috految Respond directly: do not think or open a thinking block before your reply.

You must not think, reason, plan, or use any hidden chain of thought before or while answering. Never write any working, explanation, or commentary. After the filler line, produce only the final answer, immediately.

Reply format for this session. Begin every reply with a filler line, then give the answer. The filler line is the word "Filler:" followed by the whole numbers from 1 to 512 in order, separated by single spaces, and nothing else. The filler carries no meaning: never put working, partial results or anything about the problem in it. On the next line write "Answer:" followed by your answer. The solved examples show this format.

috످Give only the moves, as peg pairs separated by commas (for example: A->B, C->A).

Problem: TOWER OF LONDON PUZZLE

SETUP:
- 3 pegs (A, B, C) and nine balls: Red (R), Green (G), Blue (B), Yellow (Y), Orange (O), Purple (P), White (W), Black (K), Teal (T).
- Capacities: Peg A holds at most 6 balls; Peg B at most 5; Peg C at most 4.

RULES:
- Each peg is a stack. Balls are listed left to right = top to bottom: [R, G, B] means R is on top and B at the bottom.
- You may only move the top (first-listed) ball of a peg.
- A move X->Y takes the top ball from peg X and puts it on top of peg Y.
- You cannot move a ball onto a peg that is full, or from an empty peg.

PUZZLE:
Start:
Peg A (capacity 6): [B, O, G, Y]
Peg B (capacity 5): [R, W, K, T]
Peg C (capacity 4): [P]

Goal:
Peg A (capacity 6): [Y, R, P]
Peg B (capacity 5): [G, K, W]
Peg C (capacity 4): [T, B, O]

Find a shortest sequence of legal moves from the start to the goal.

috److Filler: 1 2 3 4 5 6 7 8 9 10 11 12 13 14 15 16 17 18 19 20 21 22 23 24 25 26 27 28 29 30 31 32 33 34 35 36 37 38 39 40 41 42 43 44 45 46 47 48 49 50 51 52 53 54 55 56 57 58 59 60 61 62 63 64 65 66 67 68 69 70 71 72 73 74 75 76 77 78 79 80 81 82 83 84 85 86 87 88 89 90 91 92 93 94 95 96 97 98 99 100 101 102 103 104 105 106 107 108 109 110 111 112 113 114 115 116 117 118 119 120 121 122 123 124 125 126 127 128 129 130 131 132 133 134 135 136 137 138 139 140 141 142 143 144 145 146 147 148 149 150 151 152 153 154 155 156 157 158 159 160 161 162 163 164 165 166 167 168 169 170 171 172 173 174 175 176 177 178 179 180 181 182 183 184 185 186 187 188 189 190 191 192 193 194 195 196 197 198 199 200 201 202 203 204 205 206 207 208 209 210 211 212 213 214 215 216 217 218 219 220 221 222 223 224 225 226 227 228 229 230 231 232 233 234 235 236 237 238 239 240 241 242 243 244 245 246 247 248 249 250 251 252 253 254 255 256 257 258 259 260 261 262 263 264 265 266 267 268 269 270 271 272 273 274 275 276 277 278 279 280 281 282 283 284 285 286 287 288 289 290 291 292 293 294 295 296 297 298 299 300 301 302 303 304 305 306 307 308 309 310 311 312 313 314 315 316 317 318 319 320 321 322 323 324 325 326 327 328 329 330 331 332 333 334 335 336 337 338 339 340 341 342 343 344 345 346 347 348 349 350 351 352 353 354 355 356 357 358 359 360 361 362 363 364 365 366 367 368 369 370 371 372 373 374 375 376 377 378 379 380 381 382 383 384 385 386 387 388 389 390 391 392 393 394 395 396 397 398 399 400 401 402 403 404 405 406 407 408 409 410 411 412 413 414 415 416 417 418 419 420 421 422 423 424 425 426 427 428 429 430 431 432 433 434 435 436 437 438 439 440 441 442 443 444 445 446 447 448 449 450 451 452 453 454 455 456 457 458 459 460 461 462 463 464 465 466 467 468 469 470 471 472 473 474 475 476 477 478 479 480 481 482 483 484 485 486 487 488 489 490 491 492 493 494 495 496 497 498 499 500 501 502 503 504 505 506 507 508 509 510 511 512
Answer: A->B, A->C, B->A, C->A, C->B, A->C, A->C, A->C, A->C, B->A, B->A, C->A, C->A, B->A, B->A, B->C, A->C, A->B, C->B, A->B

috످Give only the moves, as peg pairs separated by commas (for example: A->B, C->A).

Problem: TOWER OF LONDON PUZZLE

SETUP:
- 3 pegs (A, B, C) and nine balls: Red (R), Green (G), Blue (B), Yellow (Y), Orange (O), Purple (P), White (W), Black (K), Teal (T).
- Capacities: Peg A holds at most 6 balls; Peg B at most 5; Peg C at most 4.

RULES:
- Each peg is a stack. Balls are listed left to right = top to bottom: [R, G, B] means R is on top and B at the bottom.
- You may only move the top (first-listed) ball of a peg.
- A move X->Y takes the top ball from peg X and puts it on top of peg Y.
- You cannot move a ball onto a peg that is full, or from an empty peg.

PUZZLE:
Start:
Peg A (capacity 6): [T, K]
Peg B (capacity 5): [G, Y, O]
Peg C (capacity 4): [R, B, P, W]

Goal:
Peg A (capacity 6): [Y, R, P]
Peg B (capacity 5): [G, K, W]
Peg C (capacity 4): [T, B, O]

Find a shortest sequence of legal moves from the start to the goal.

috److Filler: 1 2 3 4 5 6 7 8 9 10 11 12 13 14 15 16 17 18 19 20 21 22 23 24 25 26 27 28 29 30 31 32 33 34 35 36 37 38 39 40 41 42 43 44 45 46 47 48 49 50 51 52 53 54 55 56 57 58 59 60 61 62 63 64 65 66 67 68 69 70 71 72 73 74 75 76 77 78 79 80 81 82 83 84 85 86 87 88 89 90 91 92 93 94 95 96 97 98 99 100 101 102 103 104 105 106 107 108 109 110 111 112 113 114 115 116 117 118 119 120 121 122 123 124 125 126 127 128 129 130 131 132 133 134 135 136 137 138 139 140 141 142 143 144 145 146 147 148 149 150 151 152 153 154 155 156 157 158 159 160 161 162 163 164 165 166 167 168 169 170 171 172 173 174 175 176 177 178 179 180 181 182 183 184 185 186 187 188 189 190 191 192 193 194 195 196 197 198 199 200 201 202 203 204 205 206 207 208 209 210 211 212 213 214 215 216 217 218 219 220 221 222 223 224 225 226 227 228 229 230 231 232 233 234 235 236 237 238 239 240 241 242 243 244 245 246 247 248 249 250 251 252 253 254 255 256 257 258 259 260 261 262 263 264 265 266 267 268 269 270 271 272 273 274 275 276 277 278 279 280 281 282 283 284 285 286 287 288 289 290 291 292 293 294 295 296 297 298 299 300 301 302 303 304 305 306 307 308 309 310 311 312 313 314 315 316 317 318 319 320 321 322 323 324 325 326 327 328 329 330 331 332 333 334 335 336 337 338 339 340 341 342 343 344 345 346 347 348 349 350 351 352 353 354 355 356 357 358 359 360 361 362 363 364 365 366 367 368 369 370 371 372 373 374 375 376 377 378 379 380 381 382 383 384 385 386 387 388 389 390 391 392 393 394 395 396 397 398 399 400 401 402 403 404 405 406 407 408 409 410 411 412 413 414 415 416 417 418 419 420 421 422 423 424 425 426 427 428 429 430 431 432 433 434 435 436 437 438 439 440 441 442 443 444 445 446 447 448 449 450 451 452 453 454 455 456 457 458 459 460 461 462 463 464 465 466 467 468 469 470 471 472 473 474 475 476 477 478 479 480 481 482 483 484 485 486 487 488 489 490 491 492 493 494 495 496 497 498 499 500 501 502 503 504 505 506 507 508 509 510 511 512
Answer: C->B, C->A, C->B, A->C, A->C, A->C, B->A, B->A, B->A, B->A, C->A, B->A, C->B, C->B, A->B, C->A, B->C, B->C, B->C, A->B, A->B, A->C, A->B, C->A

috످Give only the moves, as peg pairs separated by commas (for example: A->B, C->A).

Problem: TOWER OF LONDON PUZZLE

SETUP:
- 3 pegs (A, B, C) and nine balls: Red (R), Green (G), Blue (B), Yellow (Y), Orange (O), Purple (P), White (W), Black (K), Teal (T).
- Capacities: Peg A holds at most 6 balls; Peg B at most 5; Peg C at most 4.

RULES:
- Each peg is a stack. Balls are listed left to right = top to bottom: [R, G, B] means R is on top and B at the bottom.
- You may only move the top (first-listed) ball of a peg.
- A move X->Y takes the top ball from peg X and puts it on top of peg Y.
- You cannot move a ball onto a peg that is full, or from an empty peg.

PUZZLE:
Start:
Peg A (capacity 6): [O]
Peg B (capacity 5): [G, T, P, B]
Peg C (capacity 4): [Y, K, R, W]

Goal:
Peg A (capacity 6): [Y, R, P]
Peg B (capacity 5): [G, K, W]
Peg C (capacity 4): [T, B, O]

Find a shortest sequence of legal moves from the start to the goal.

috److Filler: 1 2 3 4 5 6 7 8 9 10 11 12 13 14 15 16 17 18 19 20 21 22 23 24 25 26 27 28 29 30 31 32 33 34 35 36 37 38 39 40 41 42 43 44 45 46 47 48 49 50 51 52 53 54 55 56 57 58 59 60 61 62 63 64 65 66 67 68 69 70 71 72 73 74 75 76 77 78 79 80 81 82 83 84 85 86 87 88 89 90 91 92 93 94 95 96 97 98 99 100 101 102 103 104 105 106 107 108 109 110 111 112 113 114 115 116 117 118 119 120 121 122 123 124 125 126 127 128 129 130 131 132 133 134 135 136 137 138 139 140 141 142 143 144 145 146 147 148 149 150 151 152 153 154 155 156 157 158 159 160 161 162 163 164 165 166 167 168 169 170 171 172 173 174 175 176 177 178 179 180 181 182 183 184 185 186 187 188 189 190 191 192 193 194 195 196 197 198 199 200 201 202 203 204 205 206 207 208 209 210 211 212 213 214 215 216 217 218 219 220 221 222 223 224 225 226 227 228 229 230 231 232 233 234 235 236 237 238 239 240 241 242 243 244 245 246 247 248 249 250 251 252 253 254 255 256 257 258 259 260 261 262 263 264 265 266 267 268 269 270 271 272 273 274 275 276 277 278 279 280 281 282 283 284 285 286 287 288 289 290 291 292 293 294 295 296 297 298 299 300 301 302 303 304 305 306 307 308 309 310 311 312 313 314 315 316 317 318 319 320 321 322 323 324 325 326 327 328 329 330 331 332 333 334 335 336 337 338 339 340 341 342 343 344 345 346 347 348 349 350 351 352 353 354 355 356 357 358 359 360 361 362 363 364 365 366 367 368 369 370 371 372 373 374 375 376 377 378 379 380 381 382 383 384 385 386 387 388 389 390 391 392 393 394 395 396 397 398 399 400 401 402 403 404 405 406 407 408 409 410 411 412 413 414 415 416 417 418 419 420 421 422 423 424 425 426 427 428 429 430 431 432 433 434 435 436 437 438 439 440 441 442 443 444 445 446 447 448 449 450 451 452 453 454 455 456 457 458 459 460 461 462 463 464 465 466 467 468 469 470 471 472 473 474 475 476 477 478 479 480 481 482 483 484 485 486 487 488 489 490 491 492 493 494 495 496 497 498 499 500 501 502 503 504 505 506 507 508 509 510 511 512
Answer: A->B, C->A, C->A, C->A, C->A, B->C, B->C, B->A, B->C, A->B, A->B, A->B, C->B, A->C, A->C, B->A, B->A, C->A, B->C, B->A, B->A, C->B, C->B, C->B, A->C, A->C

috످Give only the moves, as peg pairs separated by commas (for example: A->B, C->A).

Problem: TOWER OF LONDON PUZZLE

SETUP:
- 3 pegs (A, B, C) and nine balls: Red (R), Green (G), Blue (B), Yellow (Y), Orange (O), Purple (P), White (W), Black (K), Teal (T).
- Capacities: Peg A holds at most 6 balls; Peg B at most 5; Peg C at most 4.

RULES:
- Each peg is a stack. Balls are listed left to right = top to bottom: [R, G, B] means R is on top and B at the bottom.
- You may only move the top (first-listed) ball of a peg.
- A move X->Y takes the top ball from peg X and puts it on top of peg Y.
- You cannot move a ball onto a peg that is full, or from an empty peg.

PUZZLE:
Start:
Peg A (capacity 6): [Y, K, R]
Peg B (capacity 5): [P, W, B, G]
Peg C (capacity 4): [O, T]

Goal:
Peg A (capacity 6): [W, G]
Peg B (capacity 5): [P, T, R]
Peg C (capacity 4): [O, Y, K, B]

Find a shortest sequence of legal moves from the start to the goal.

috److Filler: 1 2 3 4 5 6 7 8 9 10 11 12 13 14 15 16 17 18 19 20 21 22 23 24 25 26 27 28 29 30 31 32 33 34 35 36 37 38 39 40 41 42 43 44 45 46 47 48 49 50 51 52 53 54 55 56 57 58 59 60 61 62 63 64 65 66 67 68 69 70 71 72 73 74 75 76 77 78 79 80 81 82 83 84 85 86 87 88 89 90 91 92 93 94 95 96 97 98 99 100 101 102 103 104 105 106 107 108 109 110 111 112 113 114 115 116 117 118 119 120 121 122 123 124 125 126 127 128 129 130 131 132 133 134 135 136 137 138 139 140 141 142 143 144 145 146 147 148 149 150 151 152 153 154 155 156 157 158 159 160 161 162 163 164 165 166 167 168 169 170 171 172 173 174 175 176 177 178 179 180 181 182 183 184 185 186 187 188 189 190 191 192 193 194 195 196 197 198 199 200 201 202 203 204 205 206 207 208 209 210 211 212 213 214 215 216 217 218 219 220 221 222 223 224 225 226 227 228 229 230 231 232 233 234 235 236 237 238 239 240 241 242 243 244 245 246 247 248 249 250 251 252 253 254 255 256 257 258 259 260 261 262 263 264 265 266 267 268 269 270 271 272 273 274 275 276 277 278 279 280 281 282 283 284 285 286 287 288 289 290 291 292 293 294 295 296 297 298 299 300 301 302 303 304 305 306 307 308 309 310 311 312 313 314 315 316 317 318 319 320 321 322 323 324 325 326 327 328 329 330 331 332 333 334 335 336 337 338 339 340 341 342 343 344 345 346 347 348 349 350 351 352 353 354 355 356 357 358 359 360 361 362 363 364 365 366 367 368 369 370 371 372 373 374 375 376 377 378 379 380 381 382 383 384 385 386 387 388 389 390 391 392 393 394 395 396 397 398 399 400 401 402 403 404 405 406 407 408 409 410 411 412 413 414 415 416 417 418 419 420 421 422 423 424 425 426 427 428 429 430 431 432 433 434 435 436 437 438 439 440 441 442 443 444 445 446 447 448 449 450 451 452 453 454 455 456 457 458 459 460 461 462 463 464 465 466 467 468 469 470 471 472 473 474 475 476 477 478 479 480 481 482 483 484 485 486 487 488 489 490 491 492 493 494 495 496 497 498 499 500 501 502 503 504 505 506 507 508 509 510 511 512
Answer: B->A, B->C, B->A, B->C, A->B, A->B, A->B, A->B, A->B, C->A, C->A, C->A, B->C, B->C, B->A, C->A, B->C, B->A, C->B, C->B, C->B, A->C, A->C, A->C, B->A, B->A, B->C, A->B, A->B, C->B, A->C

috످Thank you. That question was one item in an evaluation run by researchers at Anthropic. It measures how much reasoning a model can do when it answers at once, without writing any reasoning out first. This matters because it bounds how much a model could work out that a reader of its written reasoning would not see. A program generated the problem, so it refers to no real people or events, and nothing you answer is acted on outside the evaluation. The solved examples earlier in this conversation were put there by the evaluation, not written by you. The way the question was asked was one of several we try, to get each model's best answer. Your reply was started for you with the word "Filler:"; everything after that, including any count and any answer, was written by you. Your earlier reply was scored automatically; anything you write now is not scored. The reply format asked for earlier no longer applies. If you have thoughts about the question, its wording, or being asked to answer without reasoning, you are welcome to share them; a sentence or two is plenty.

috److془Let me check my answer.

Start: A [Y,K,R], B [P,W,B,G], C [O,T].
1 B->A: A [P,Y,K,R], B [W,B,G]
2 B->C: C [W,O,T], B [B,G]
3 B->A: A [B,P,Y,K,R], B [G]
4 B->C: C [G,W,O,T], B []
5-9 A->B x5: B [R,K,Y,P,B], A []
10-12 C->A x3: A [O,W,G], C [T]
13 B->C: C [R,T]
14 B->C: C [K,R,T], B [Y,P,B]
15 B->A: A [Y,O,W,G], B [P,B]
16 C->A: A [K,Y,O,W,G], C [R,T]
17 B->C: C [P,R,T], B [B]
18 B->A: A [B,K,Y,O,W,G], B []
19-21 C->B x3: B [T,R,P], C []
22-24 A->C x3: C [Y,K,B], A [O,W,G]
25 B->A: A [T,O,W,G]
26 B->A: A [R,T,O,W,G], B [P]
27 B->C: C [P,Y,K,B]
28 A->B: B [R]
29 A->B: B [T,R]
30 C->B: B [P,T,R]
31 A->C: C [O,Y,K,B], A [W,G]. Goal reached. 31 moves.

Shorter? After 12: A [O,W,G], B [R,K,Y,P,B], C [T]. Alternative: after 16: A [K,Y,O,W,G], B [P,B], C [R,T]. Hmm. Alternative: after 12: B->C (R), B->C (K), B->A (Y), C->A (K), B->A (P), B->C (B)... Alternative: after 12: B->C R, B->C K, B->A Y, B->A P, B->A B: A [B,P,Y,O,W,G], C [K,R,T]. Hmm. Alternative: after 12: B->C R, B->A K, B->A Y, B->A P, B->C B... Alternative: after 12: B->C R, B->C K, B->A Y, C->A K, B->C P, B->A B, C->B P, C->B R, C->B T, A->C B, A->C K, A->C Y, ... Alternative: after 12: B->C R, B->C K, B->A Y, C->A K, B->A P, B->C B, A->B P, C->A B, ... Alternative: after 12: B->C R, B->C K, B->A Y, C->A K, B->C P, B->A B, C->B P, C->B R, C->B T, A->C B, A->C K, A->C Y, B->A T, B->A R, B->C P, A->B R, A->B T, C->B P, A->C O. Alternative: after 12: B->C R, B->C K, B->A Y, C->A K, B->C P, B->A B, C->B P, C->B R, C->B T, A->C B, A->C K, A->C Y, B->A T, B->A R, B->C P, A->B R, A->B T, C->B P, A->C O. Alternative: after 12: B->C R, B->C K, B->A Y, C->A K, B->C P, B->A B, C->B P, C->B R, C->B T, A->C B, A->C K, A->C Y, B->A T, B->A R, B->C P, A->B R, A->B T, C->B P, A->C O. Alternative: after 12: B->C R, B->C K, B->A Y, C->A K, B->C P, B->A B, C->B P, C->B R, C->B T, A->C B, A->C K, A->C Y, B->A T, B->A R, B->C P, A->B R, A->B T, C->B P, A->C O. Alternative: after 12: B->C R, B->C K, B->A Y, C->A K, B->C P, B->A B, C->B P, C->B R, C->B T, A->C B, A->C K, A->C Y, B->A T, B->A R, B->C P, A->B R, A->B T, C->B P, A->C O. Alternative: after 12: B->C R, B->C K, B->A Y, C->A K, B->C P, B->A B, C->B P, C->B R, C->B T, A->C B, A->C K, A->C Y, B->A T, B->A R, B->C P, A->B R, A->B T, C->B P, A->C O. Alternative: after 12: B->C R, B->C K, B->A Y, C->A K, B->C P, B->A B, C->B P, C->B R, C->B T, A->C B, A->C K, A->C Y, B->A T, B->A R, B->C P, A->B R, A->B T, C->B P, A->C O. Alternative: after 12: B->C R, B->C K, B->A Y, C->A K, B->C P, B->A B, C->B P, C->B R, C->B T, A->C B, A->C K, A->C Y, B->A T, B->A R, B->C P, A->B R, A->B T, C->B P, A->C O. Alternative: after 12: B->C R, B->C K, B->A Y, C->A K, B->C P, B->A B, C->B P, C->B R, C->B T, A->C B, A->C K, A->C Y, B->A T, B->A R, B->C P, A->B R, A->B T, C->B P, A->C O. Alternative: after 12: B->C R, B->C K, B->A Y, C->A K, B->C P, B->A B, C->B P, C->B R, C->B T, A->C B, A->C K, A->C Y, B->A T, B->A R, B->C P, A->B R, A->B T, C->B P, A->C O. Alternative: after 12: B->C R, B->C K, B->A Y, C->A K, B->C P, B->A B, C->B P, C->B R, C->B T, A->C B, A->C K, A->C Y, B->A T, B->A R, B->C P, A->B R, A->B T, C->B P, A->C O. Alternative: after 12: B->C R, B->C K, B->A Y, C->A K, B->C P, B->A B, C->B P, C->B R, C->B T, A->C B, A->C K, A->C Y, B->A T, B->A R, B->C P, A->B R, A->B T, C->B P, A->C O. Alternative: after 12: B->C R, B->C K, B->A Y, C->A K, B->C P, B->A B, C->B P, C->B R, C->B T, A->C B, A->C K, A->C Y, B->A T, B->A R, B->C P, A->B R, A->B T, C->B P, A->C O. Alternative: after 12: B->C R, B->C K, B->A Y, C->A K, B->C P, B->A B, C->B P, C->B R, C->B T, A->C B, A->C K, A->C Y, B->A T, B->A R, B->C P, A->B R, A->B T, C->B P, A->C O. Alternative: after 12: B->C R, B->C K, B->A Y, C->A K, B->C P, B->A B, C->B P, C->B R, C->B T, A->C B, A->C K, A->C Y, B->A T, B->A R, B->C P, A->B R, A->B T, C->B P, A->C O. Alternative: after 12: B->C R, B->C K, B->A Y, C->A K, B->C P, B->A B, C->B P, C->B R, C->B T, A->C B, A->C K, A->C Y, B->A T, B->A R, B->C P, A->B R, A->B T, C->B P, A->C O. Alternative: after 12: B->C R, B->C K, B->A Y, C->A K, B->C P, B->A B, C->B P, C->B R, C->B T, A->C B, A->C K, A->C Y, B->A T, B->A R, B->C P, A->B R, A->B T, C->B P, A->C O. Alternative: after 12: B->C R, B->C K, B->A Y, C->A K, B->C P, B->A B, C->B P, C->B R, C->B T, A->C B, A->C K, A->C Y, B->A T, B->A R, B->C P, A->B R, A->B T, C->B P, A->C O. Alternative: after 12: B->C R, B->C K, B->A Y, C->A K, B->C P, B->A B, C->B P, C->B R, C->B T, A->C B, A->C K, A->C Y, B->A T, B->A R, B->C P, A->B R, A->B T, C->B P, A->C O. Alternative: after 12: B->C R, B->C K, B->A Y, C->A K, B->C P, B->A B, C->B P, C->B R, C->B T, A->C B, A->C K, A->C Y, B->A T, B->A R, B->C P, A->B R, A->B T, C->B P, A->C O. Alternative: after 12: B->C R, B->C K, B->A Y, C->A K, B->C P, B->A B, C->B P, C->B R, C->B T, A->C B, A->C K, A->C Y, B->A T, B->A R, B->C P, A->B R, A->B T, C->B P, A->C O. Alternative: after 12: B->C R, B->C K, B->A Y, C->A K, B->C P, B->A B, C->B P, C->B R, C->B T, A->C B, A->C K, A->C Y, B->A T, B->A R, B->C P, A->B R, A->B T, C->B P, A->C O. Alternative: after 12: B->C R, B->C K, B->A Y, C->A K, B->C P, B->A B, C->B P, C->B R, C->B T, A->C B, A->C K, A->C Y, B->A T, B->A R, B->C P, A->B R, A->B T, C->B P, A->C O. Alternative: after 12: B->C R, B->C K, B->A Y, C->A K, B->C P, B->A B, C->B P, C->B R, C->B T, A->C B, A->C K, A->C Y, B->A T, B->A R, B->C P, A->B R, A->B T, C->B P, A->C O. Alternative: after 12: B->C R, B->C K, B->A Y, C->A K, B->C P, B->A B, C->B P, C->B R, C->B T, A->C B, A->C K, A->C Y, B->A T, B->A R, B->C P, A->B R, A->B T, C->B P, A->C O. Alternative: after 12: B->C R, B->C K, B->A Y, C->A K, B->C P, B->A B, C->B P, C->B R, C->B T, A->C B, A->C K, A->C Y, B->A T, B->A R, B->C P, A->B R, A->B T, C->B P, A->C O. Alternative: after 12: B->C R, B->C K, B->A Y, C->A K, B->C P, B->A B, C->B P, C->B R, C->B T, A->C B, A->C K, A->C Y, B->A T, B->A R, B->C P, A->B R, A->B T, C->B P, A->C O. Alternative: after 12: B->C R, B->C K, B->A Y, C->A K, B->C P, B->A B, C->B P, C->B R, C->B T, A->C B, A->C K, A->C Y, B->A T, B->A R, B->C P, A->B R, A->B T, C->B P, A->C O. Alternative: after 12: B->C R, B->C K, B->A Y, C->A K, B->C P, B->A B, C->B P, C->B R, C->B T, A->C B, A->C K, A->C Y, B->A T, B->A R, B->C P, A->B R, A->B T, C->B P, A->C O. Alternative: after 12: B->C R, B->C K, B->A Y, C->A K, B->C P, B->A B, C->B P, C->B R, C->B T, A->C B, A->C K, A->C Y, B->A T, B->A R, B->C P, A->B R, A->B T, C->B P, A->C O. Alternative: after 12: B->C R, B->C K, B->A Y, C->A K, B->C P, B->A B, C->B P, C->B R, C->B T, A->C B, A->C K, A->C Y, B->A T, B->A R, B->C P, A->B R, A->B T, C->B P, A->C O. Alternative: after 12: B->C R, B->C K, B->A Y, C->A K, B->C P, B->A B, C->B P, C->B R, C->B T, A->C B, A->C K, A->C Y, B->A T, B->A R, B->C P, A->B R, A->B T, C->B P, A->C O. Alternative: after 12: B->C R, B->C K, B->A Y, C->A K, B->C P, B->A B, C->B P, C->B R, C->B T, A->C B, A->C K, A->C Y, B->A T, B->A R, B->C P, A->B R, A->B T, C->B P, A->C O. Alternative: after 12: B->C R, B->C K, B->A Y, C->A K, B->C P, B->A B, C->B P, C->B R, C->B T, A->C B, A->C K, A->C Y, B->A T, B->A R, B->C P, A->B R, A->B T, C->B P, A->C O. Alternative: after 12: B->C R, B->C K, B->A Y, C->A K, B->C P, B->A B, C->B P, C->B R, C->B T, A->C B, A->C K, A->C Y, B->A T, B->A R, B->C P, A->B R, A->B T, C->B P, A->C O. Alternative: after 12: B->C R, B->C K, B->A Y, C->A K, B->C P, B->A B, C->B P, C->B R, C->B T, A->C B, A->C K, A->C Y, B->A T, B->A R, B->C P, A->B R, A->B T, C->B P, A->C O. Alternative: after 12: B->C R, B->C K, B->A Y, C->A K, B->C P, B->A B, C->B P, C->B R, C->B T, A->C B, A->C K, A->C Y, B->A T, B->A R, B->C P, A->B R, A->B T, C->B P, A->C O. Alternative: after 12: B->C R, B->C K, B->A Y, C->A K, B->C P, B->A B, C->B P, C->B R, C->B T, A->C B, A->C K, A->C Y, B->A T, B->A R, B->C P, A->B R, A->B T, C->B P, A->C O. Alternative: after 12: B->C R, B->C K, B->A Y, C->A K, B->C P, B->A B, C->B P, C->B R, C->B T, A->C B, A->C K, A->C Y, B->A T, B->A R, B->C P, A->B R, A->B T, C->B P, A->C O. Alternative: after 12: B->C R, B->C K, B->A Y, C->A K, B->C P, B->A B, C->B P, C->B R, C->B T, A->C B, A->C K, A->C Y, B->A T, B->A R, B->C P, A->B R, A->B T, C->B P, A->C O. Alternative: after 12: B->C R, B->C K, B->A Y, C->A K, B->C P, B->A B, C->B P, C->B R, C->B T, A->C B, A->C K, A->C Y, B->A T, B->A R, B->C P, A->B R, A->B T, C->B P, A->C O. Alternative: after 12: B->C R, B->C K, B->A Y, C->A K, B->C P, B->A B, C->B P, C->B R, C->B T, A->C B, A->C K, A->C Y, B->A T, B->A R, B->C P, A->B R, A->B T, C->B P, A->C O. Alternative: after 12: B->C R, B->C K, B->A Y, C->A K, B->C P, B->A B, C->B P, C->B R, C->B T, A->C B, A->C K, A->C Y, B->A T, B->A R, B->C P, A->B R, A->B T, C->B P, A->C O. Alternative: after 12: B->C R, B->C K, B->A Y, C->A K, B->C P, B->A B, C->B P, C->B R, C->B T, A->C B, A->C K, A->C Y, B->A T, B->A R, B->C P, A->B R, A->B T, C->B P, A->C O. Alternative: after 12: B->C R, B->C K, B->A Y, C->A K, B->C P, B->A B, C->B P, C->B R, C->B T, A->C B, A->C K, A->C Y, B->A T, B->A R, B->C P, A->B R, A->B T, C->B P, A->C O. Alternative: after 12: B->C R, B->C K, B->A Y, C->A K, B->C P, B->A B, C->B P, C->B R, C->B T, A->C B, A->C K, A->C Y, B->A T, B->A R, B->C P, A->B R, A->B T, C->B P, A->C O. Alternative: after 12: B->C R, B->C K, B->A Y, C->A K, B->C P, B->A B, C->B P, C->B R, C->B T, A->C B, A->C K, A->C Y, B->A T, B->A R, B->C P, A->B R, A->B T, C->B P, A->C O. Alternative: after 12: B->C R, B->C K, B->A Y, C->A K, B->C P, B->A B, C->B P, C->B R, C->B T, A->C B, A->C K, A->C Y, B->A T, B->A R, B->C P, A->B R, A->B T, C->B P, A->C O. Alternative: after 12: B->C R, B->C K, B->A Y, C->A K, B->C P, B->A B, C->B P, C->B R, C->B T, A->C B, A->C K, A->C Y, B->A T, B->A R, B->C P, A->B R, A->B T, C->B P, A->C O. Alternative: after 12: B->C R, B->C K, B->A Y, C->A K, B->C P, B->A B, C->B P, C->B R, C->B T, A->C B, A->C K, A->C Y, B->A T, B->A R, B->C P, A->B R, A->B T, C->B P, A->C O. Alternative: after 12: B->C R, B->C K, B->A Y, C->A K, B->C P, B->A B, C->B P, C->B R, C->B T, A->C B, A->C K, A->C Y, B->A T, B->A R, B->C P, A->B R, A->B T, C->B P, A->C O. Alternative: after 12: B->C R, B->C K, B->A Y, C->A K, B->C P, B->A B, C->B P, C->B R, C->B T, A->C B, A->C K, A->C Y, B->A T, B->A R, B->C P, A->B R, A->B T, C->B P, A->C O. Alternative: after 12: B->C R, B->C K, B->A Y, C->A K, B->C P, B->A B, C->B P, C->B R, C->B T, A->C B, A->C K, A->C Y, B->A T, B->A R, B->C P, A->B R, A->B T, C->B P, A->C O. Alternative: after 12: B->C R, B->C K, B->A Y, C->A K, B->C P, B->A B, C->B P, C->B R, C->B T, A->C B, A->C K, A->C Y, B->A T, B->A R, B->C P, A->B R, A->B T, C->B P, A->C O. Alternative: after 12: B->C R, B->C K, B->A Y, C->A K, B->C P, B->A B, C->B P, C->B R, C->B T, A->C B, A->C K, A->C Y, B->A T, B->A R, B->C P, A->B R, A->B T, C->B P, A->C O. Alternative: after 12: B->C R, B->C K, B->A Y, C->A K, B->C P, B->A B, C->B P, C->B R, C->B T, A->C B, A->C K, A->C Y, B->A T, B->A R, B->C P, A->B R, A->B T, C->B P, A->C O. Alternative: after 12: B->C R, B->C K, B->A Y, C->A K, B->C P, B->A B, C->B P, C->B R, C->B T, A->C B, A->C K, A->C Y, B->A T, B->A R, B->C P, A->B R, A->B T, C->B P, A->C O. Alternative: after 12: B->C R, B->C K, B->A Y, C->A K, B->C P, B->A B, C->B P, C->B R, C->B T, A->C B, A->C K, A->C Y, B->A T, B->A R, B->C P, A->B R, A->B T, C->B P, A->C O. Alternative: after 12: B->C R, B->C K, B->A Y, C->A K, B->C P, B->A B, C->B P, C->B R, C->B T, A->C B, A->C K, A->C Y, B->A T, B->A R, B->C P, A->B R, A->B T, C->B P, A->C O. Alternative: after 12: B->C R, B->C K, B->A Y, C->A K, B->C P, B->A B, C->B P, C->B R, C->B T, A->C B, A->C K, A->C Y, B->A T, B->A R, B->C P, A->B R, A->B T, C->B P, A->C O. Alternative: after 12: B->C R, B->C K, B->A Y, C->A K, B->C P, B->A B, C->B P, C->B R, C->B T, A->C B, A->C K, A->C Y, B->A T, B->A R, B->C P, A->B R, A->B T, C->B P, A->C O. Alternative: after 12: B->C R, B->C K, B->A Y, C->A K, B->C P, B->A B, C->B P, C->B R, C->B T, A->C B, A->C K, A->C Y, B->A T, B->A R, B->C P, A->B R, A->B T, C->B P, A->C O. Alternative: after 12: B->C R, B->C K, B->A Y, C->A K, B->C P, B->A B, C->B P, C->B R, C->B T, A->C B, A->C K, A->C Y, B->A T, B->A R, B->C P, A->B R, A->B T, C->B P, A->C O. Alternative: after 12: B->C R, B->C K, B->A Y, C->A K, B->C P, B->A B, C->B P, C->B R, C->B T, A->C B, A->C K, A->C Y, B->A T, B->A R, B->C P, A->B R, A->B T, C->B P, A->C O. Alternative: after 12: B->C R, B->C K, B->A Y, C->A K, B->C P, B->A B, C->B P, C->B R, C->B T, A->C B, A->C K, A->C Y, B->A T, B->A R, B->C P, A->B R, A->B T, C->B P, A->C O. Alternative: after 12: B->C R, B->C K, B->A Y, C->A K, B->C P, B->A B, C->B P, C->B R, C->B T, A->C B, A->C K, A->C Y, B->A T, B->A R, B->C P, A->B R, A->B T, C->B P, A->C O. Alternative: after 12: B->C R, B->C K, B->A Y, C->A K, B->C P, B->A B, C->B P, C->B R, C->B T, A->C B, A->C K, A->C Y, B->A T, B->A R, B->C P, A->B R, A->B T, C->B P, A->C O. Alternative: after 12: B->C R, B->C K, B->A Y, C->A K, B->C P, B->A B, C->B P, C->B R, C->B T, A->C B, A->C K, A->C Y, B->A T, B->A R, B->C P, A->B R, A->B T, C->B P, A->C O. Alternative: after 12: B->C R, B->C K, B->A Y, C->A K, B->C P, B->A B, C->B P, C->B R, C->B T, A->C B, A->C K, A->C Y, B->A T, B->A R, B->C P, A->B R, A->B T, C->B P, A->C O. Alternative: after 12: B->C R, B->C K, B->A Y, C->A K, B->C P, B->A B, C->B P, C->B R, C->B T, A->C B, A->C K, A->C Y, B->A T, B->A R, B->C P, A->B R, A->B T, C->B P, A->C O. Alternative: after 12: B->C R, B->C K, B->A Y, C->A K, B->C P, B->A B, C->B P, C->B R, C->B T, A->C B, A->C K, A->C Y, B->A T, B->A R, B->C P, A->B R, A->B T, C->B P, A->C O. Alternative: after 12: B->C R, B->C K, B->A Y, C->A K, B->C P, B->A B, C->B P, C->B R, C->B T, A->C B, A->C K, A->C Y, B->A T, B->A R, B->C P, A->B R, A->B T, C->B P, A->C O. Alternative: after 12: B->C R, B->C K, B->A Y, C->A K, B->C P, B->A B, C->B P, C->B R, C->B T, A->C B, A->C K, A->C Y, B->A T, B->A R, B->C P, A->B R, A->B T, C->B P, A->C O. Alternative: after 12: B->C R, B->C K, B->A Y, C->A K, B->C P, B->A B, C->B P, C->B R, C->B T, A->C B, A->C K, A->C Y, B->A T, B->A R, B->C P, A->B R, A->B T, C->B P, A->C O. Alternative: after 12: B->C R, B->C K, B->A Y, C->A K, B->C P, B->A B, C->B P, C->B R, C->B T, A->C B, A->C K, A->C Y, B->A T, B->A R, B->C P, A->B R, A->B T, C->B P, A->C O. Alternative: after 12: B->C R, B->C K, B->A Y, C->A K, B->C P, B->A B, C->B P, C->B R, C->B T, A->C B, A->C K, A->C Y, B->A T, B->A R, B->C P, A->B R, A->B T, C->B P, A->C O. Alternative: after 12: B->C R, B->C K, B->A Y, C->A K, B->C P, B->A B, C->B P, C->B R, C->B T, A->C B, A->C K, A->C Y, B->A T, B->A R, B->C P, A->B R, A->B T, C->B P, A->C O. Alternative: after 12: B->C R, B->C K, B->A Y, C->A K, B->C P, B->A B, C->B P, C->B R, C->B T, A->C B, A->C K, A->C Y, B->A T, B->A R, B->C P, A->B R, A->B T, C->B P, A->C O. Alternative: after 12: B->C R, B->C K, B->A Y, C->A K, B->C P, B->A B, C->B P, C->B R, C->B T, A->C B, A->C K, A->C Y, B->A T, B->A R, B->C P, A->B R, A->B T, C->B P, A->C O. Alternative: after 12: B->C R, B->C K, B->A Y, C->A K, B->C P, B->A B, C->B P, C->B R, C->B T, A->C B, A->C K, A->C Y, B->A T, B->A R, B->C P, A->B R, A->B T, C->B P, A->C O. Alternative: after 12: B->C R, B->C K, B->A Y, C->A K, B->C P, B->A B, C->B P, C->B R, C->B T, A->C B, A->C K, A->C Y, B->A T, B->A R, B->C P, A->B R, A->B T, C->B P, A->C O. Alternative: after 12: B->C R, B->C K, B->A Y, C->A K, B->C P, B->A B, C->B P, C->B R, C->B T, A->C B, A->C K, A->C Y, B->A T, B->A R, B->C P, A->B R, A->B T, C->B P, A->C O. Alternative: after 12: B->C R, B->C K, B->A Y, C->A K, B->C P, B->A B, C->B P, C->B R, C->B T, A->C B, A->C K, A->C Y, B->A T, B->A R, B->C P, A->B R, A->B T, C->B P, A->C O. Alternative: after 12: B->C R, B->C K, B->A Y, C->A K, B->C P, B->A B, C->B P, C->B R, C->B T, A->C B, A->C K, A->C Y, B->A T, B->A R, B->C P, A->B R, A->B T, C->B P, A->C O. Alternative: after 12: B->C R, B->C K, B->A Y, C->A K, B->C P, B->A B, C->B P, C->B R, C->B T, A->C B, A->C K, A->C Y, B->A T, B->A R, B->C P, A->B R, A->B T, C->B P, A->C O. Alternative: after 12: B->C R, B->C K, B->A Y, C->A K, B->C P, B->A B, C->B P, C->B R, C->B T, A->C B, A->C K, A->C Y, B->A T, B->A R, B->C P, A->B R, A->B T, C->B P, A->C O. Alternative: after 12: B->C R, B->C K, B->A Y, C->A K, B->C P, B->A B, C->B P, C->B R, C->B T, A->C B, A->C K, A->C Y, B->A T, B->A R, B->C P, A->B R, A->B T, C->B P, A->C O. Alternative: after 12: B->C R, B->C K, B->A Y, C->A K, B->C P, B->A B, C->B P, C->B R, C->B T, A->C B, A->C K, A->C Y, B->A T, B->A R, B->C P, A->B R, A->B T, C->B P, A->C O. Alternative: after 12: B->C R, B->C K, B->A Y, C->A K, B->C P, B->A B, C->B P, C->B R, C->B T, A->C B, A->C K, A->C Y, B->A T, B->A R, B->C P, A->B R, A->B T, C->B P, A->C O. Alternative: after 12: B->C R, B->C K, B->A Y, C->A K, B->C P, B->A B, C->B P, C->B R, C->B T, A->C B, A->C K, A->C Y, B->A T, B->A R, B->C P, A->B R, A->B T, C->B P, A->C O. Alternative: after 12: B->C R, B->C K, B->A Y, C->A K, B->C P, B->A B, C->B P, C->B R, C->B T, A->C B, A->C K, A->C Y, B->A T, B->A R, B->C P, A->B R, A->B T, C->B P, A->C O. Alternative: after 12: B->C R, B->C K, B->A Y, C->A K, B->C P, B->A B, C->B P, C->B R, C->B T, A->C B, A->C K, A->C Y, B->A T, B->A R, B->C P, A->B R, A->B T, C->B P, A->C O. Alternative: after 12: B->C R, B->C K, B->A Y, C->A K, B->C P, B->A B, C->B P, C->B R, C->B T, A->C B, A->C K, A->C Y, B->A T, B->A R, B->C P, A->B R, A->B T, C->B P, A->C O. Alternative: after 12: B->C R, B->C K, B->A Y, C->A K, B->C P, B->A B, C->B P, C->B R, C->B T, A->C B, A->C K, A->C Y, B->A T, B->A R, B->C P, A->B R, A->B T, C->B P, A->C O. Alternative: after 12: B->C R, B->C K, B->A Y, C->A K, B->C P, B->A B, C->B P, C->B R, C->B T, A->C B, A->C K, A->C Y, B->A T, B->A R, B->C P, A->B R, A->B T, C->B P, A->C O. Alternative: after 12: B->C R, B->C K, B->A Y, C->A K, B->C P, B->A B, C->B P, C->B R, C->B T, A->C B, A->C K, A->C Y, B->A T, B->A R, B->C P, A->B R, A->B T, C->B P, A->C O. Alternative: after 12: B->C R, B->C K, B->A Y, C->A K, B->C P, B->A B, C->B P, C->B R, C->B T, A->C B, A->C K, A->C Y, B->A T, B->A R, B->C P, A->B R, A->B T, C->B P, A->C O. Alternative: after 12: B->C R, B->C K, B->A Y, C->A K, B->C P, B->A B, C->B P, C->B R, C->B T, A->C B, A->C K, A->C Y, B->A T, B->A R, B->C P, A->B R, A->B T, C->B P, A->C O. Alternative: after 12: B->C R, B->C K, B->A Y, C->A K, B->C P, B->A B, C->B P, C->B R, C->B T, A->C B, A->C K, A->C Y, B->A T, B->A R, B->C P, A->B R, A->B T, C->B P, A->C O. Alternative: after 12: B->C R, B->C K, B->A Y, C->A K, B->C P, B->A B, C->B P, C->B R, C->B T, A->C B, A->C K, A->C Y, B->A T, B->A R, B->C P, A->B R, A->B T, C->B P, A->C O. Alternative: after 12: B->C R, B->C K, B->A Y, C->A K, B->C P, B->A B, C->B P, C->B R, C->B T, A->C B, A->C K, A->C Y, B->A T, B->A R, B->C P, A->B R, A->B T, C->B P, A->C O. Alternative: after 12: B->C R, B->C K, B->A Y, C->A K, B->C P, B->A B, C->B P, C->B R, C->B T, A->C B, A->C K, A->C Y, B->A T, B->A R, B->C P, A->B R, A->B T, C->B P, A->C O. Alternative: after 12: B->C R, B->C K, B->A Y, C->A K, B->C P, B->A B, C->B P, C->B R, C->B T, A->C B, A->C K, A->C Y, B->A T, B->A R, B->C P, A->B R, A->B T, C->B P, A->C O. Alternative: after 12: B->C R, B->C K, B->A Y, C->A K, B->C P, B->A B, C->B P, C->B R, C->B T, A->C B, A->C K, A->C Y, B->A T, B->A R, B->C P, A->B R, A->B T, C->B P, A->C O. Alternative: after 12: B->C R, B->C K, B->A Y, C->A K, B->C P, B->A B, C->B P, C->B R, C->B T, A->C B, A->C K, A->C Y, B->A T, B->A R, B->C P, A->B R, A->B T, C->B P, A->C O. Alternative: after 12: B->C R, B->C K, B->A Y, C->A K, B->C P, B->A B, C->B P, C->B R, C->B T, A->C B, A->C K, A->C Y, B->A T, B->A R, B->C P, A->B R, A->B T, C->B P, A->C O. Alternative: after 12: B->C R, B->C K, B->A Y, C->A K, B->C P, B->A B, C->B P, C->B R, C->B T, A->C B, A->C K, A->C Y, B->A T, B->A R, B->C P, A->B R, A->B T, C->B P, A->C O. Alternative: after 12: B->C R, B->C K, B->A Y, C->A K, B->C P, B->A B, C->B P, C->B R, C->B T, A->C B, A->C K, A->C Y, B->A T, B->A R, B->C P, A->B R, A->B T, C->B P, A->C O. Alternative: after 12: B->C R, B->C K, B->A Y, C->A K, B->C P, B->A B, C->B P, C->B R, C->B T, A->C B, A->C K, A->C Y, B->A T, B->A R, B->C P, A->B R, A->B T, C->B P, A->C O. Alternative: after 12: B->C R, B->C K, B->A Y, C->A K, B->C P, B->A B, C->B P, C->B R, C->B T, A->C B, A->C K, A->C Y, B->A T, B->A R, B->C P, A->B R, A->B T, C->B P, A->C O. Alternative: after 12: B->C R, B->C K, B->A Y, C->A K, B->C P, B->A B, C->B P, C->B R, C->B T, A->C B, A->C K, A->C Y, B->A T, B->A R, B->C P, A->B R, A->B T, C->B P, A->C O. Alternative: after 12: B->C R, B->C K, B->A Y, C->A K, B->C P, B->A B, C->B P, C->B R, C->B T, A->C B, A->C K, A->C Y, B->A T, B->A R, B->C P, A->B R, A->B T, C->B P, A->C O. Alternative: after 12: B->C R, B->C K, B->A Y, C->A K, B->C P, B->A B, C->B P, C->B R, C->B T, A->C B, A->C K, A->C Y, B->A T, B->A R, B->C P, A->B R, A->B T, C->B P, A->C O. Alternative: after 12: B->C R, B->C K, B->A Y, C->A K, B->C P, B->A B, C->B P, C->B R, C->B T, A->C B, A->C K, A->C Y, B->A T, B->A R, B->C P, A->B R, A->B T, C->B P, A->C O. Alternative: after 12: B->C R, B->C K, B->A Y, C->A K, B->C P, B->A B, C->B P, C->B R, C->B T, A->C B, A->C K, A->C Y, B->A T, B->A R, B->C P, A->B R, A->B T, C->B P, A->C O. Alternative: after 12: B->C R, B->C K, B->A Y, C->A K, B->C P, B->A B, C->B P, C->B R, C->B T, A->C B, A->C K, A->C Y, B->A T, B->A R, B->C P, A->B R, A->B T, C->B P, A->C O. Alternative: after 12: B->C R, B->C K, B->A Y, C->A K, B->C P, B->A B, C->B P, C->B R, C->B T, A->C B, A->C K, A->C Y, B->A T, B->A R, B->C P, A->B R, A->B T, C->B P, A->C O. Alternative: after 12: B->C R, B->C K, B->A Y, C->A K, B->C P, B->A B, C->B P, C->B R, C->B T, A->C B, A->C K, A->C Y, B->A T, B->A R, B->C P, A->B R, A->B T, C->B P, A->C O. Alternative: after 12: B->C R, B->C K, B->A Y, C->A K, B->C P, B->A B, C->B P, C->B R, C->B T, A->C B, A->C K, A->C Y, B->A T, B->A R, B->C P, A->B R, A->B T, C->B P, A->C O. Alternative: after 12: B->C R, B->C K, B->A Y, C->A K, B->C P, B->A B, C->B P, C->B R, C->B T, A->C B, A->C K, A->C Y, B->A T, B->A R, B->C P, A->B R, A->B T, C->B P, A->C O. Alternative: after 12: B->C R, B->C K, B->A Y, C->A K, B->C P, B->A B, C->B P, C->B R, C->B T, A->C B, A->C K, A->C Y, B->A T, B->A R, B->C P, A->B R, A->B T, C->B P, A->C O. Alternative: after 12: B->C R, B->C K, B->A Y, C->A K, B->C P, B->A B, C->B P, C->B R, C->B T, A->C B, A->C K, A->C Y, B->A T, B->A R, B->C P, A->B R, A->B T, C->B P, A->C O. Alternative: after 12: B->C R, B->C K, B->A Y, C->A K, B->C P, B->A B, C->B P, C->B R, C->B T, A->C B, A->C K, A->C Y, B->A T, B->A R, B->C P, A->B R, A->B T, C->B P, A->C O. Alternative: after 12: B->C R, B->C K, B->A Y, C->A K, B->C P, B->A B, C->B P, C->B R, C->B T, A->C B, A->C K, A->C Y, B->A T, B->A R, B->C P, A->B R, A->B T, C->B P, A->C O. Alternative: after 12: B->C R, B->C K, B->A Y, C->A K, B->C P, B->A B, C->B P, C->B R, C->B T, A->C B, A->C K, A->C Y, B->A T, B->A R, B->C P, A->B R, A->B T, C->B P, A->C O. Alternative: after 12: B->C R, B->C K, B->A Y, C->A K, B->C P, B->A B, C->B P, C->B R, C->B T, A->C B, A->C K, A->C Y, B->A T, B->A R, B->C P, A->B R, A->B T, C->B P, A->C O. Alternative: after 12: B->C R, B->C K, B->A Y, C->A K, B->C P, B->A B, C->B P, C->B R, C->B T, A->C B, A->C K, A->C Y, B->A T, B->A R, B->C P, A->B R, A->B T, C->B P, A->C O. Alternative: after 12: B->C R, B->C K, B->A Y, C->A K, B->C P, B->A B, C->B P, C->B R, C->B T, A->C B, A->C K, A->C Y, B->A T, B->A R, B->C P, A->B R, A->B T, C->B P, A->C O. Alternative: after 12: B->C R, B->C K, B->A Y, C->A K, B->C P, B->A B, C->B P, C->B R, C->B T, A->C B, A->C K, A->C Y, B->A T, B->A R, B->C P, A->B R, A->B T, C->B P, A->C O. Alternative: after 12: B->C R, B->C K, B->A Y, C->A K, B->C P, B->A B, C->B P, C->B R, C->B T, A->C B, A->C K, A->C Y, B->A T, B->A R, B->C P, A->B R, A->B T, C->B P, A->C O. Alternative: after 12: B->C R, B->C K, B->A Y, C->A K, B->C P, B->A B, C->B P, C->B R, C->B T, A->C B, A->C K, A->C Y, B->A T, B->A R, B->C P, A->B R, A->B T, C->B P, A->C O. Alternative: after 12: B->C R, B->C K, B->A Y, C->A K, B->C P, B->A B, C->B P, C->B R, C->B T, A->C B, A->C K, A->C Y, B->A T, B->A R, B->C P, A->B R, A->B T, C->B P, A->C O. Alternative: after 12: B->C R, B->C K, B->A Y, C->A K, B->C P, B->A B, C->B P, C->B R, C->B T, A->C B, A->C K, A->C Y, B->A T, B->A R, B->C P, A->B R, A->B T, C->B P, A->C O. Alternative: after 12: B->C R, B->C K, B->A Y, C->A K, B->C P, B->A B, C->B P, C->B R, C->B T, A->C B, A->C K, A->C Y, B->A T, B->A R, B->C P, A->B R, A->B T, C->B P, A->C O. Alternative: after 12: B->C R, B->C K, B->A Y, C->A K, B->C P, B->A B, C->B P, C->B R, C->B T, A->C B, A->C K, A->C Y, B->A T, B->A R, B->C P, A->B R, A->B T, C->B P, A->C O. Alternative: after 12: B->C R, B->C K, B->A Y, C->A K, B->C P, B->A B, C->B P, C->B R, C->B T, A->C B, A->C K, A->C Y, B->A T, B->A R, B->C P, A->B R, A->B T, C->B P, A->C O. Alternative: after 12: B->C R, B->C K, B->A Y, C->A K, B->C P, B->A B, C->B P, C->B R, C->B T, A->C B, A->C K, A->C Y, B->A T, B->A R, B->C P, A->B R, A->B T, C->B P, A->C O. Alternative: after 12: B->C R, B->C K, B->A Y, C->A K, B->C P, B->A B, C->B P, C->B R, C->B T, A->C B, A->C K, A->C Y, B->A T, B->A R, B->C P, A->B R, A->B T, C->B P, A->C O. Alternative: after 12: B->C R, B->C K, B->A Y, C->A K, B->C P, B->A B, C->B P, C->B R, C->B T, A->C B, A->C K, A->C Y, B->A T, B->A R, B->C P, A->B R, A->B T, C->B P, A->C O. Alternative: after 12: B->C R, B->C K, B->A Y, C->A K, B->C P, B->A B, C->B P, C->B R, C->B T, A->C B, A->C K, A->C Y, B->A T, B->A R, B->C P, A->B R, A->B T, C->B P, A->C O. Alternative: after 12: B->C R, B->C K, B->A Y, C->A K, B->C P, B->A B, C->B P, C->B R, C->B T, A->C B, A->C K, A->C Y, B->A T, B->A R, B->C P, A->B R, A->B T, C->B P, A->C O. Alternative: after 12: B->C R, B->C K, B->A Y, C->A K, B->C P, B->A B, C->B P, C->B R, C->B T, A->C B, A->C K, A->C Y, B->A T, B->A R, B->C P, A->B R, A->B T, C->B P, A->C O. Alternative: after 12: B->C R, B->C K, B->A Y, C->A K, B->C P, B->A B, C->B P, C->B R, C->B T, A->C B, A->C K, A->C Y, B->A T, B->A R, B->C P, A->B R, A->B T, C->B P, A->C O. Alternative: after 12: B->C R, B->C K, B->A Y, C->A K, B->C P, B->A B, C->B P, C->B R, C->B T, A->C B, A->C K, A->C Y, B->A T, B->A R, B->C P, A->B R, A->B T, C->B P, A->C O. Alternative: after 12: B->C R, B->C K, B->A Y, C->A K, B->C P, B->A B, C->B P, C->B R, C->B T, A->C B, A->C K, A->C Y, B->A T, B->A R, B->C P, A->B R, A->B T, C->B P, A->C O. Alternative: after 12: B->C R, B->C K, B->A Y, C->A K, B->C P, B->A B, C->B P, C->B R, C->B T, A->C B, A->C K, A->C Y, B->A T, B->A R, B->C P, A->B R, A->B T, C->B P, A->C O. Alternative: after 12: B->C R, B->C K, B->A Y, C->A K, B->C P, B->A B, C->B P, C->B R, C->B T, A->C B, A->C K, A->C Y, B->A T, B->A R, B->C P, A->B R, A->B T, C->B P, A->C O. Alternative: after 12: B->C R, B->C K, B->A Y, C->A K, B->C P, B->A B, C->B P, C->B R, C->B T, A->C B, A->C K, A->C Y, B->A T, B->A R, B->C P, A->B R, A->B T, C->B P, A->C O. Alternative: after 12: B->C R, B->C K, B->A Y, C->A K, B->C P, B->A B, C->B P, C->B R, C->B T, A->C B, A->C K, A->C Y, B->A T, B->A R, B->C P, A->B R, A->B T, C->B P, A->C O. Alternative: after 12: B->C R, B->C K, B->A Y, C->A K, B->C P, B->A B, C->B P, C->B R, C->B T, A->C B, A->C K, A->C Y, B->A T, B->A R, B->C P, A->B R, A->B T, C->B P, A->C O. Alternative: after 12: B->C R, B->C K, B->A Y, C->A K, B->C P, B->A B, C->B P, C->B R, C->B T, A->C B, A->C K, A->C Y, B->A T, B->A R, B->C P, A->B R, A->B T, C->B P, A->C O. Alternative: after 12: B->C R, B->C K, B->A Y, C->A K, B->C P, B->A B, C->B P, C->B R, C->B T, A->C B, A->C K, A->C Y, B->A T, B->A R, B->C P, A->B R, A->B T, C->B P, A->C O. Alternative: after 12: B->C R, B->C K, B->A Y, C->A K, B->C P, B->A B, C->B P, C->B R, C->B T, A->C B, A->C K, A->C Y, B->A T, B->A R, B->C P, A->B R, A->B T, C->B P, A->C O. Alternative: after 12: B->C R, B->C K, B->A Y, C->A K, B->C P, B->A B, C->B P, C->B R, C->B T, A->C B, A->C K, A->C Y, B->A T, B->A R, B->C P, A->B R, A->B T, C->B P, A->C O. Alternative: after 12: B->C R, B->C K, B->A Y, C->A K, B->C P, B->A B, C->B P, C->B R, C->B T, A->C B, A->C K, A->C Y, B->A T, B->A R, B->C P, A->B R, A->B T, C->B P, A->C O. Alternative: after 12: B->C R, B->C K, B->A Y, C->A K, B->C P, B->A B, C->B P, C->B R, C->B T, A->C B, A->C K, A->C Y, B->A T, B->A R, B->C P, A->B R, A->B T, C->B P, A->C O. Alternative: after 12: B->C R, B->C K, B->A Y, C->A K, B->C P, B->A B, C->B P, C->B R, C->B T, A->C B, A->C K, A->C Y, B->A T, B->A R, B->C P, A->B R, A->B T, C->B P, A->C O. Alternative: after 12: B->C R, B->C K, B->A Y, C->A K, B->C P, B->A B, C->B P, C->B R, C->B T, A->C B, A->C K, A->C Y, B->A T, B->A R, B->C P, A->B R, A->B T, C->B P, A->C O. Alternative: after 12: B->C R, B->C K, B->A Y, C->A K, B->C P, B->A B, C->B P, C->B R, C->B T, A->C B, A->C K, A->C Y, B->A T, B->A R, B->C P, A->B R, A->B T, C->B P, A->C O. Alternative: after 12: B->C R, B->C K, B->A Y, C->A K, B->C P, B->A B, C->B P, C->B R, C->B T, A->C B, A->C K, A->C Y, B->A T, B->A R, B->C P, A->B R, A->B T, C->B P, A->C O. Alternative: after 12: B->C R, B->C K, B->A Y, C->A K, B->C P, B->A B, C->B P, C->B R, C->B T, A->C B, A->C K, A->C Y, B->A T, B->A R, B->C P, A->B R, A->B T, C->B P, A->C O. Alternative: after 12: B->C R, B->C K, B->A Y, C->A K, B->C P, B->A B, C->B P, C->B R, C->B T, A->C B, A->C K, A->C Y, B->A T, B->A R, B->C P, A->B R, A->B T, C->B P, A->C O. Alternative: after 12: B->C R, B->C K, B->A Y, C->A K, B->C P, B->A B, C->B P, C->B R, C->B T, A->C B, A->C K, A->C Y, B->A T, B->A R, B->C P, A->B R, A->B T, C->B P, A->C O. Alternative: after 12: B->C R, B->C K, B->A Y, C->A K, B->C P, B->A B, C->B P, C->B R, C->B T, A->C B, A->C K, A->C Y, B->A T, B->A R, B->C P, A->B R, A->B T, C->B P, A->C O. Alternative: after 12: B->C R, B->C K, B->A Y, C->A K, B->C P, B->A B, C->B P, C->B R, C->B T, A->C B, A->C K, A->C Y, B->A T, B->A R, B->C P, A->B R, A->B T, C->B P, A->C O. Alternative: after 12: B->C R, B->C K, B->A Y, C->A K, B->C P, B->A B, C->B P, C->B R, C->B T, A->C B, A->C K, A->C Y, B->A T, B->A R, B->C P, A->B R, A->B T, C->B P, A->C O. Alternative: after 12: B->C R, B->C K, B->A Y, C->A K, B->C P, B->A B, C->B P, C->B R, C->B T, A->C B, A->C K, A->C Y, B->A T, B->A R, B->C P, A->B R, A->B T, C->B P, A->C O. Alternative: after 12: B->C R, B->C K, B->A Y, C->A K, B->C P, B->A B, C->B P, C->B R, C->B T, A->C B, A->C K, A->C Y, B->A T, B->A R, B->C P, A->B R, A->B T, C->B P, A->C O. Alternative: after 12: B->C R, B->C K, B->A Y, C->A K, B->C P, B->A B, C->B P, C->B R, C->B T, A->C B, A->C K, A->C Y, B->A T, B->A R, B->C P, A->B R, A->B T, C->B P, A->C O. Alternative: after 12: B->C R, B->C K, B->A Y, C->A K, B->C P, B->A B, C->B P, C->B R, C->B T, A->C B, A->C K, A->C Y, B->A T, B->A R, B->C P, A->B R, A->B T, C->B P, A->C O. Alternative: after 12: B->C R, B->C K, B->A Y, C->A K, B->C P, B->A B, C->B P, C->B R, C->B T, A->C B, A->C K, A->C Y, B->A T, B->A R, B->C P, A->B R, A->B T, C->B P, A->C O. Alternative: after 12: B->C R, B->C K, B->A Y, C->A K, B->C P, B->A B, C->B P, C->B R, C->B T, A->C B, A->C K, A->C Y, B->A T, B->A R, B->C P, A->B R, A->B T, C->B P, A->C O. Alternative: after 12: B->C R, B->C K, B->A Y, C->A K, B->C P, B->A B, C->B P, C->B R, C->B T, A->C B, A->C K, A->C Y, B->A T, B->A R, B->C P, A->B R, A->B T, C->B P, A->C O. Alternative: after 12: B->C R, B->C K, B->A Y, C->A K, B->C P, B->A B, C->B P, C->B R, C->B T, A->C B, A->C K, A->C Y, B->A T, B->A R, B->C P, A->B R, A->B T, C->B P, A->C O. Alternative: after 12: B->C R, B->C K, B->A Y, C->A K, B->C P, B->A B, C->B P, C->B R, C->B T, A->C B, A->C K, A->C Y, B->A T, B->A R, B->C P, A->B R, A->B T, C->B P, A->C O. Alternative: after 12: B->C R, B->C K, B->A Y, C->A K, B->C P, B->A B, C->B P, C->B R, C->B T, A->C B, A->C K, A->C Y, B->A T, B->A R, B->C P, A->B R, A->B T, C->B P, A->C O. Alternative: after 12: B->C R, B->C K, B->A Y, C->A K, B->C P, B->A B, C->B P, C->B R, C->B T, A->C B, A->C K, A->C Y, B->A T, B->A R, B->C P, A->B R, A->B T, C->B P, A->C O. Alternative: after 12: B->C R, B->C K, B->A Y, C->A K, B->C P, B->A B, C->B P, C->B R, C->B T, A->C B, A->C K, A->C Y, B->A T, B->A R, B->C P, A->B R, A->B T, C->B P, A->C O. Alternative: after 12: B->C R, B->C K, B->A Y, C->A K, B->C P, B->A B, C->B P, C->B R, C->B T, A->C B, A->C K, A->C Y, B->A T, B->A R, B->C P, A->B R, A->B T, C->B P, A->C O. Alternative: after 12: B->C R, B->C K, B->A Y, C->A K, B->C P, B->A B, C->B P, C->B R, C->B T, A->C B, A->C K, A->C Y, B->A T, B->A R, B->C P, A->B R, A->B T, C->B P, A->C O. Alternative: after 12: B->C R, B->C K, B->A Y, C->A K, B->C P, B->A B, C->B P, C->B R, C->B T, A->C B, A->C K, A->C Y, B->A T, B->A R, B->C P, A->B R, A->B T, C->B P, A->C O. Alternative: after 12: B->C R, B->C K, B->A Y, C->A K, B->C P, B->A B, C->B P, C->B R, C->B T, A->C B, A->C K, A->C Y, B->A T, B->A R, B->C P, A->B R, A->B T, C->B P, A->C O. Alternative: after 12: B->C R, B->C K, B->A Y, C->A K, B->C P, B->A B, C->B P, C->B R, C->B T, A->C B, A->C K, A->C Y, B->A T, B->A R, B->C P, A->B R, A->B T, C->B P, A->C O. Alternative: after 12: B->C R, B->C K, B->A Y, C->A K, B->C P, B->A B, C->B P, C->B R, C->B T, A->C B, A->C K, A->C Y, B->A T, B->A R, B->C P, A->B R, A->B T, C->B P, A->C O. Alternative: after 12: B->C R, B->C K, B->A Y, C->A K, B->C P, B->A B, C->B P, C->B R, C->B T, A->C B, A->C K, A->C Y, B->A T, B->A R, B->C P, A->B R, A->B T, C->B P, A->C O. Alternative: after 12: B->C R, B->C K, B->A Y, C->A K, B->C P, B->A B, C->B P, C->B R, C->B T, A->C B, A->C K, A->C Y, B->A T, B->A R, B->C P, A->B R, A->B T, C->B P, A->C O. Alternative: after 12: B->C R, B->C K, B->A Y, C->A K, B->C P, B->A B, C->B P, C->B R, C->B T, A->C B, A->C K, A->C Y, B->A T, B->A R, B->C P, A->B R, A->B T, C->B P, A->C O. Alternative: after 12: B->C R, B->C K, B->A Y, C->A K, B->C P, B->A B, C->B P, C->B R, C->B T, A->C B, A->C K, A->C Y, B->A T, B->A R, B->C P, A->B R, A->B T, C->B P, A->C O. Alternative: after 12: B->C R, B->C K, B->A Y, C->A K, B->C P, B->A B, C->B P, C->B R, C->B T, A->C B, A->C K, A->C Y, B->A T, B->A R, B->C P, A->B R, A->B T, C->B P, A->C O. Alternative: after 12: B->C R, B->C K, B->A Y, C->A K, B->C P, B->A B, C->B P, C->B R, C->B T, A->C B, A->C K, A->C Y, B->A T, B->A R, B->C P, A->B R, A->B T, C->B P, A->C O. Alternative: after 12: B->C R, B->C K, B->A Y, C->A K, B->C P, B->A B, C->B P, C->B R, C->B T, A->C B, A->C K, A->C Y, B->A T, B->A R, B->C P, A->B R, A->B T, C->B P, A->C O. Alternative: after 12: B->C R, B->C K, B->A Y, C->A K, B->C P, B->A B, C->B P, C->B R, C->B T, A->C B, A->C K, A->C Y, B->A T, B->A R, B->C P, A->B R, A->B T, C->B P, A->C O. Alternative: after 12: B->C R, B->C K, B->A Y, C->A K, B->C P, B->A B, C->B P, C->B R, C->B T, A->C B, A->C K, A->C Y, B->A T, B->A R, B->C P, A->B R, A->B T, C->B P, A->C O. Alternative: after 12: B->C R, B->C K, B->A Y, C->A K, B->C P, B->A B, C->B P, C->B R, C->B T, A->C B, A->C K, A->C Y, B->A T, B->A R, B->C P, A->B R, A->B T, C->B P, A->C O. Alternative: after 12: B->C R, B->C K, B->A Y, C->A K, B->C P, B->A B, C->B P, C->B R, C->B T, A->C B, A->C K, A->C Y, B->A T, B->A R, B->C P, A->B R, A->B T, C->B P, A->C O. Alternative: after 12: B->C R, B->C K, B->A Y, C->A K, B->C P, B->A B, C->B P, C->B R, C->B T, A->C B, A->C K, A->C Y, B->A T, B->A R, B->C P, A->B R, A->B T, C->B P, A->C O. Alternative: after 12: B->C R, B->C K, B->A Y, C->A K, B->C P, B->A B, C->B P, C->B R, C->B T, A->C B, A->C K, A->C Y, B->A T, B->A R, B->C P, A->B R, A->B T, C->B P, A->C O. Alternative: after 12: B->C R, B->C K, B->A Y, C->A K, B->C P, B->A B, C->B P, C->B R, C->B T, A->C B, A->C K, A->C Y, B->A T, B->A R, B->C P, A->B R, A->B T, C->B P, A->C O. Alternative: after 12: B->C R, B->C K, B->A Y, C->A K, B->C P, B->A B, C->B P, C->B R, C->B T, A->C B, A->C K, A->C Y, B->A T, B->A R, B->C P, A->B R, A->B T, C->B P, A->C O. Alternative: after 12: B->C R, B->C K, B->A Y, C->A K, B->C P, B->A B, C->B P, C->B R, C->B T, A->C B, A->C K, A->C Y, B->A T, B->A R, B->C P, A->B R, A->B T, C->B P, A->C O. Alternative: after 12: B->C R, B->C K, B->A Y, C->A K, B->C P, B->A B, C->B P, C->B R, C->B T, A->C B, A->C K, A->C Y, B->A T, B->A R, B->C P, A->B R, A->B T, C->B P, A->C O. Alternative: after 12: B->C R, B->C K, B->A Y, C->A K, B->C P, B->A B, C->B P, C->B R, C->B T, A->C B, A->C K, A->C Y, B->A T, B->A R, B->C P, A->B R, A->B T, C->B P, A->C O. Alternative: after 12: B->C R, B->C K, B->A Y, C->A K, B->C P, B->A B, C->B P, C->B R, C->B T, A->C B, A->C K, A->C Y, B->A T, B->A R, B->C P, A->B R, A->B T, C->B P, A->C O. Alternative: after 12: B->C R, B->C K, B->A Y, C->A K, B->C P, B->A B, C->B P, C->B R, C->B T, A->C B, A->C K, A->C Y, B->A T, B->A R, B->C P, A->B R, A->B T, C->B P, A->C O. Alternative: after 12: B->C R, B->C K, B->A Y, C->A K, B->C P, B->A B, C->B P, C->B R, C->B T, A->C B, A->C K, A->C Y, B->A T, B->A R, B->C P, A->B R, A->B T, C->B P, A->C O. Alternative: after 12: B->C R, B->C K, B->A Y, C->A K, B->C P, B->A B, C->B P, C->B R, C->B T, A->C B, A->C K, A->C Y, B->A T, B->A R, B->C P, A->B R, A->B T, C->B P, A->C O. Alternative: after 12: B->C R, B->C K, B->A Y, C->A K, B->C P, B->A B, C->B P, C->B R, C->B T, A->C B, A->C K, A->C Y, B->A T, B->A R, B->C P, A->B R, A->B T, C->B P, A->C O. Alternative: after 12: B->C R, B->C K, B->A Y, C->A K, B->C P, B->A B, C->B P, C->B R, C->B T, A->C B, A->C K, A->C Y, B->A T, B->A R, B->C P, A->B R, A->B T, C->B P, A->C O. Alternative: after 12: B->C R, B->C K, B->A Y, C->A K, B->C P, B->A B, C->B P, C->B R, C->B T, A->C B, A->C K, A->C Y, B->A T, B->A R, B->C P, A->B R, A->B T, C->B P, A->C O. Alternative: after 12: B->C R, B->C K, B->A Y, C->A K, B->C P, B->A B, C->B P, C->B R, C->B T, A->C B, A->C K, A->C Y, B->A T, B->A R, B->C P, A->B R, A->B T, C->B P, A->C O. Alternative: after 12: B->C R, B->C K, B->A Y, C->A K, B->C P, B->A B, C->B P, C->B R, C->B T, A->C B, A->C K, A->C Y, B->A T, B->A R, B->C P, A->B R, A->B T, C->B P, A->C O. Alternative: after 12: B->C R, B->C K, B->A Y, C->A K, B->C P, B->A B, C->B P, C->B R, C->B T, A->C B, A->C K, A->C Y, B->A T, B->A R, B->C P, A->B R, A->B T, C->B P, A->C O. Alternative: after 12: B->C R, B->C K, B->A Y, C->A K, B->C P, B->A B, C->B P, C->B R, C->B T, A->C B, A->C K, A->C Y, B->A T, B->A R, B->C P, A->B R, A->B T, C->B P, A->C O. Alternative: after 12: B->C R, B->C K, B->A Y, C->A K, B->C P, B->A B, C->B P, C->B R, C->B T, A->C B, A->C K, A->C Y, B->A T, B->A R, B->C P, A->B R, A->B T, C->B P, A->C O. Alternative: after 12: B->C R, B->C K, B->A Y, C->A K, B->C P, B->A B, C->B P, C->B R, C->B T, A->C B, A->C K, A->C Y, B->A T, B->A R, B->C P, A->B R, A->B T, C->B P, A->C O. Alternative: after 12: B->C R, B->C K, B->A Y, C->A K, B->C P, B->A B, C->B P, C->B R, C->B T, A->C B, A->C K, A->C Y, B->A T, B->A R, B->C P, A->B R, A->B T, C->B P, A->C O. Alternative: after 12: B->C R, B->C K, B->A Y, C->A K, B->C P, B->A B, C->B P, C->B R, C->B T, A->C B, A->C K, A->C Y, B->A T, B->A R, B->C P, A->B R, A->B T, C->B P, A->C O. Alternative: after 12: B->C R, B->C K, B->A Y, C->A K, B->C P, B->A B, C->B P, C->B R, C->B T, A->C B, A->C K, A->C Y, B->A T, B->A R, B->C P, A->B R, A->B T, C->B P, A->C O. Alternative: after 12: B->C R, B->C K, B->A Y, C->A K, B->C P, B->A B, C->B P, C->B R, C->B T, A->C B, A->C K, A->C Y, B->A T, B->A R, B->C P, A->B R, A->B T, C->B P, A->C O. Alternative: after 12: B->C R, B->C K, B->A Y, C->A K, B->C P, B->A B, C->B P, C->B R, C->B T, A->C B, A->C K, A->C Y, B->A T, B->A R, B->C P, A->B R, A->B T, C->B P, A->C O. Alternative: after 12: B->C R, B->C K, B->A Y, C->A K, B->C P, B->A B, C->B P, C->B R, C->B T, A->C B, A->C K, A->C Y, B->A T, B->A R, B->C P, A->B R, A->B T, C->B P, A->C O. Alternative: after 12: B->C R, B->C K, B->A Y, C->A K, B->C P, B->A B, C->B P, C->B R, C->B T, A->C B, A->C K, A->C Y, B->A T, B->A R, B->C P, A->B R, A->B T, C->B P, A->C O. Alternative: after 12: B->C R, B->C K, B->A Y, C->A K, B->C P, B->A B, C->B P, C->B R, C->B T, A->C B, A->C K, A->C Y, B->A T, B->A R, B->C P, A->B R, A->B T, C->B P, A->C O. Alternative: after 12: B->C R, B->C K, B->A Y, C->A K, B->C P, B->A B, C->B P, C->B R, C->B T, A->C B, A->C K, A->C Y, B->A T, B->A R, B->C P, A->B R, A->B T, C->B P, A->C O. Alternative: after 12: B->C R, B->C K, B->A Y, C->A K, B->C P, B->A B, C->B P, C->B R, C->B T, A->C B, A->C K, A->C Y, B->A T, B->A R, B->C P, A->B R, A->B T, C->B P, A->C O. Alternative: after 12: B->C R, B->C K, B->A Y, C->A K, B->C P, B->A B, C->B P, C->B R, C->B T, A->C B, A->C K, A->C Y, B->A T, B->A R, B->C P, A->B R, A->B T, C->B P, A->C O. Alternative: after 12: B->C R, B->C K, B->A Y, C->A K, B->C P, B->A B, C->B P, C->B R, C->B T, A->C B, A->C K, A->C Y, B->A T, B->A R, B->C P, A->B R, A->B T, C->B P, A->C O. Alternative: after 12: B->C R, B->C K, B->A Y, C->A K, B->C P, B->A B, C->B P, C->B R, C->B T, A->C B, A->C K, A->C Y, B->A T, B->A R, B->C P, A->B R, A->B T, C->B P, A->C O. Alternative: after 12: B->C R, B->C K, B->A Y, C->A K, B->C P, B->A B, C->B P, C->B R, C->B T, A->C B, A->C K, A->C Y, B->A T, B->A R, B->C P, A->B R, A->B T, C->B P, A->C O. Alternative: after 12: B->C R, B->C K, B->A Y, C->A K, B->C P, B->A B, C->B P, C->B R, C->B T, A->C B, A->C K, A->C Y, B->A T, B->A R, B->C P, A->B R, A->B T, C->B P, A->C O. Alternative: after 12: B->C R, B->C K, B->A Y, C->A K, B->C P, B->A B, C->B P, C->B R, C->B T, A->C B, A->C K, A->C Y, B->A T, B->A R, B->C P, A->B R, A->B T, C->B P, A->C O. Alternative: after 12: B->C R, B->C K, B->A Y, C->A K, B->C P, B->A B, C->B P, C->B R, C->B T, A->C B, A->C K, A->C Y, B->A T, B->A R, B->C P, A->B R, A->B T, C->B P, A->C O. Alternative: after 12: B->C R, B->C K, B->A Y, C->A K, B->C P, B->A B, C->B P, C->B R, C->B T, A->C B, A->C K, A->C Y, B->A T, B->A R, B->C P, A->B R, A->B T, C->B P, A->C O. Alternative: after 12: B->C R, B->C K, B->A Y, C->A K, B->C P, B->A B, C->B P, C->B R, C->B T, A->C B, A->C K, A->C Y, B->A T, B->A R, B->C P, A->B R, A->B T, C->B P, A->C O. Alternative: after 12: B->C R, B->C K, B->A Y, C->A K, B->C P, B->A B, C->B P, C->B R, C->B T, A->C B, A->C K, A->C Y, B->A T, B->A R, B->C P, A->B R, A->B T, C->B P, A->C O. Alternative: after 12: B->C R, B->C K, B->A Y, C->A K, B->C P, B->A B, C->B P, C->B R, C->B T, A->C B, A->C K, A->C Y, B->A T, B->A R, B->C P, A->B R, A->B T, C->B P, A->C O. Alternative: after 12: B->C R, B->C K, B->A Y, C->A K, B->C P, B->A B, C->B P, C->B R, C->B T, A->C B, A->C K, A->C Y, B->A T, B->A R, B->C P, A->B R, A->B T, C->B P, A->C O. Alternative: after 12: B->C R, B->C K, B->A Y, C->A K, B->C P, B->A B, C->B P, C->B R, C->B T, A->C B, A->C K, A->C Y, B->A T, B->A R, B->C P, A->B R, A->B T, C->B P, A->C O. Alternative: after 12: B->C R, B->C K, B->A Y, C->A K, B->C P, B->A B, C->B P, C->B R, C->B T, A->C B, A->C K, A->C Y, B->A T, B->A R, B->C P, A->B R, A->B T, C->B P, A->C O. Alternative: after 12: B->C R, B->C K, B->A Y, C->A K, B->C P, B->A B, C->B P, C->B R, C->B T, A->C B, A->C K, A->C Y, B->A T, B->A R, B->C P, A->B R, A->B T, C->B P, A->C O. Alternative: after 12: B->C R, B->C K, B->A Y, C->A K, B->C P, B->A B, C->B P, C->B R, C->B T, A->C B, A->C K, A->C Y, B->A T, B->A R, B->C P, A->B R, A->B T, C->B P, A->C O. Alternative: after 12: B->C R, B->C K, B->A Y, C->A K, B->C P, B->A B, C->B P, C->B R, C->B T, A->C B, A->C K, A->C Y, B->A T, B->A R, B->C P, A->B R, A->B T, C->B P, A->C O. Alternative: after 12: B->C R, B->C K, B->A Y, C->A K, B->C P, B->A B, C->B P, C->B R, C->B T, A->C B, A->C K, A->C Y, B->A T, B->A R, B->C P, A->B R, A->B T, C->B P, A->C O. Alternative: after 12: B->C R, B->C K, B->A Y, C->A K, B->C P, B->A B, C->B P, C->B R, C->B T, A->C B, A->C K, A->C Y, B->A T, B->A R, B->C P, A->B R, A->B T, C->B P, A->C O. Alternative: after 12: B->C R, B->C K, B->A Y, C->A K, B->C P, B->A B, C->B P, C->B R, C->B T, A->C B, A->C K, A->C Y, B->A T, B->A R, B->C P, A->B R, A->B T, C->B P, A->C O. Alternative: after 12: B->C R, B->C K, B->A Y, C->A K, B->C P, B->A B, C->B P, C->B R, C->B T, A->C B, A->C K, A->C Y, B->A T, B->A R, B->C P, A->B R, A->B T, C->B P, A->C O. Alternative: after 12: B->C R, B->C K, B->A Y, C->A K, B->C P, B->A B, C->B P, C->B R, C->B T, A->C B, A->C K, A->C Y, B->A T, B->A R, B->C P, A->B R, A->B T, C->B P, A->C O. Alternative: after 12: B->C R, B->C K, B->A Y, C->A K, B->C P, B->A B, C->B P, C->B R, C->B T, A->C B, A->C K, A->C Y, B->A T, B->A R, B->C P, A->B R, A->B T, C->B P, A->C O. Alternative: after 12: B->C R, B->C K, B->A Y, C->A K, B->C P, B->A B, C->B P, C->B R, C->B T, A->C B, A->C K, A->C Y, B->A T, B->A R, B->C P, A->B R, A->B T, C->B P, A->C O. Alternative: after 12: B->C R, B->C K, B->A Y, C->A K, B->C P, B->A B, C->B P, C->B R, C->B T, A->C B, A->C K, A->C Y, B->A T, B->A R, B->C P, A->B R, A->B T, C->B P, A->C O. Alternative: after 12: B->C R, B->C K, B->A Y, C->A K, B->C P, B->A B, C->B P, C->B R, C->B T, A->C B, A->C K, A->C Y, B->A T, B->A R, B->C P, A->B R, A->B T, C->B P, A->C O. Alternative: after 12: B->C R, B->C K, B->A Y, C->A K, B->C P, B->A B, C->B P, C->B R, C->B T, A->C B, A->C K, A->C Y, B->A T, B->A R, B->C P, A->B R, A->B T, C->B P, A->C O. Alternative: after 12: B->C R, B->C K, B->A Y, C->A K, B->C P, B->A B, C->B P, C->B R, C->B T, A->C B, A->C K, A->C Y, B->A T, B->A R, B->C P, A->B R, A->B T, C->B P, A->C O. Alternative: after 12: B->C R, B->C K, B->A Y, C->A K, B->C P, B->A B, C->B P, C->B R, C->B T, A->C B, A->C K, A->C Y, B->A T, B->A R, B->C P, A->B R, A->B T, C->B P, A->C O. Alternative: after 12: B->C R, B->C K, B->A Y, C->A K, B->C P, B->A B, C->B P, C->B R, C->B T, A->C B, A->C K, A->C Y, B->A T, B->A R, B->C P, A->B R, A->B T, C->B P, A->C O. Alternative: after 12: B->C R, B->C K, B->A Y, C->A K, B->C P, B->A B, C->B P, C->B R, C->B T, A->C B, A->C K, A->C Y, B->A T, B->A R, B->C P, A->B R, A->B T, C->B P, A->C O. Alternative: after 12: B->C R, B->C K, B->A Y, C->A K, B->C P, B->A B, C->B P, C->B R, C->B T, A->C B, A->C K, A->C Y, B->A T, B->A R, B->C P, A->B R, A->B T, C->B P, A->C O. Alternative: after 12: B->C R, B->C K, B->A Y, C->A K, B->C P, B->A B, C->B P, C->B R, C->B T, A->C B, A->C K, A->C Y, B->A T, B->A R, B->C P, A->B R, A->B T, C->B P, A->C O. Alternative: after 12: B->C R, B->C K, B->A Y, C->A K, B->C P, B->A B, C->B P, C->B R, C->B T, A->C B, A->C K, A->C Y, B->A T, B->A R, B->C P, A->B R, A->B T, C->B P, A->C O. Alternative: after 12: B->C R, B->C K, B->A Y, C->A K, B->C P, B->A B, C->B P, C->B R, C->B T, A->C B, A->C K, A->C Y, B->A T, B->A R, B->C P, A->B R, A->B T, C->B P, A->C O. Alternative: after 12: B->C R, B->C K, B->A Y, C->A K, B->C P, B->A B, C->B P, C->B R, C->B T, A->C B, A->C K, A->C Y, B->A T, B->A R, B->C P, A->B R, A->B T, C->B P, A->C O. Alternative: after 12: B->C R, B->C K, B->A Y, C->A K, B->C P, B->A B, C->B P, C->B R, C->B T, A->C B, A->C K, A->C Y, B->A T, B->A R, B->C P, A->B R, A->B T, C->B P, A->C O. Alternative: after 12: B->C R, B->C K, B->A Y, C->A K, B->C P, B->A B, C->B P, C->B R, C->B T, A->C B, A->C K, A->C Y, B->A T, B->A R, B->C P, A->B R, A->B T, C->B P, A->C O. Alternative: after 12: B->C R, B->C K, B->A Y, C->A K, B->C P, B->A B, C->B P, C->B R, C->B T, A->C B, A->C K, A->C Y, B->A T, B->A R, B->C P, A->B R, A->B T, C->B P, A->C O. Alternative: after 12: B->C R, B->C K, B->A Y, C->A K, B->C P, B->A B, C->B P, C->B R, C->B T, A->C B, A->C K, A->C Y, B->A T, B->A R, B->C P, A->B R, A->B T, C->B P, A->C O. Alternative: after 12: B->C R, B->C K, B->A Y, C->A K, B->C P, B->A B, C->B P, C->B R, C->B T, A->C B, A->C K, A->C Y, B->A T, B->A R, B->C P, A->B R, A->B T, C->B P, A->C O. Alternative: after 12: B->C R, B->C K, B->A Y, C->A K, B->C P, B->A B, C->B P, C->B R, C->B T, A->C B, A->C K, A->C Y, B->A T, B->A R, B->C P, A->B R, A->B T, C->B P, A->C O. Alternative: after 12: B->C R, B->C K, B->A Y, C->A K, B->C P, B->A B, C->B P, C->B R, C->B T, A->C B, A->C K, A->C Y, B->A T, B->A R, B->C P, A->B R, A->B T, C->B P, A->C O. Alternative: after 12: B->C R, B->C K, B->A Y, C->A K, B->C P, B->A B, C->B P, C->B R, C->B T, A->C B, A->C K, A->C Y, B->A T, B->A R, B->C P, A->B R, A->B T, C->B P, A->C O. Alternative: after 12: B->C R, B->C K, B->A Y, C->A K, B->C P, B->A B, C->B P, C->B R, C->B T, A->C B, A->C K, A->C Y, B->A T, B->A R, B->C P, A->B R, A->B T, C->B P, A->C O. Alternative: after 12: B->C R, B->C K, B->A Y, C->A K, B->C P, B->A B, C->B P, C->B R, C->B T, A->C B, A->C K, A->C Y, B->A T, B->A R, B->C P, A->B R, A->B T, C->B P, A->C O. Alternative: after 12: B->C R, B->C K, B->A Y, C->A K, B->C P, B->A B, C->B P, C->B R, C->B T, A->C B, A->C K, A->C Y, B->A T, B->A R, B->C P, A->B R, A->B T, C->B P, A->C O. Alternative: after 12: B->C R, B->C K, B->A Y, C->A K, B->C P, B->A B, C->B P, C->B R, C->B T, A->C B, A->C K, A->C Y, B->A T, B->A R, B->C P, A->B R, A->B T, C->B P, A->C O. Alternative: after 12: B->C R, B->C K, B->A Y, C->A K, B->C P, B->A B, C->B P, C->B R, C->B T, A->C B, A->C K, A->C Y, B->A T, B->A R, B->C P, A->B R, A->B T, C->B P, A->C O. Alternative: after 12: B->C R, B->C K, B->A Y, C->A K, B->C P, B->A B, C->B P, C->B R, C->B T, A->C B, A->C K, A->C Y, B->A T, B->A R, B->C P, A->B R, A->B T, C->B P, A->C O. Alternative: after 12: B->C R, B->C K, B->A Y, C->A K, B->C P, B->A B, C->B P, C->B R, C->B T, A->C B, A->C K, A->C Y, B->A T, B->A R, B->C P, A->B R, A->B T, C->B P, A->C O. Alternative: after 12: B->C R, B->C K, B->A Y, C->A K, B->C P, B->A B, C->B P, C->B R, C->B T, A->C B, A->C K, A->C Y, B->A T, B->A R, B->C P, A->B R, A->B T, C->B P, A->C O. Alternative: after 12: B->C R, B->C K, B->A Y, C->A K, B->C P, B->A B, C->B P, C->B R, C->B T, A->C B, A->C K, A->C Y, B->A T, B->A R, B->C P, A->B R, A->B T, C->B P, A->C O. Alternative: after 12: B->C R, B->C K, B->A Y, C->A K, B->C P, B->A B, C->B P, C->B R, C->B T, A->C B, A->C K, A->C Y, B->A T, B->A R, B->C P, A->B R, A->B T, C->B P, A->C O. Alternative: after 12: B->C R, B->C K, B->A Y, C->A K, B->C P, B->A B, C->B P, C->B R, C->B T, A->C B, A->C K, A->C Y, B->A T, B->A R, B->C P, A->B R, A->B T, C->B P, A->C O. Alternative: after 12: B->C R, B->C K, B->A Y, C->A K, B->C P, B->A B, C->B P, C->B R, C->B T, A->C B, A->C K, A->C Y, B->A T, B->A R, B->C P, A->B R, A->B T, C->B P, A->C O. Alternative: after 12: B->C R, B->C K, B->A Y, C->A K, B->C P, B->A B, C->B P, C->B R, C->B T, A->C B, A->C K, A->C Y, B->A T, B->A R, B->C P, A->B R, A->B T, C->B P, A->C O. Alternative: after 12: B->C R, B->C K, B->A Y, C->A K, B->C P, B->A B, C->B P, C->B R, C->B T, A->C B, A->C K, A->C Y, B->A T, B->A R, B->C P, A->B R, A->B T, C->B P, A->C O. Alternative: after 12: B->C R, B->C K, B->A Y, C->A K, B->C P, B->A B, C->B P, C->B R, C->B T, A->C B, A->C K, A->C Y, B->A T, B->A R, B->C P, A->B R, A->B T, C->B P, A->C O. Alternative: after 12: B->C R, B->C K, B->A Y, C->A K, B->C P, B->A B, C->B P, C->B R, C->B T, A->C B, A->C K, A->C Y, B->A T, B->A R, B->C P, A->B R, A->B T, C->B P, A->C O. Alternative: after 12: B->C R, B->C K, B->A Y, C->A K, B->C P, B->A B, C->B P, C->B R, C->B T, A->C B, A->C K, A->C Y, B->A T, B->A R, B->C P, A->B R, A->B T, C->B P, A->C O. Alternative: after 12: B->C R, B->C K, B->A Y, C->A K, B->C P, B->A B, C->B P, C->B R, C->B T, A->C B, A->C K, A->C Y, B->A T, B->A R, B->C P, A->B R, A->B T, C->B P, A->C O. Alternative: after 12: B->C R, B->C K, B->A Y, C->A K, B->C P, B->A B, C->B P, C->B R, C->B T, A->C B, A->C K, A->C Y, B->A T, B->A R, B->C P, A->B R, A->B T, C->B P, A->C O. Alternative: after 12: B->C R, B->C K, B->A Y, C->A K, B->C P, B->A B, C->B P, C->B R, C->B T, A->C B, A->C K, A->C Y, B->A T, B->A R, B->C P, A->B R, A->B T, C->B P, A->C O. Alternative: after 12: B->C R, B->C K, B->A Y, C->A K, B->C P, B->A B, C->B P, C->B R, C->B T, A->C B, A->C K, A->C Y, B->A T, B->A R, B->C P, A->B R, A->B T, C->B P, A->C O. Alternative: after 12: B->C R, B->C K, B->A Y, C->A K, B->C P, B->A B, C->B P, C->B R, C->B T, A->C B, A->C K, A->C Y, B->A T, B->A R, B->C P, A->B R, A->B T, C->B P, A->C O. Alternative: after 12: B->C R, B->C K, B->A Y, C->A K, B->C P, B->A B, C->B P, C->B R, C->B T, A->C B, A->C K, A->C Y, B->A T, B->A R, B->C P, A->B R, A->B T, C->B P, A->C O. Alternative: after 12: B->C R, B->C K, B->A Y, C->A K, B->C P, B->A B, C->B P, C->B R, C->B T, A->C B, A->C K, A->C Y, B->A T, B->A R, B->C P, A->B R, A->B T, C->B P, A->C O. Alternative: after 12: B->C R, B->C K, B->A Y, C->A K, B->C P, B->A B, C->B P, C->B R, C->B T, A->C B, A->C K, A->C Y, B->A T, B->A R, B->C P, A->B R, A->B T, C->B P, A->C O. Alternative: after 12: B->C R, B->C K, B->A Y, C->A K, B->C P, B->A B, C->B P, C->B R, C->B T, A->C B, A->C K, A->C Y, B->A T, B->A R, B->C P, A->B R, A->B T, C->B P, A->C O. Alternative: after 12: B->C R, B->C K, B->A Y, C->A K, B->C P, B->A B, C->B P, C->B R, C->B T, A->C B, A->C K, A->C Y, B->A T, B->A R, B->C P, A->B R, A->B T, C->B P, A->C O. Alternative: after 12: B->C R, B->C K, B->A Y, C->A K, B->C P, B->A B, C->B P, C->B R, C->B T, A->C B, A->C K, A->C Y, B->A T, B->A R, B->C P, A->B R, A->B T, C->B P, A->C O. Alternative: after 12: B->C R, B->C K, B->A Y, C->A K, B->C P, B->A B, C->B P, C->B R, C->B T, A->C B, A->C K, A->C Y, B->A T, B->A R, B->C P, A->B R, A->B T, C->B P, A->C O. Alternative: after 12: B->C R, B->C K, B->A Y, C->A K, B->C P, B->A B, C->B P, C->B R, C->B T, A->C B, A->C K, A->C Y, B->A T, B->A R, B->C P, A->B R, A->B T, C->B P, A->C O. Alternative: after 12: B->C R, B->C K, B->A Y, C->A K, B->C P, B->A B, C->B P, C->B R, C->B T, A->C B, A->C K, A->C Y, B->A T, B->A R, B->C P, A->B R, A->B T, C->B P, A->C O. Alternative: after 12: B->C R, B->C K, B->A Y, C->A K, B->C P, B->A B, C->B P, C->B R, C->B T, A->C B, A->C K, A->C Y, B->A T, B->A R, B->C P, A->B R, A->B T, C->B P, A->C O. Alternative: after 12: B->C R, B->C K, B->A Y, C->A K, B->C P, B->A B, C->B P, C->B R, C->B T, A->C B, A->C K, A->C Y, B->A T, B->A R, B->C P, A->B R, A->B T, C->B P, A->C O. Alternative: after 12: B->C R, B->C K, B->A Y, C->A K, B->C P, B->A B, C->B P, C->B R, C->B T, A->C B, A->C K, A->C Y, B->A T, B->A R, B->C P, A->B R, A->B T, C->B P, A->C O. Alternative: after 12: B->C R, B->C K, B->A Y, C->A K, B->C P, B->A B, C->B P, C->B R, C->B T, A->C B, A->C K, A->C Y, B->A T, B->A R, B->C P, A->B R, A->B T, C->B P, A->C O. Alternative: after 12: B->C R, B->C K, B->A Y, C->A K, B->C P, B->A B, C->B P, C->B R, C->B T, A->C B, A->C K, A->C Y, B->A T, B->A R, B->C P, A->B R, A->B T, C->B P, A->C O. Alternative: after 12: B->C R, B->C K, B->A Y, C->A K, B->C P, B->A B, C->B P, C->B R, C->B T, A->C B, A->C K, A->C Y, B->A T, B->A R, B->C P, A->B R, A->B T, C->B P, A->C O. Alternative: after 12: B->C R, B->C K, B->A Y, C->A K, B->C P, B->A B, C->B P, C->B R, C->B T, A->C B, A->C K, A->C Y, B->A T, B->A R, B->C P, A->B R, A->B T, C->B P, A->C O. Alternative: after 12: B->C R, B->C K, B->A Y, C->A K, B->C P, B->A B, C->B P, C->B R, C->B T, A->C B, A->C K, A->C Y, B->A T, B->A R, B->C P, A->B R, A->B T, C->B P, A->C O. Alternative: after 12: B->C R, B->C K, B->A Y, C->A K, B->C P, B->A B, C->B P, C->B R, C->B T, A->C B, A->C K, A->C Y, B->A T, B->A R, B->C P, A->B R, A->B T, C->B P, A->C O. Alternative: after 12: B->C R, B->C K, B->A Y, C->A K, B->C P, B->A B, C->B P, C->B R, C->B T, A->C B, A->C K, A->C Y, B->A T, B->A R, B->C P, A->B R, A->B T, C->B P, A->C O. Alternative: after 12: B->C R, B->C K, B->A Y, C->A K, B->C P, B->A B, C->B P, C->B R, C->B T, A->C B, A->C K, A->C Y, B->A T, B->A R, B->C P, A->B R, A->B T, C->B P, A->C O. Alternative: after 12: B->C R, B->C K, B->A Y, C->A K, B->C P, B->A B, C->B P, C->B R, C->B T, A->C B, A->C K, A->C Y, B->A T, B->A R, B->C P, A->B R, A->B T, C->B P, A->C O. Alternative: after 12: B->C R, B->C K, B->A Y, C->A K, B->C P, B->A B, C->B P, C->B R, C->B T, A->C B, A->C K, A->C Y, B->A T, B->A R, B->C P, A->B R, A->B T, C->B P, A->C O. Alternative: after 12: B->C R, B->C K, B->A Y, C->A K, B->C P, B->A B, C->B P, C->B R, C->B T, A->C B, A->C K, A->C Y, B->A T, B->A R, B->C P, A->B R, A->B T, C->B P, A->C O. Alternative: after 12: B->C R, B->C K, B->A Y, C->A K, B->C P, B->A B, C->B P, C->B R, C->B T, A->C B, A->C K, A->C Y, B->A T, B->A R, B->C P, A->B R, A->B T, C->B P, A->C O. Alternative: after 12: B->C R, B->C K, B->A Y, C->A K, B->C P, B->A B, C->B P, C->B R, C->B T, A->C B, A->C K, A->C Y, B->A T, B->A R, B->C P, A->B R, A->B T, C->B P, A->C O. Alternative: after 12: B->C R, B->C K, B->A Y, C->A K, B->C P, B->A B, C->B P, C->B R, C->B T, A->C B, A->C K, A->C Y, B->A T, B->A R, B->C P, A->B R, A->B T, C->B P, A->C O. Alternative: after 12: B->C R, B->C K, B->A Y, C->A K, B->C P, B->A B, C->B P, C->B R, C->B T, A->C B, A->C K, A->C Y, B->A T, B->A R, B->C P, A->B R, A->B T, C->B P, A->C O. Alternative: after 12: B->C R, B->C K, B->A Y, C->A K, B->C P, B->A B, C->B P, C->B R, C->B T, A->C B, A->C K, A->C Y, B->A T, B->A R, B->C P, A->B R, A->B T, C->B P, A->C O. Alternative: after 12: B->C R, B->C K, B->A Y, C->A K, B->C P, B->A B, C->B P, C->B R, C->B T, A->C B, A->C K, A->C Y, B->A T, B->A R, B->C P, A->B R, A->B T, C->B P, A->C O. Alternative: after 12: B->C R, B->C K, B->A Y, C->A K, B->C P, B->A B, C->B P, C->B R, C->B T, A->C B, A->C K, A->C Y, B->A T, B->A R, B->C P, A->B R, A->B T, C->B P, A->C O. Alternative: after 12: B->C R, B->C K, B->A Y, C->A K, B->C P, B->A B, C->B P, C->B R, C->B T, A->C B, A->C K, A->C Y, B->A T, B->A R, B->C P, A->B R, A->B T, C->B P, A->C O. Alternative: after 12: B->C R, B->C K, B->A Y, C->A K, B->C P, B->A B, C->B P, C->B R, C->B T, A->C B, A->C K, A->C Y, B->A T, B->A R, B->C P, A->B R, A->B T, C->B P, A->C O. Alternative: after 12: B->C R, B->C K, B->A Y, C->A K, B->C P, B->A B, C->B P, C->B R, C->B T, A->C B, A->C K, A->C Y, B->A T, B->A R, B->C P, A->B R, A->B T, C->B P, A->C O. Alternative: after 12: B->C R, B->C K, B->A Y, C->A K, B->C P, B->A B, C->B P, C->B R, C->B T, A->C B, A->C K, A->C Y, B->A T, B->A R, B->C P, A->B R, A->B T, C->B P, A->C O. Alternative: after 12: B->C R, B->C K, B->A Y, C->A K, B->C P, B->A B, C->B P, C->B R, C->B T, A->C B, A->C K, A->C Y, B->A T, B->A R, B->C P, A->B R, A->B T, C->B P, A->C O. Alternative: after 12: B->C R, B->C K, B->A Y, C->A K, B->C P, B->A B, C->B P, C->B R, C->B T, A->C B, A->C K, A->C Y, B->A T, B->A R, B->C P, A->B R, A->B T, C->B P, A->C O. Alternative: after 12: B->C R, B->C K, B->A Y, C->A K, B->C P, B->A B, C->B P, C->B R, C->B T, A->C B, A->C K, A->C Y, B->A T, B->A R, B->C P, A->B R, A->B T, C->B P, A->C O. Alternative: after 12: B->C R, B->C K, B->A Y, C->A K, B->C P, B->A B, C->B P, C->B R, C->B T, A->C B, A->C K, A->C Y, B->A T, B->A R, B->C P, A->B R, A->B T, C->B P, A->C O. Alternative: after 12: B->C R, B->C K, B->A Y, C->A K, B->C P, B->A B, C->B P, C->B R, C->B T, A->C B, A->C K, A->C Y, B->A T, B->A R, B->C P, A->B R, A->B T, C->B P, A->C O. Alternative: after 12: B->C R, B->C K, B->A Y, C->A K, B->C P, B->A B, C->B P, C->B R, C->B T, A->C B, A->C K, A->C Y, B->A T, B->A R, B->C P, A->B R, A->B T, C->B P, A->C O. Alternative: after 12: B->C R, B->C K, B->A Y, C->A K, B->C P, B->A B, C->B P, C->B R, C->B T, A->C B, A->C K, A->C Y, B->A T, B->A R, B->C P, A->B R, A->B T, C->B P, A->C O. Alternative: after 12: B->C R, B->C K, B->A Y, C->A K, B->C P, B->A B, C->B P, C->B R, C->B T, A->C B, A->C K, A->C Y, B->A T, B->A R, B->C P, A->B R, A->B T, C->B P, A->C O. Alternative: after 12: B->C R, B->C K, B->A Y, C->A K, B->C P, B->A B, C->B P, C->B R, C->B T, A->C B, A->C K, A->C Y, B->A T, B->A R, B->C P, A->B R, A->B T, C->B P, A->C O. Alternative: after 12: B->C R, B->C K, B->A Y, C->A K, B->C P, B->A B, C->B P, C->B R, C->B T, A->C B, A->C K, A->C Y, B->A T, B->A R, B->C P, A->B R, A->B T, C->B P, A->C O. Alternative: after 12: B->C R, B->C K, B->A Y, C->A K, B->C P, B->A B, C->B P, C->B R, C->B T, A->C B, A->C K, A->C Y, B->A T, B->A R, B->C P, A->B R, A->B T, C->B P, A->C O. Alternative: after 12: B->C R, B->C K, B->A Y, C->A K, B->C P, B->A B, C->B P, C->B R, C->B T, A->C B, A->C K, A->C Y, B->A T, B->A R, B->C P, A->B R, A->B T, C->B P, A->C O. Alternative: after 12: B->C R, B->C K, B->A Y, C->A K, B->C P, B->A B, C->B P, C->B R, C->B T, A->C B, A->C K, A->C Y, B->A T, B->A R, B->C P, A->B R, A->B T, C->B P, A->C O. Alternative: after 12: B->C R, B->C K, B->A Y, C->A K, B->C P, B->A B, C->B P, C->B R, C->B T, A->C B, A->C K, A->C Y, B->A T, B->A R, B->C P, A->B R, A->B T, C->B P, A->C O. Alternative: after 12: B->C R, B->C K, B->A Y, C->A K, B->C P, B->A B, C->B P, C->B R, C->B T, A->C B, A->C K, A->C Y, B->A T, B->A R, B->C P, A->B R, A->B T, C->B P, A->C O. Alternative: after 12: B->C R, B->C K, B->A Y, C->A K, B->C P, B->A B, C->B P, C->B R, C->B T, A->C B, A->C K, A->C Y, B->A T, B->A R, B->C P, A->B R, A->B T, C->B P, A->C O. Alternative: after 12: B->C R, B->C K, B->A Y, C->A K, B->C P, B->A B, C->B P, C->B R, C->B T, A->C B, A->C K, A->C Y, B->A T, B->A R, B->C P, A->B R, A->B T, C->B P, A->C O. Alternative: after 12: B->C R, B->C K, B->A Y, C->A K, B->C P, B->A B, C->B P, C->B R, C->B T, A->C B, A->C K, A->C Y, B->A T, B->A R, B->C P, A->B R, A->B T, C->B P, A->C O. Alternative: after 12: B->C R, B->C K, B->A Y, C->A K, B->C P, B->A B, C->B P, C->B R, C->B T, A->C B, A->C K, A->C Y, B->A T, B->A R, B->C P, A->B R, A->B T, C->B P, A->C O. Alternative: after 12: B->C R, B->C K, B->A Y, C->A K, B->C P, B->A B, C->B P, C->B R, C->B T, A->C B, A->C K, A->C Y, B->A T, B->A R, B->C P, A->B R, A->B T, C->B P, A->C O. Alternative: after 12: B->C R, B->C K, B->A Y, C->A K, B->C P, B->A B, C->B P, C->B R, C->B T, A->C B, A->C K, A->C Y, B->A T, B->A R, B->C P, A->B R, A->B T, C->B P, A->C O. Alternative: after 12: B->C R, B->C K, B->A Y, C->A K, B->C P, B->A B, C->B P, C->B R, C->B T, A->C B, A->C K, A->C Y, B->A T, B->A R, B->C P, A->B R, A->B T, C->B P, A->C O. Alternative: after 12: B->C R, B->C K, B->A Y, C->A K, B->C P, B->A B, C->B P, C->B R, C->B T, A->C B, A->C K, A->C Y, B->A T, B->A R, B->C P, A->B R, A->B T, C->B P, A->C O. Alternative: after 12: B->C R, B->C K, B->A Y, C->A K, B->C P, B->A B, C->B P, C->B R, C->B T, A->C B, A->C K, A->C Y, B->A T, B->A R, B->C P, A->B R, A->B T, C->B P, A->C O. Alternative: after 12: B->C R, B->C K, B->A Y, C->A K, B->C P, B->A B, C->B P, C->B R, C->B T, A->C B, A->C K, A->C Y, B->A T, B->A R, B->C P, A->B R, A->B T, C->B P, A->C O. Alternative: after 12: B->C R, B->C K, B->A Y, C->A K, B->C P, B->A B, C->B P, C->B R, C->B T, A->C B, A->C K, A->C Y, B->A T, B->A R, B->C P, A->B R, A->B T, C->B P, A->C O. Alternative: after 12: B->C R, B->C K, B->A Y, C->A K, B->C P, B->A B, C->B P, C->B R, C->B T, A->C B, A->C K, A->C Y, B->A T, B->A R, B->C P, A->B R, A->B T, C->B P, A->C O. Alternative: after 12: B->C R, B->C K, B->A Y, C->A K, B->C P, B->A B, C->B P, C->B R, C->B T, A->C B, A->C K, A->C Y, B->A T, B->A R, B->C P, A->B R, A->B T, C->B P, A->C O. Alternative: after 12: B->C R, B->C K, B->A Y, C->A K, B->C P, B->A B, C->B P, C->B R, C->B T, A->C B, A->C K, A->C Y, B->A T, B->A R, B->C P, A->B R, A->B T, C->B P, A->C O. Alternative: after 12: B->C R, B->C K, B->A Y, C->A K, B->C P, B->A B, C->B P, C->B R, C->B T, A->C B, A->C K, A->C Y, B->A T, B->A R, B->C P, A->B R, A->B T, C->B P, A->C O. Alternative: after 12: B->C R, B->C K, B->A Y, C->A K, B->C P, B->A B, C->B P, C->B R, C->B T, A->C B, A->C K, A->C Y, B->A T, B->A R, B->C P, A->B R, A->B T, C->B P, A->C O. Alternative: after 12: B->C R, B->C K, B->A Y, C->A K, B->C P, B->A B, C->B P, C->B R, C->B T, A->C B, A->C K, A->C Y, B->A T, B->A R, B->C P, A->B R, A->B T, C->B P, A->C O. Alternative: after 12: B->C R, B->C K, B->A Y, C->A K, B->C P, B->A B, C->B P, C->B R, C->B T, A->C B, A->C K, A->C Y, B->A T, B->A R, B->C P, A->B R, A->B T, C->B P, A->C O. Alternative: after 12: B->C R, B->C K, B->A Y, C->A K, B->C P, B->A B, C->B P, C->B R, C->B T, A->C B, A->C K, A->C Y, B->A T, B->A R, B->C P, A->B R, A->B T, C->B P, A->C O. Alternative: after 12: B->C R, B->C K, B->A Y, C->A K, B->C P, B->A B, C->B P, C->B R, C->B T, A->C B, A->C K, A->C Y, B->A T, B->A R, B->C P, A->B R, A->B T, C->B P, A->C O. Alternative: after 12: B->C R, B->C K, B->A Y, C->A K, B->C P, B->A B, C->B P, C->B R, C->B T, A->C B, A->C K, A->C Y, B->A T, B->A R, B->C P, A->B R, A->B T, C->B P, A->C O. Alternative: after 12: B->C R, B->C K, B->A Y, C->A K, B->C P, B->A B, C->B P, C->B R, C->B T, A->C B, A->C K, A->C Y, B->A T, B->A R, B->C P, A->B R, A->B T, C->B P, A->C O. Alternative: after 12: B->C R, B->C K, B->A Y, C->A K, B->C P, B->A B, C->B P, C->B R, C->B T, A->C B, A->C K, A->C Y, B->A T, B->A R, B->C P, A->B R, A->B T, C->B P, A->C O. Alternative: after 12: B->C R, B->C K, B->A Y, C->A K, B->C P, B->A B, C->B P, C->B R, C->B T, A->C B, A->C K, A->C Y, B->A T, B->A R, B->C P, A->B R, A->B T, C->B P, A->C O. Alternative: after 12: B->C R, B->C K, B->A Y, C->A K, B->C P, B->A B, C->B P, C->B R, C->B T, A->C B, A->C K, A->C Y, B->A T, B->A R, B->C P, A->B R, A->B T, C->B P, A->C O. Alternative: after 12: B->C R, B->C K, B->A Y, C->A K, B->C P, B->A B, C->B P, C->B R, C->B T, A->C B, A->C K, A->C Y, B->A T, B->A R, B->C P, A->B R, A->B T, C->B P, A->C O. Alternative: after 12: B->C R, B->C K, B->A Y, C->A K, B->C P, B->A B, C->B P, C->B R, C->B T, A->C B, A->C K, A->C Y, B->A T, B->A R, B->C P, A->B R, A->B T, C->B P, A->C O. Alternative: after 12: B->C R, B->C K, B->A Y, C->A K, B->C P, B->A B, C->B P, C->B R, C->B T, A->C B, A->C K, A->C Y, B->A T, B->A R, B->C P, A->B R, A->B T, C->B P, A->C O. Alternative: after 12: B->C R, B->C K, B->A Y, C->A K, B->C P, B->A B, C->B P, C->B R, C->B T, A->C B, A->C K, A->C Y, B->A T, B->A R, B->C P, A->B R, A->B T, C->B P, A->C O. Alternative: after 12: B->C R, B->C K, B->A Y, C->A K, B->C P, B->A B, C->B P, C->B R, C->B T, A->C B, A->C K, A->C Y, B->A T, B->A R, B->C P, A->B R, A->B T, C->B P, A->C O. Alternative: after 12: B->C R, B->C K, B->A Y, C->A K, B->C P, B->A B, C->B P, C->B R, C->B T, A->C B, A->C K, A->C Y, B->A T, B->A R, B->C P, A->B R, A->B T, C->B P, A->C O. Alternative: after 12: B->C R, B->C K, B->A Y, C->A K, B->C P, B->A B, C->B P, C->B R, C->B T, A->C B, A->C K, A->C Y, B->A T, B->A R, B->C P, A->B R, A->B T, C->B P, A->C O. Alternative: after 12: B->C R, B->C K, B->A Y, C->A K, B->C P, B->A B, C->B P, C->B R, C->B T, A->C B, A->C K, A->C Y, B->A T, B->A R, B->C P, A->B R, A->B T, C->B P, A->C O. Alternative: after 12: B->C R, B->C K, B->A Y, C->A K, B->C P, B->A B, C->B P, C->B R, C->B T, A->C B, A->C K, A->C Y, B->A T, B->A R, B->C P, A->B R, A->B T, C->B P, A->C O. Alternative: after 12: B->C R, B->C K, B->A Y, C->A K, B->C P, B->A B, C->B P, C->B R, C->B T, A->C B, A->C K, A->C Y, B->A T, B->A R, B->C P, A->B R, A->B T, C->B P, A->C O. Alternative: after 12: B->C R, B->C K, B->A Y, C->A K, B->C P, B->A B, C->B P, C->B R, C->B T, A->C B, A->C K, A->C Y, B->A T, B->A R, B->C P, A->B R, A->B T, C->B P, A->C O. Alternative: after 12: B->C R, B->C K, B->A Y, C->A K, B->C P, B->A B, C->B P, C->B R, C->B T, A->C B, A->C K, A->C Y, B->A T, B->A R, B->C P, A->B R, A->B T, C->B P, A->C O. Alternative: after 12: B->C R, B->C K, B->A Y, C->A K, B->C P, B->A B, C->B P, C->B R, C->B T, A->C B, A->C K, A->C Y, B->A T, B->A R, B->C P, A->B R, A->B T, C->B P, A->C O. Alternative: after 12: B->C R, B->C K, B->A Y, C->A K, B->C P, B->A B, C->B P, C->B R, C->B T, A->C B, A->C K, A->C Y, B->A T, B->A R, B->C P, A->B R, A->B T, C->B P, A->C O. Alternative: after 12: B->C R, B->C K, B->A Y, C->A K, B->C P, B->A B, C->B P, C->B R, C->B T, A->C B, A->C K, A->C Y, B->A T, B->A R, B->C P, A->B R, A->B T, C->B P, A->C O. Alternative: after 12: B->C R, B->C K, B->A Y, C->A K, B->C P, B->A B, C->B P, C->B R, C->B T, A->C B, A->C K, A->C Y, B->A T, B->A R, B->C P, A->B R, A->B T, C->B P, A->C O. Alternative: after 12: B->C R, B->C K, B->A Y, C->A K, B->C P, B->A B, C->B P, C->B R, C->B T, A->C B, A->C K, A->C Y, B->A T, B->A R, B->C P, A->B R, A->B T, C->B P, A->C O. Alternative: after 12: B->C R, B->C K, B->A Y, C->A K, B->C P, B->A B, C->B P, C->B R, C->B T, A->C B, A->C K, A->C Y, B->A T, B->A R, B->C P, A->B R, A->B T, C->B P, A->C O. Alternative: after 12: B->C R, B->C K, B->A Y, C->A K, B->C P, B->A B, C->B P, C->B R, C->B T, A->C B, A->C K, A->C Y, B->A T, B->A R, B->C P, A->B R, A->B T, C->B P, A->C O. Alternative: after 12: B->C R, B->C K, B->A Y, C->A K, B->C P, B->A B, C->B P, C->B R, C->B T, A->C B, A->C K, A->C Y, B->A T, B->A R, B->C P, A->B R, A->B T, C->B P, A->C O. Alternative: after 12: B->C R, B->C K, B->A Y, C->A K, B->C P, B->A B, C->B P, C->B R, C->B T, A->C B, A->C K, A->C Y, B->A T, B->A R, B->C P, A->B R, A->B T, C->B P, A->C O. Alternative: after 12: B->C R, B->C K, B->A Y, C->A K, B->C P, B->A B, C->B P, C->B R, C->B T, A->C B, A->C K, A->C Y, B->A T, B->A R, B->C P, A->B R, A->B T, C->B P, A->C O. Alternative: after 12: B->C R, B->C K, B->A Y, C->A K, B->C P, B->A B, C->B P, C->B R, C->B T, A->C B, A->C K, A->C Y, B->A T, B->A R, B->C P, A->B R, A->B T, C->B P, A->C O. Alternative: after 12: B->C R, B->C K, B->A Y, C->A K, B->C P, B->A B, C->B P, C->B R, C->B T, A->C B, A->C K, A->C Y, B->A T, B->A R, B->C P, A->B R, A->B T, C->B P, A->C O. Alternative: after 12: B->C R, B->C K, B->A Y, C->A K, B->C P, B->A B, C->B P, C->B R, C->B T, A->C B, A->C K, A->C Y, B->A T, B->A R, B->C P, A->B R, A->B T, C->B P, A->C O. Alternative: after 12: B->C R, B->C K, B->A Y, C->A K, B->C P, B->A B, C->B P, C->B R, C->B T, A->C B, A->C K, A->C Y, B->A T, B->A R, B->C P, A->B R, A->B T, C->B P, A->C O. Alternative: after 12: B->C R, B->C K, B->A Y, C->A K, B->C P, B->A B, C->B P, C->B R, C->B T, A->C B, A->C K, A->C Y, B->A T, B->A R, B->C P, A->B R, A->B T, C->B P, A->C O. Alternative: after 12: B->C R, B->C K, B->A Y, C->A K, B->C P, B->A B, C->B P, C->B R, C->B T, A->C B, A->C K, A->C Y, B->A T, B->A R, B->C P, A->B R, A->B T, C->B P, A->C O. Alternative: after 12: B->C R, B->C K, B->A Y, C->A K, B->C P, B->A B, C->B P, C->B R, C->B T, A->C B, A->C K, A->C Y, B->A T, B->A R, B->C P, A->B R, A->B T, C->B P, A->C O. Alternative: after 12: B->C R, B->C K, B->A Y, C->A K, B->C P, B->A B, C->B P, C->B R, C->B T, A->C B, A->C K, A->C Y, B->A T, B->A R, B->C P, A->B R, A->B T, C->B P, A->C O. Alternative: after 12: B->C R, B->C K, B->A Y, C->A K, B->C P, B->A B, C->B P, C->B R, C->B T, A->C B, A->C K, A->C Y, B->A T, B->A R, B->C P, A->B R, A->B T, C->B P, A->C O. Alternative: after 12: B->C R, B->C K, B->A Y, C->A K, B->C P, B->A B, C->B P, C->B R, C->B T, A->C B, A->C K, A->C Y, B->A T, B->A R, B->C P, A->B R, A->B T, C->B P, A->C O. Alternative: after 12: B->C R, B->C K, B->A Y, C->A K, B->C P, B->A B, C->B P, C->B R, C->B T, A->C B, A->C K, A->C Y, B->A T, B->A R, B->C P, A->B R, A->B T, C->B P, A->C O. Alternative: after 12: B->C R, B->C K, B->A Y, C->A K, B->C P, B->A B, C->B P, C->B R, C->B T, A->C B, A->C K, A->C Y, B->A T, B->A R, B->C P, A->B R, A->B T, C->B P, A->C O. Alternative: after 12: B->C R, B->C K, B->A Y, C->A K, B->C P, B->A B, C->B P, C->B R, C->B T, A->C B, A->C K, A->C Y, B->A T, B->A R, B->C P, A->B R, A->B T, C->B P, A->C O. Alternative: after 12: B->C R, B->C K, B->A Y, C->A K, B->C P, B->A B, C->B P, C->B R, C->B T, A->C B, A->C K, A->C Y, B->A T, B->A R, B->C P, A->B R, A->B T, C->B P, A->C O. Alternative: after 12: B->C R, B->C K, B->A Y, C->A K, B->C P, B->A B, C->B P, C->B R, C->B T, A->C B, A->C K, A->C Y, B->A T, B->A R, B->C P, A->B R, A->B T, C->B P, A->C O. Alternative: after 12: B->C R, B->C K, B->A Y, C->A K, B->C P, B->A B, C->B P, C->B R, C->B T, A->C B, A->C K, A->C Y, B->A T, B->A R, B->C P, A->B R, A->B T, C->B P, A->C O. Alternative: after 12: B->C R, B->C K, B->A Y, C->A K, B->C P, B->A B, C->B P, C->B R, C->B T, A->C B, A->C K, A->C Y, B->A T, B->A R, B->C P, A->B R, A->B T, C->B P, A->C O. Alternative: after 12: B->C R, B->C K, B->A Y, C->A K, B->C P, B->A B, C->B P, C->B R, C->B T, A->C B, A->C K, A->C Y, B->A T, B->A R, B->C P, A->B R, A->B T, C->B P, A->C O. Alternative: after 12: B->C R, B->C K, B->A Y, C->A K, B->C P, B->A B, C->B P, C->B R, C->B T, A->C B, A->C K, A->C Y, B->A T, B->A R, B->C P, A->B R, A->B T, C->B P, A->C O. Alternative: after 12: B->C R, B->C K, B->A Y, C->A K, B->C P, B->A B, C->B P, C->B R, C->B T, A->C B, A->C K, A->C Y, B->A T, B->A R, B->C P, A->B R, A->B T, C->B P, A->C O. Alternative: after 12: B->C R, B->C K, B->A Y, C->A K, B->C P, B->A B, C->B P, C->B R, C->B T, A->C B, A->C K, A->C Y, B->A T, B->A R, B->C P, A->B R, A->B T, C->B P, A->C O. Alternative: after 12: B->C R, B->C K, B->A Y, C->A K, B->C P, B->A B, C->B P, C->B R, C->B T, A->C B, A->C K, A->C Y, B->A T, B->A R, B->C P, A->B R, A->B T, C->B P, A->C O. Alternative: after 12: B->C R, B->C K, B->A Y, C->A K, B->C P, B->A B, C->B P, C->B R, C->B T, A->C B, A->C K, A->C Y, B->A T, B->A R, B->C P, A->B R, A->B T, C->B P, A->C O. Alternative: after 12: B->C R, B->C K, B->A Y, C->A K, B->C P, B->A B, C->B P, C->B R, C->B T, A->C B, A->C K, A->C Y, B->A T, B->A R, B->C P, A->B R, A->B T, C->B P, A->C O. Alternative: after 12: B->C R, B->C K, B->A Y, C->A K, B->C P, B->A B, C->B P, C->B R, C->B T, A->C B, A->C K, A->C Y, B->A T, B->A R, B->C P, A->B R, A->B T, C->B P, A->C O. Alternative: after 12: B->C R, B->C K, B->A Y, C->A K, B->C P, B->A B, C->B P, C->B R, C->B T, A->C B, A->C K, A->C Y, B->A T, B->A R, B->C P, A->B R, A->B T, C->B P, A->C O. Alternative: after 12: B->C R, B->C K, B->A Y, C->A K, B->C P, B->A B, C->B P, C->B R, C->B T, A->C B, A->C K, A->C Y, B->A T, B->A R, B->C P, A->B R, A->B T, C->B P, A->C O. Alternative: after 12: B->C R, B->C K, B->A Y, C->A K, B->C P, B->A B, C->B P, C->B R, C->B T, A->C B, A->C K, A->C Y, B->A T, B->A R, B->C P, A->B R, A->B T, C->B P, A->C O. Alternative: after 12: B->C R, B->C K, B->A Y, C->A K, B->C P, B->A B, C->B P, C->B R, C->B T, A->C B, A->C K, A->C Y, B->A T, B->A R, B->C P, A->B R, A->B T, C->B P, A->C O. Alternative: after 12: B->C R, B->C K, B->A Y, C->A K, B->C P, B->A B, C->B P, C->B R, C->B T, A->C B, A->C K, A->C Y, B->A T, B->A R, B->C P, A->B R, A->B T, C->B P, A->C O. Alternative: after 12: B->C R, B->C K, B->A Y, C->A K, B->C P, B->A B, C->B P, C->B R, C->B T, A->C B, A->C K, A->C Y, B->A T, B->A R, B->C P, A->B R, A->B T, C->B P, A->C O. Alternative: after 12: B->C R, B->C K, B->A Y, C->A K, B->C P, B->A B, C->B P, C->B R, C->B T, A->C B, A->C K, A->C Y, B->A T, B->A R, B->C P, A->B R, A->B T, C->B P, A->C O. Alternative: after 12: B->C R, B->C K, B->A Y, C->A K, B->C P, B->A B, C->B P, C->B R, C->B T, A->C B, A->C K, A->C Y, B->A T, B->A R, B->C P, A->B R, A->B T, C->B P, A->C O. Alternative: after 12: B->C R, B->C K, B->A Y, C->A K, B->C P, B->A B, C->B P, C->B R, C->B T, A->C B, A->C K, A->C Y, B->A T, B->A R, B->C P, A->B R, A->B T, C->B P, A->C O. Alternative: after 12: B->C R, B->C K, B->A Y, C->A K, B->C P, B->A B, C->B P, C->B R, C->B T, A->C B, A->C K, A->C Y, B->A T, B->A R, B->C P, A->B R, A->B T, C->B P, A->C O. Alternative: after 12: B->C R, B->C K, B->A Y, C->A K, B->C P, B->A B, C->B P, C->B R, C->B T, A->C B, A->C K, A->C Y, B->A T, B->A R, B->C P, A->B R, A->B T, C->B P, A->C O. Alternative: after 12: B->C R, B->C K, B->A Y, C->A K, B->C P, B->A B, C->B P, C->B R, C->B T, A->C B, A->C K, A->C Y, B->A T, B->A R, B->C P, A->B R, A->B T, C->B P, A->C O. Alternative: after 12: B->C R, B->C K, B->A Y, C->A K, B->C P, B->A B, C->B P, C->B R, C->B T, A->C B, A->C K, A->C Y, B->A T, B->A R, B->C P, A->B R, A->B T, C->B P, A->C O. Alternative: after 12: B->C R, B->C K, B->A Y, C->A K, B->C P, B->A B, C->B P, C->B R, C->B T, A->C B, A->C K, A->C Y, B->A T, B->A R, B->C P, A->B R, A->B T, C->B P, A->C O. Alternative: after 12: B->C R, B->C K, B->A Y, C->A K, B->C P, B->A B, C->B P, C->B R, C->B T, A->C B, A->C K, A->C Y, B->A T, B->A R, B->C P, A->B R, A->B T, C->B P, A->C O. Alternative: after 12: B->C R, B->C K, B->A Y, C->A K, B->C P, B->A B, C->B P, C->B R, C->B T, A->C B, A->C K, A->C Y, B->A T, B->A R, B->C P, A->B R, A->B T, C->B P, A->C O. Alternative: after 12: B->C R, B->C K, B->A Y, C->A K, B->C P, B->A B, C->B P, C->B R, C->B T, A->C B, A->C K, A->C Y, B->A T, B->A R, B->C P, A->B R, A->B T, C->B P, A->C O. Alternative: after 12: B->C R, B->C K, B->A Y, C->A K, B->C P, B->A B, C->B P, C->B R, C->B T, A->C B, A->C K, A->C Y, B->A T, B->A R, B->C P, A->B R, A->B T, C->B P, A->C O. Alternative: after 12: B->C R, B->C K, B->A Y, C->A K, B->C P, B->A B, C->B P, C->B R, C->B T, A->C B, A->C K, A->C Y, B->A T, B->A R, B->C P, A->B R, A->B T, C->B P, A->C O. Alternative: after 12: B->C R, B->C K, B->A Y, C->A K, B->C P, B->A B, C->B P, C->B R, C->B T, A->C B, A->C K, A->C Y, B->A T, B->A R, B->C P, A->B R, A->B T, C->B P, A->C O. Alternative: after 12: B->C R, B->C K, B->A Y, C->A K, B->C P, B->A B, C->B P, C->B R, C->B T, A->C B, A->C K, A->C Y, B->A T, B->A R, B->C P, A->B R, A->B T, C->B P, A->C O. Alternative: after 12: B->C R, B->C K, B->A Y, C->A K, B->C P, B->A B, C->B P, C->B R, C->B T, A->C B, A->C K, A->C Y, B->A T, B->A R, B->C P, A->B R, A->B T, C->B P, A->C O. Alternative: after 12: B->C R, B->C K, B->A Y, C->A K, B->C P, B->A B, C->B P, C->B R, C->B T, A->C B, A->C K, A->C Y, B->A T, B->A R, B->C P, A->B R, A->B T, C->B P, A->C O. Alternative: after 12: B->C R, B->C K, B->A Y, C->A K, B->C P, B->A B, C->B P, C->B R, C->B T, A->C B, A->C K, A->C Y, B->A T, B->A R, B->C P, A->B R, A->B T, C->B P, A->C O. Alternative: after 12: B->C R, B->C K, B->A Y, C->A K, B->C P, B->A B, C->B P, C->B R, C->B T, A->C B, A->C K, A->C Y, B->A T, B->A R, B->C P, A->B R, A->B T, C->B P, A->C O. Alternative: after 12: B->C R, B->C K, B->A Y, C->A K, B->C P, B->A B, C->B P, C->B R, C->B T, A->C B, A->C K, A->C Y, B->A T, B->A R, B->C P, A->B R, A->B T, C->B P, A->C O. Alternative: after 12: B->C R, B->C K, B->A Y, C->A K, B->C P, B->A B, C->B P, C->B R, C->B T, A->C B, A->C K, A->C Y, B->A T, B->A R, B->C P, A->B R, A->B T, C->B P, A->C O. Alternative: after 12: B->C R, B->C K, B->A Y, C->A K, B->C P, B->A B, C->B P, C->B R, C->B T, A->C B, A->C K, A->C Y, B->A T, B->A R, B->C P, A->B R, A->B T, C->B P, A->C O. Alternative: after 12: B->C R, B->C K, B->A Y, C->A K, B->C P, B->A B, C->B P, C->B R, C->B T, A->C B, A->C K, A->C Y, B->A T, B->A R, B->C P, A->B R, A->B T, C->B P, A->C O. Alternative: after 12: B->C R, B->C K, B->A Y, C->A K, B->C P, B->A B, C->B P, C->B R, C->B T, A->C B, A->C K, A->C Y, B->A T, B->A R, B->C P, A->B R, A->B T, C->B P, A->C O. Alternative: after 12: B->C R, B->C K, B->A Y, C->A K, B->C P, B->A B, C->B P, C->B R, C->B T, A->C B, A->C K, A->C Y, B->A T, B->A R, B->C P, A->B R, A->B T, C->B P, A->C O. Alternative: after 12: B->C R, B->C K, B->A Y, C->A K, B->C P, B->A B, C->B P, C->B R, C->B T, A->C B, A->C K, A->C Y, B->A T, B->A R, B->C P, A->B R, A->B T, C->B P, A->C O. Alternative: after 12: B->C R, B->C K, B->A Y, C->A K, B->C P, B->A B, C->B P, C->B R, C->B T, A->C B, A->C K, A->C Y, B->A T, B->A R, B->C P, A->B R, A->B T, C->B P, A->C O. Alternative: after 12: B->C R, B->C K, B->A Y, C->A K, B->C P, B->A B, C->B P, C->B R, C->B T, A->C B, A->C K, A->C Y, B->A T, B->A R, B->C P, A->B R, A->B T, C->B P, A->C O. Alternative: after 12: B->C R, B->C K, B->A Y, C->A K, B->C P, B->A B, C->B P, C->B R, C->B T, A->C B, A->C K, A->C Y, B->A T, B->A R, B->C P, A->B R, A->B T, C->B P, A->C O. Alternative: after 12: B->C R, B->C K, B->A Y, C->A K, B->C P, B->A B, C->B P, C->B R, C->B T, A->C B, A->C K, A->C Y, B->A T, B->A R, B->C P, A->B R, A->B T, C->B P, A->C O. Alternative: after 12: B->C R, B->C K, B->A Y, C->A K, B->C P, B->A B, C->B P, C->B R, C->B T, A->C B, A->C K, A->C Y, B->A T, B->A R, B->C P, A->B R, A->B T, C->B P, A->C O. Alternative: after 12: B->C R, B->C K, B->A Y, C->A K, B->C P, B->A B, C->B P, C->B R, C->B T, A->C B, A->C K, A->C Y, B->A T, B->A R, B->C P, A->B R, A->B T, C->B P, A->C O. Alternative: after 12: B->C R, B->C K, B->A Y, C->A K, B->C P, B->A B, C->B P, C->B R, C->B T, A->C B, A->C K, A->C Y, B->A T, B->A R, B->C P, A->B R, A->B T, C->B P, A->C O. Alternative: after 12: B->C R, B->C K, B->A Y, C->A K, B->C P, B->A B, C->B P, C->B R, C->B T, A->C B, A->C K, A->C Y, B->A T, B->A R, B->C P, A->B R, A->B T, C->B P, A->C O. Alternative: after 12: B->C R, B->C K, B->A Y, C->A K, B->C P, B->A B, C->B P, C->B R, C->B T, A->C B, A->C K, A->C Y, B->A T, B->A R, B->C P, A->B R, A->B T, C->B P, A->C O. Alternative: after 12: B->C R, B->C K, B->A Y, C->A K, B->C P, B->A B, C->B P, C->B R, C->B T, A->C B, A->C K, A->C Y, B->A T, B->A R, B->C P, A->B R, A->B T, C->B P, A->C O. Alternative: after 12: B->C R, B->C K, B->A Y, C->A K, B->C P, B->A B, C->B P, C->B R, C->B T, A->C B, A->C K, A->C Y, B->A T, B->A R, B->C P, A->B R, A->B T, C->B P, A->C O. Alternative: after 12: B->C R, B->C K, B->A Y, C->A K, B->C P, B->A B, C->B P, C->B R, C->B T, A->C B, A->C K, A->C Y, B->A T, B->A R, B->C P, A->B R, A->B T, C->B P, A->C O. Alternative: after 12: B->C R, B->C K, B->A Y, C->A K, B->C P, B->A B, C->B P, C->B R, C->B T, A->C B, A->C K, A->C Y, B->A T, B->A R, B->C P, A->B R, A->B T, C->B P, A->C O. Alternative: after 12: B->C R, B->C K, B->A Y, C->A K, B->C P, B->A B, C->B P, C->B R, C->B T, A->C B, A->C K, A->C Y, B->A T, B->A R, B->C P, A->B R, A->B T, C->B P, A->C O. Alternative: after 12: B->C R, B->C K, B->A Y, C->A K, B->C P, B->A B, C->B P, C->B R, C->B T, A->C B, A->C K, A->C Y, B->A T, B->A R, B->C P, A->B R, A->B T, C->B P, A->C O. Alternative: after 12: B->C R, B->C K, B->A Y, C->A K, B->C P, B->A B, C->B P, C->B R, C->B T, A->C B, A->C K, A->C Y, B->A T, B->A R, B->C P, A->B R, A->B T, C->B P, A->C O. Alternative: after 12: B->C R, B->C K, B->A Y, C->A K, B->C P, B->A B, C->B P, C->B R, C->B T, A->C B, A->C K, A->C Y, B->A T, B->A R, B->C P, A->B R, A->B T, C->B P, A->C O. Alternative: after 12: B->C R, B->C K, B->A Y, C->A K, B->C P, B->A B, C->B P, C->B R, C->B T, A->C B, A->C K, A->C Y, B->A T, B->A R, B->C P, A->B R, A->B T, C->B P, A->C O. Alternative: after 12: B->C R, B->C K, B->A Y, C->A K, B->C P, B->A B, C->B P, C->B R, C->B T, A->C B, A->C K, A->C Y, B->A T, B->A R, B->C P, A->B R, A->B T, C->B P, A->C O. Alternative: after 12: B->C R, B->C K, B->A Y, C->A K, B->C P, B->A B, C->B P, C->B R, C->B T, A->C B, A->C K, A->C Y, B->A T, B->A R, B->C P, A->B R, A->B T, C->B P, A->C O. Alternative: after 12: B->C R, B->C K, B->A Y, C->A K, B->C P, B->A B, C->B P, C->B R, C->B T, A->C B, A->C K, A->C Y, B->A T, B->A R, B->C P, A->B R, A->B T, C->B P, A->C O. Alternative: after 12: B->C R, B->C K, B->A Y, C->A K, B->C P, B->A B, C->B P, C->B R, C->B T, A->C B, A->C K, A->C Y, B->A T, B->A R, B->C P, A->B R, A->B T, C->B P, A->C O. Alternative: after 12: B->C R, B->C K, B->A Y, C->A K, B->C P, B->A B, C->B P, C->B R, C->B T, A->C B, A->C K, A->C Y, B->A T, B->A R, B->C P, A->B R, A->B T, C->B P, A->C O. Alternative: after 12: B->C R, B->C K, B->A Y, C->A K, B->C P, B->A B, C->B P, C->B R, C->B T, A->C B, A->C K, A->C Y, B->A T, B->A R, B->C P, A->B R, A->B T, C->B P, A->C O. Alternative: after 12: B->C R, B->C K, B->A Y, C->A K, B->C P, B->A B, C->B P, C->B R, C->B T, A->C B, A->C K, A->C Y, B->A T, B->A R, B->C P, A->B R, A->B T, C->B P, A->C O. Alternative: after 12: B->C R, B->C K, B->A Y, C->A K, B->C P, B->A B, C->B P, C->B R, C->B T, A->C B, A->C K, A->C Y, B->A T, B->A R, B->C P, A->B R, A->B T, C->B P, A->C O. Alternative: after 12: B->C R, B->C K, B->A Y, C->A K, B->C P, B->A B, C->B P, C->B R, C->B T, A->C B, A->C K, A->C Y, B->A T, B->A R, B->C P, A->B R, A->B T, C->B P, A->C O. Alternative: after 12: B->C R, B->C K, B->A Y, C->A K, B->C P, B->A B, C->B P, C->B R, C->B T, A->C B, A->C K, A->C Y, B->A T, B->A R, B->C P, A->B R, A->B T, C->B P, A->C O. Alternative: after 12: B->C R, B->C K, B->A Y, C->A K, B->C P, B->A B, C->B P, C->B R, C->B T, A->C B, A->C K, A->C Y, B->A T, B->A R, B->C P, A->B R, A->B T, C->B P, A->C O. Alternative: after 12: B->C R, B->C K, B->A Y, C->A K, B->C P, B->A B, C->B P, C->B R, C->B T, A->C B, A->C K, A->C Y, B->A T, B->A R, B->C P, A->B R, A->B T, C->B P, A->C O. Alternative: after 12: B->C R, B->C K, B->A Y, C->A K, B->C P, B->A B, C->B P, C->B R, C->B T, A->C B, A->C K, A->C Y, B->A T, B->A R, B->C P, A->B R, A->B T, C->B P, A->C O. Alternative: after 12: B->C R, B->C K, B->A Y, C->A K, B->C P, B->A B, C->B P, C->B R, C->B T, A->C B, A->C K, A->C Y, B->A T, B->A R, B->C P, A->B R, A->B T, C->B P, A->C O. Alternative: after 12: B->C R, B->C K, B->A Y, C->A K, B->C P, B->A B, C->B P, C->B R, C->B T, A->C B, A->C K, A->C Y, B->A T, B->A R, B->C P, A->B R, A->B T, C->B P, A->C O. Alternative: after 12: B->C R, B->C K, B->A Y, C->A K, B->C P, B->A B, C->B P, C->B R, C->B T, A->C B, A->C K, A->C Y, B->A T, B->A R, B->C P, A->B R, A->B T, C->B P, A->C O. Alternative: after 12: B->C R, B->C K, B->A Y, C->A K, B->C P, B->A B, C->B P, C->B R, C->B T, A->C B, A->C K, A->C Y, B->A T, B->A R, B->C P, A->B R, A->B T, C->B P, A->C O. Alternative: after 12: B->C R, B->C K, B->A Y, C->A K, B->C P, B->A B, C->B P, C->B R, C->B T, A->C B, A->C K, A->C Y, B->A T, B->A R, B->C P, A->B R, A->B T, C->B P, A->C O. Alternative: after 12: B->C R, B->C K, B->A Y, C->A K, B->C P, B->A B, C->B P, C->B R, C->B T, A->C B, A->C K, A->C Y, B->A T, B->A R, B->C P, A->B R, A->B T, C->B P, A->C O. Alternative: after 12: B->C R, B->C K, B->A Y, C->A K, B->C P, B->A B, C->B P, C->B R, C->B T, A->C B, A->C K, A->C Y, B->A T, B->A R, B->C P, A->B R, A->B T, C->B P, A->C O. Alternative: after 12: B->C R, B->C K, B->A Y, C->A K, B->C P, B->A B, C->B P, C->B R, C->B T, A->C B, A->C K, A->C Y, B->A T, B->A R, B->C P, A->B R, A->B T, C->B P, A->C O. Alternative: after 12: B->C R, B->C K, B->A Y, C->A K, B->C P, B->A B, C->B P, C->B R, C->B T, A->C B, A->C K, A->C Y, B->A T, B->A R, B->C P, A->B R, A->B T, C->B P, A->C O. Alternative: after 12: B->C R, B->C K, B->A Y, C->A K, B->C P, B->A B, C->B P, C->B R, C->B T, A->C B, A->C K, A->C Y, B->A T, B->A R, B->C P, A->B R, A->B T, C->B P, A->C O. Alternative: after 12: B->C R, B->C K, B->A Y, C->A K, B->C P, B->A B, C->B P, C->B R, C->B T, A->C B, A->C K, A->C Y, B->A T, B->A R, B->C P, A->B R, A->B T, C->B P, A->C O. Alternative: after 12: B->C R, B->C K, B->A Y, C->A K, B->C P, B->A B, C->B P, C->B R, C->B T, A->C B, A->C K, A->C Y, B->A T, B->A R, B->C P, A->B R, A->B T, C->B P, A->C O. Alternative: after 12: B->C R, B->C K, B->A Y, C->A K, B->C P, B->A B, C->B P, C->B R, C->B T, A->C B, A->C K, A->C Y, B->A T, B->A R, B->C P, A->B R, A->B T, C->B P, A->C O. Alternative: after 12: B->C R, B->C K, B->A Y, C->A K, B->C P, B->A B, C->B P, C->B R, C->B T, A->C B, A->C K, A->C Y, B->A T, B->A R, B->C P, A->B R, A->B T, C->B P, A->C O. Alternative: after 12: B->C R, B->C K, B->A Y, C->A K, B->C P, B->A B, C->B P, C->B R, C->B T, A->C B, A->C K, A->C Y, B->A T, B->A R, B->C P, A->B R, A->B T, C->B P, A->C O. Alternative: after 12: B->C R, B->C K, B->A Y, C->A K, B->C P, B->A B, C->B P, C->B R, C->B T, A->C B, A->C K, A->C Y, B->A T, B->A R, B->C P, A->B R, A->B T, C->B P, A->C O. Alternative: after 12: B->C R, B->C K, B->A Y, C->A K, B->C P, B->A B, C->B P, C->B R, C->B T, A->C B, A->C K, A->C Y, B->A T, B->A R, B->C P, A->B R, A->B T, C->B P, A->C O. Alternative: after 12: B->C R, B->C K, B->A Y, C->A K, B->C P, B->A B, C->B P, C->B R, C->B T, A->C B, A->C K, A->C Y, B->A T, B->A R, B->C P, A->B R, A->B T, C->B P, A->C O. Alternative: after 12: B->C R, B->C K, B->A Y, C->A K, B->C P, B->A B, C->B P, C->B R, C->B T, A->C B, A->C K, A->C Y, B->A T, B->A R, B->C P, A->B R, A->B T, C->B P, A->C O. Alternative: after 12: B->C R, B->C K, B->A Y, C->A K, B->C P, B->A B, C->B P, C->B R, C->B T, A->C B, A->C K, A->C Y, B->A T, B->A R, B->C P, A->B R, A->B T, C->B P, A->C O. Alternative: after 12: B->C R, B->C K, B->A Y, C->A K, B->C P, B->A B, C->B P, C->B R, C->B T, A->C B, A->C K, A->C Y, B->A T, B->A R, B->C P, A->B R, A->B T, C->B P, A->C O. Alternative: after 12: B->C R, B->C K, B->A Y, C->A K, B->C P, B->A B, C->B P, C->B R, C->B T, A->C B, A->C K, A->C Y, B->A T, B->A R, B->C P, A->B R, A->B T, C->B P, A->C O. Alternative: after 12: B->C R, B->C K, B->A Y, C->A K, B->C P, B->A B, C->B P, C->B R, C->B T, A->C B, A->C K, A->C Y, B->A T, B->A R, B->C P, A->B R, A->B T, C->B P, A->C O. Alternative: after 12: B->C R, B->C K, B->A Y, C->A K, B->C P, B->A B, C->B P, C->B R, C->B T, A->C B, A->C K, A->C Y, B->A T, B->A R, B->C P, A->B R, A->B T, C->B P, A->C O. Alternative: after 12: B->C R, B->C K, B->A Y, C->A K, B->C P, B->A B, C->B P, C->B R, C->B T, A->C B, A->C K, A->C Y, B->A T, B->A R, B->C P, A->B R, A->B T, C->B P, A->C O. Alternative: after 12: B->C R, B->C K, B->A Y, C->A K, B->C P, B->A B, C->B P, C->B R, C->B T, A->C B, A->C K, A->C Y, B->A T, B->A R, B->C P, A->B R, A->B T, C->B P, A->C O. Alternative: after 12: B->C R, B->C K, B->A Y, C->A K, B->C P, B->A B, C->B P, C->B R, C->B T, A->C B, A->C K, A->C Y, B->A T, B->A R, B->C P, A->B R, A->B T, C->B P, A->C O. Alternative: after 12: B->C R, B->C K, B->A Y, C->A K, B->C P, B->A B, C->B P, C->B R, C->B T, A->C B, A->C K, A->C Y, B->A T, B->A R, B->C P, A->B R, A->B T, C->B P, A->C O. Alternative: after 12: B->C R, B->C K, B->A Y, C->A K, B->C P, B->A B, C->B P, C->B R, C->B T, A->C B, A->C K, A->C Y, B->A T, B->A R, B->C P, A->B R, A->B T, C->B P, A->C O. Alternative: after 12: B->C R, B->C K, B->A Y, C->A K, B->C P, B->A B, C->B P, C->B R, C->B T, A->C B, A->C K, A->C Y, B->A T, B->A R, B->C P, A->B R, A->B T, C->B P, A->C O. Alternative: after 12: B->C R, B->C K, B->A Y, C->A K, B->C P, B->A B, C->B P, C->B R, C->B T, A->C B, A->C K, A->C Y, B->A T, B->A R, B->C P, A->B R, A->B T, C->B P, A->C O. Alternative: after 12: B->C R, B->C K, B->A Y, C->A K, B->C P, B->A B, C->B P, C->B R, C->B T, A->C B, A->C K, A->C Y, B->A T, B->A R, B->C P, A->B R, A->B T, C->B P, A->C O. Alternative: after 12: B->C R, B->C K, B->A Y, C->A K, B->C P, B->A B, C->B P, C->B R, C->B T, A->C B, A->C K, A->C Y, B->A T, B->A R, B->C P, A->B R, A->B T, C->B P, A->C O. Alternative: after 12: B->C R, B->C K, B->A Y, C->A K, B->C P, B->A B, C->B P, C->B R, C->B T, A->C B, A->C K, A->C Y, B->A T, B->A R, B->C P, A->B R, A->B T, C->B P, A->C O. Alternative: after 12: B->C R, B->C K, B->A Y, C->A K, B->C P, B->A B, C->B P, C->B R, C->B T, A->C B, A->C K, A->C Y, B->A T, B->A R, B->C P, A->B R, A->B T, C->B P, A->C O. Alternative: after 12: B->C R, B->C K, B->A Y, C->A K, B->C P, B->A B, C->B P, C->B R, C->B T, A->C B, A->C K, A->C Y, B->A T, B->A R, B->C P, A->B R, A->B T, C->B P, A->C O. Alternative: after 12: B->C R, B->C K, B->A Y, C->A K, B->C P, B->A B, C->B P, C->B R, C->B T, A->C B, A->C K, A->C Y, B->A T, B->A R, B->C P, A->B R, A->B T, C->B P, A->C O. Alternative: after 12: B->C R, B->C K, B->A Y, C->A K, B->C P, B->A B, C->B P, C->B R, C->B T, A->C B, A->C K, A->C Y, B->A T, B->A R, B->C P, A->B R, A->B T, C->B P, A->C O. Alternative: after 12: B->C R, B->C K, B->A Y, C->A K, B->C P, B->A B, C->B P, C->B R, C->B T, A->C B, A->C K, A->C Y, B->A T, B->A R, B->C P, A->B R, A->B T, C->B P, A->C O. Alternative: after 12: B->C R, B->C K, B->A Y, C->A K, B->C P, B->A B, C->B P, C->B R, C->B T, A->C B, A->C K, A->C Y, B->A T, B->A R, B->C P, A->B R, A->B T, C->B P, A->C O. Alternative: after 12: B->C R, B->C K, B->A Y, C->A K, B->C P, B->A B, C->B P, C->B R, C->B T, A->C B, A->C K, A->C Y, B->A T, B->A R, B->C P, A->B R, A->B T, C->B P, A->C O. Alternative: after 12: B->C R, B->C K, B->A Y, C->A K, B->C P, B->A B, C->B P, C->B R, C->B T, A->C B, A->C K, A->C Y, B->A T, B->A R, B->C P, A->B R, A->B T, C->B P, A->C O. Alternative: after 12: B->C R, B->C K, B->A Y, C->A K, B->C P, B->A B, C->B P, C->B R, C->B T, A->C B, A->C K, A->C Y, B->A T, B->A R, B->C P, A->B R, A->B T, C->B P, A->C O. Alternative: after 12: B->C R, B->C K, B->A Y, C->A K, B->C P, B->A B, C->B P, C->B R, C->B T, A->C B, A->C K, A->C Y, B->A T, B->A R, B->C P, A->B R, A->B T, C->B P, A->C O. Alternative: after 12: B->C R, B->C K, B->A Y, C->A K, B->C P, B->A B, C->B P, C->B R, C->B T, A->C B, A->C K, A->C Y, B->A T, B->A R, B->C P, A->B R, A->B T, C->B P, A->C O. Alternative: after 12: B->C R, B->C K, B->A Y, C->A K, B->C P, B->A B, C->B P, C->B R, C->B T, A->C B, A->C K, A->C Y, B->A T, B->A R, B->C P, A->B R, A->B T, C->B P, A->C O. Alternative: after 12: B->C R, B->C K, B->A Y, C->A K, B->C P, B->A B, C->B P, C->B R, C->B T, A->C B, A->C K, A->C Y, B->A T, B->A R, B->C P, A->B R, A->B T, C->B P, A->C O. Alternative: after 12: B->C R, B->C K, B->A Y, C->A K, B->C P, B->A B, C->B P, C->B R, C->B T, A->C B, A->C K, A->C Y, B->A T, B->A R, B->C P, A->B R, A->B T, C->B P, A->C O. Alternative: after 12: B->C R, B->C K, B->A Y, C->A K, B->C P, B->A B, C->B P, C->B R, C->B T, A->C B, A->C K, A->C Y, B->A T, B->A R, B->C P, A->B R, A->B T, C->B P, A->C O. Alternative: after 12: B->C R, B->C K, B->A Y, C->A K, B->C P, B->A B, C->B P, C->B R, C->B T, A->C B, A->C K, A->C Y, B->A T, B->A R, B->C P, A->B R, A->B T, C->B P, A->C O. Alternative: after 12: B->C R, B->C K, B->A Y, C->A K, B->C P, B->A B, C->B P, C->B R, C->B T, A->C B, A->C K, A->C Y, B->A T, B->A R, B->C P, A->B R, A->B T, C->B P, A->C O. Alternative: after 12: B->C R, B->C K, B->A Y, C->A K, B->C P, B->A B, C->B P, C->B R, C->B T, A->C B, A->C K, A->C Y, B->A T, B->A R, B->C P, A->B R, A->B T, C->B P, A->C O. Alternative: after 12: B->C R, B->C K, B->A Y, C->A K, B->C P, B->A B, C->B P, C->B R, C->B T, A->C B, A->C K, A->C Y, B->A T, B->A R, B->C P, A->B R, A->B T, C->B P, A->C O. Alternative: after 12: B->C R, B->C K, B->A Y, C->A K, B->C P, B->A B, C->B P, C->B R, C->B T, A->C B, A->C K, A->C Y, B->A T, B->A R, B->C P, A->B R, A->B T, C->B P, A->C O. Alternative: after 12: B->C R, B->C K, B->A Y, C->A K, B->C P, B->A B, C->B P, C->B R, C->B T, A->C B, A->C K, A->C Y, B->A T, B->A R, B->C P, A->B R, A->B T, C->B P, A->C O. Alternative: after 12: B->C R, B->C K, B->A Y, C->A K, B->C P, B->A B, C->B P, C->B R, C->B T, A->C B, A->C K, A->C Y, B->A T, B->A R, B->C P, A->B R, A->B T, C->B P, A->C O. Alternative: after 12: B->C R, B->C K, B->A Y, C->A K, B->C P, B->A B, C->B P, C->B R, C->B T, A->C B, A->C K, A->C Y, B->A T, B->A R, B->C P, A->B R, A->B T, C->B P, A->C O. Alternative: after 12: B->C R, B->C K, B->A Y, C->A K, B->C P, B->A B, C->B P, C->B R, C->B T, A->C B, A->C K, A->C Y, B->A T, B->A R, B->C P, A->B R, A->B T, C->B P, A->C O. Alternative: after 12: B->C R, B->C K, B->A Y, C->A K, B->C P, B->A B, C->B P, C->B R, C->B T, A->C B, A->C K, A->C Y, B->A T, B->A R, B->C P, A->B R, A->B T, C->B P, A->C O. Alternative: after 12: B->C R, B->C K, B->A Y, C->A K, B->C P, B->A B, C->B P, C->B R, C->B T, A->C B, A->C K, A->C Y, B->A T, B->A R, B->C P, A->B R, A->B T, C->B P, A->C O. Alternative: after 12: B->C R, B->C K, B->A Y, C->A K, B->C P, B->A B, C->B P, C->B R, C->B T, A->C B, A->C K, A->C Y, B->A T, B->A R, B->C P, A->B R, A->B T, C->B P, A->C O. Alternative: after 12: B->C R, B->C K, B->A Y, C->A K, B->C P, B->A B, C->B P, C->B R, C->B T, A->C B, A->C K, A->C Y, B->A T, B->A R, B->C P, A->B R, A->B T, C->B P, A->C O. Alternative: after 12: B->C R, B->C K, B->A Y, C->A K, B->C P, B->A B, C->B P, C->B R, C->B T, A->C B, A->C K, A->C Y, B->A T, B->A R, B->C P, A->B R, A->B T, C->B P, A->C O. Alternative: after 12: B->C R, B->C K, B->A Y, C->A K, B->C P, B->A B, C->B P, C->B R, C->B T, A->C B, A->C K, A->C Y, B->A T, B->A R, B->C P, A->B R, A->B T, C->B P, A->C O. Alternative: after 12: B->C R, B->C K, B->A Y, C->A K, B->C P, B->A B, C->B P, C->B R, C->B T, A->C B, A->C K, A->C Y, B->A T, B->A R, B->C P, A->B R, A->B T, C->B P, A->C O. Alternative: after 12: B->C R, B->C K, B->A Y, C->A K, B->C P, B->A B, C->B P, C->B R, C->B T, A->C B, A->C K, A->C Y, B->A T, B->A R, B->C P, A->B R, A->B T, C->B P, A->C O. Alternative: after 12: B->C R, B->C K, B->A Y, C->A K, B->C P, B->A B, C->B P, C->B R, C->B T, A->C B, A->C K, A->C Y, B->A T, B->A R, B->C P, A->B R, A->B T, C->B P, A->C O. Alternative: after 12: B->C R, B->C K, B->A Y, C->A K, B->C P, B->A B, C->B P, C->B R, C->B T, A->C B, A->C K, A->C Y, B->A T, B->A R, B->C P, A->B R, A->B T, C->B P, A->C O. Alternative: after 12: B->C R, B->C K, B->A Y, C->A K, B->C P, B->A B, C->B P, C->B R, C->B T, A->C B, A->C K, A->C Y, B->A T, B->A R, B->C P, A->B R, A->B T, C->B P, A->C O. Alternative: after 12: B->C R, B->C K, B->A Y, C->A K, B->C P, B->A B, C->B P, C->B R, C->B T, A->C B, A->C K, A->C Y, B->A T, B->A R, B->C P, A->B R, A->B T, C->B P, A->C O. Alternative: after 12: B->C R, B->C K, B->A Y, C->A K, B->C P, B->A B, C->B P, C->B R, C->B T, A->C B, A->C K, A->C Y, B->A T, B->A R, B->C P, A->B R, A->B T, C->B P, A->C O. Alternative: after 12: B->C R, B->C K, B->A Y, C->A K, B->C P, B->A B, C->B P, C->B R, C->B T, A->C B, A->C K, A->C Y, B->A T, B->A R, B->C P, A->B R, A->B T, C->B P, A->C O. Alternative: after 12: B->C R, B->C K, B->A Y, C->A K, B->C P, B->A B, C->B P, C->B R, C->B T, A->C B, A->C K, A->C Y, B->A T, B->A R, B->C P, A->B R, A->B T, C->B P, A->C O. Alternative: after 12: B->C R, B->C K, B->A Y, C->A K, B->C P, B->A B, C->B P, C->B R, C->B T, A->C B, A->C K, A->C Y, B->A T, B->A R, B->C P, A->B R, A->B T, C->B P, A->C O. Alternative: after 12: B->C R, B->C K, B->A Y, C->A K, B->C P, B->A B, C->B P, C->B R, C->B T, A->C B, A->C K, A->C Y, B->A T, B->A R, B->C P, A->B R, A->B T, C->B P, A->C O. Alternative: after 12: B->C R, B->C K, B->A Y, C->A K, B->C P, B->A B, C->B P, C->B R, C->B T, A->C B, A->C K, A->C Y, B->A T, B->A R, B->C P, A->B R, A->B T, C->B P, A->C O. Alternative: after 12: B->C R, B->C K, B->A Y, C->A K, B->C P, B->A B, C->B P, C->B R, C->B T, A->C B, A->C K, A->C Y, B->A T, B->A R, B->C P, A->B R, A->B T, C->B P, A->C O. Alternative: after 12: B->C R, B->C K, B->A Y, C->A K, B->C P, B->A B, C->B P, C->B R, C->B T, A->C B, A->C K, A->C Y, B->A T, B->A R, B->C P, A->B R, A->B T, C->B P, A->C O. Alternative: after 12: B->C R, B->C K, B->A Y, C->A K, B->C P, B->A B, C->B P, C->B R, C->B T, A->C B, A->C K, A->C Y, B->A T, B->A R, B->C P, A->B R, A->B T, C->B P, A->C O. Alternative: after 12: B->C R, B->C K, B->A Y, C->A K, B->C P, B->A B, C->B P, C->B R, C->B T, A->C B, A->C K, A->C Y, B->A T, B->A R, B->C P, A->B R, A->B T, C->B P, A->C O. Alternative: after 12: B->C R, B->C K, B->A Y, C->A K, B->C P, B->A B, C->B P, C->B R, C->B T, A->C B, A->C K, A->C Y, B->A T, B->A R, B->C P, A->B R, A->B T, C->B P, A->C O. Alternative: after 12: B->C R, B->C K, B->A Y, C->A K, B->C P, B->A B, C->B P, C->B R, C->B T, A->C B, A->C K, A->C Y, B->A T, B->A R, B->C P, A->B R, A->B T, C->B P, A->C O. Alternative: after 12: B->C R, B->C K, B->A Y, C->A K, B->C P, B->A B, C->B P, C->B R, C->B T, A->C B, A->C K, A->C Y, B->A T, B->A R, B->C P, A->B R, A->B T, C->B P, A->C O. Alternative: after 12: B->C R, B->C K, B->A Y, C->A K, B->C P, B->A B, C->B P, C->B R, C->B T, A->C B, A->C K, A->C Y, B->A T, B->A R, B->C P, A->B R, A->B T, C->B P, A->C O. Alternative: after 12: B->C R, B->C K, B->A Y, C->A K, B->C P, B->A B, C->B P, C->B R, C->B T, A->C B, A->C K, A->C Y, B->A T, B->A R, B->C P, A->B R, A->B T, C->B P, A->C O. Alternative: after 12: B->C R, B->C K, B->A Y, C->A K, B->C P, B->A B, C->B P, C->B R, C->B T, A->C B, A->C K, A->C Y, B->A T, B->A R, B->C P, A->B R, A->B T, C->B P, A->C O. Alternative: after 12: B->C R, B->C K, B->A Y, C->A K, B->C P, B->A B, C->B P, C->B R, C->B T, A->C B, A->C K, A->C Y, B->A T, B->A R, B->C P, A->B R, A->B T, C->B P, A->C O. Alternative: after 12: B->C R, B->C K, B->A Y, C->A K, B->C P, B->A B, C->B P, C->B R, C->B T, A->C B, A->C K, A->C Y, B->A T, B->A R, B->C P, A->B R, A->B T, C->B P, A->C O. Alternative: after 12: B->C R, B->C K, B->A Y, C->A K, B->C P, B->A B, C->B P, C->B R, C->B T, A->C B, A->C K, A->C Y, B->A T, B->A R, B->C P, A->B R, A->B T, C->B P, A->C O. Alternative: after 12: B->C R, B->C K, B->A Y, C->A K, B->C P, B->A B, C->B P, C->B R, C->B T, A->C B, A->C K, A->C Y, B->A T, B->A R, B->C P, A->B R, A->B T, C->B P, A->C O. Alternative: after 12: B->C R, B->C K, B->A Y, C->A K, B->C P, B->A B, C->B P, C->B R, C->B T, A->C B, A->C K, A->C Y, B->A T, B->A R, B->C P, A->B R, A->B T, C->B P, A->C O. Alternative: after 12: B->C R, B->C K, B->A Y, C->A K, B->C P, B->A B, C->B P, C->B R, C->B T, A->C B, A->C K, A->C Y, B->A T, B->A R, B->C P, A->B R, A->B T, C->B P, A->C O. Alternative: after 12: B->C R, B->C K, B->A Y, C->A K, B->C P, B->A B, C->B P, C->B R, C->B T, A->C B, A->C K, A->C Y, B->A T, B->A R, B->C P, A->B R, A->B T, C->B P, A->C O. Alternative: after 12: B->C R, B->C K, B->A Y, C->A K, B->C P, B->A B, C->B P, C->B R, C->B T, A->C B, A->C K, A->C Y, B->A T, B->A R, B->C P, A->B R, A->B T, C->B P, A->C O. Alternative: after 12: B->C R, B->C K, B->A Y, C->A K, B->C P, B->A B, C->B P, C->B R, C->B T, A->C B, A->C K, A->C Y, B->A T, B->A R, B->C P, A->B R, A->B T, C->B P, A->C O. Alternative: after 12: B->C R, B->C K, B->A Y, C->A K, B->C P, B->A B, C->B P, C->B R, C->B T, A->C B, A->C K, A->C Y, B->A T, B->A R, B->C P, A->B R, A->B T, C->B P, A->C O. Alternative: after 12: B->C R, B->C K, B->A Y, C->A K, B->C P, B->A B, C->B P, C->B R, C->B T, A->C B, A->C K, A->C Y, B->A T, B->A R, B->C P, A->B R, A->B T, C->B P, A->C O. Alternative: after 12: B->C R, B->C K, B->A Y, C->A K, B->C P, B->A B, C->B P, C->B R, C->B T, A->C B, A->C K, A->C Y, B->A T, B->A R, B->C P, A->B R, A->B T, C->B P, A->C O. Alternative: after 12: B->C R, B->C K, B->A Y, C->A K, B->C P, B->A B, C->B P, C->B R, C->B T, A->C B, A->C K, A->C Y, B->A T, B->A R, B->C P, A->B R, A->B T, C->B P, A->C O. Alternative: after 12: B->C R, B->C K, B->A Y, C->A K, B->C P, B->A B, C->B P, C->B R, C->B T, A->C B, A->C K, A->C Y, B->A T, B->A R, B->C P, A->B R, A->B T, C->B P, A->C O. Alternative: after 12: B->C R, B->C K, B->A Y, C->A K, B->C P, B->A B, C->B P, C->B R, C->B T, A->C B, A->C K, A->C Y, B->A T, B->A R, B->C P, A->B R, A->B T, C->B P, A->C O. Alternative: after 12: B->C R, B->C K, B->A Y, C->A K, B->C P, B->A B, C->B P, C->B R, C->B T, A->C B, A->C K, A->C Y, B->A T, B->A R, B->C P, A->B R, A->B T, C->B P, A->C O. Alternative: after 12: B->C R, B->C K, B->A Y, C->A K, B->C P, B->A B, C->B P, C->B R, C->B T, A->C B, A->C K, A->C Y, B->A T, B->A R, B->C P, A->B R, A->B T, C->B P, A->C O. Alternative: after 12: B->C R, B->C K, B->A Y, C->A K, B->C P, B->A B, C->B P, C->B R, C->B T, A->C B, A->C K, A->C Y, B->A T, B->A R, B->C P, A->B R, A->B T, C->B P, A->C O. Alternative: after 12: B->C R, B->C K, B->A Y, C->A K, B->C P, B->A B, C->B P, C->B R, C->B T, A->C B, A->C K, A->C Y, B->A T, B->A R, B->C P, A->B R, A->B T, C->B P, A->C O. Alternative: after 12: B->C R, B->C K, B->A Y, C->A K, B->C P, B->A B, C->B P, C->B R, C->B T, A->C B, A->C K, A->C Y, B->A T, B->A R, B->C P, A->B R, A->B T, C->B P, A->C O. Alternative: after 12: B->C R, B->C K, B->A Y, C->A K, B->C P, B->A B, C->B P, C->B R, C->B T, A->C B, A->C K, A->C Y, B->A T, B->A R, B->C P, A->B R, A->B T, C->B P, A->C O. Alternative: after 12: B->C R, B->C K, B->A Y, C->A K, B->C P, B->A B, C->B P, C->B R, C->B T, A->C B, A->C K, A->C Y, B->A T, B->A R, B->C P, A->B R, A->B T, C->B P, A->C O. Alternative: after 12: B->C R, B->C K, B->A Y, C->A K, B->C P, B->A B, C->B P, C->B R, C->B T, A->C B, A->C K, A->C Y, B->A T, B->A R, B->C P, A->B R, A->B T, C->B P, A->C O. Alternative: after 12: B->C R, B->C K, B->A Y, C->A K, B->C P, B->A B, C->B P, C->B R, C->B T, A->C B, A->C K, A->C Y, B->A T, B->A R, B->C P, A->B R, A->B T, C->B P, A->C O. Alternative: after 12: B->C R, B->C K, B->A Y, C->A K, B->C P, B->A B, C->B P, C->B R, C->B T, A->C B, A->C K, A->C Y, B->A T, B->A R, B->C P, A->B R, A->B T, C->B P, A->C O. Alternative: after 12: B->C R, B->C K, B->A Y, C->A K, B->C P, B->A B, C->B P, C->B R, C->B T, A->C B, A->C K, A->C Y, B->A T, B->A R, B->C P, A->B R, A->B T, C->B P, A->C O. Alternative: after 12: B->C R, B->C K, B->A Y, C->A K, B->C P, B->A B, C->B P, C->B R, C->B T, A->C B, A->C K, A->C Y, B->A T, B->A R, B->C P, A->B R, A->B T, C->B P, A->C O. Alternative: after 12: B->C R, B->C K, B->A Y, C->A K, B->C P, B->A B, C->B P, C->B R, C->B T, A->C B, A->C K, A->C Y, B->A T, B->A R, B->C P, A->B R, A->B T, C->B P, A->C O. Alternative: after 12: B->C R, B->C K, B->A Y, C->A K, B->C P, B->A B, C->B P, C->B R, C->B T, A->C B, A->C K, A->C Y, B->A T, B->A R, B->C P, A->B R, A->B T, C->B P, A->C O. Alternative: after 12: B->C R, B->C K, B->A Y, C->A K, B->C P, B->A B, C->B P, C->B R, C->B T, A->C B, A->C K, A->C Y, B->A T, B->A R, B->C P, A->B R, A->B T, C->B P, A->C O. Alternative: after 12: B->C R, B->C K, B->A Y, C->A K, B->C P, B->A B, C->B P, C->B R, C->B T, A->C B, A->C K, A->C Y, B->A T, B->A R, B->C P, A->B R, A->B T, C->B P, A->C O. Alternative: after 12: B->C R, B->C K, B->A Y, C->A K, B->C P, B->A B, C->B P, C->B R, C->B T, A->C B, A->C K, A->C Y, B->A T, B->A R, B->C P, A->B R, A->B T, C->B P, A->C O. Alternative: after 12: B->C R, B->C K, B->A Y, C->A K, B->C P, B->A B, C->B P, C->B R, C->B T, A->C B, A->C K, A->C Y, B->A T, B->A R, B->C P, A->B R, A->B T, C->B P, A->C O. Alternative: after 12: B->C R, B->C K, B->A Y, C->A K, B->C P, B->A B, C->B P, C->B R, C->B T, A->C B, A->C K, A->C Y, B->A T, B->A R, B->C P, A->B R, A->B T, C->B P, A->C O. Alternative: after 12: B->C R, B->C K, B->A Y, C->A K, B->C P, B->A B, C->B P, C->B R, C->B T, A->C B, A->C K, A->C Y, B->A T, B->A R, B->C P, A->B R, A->B T, C->B P, A->C O. Alternative: after 12: B->C R, B->C K, B->A Y, C->A K, B->C P, B->A B, C->B P, C->B R, C->B T, A->C B, A->C K, A->C Y, B->A T, B->A R, B->C P, A->B R, A->B T, C->B P, A->C O. Alternative: after 12: B->C R, B->C K, B->A Y, C->A K, B->C P, B->A B, C->B P, C->B R, C->B T, A->C B, A->C K, A->C Y, B->A T, B->A R, B->C P, A->B R, A->B T, C->B P, A->C O. Alternative: after 12: B->C R, B->C K, B->A Y, C->A K, B->C P, B->A B, C->B P, C->B R, C->B T, A->C B, A->C K, A->C Y, B->A T, B->A R, B->C P, A->B R, A->B T, C->B P, A->C O. Alternative: after 12: B->C R, B->C K, B->A Y, C->A K, B->C P, B->A B, C->B P, C->B R, C->B T, A->C B, A->C K, A->C Y, B->A T, B->A R, B->C P, A->B R, A->B T, C->B P, A->C O. Alternative: after 12: B->C R, B->C K, B->A Y, C->A K, B->C P, B->A B, C->B P, C->B R, C->B T, A->C B, A->C K, A->C Y, B->A T, B->A R, B->C P, A->B R, A->B T, C->B P, A->C O. Alternative: after 12: B->C R, B->C K, B->A Y, C->A K, B->C P, B->A B, C->B P, C->B R, C->B T, A->C B, A->C K, A->C Y, B->A T, B->A R, B->C P, A->B R, A->B T, C->B P, A->C O. Alternative: after 12: B->C R, B->C K, B->A Y, C->A K, B->C P, B->A B, C->B P, C->B R, C->B T, A->C B, A->C K, A->C Y, B->A T, B->A R, B->C P, A->B R, A->B T, C->B P, A->C O. Alternative: after 12: B->C R, B->C K, B->A Y, C->A K, B->C P, B->A B, C->B P, C->B R, C->B T, A->C B, A->C K, A->C Y, B->A T, B->A R, B->C P, A->B R, A->B T, C->B P, A->C O. Alternative: after 12: B->C R, B->C K, B->A Y, C->A K, B->C P, B->A B, C->B P, C->B R, C->B T, A->C B, A->C K, A->C Y, B->A T, B->A R, B->C P, A->B R, A->B T, C->B P, A->C O. Alternative: after 12: B->C R, B->C K, B->A Y, C->A K, B->C P, B->A B, C->B P, C->B R, C->B T, A->C B, A->C K, A->C Y, B->A T, B->A R, B->C P, A->B R, A->B T, C->B P, A->C O. Alternative: after 12: B->C R, B->C K, B->A Y, C->A K, B->C P, B->A B, C->B P, C->B R, C->B T, A->C B, A->C K, A->C Y, B->A T, B->A R, B->C P, A->B R, A->B T, C->B P, A->C O. Alternative: after 12: B->C R, B->C K, B->A Y, C->A K, B->C P, B->A B, C->B P, C->B R, C->B T, A->C B, A->C K, A->C Y, B->A T, B->A R, B->C P, A->B R, A->B T, C->B P, A->C O. Alternative: after 12: B->C R, B->C K, B->A Y, C->A K, B->C P, B->A B, C->B P, C->B R, C->B T, A->C B, A->C K, A->C Y, B->A T, B->A R, B->C P, A->B R, A->B T, C->B P, A->C O. Alternative: after 12: B->C R, B->C K, B->A Y, C->A K, B->C P, B->A B, C->B P, C->B R, C->B T, A->C B, A->C K, A->C Y, B->A T, B->A R, B->C P, A->B R, A->B T, C->B P, A->C O. Alternative: after 12: B->C R, B->C K, B->A Y, C->A K, B->C P, B->A B, C->B P, C->B R, C->B T, A->C B, A->C K, A->C Y, B->A T, B->A R, B->C P, A->B R, A->B T, C->B P, A->C O. Alternative: after 12: B->C R, B->C K, B->A Y, C->A K, B->C P, B->A B, C->B P, C->B R, C->B T, A->C B, A->C K, A->C Y, B->A T, B->A R, B->C P, A->B R, A->B T, C->B P, A->C O. Alternative: after 12: B->C R, B->C K, B->A Y, C->A K, B->C P, B->A B, C->B P, C->B R, C->B T, A->C B, A->C K, A->C Y, B->A T, B->A R, B->C P, A->B R, A->B T, C->B P, A->C O. Alternative: after 12: B->C R, B->C K, B->A Y, C->A K, B->C P, B->A B, C->B P, C->B R, C->B T, A->C B, A->C K, A->C Y, B->A T, B->A R, B->C P, A->B R, A->B T, C->B P, A->C O. Alternative: after 12: B->C R, B->C K, B->A Y, C->A K, B->C P, B->A B, C->B P, C->B R, C->B T, A->C B, A->C K, A->C Y, B->A T, B->A R, B->C P, A->B R, A->B T, C->B P, A->C O. Alternative: after 12: B->C R, B->C K, B->A Y, C->A K, B->C P, B->A B, C->B P, C->B R, C->B T, A->C B, A->C K, A->C Y, B->A T, B->A R, B->C P, A->B R, A->B T, C->B P, A->C O. Alternative: after 12: B->C R, B->C K, B->A Y, C->A K, B->C P, B->A B, C->B P, C->B R, C->B T, A->C B, A->C K, A->C Y, B->A T, B->A R, B->C P, A->B R, A->B T, C->B P, A->C O. Alternative: after 12: B->C R, B->C K, B->A Y, C->A K, B->C P, B->A B, C->B P, C->B R, C->B T, A->C B, A->C K, A->C Y, B->A T, B->A R, B->C P, A->B R, A->B T, C->B P, A->C O. Alternative: after 12: B->C R, B->C K, B->A Y, C->A K, B->C P, B->A B, C->B P, C->B R, C->B T, A->C B, A->C K, A->C Y, B->A T, B->A R, B->C P, A->B R, A->B T, C->B P, A->C O. Alternative: after 12: B->C R, B->C K, B->A Y, C->A K, B->C P, B->A B, C->B P, C->B R, C->B T, A->C B, A->C K, A->C Y, B->A T, B->A R, B->C P, A->B R, A->B T, C->B P, A->C O. Alternative: after 12: B->C R, B->C K, B->A Y, C->A K, B->C P, B->A B, C->B P, C->B R, C->B T, A->C B, A->C K, A->C Y, B->A T, B->A R, B->C P, A->B R, A->B T, C->B P, A->C O. Alternative: after 12: B->C R, B->C K, B->A Y, C->A K, B->C P, B->A B, C->B P, C->B R, C->B T, A->C B, A->C K, A->C Y, B->A T, B->A R, B->C P, A->B R, A->B T, C->B P, A->C O. Alternative: after 12: B->C R, B->C K, B->A Y, C->A K, B->C P, B->A B, C->B P, C->B R, C->B T, A->C B, A->C K, A->C Y, B->A T, B->A R, B->C P, A->B R, A->B T, C->B P, A->C O. Alternative: after 12: B->C R, B->C K, B->A Y, C->A K, B->C P, B->A B, C->B P, C->B R, C->B T, A->C B, A->C K, A->C Y, B->A T, B->A R, B->C P, A->B R, A->B T, C->B P, A->C O. Alternative: after 12: B->C R, B->C K, B->A Y, C->A K, B->C P, B->A B, C->B P, C->B R, C->B T, A->C B, A->C K, A->C Y, B->A T, B->A R, B->C P, A->B R, A->B T, C->B P, A->C O. Alternative: after 12: B->C R, B->C K, B->A Y, C->A K, B->C P, B->A B, C->B P, C->B R, C->B T, A->C B, A->C K, A->C Y, B->A T, B->A R, B->C P, A->B R, A->B T, C->B P, A->C O. Alternative: after 12: B->C R, B->C K, B->A Y, C->A K, B->C P, B->A B, C->B P, C->B R, C->B T, A->C B, A->C K, A->C Y, B->A T, B->A R, B->C P, A->B R, A->B T, C->B P, A->C O. Alternative: after 12: B->C R, B->C K, B->A Y, C->A K, B->C P, B->A B, C->B P, C->B R, C->B T, A->C B, A->C K, A->C Y, B->A T, B->A R, B->C P, A->B R, A->B T, C->B P, A->C O. Alternative: after 12: B->C R, B->C K, B->A Y, C->A K, B->C P, B->A B, C->B P, C->B R, C->B T, A->C B, A->C K, A->C Y, B->A T, B->A R, B->C P, A->B R, A->B T, C->B P, A->C O. Alternative: after 12: B->C R, B->C K, B->A Y, C->A K, B->C P, B->A B, C->B P, C->B R, C->B T, A->C B, A->C K, A->C Y, B->A T, B->A R, B->C P, A->B R, A->B T, C->B P, A->C O. Alternative: after 12: B->C R, B->C K, B->A Y, C->A K, B->C P, B->A B, C->B P, C->B R, C->B T, A->C B, A->C K, A->C Y, B->A T, B->A R, B->C P, A->B R, A->B T, C->B P, A->C O. Alternative: after 12: B->C R, B->C K, B->A Y, C->A K, B->C P, B->A B, C->B P, C->B R, C->B T, A->C B, A->C K, A->C Y, B->A T, B->A R, B->C P, A->B R, A->B T, C->B P, A->C O. Alternative: after 12: B->C R, B->C K, B->A Y, C->A K, B->C P, B->A B, C->B P, C->B R, C->B T, A->C B, A->C K, A->C Y, B->A T, B->A R, B->C P, A->B R, A->B T, C->B P, A->C O. Alternative: after 12: B->C R, B->C K, B->A Y, C->A K, B->C P, B->A B, C->B P, C->B R, C->B T, A->C B, A->C K, A->C Y, B->A T, B->A R, B->C P, A->B R, A->B T, C->B P, A->C O. Alternative: after 12: B->C R, B->C K, B->A Y, C->A K, B->C P, B->A B, C->B P, C->B R, C->B T, A->C B, A->C K, A->C Y, B->A T, B->A R, B->C P, A->B R, A->B T, C->B P, A->C O. Alternative: after 12: B->C R, B->C K, B->A Y, C->A K, B->C P, B->A B, C->B P, C->B R, C->B T, A->C B, A->C K, A->C Y, B->A T, B->A R, B->C P, A->B R, A->B T, C->B P, A->C O. Alternative: after 12: B->C R, B->C K, B->A Y, C->A K, B->C P, B->A B, C->B P, C->B R, C->B T, A->C B, A->C K, A->C Y, B->A T, B->A R, B->C P, A->B R, A->B T, C->B P, A->C O. Alternative: after 12: B->C R, B->C K, B->A Y, C->A K, B->C P, B->A B, C->B P, C->B R, C->B T, A->C B, A->C K, A->C Y, B->A T, B->A R, B->C P, A->B R, A->B T, C->B P, A->C O. Alternative: after 12: B->C R, B->C K, B->A Y, C->A K, B->C P, B->A B, C->B P, C->B R, C->B T, A->C B, A->C K, A->C Y, B->A T, B->A R, B->C P, A->B R, A->B T, C->B P, A->C O. Alternative: after 12: B->C R, B->C K, B->A Y, C->A K, B->C P, B->A B, C->B P, C->B R, C->B T, A->C B, A->C K, A->C Y, B->A T, B->A R, B->C P, A->B R, A->B T, C->B P, A->C O. Alternative: after 12: B->C R, B->C K, B->A Y, C->A K, B->C P, B->A B, C->B P, C->B R, C->B T, A->C B, A->C K, A->C Y, B->A T, B->A R, B->C P, A->B R, A->B T, C->B P, A->C O. Alternative: after 12: B->C R, B->C K, B->A Y, C->A K, B->C P, B->A B, C->B P, C->B R, C->B T, A->C B, A->C K, A->C Y, B->A T, B->A R, B->C P, A->B R, A->B T, C->B P, A->C O. Alternative: after 12: B->C R, B->C K, B->A Y, C->A K, B->C P, B->A B, C->B P, C->B R, C->B T, A->C B, A->C K, A->C Y, B->A T, B->A R, B->C P, A->B R, A->B T, C->B P, A->C O. Alternative: after 12: B->C R, B->C K, B->A Y, C->A K, B->C P, B->A B, C->B P, C->B R, C->B T, A->C B, A->C K, A->C Y, B->A T, B->A R, B->C P, A->B R, A->B T, C->B P, A->C O. Alternative: after 12: B->C R, B->C K, B->A Y, C->A K, B->C P, B->A B, C->B P, C->B R, C->B T, A->C B, A->C K, A->C Y, B->A T, B->A R, B->C P, A->B R, A->B T, C->B P, A->C O. Alternative: after 12: B->C R, B->C K, B->A Y, C->A K, B->C P, B->A B, C->B P, C->B R, C->B T, A->C B, A->C K, A->C Y, B->A T, B->A R, B->C P, A->B R, A->B T, C->B P, A->C O. Alternative: after 12: B->C R, B->C K, B->A Y, C->A K, B->C P, B->A B, C->B P, C->B R, C->B T, A->C B, A->C K, A->C Y, B->A T, B->A R, B->C P, A->B R, A->B T, C->B P, A->C O. Alternative: after 12: B->C R, B->C K, B->A Y, C->A K, B->C P, B->A B, C->B P, C->B R, C->B T, A->C B, A->C K, A->C Y, B->A T, B->A R, B->C P, A->B R, A->B T, C->B P, A->C O. Alternative: after 12: B->C R, B->C K, B->A Y, C->A K, B->C P, B->A B, C->B P, C->B R, C->B T, A->C B, A->C K, A->C Y, B->A T, B->A R, B->C P, A->B R, A->B T, C->B P, A->C O. Alternative: after 12: B->C R, B->C K, B->A Y, C->A K, B->C P, B->A B, C->B P, C->B R, C->B T, A->C B, A->C K, A->C Y, B->A T, B->A R, B->C P, A->B R, A->B T, C->B P, A->C O. Alternative: after 12: B->C R, B->C K, B->A Y, C->A K, B->C P, B->A B, C->B P, C->B R, C->B T, A->C B, A->C K, A->C Y, B->A T, B->A R, B->C P, A->B R, A->B T, C->B P, A->C O. Alternative: after 12: B->C R, B->C K, B->A Y, C->A K, B->C P, B->A B, C->B P, C->B R, C->B T, A->C B, A->C K, A->C Y, B->A T, B->A R, B->C P, A->B R, A->B T, C->B P, A->C O. Alternative: after 12: B->C R, B->C K, B->A Y, C->A K, B->C P, B->A B, C->B P, C->B R, C->B T, A->C B, A->C K, A->C Y, B->A T, B->A R, B->C P, A->B R, A->B T, C->B P, A->C O. Alternative: after 12: B->C R, B->C K, B->A Y, C->A K, B->C P, B->A B, C->B P, C->B R, C->B T, A->C B, A->C K, A->C Y, B->A T, B->A R, B->C P, A->B R, A->B T, C->B P, A->C O. Alternative: after 12: B->C R, B->C K, B->A Y, C->A K, B->C P, B->A B, C->B P, C->B R, C->B T, A->C B, A->C K, A->C Y, B->A T, B->A R, B->C P, A->B R, A->B T, C->B P, A->C O. Alternative: after 12: B->C R, B->C K, B->A Y, C->A K, B->C P, B->A B, C->B P, C->B R, C->B T, A->C B, A->C K, A->C Y, B->A T, B->A R, B->C P, A->B R, A->B T, C->B P, A->C O. Alternative: after 12: B->C R, B->C K, B->A Y, C->A K, B->C P, B->A B, C->B P, C->B R, C->B T, A->C B, A->C K, A->C Y, B->A T, B->A R, B->C P, A->B R, A->B T, C->B P, A->C O. Alternative: after 12: B->C R, B->C K, B->A Y, C->A K, B->C P, B->A B, C->B P, C->B R, C->B T, A->C B, A->C K, A->C Y, B->A T, B->A R, B->C P, A->B R, A->B T, C->B P, A->C O. Alternative: after 12: B->C R, B->C K, B->A Y, C->A K, B->C P, B->A B, C->B P, C->B R, C->B T, A->C B, A->C K, A->C Y, B->A T, B->A R, B->C P, A->B R, A->B T, C->B P, A->C O. Alternative: after 12: B->C R, B->C K, B->A Y, C->A K, B->C P, B->A B, C->B P, C->B R, C->B T, A->C B, A->C K, A->C Y, B->A T, B->A R, B->C P, A->B R, A->B T, C->B P, A->C O. Alternative: after 12: B->C R, B->C K, B->A Y, C->A K, B->C P, B->A B, C->B P, C->B R, C->B T, A->C B, A->C K, A->C Y, B->A T, B->A R, B->C P, A->B R, A->B T, C->B P, A->C O. Alternative: after 12: B->C R, B->C K, B->A Y, C->A K, B->C P, B->A B, C->B P, C->B R, C->B T, A->C B, A->C K, A->C Y, B->A T, B->A R, B->C P, A->B R, A->B T, C->B P, A->C O. Alternative: after 12: B->C R, B->C K, B->A Y, C->A K, B->C P, B->A B, C->B P, C->B R, C->B T, A->C B, A->C K, A->C Y, B->A T, B->A R, B->C P, A->B R, A->B T, C->B P, A->C O. Alternative: after 12: B->C R, B->C K, B->A Y, C->A K, B->C P, B->A B, C->B P, C->B R, C->B T, A->C B, A->C K, A->C Y, B->A T, B->A R, B->C P, A->B R, A->B T, C->B P, A->C O. Alternative: after 12: B->C R, B->C K, B->A Y, C->A K, B->C P, B->A B, C->B P, C->B R, C->B T, A->C B, A->C K, A->C Y, B->A T, B->A R, B->C P, A->B R, A->B T, C->B P, A->C O. Alternative: after 12: B->C R, B->C K, B->A Y, C->A K, B->C P, B->A B, C->B P, C->B R, C->B T, A->C B, A->C K, A->C Y, B->A T, B->A R, B->C P, A->B R, A->B T, C->B P, A->C O. Alternative: after 12: B->C R, B->C K, B->A Y, C->A K, B->C P, B->A B, C->B P, C->B R, C->B T, A->C B, A->C K, A->C Y, B->A T, B->A R, B->C P, A->B R, A->B T, C->B P, A->C O. Alternative: after 12: B->C R, B->C K, B->A Y, C->A K, B->C P, B->A B, C->B P, C->B R, C->B T, A->C B, A->C K, A->C Y, B->A T, B->A R, B->C P, A->B R, A->B T, C->B P, A->C O. Alternative: after 12: B->C R, B->C K, B->A Y, C->A K, B->C P, B->A B, C->B P, C->B R, C->B T, A->C B, A->C K, A->C Y, B->A T, B->A R, B->C P, A->B R, A->B T, C->B P, A->C O. Alternative: after 12: B->C R, B->C K, B->A Y, C->A K, B->C P, B->A B, C->B P, C->B R, C->B T, A->C B, A->C K, A->C Y, B->A T, B->A R, B->C P, A->B R, A->B T, C->B P, A->C O. Alternative: after 12: B->C R, B->C K, B->A Y, C->A K, B->C P, B->A B, C->B P, C->B R, C->B T, A->C B, A->C K, A->C Y, B->A T, B->A R, B->C P, A->B R, A->B T, C->B P, A->C O. Alternative: after 12: B->C R, B->C K, B->A Y, C->A K, B->C P, B->A B, C->B P, C->B R, C->B T, A->C B, A->C K, A->C Y, B->A T, B->A R, B->C P, A->B R, A->B T, C->B P, A->C O. Alternative: after 12: B->C R, B->C K, B->A Y, C->A K, B->C P, B->A B, C->B P, C->B R, C->B T, A->C B, A->C K, A->C Y, B->A T, B->A R, B->C P, A->B R, A->B T, C->B P, A->C O. Alternative: after 12: B->C R, B->C K, B->A Y, C->A K, B->C P, B->A B, C->B P, C->B R, C->B T, A->C B, A->C K, A->C Y, B->A T, B->A R, B->C P, A->B R, A->B T, C->B P, A->C O. Alternative: after 12: B->C R, B->C K, B->A Y, C->A K, B->C P, B->A B, C->B P, C->B R, C->B T, A->C B, A->C K, A->C Y, B->A T, B->A R, B->C P, A->B R, A->B T, C->B P, A->C O. Alternative: after 12: B->C R, B->C K, B->A Y, C->A K, B->C P, B->A B, C->B P, C->B R, C->B T, A->C B, A->C K, A->C Y, B->A T, B->A R, B->C P, A->B R, A->B T, C->B P, A->C O. Alternative: after 12: B->C R, B->C K, B->A Y, C->A K, B->C P, B->A B, C->B P, C->B R, C->B T, A->C B, A->C K, A->C Y, B->A T, B->A R, B->C P, A->B R, A->B T, C->B P, A->C O. Alternative: after 12: B->C R, B->C K, B->A Y, C->A K, B->C P, B->A B, C->B P, C->B R, C->B T, A->C B, A->C K, A->C Y, B->A T, B->A R, B->C P, A->B R, A->B T, C->B P, A->C O. Alternative: after 12: B->C R, B->C K, B->A Y, C->A K, B->C P, B->A B, C->B P, C->B R, C->B T, A->C B, A->C K, A->C Y, B->A T, B->A R, B->C P, A->B R, A->B T, C->B P, A->C O. Alternative: after 12: B->C R, B->C K, B->A Y, C->A K, B->C P, B->A B, C->B P, C->B R, C->B T, A->C B, A->C K, A->C Y, B->A T, B->A R, B->C P, A->B R, A->B T, C->B P, A->C O. Alternative: after 12: B->C R, B->C K, B->A Y, C->A K, B->C P, B->A B, C->B P, C->B R, C->B T, A->C B, A->C K, A->C Y, B->A T, B->A R, B->C P, A->B R, A->B T, C->B P, A->C O. Alternative: after 12: B->C R, B->C K, B->A Y, C->A K, B->C P, B->A B, C->B P, C->B R, C->B T, A->C B, A->C K, A->C Y, B->A T, B->A R, B->C P, A->B R, A->B T, C->B P, A->C O. Alternative: after 12: B->C R, B->C K, B->A Y, C->A K, B->C P, B->A B, C->B P, C->B R, C->B T, A->C B, A->C K, A->C Y, B->A T, B->A R, B->C P, A->B R, A->B T, C->B P, A->C O. Alternative: after 12: B->C R, B->C K, B->A Y, C->A K, B->C P, B->A B, C->B P, C->B R, C->B T, A->C B, A->C K, A->C Y, B->A T, B->A R, B->C P, A->B R, A->B T, C->B P, A->C O. Alternative: after 12: B->C R, B->C K, B->A Y, C->A K, B->C P, B->A B, C->B P, C->B R, C->B T, A->C B, A->C K, A->C Y, B->A T, B->A R, B->C P, A->B R, A->B T, C->B P, A->C O. Alternative: after 12: B->C R, B->C K, B->A Y, C->A K, B->C P, B->A B, C->B P, C->B R, C->B T, A->C B, A->C K, A->C Y, B->A T, B->A R, B->C P, A->B R, A->B T, C->B P, A->C O. Alternative: after 12: B->C R, B->C K, B->A Y, C->A K, B->C P, B->A B, C->B P, C->B R, C->B T, A->C B, A->C K, A->C Y, B->A T, B->A R, B->C P, A->B R, A->B T, C->B P, A->C O. Alternative: after 12: B->C R, B->C K, B->A Y, C->A K, B->C P, B->A B, C->B P, C->B R, C->B T, A->C B, A->C K, A->C Y, B->A T, B->A R, B->C P, A->B R, A->B T, C->B P, A->C O. Alternative: after 12: B->C R, B->C K, B->A Y, C->A K, B->C P, B->A B, C->B P, C->B R, C->B T, A->C B, A->C K, A->C Y, B->A T, B->A R, B->C P, A->B R, A->B T, C->B P, A->C O. Alternative: after 12: B->C R, B->C K, B->A Y, C->A K, B->C P, B->A B, C->B P, C->B R, C->B T, A->C B, A->C K, A->C Y, B->A T, B->A R, B->C P, A->B R, A->B T, C->B P, A->C O. Alternative: after 12: B->C R, B->C K, B->A Y, C->A K, B->C P, B->A B, C->B P, C->B R, C->B T, A->C B, A->C K, A->C Y, B->A T, B->A R, B->C P, A->B R, A->B T, C->B P, A->C O. Alternative: after 12: B->C R, B->C K, B->A Y, C->A K, B->C P, B->A B, C->B P, C->B R, C->B T, A->C B, A->C K, A->C Y, B->A T, B->A R, B->C P, A->B R, A->B T, C->B P, A->C O. Alternative: after 12: B->C R, B->C K, B->A Y, C->A K, B->C P, B->A B, C->B P, C->B R, C->B T, A->C B, A->C K, A->C Y, B->A T, B->A R, B->C P, A->B R, A->B T, C->B P, A->C O. Alternative: after 12: B->C R, B->C K, B->A Y, C->A K, B->C P, B->A B, C->B P, C->B R, C->B T, A->C B, A->C K, A->C Y, B->A T, B->A R, B->C P, A->B R, A->B T, C->B P, A->C O. Alternative: after 12: B->C R, B->C K, B->A Y, C->A K, B->C P, B->A B, C->B P, C->B R, C->B T, A->C B, A->C K, A->C Y, B->A T, B->A R, B->C P, A->B R, A->B T, C->B P, A->C O. Alternative: after 12: B->C R, B->C K, B->A Y, C->A K, B->C P, B->A B, C->B P, C->B R, C->B T, A->C B, A->C K, A->C Y, B->A T, B->A R, B->C P, A->B R, A->B T, C->B P, A->C O. Alternative: after 12: B->C R, B->C K, B->A Y, C->A K, B->C P, B->A B, C->B P, C->B R, C->B T, A->C B, A->C K, A->C Y, B->A T, B->A R, B->C P, A->B R, A->B T, C->B P, A->C O. Alternative: after 12: B->C R, B->C K, B->A Y, C->A K, B->C P, B->A B, C->B P, C->B R, C->B T, A->C B, A->C K, A->C Y, B->A T, B->A R, B->C P, A->B R, A->B T, C->B P, A->C O. Alternative: after 12: B->C R, B->C K, B->A Y, C->A K, B->C P, B->A B, C->B P, C->B R, C->B T, A->C B, A->C K, A->C Y, B->A T, B->A R, B->C P, A->B R, A->B T, C->B P, A->C O. Alternative: after 12: B->C R, B->C K, B->A Y, C->A K, B->C P, B->A B, C->B P, C->B R, C->B T, A->C B, A->C K, A->C Y, B->A T, B->A R, B->C P, A->B R, A->B T, C->B P, A->C O. Alternative: after 12: B->C R, B->C K, B->A Y, C->A K, B->C P, B->A B, C->B P, C->B R, C->B T, A->C B, A->C K, A->C Y, B->A T, B->A R, B->C P, A->B R, A->B T, C->B P, A->C O. Alternative: after 12: B->C R, B->C K, B->A Y, C->A K, B->C P, B->A B, C->B P, C->B R, C->B T, A->C B, A->C K, A->C Y, B->A T, B->A R, B->C P, A->B R, A->B T, C->B P, A->C O. Alternative: after 12: B->C R, B->C K, B->A Y, C->A K, B->C P, B->A B, C->B P, C->B R, C->B T, A->C B, A->C K, A->C Y, B->A T, B->A R, B->C P, A->B R, A->B T, C->B P, A->C O. Alternative: after 12: B->C R, B->C K, B->A Y, C->A K, B->C P, B->A B, C->B P, C->B R, C->B T, A->C B, A->C K, A->C Y, B->A T, B->A R, B->C P, A->B R, A->B T, C->B P, A->C O. Alternative: after 12: B->C R, B->C K, B->A Y, C->A K, B->C P, B->A B, C->B P, C->B R, C->B T, A->C B, A->C K, A->C Y, B->A T, B->A R, B->C P, A->B R, A->B T, C->B P, A->C O. Alternative: after 12: B->C R, B->C K, B->A Y, C->A K, B->C P, B->A B, C->B P, C->B R, C->B T, A->C B, A->C K, A->C Y, B->A T, B->A R, B->C P, A->B R, A->B T, C->B P, A->C O. Alternative: after 12: B->C R, B->C K, B->A Y, C->A K, B->C P, B->A B, C->B P, C->B R, C->B T, A->C B, A->C K, A->C Y, B->A T, B->A R, B->C P, A->B R, A->B T, C->B P, A->C O. Alternative: after 12: B->C R, B->C K, B->A Y, C->A K, B->C P, B->A B, C->B P, C->B R, C->B T, A->C B, A->C K, A->C Y, B->A T, B->A R, B->C P, A->B R, A->B T, C->B P, A->C O. Alternative: after 12: B->C R, B->C K, B->A Y, C->A K, B->C P, B->A B, C->B P, C->B R, C->B T, A->C B, A->C K, A->C Y, B->A T, B->A R, B->C P, A->B R, A->B T, C->B P, A->C O. Alternative: after 12: B->C R, B->C K, B->A Y, C->A K, B->C P, B->A B, C->B P, C->B R, C->B T, A->C B, A->C K, A->C Y, B->A T, B->A R, B->C P, A->B R, A->B T, C->B P, A->C O. Alternative: after 12: B->C R, B->C K, B->A Y, C->A K, B->C P, B->A B, C->B P, C->B R, C->B T, A->C B, A->C K, A->C Y, B->A T, B->A R, B->C P, A->B R, A->B T, C->B P, A->C O. Alternative: after 12: B->C R, B->C K, B->A Y, C->A K, B->C P, B->A B, C->B P, C->B R, C->B T, A->C B, A->C K, A->C Y, B->A T, B->A R, B->C P, A->B R, A->B T, C->B P, A->C O. Alternative: after 12: B->C R, B->C K, B->A Y, C->A K, B->C P, B->A B, C->B P, C->B R, C->B T, A->C B, A->C K, A->C Y, B->A T, B->A R, B->C P, A->B R, A->B T, C->B P, A->C O. Alternative: after 12: B->C R, B->C K, B->A Y, C->A K, B->C P, B->A B, C->B P, C->B R, C->B T, A->C B, A->C K, A->C Y, B->A T, B->A R, B->C P, A->B R, A->B T, C->B P, A->C O. Alternative: after 12: B->C R, B->C K, B->A Y, C->A K, B->C P, B->A B, C->B P, C->B R, C->B T, A->C B, A->C K, A->C Y, B->A T, B->A R, B->C P, A->B R, A->B T, C->B P, A->C O. Alternative: after 12: B->C R, B->C K, B->A Y, C->A K, B->C P, B->A B, C->B P, C->B R, C->B T, A->C B, A->C K, A->C Y, B->A T, B->A R, B->C P, A->B R, A->B T, C->B P, A->C O. Alternative: after 12: B->C R, B->C K, B->A Y, C->A K, B->C P, B->A B, C->B P, C->B R, C->B T, A->C B, A->C K, A->C Y, B->A T, B->A R, B->C P, A->B R, A->B T, C->B P, A->C O. Alternative: after 12: B->C R, B->C K, B->A Y, C->A K, B->C P, B->A B, C->B P, C->B R, C->B T, A->C B, A->C K, A->C Y, B->A T, B->A R, B->C P, A->B R, A->B T, C->B P, A->C O. Alternative: after 12: B->C R, B->C K, B->A Y, C->A K, B->C P, B->A B, C->B P, C->B R, C->B T, A->C B, A->C K, A->C Y, B->A T, B->A R, B->C P, A->B R, A->B T, C->B P, A->C O. Alternative: after 12: B->C R, B->C K, B->A Y, C->A K, B->C P, B->A B, C->B P, C->B R, C->B T, A->C B, A->C K, A->C Y, B->A T, B->A R, B->C P, A->B R, A->B T, C->B P, A->C O. Alternative: after 12: B->C R, B->C K, B->A Y, C->A K, B->C P, B->A B, C->B P, C->B R, C->B T, A->C B, A->C K, A->C Y, B->A T, B->A R, B->C P, A->B R, A->B T, C->B P, A->C O. Alternative: after 12: B->C R, B->C K, B->A Y, C->A K, B->C P, B->A B, C->B P, C->B R, C->B T, A->C B, A->C K, A->C Y, B->A T, B->A R, B->C P, A->B R, A->B T, C->B P, A->C O. Alternative: after 12: B->C R, B->C K, B->A Y, C->A K, B->C P, B->A B, C->B P, C->B R, C->B T, A->C B, A->C K, A->C Y, B->A T, B->A R, B->C P, A->B R, A->B T, C->B P, A->C O. Alternative: after 12: B->C R, B->C K, B->A Y, C->A K, B->C P, B->A B, C->B P, C->B R, C->B T, A->C B, A->C K, A->C Y, B->A T, B->A R, B->C P, A->B R, A->B T, C->B P, A->C O. Alternative: after 12: B->C R, B->C K, B->A Y, C->A K, B->C P, B->A B, C->B P, C->B R, C->B T, A->C B, A->C K, A->C Y, B->A T, B->A R, B->C P, A->B R, A->B T, C->B P, A->C O. Alternative: after 12: B->C R, B->C K, B->A Y, C->A K, B->C P, B->A B, C->B P, C->B R, C->B T, A->C B, A->C K, A->C Y, B->A T, B->A R, B->C P, A->B R, A->B T, C->B P, A->C O. Alternative: after 12: B->C R, B->C K, B->A Y, C->A K, B->C P, B->A B, C->B P, C->B R, C->B T, A->C B, A->C K, A->C Y, B->A T, B->A R, B->C P, A->B R, A->B T, C->B P, A->C O. Alternative: after 12: B->C R, B->C K, B->A Y, C->A K, B->C P, B->A B, C->B P, C->B R, C->B T, A->C B, A->C K, A->C Y, B->A T, B->A R, B->C P, A->B R, A->B T, C->B P, A->C O. Alternative: after 12: B->C R, B->C K, B->A Y, C->A K, B->C P, B->A B, C->B P, C->B R, C->B T, A->C B, A->C K, A->C Y, B->A T, B->A R, B->C P, A->B R, A->B T, C->B P, A->C O. Alternative: after 12: B->C R, B->C K, B->A Y, C->A K, B->C P, B->A B, C->B P, C->B R, C->B T, A->C B, A->C K, A->C Y, B->A T, B->A R, B->C P, A->B R, A->B T, C->B P, A->C O. Alternative: after 12: B->C R, B->C K, B->A Y, C->A K, B->C P, B->A B, C->B P, C->B R, C->B T, A->C B, A->C K, A->C Y, B->A T, B->A R, B->C P, A->B R, A->B T, C->B P, A->C O. Alternative: after 12: B->C R, B->C K, B->A Y, C->A K, B->C P, B->A B, C->B P, C->B R, C->B T, A->C B, A->C K, A->C Y, B->A T, B->A R, B->C P, A->B R, A->B T, C->B P, A->C O. Alternative: after 12: B->C R, B->C K, B->A Y, C->A K, B->C P, B->A B, C->B P, C->B R, C->B T, A->C B, A->C K, A->C Y, B->A T, B->A R, B->C P, A->B R, A->B T, C->B P, A->C O. Alternative: after 12: B->C R, B->C K, B->A Y, C->A K, B->C P, B->A B, C->B P, C->B R, C->B T, A->C B, A->C K, A->C Y, B->A T, B->A R, B->C P, A->B R, A->B T, C->B P, A->C O. Alternative: after 12: B->C R, B->C K, B->A Y, C->A K, B->C P, B->A B, C->B P, C->B R, C->B T, A->C B, A->C K, A->C Y, B->A T, B->A R, B->C P, A->B R, A->B T, C->B P, A->C O. Alternative: after 12: B->C R, B->C K, B->A Y, C->A K, B->C P, B->A B, C->B P, C->B R, C->B T, A->C B, A->C K, A->C Y, B->A T, B->A R, B->C P, A->B R, A->B T, C->B P, A->C O. Alternative: after 12: B->C R, B->C K, B->A Y, C->A K, B->C P, B->A B, C->B P, C->B R, C->B T, A->C B, A->C K, A->C Y, B->A T, B->A R, B->C P, A->B R, A->B T, C->B P, A->C O. Alternative: after 12: B->C R, B->C K, B->A Y, C->A K, B->C P, B->A B, C->B P, C->B R, C->B T, A->C B, A->C K, A->C Y, B->A T, B->A R, B->C P, A->B R, A->B T, C->B P, A->C O. Alternative: after 12: B->C R, B->C K, B->A Y, C->A K, B->C P, B->A B, C->B P, C->B R, C->B T, A->C B, A->C K, A->C Y, B->A T, B->A R, B->C P, A->B R, A->B T, C->B P, A->C O. Alternative: after 12: B->C R, B->C K, B->A Y, C->A K, B->C P, B->A B, C->B P, C->B R, C->B T, A->C B, A->C K, A->C Y, B->A T, B->A R, B->C P, A->B R, A->B T, C->B P, A->C O. Alternative: after 12: B->C R, B->C K, B->A Y, C->A K, B->C P, B->A B, C->B P, C->B R, C->B T, A->C B, A->C K, A->C Y, B->A T, B->A R, B->C P, A->B R, A->B T, C->B P, A->C O. Alternative: after 12: B->C R, B->C K, B->A Y, C->A K, B->C P, B->A B, C->B P, C->B R, C->B T, A->C B, A->C K, A->C Y, B->A T, B->A R, B->C P, A->B R, A->B T, C->B P, A->C O. Alternative: after 12: B->C R, B->C K, B->A Y, C->A K, B->C P, B->A B, C->B P, C->B R, C->B T, A->C B, A->C K, A->C Y, B->A T, B->A R, B->C P, A->B R, A->B T, C->B P, A->C O. Alternative: after 12: B->C R, B->C K, B->A Y, C->A K, B->C P, B->A B, C->B P, C->B R, C->B T, A->C B, A->C K, A->C Y, B->A T, B->A R, B->C P, A->B R, A->B T, C->B P, A->C O. Alternative: after 12: B->C R, B->C K, B->A Y, C->A K, B->C P, B->A B, C->B P, C->B R, C->B T, A->C B, A->C K, A->C Y, B->A T, B->A R, B->C P, A->B R, A->B T, C->B P, A->C O. Alternative: after 12: B->C R, B->C K, B->A Y, C->A K, B->C P, B->A B, C->B P, C->B R, C->B T, A->C B, A->C K, A->C Y, B->A T, B->A R, B->C P, A->B R, A->B T, C->B P, A->C O. Alternative: after 12: B->C R, B->C K, B->A Y, C->A K, B->C P, B->A B, C->B P, C->B R, C->B T, A->C B, A->C K, A->C Y, B->A T, B->A R, B->C P, A->B R, A->B T, C->B P, A->C O. Alternative: after 12: B->C R, B->C K, B->A Y, C->A K, B->C P, B->A B, C->B P, C->B R, C->B T, A->C B, A->C K, A->C Y, B->A T, B->A R, B->C P, A->B R, A->B T, C->B P, A->C O. Alternative: after 12: B->C R, B->C K, B->A Y, C->A K, B->C P, B->A B, C->B P, C->B R, C->B T, A->C B, A->C K, A->C Y, B->A T, B->A R, B->C P, A->B R, A->B T, C->B P, A->C O. Alternative: after 12: B->C R, B->C K, B->A Y, C->A K, B->C P, B->A B, C->B P, C->B R, C->B T, A->C B, A->C K, A->C Y, B->A T, B->A R, B->C P, A->B R, A->B T, C->B P, A->C O. Alternative: after 12: B->C R, B->C K, B->A Y, C->A K, B->C P, B->A B, C->B P, C->B R, C->B T, A->C B, A->C K, A->C Y, B->A T, B->A R, B->C P, A->B R, A->B T, C->B P, A->C O. Alternative: after 12: B->C R, B->C K, B->A Y, C->A K, B->C P, B->A B, C->B P, C->B R, C->B T, A->C B, A->C K, A->C Y, B->A T, B->A R, B->C P, A->B R, A->B T, C->B P, A->C O. Alternative: after 12: B->C R, B->C K, B->A Y, C->A K, B->C P, B->A B, C->B P, C->B R, C->B T, A->C B, A->C K, A->C Y, B->A T, B->A R, B->C P, A->B R, A->B T, C->B P, A->C O. Alternative: after 12: B->C R, B->C K, B->A Y, C->A K, B->C P, B->A B, C->B P, C->B R, C->B T, A->C B, A->C K, A->C Y, B->A T, B->A R, B->C P, A->B R, A->B T, C->B P, A->C O. Alternative: after 12: B->C R, B->C K, B->A Y, C->A K, B->C P, B->A B, C->B P, C->B R, C->B T, A->C B, A->C K, A->C Y, B->A T, B->A R, B->C P, A->B R, A->B T, C->B P, A->C O. Alternative: after 12: B->C R, B->C K, B->A Y, C->A K, B->C P, B->A B, C->B P, C->B R, C->B T, A->C B, A->C K, A->C Y, B->A T, B->A R, B->C P, A->B R, A->B T, C->B P, A->C O. Alternative: after 12: B->C R, B->C K, B->A Y, C->A K, B->C P, B->A B, C->B P, C->B R, C->B T, A->C B, A->C K, A->C Y, B->A T, B->A R, B->C P, A->B R, A->B T, C->B P, A->C O. Alternative: after 12: B->C R, B->C K, B->A Y, C->A K, B->C P, B->A B, C->B P, C->B R, C->B T, A->C B, A->C K, A->C Y, B->A T, B->A R, B->C P, A->B R, A->B T, C->B P, A->C O. Alternative: after 12: B->C R, B->C K, B->A Y, C->A K, B->C P, B->A B, C->B P, C->B R, C->B T, A->C B, A->C K, A->C Y, B->A T, B->A R, B->C P, A->B R, A->B T, C->B P, A->C O. Alternative: after 12: B->C R, B->C K, B->A Y, C->A K, B->C P, B->A B, C->B P, C->B R, C->B T, A->C B, A->C K, A->C Y, B->A T, B->A R, B->C P, A->B R, A->B T, C->B P, A->C O. Alternative: after 12: B->C R, B->C K, B->A Y, C->A K, B->C P, B->A B, C->B P, C->B R, C->B T, A->C B, A->C K, A->C Y, B->A T, B->A R, B->C P, A->B R, A->B T, C->B P, A->C O. Alternative: after 12: B->C R, B->C K, B->A Y, C->A K, B->C P, B->A B, C->B P, C->B R, C->B T, A->C B, A->C K, A->C Y, B->A T, B->A R, B->C P, A->B R, A->B T, C->B P, A->C O. Alternative: after 12: B->C R, B->C K, B->A Y, C->A K, B->C P, B->A B, C->B P, C->B R, C->B T, A->C B, A->C K, A->C Y, B->A T, B->A R, B->C P, A->B R, A->B T, C->B P, A->C O. Alternative: after 12: B->C R, B->C K, B->A Y, C->A K, B->C P, B->A B, C->B P, C->B R, C->B T, A->C B, A->C K, A->C Y, B->A T, B->A R, B->C P, A->B R, A->B T, C->B P, A->C O. Alternative: after 12: B->C R, B->C K, B->A Y, C->A K, B->C P, B->A B, C->B P, C->B R, C->B T, A->C B, A->C K, A->C Y, B->A T, B->A R, B->C P, A->B R, A->B T, C->B P, A->C O. Alternative: after 12: B->C R, B->C K, B->A Y, C->A K, B->C P, B->A B, C->B P, C->B R, C->B T, A->C B, A->C K, A->C Y, B->A T, B->A R, B->C P, A->B R, A->B T, C->B P, A->C O. Alternative: after 12: B->C R, B->C K, B->A Y, C->A K, B->C P, B->A B, C->B P, C->B R, C->B T, A->C B, A->C K, A->C Y, B->A T, B->A R, B->C P, A->B R, A->B T, C->B P, A->C O. Alternative: after 12: B->C R, B->C K, B->A Y, C->A K, B->C P, B->A B, C->B P, C->B R, C->B T, A->C B, A->C K, A->C Y, B->A T, B->A R, B->C P, A->B R, A->B T, C->B P, A->C O. Alternative: after 12: B->C R, B->C K, B->A Y, C->A K, B->C P, B->A B, C->B P, C->B R, C->B T, A->C B, A->C K, A->C Y, B->A T, B->A R, B->C P, A->B R, A->B T, C->B P, A->C O. Alternative: after 12: B->C R, B->C K, B->A Y, C->A K, B->C P, B->A B, C->B P, C->B R, C->B T, A->C B, A->C K, A->C Y, B->A T, B->A R, B->C P, A->B R, A->B T, C->B P, A->C O. Alternative: after 12: B->C R, B->C K, B->A Y, C->A K, B->C P, B->A B, C->B P, C->B R, C->B T, A->C B, A->C K, A->C Y, B->A T, B->A R, B->C P, A->B R, A->B T, C->B P, A->C O. Alternative: after 12: B->C R, B->C K, B->A Y, C->A K, B->C P, B->A B, C->B P, C->B R, C->B T, A->C B, A->C K, A->C Y, B->A T, B->A R, B->C P, A->B R, A->B T, C->B P, A->C O. Alternative: after 12: B->C R, B->C K, B->A Y, C->A K, B->C P, B->A B, C->B P, C->B R, C->B T, A->C B, A->C K, A->C Y, B->A T, B->A R, B->C P, A->B R, A->B T, C->B P, A->C O. Alternative: after 12: B->C R, B->C K, B->A Y, C->A K, B->C P, B->A B, C->B P, C->B R, C->B T, A->C B, A->C K, A->C Y, B->A T, B->A R, B->C P, A->B R, A->B T, C->B P, A->C O. Alternative: after 12: B->C R, B->C K, B->A Y, C->A K, B->C P, B->A B, C->B P, C->B R, C->B T, A->C B, A->C K, A->C Y, B->A T, B->A R, B->C P, A->B R, A->B T, C->B P, A->C O. Alternative: after 12: B->C R, B->C K, B->A Y, C->A K, B->C P, B->A B, C->B P, C->B R, C->B T, A->C B, A->C K, A->C Y, B->A T, B->A R, B->C P, A->B R, A->B T, C->B P, A->C O. Alternative: after 12: B->C R, B->C K, B->A Y, C->A K, B->C P, B->A B, C->B P, C->B R, C->B T, A->C B, A->C K, A->C Y, B->A T, B->A R, B->C P, A->B R, A->B T, C->B P, A->C O. Alternative: after 12: B->C R, B->C K, B->A Y, C->A K, B->C P, B->A B, C->B P, C->B R, C->B T, A->C B, A->C K, A->C Y, B->A T, B->A R, B->C P, A->B R, A->B T, C->B P, A->C O. Alternative: after 12: B->C R, B->C K, B->A Y, C->A K, B->C P, B->A B, C->B P, C->B R, C->B T, A->C B, A->C K, A->C Y, B->A T, B->A R, B->C P, A->B R, A->B T, C->B P, A->C O. Alternative: after 12: B->C R, B->C K, B->A Y, C->A K, B->C P, B->A B, C->B P, C->B R, C->B T, A->C B, A->C K, A->C Y, B->A T, B->A R, B->C P, A->B R, A->B T, C->B P, A->C O. Alternative: after 12: B->C R, B->C K, B->A Y, C->A K, B->C P, B->A B, C->B P, C->B R, C->B T, A->C B, A->C K, A->C Y, B->A T, B->A R, B->C P, A->B R, A->B T, C->B P, A->C O. Alternative: after 12: B->C R, B->C K, B->A Y, C->A K, B->C P, B->A B, C->B P, C->B R, C->B T, A->C B, A->C K, A->C Y, B->A T, B->A R, B->C P, A->B R, A->B T, C->B P, A->C O. Alternative: after 12: B->C R, B->C K, B->A Y, C->A K, B->C P, B->A B, C->B P, C->B R, C->B T, A->C B, A->C K, A->C Y, B->A T, B->A R, B->C P, A->B R, A->B T, C->B P, A->C O. Alternative: after 12: B->C R, B->C K, B->A Y, C->A K, B->C P, B->A B, C->B P, C->B R, C->B T, A->C B, A->C K, A->C Y, B->A T, B->A R, B->C P, A->B R, A->B T, C->B P, A->C O. Alternative: after 12: B->C R, B->C K, B->A Y, C->A K, B->C P, B->A B, C->B P, C->B R, C->B T, A->C B, A->C K, A->C Y, B->A T, B->A R, B->C P, A->B R, A->B T, C->B P, A->C O. Alternative: after 12: B->C R, B->C K, B->A Y, C->A K, B->C P, B->A B, C->B P, C->B R, C->B T, A->C B, A->C K, A->C Y, B->A T, B->A R, B->C P, A->B R, A->B T, C->B P, A->C O. Alternative: after 12: B->C R, B->C K, B->A Y, C->A K, B->C P, B->A B, C->B P, C->B R, C->B T, A->C B, A->C K, A->C Y, B->A T, B->A R, B->C P, A->B R, A->B T, C->B P, A->C O. Alternative: after 12: B->C R, B->C K, B->A Y, C->A K, B->C P, B->A B, C->B P, C->B R, C->B T, A->C B, A->C K, A->C Y, B->A T, B->A R, B->C P, A->B R, A->B T, C->B P, A->C O. Alternative: after 12: B->C R, B->C K, B->A Y, C->A K, B->C P, B->A B, C->B P, C->B R, C->B T, A->C B, A->C K, A->C Y, B->A T, B->A R, B->C P, A->B R, A->B T, C->B P, A->C O. Alternative: after 12: B->C R, B->C K, B->A Y, C->A K, B->C P, B->A B, C->B P, C->B R, C->B T, A->C B, A->C K, A->C Y, B->A T, B->A R, B->C P, A->B R, A->B T, C->B P, A->C O. Alternative: after 12: B->C R, B->C K, B->A Y, C->A K, B->C P, B->A B, C->B P, C->B R, C->B T, A->C B, A->C K, A->C Y, B->A T, B->A R, B->C P, A->B R, A->B T, C->B P, A->C O. Alternative: after 12: B->C R, B->C K, B->A Y, C->A K, B->C P, B->A B, C->B P, C->B R, C->B T, A->C B, A->C K, A->C Y, B->A T, B->A R, B->C P, A->B R, A->B T, C->B P, A->C O. Alternative: after 12: B->C R, B->C K, B->A Y, C->A K, B->C P, B->A B, C->B P, C->B R, C->B T, A->C B, A->C K, A->C Y, B->A T, B->A R, B->C P, A->B R, A->B T, C->B P, A->C O. Alternative: after 12: B->C R, B->C K, B->A Y, C->A K, B->C P, B->A B, C->B P, C->B R, C->B T, A->C B, A->C K, A->C Y, B->A T, B->A R, B->C P, A->B R, A->B T, C->B P, A->C O. Alternative: after 12: B->C R, B->C K, B->A Y, C->A K, B->C P, B->A B, C->B P, C->B R, C->B T, A->C B, A->C K, A->C Y, B->A T, B->A R, B->C P, A->B R, A->B T, C->B P, A->C O. Alternative: after 12: B->C R, B->C K, B->A Y, C->A K, B->C P, B->A B, C->B P, C->B R, C->B T, A->C B, A->C K, A->C Y, B->A T, B->A R, B->C P, A->B R, A->B T, C->B P, A->C O. Alternative: after 12: B->C R, B->C K, B->A Y, C->A K, B->C P, B->A B, C->B P, C->B R, C->B T, A->C B, A->C K, A->C Y, B->A T, B->A R, B->C P, A->B R, A->B T, C->B P, A->C O. Alternative: after 12: B->C R, B->C K, B->A Y, C->A K, B->C P, B->A B, C->B P, C->B R, C->B T, A->C B, A->C K, A->C Y, B->A T, B->A R, B->C P, A->B R, A->B T, C->B P, A->C O. Alternative: after 12: B->C R, B->C K, B->A Y, C->A K, B->C P, B->A B, C->B P, C->B R, C->B T, A->C B, A->C K, A->C Y, B->A T, B->A R, B->C P, A->B R, A->B T, C->B P, A->C O. Alternative: after 12: B->C R, B->C K, B->A Y, C->A K, B->C P, B->A B, C->B P, C->B R, C->B T, A->C B, A->C K, A->C Y, B->A T, B->A R, B->C P, A->B R, A->B T, C->B P, A->C O. Alternative: after 12: B->C R, B->C K, B->A Y, C->A K, B->C P, B->A B, C->B P, C->B R, C->B T, A->C B, A->C K, A->C Y, B->A T, B->A R, B->C P, A->B R, A->B T, C->B P, A->C O. Alternative: after 12: B->C R, B->C K, B->A Y, C->A K, B->C P, B->A B, C->B P, C->B R, C->B T, A->C B, A->C K, A->C Y, B->A T, B->A R, B->C P, A->B R, A->B T, C->B P, A->C O. Alternative: after 12: B->C R, B->C K, B->A Y, C->A K, B->C P, B->A B, C->B P, C->B R, C->B T, A->C B, A->C K, A->C Y, B->A T, B->A R, B->C P, A->B R, A->B T, C->B P, A->C O. Alternative: after 12: B->C R, B->C K, B->A Y, C->A K, B->C P, B->A B, C->B P, C->B R, C->B T, A->C B, A->C K, A->C Y, B->A T, B->A R, B->C P, A->B R, A->B T, C->B P, A->C O. Alternative: after 12: B->C R, B->C K, B->A Y, C->A K, B->C P, B->A B, C->B P, C->B R, C->B T, A->C B, A->C K, A->C Y, B->A T, B->A R, B->C P, A->B R, A->B T, C->B P, A->C O. Alternative: after 12: B->C R, B->C K, B->A Y, C->A K, B->C P, B->A B, C->B P, C->B R, C->B T, A->C B, A->C K, A->C Y, B->A T, B->A R, B->C P, A->B R, A->B T, C->B P, A->C O. Alternative: after 12: B->C R, B->C K, B->A Y, C->A K, B->C P, B->A B, C->B P, C->B R, C->B T, A->C B, A->C K, A->C Y, B->A T, B->A R, B->C P, A->B R, A->B T, C->B P, A->C O. Alternative: after 12: B->C R, B->C K, B->A Y, C->A K, B->C P, B->A B, C->B P, C->B R, C->B T, A->C B, A->C K, A->C Y, B->A T, B->A R, B->C P, A->B R, A->B T, C->B P, A->C O. Alternative: after 12: B->C R, B->C K, B->A Y, C->A K, B->C P, B->A B, C->B P, C->B R, C->B T, A->C B, A->C K, A->C Y, B->A T, B->A R, B->C P, A->B R, A->B T, C->B P, A->C O. Alternative: after 12: B->C R, B->C K, B->A Y, C->A K, B->C P, B->A B, C->B P, C->B R, C->B T, A->C B, A->C K, A->C Y, B->A T, B->A R, B->C P, A->B R, A->B T, C->B P, A->C O. Alternative: after 12: B->C R, B->C K, B->A Y, C->A K, B->C P, B->A B, C->B P, C->B R, C->B T, A->C B, A->C K, A->C Y, B->A T, B->A R, B->C P, A->B R, A->B T, C->B P, A->C O. Alternative: after 12: B->C R, B->C K, B->A Y, C->A K, B->C P, B->A B, C->B P, C->B R, C->B T, A->C B, A->C K, A->C Y, B->A T, B->A R, B->C P, A->B R, A->B T, C->B P, A->C O. Alternative: after 12: B->C R, B->C K, B->A Y, C->A K, B->C P, B->A B, C->B P, C->B R, C->B T, A->C B, A->C K, A->C Y, B->A T, B->A R, B->C P, A->B R, A->B T, C->B P, A->C O. Alternative: after 12: B->C R, B->C K, B->A Y, C->A K, B->C P, B->A B, C->B P, C->B R, C->B T, A->C B, A->C K, A->C Y, B->A T, B->A R, B->C P, A->B R, A->B T, C->B P, A->C O. Alternative: after 12: B->C R, B->C K, B->A Y, C->A K, B->C P, B->A B, C->B P, C->B R, C->B T, A->C B, A->C K, A->C Y, B->A T, B->A R, B->C P, A->B R, A->B T, C->B P, A->C O. Alternative: after 12: B->C R, B->C K, B->A Y, C->A K, B->C P, B->A B, C->B P, C->B R, C->B T, A->C B, A->C K, A->C Y, B->A T, B->A R, B->C P, A->B R, A->B T, C->B P, A->C O. Alternative: after 12: B->C R, B->C K, B->A Y, C->A K, B->C P, B->A B, C->B P, C->B R, C->B T, A->C B, A->C K, A->C Y, B->A T, B->A R, B->C P, A->B R, A->B T, C->B P, A->C O. Alternative: after 12: B->C R, B->C K, B->A Y, C->A K, B->C P, B->A B, C->B P, C->B R, C->B T, A->C B, A->C K, A->C Y, B->A T, B->A R, B->C P, A->B R, A->B T, C->B P, A->C O. Alternative: after 12: B->C R, B->C K, B->A Y, C->A K, B->C P, B->A B, C->B P, C->B R, C->B T, A->C B, A->C K, A->C Y, B->A T, B->A R, B->C P, A->B R, A->B T, C->B P, A->C O. Alternative: after 12: B->C R, B->C K, B->A Y, C->A K, B->C P, B->A B, C->B P, C->B R, C->B T, A->C B, A->C K, A->C Y, B->A T, B->A R, B->C P, A->B R, A->B T, C->B P, A->C O. Alternative: after 12: B->C R, B->C K, B->A Y, C->A K, B->C P, B->A B, C->B P, C->B R, C->B T, A->C B, A->C K, A->C Y, B->A T, B->A R, B->C P, A->B R, A->B T, C->B P, A->C O. Alternative: after 12: B->C R, B->C K, B->A Y, C->A K, B->C P, B->A B, C->B P, C->B R, C->B T, A->C B, A->C K, A->C Y, B->A T, B->A R, B->C P, A->B R, A->B T, C->B P, A->C O. Alternative: after 12: B->C R, B->C K, B->A Y, C->A K, B->C P, B->A B, C->B P, C->B R, C->B T, A->C B, A->C K, A->C Y, B->A T, B->A R, B->C P, A->B R, A->B T, C->B P, A->C O. Alternative: after 12: B->C R, B->C K, B->A Y, C->A K, B->C P, B->A B, C->B P, C->B R, C->B T, A->C B, A->C K, A->C Y, B->A T, B->A R, B->C P, A->B R, A->B T, C->B P, A->C O. Alternative: after 12: B->C R, B->C K, B->A Y, C->A K, B->C P, B->A B, C->B P, C->B R, C->B T, A->C B, A->C K, A->C Y, B->A T, B->A R, B->C P, A->B R, A->B T, C->B P, A->C O. Alternative: after 12: B->C R, B->C K, B->A Y, C->A K, B->C P, B->A B, C->B P, C->B R, C->B T, A->C B, A->C K, A->C Y, B->A T, B->A R, B->C P, A->B R, A->B T, C->B P, A->C O. Alternative: after 12: B->C R, B->C K, B->A Y, C->A K, B->C P, B->A B, C->B P, C->B R, C->B T, A->C B, A->C K, A->C Y, B->A T, B->A R, B->C P, A->B R, A->B T, C->B P, A->C O. Alternative: after 12: B->C R, B->C K, B->A Y, C->A K, B->C P, B->A B, C->B P, C->B R, C->B T, A->C B, A->C K, A->C Y, B->A T, B->A R, B->C P, A->B R, A->B T, C->B P, A->C O. Alternative: after 12: B->C R, B->C K, B->A Y, C->A K, B->C P, B->A B, C->B P, C->B R, C->B T, A->C B, A->C K, A->C Y, B->A T, B->A R, B->C P, A->B R, A->B T, C->B P, A->C O. Alternative: after 12: B->C R, B->C K, B->A Y, C->A K, B->C P, B->A B, C->B P, C->B R, C->B T, A->C B, A->C K, A->C Y, B->A T, B->A R, B->C P, A->B R, A->B T, C->B P, A->C O. Alternative: after 12: B->C R, B->C K, B->A Y, C->A K, B->C P, B->A B, C->B P, C->B R, C->B T, A->C B, A->C K, A->C Y, B->A T, B->A R, B->C P, A->B R, A->B T, C->B P, A->C O. Alternative: after 12: B->C R, B->C K, B->A Y, C->A K, B->C P, B->A B, C->B P, C->B R, C->B T, A->C B, A->C K, A->C Y, B->A T, B->A R, B->C P, A->B R, A->B T, C->B P, A->C O. Alternative: after 12: B->C R, B->C K, B->A Y, C->A K, B->C P, B->A B, C->B P, C->B R, C->B T, A->C B, A->C K, A->C Y, B->A T, B->A R, B->C P, A->B R, A->B T, C->B P, A->C O. Alternative: after 12: B->C R, B->C K, B->A Y, C->A K, B->C P, B->A B, C->B P, C->B R, C->B T, A->C B, A->C K, A->C Y, B->A T, B->A R, B->C P, A->B R, A->B T, C->B P, A->C O. Alternative: after 12: B->C R, B->C K, B->A Y, C->A K, B->C P, B->A B, C->B P, C->B R, C->B T, A->C B, A->C K, A->C Y, B->A T, B->A R, B->C P, A->B R, A->B T, C->B P, A->C O. Alternative: after 12: B->C R, B->C K, B->A Y, C->A K, B->C P, B->A B, C->B P, C->B R, C->B T, A->C B, A->C K, A->C Y, B->A T, B->A R, B->C P, A->B R, A->B T, C->B P, A->C O. Alternative: after 12: B->C R, B->C K, B->A Y, C->A K, B->C P, B->A B, C->B P, C->B R, C->B T, A->C B, A->C K, A->C Y, B->A T, B->A R, B->C P, A->B R, A->B T, C->B P, A->C O. Alternative: after 12: B->C R, B->C K, B->A Y, C->A K, B->C P, B->A B, C->B P, C->B R, C->B T, A->C B, A->C K, A->C Y, B->A T, B->A R, B->C P, A->B R, A->B T, C->B P, A->C O. Alternative: after 12: B->C R, B->C K, B->A Y, C->A K, B->C P, B->A B, C->B P, C->B R, C->B T, A->C B, A->C K, A->C Y, B->A T, B->A R, B->C P, A->B R, A->B T, C->B P, A->C O. Alternative: after 12: B->C R, B->C K, B->A Y, C->A K, B->C P, B->A B, C->B P, C->B R, C->B T, A->C B, A->C K, A->C Y, B->A T, B->A R, B->C P, A->B R, A->B T, C->B P, A->C O. Alternative: after 12: B->C R, B->C K, B->A Y, C->A K, B->C P, B->A B, C->B P, C->B R, C->B T, A->C B, A->C K, A->C Y, B->A T, B->A R, B->C P, A->B R, A->B T, C->B P, A->C O. Alternative: after 12: B->C R, B->C K, B->A Y, C->A K, B->C P, B->A B, C->B P, C->B R, C->B T, A->C B, A->C K, A->C Y, B->A T, B->A R, B->C P, A->B R, A->B T, C->B P, A->C O. Alternative: after 12: B->C R, B->C K, B->A Y, C->A K, B->C P, B->A B, C->B P, C->B R, C->B T, A->C B, A->C K, A->C Y, B->A T, B->A R, B->C P, A->B R, A->B T, C->B P, A->C O. Alternative: after 12: B->C R, B->C K, B->A Y, C->A K, B->C P, B->A B, C->B P, C->B R, C->B T, A->C B, A->C K, A->C Y, B->A T, B->A R, B->C P, A->B R, A->B T, C->B P, A->C O. Alternative: after 12: B->C R, B->C K, B->A Y, C->A K, B->C P, B->A B, C->B P, C->B R, C->B T, A->C B, A->C K, A->C Y, B->A T, B->A R, B->C P, A->B R, A->B T, C->B P, A->C O. Alternative: after 12: B->C R, B->C K, B->A Y, C->A K, B->C P, B->A B, C->B P, C->B R, C->B T, A->C B, A->C K, A->C Y, B->A T, B->A R, B->C P, A->B R, A->B T, C->B P, A->C O. Alternative: after 12: B->C R, B->C K, B->A Y, C->A K, B->C P, B->A B, C->B P, C->B R, C->B T, A->C B, A->C K, A->C Y, B->A T, B->A R, B->C P, A->B R, A->B T, C->B P, A->C O. Alternative: after 12: B->C R, B->C K, B->A Y, C->A K, B->C P, B->A B, C->B P, C->B R, C->B T, A->C B, A->C K, A->C Y, B->A T, B->A R, B->C P, A->B R, A->B T, C->B P, A->C O. Alternative: after 12: B->C R, B->C K, B->A Y, C->A K, B->C P, B->A B, C->B P, C->B R, C->B T, A->C B, A->C K, A->C Y, B->A T, B->A R, B->C P, A->B R, A->B T, C->B P, A->C O. Alternative: after 12: B->C R, B->C K, B->A Y, C->A K, B->C P, B->A B, C->B P, C->B R, C->B T, A->C B, A->C K, A->C Y, B->A T, B->A R, B->C P, A->B R, A->B T, C->B P, A->C O. Alternative: after 12: B->C R, B->C K, B->A Y, C->A K, B->C P, B->A B, C->B P, C->B R, C->B T, A->C B, A->C K, A->C Y, B->A T, B->A R, B->C P, A->B R, A->B T, C->B P, A->C O. Alternative: after 12: B->C R, B->C K, B->A Y, C->A K, B->C P, B->A B, C->B P, C->B R, C->B T, A->C B, A->C K, A->C Y, B->A T, B->A R, B->C P, A->B R, A->B T, C->B P, A->C O. Alternative: after 12: B->C R, B->C K, B->A Y, C->A K, B->C P, B->A B, C->B P, C->B R, C->B T, A->C B, A->C K, A->C Y, B->A T, B->A R, B->C P, A->B R, A->B T, C->B P, A->C O. Alternative: after 12: B->C R, B->C K, B->A Y, C->A K, B->C P, B->A B, C->B P, C->B R, C->B T, A->C B, A->C K, A->C Y, B->A T, B->A R, B->C P, A->B R, A->B T, C->B P, A->C O. Alternative: after 12: B->C R, B->C K, B->A Y, C->A K, B->C P, B->A B, C->B P, C->B R, C->B T, A->C B, A->C K, A->C Y, B->A T, B->A R, B->C P, A->B R, A->B T, C->B P, A->C O. Alternative: after 12: B->C R, B->C K, B->A Y, C->A K, B->C P, B->A B, C->B P, C->B R, C->B T, A->C B, A->C K, A->C Y, B->A T, B->A R, B->C P, A->B R, A->B T, C->B P, A->C O. Alternative: after 12: B->C R, B->C K, B->A Y, C->A K, B->C P, B->A B, C->B P, C->B R, C->B T, A->C B, A->C K, A->C Y, B->A T, B->A R, B->C P, A->B R, A->B T, C->B P, A->C O. Alternative: after 12: B->C R, B->C K, B->A Y, C->A K, B->C P, B->A B, C->B P, C->B R, C->B T, A->C B, A->C K, A->C Y, B->A T, B->A R, B->C P, A->B R, A->B T, C->B P, A->C O. Alternative: after 12: B->C R, B->C K, B->A Y, C->A K, B->C P, B->A B, C->B P, C->B R, C->B T, A->C B, A->C K, A->C Y, B->A T, B->A R, B->C P, A->B R, A->B T, C->B P, A->C O. Alternative: after 12: B->C R, B->C K, B->A Y, C->A K, B->C P, B->A B, C->B P, C->B R, C->B T, A->C B, A->C K, A->C Y, B->A T, B->A R, B->C P, A->B R, A->B T, C->B P, A->C O. Alternative: after 12: B->C R, B->C K, B->A Y, C->A K, B->C P, B->A B, C->B P, C->B R, C->B T, A->C B, A->C K, A->C Y, B->A T, B->A R, B->C P, A->B R, A->B T, C->B P, A->C O. Alternative: after 12: B->C R, B->C K, B->A Y, C->A K, B->C P, B->A B, C->B P, C->B R, C->B T, A->C B, A->C K, A->C Y, B->A T, B->A R, B->C P, A->B R, A->B T, C->B P, A->C O. Alternative: after 12: B->C R, B->C K, B->A Y, C->A K, B->C P, B->A B, C->B P, C->B R, C->B T, A->C B, A->C K, A->C Y, B->A T, B->A R, B->C P, A->B R, A->B T, C->B P, A->C O. Alternative: after 12: B->C R, B->C K, B->A Y, C->A K, B->C P, B->A B, C->B P, C->B R, C->B T, A->C B, A->C K, A->C Y, B->A T, B->A R, B->C P, A->B R, A->B T, C->B P, A->C O. Alternative: after 12: B->C R, B->C K, B->A Y, C->A K, B->C P, B->A B, C->B P, C->B R, C->B T, A->C B, A->C K, A->C Y, B->A T, B->A R, B->C P, A->B R, A->B T, C->B P, A->C O. Alternative: after 12: B->C R, B->C K, B->A Y, C->A K, B->C P, B->A B, C->B P, C->B R, C->B T, A->C B, A->C K, A->C Y, B->A T, B->A R, B->C P, A->B R, A->B T, C->B P, A->C O. Alternative: after 12: B->C R, B->C K, B->A Y, C->A K, B->C P, B->A B, C->B P, C->B R, C->B T, A->C B, A->C K, A->C Y, B->A T, B->A R, B->C P, A->B R, A->B T, C->B P, A->C O. Alternative: after 12: B->C R, B->C K, B->A Y, C->A K, B->C P, B->A B, C->B P, C->B R, C->B T, A->C B, A->C K, A->C Y, B->A T, B->A R, B->C P, A->B R, A->B T, C->B P, A->C O. Alternative: after 12: B->C R, B->C K, B->A Y, C->A K, B->C P, B->A B, C->B P, C->B R, C->B T, A->C B, A->C K, A->C Y, B->A T, B->A R, B->C P, A->B R, A->B T, C->B P, A->C O. Alternative: after 12: B->C R, B->C K, B->A Y, C->A K, B->C P, B->A B, C->B P, C->B R, C->B T, A->C B, A->C K, A->C Y, B->A T, B->A R, B->C P, A->B R, A->B T, C->B P, A->C O. Alternative: after 12: B->C R, B->C K, B->A Y, C->A K, B->C P, B->A B, C->B P, C->B R, C->B T, A->C B, A->C K, A->C Y, B->A T, B->A R, B->C P, A->B R, A->B T, C->B P, A->C O. Alternative: after 12: B->C R, B->C K, B->A Y, C->A K, B->C P, B->A B, C->B P, C->B R, C->B T, A->C B, A->C K, A->C Y, B->A T, B->A R, B->C P, A->B R, A->B T, C->B P, A->C O. Alternative: after 12: B->C R, B->C K, B->A Y, C->A K, B->C P, B->A B, C->B P, C->B R, C->B T, A->C B, A->C K, A->C Y, B->A T, B->A R, B->C P, A->B R, A->B T, C->B P, A->C O. Alternative: after 12: B->C R, B->C K, B->A Y, C->A K, B->C P, B->A B, C->B P, C->B R, C->B T, A->C B, A->C K, A->C Y, B->A T, B->A R, B->C P, A->B R, A->B T, C->B P, A->C O. Alternative: after 12: B->C R, B->C K, B->A Y, C->A K, B->C P, B->A B, C->B P, C->B R, C->B T, A->C B, A->C K, A->C Y, B->A T, B->A R, B->C P, A->B R, A->B T, C->B P, A->C O. Alternative: after 12: B->C R, B->C K, B->A Y, C->A K, B->C P, B->A B, C->B P, C->B R, C->B T, A->C B, A->C K, A->C Y, B->A T, B->A R, B->C P, A->B R, A->B T, C->B P, A->C O. Alternative: after 12: B->C R, B->C K, B->A Y, C->A K, B->C P, B->A B, C->B P, C->B R, C->B T, A->C B, A->C K, A->C Y, B->A T, B->A R, B->C P, A->B R, A->B T, C->B P, A->C O. Alternative: after 12: B->C R, B->C K, B->A Y, C->A K, B->C P, B->A B, C->B P, C->B R, C->B T, A->C B, A->C K, A->C Y, B->A T, B->A R, B->C P, A->B R, A->B T, C->B P, A->C O. Alternative: after 12: B->C R, B->C K, B->A Y, C->A K, B->C P, B->A B, C->B P, C->B R, C->B T, A->C B, A->C K, A->C Y, B->A T, B->A R, B->C P, A->B R, A->B T, C->B P, A->C O. Alternative: after 12: B->C R, B->C K, B->A Y, C->A K, B->C P, B->A B, C->B P, C->B R, C->B T, A->C B, A->C K, A->C Y, B->A T, B->A R, B->C P, A->B R, A->B T, C->B P, A->C O. Alternative: after 12: B->C R, B->C K, B->A Y, C->A K, B->C P, B->A B, C->B P, C->B R, C->B T, A->C B, A->C K, A->C Y, B->A T, B->A R, B->C P, A->B R, A->B T, C->B P, A->C O. Alternative: after 12: B->C R, B->C K, B->A Y, C->A K, B->C P, B->A B, C->B P, C->B R, C->B T, A->C B, A->C K, A->C Y, B->A T, B->A R, B->C P, A->B R, A->B T, C->B P, A->C O. Alternative: after 12: B->C R, B->C K, B->A Y, C->A K, B->C P, B->A B, C->B P, C->B R, C->B T, A->C B, A->C K, A->C Y, B->A T, B->A R, B->C P, A->B R, A->B T, C->B P, A->C O. Alternative: after 12: B->C R, B->C K, B->A Y, C->A K, B->C P, B->A B, C->B P, C->B R, C->B T, A->C B, A->C K, A->C Y, B->A T, B->A R, B->C P, A->B R, A->B T, C->B P, A->C O. Alternative: after 12: B->C R, B->C K, B->A Y, C->A K, B->C P, B->A B, C->B P, C->B R, C->B T, A->C B, A->C K, A->C Y, B->A T, B->A R, B->C P, A->B R, A->B T, C->B P, A->C O. Alternative: after 12: B->C R, B->C K, B->A Y, C->A K, B->C P, B->A B, C->B P, C->B R, C->B T, A->C B, A->C K, A->C Y, B->A T, B->A R, B->C P, A->B R, A->B T, C->B P, A->C O. Alternative: after 12: B->C R, B->C K, B->A Y, C->A K, B->C P, B->A B, C->B P, C->B R, C->B T, A->C B, A->C K, A->C Y, B->A T, B->A R, B->C P, A->B R, A->B T, C->B P, A->C O. Alternative: after 12: B->C R, B->C K, B->A Y, C->A K, B->C P, B->A B, C->B P, C->B R, C->B T, A->C B, A->C K, A->C Y, B->A T, B->A R, B->C P, A->B R, A->B T, C->B P, A->C O. Alternative: after 12: B->C R, B->C K, B->A Y, C->A K, B->C P, B->A B, C->B P, C->B R, C->B T, A->C B, A->C K, A->C Y, B->A T, B->A R, B->C P, A->B R, A->B T, C->B P, A->C O. Alternative: after 12: B->C R, B->C K, B->A Y, C->A K, B->C P, B->A B, C->B P, C->B R, C->B T, A->C B, A->C K, A->C Y, B->A T, B->A R, B->C P, A->B R, A->B T, C->B P, A->C O. Alternative: after 12: B->C R, B->C K, B->A Y, C->A K, B->C P, B->A B, C->B P, C->B R, C->B T, A->C B, A->C K, A->C Y, B->A T, B->A R, B->C P, A->B R, A->B T, C->B P, A->C O. Alternative: after 12: B->C R, B->C K, B->A Y, C->A K, B->C P, B->A B, C->B P, C->B R, C->B T, A->C B, A->C K, A->C Y, B->A T, B->A R, B->C P, A->B R, A->B T, C->B P, A->C O. Alternative: after 12: B->C R, B->C K, B->A Y, C->A K, B->C P, B->A B, C->B P, C->B R, C->B T, A->C B, A->C K, A->C Y, B->A T, B->A R, B->C P, A->B R, A->B T, C->B P, A->C O. Alternative: after 12: B->C R, B->C K, B->A Y, C->A K, B->C P, B->A B, C->B P, C->B R, C->B T, A->C B, A->C K, A->C Y, B->A T, B->A R, B->C P, A->B R, A->B T, C->B P, A->C O. Alternative: after 12: B->C R, B->C K, B->A Y, C->A K, B->C P, B->A B, C->B P, C->B R, C->B T, A->C B, A->C K, A->C Y, B->A T, B->A R, B->C P, A->B R, A->B T, C->B P, A->C O. Alternative: after 12: B->C R, B->C K, B->A Y, C->A K, B->C P, B->A B, C->B P, C->B R, C->B T, A->C B, A->C K, A->C Y, B->A T, B->A R, B->C P, A->B R, A->B T, C->B P, A->C O. Alternative: after 12: B->C R, B->C K, B->A Y, C->A K, B->C P, B->A B, C->B P, C->B R, C->B T, A->C B, A->C K, A->C Y, B->A T, B->A R, B->C P, A->B R, A->B T, C->B P, A->C O. Alternative: after 12: B->C R, B->C K, B->A Y, C->A K, B->C P, B->A B, C->B P, C->B R, C->B T, A->C B, A->C K, A->C Y, B->A T, B->A R, B->C P, A->B R, A->B T, C->B P, A->C O. Alternative: after 12: B->C R, B->C K, B->A Y, C->A K, B->C P, B->A B, C->B P, C->B R, C->B T, A->C B, A->C K, A->C Y, B->A T, B->A R, B->C P, A->B R, A->B T, C->B P, A->C O. Alternative: after 12: B->C R, B->C K, B->A Y, C->A K, B->C P, B->A B, C->B P, C->B R, C->B T, A->C B, A->C K, A->C Y, B->A T, B->A R, B->C P, A->B R, A->B T, C->B P, A->C O. Alternative: after 12: B->C R, B->C K, B->A Y, C->A K, B->C P, B->A B, C->B P, C->B R, C->B T, A->C B, A->C K, A->C Y, B->A T, B->A R, B->C P, A->B R, A->B T, C->B P, A->C O. Alternative: after 12: B->C R, B->C K, B->A Y, C->A K, B->C P, B->A B, C->B P, C->B R, C->B T, A->C B, A->C K, A->C Y, B->A T, B->A R, B->C P, A->B R, A->B T, C->B P, A->C O. Alternative: after 12: B->C R, B->C K, B->A Y, C->A K, B->C P, B->A B, C->B P, C->B R, C->B T, A->C B, A->C K, A->C Y, B->A T, B->A R, B->C P, A->B R, A->B T, C->B P, A->C O. Alternative: after 12: B->C R, B->C K, B->A Y, C->A K, B->C P, B->A B, C->B P, C->B R, C->B T, A->C B, A->C K, A->C Y, B->A T, B->A R, B->C P, A->B R, A->B T, C->B P, A->C O. Alternative: after 12: B->C R, B->C K, B->A Y, C->A K, B->C P, B->A B, C->B P, C->B R, C->B T, A->C B, A->C K, A->C Y, B->A T, B->A R, B->C P, A->B R, A->B T, C->B P, A->C O. Alternative: after 12: B->C R, B->C K, B->A Y, C->A K, B->C P, B->A B, C->B P, C->B R, C->B T, A->C B, A->C K, A->C Y, B->A T, B->A R, B->C P, A->B R, A->B T, C->B P, A->C O. Alternative: after 12: B->C R, B->C K, B->A Y, C->A K, B->C P, B->A B, C->B P, C->B R, C->B T, A->C B, A->C K, A->C Y, B->A T, B->A R, B->C P, A->B R, A->B T, C->B P, A->C O. Alternative: after 12: B->C R, B->C K, B->A Y, C->A K, B->C P, B->A B, C->B P, C->B R, C->B T, A->C B, A->C K, A->C Y, B->A T, B->A R, B->C P, A->B R, A->B T, C->B P, A->C O. Alternative: after 12: B->C R, B->C K, B->A Y, C->A K, B->C P, B->A B, C->B P, C->B R, C->B T, A->C B, A->C K, A->C Y, B->A T, B->A R, B->C P, A->B R, A->B T, C->B P, A->C O. Alternative: after 12: B->C R, B->C K, B->A Y, C->A K, B->C P, B->A B, C->B P, C->B R, C->B T, A->C B, A->C K, A->C Y, B->A T, B->A R, B->C P, A->B R, A->B T, C->B P, A->C O. Alternative: after 12: B->C R, B->C K, B->A Y, C->A K, B->C P, B->A B, C->B P, C->B R, C->B T, A->C B, A->C K, A->C Y, B->A T, B->A R, B->C P, A->B R, A->B T, C->B P, A->C O. Alternative: after 12: B->C R, B->C K, B->A Y, C->A K, B->C P, B->A B, C->B P, C->B R, C->B T, A->C B, A->C K, A->C Y, B->A T, B->A R, B->C P, A->B R, A->B T, C->B P, A->C O. Alternative: after 12: B->C R, B->C K, B->A Y, C->A K, B->C P, B->A B, C->B P, C->B R, C->B T, A->C B, A->C K, A->C Y, B->A T, B->A R, B->C P, A->B R, A->B T, C->B P, A->C O. Alternative: after 12: B->C R, B->C K, B->A Y, C->A K, B->C P, B->A B, C->B P, C->B R, C->B T, A->C B, A->C K, A->C Y, B->A T, B->A R, B->C P, A->B R, A->B T, C->B P, A->C O. Alternative: after 12: B->C R, B->C K, B->A Y, C->A K, B->C P, B->A B, C->B P, C->B R, C->B T, A->C B, A->C K, A->C Y, B->A T, B->A R, B->C P, A->B R, A->B T, C->B P, A->C O. Alternative: after 12: B->C R, B->C K, B->A Y, C->A K, B->C P, B->A B, C->B P, C->B R, C->B T, A->C B, A->C K, A->C Y, B->A T, B->A R, B->C P, A->B R, A->B T, C->B P, A->C O. Alternative: after 12: B->C R, B->C K, B->A Y, C->A K, B->C P, B->A B, C->B P, C->B R, C->B T, A->C B, A->C K, A->C Y, B->A T, B->A R, B->C P, A->B R, A->B T, C->B P, A->C O. Alternative: after 12: B->C R, B->C K, B->A Y, C->A K, B->C P, B->A B, C->B P, C->B R, C->B T, A->C B, A->C K, A->C Y, B->A T, B->A R, B->C P, A->B R, A->B T, C->B P, A->C O. Alternative: after 12: B->C R, B->C K, B->A Y, C->A K, B->C P, B->A B, C->B P, C->B R, C->B T, A->C B, A->C K, A->C Y, B->A T, B->A R, B->C P, A->B R, A->B T, C->B P, A->C O. Alternative: after 12: B->C R, B->C K, B->A Y, C->A K, B->C P, B->A B, C->B P, C->B R, C->B T, A->C B, A->C K, A->C Y, B->A T, B->A R, B->C P, A->B R, A->B T, C->B P, A->C O. Alternative: after 12: B->C R, B->C K, B->A Y, C->A K, B->C P, B->A B, C->B P, C->B R, C->B T, A->C B, A->C K, A->C Y, B->A T, B->A R, B->C P, A->B R, A->B T, C->B P, A->C O. Alternative: after 12: B->C R, B->C K, B->A Y, C->A K, B->C P, B->A B, C->B P, C->B R, C->B T, A->C B, A->C K, A->C Y, B->A T, B->A R, B->C P, A->B R, A->B T, C->B P, A->C O. Alternative: after 12: B->C R, B->C K, B->A Y, C->A K, B->C P, B->A B, C->B P, C->B R, C->B T, A->C B, A->C K, A->C Y, B->A T, B->A R, B->C P, A->B R, A->B T, C->B P, A->C O. Alternative: after 12: B->C R, B->C K, B->A Y, C->A K, B->C P, B->A B, C->B P, C->B R, C->B T, A->C B, A->C K, A->C Y, B->A T, B->A R, B->C P, A->B R, A->B T, C->B P, A->C O. Alternative: after 12: B->C R, B->C K, B->A Y, C->A K, B->C P, B->A B, C->B P, C->B R, C->B T, A->C B, A->C K, A->C Y, B->A T, B->A R, B->C P, A->B R, A->B T, C->B P, A->C O. Alternative: after 12: B->C R, B->C K, B->A Y, C->A K, B->C P, B->A B, C->B P, C->B R, C->B T, A->C B, A->C K, A->C Y, B->A T, B->A R, B->C P, A->B R, A->B T, C->B P, A->C O. Alternative: after 12: B->C R, B->C K, B->A Y, C->A K, B->C P, B->A B, C->B P, C->B R, C->B T, A->C B, A->C K, A->C Y, B->A T, B->A R, B->C P, A->B R, A->B T, C->B P, A->C O. Alternative: after 12: B->C R, B->C K, B->A Y, C->A K, B->C P, B->A B, C->B P, C->B R, C->B T, A->C B, A->C K, A->C Y, B->A T, B->A R, B->C P, A->B R, A->B T, C->B P, A->C O. Alternative: after 12: B->C R, B->C K, B->A Y, C->A K, B->C P, B->A B, C->B P, C->B R, C->B T, A->C B, A->C K, A->C Y, B->A T, B->A R, B->C P, A->B R, A->B T, C->B P, A->C O. Alternative: after 12: B->C R, B->C K, B->A Y, C->A K, B->C P, B->A B, C->B P, C->B R, C->B T, A->C B, A->C K, A->C Y, B->A T, B->A R, B->C P, A->B R, A->B T, C->B P, A->C O. Alternative: after 12: B->C R, B->C K, B->A Y, C->A K, B->C P, B->A B, C->B P, C->B R, C->B T, A->C B, A->C K, A->C Y, B->A T, B->A R, B->C P, A->B R, A->B T, C->B P, A->C O. Alternative: after 12: B->C R, B->C K, B->A Y, C->A K, B->C P, B->A B, C->B P, C->B R, C->B T, A->C B, A->C K, A->C Y, B->A T, B->A R, B->C P, A->B R, A->B T, C->B P, A->C O. Alternative: after 12: B->C R, B->C K, B->A Y, C->A K, B->C P, B->A B, C->B P, C->B R, C->B T, A->C B, A->C K, A->C Y, B->A T, B->A R, B->C P, A->B R, A->B T, C->B P, A->C O. Alternative: after 12: B->C R, B->C K, B->A Y, C->A K, B->C P, B->A B, C->B P, C->B R, C->B T, A->C B, A->C K, A->C Y, B->A T, B->A R, B->C P, A->B R, A->B T, C->B P, A->C O. Alternative: after 12: B->C R, B->C K, B->A Y, C->A K, B->C P, B->A B, C->B P, C->B R, C->B T, A->C B, A->C K, A->C Y, B->A T, B->A R, B->C P, A->B R, A->B T, C->B P, A->C O. Alternative: after 12: B->C R, B->C K, B->A Y, C->A K, B->C P, B->A B, C->B P, C->B R, C->B T, A->C B, A->C K, A->C Y, B->A T, B->A R, B->C P, A->B R, A->B T, C->B P, A->C O. Alternative: after 12: B->C R, B->C K, B->A Y, C->A K, B->C P, B->A B, C->B P, C->B R, C->B T, A->C B, A->C K, A->C Y, B->A T, B->A R, B->C P, A->B R, A->B T, C->B P, A->C O. Alternative: after 12: B->C R, B->C K, B->A Y, C->A K, B->C P, B->A B, C->B P, C->B R, C->B T, A->C B, A->C K, A->C Y, B->A T, B->A R, B->C P, A->B R, A->B T, C->B P, A->C O. Alternative: after 12: B->C R, B->C K, B->A Y, C->A K, B->C P, B->A B, C->B P, C->B R, C->B T, A->C B, A->C K, A->C Y, B->A T, B->A R, B->C P, A->B R, A->B T, C->B P, A->C O. Alternative: after 12: B->C R, B->C K, B->A Y, C->A K, B->C P, B->A B, C->B P, C->B R, C->B T, A->C B, A->C K, A->C Y, B->A T, B->A R, B->C P, A->B R, A->B T, C->B P, A->C O. Alternative: after 12: B->C R, B->C K, B->A Y, C->A K, B->C P, B->A B, C->B P, C->B R, C->B T, A->C B, A->C K, A->C Y, B->A T, B->A R, B->C P, A->B R, A->B T, C->B P, A->C O. Alternative: after 12: B->C R, B->C K, B->A Y, C->A K, B->C P, B->A B, C->B P, C->B R, C->B T, A->C B, A->C K, A->C Y, B->A T, B->A R, B->C P, A->B R, A->B T, C->B P, A->C O. Alternative: after 12: B->C R, B->C K, B->A Y, C->A K, B->C P, B->A B, C->B P, C->B R, C->B T, A->C B, A->C K, A->C Y, B->A T, B->A R, B->C P, A->B R, A->B T, C->B P, A->C O. Alternative: after 12: B->C R, B->C K, B->A Y, C->A K, B->C P, B->A B, C->B P, C->B R, C->B T, A->C B, A->C K, A->C Y, B->A T, B->A R, B->C P, A->B R, A->B T, C->B P, A->C O. Alternative: after 12: B->C R, B->C K, B->A Y, C->A K, B->C P, B->A B, C->B P, C->B R, C->B T, A->C B, A->C K, A->C Y, B->A T, B->A R, B->C P, A->B R, A->B T, C->B P, A->C O. Alternative: after 12: B->C R, B->C K, B->A Y, C->A K, B->C P, B->A B, C->B P, C->B R, C->B T, A->C B, A->C K, A->C Y, B->A T, B->A R, B->C P, A->B R, A->B T, C->B P, A->C O. Alternative: after 12: B->C R, B->C K, B->A Y, C->A K, B->C P, B->A B, C->B P, C->B R, C->B T, A->C B, A->C K, A->C Y, B->A T, B->A R, B->C P, A->B R, A->B T, C->B P, A->C O. Alternative: after 12: B->C R, B->C K, B->A Y, C->A K, B->C P, B->A B, C->B P, C->B R, C->B T, A->C B, A->C K, A->C Y, B->A T, B->A R, B->C P, A->B R, A->B T, C->B P, A->C O. Alternative: after 12: B->C R, B->C K, B->A Y, C->A K, B->C P, B->A B, C->B P, C->B R, C->B T, A->C B, A->C K, A->C Y, B->A T, B->A R, B->C P, A->B R, A->B T, C->B P, A->C O. Alternative: after 12: B->C R, B->C K, B->A Y, C->A K, B->C P, B->A B, C->B P, C->B R, C->B T, A->C B, A->C K, A->C Y, B->A T, B->A R, B->C P, A->B R, A->B T, C->B P, A->C O. Alternative: after 12: B->C R, B->C K, B->A Y, C->A K, B->C P, B->A B, C->B P, C->B R, C->B T, A->C B, A->C K, A->C Y, B->A T, B->A R, B->C P, A->B R, A->B T, C->B P, A->C O. Alternative: after 12: B->C R, B->C K, B->A Y, C->A K, B->C P, B->A B, C->B P, C->B R, C->B T, A->C B, A->C K, A->C Y, B->A T, B->A R, B->C P, A->B R, A->B T, C->B P, A->C O. Alternative: after 12: B->C R, B->C K, B->A Y, C->A K, B->C P, B->A B, C->B P, C->B R, C->B T, A->C B, A->C K, A->C Y, B->A T, B->A R, B->C P, A->B R, A->B T, C->B P, A->C O. Alternative: after 12: B->C R, B->C K, B->A Y, C->A K, B->C P, B->A B, C->B P, C->B R, C->B T, A->C B, A->C K, A->C Y, B->A T, B->A R, B->C P, A->B R, A->B T, C->B P, A->C O. Alternative: after 12: B->C R, B->C K, B->A Y, C->A K, B->C P, B->A B, C->B P, C->B R, C->B T, A->C B, A->C K, A->C Y, B->A T, B->A R, B->C P, A->B R, A->B T, C->B P, A->C O. Alternative: after 12: B->C R, B->C K, B->A Y, C->A K, B->C P, B->A B, C->B P, C->B R, C->B T, A->C B, A->C K, A->C Y, B->A T, B->A R, B->C P, A->B R, A->B T, C->B P, A->C O. Alternative: after 12: B->C R, B->C K, B->A Y, C->A K, B->C P, B->A B, C->B P, C->B R, C->B T, A->C B, A->C K, A->C Y, B->A T, B->A R, B->C P, A->B R, A->B T, C->B P, A->C O. Alternative: after 12: B->C R, B->C K, B->A Y, C->A K, B->C P, B->A B, C->B P, C->B R, C->B T, A->C B, A->C K, A->C Y, B->A T, B->A R, B->C P, A->B R, A->B T, C->B P, A->C O. Alternative: after 12: B->C R, B->C K, B->A Y, C->A K, B->C P, B->A B, C->B P, C->B R, C->B T, A->C B, A->C K, A->C Y, B->A T, B->A R, B->C P, A->B R, A->B T, C->B P, A->C O. Alternative: after 12: B->C R, B->C K, B->A Y, C->A K, B->C P, B->A B, C->B P, C->B R, C->B T, A->C B, A->C K, A->C Y, B->A T, B->A R, B->C P, A->B R, A->B T, C->B P, A->C O. Alternative: after 12: B->C R, B->C K, B->A Y, C->A K, B->C P, B->A B, C->B P, C->B R, C->B T, A->C B, A->C K, A->C Y, B->A T, B->A R, B->C P, A->B R, A->B T, C->B P, A->C O. Alternative: after 12: B->C R, B->C K, B->A Y, C->A K, B->C P, B->A B, C->B P, C->B R, C->B T, A->C B, A->C K, A->C Y, B->A T, B->A R, B->C P, A->B R, A->B T, C->B P, A->C O. Alternative: after 12: B->C R, B->C K, B->A Y, C->A K, B->C P, B->A B, C->B P, C->B R, C->B T, A->C B, A->C K, A->C Y, B->A T, B->A R, B->C P, A->B R, A->B T, C->B P, A->C O. Alternative: after 12: B->C R, B->C K, B->A Y, C->A K, B->C P, B->A B, C->B P, C->B R, C->B T, A->C B, A->C K, A->C Y, B->A T, B->A R, B->C P, A->B R, A->B T, C->B P, A->C O. Alternative: after 12: B->C R, B->C K, B->A Y, C->A K, B->C P, B->A B, C->B P, C->B R, C->B T, A->C B, A->C K, A->C Y, B->A T, B->A R, B->C P, A->B R, A->B T, C->B P, A->C O. Alternative: after 12: B->C R, B->C K, B->A Y, C->A K, B->C P, B->A B, C->B P, C->B R, C->B T, A->C B, A->C K, A->C Y, B->A T, B->A R, B->C P, A->B R, A->B T, C->B P, A->C O. Alternative: after 12: B->C R, B->C K, B->A Y, C->A K, B->C P, B->A B, C->B P, C->B R, C->B T, A->C B, A->C K, A->C Y, B->A T, B->A R, B->C P, A->B R, A->B T, C->B P, A->C O. Alternative: after 12: B->C R, B->C K, B->A Y, C->A K, B->C P, B->A B, C->B P, C->B R, C->B T, A->C B, A->C K, A->C Y, B->A T, B->A R, B->C P, A->B R, A->B T, C->B P, A->C O. Alternative: after 12: B->C R, B->C K, B->A Y, C->A K, B->C P, B->A B, C->B P, C->B R, C->B T, A->C B, A->C K, A->C Y, B->A T, B->A R, B->C P, A->B R, A->B T, C->B P, A->C O. Alternative: after 12: B->C R, B->C K, B->A Y, C->A K, B->C P, B->A B, C->B P, C->B R, C->B T, A->C B, A->C K, A->C Y, B->A T, B->A R, B->C P, A->B R, A->B T, C->B P, A->C O. Alternative: after 12: B->C R, B->C K, B->A Y, C->A K, B->C P, B->A B, C->B P, C->B R, C->B T, A->C B, A->C K, A->C Y, B->A T, B->A R, B->C P, A->B R, A->B T, C->B P, A->C O. Alternative: after 12: B->C R, B->C K, B->A Y, C->A K, B->C P, B->A B, C->B P, C->B R, C->B T, A->C B, A->C K, A->C Y, B->A T, B->A R, B->C P, A->B R, A->B T, C->B P, A->C O. Alternative: after 12: B->C R, B->C K, B->A Y, C->A K, B->C P, B->A B, C->B P, C->B R, C->B T, A->C B, A->C K, A->C Y, B->A T, B->A R, B->C P, A->B R, A->B T, C->B P, A->C O. Alternative: after 12: B->C R, B->C K, B->A Y, C->A K, B->C P, B->A B, C->B P, C->B R, C->B T, A->C B, A->C K, A->C Y, B->A T, B->A R, B->C P, A->B R, A->B T, C->B P, A->C O. Alternative: after 12: B->C R, B->C K, B->A Y, C->A K, B->C P, B->A B, C->B P, C->B R, C->B T, A->C B, A->C K, A->C Y, B->A T, B->A R, B->C P, A->B R, A->B T, C->B P, A->C O. Alternative: after 12: B->C R, B->C K, B->A Y, C->A K, B->C P, B->A B, C->B P, C->B R, C->B T, A->C B, A->C K, A->C Y, B->A T, B->A R, B->C P, A->B R, A->B T, C->B P, A->C O. Alternative: after 12: B->C R, B->C K, B->A Y, C->A K, B->C P, B->A B, C->B P, C->B R, C->B T, A->C B, A->C K, A->C Y, B->A T, B->A R, B->C P, A->B R, A->B T, C->B P, A->C O. Alternative: after 12: B->C R, B->C K, B->A Y, C->A K, B->C P, B->A B, C->B P, C->B R, C->B T, A->C B, A->C K, A->C Y, B->A T, B->A R, B->C P, A->B R, A->B T, C->B P, A->C O. Alternative: after 12: B->C R, B->C K, B->A Y, C->A K, B->C P, B->A B, C->B P, C->B R, C->B T, A->C B, A->C K, A->C Y, B->A T, B->A R, B->C P, A->B R, A->B T, C->B P, A->C O. Alternative: after 12: B->C R, B->C K, B->A Y, C->A K, B->C P, B->A B, C->B P, C->B R, C->B T, A->C B, A->C K, A->C Y, B->A T, B->A R, B->C P, A->B R, A->B T, C->B P, A->C O. Alternative: after 12: B->C R, B->C K, B->A Y, C->A K, B->C P, B->A B, C->B P, C->B R, C->B T, A->C B, A->C K, A->C Y, B->A T, B->A R, B->C P, A->B R, A->B T, C->B P, A->C O. Alternative: after 12: B->C R, B->C K, B->A Y, C->A K, B->C P, B->A B, C->B P, C->B R, C->B T, A->C B, A->C K, A->C Y, B->A T, B->A R, B->C P, A->B R, A->B T, C->B P, A->C O. Alternative: after 12: B->C R, B->C K, B->A Y, C->A K, B->C P, B->A B, C->B P, C->B R, C->B T, A->C B, A->C K, A->C Y, B->A T, B->A R, B->C P, A->B R, A->B T, C->B P, A->C O. Alternative: after 12: B->C R, B->C K, B->A Y, C->A K, B->C P, B->A B, C->B P, C->B R, C->B T, A->C B, A->C K, A->C Y, B->A T, B->A R, B->C P, A->B R, A->B T, C->B P, A->C O. Alternative: after 12: B->C R, B->C K, B->A Y, C->A K, B->C P, B->A B, C->B P, C->B R, C->B T, A->C B, A->C K, A->C Y, B->A T, B->A R, B->C P, A->B R, A->B T, C->B P, A->C O. Alternative: after 12: B->C R, B->C K, B->A Y, C->A K, B->C P, B->A B, C->B P, C->B R, C->B T, A->C B, A->C K, A->C Y, B->A T, B->A R, B->C P, A->B R, A->B T, C->B P, A->C O. Alternative: after 12: B->C R, B->C K, B->A Y, C->A K, B->C P, B->A B, C->B P, C->B R, C->B T, A->C B, A->C K, A->C Y, B->A T, B->A R, B->C P, A->B R, A->B T, C->B P, A->C O. Alternative: after 12: B->C R, B->C K, B->A Y, C->A K, B->C P, B->A B, C->B P, C->B R, C->B T, A->C B, A->C K, A->C Y, B->A T, B->A R, B->C P, A->B R, A->B T, C->B P, A->C O. Alternative: after 12: B->C R, B->C K, B->A Y, C->A K, B->C P, B->A B, C->B P, C->B R, C->B T, A->C B, A->C K, A->C Y, B->A T, B->A R, B->C P, A->B R, A->B T, C->B P, A->C O. Alternative: after 12: B->C R, B->C K, B->A Y, C->A K, B->C P, B->A B, C->B P, C->B R, C->B T, A->C B, A->C K, A->C Y, B->A T, B->A R, B->C P, A->B R, A->B T, C->B P, A->C O. Alternative: after 12: B->C R, B->C K, B->A Y, C->A K, B->C P, B->A B, C->B P, C->B R, C->B T, A->C B, A->C K, A->C Y, B->A T, B->A R, B->C P, A->B R, A->B T, C->B P, A->C O. Alternative: after 12: B->C R, B->C K, B->A Y, C->A K, B->C P, B->A B, C->B P, C->B R, C->B T, A->C B, A->C K, A->C Y, B->A T, B->A R, B->C P, A->B R, A->B T, C->B P, A->C O. Alternative: after 12: B->C R, B->C K, B->A Y, C->A K, B->C P, B->A B, C->B P, C->B R, C->B T, A->C B, A->C K, A->C Y, B->A T, B->A R, B->C P, A->B R, A->B T, C->B P, A->C O. Alternative: after 12: B->C R, B->C K, B->A Y, C->A K, B->C P, B->A B, C->B P, C->B R, C->B T, A->C B, A->C K, A->C Y, B->A T, B->A R, B->C P, A->B R, A->B T, C->B P, A->C O. Alternative: after 12: B->C R, B->C K, B->A Y, C->A K, B->C P, B->A B, C->B P, C->B R, C->B T, A->C B, A->C K, A->C Y, B->A T, B->A R, B->C P, A->B R, A->B T, C->B P, A->C O. Alternative: after 12: B->C R, B->C K, B->A Y, C->A K, B->C P, B->A B, C->B P, C->B R, C->B T, A->C B, A->C K, A->C Y, B->A T, B->A R, B->C P, A->B R, A->B T, C->B P, A->C O. Alternative: after 12: B->C R, B->C K, B->A Y, C->A K, B->C P, B->A B, C->B P, C->B R, C->B T, A->C B, A->C K, A->C Y, B->A T, B->A R, B->C P, A->B R, A->B T, C->B P, A->C O. Alternative: after 12: B->C R, B->C K, B->A Y, C->A K, B->C P, B->A B, C->B P, C->B R, C->B T, A->C B, A->C K, A->C Y, B->A T, B->A R, B->C P, A->B R, A->B T, C->B P, A->C O. Alternative: after 12: B->C R, B->C K, B->A Y, C->A K, B->C P, B->A B, C->B P, C->B R, C->B T, A->C B, A->C K, A->C Y, B->A T, B->A R, B->C P, A->B R, A->B T, C->B P, A->C O. Alternative: after 12: B->C R, B->C K, B->A Y, C->A K, B->C P, B->A B, C->B P, C->B R, C->B T, A->C B, A->C K, A->C Y, B->A T, B->A R, B->C P, A->B R, A->B T, C->B P, A->C O.

Filler: 1 2 3 4 5 6 7 8 9 10 11 12 13 14 15 16 17 18 19 20 21 22 23 24 25 26 27 28 29 30 31 32 33 34 35 36 37 38 39 40 41 42 43 44 45 46 47 48 49 50 51 52 53 54 55 56 57 58 59 60 61 62 63 64 65 66 67 68 69 70 71 72 73 74 75 76 77 78 79 80 81 82 83 84 85 86 87 88 89 90 91 92 93 94 95 96 97 98 99 100 101 102 103 104 105 106 107 108 109 110 111 112 113 114 115 116 117 118 119 120 121 122 123 124 125 126 127 128 129 130 131 132 133 134 135 136 137 138 139 140 141 142 143 144 145 146 147 148 149 150 151 152 153 154 155 156 157 158 159 160 161 162 163 164 165 166 167 168 169 170 171 172 173 174 175 176 177 178 179 180 181 182 183 184 185 186 187 188 189 190 191 192 193 194 195 196 197 198 199 200 201 202 203 204 205 206 207 208 209 210 211 212 213 214 215 216 217 218 219 220 221 222 223 224 225 226 227 228 229 230 231 232 233 234 235 236 237 238 239 240 241 242 243 244 245 246 247 248 249 250 251 252 253 254 255 256 257 258 259 260 261 262 263 264 265 266 267 268 269 270 271 272 273 274 275 276 277 278 279 280 281 282 283 284 285 286 287 288 289 290 291 292 293 294 295 296 297 298 299 300 301 302 303 304 305 306 307 308 309 310 311 312 313 314 315 316 317 318 319 320 321 322 323 324 325 326 327 328 329 330 331 332 333 334 335 336 337 338 339 340 341 342 343 344 345 346 347 348 349 350 351 352 353 354 355 356 357 358 359 360 361 362 363 364 365 366 367 368 369 370 371 372 373 374 375 376 377 378 379 380 381 382 383 384 385 386 387 388 389 390 391 392 393 394 395 396 397 398 399 400 401 402 403 404 405 406 407 408 409 410 411 412 413 414 415 416 417 418 419 420 421 422 423 424 425 426 427 428 429 430 431 432 433 434 435 436 437 438 439 440 441 442 443 444 445 446 447 448 449 450 451 452 453 454 455 456 457 458 459 460 461 462 463 464 465 466 467 468 469 470 471 472 473 474 475 476 477 478 479 480 481 482 483 484 485 486 487 488 489 490 491 492 493 494 495 496 497 498 499 500 501 502 503 504 505 506 507 508 509 510 511 512
Answer: Cooperate

Filler: 1 2 3 4 5 6 7 8 9 10 11 12 13 14 15 16 17 18 19 20 21 22 23 24 25 26 27 28 29 30 31 32 33 34 35 36 37 38 39 40 41 42 43 44 45 46 47 48 49 50 51 52 53 54 55 56 57 58 59 60 61 62 63 64 65 66 67 68 69 70 71 72 73 74 75 76 77 78 79 80 81 82 83 84 85 86 87 88 89 90 91 92 93 94 95 96 97 98 99 100 101 102 103 104 105 106 107 108 109 110 111 112 113 114 115 116 117 118 119 120 121 122 123 124 125 126 127 128 129 130 131 132 133 134 135 136 137 138 139 140 141 142 143 144 145 146 147 148 149 150 151 152 153 154 155 156 157 158 159 160 161 162 163 164 165 166 167 168 169 170 171 172 173 174 175 176 177 178 179 180 181 182 183 184 185 186 187 188 189 190 191 192 193 194 195 196 197 198 199 200 201 202 203 204 205 206 207 208 209 210 211 212 213 214 215 216 217 218 219 220 221 222 223 224 225 226 227 228 229 230 231 232 233 234 235 236 237 238 239 240 241 242 243 244 245 246 247 248 249 250 251 252 253 254 255 256 257 258 259 260 261 262 263 264 265 266 267 268 269 270 271 272 273 274 275 276 277 278 279 280 281 282 283 284 285 286 287 288 289 290 291 292 293 294 295 296 297 298 299 300 301 302 303 304 305 306 307 308 309 310 311 312 313 314 315 316 317 318 319 320 321 322 323 324 325 326 327 328 329 330 331 332 333 334 335 336 337 338 339 340 341 342 343 344 345 346 347 348 349 350 351 352 353 354 355 356 357 358 359 360 361 362 363 364 365 366 367 368 369 370 371 372 373 374 375 376 377 378 379 380 381 382 383 384 385 386 387 388 389 390 391 392 393 394 395 396 397 398 399 400 401 402 403 404 405 406 407 408 409 410 411 412 413 414 415 416 417 418 419 420 421 422 423 424 425 426 427 428 429 430 431 432 433 434 435 436 437 438 439 440 441 442 443 444 445 446 447 448 449 450 451 452 453 454 455 456 457 458 459 460 461 462 463 464 465 466 467 468 469 470 471 472 473 474 475 476 477 478 479 480 481 482 483 484 485 486 487 488 489 490 491 492 493 494 495 496 497 498 499 500 501 502 503 504 505 506 507 508 509 510 511 512
Answer: Mask

Filler: 1 2 3 4 5 6 7 8 9 10 11 12 13 14 15 16 17 18 19 20 21 22 23 24 25 26 27 28 29 30 31 32 33 34 35 36 37 38 39 40 41 42 43 44 45 46 47 48 49 50 51 52 53 54 55 56 57 58 59 60 61 62 63 64 65 66 67 68 69 70 71 72 73 74 75 76 77 78 79 80 81 82 83 84 85 86 87 88 89 90 91 92 93 94 95 96 97 98 99 100 101 102 103 104 105 106 107 108 109 110 111 112 113 114 115 116 117 118 119 120 121 122 123 124 125 126 127 128 129 130 131 132 133 134 135 136 137 138 139 140 141 142 143 144 145 146 147 148 149 150 151 152 153 154 155 156 157 158 159 160 161 162 163 164 165 166 167 168 169 170 171 172 173 174 175 176 177 178 179 180 181 182 183 184 185 186 187 188 189 190 191 192 193 194 195 196 197 198 199 200 201 202 203 204 205 206 207 208 209 210 211 212 213 214 215 216 217 218 219 220 221 222 223 224 225 226 227 228 229 230 231 232 233 234 235 236 237 238 239 240 241 242 243 244 245 246 247 248 249 250 251 252 253 254 255 256 257 258 259 260 261 262 263 264 265 266 267 268 269 270 271 272 273 274 275 276 277 278 279 280 281 282 283 284 285 286 287 288 289 290 291 292 293 294 295 296 297 298 299 300 301 302 303 304 305 306 307 308 309 310 311 312 313 314 315 316 317 318 319 320 321 322 323 324 325 326 327 328 329 330 331 332 333 334 335 336 337 338 339 340 341 342 343 344 345 346 347 348 349 350 351 352 353 354 355 356 357 358 359 360 361 362 363 364 365 366 367 368 369 370 371 372 373 374 375 376 377 378 379 380 381 382 383 384 385 386 387 388 389 390 391 392 393 394 395 396 397 398 399 400 401 402 403 404 405 406 407 408 409 410 411 412 413 414 415 416 417 418 419 420 421 422 423 424 425 426 427 428 429 430 431 432 433 434 435 436 437 438 439 440 441 442 443 444 445 446 447 448 449 450 451 452 453 454 455 456 457 458 459 460 461 462 463 464 465 466 467 468 469 470 471 472 473 474 475 476 477 478 479 480 481 482 483 484 485 486 487 488 489 490 491 492 493 494 495 496 497 498 499 500 501 502 503 504 505 506 507 508 509 510 511 512
Answer: Visible

Filler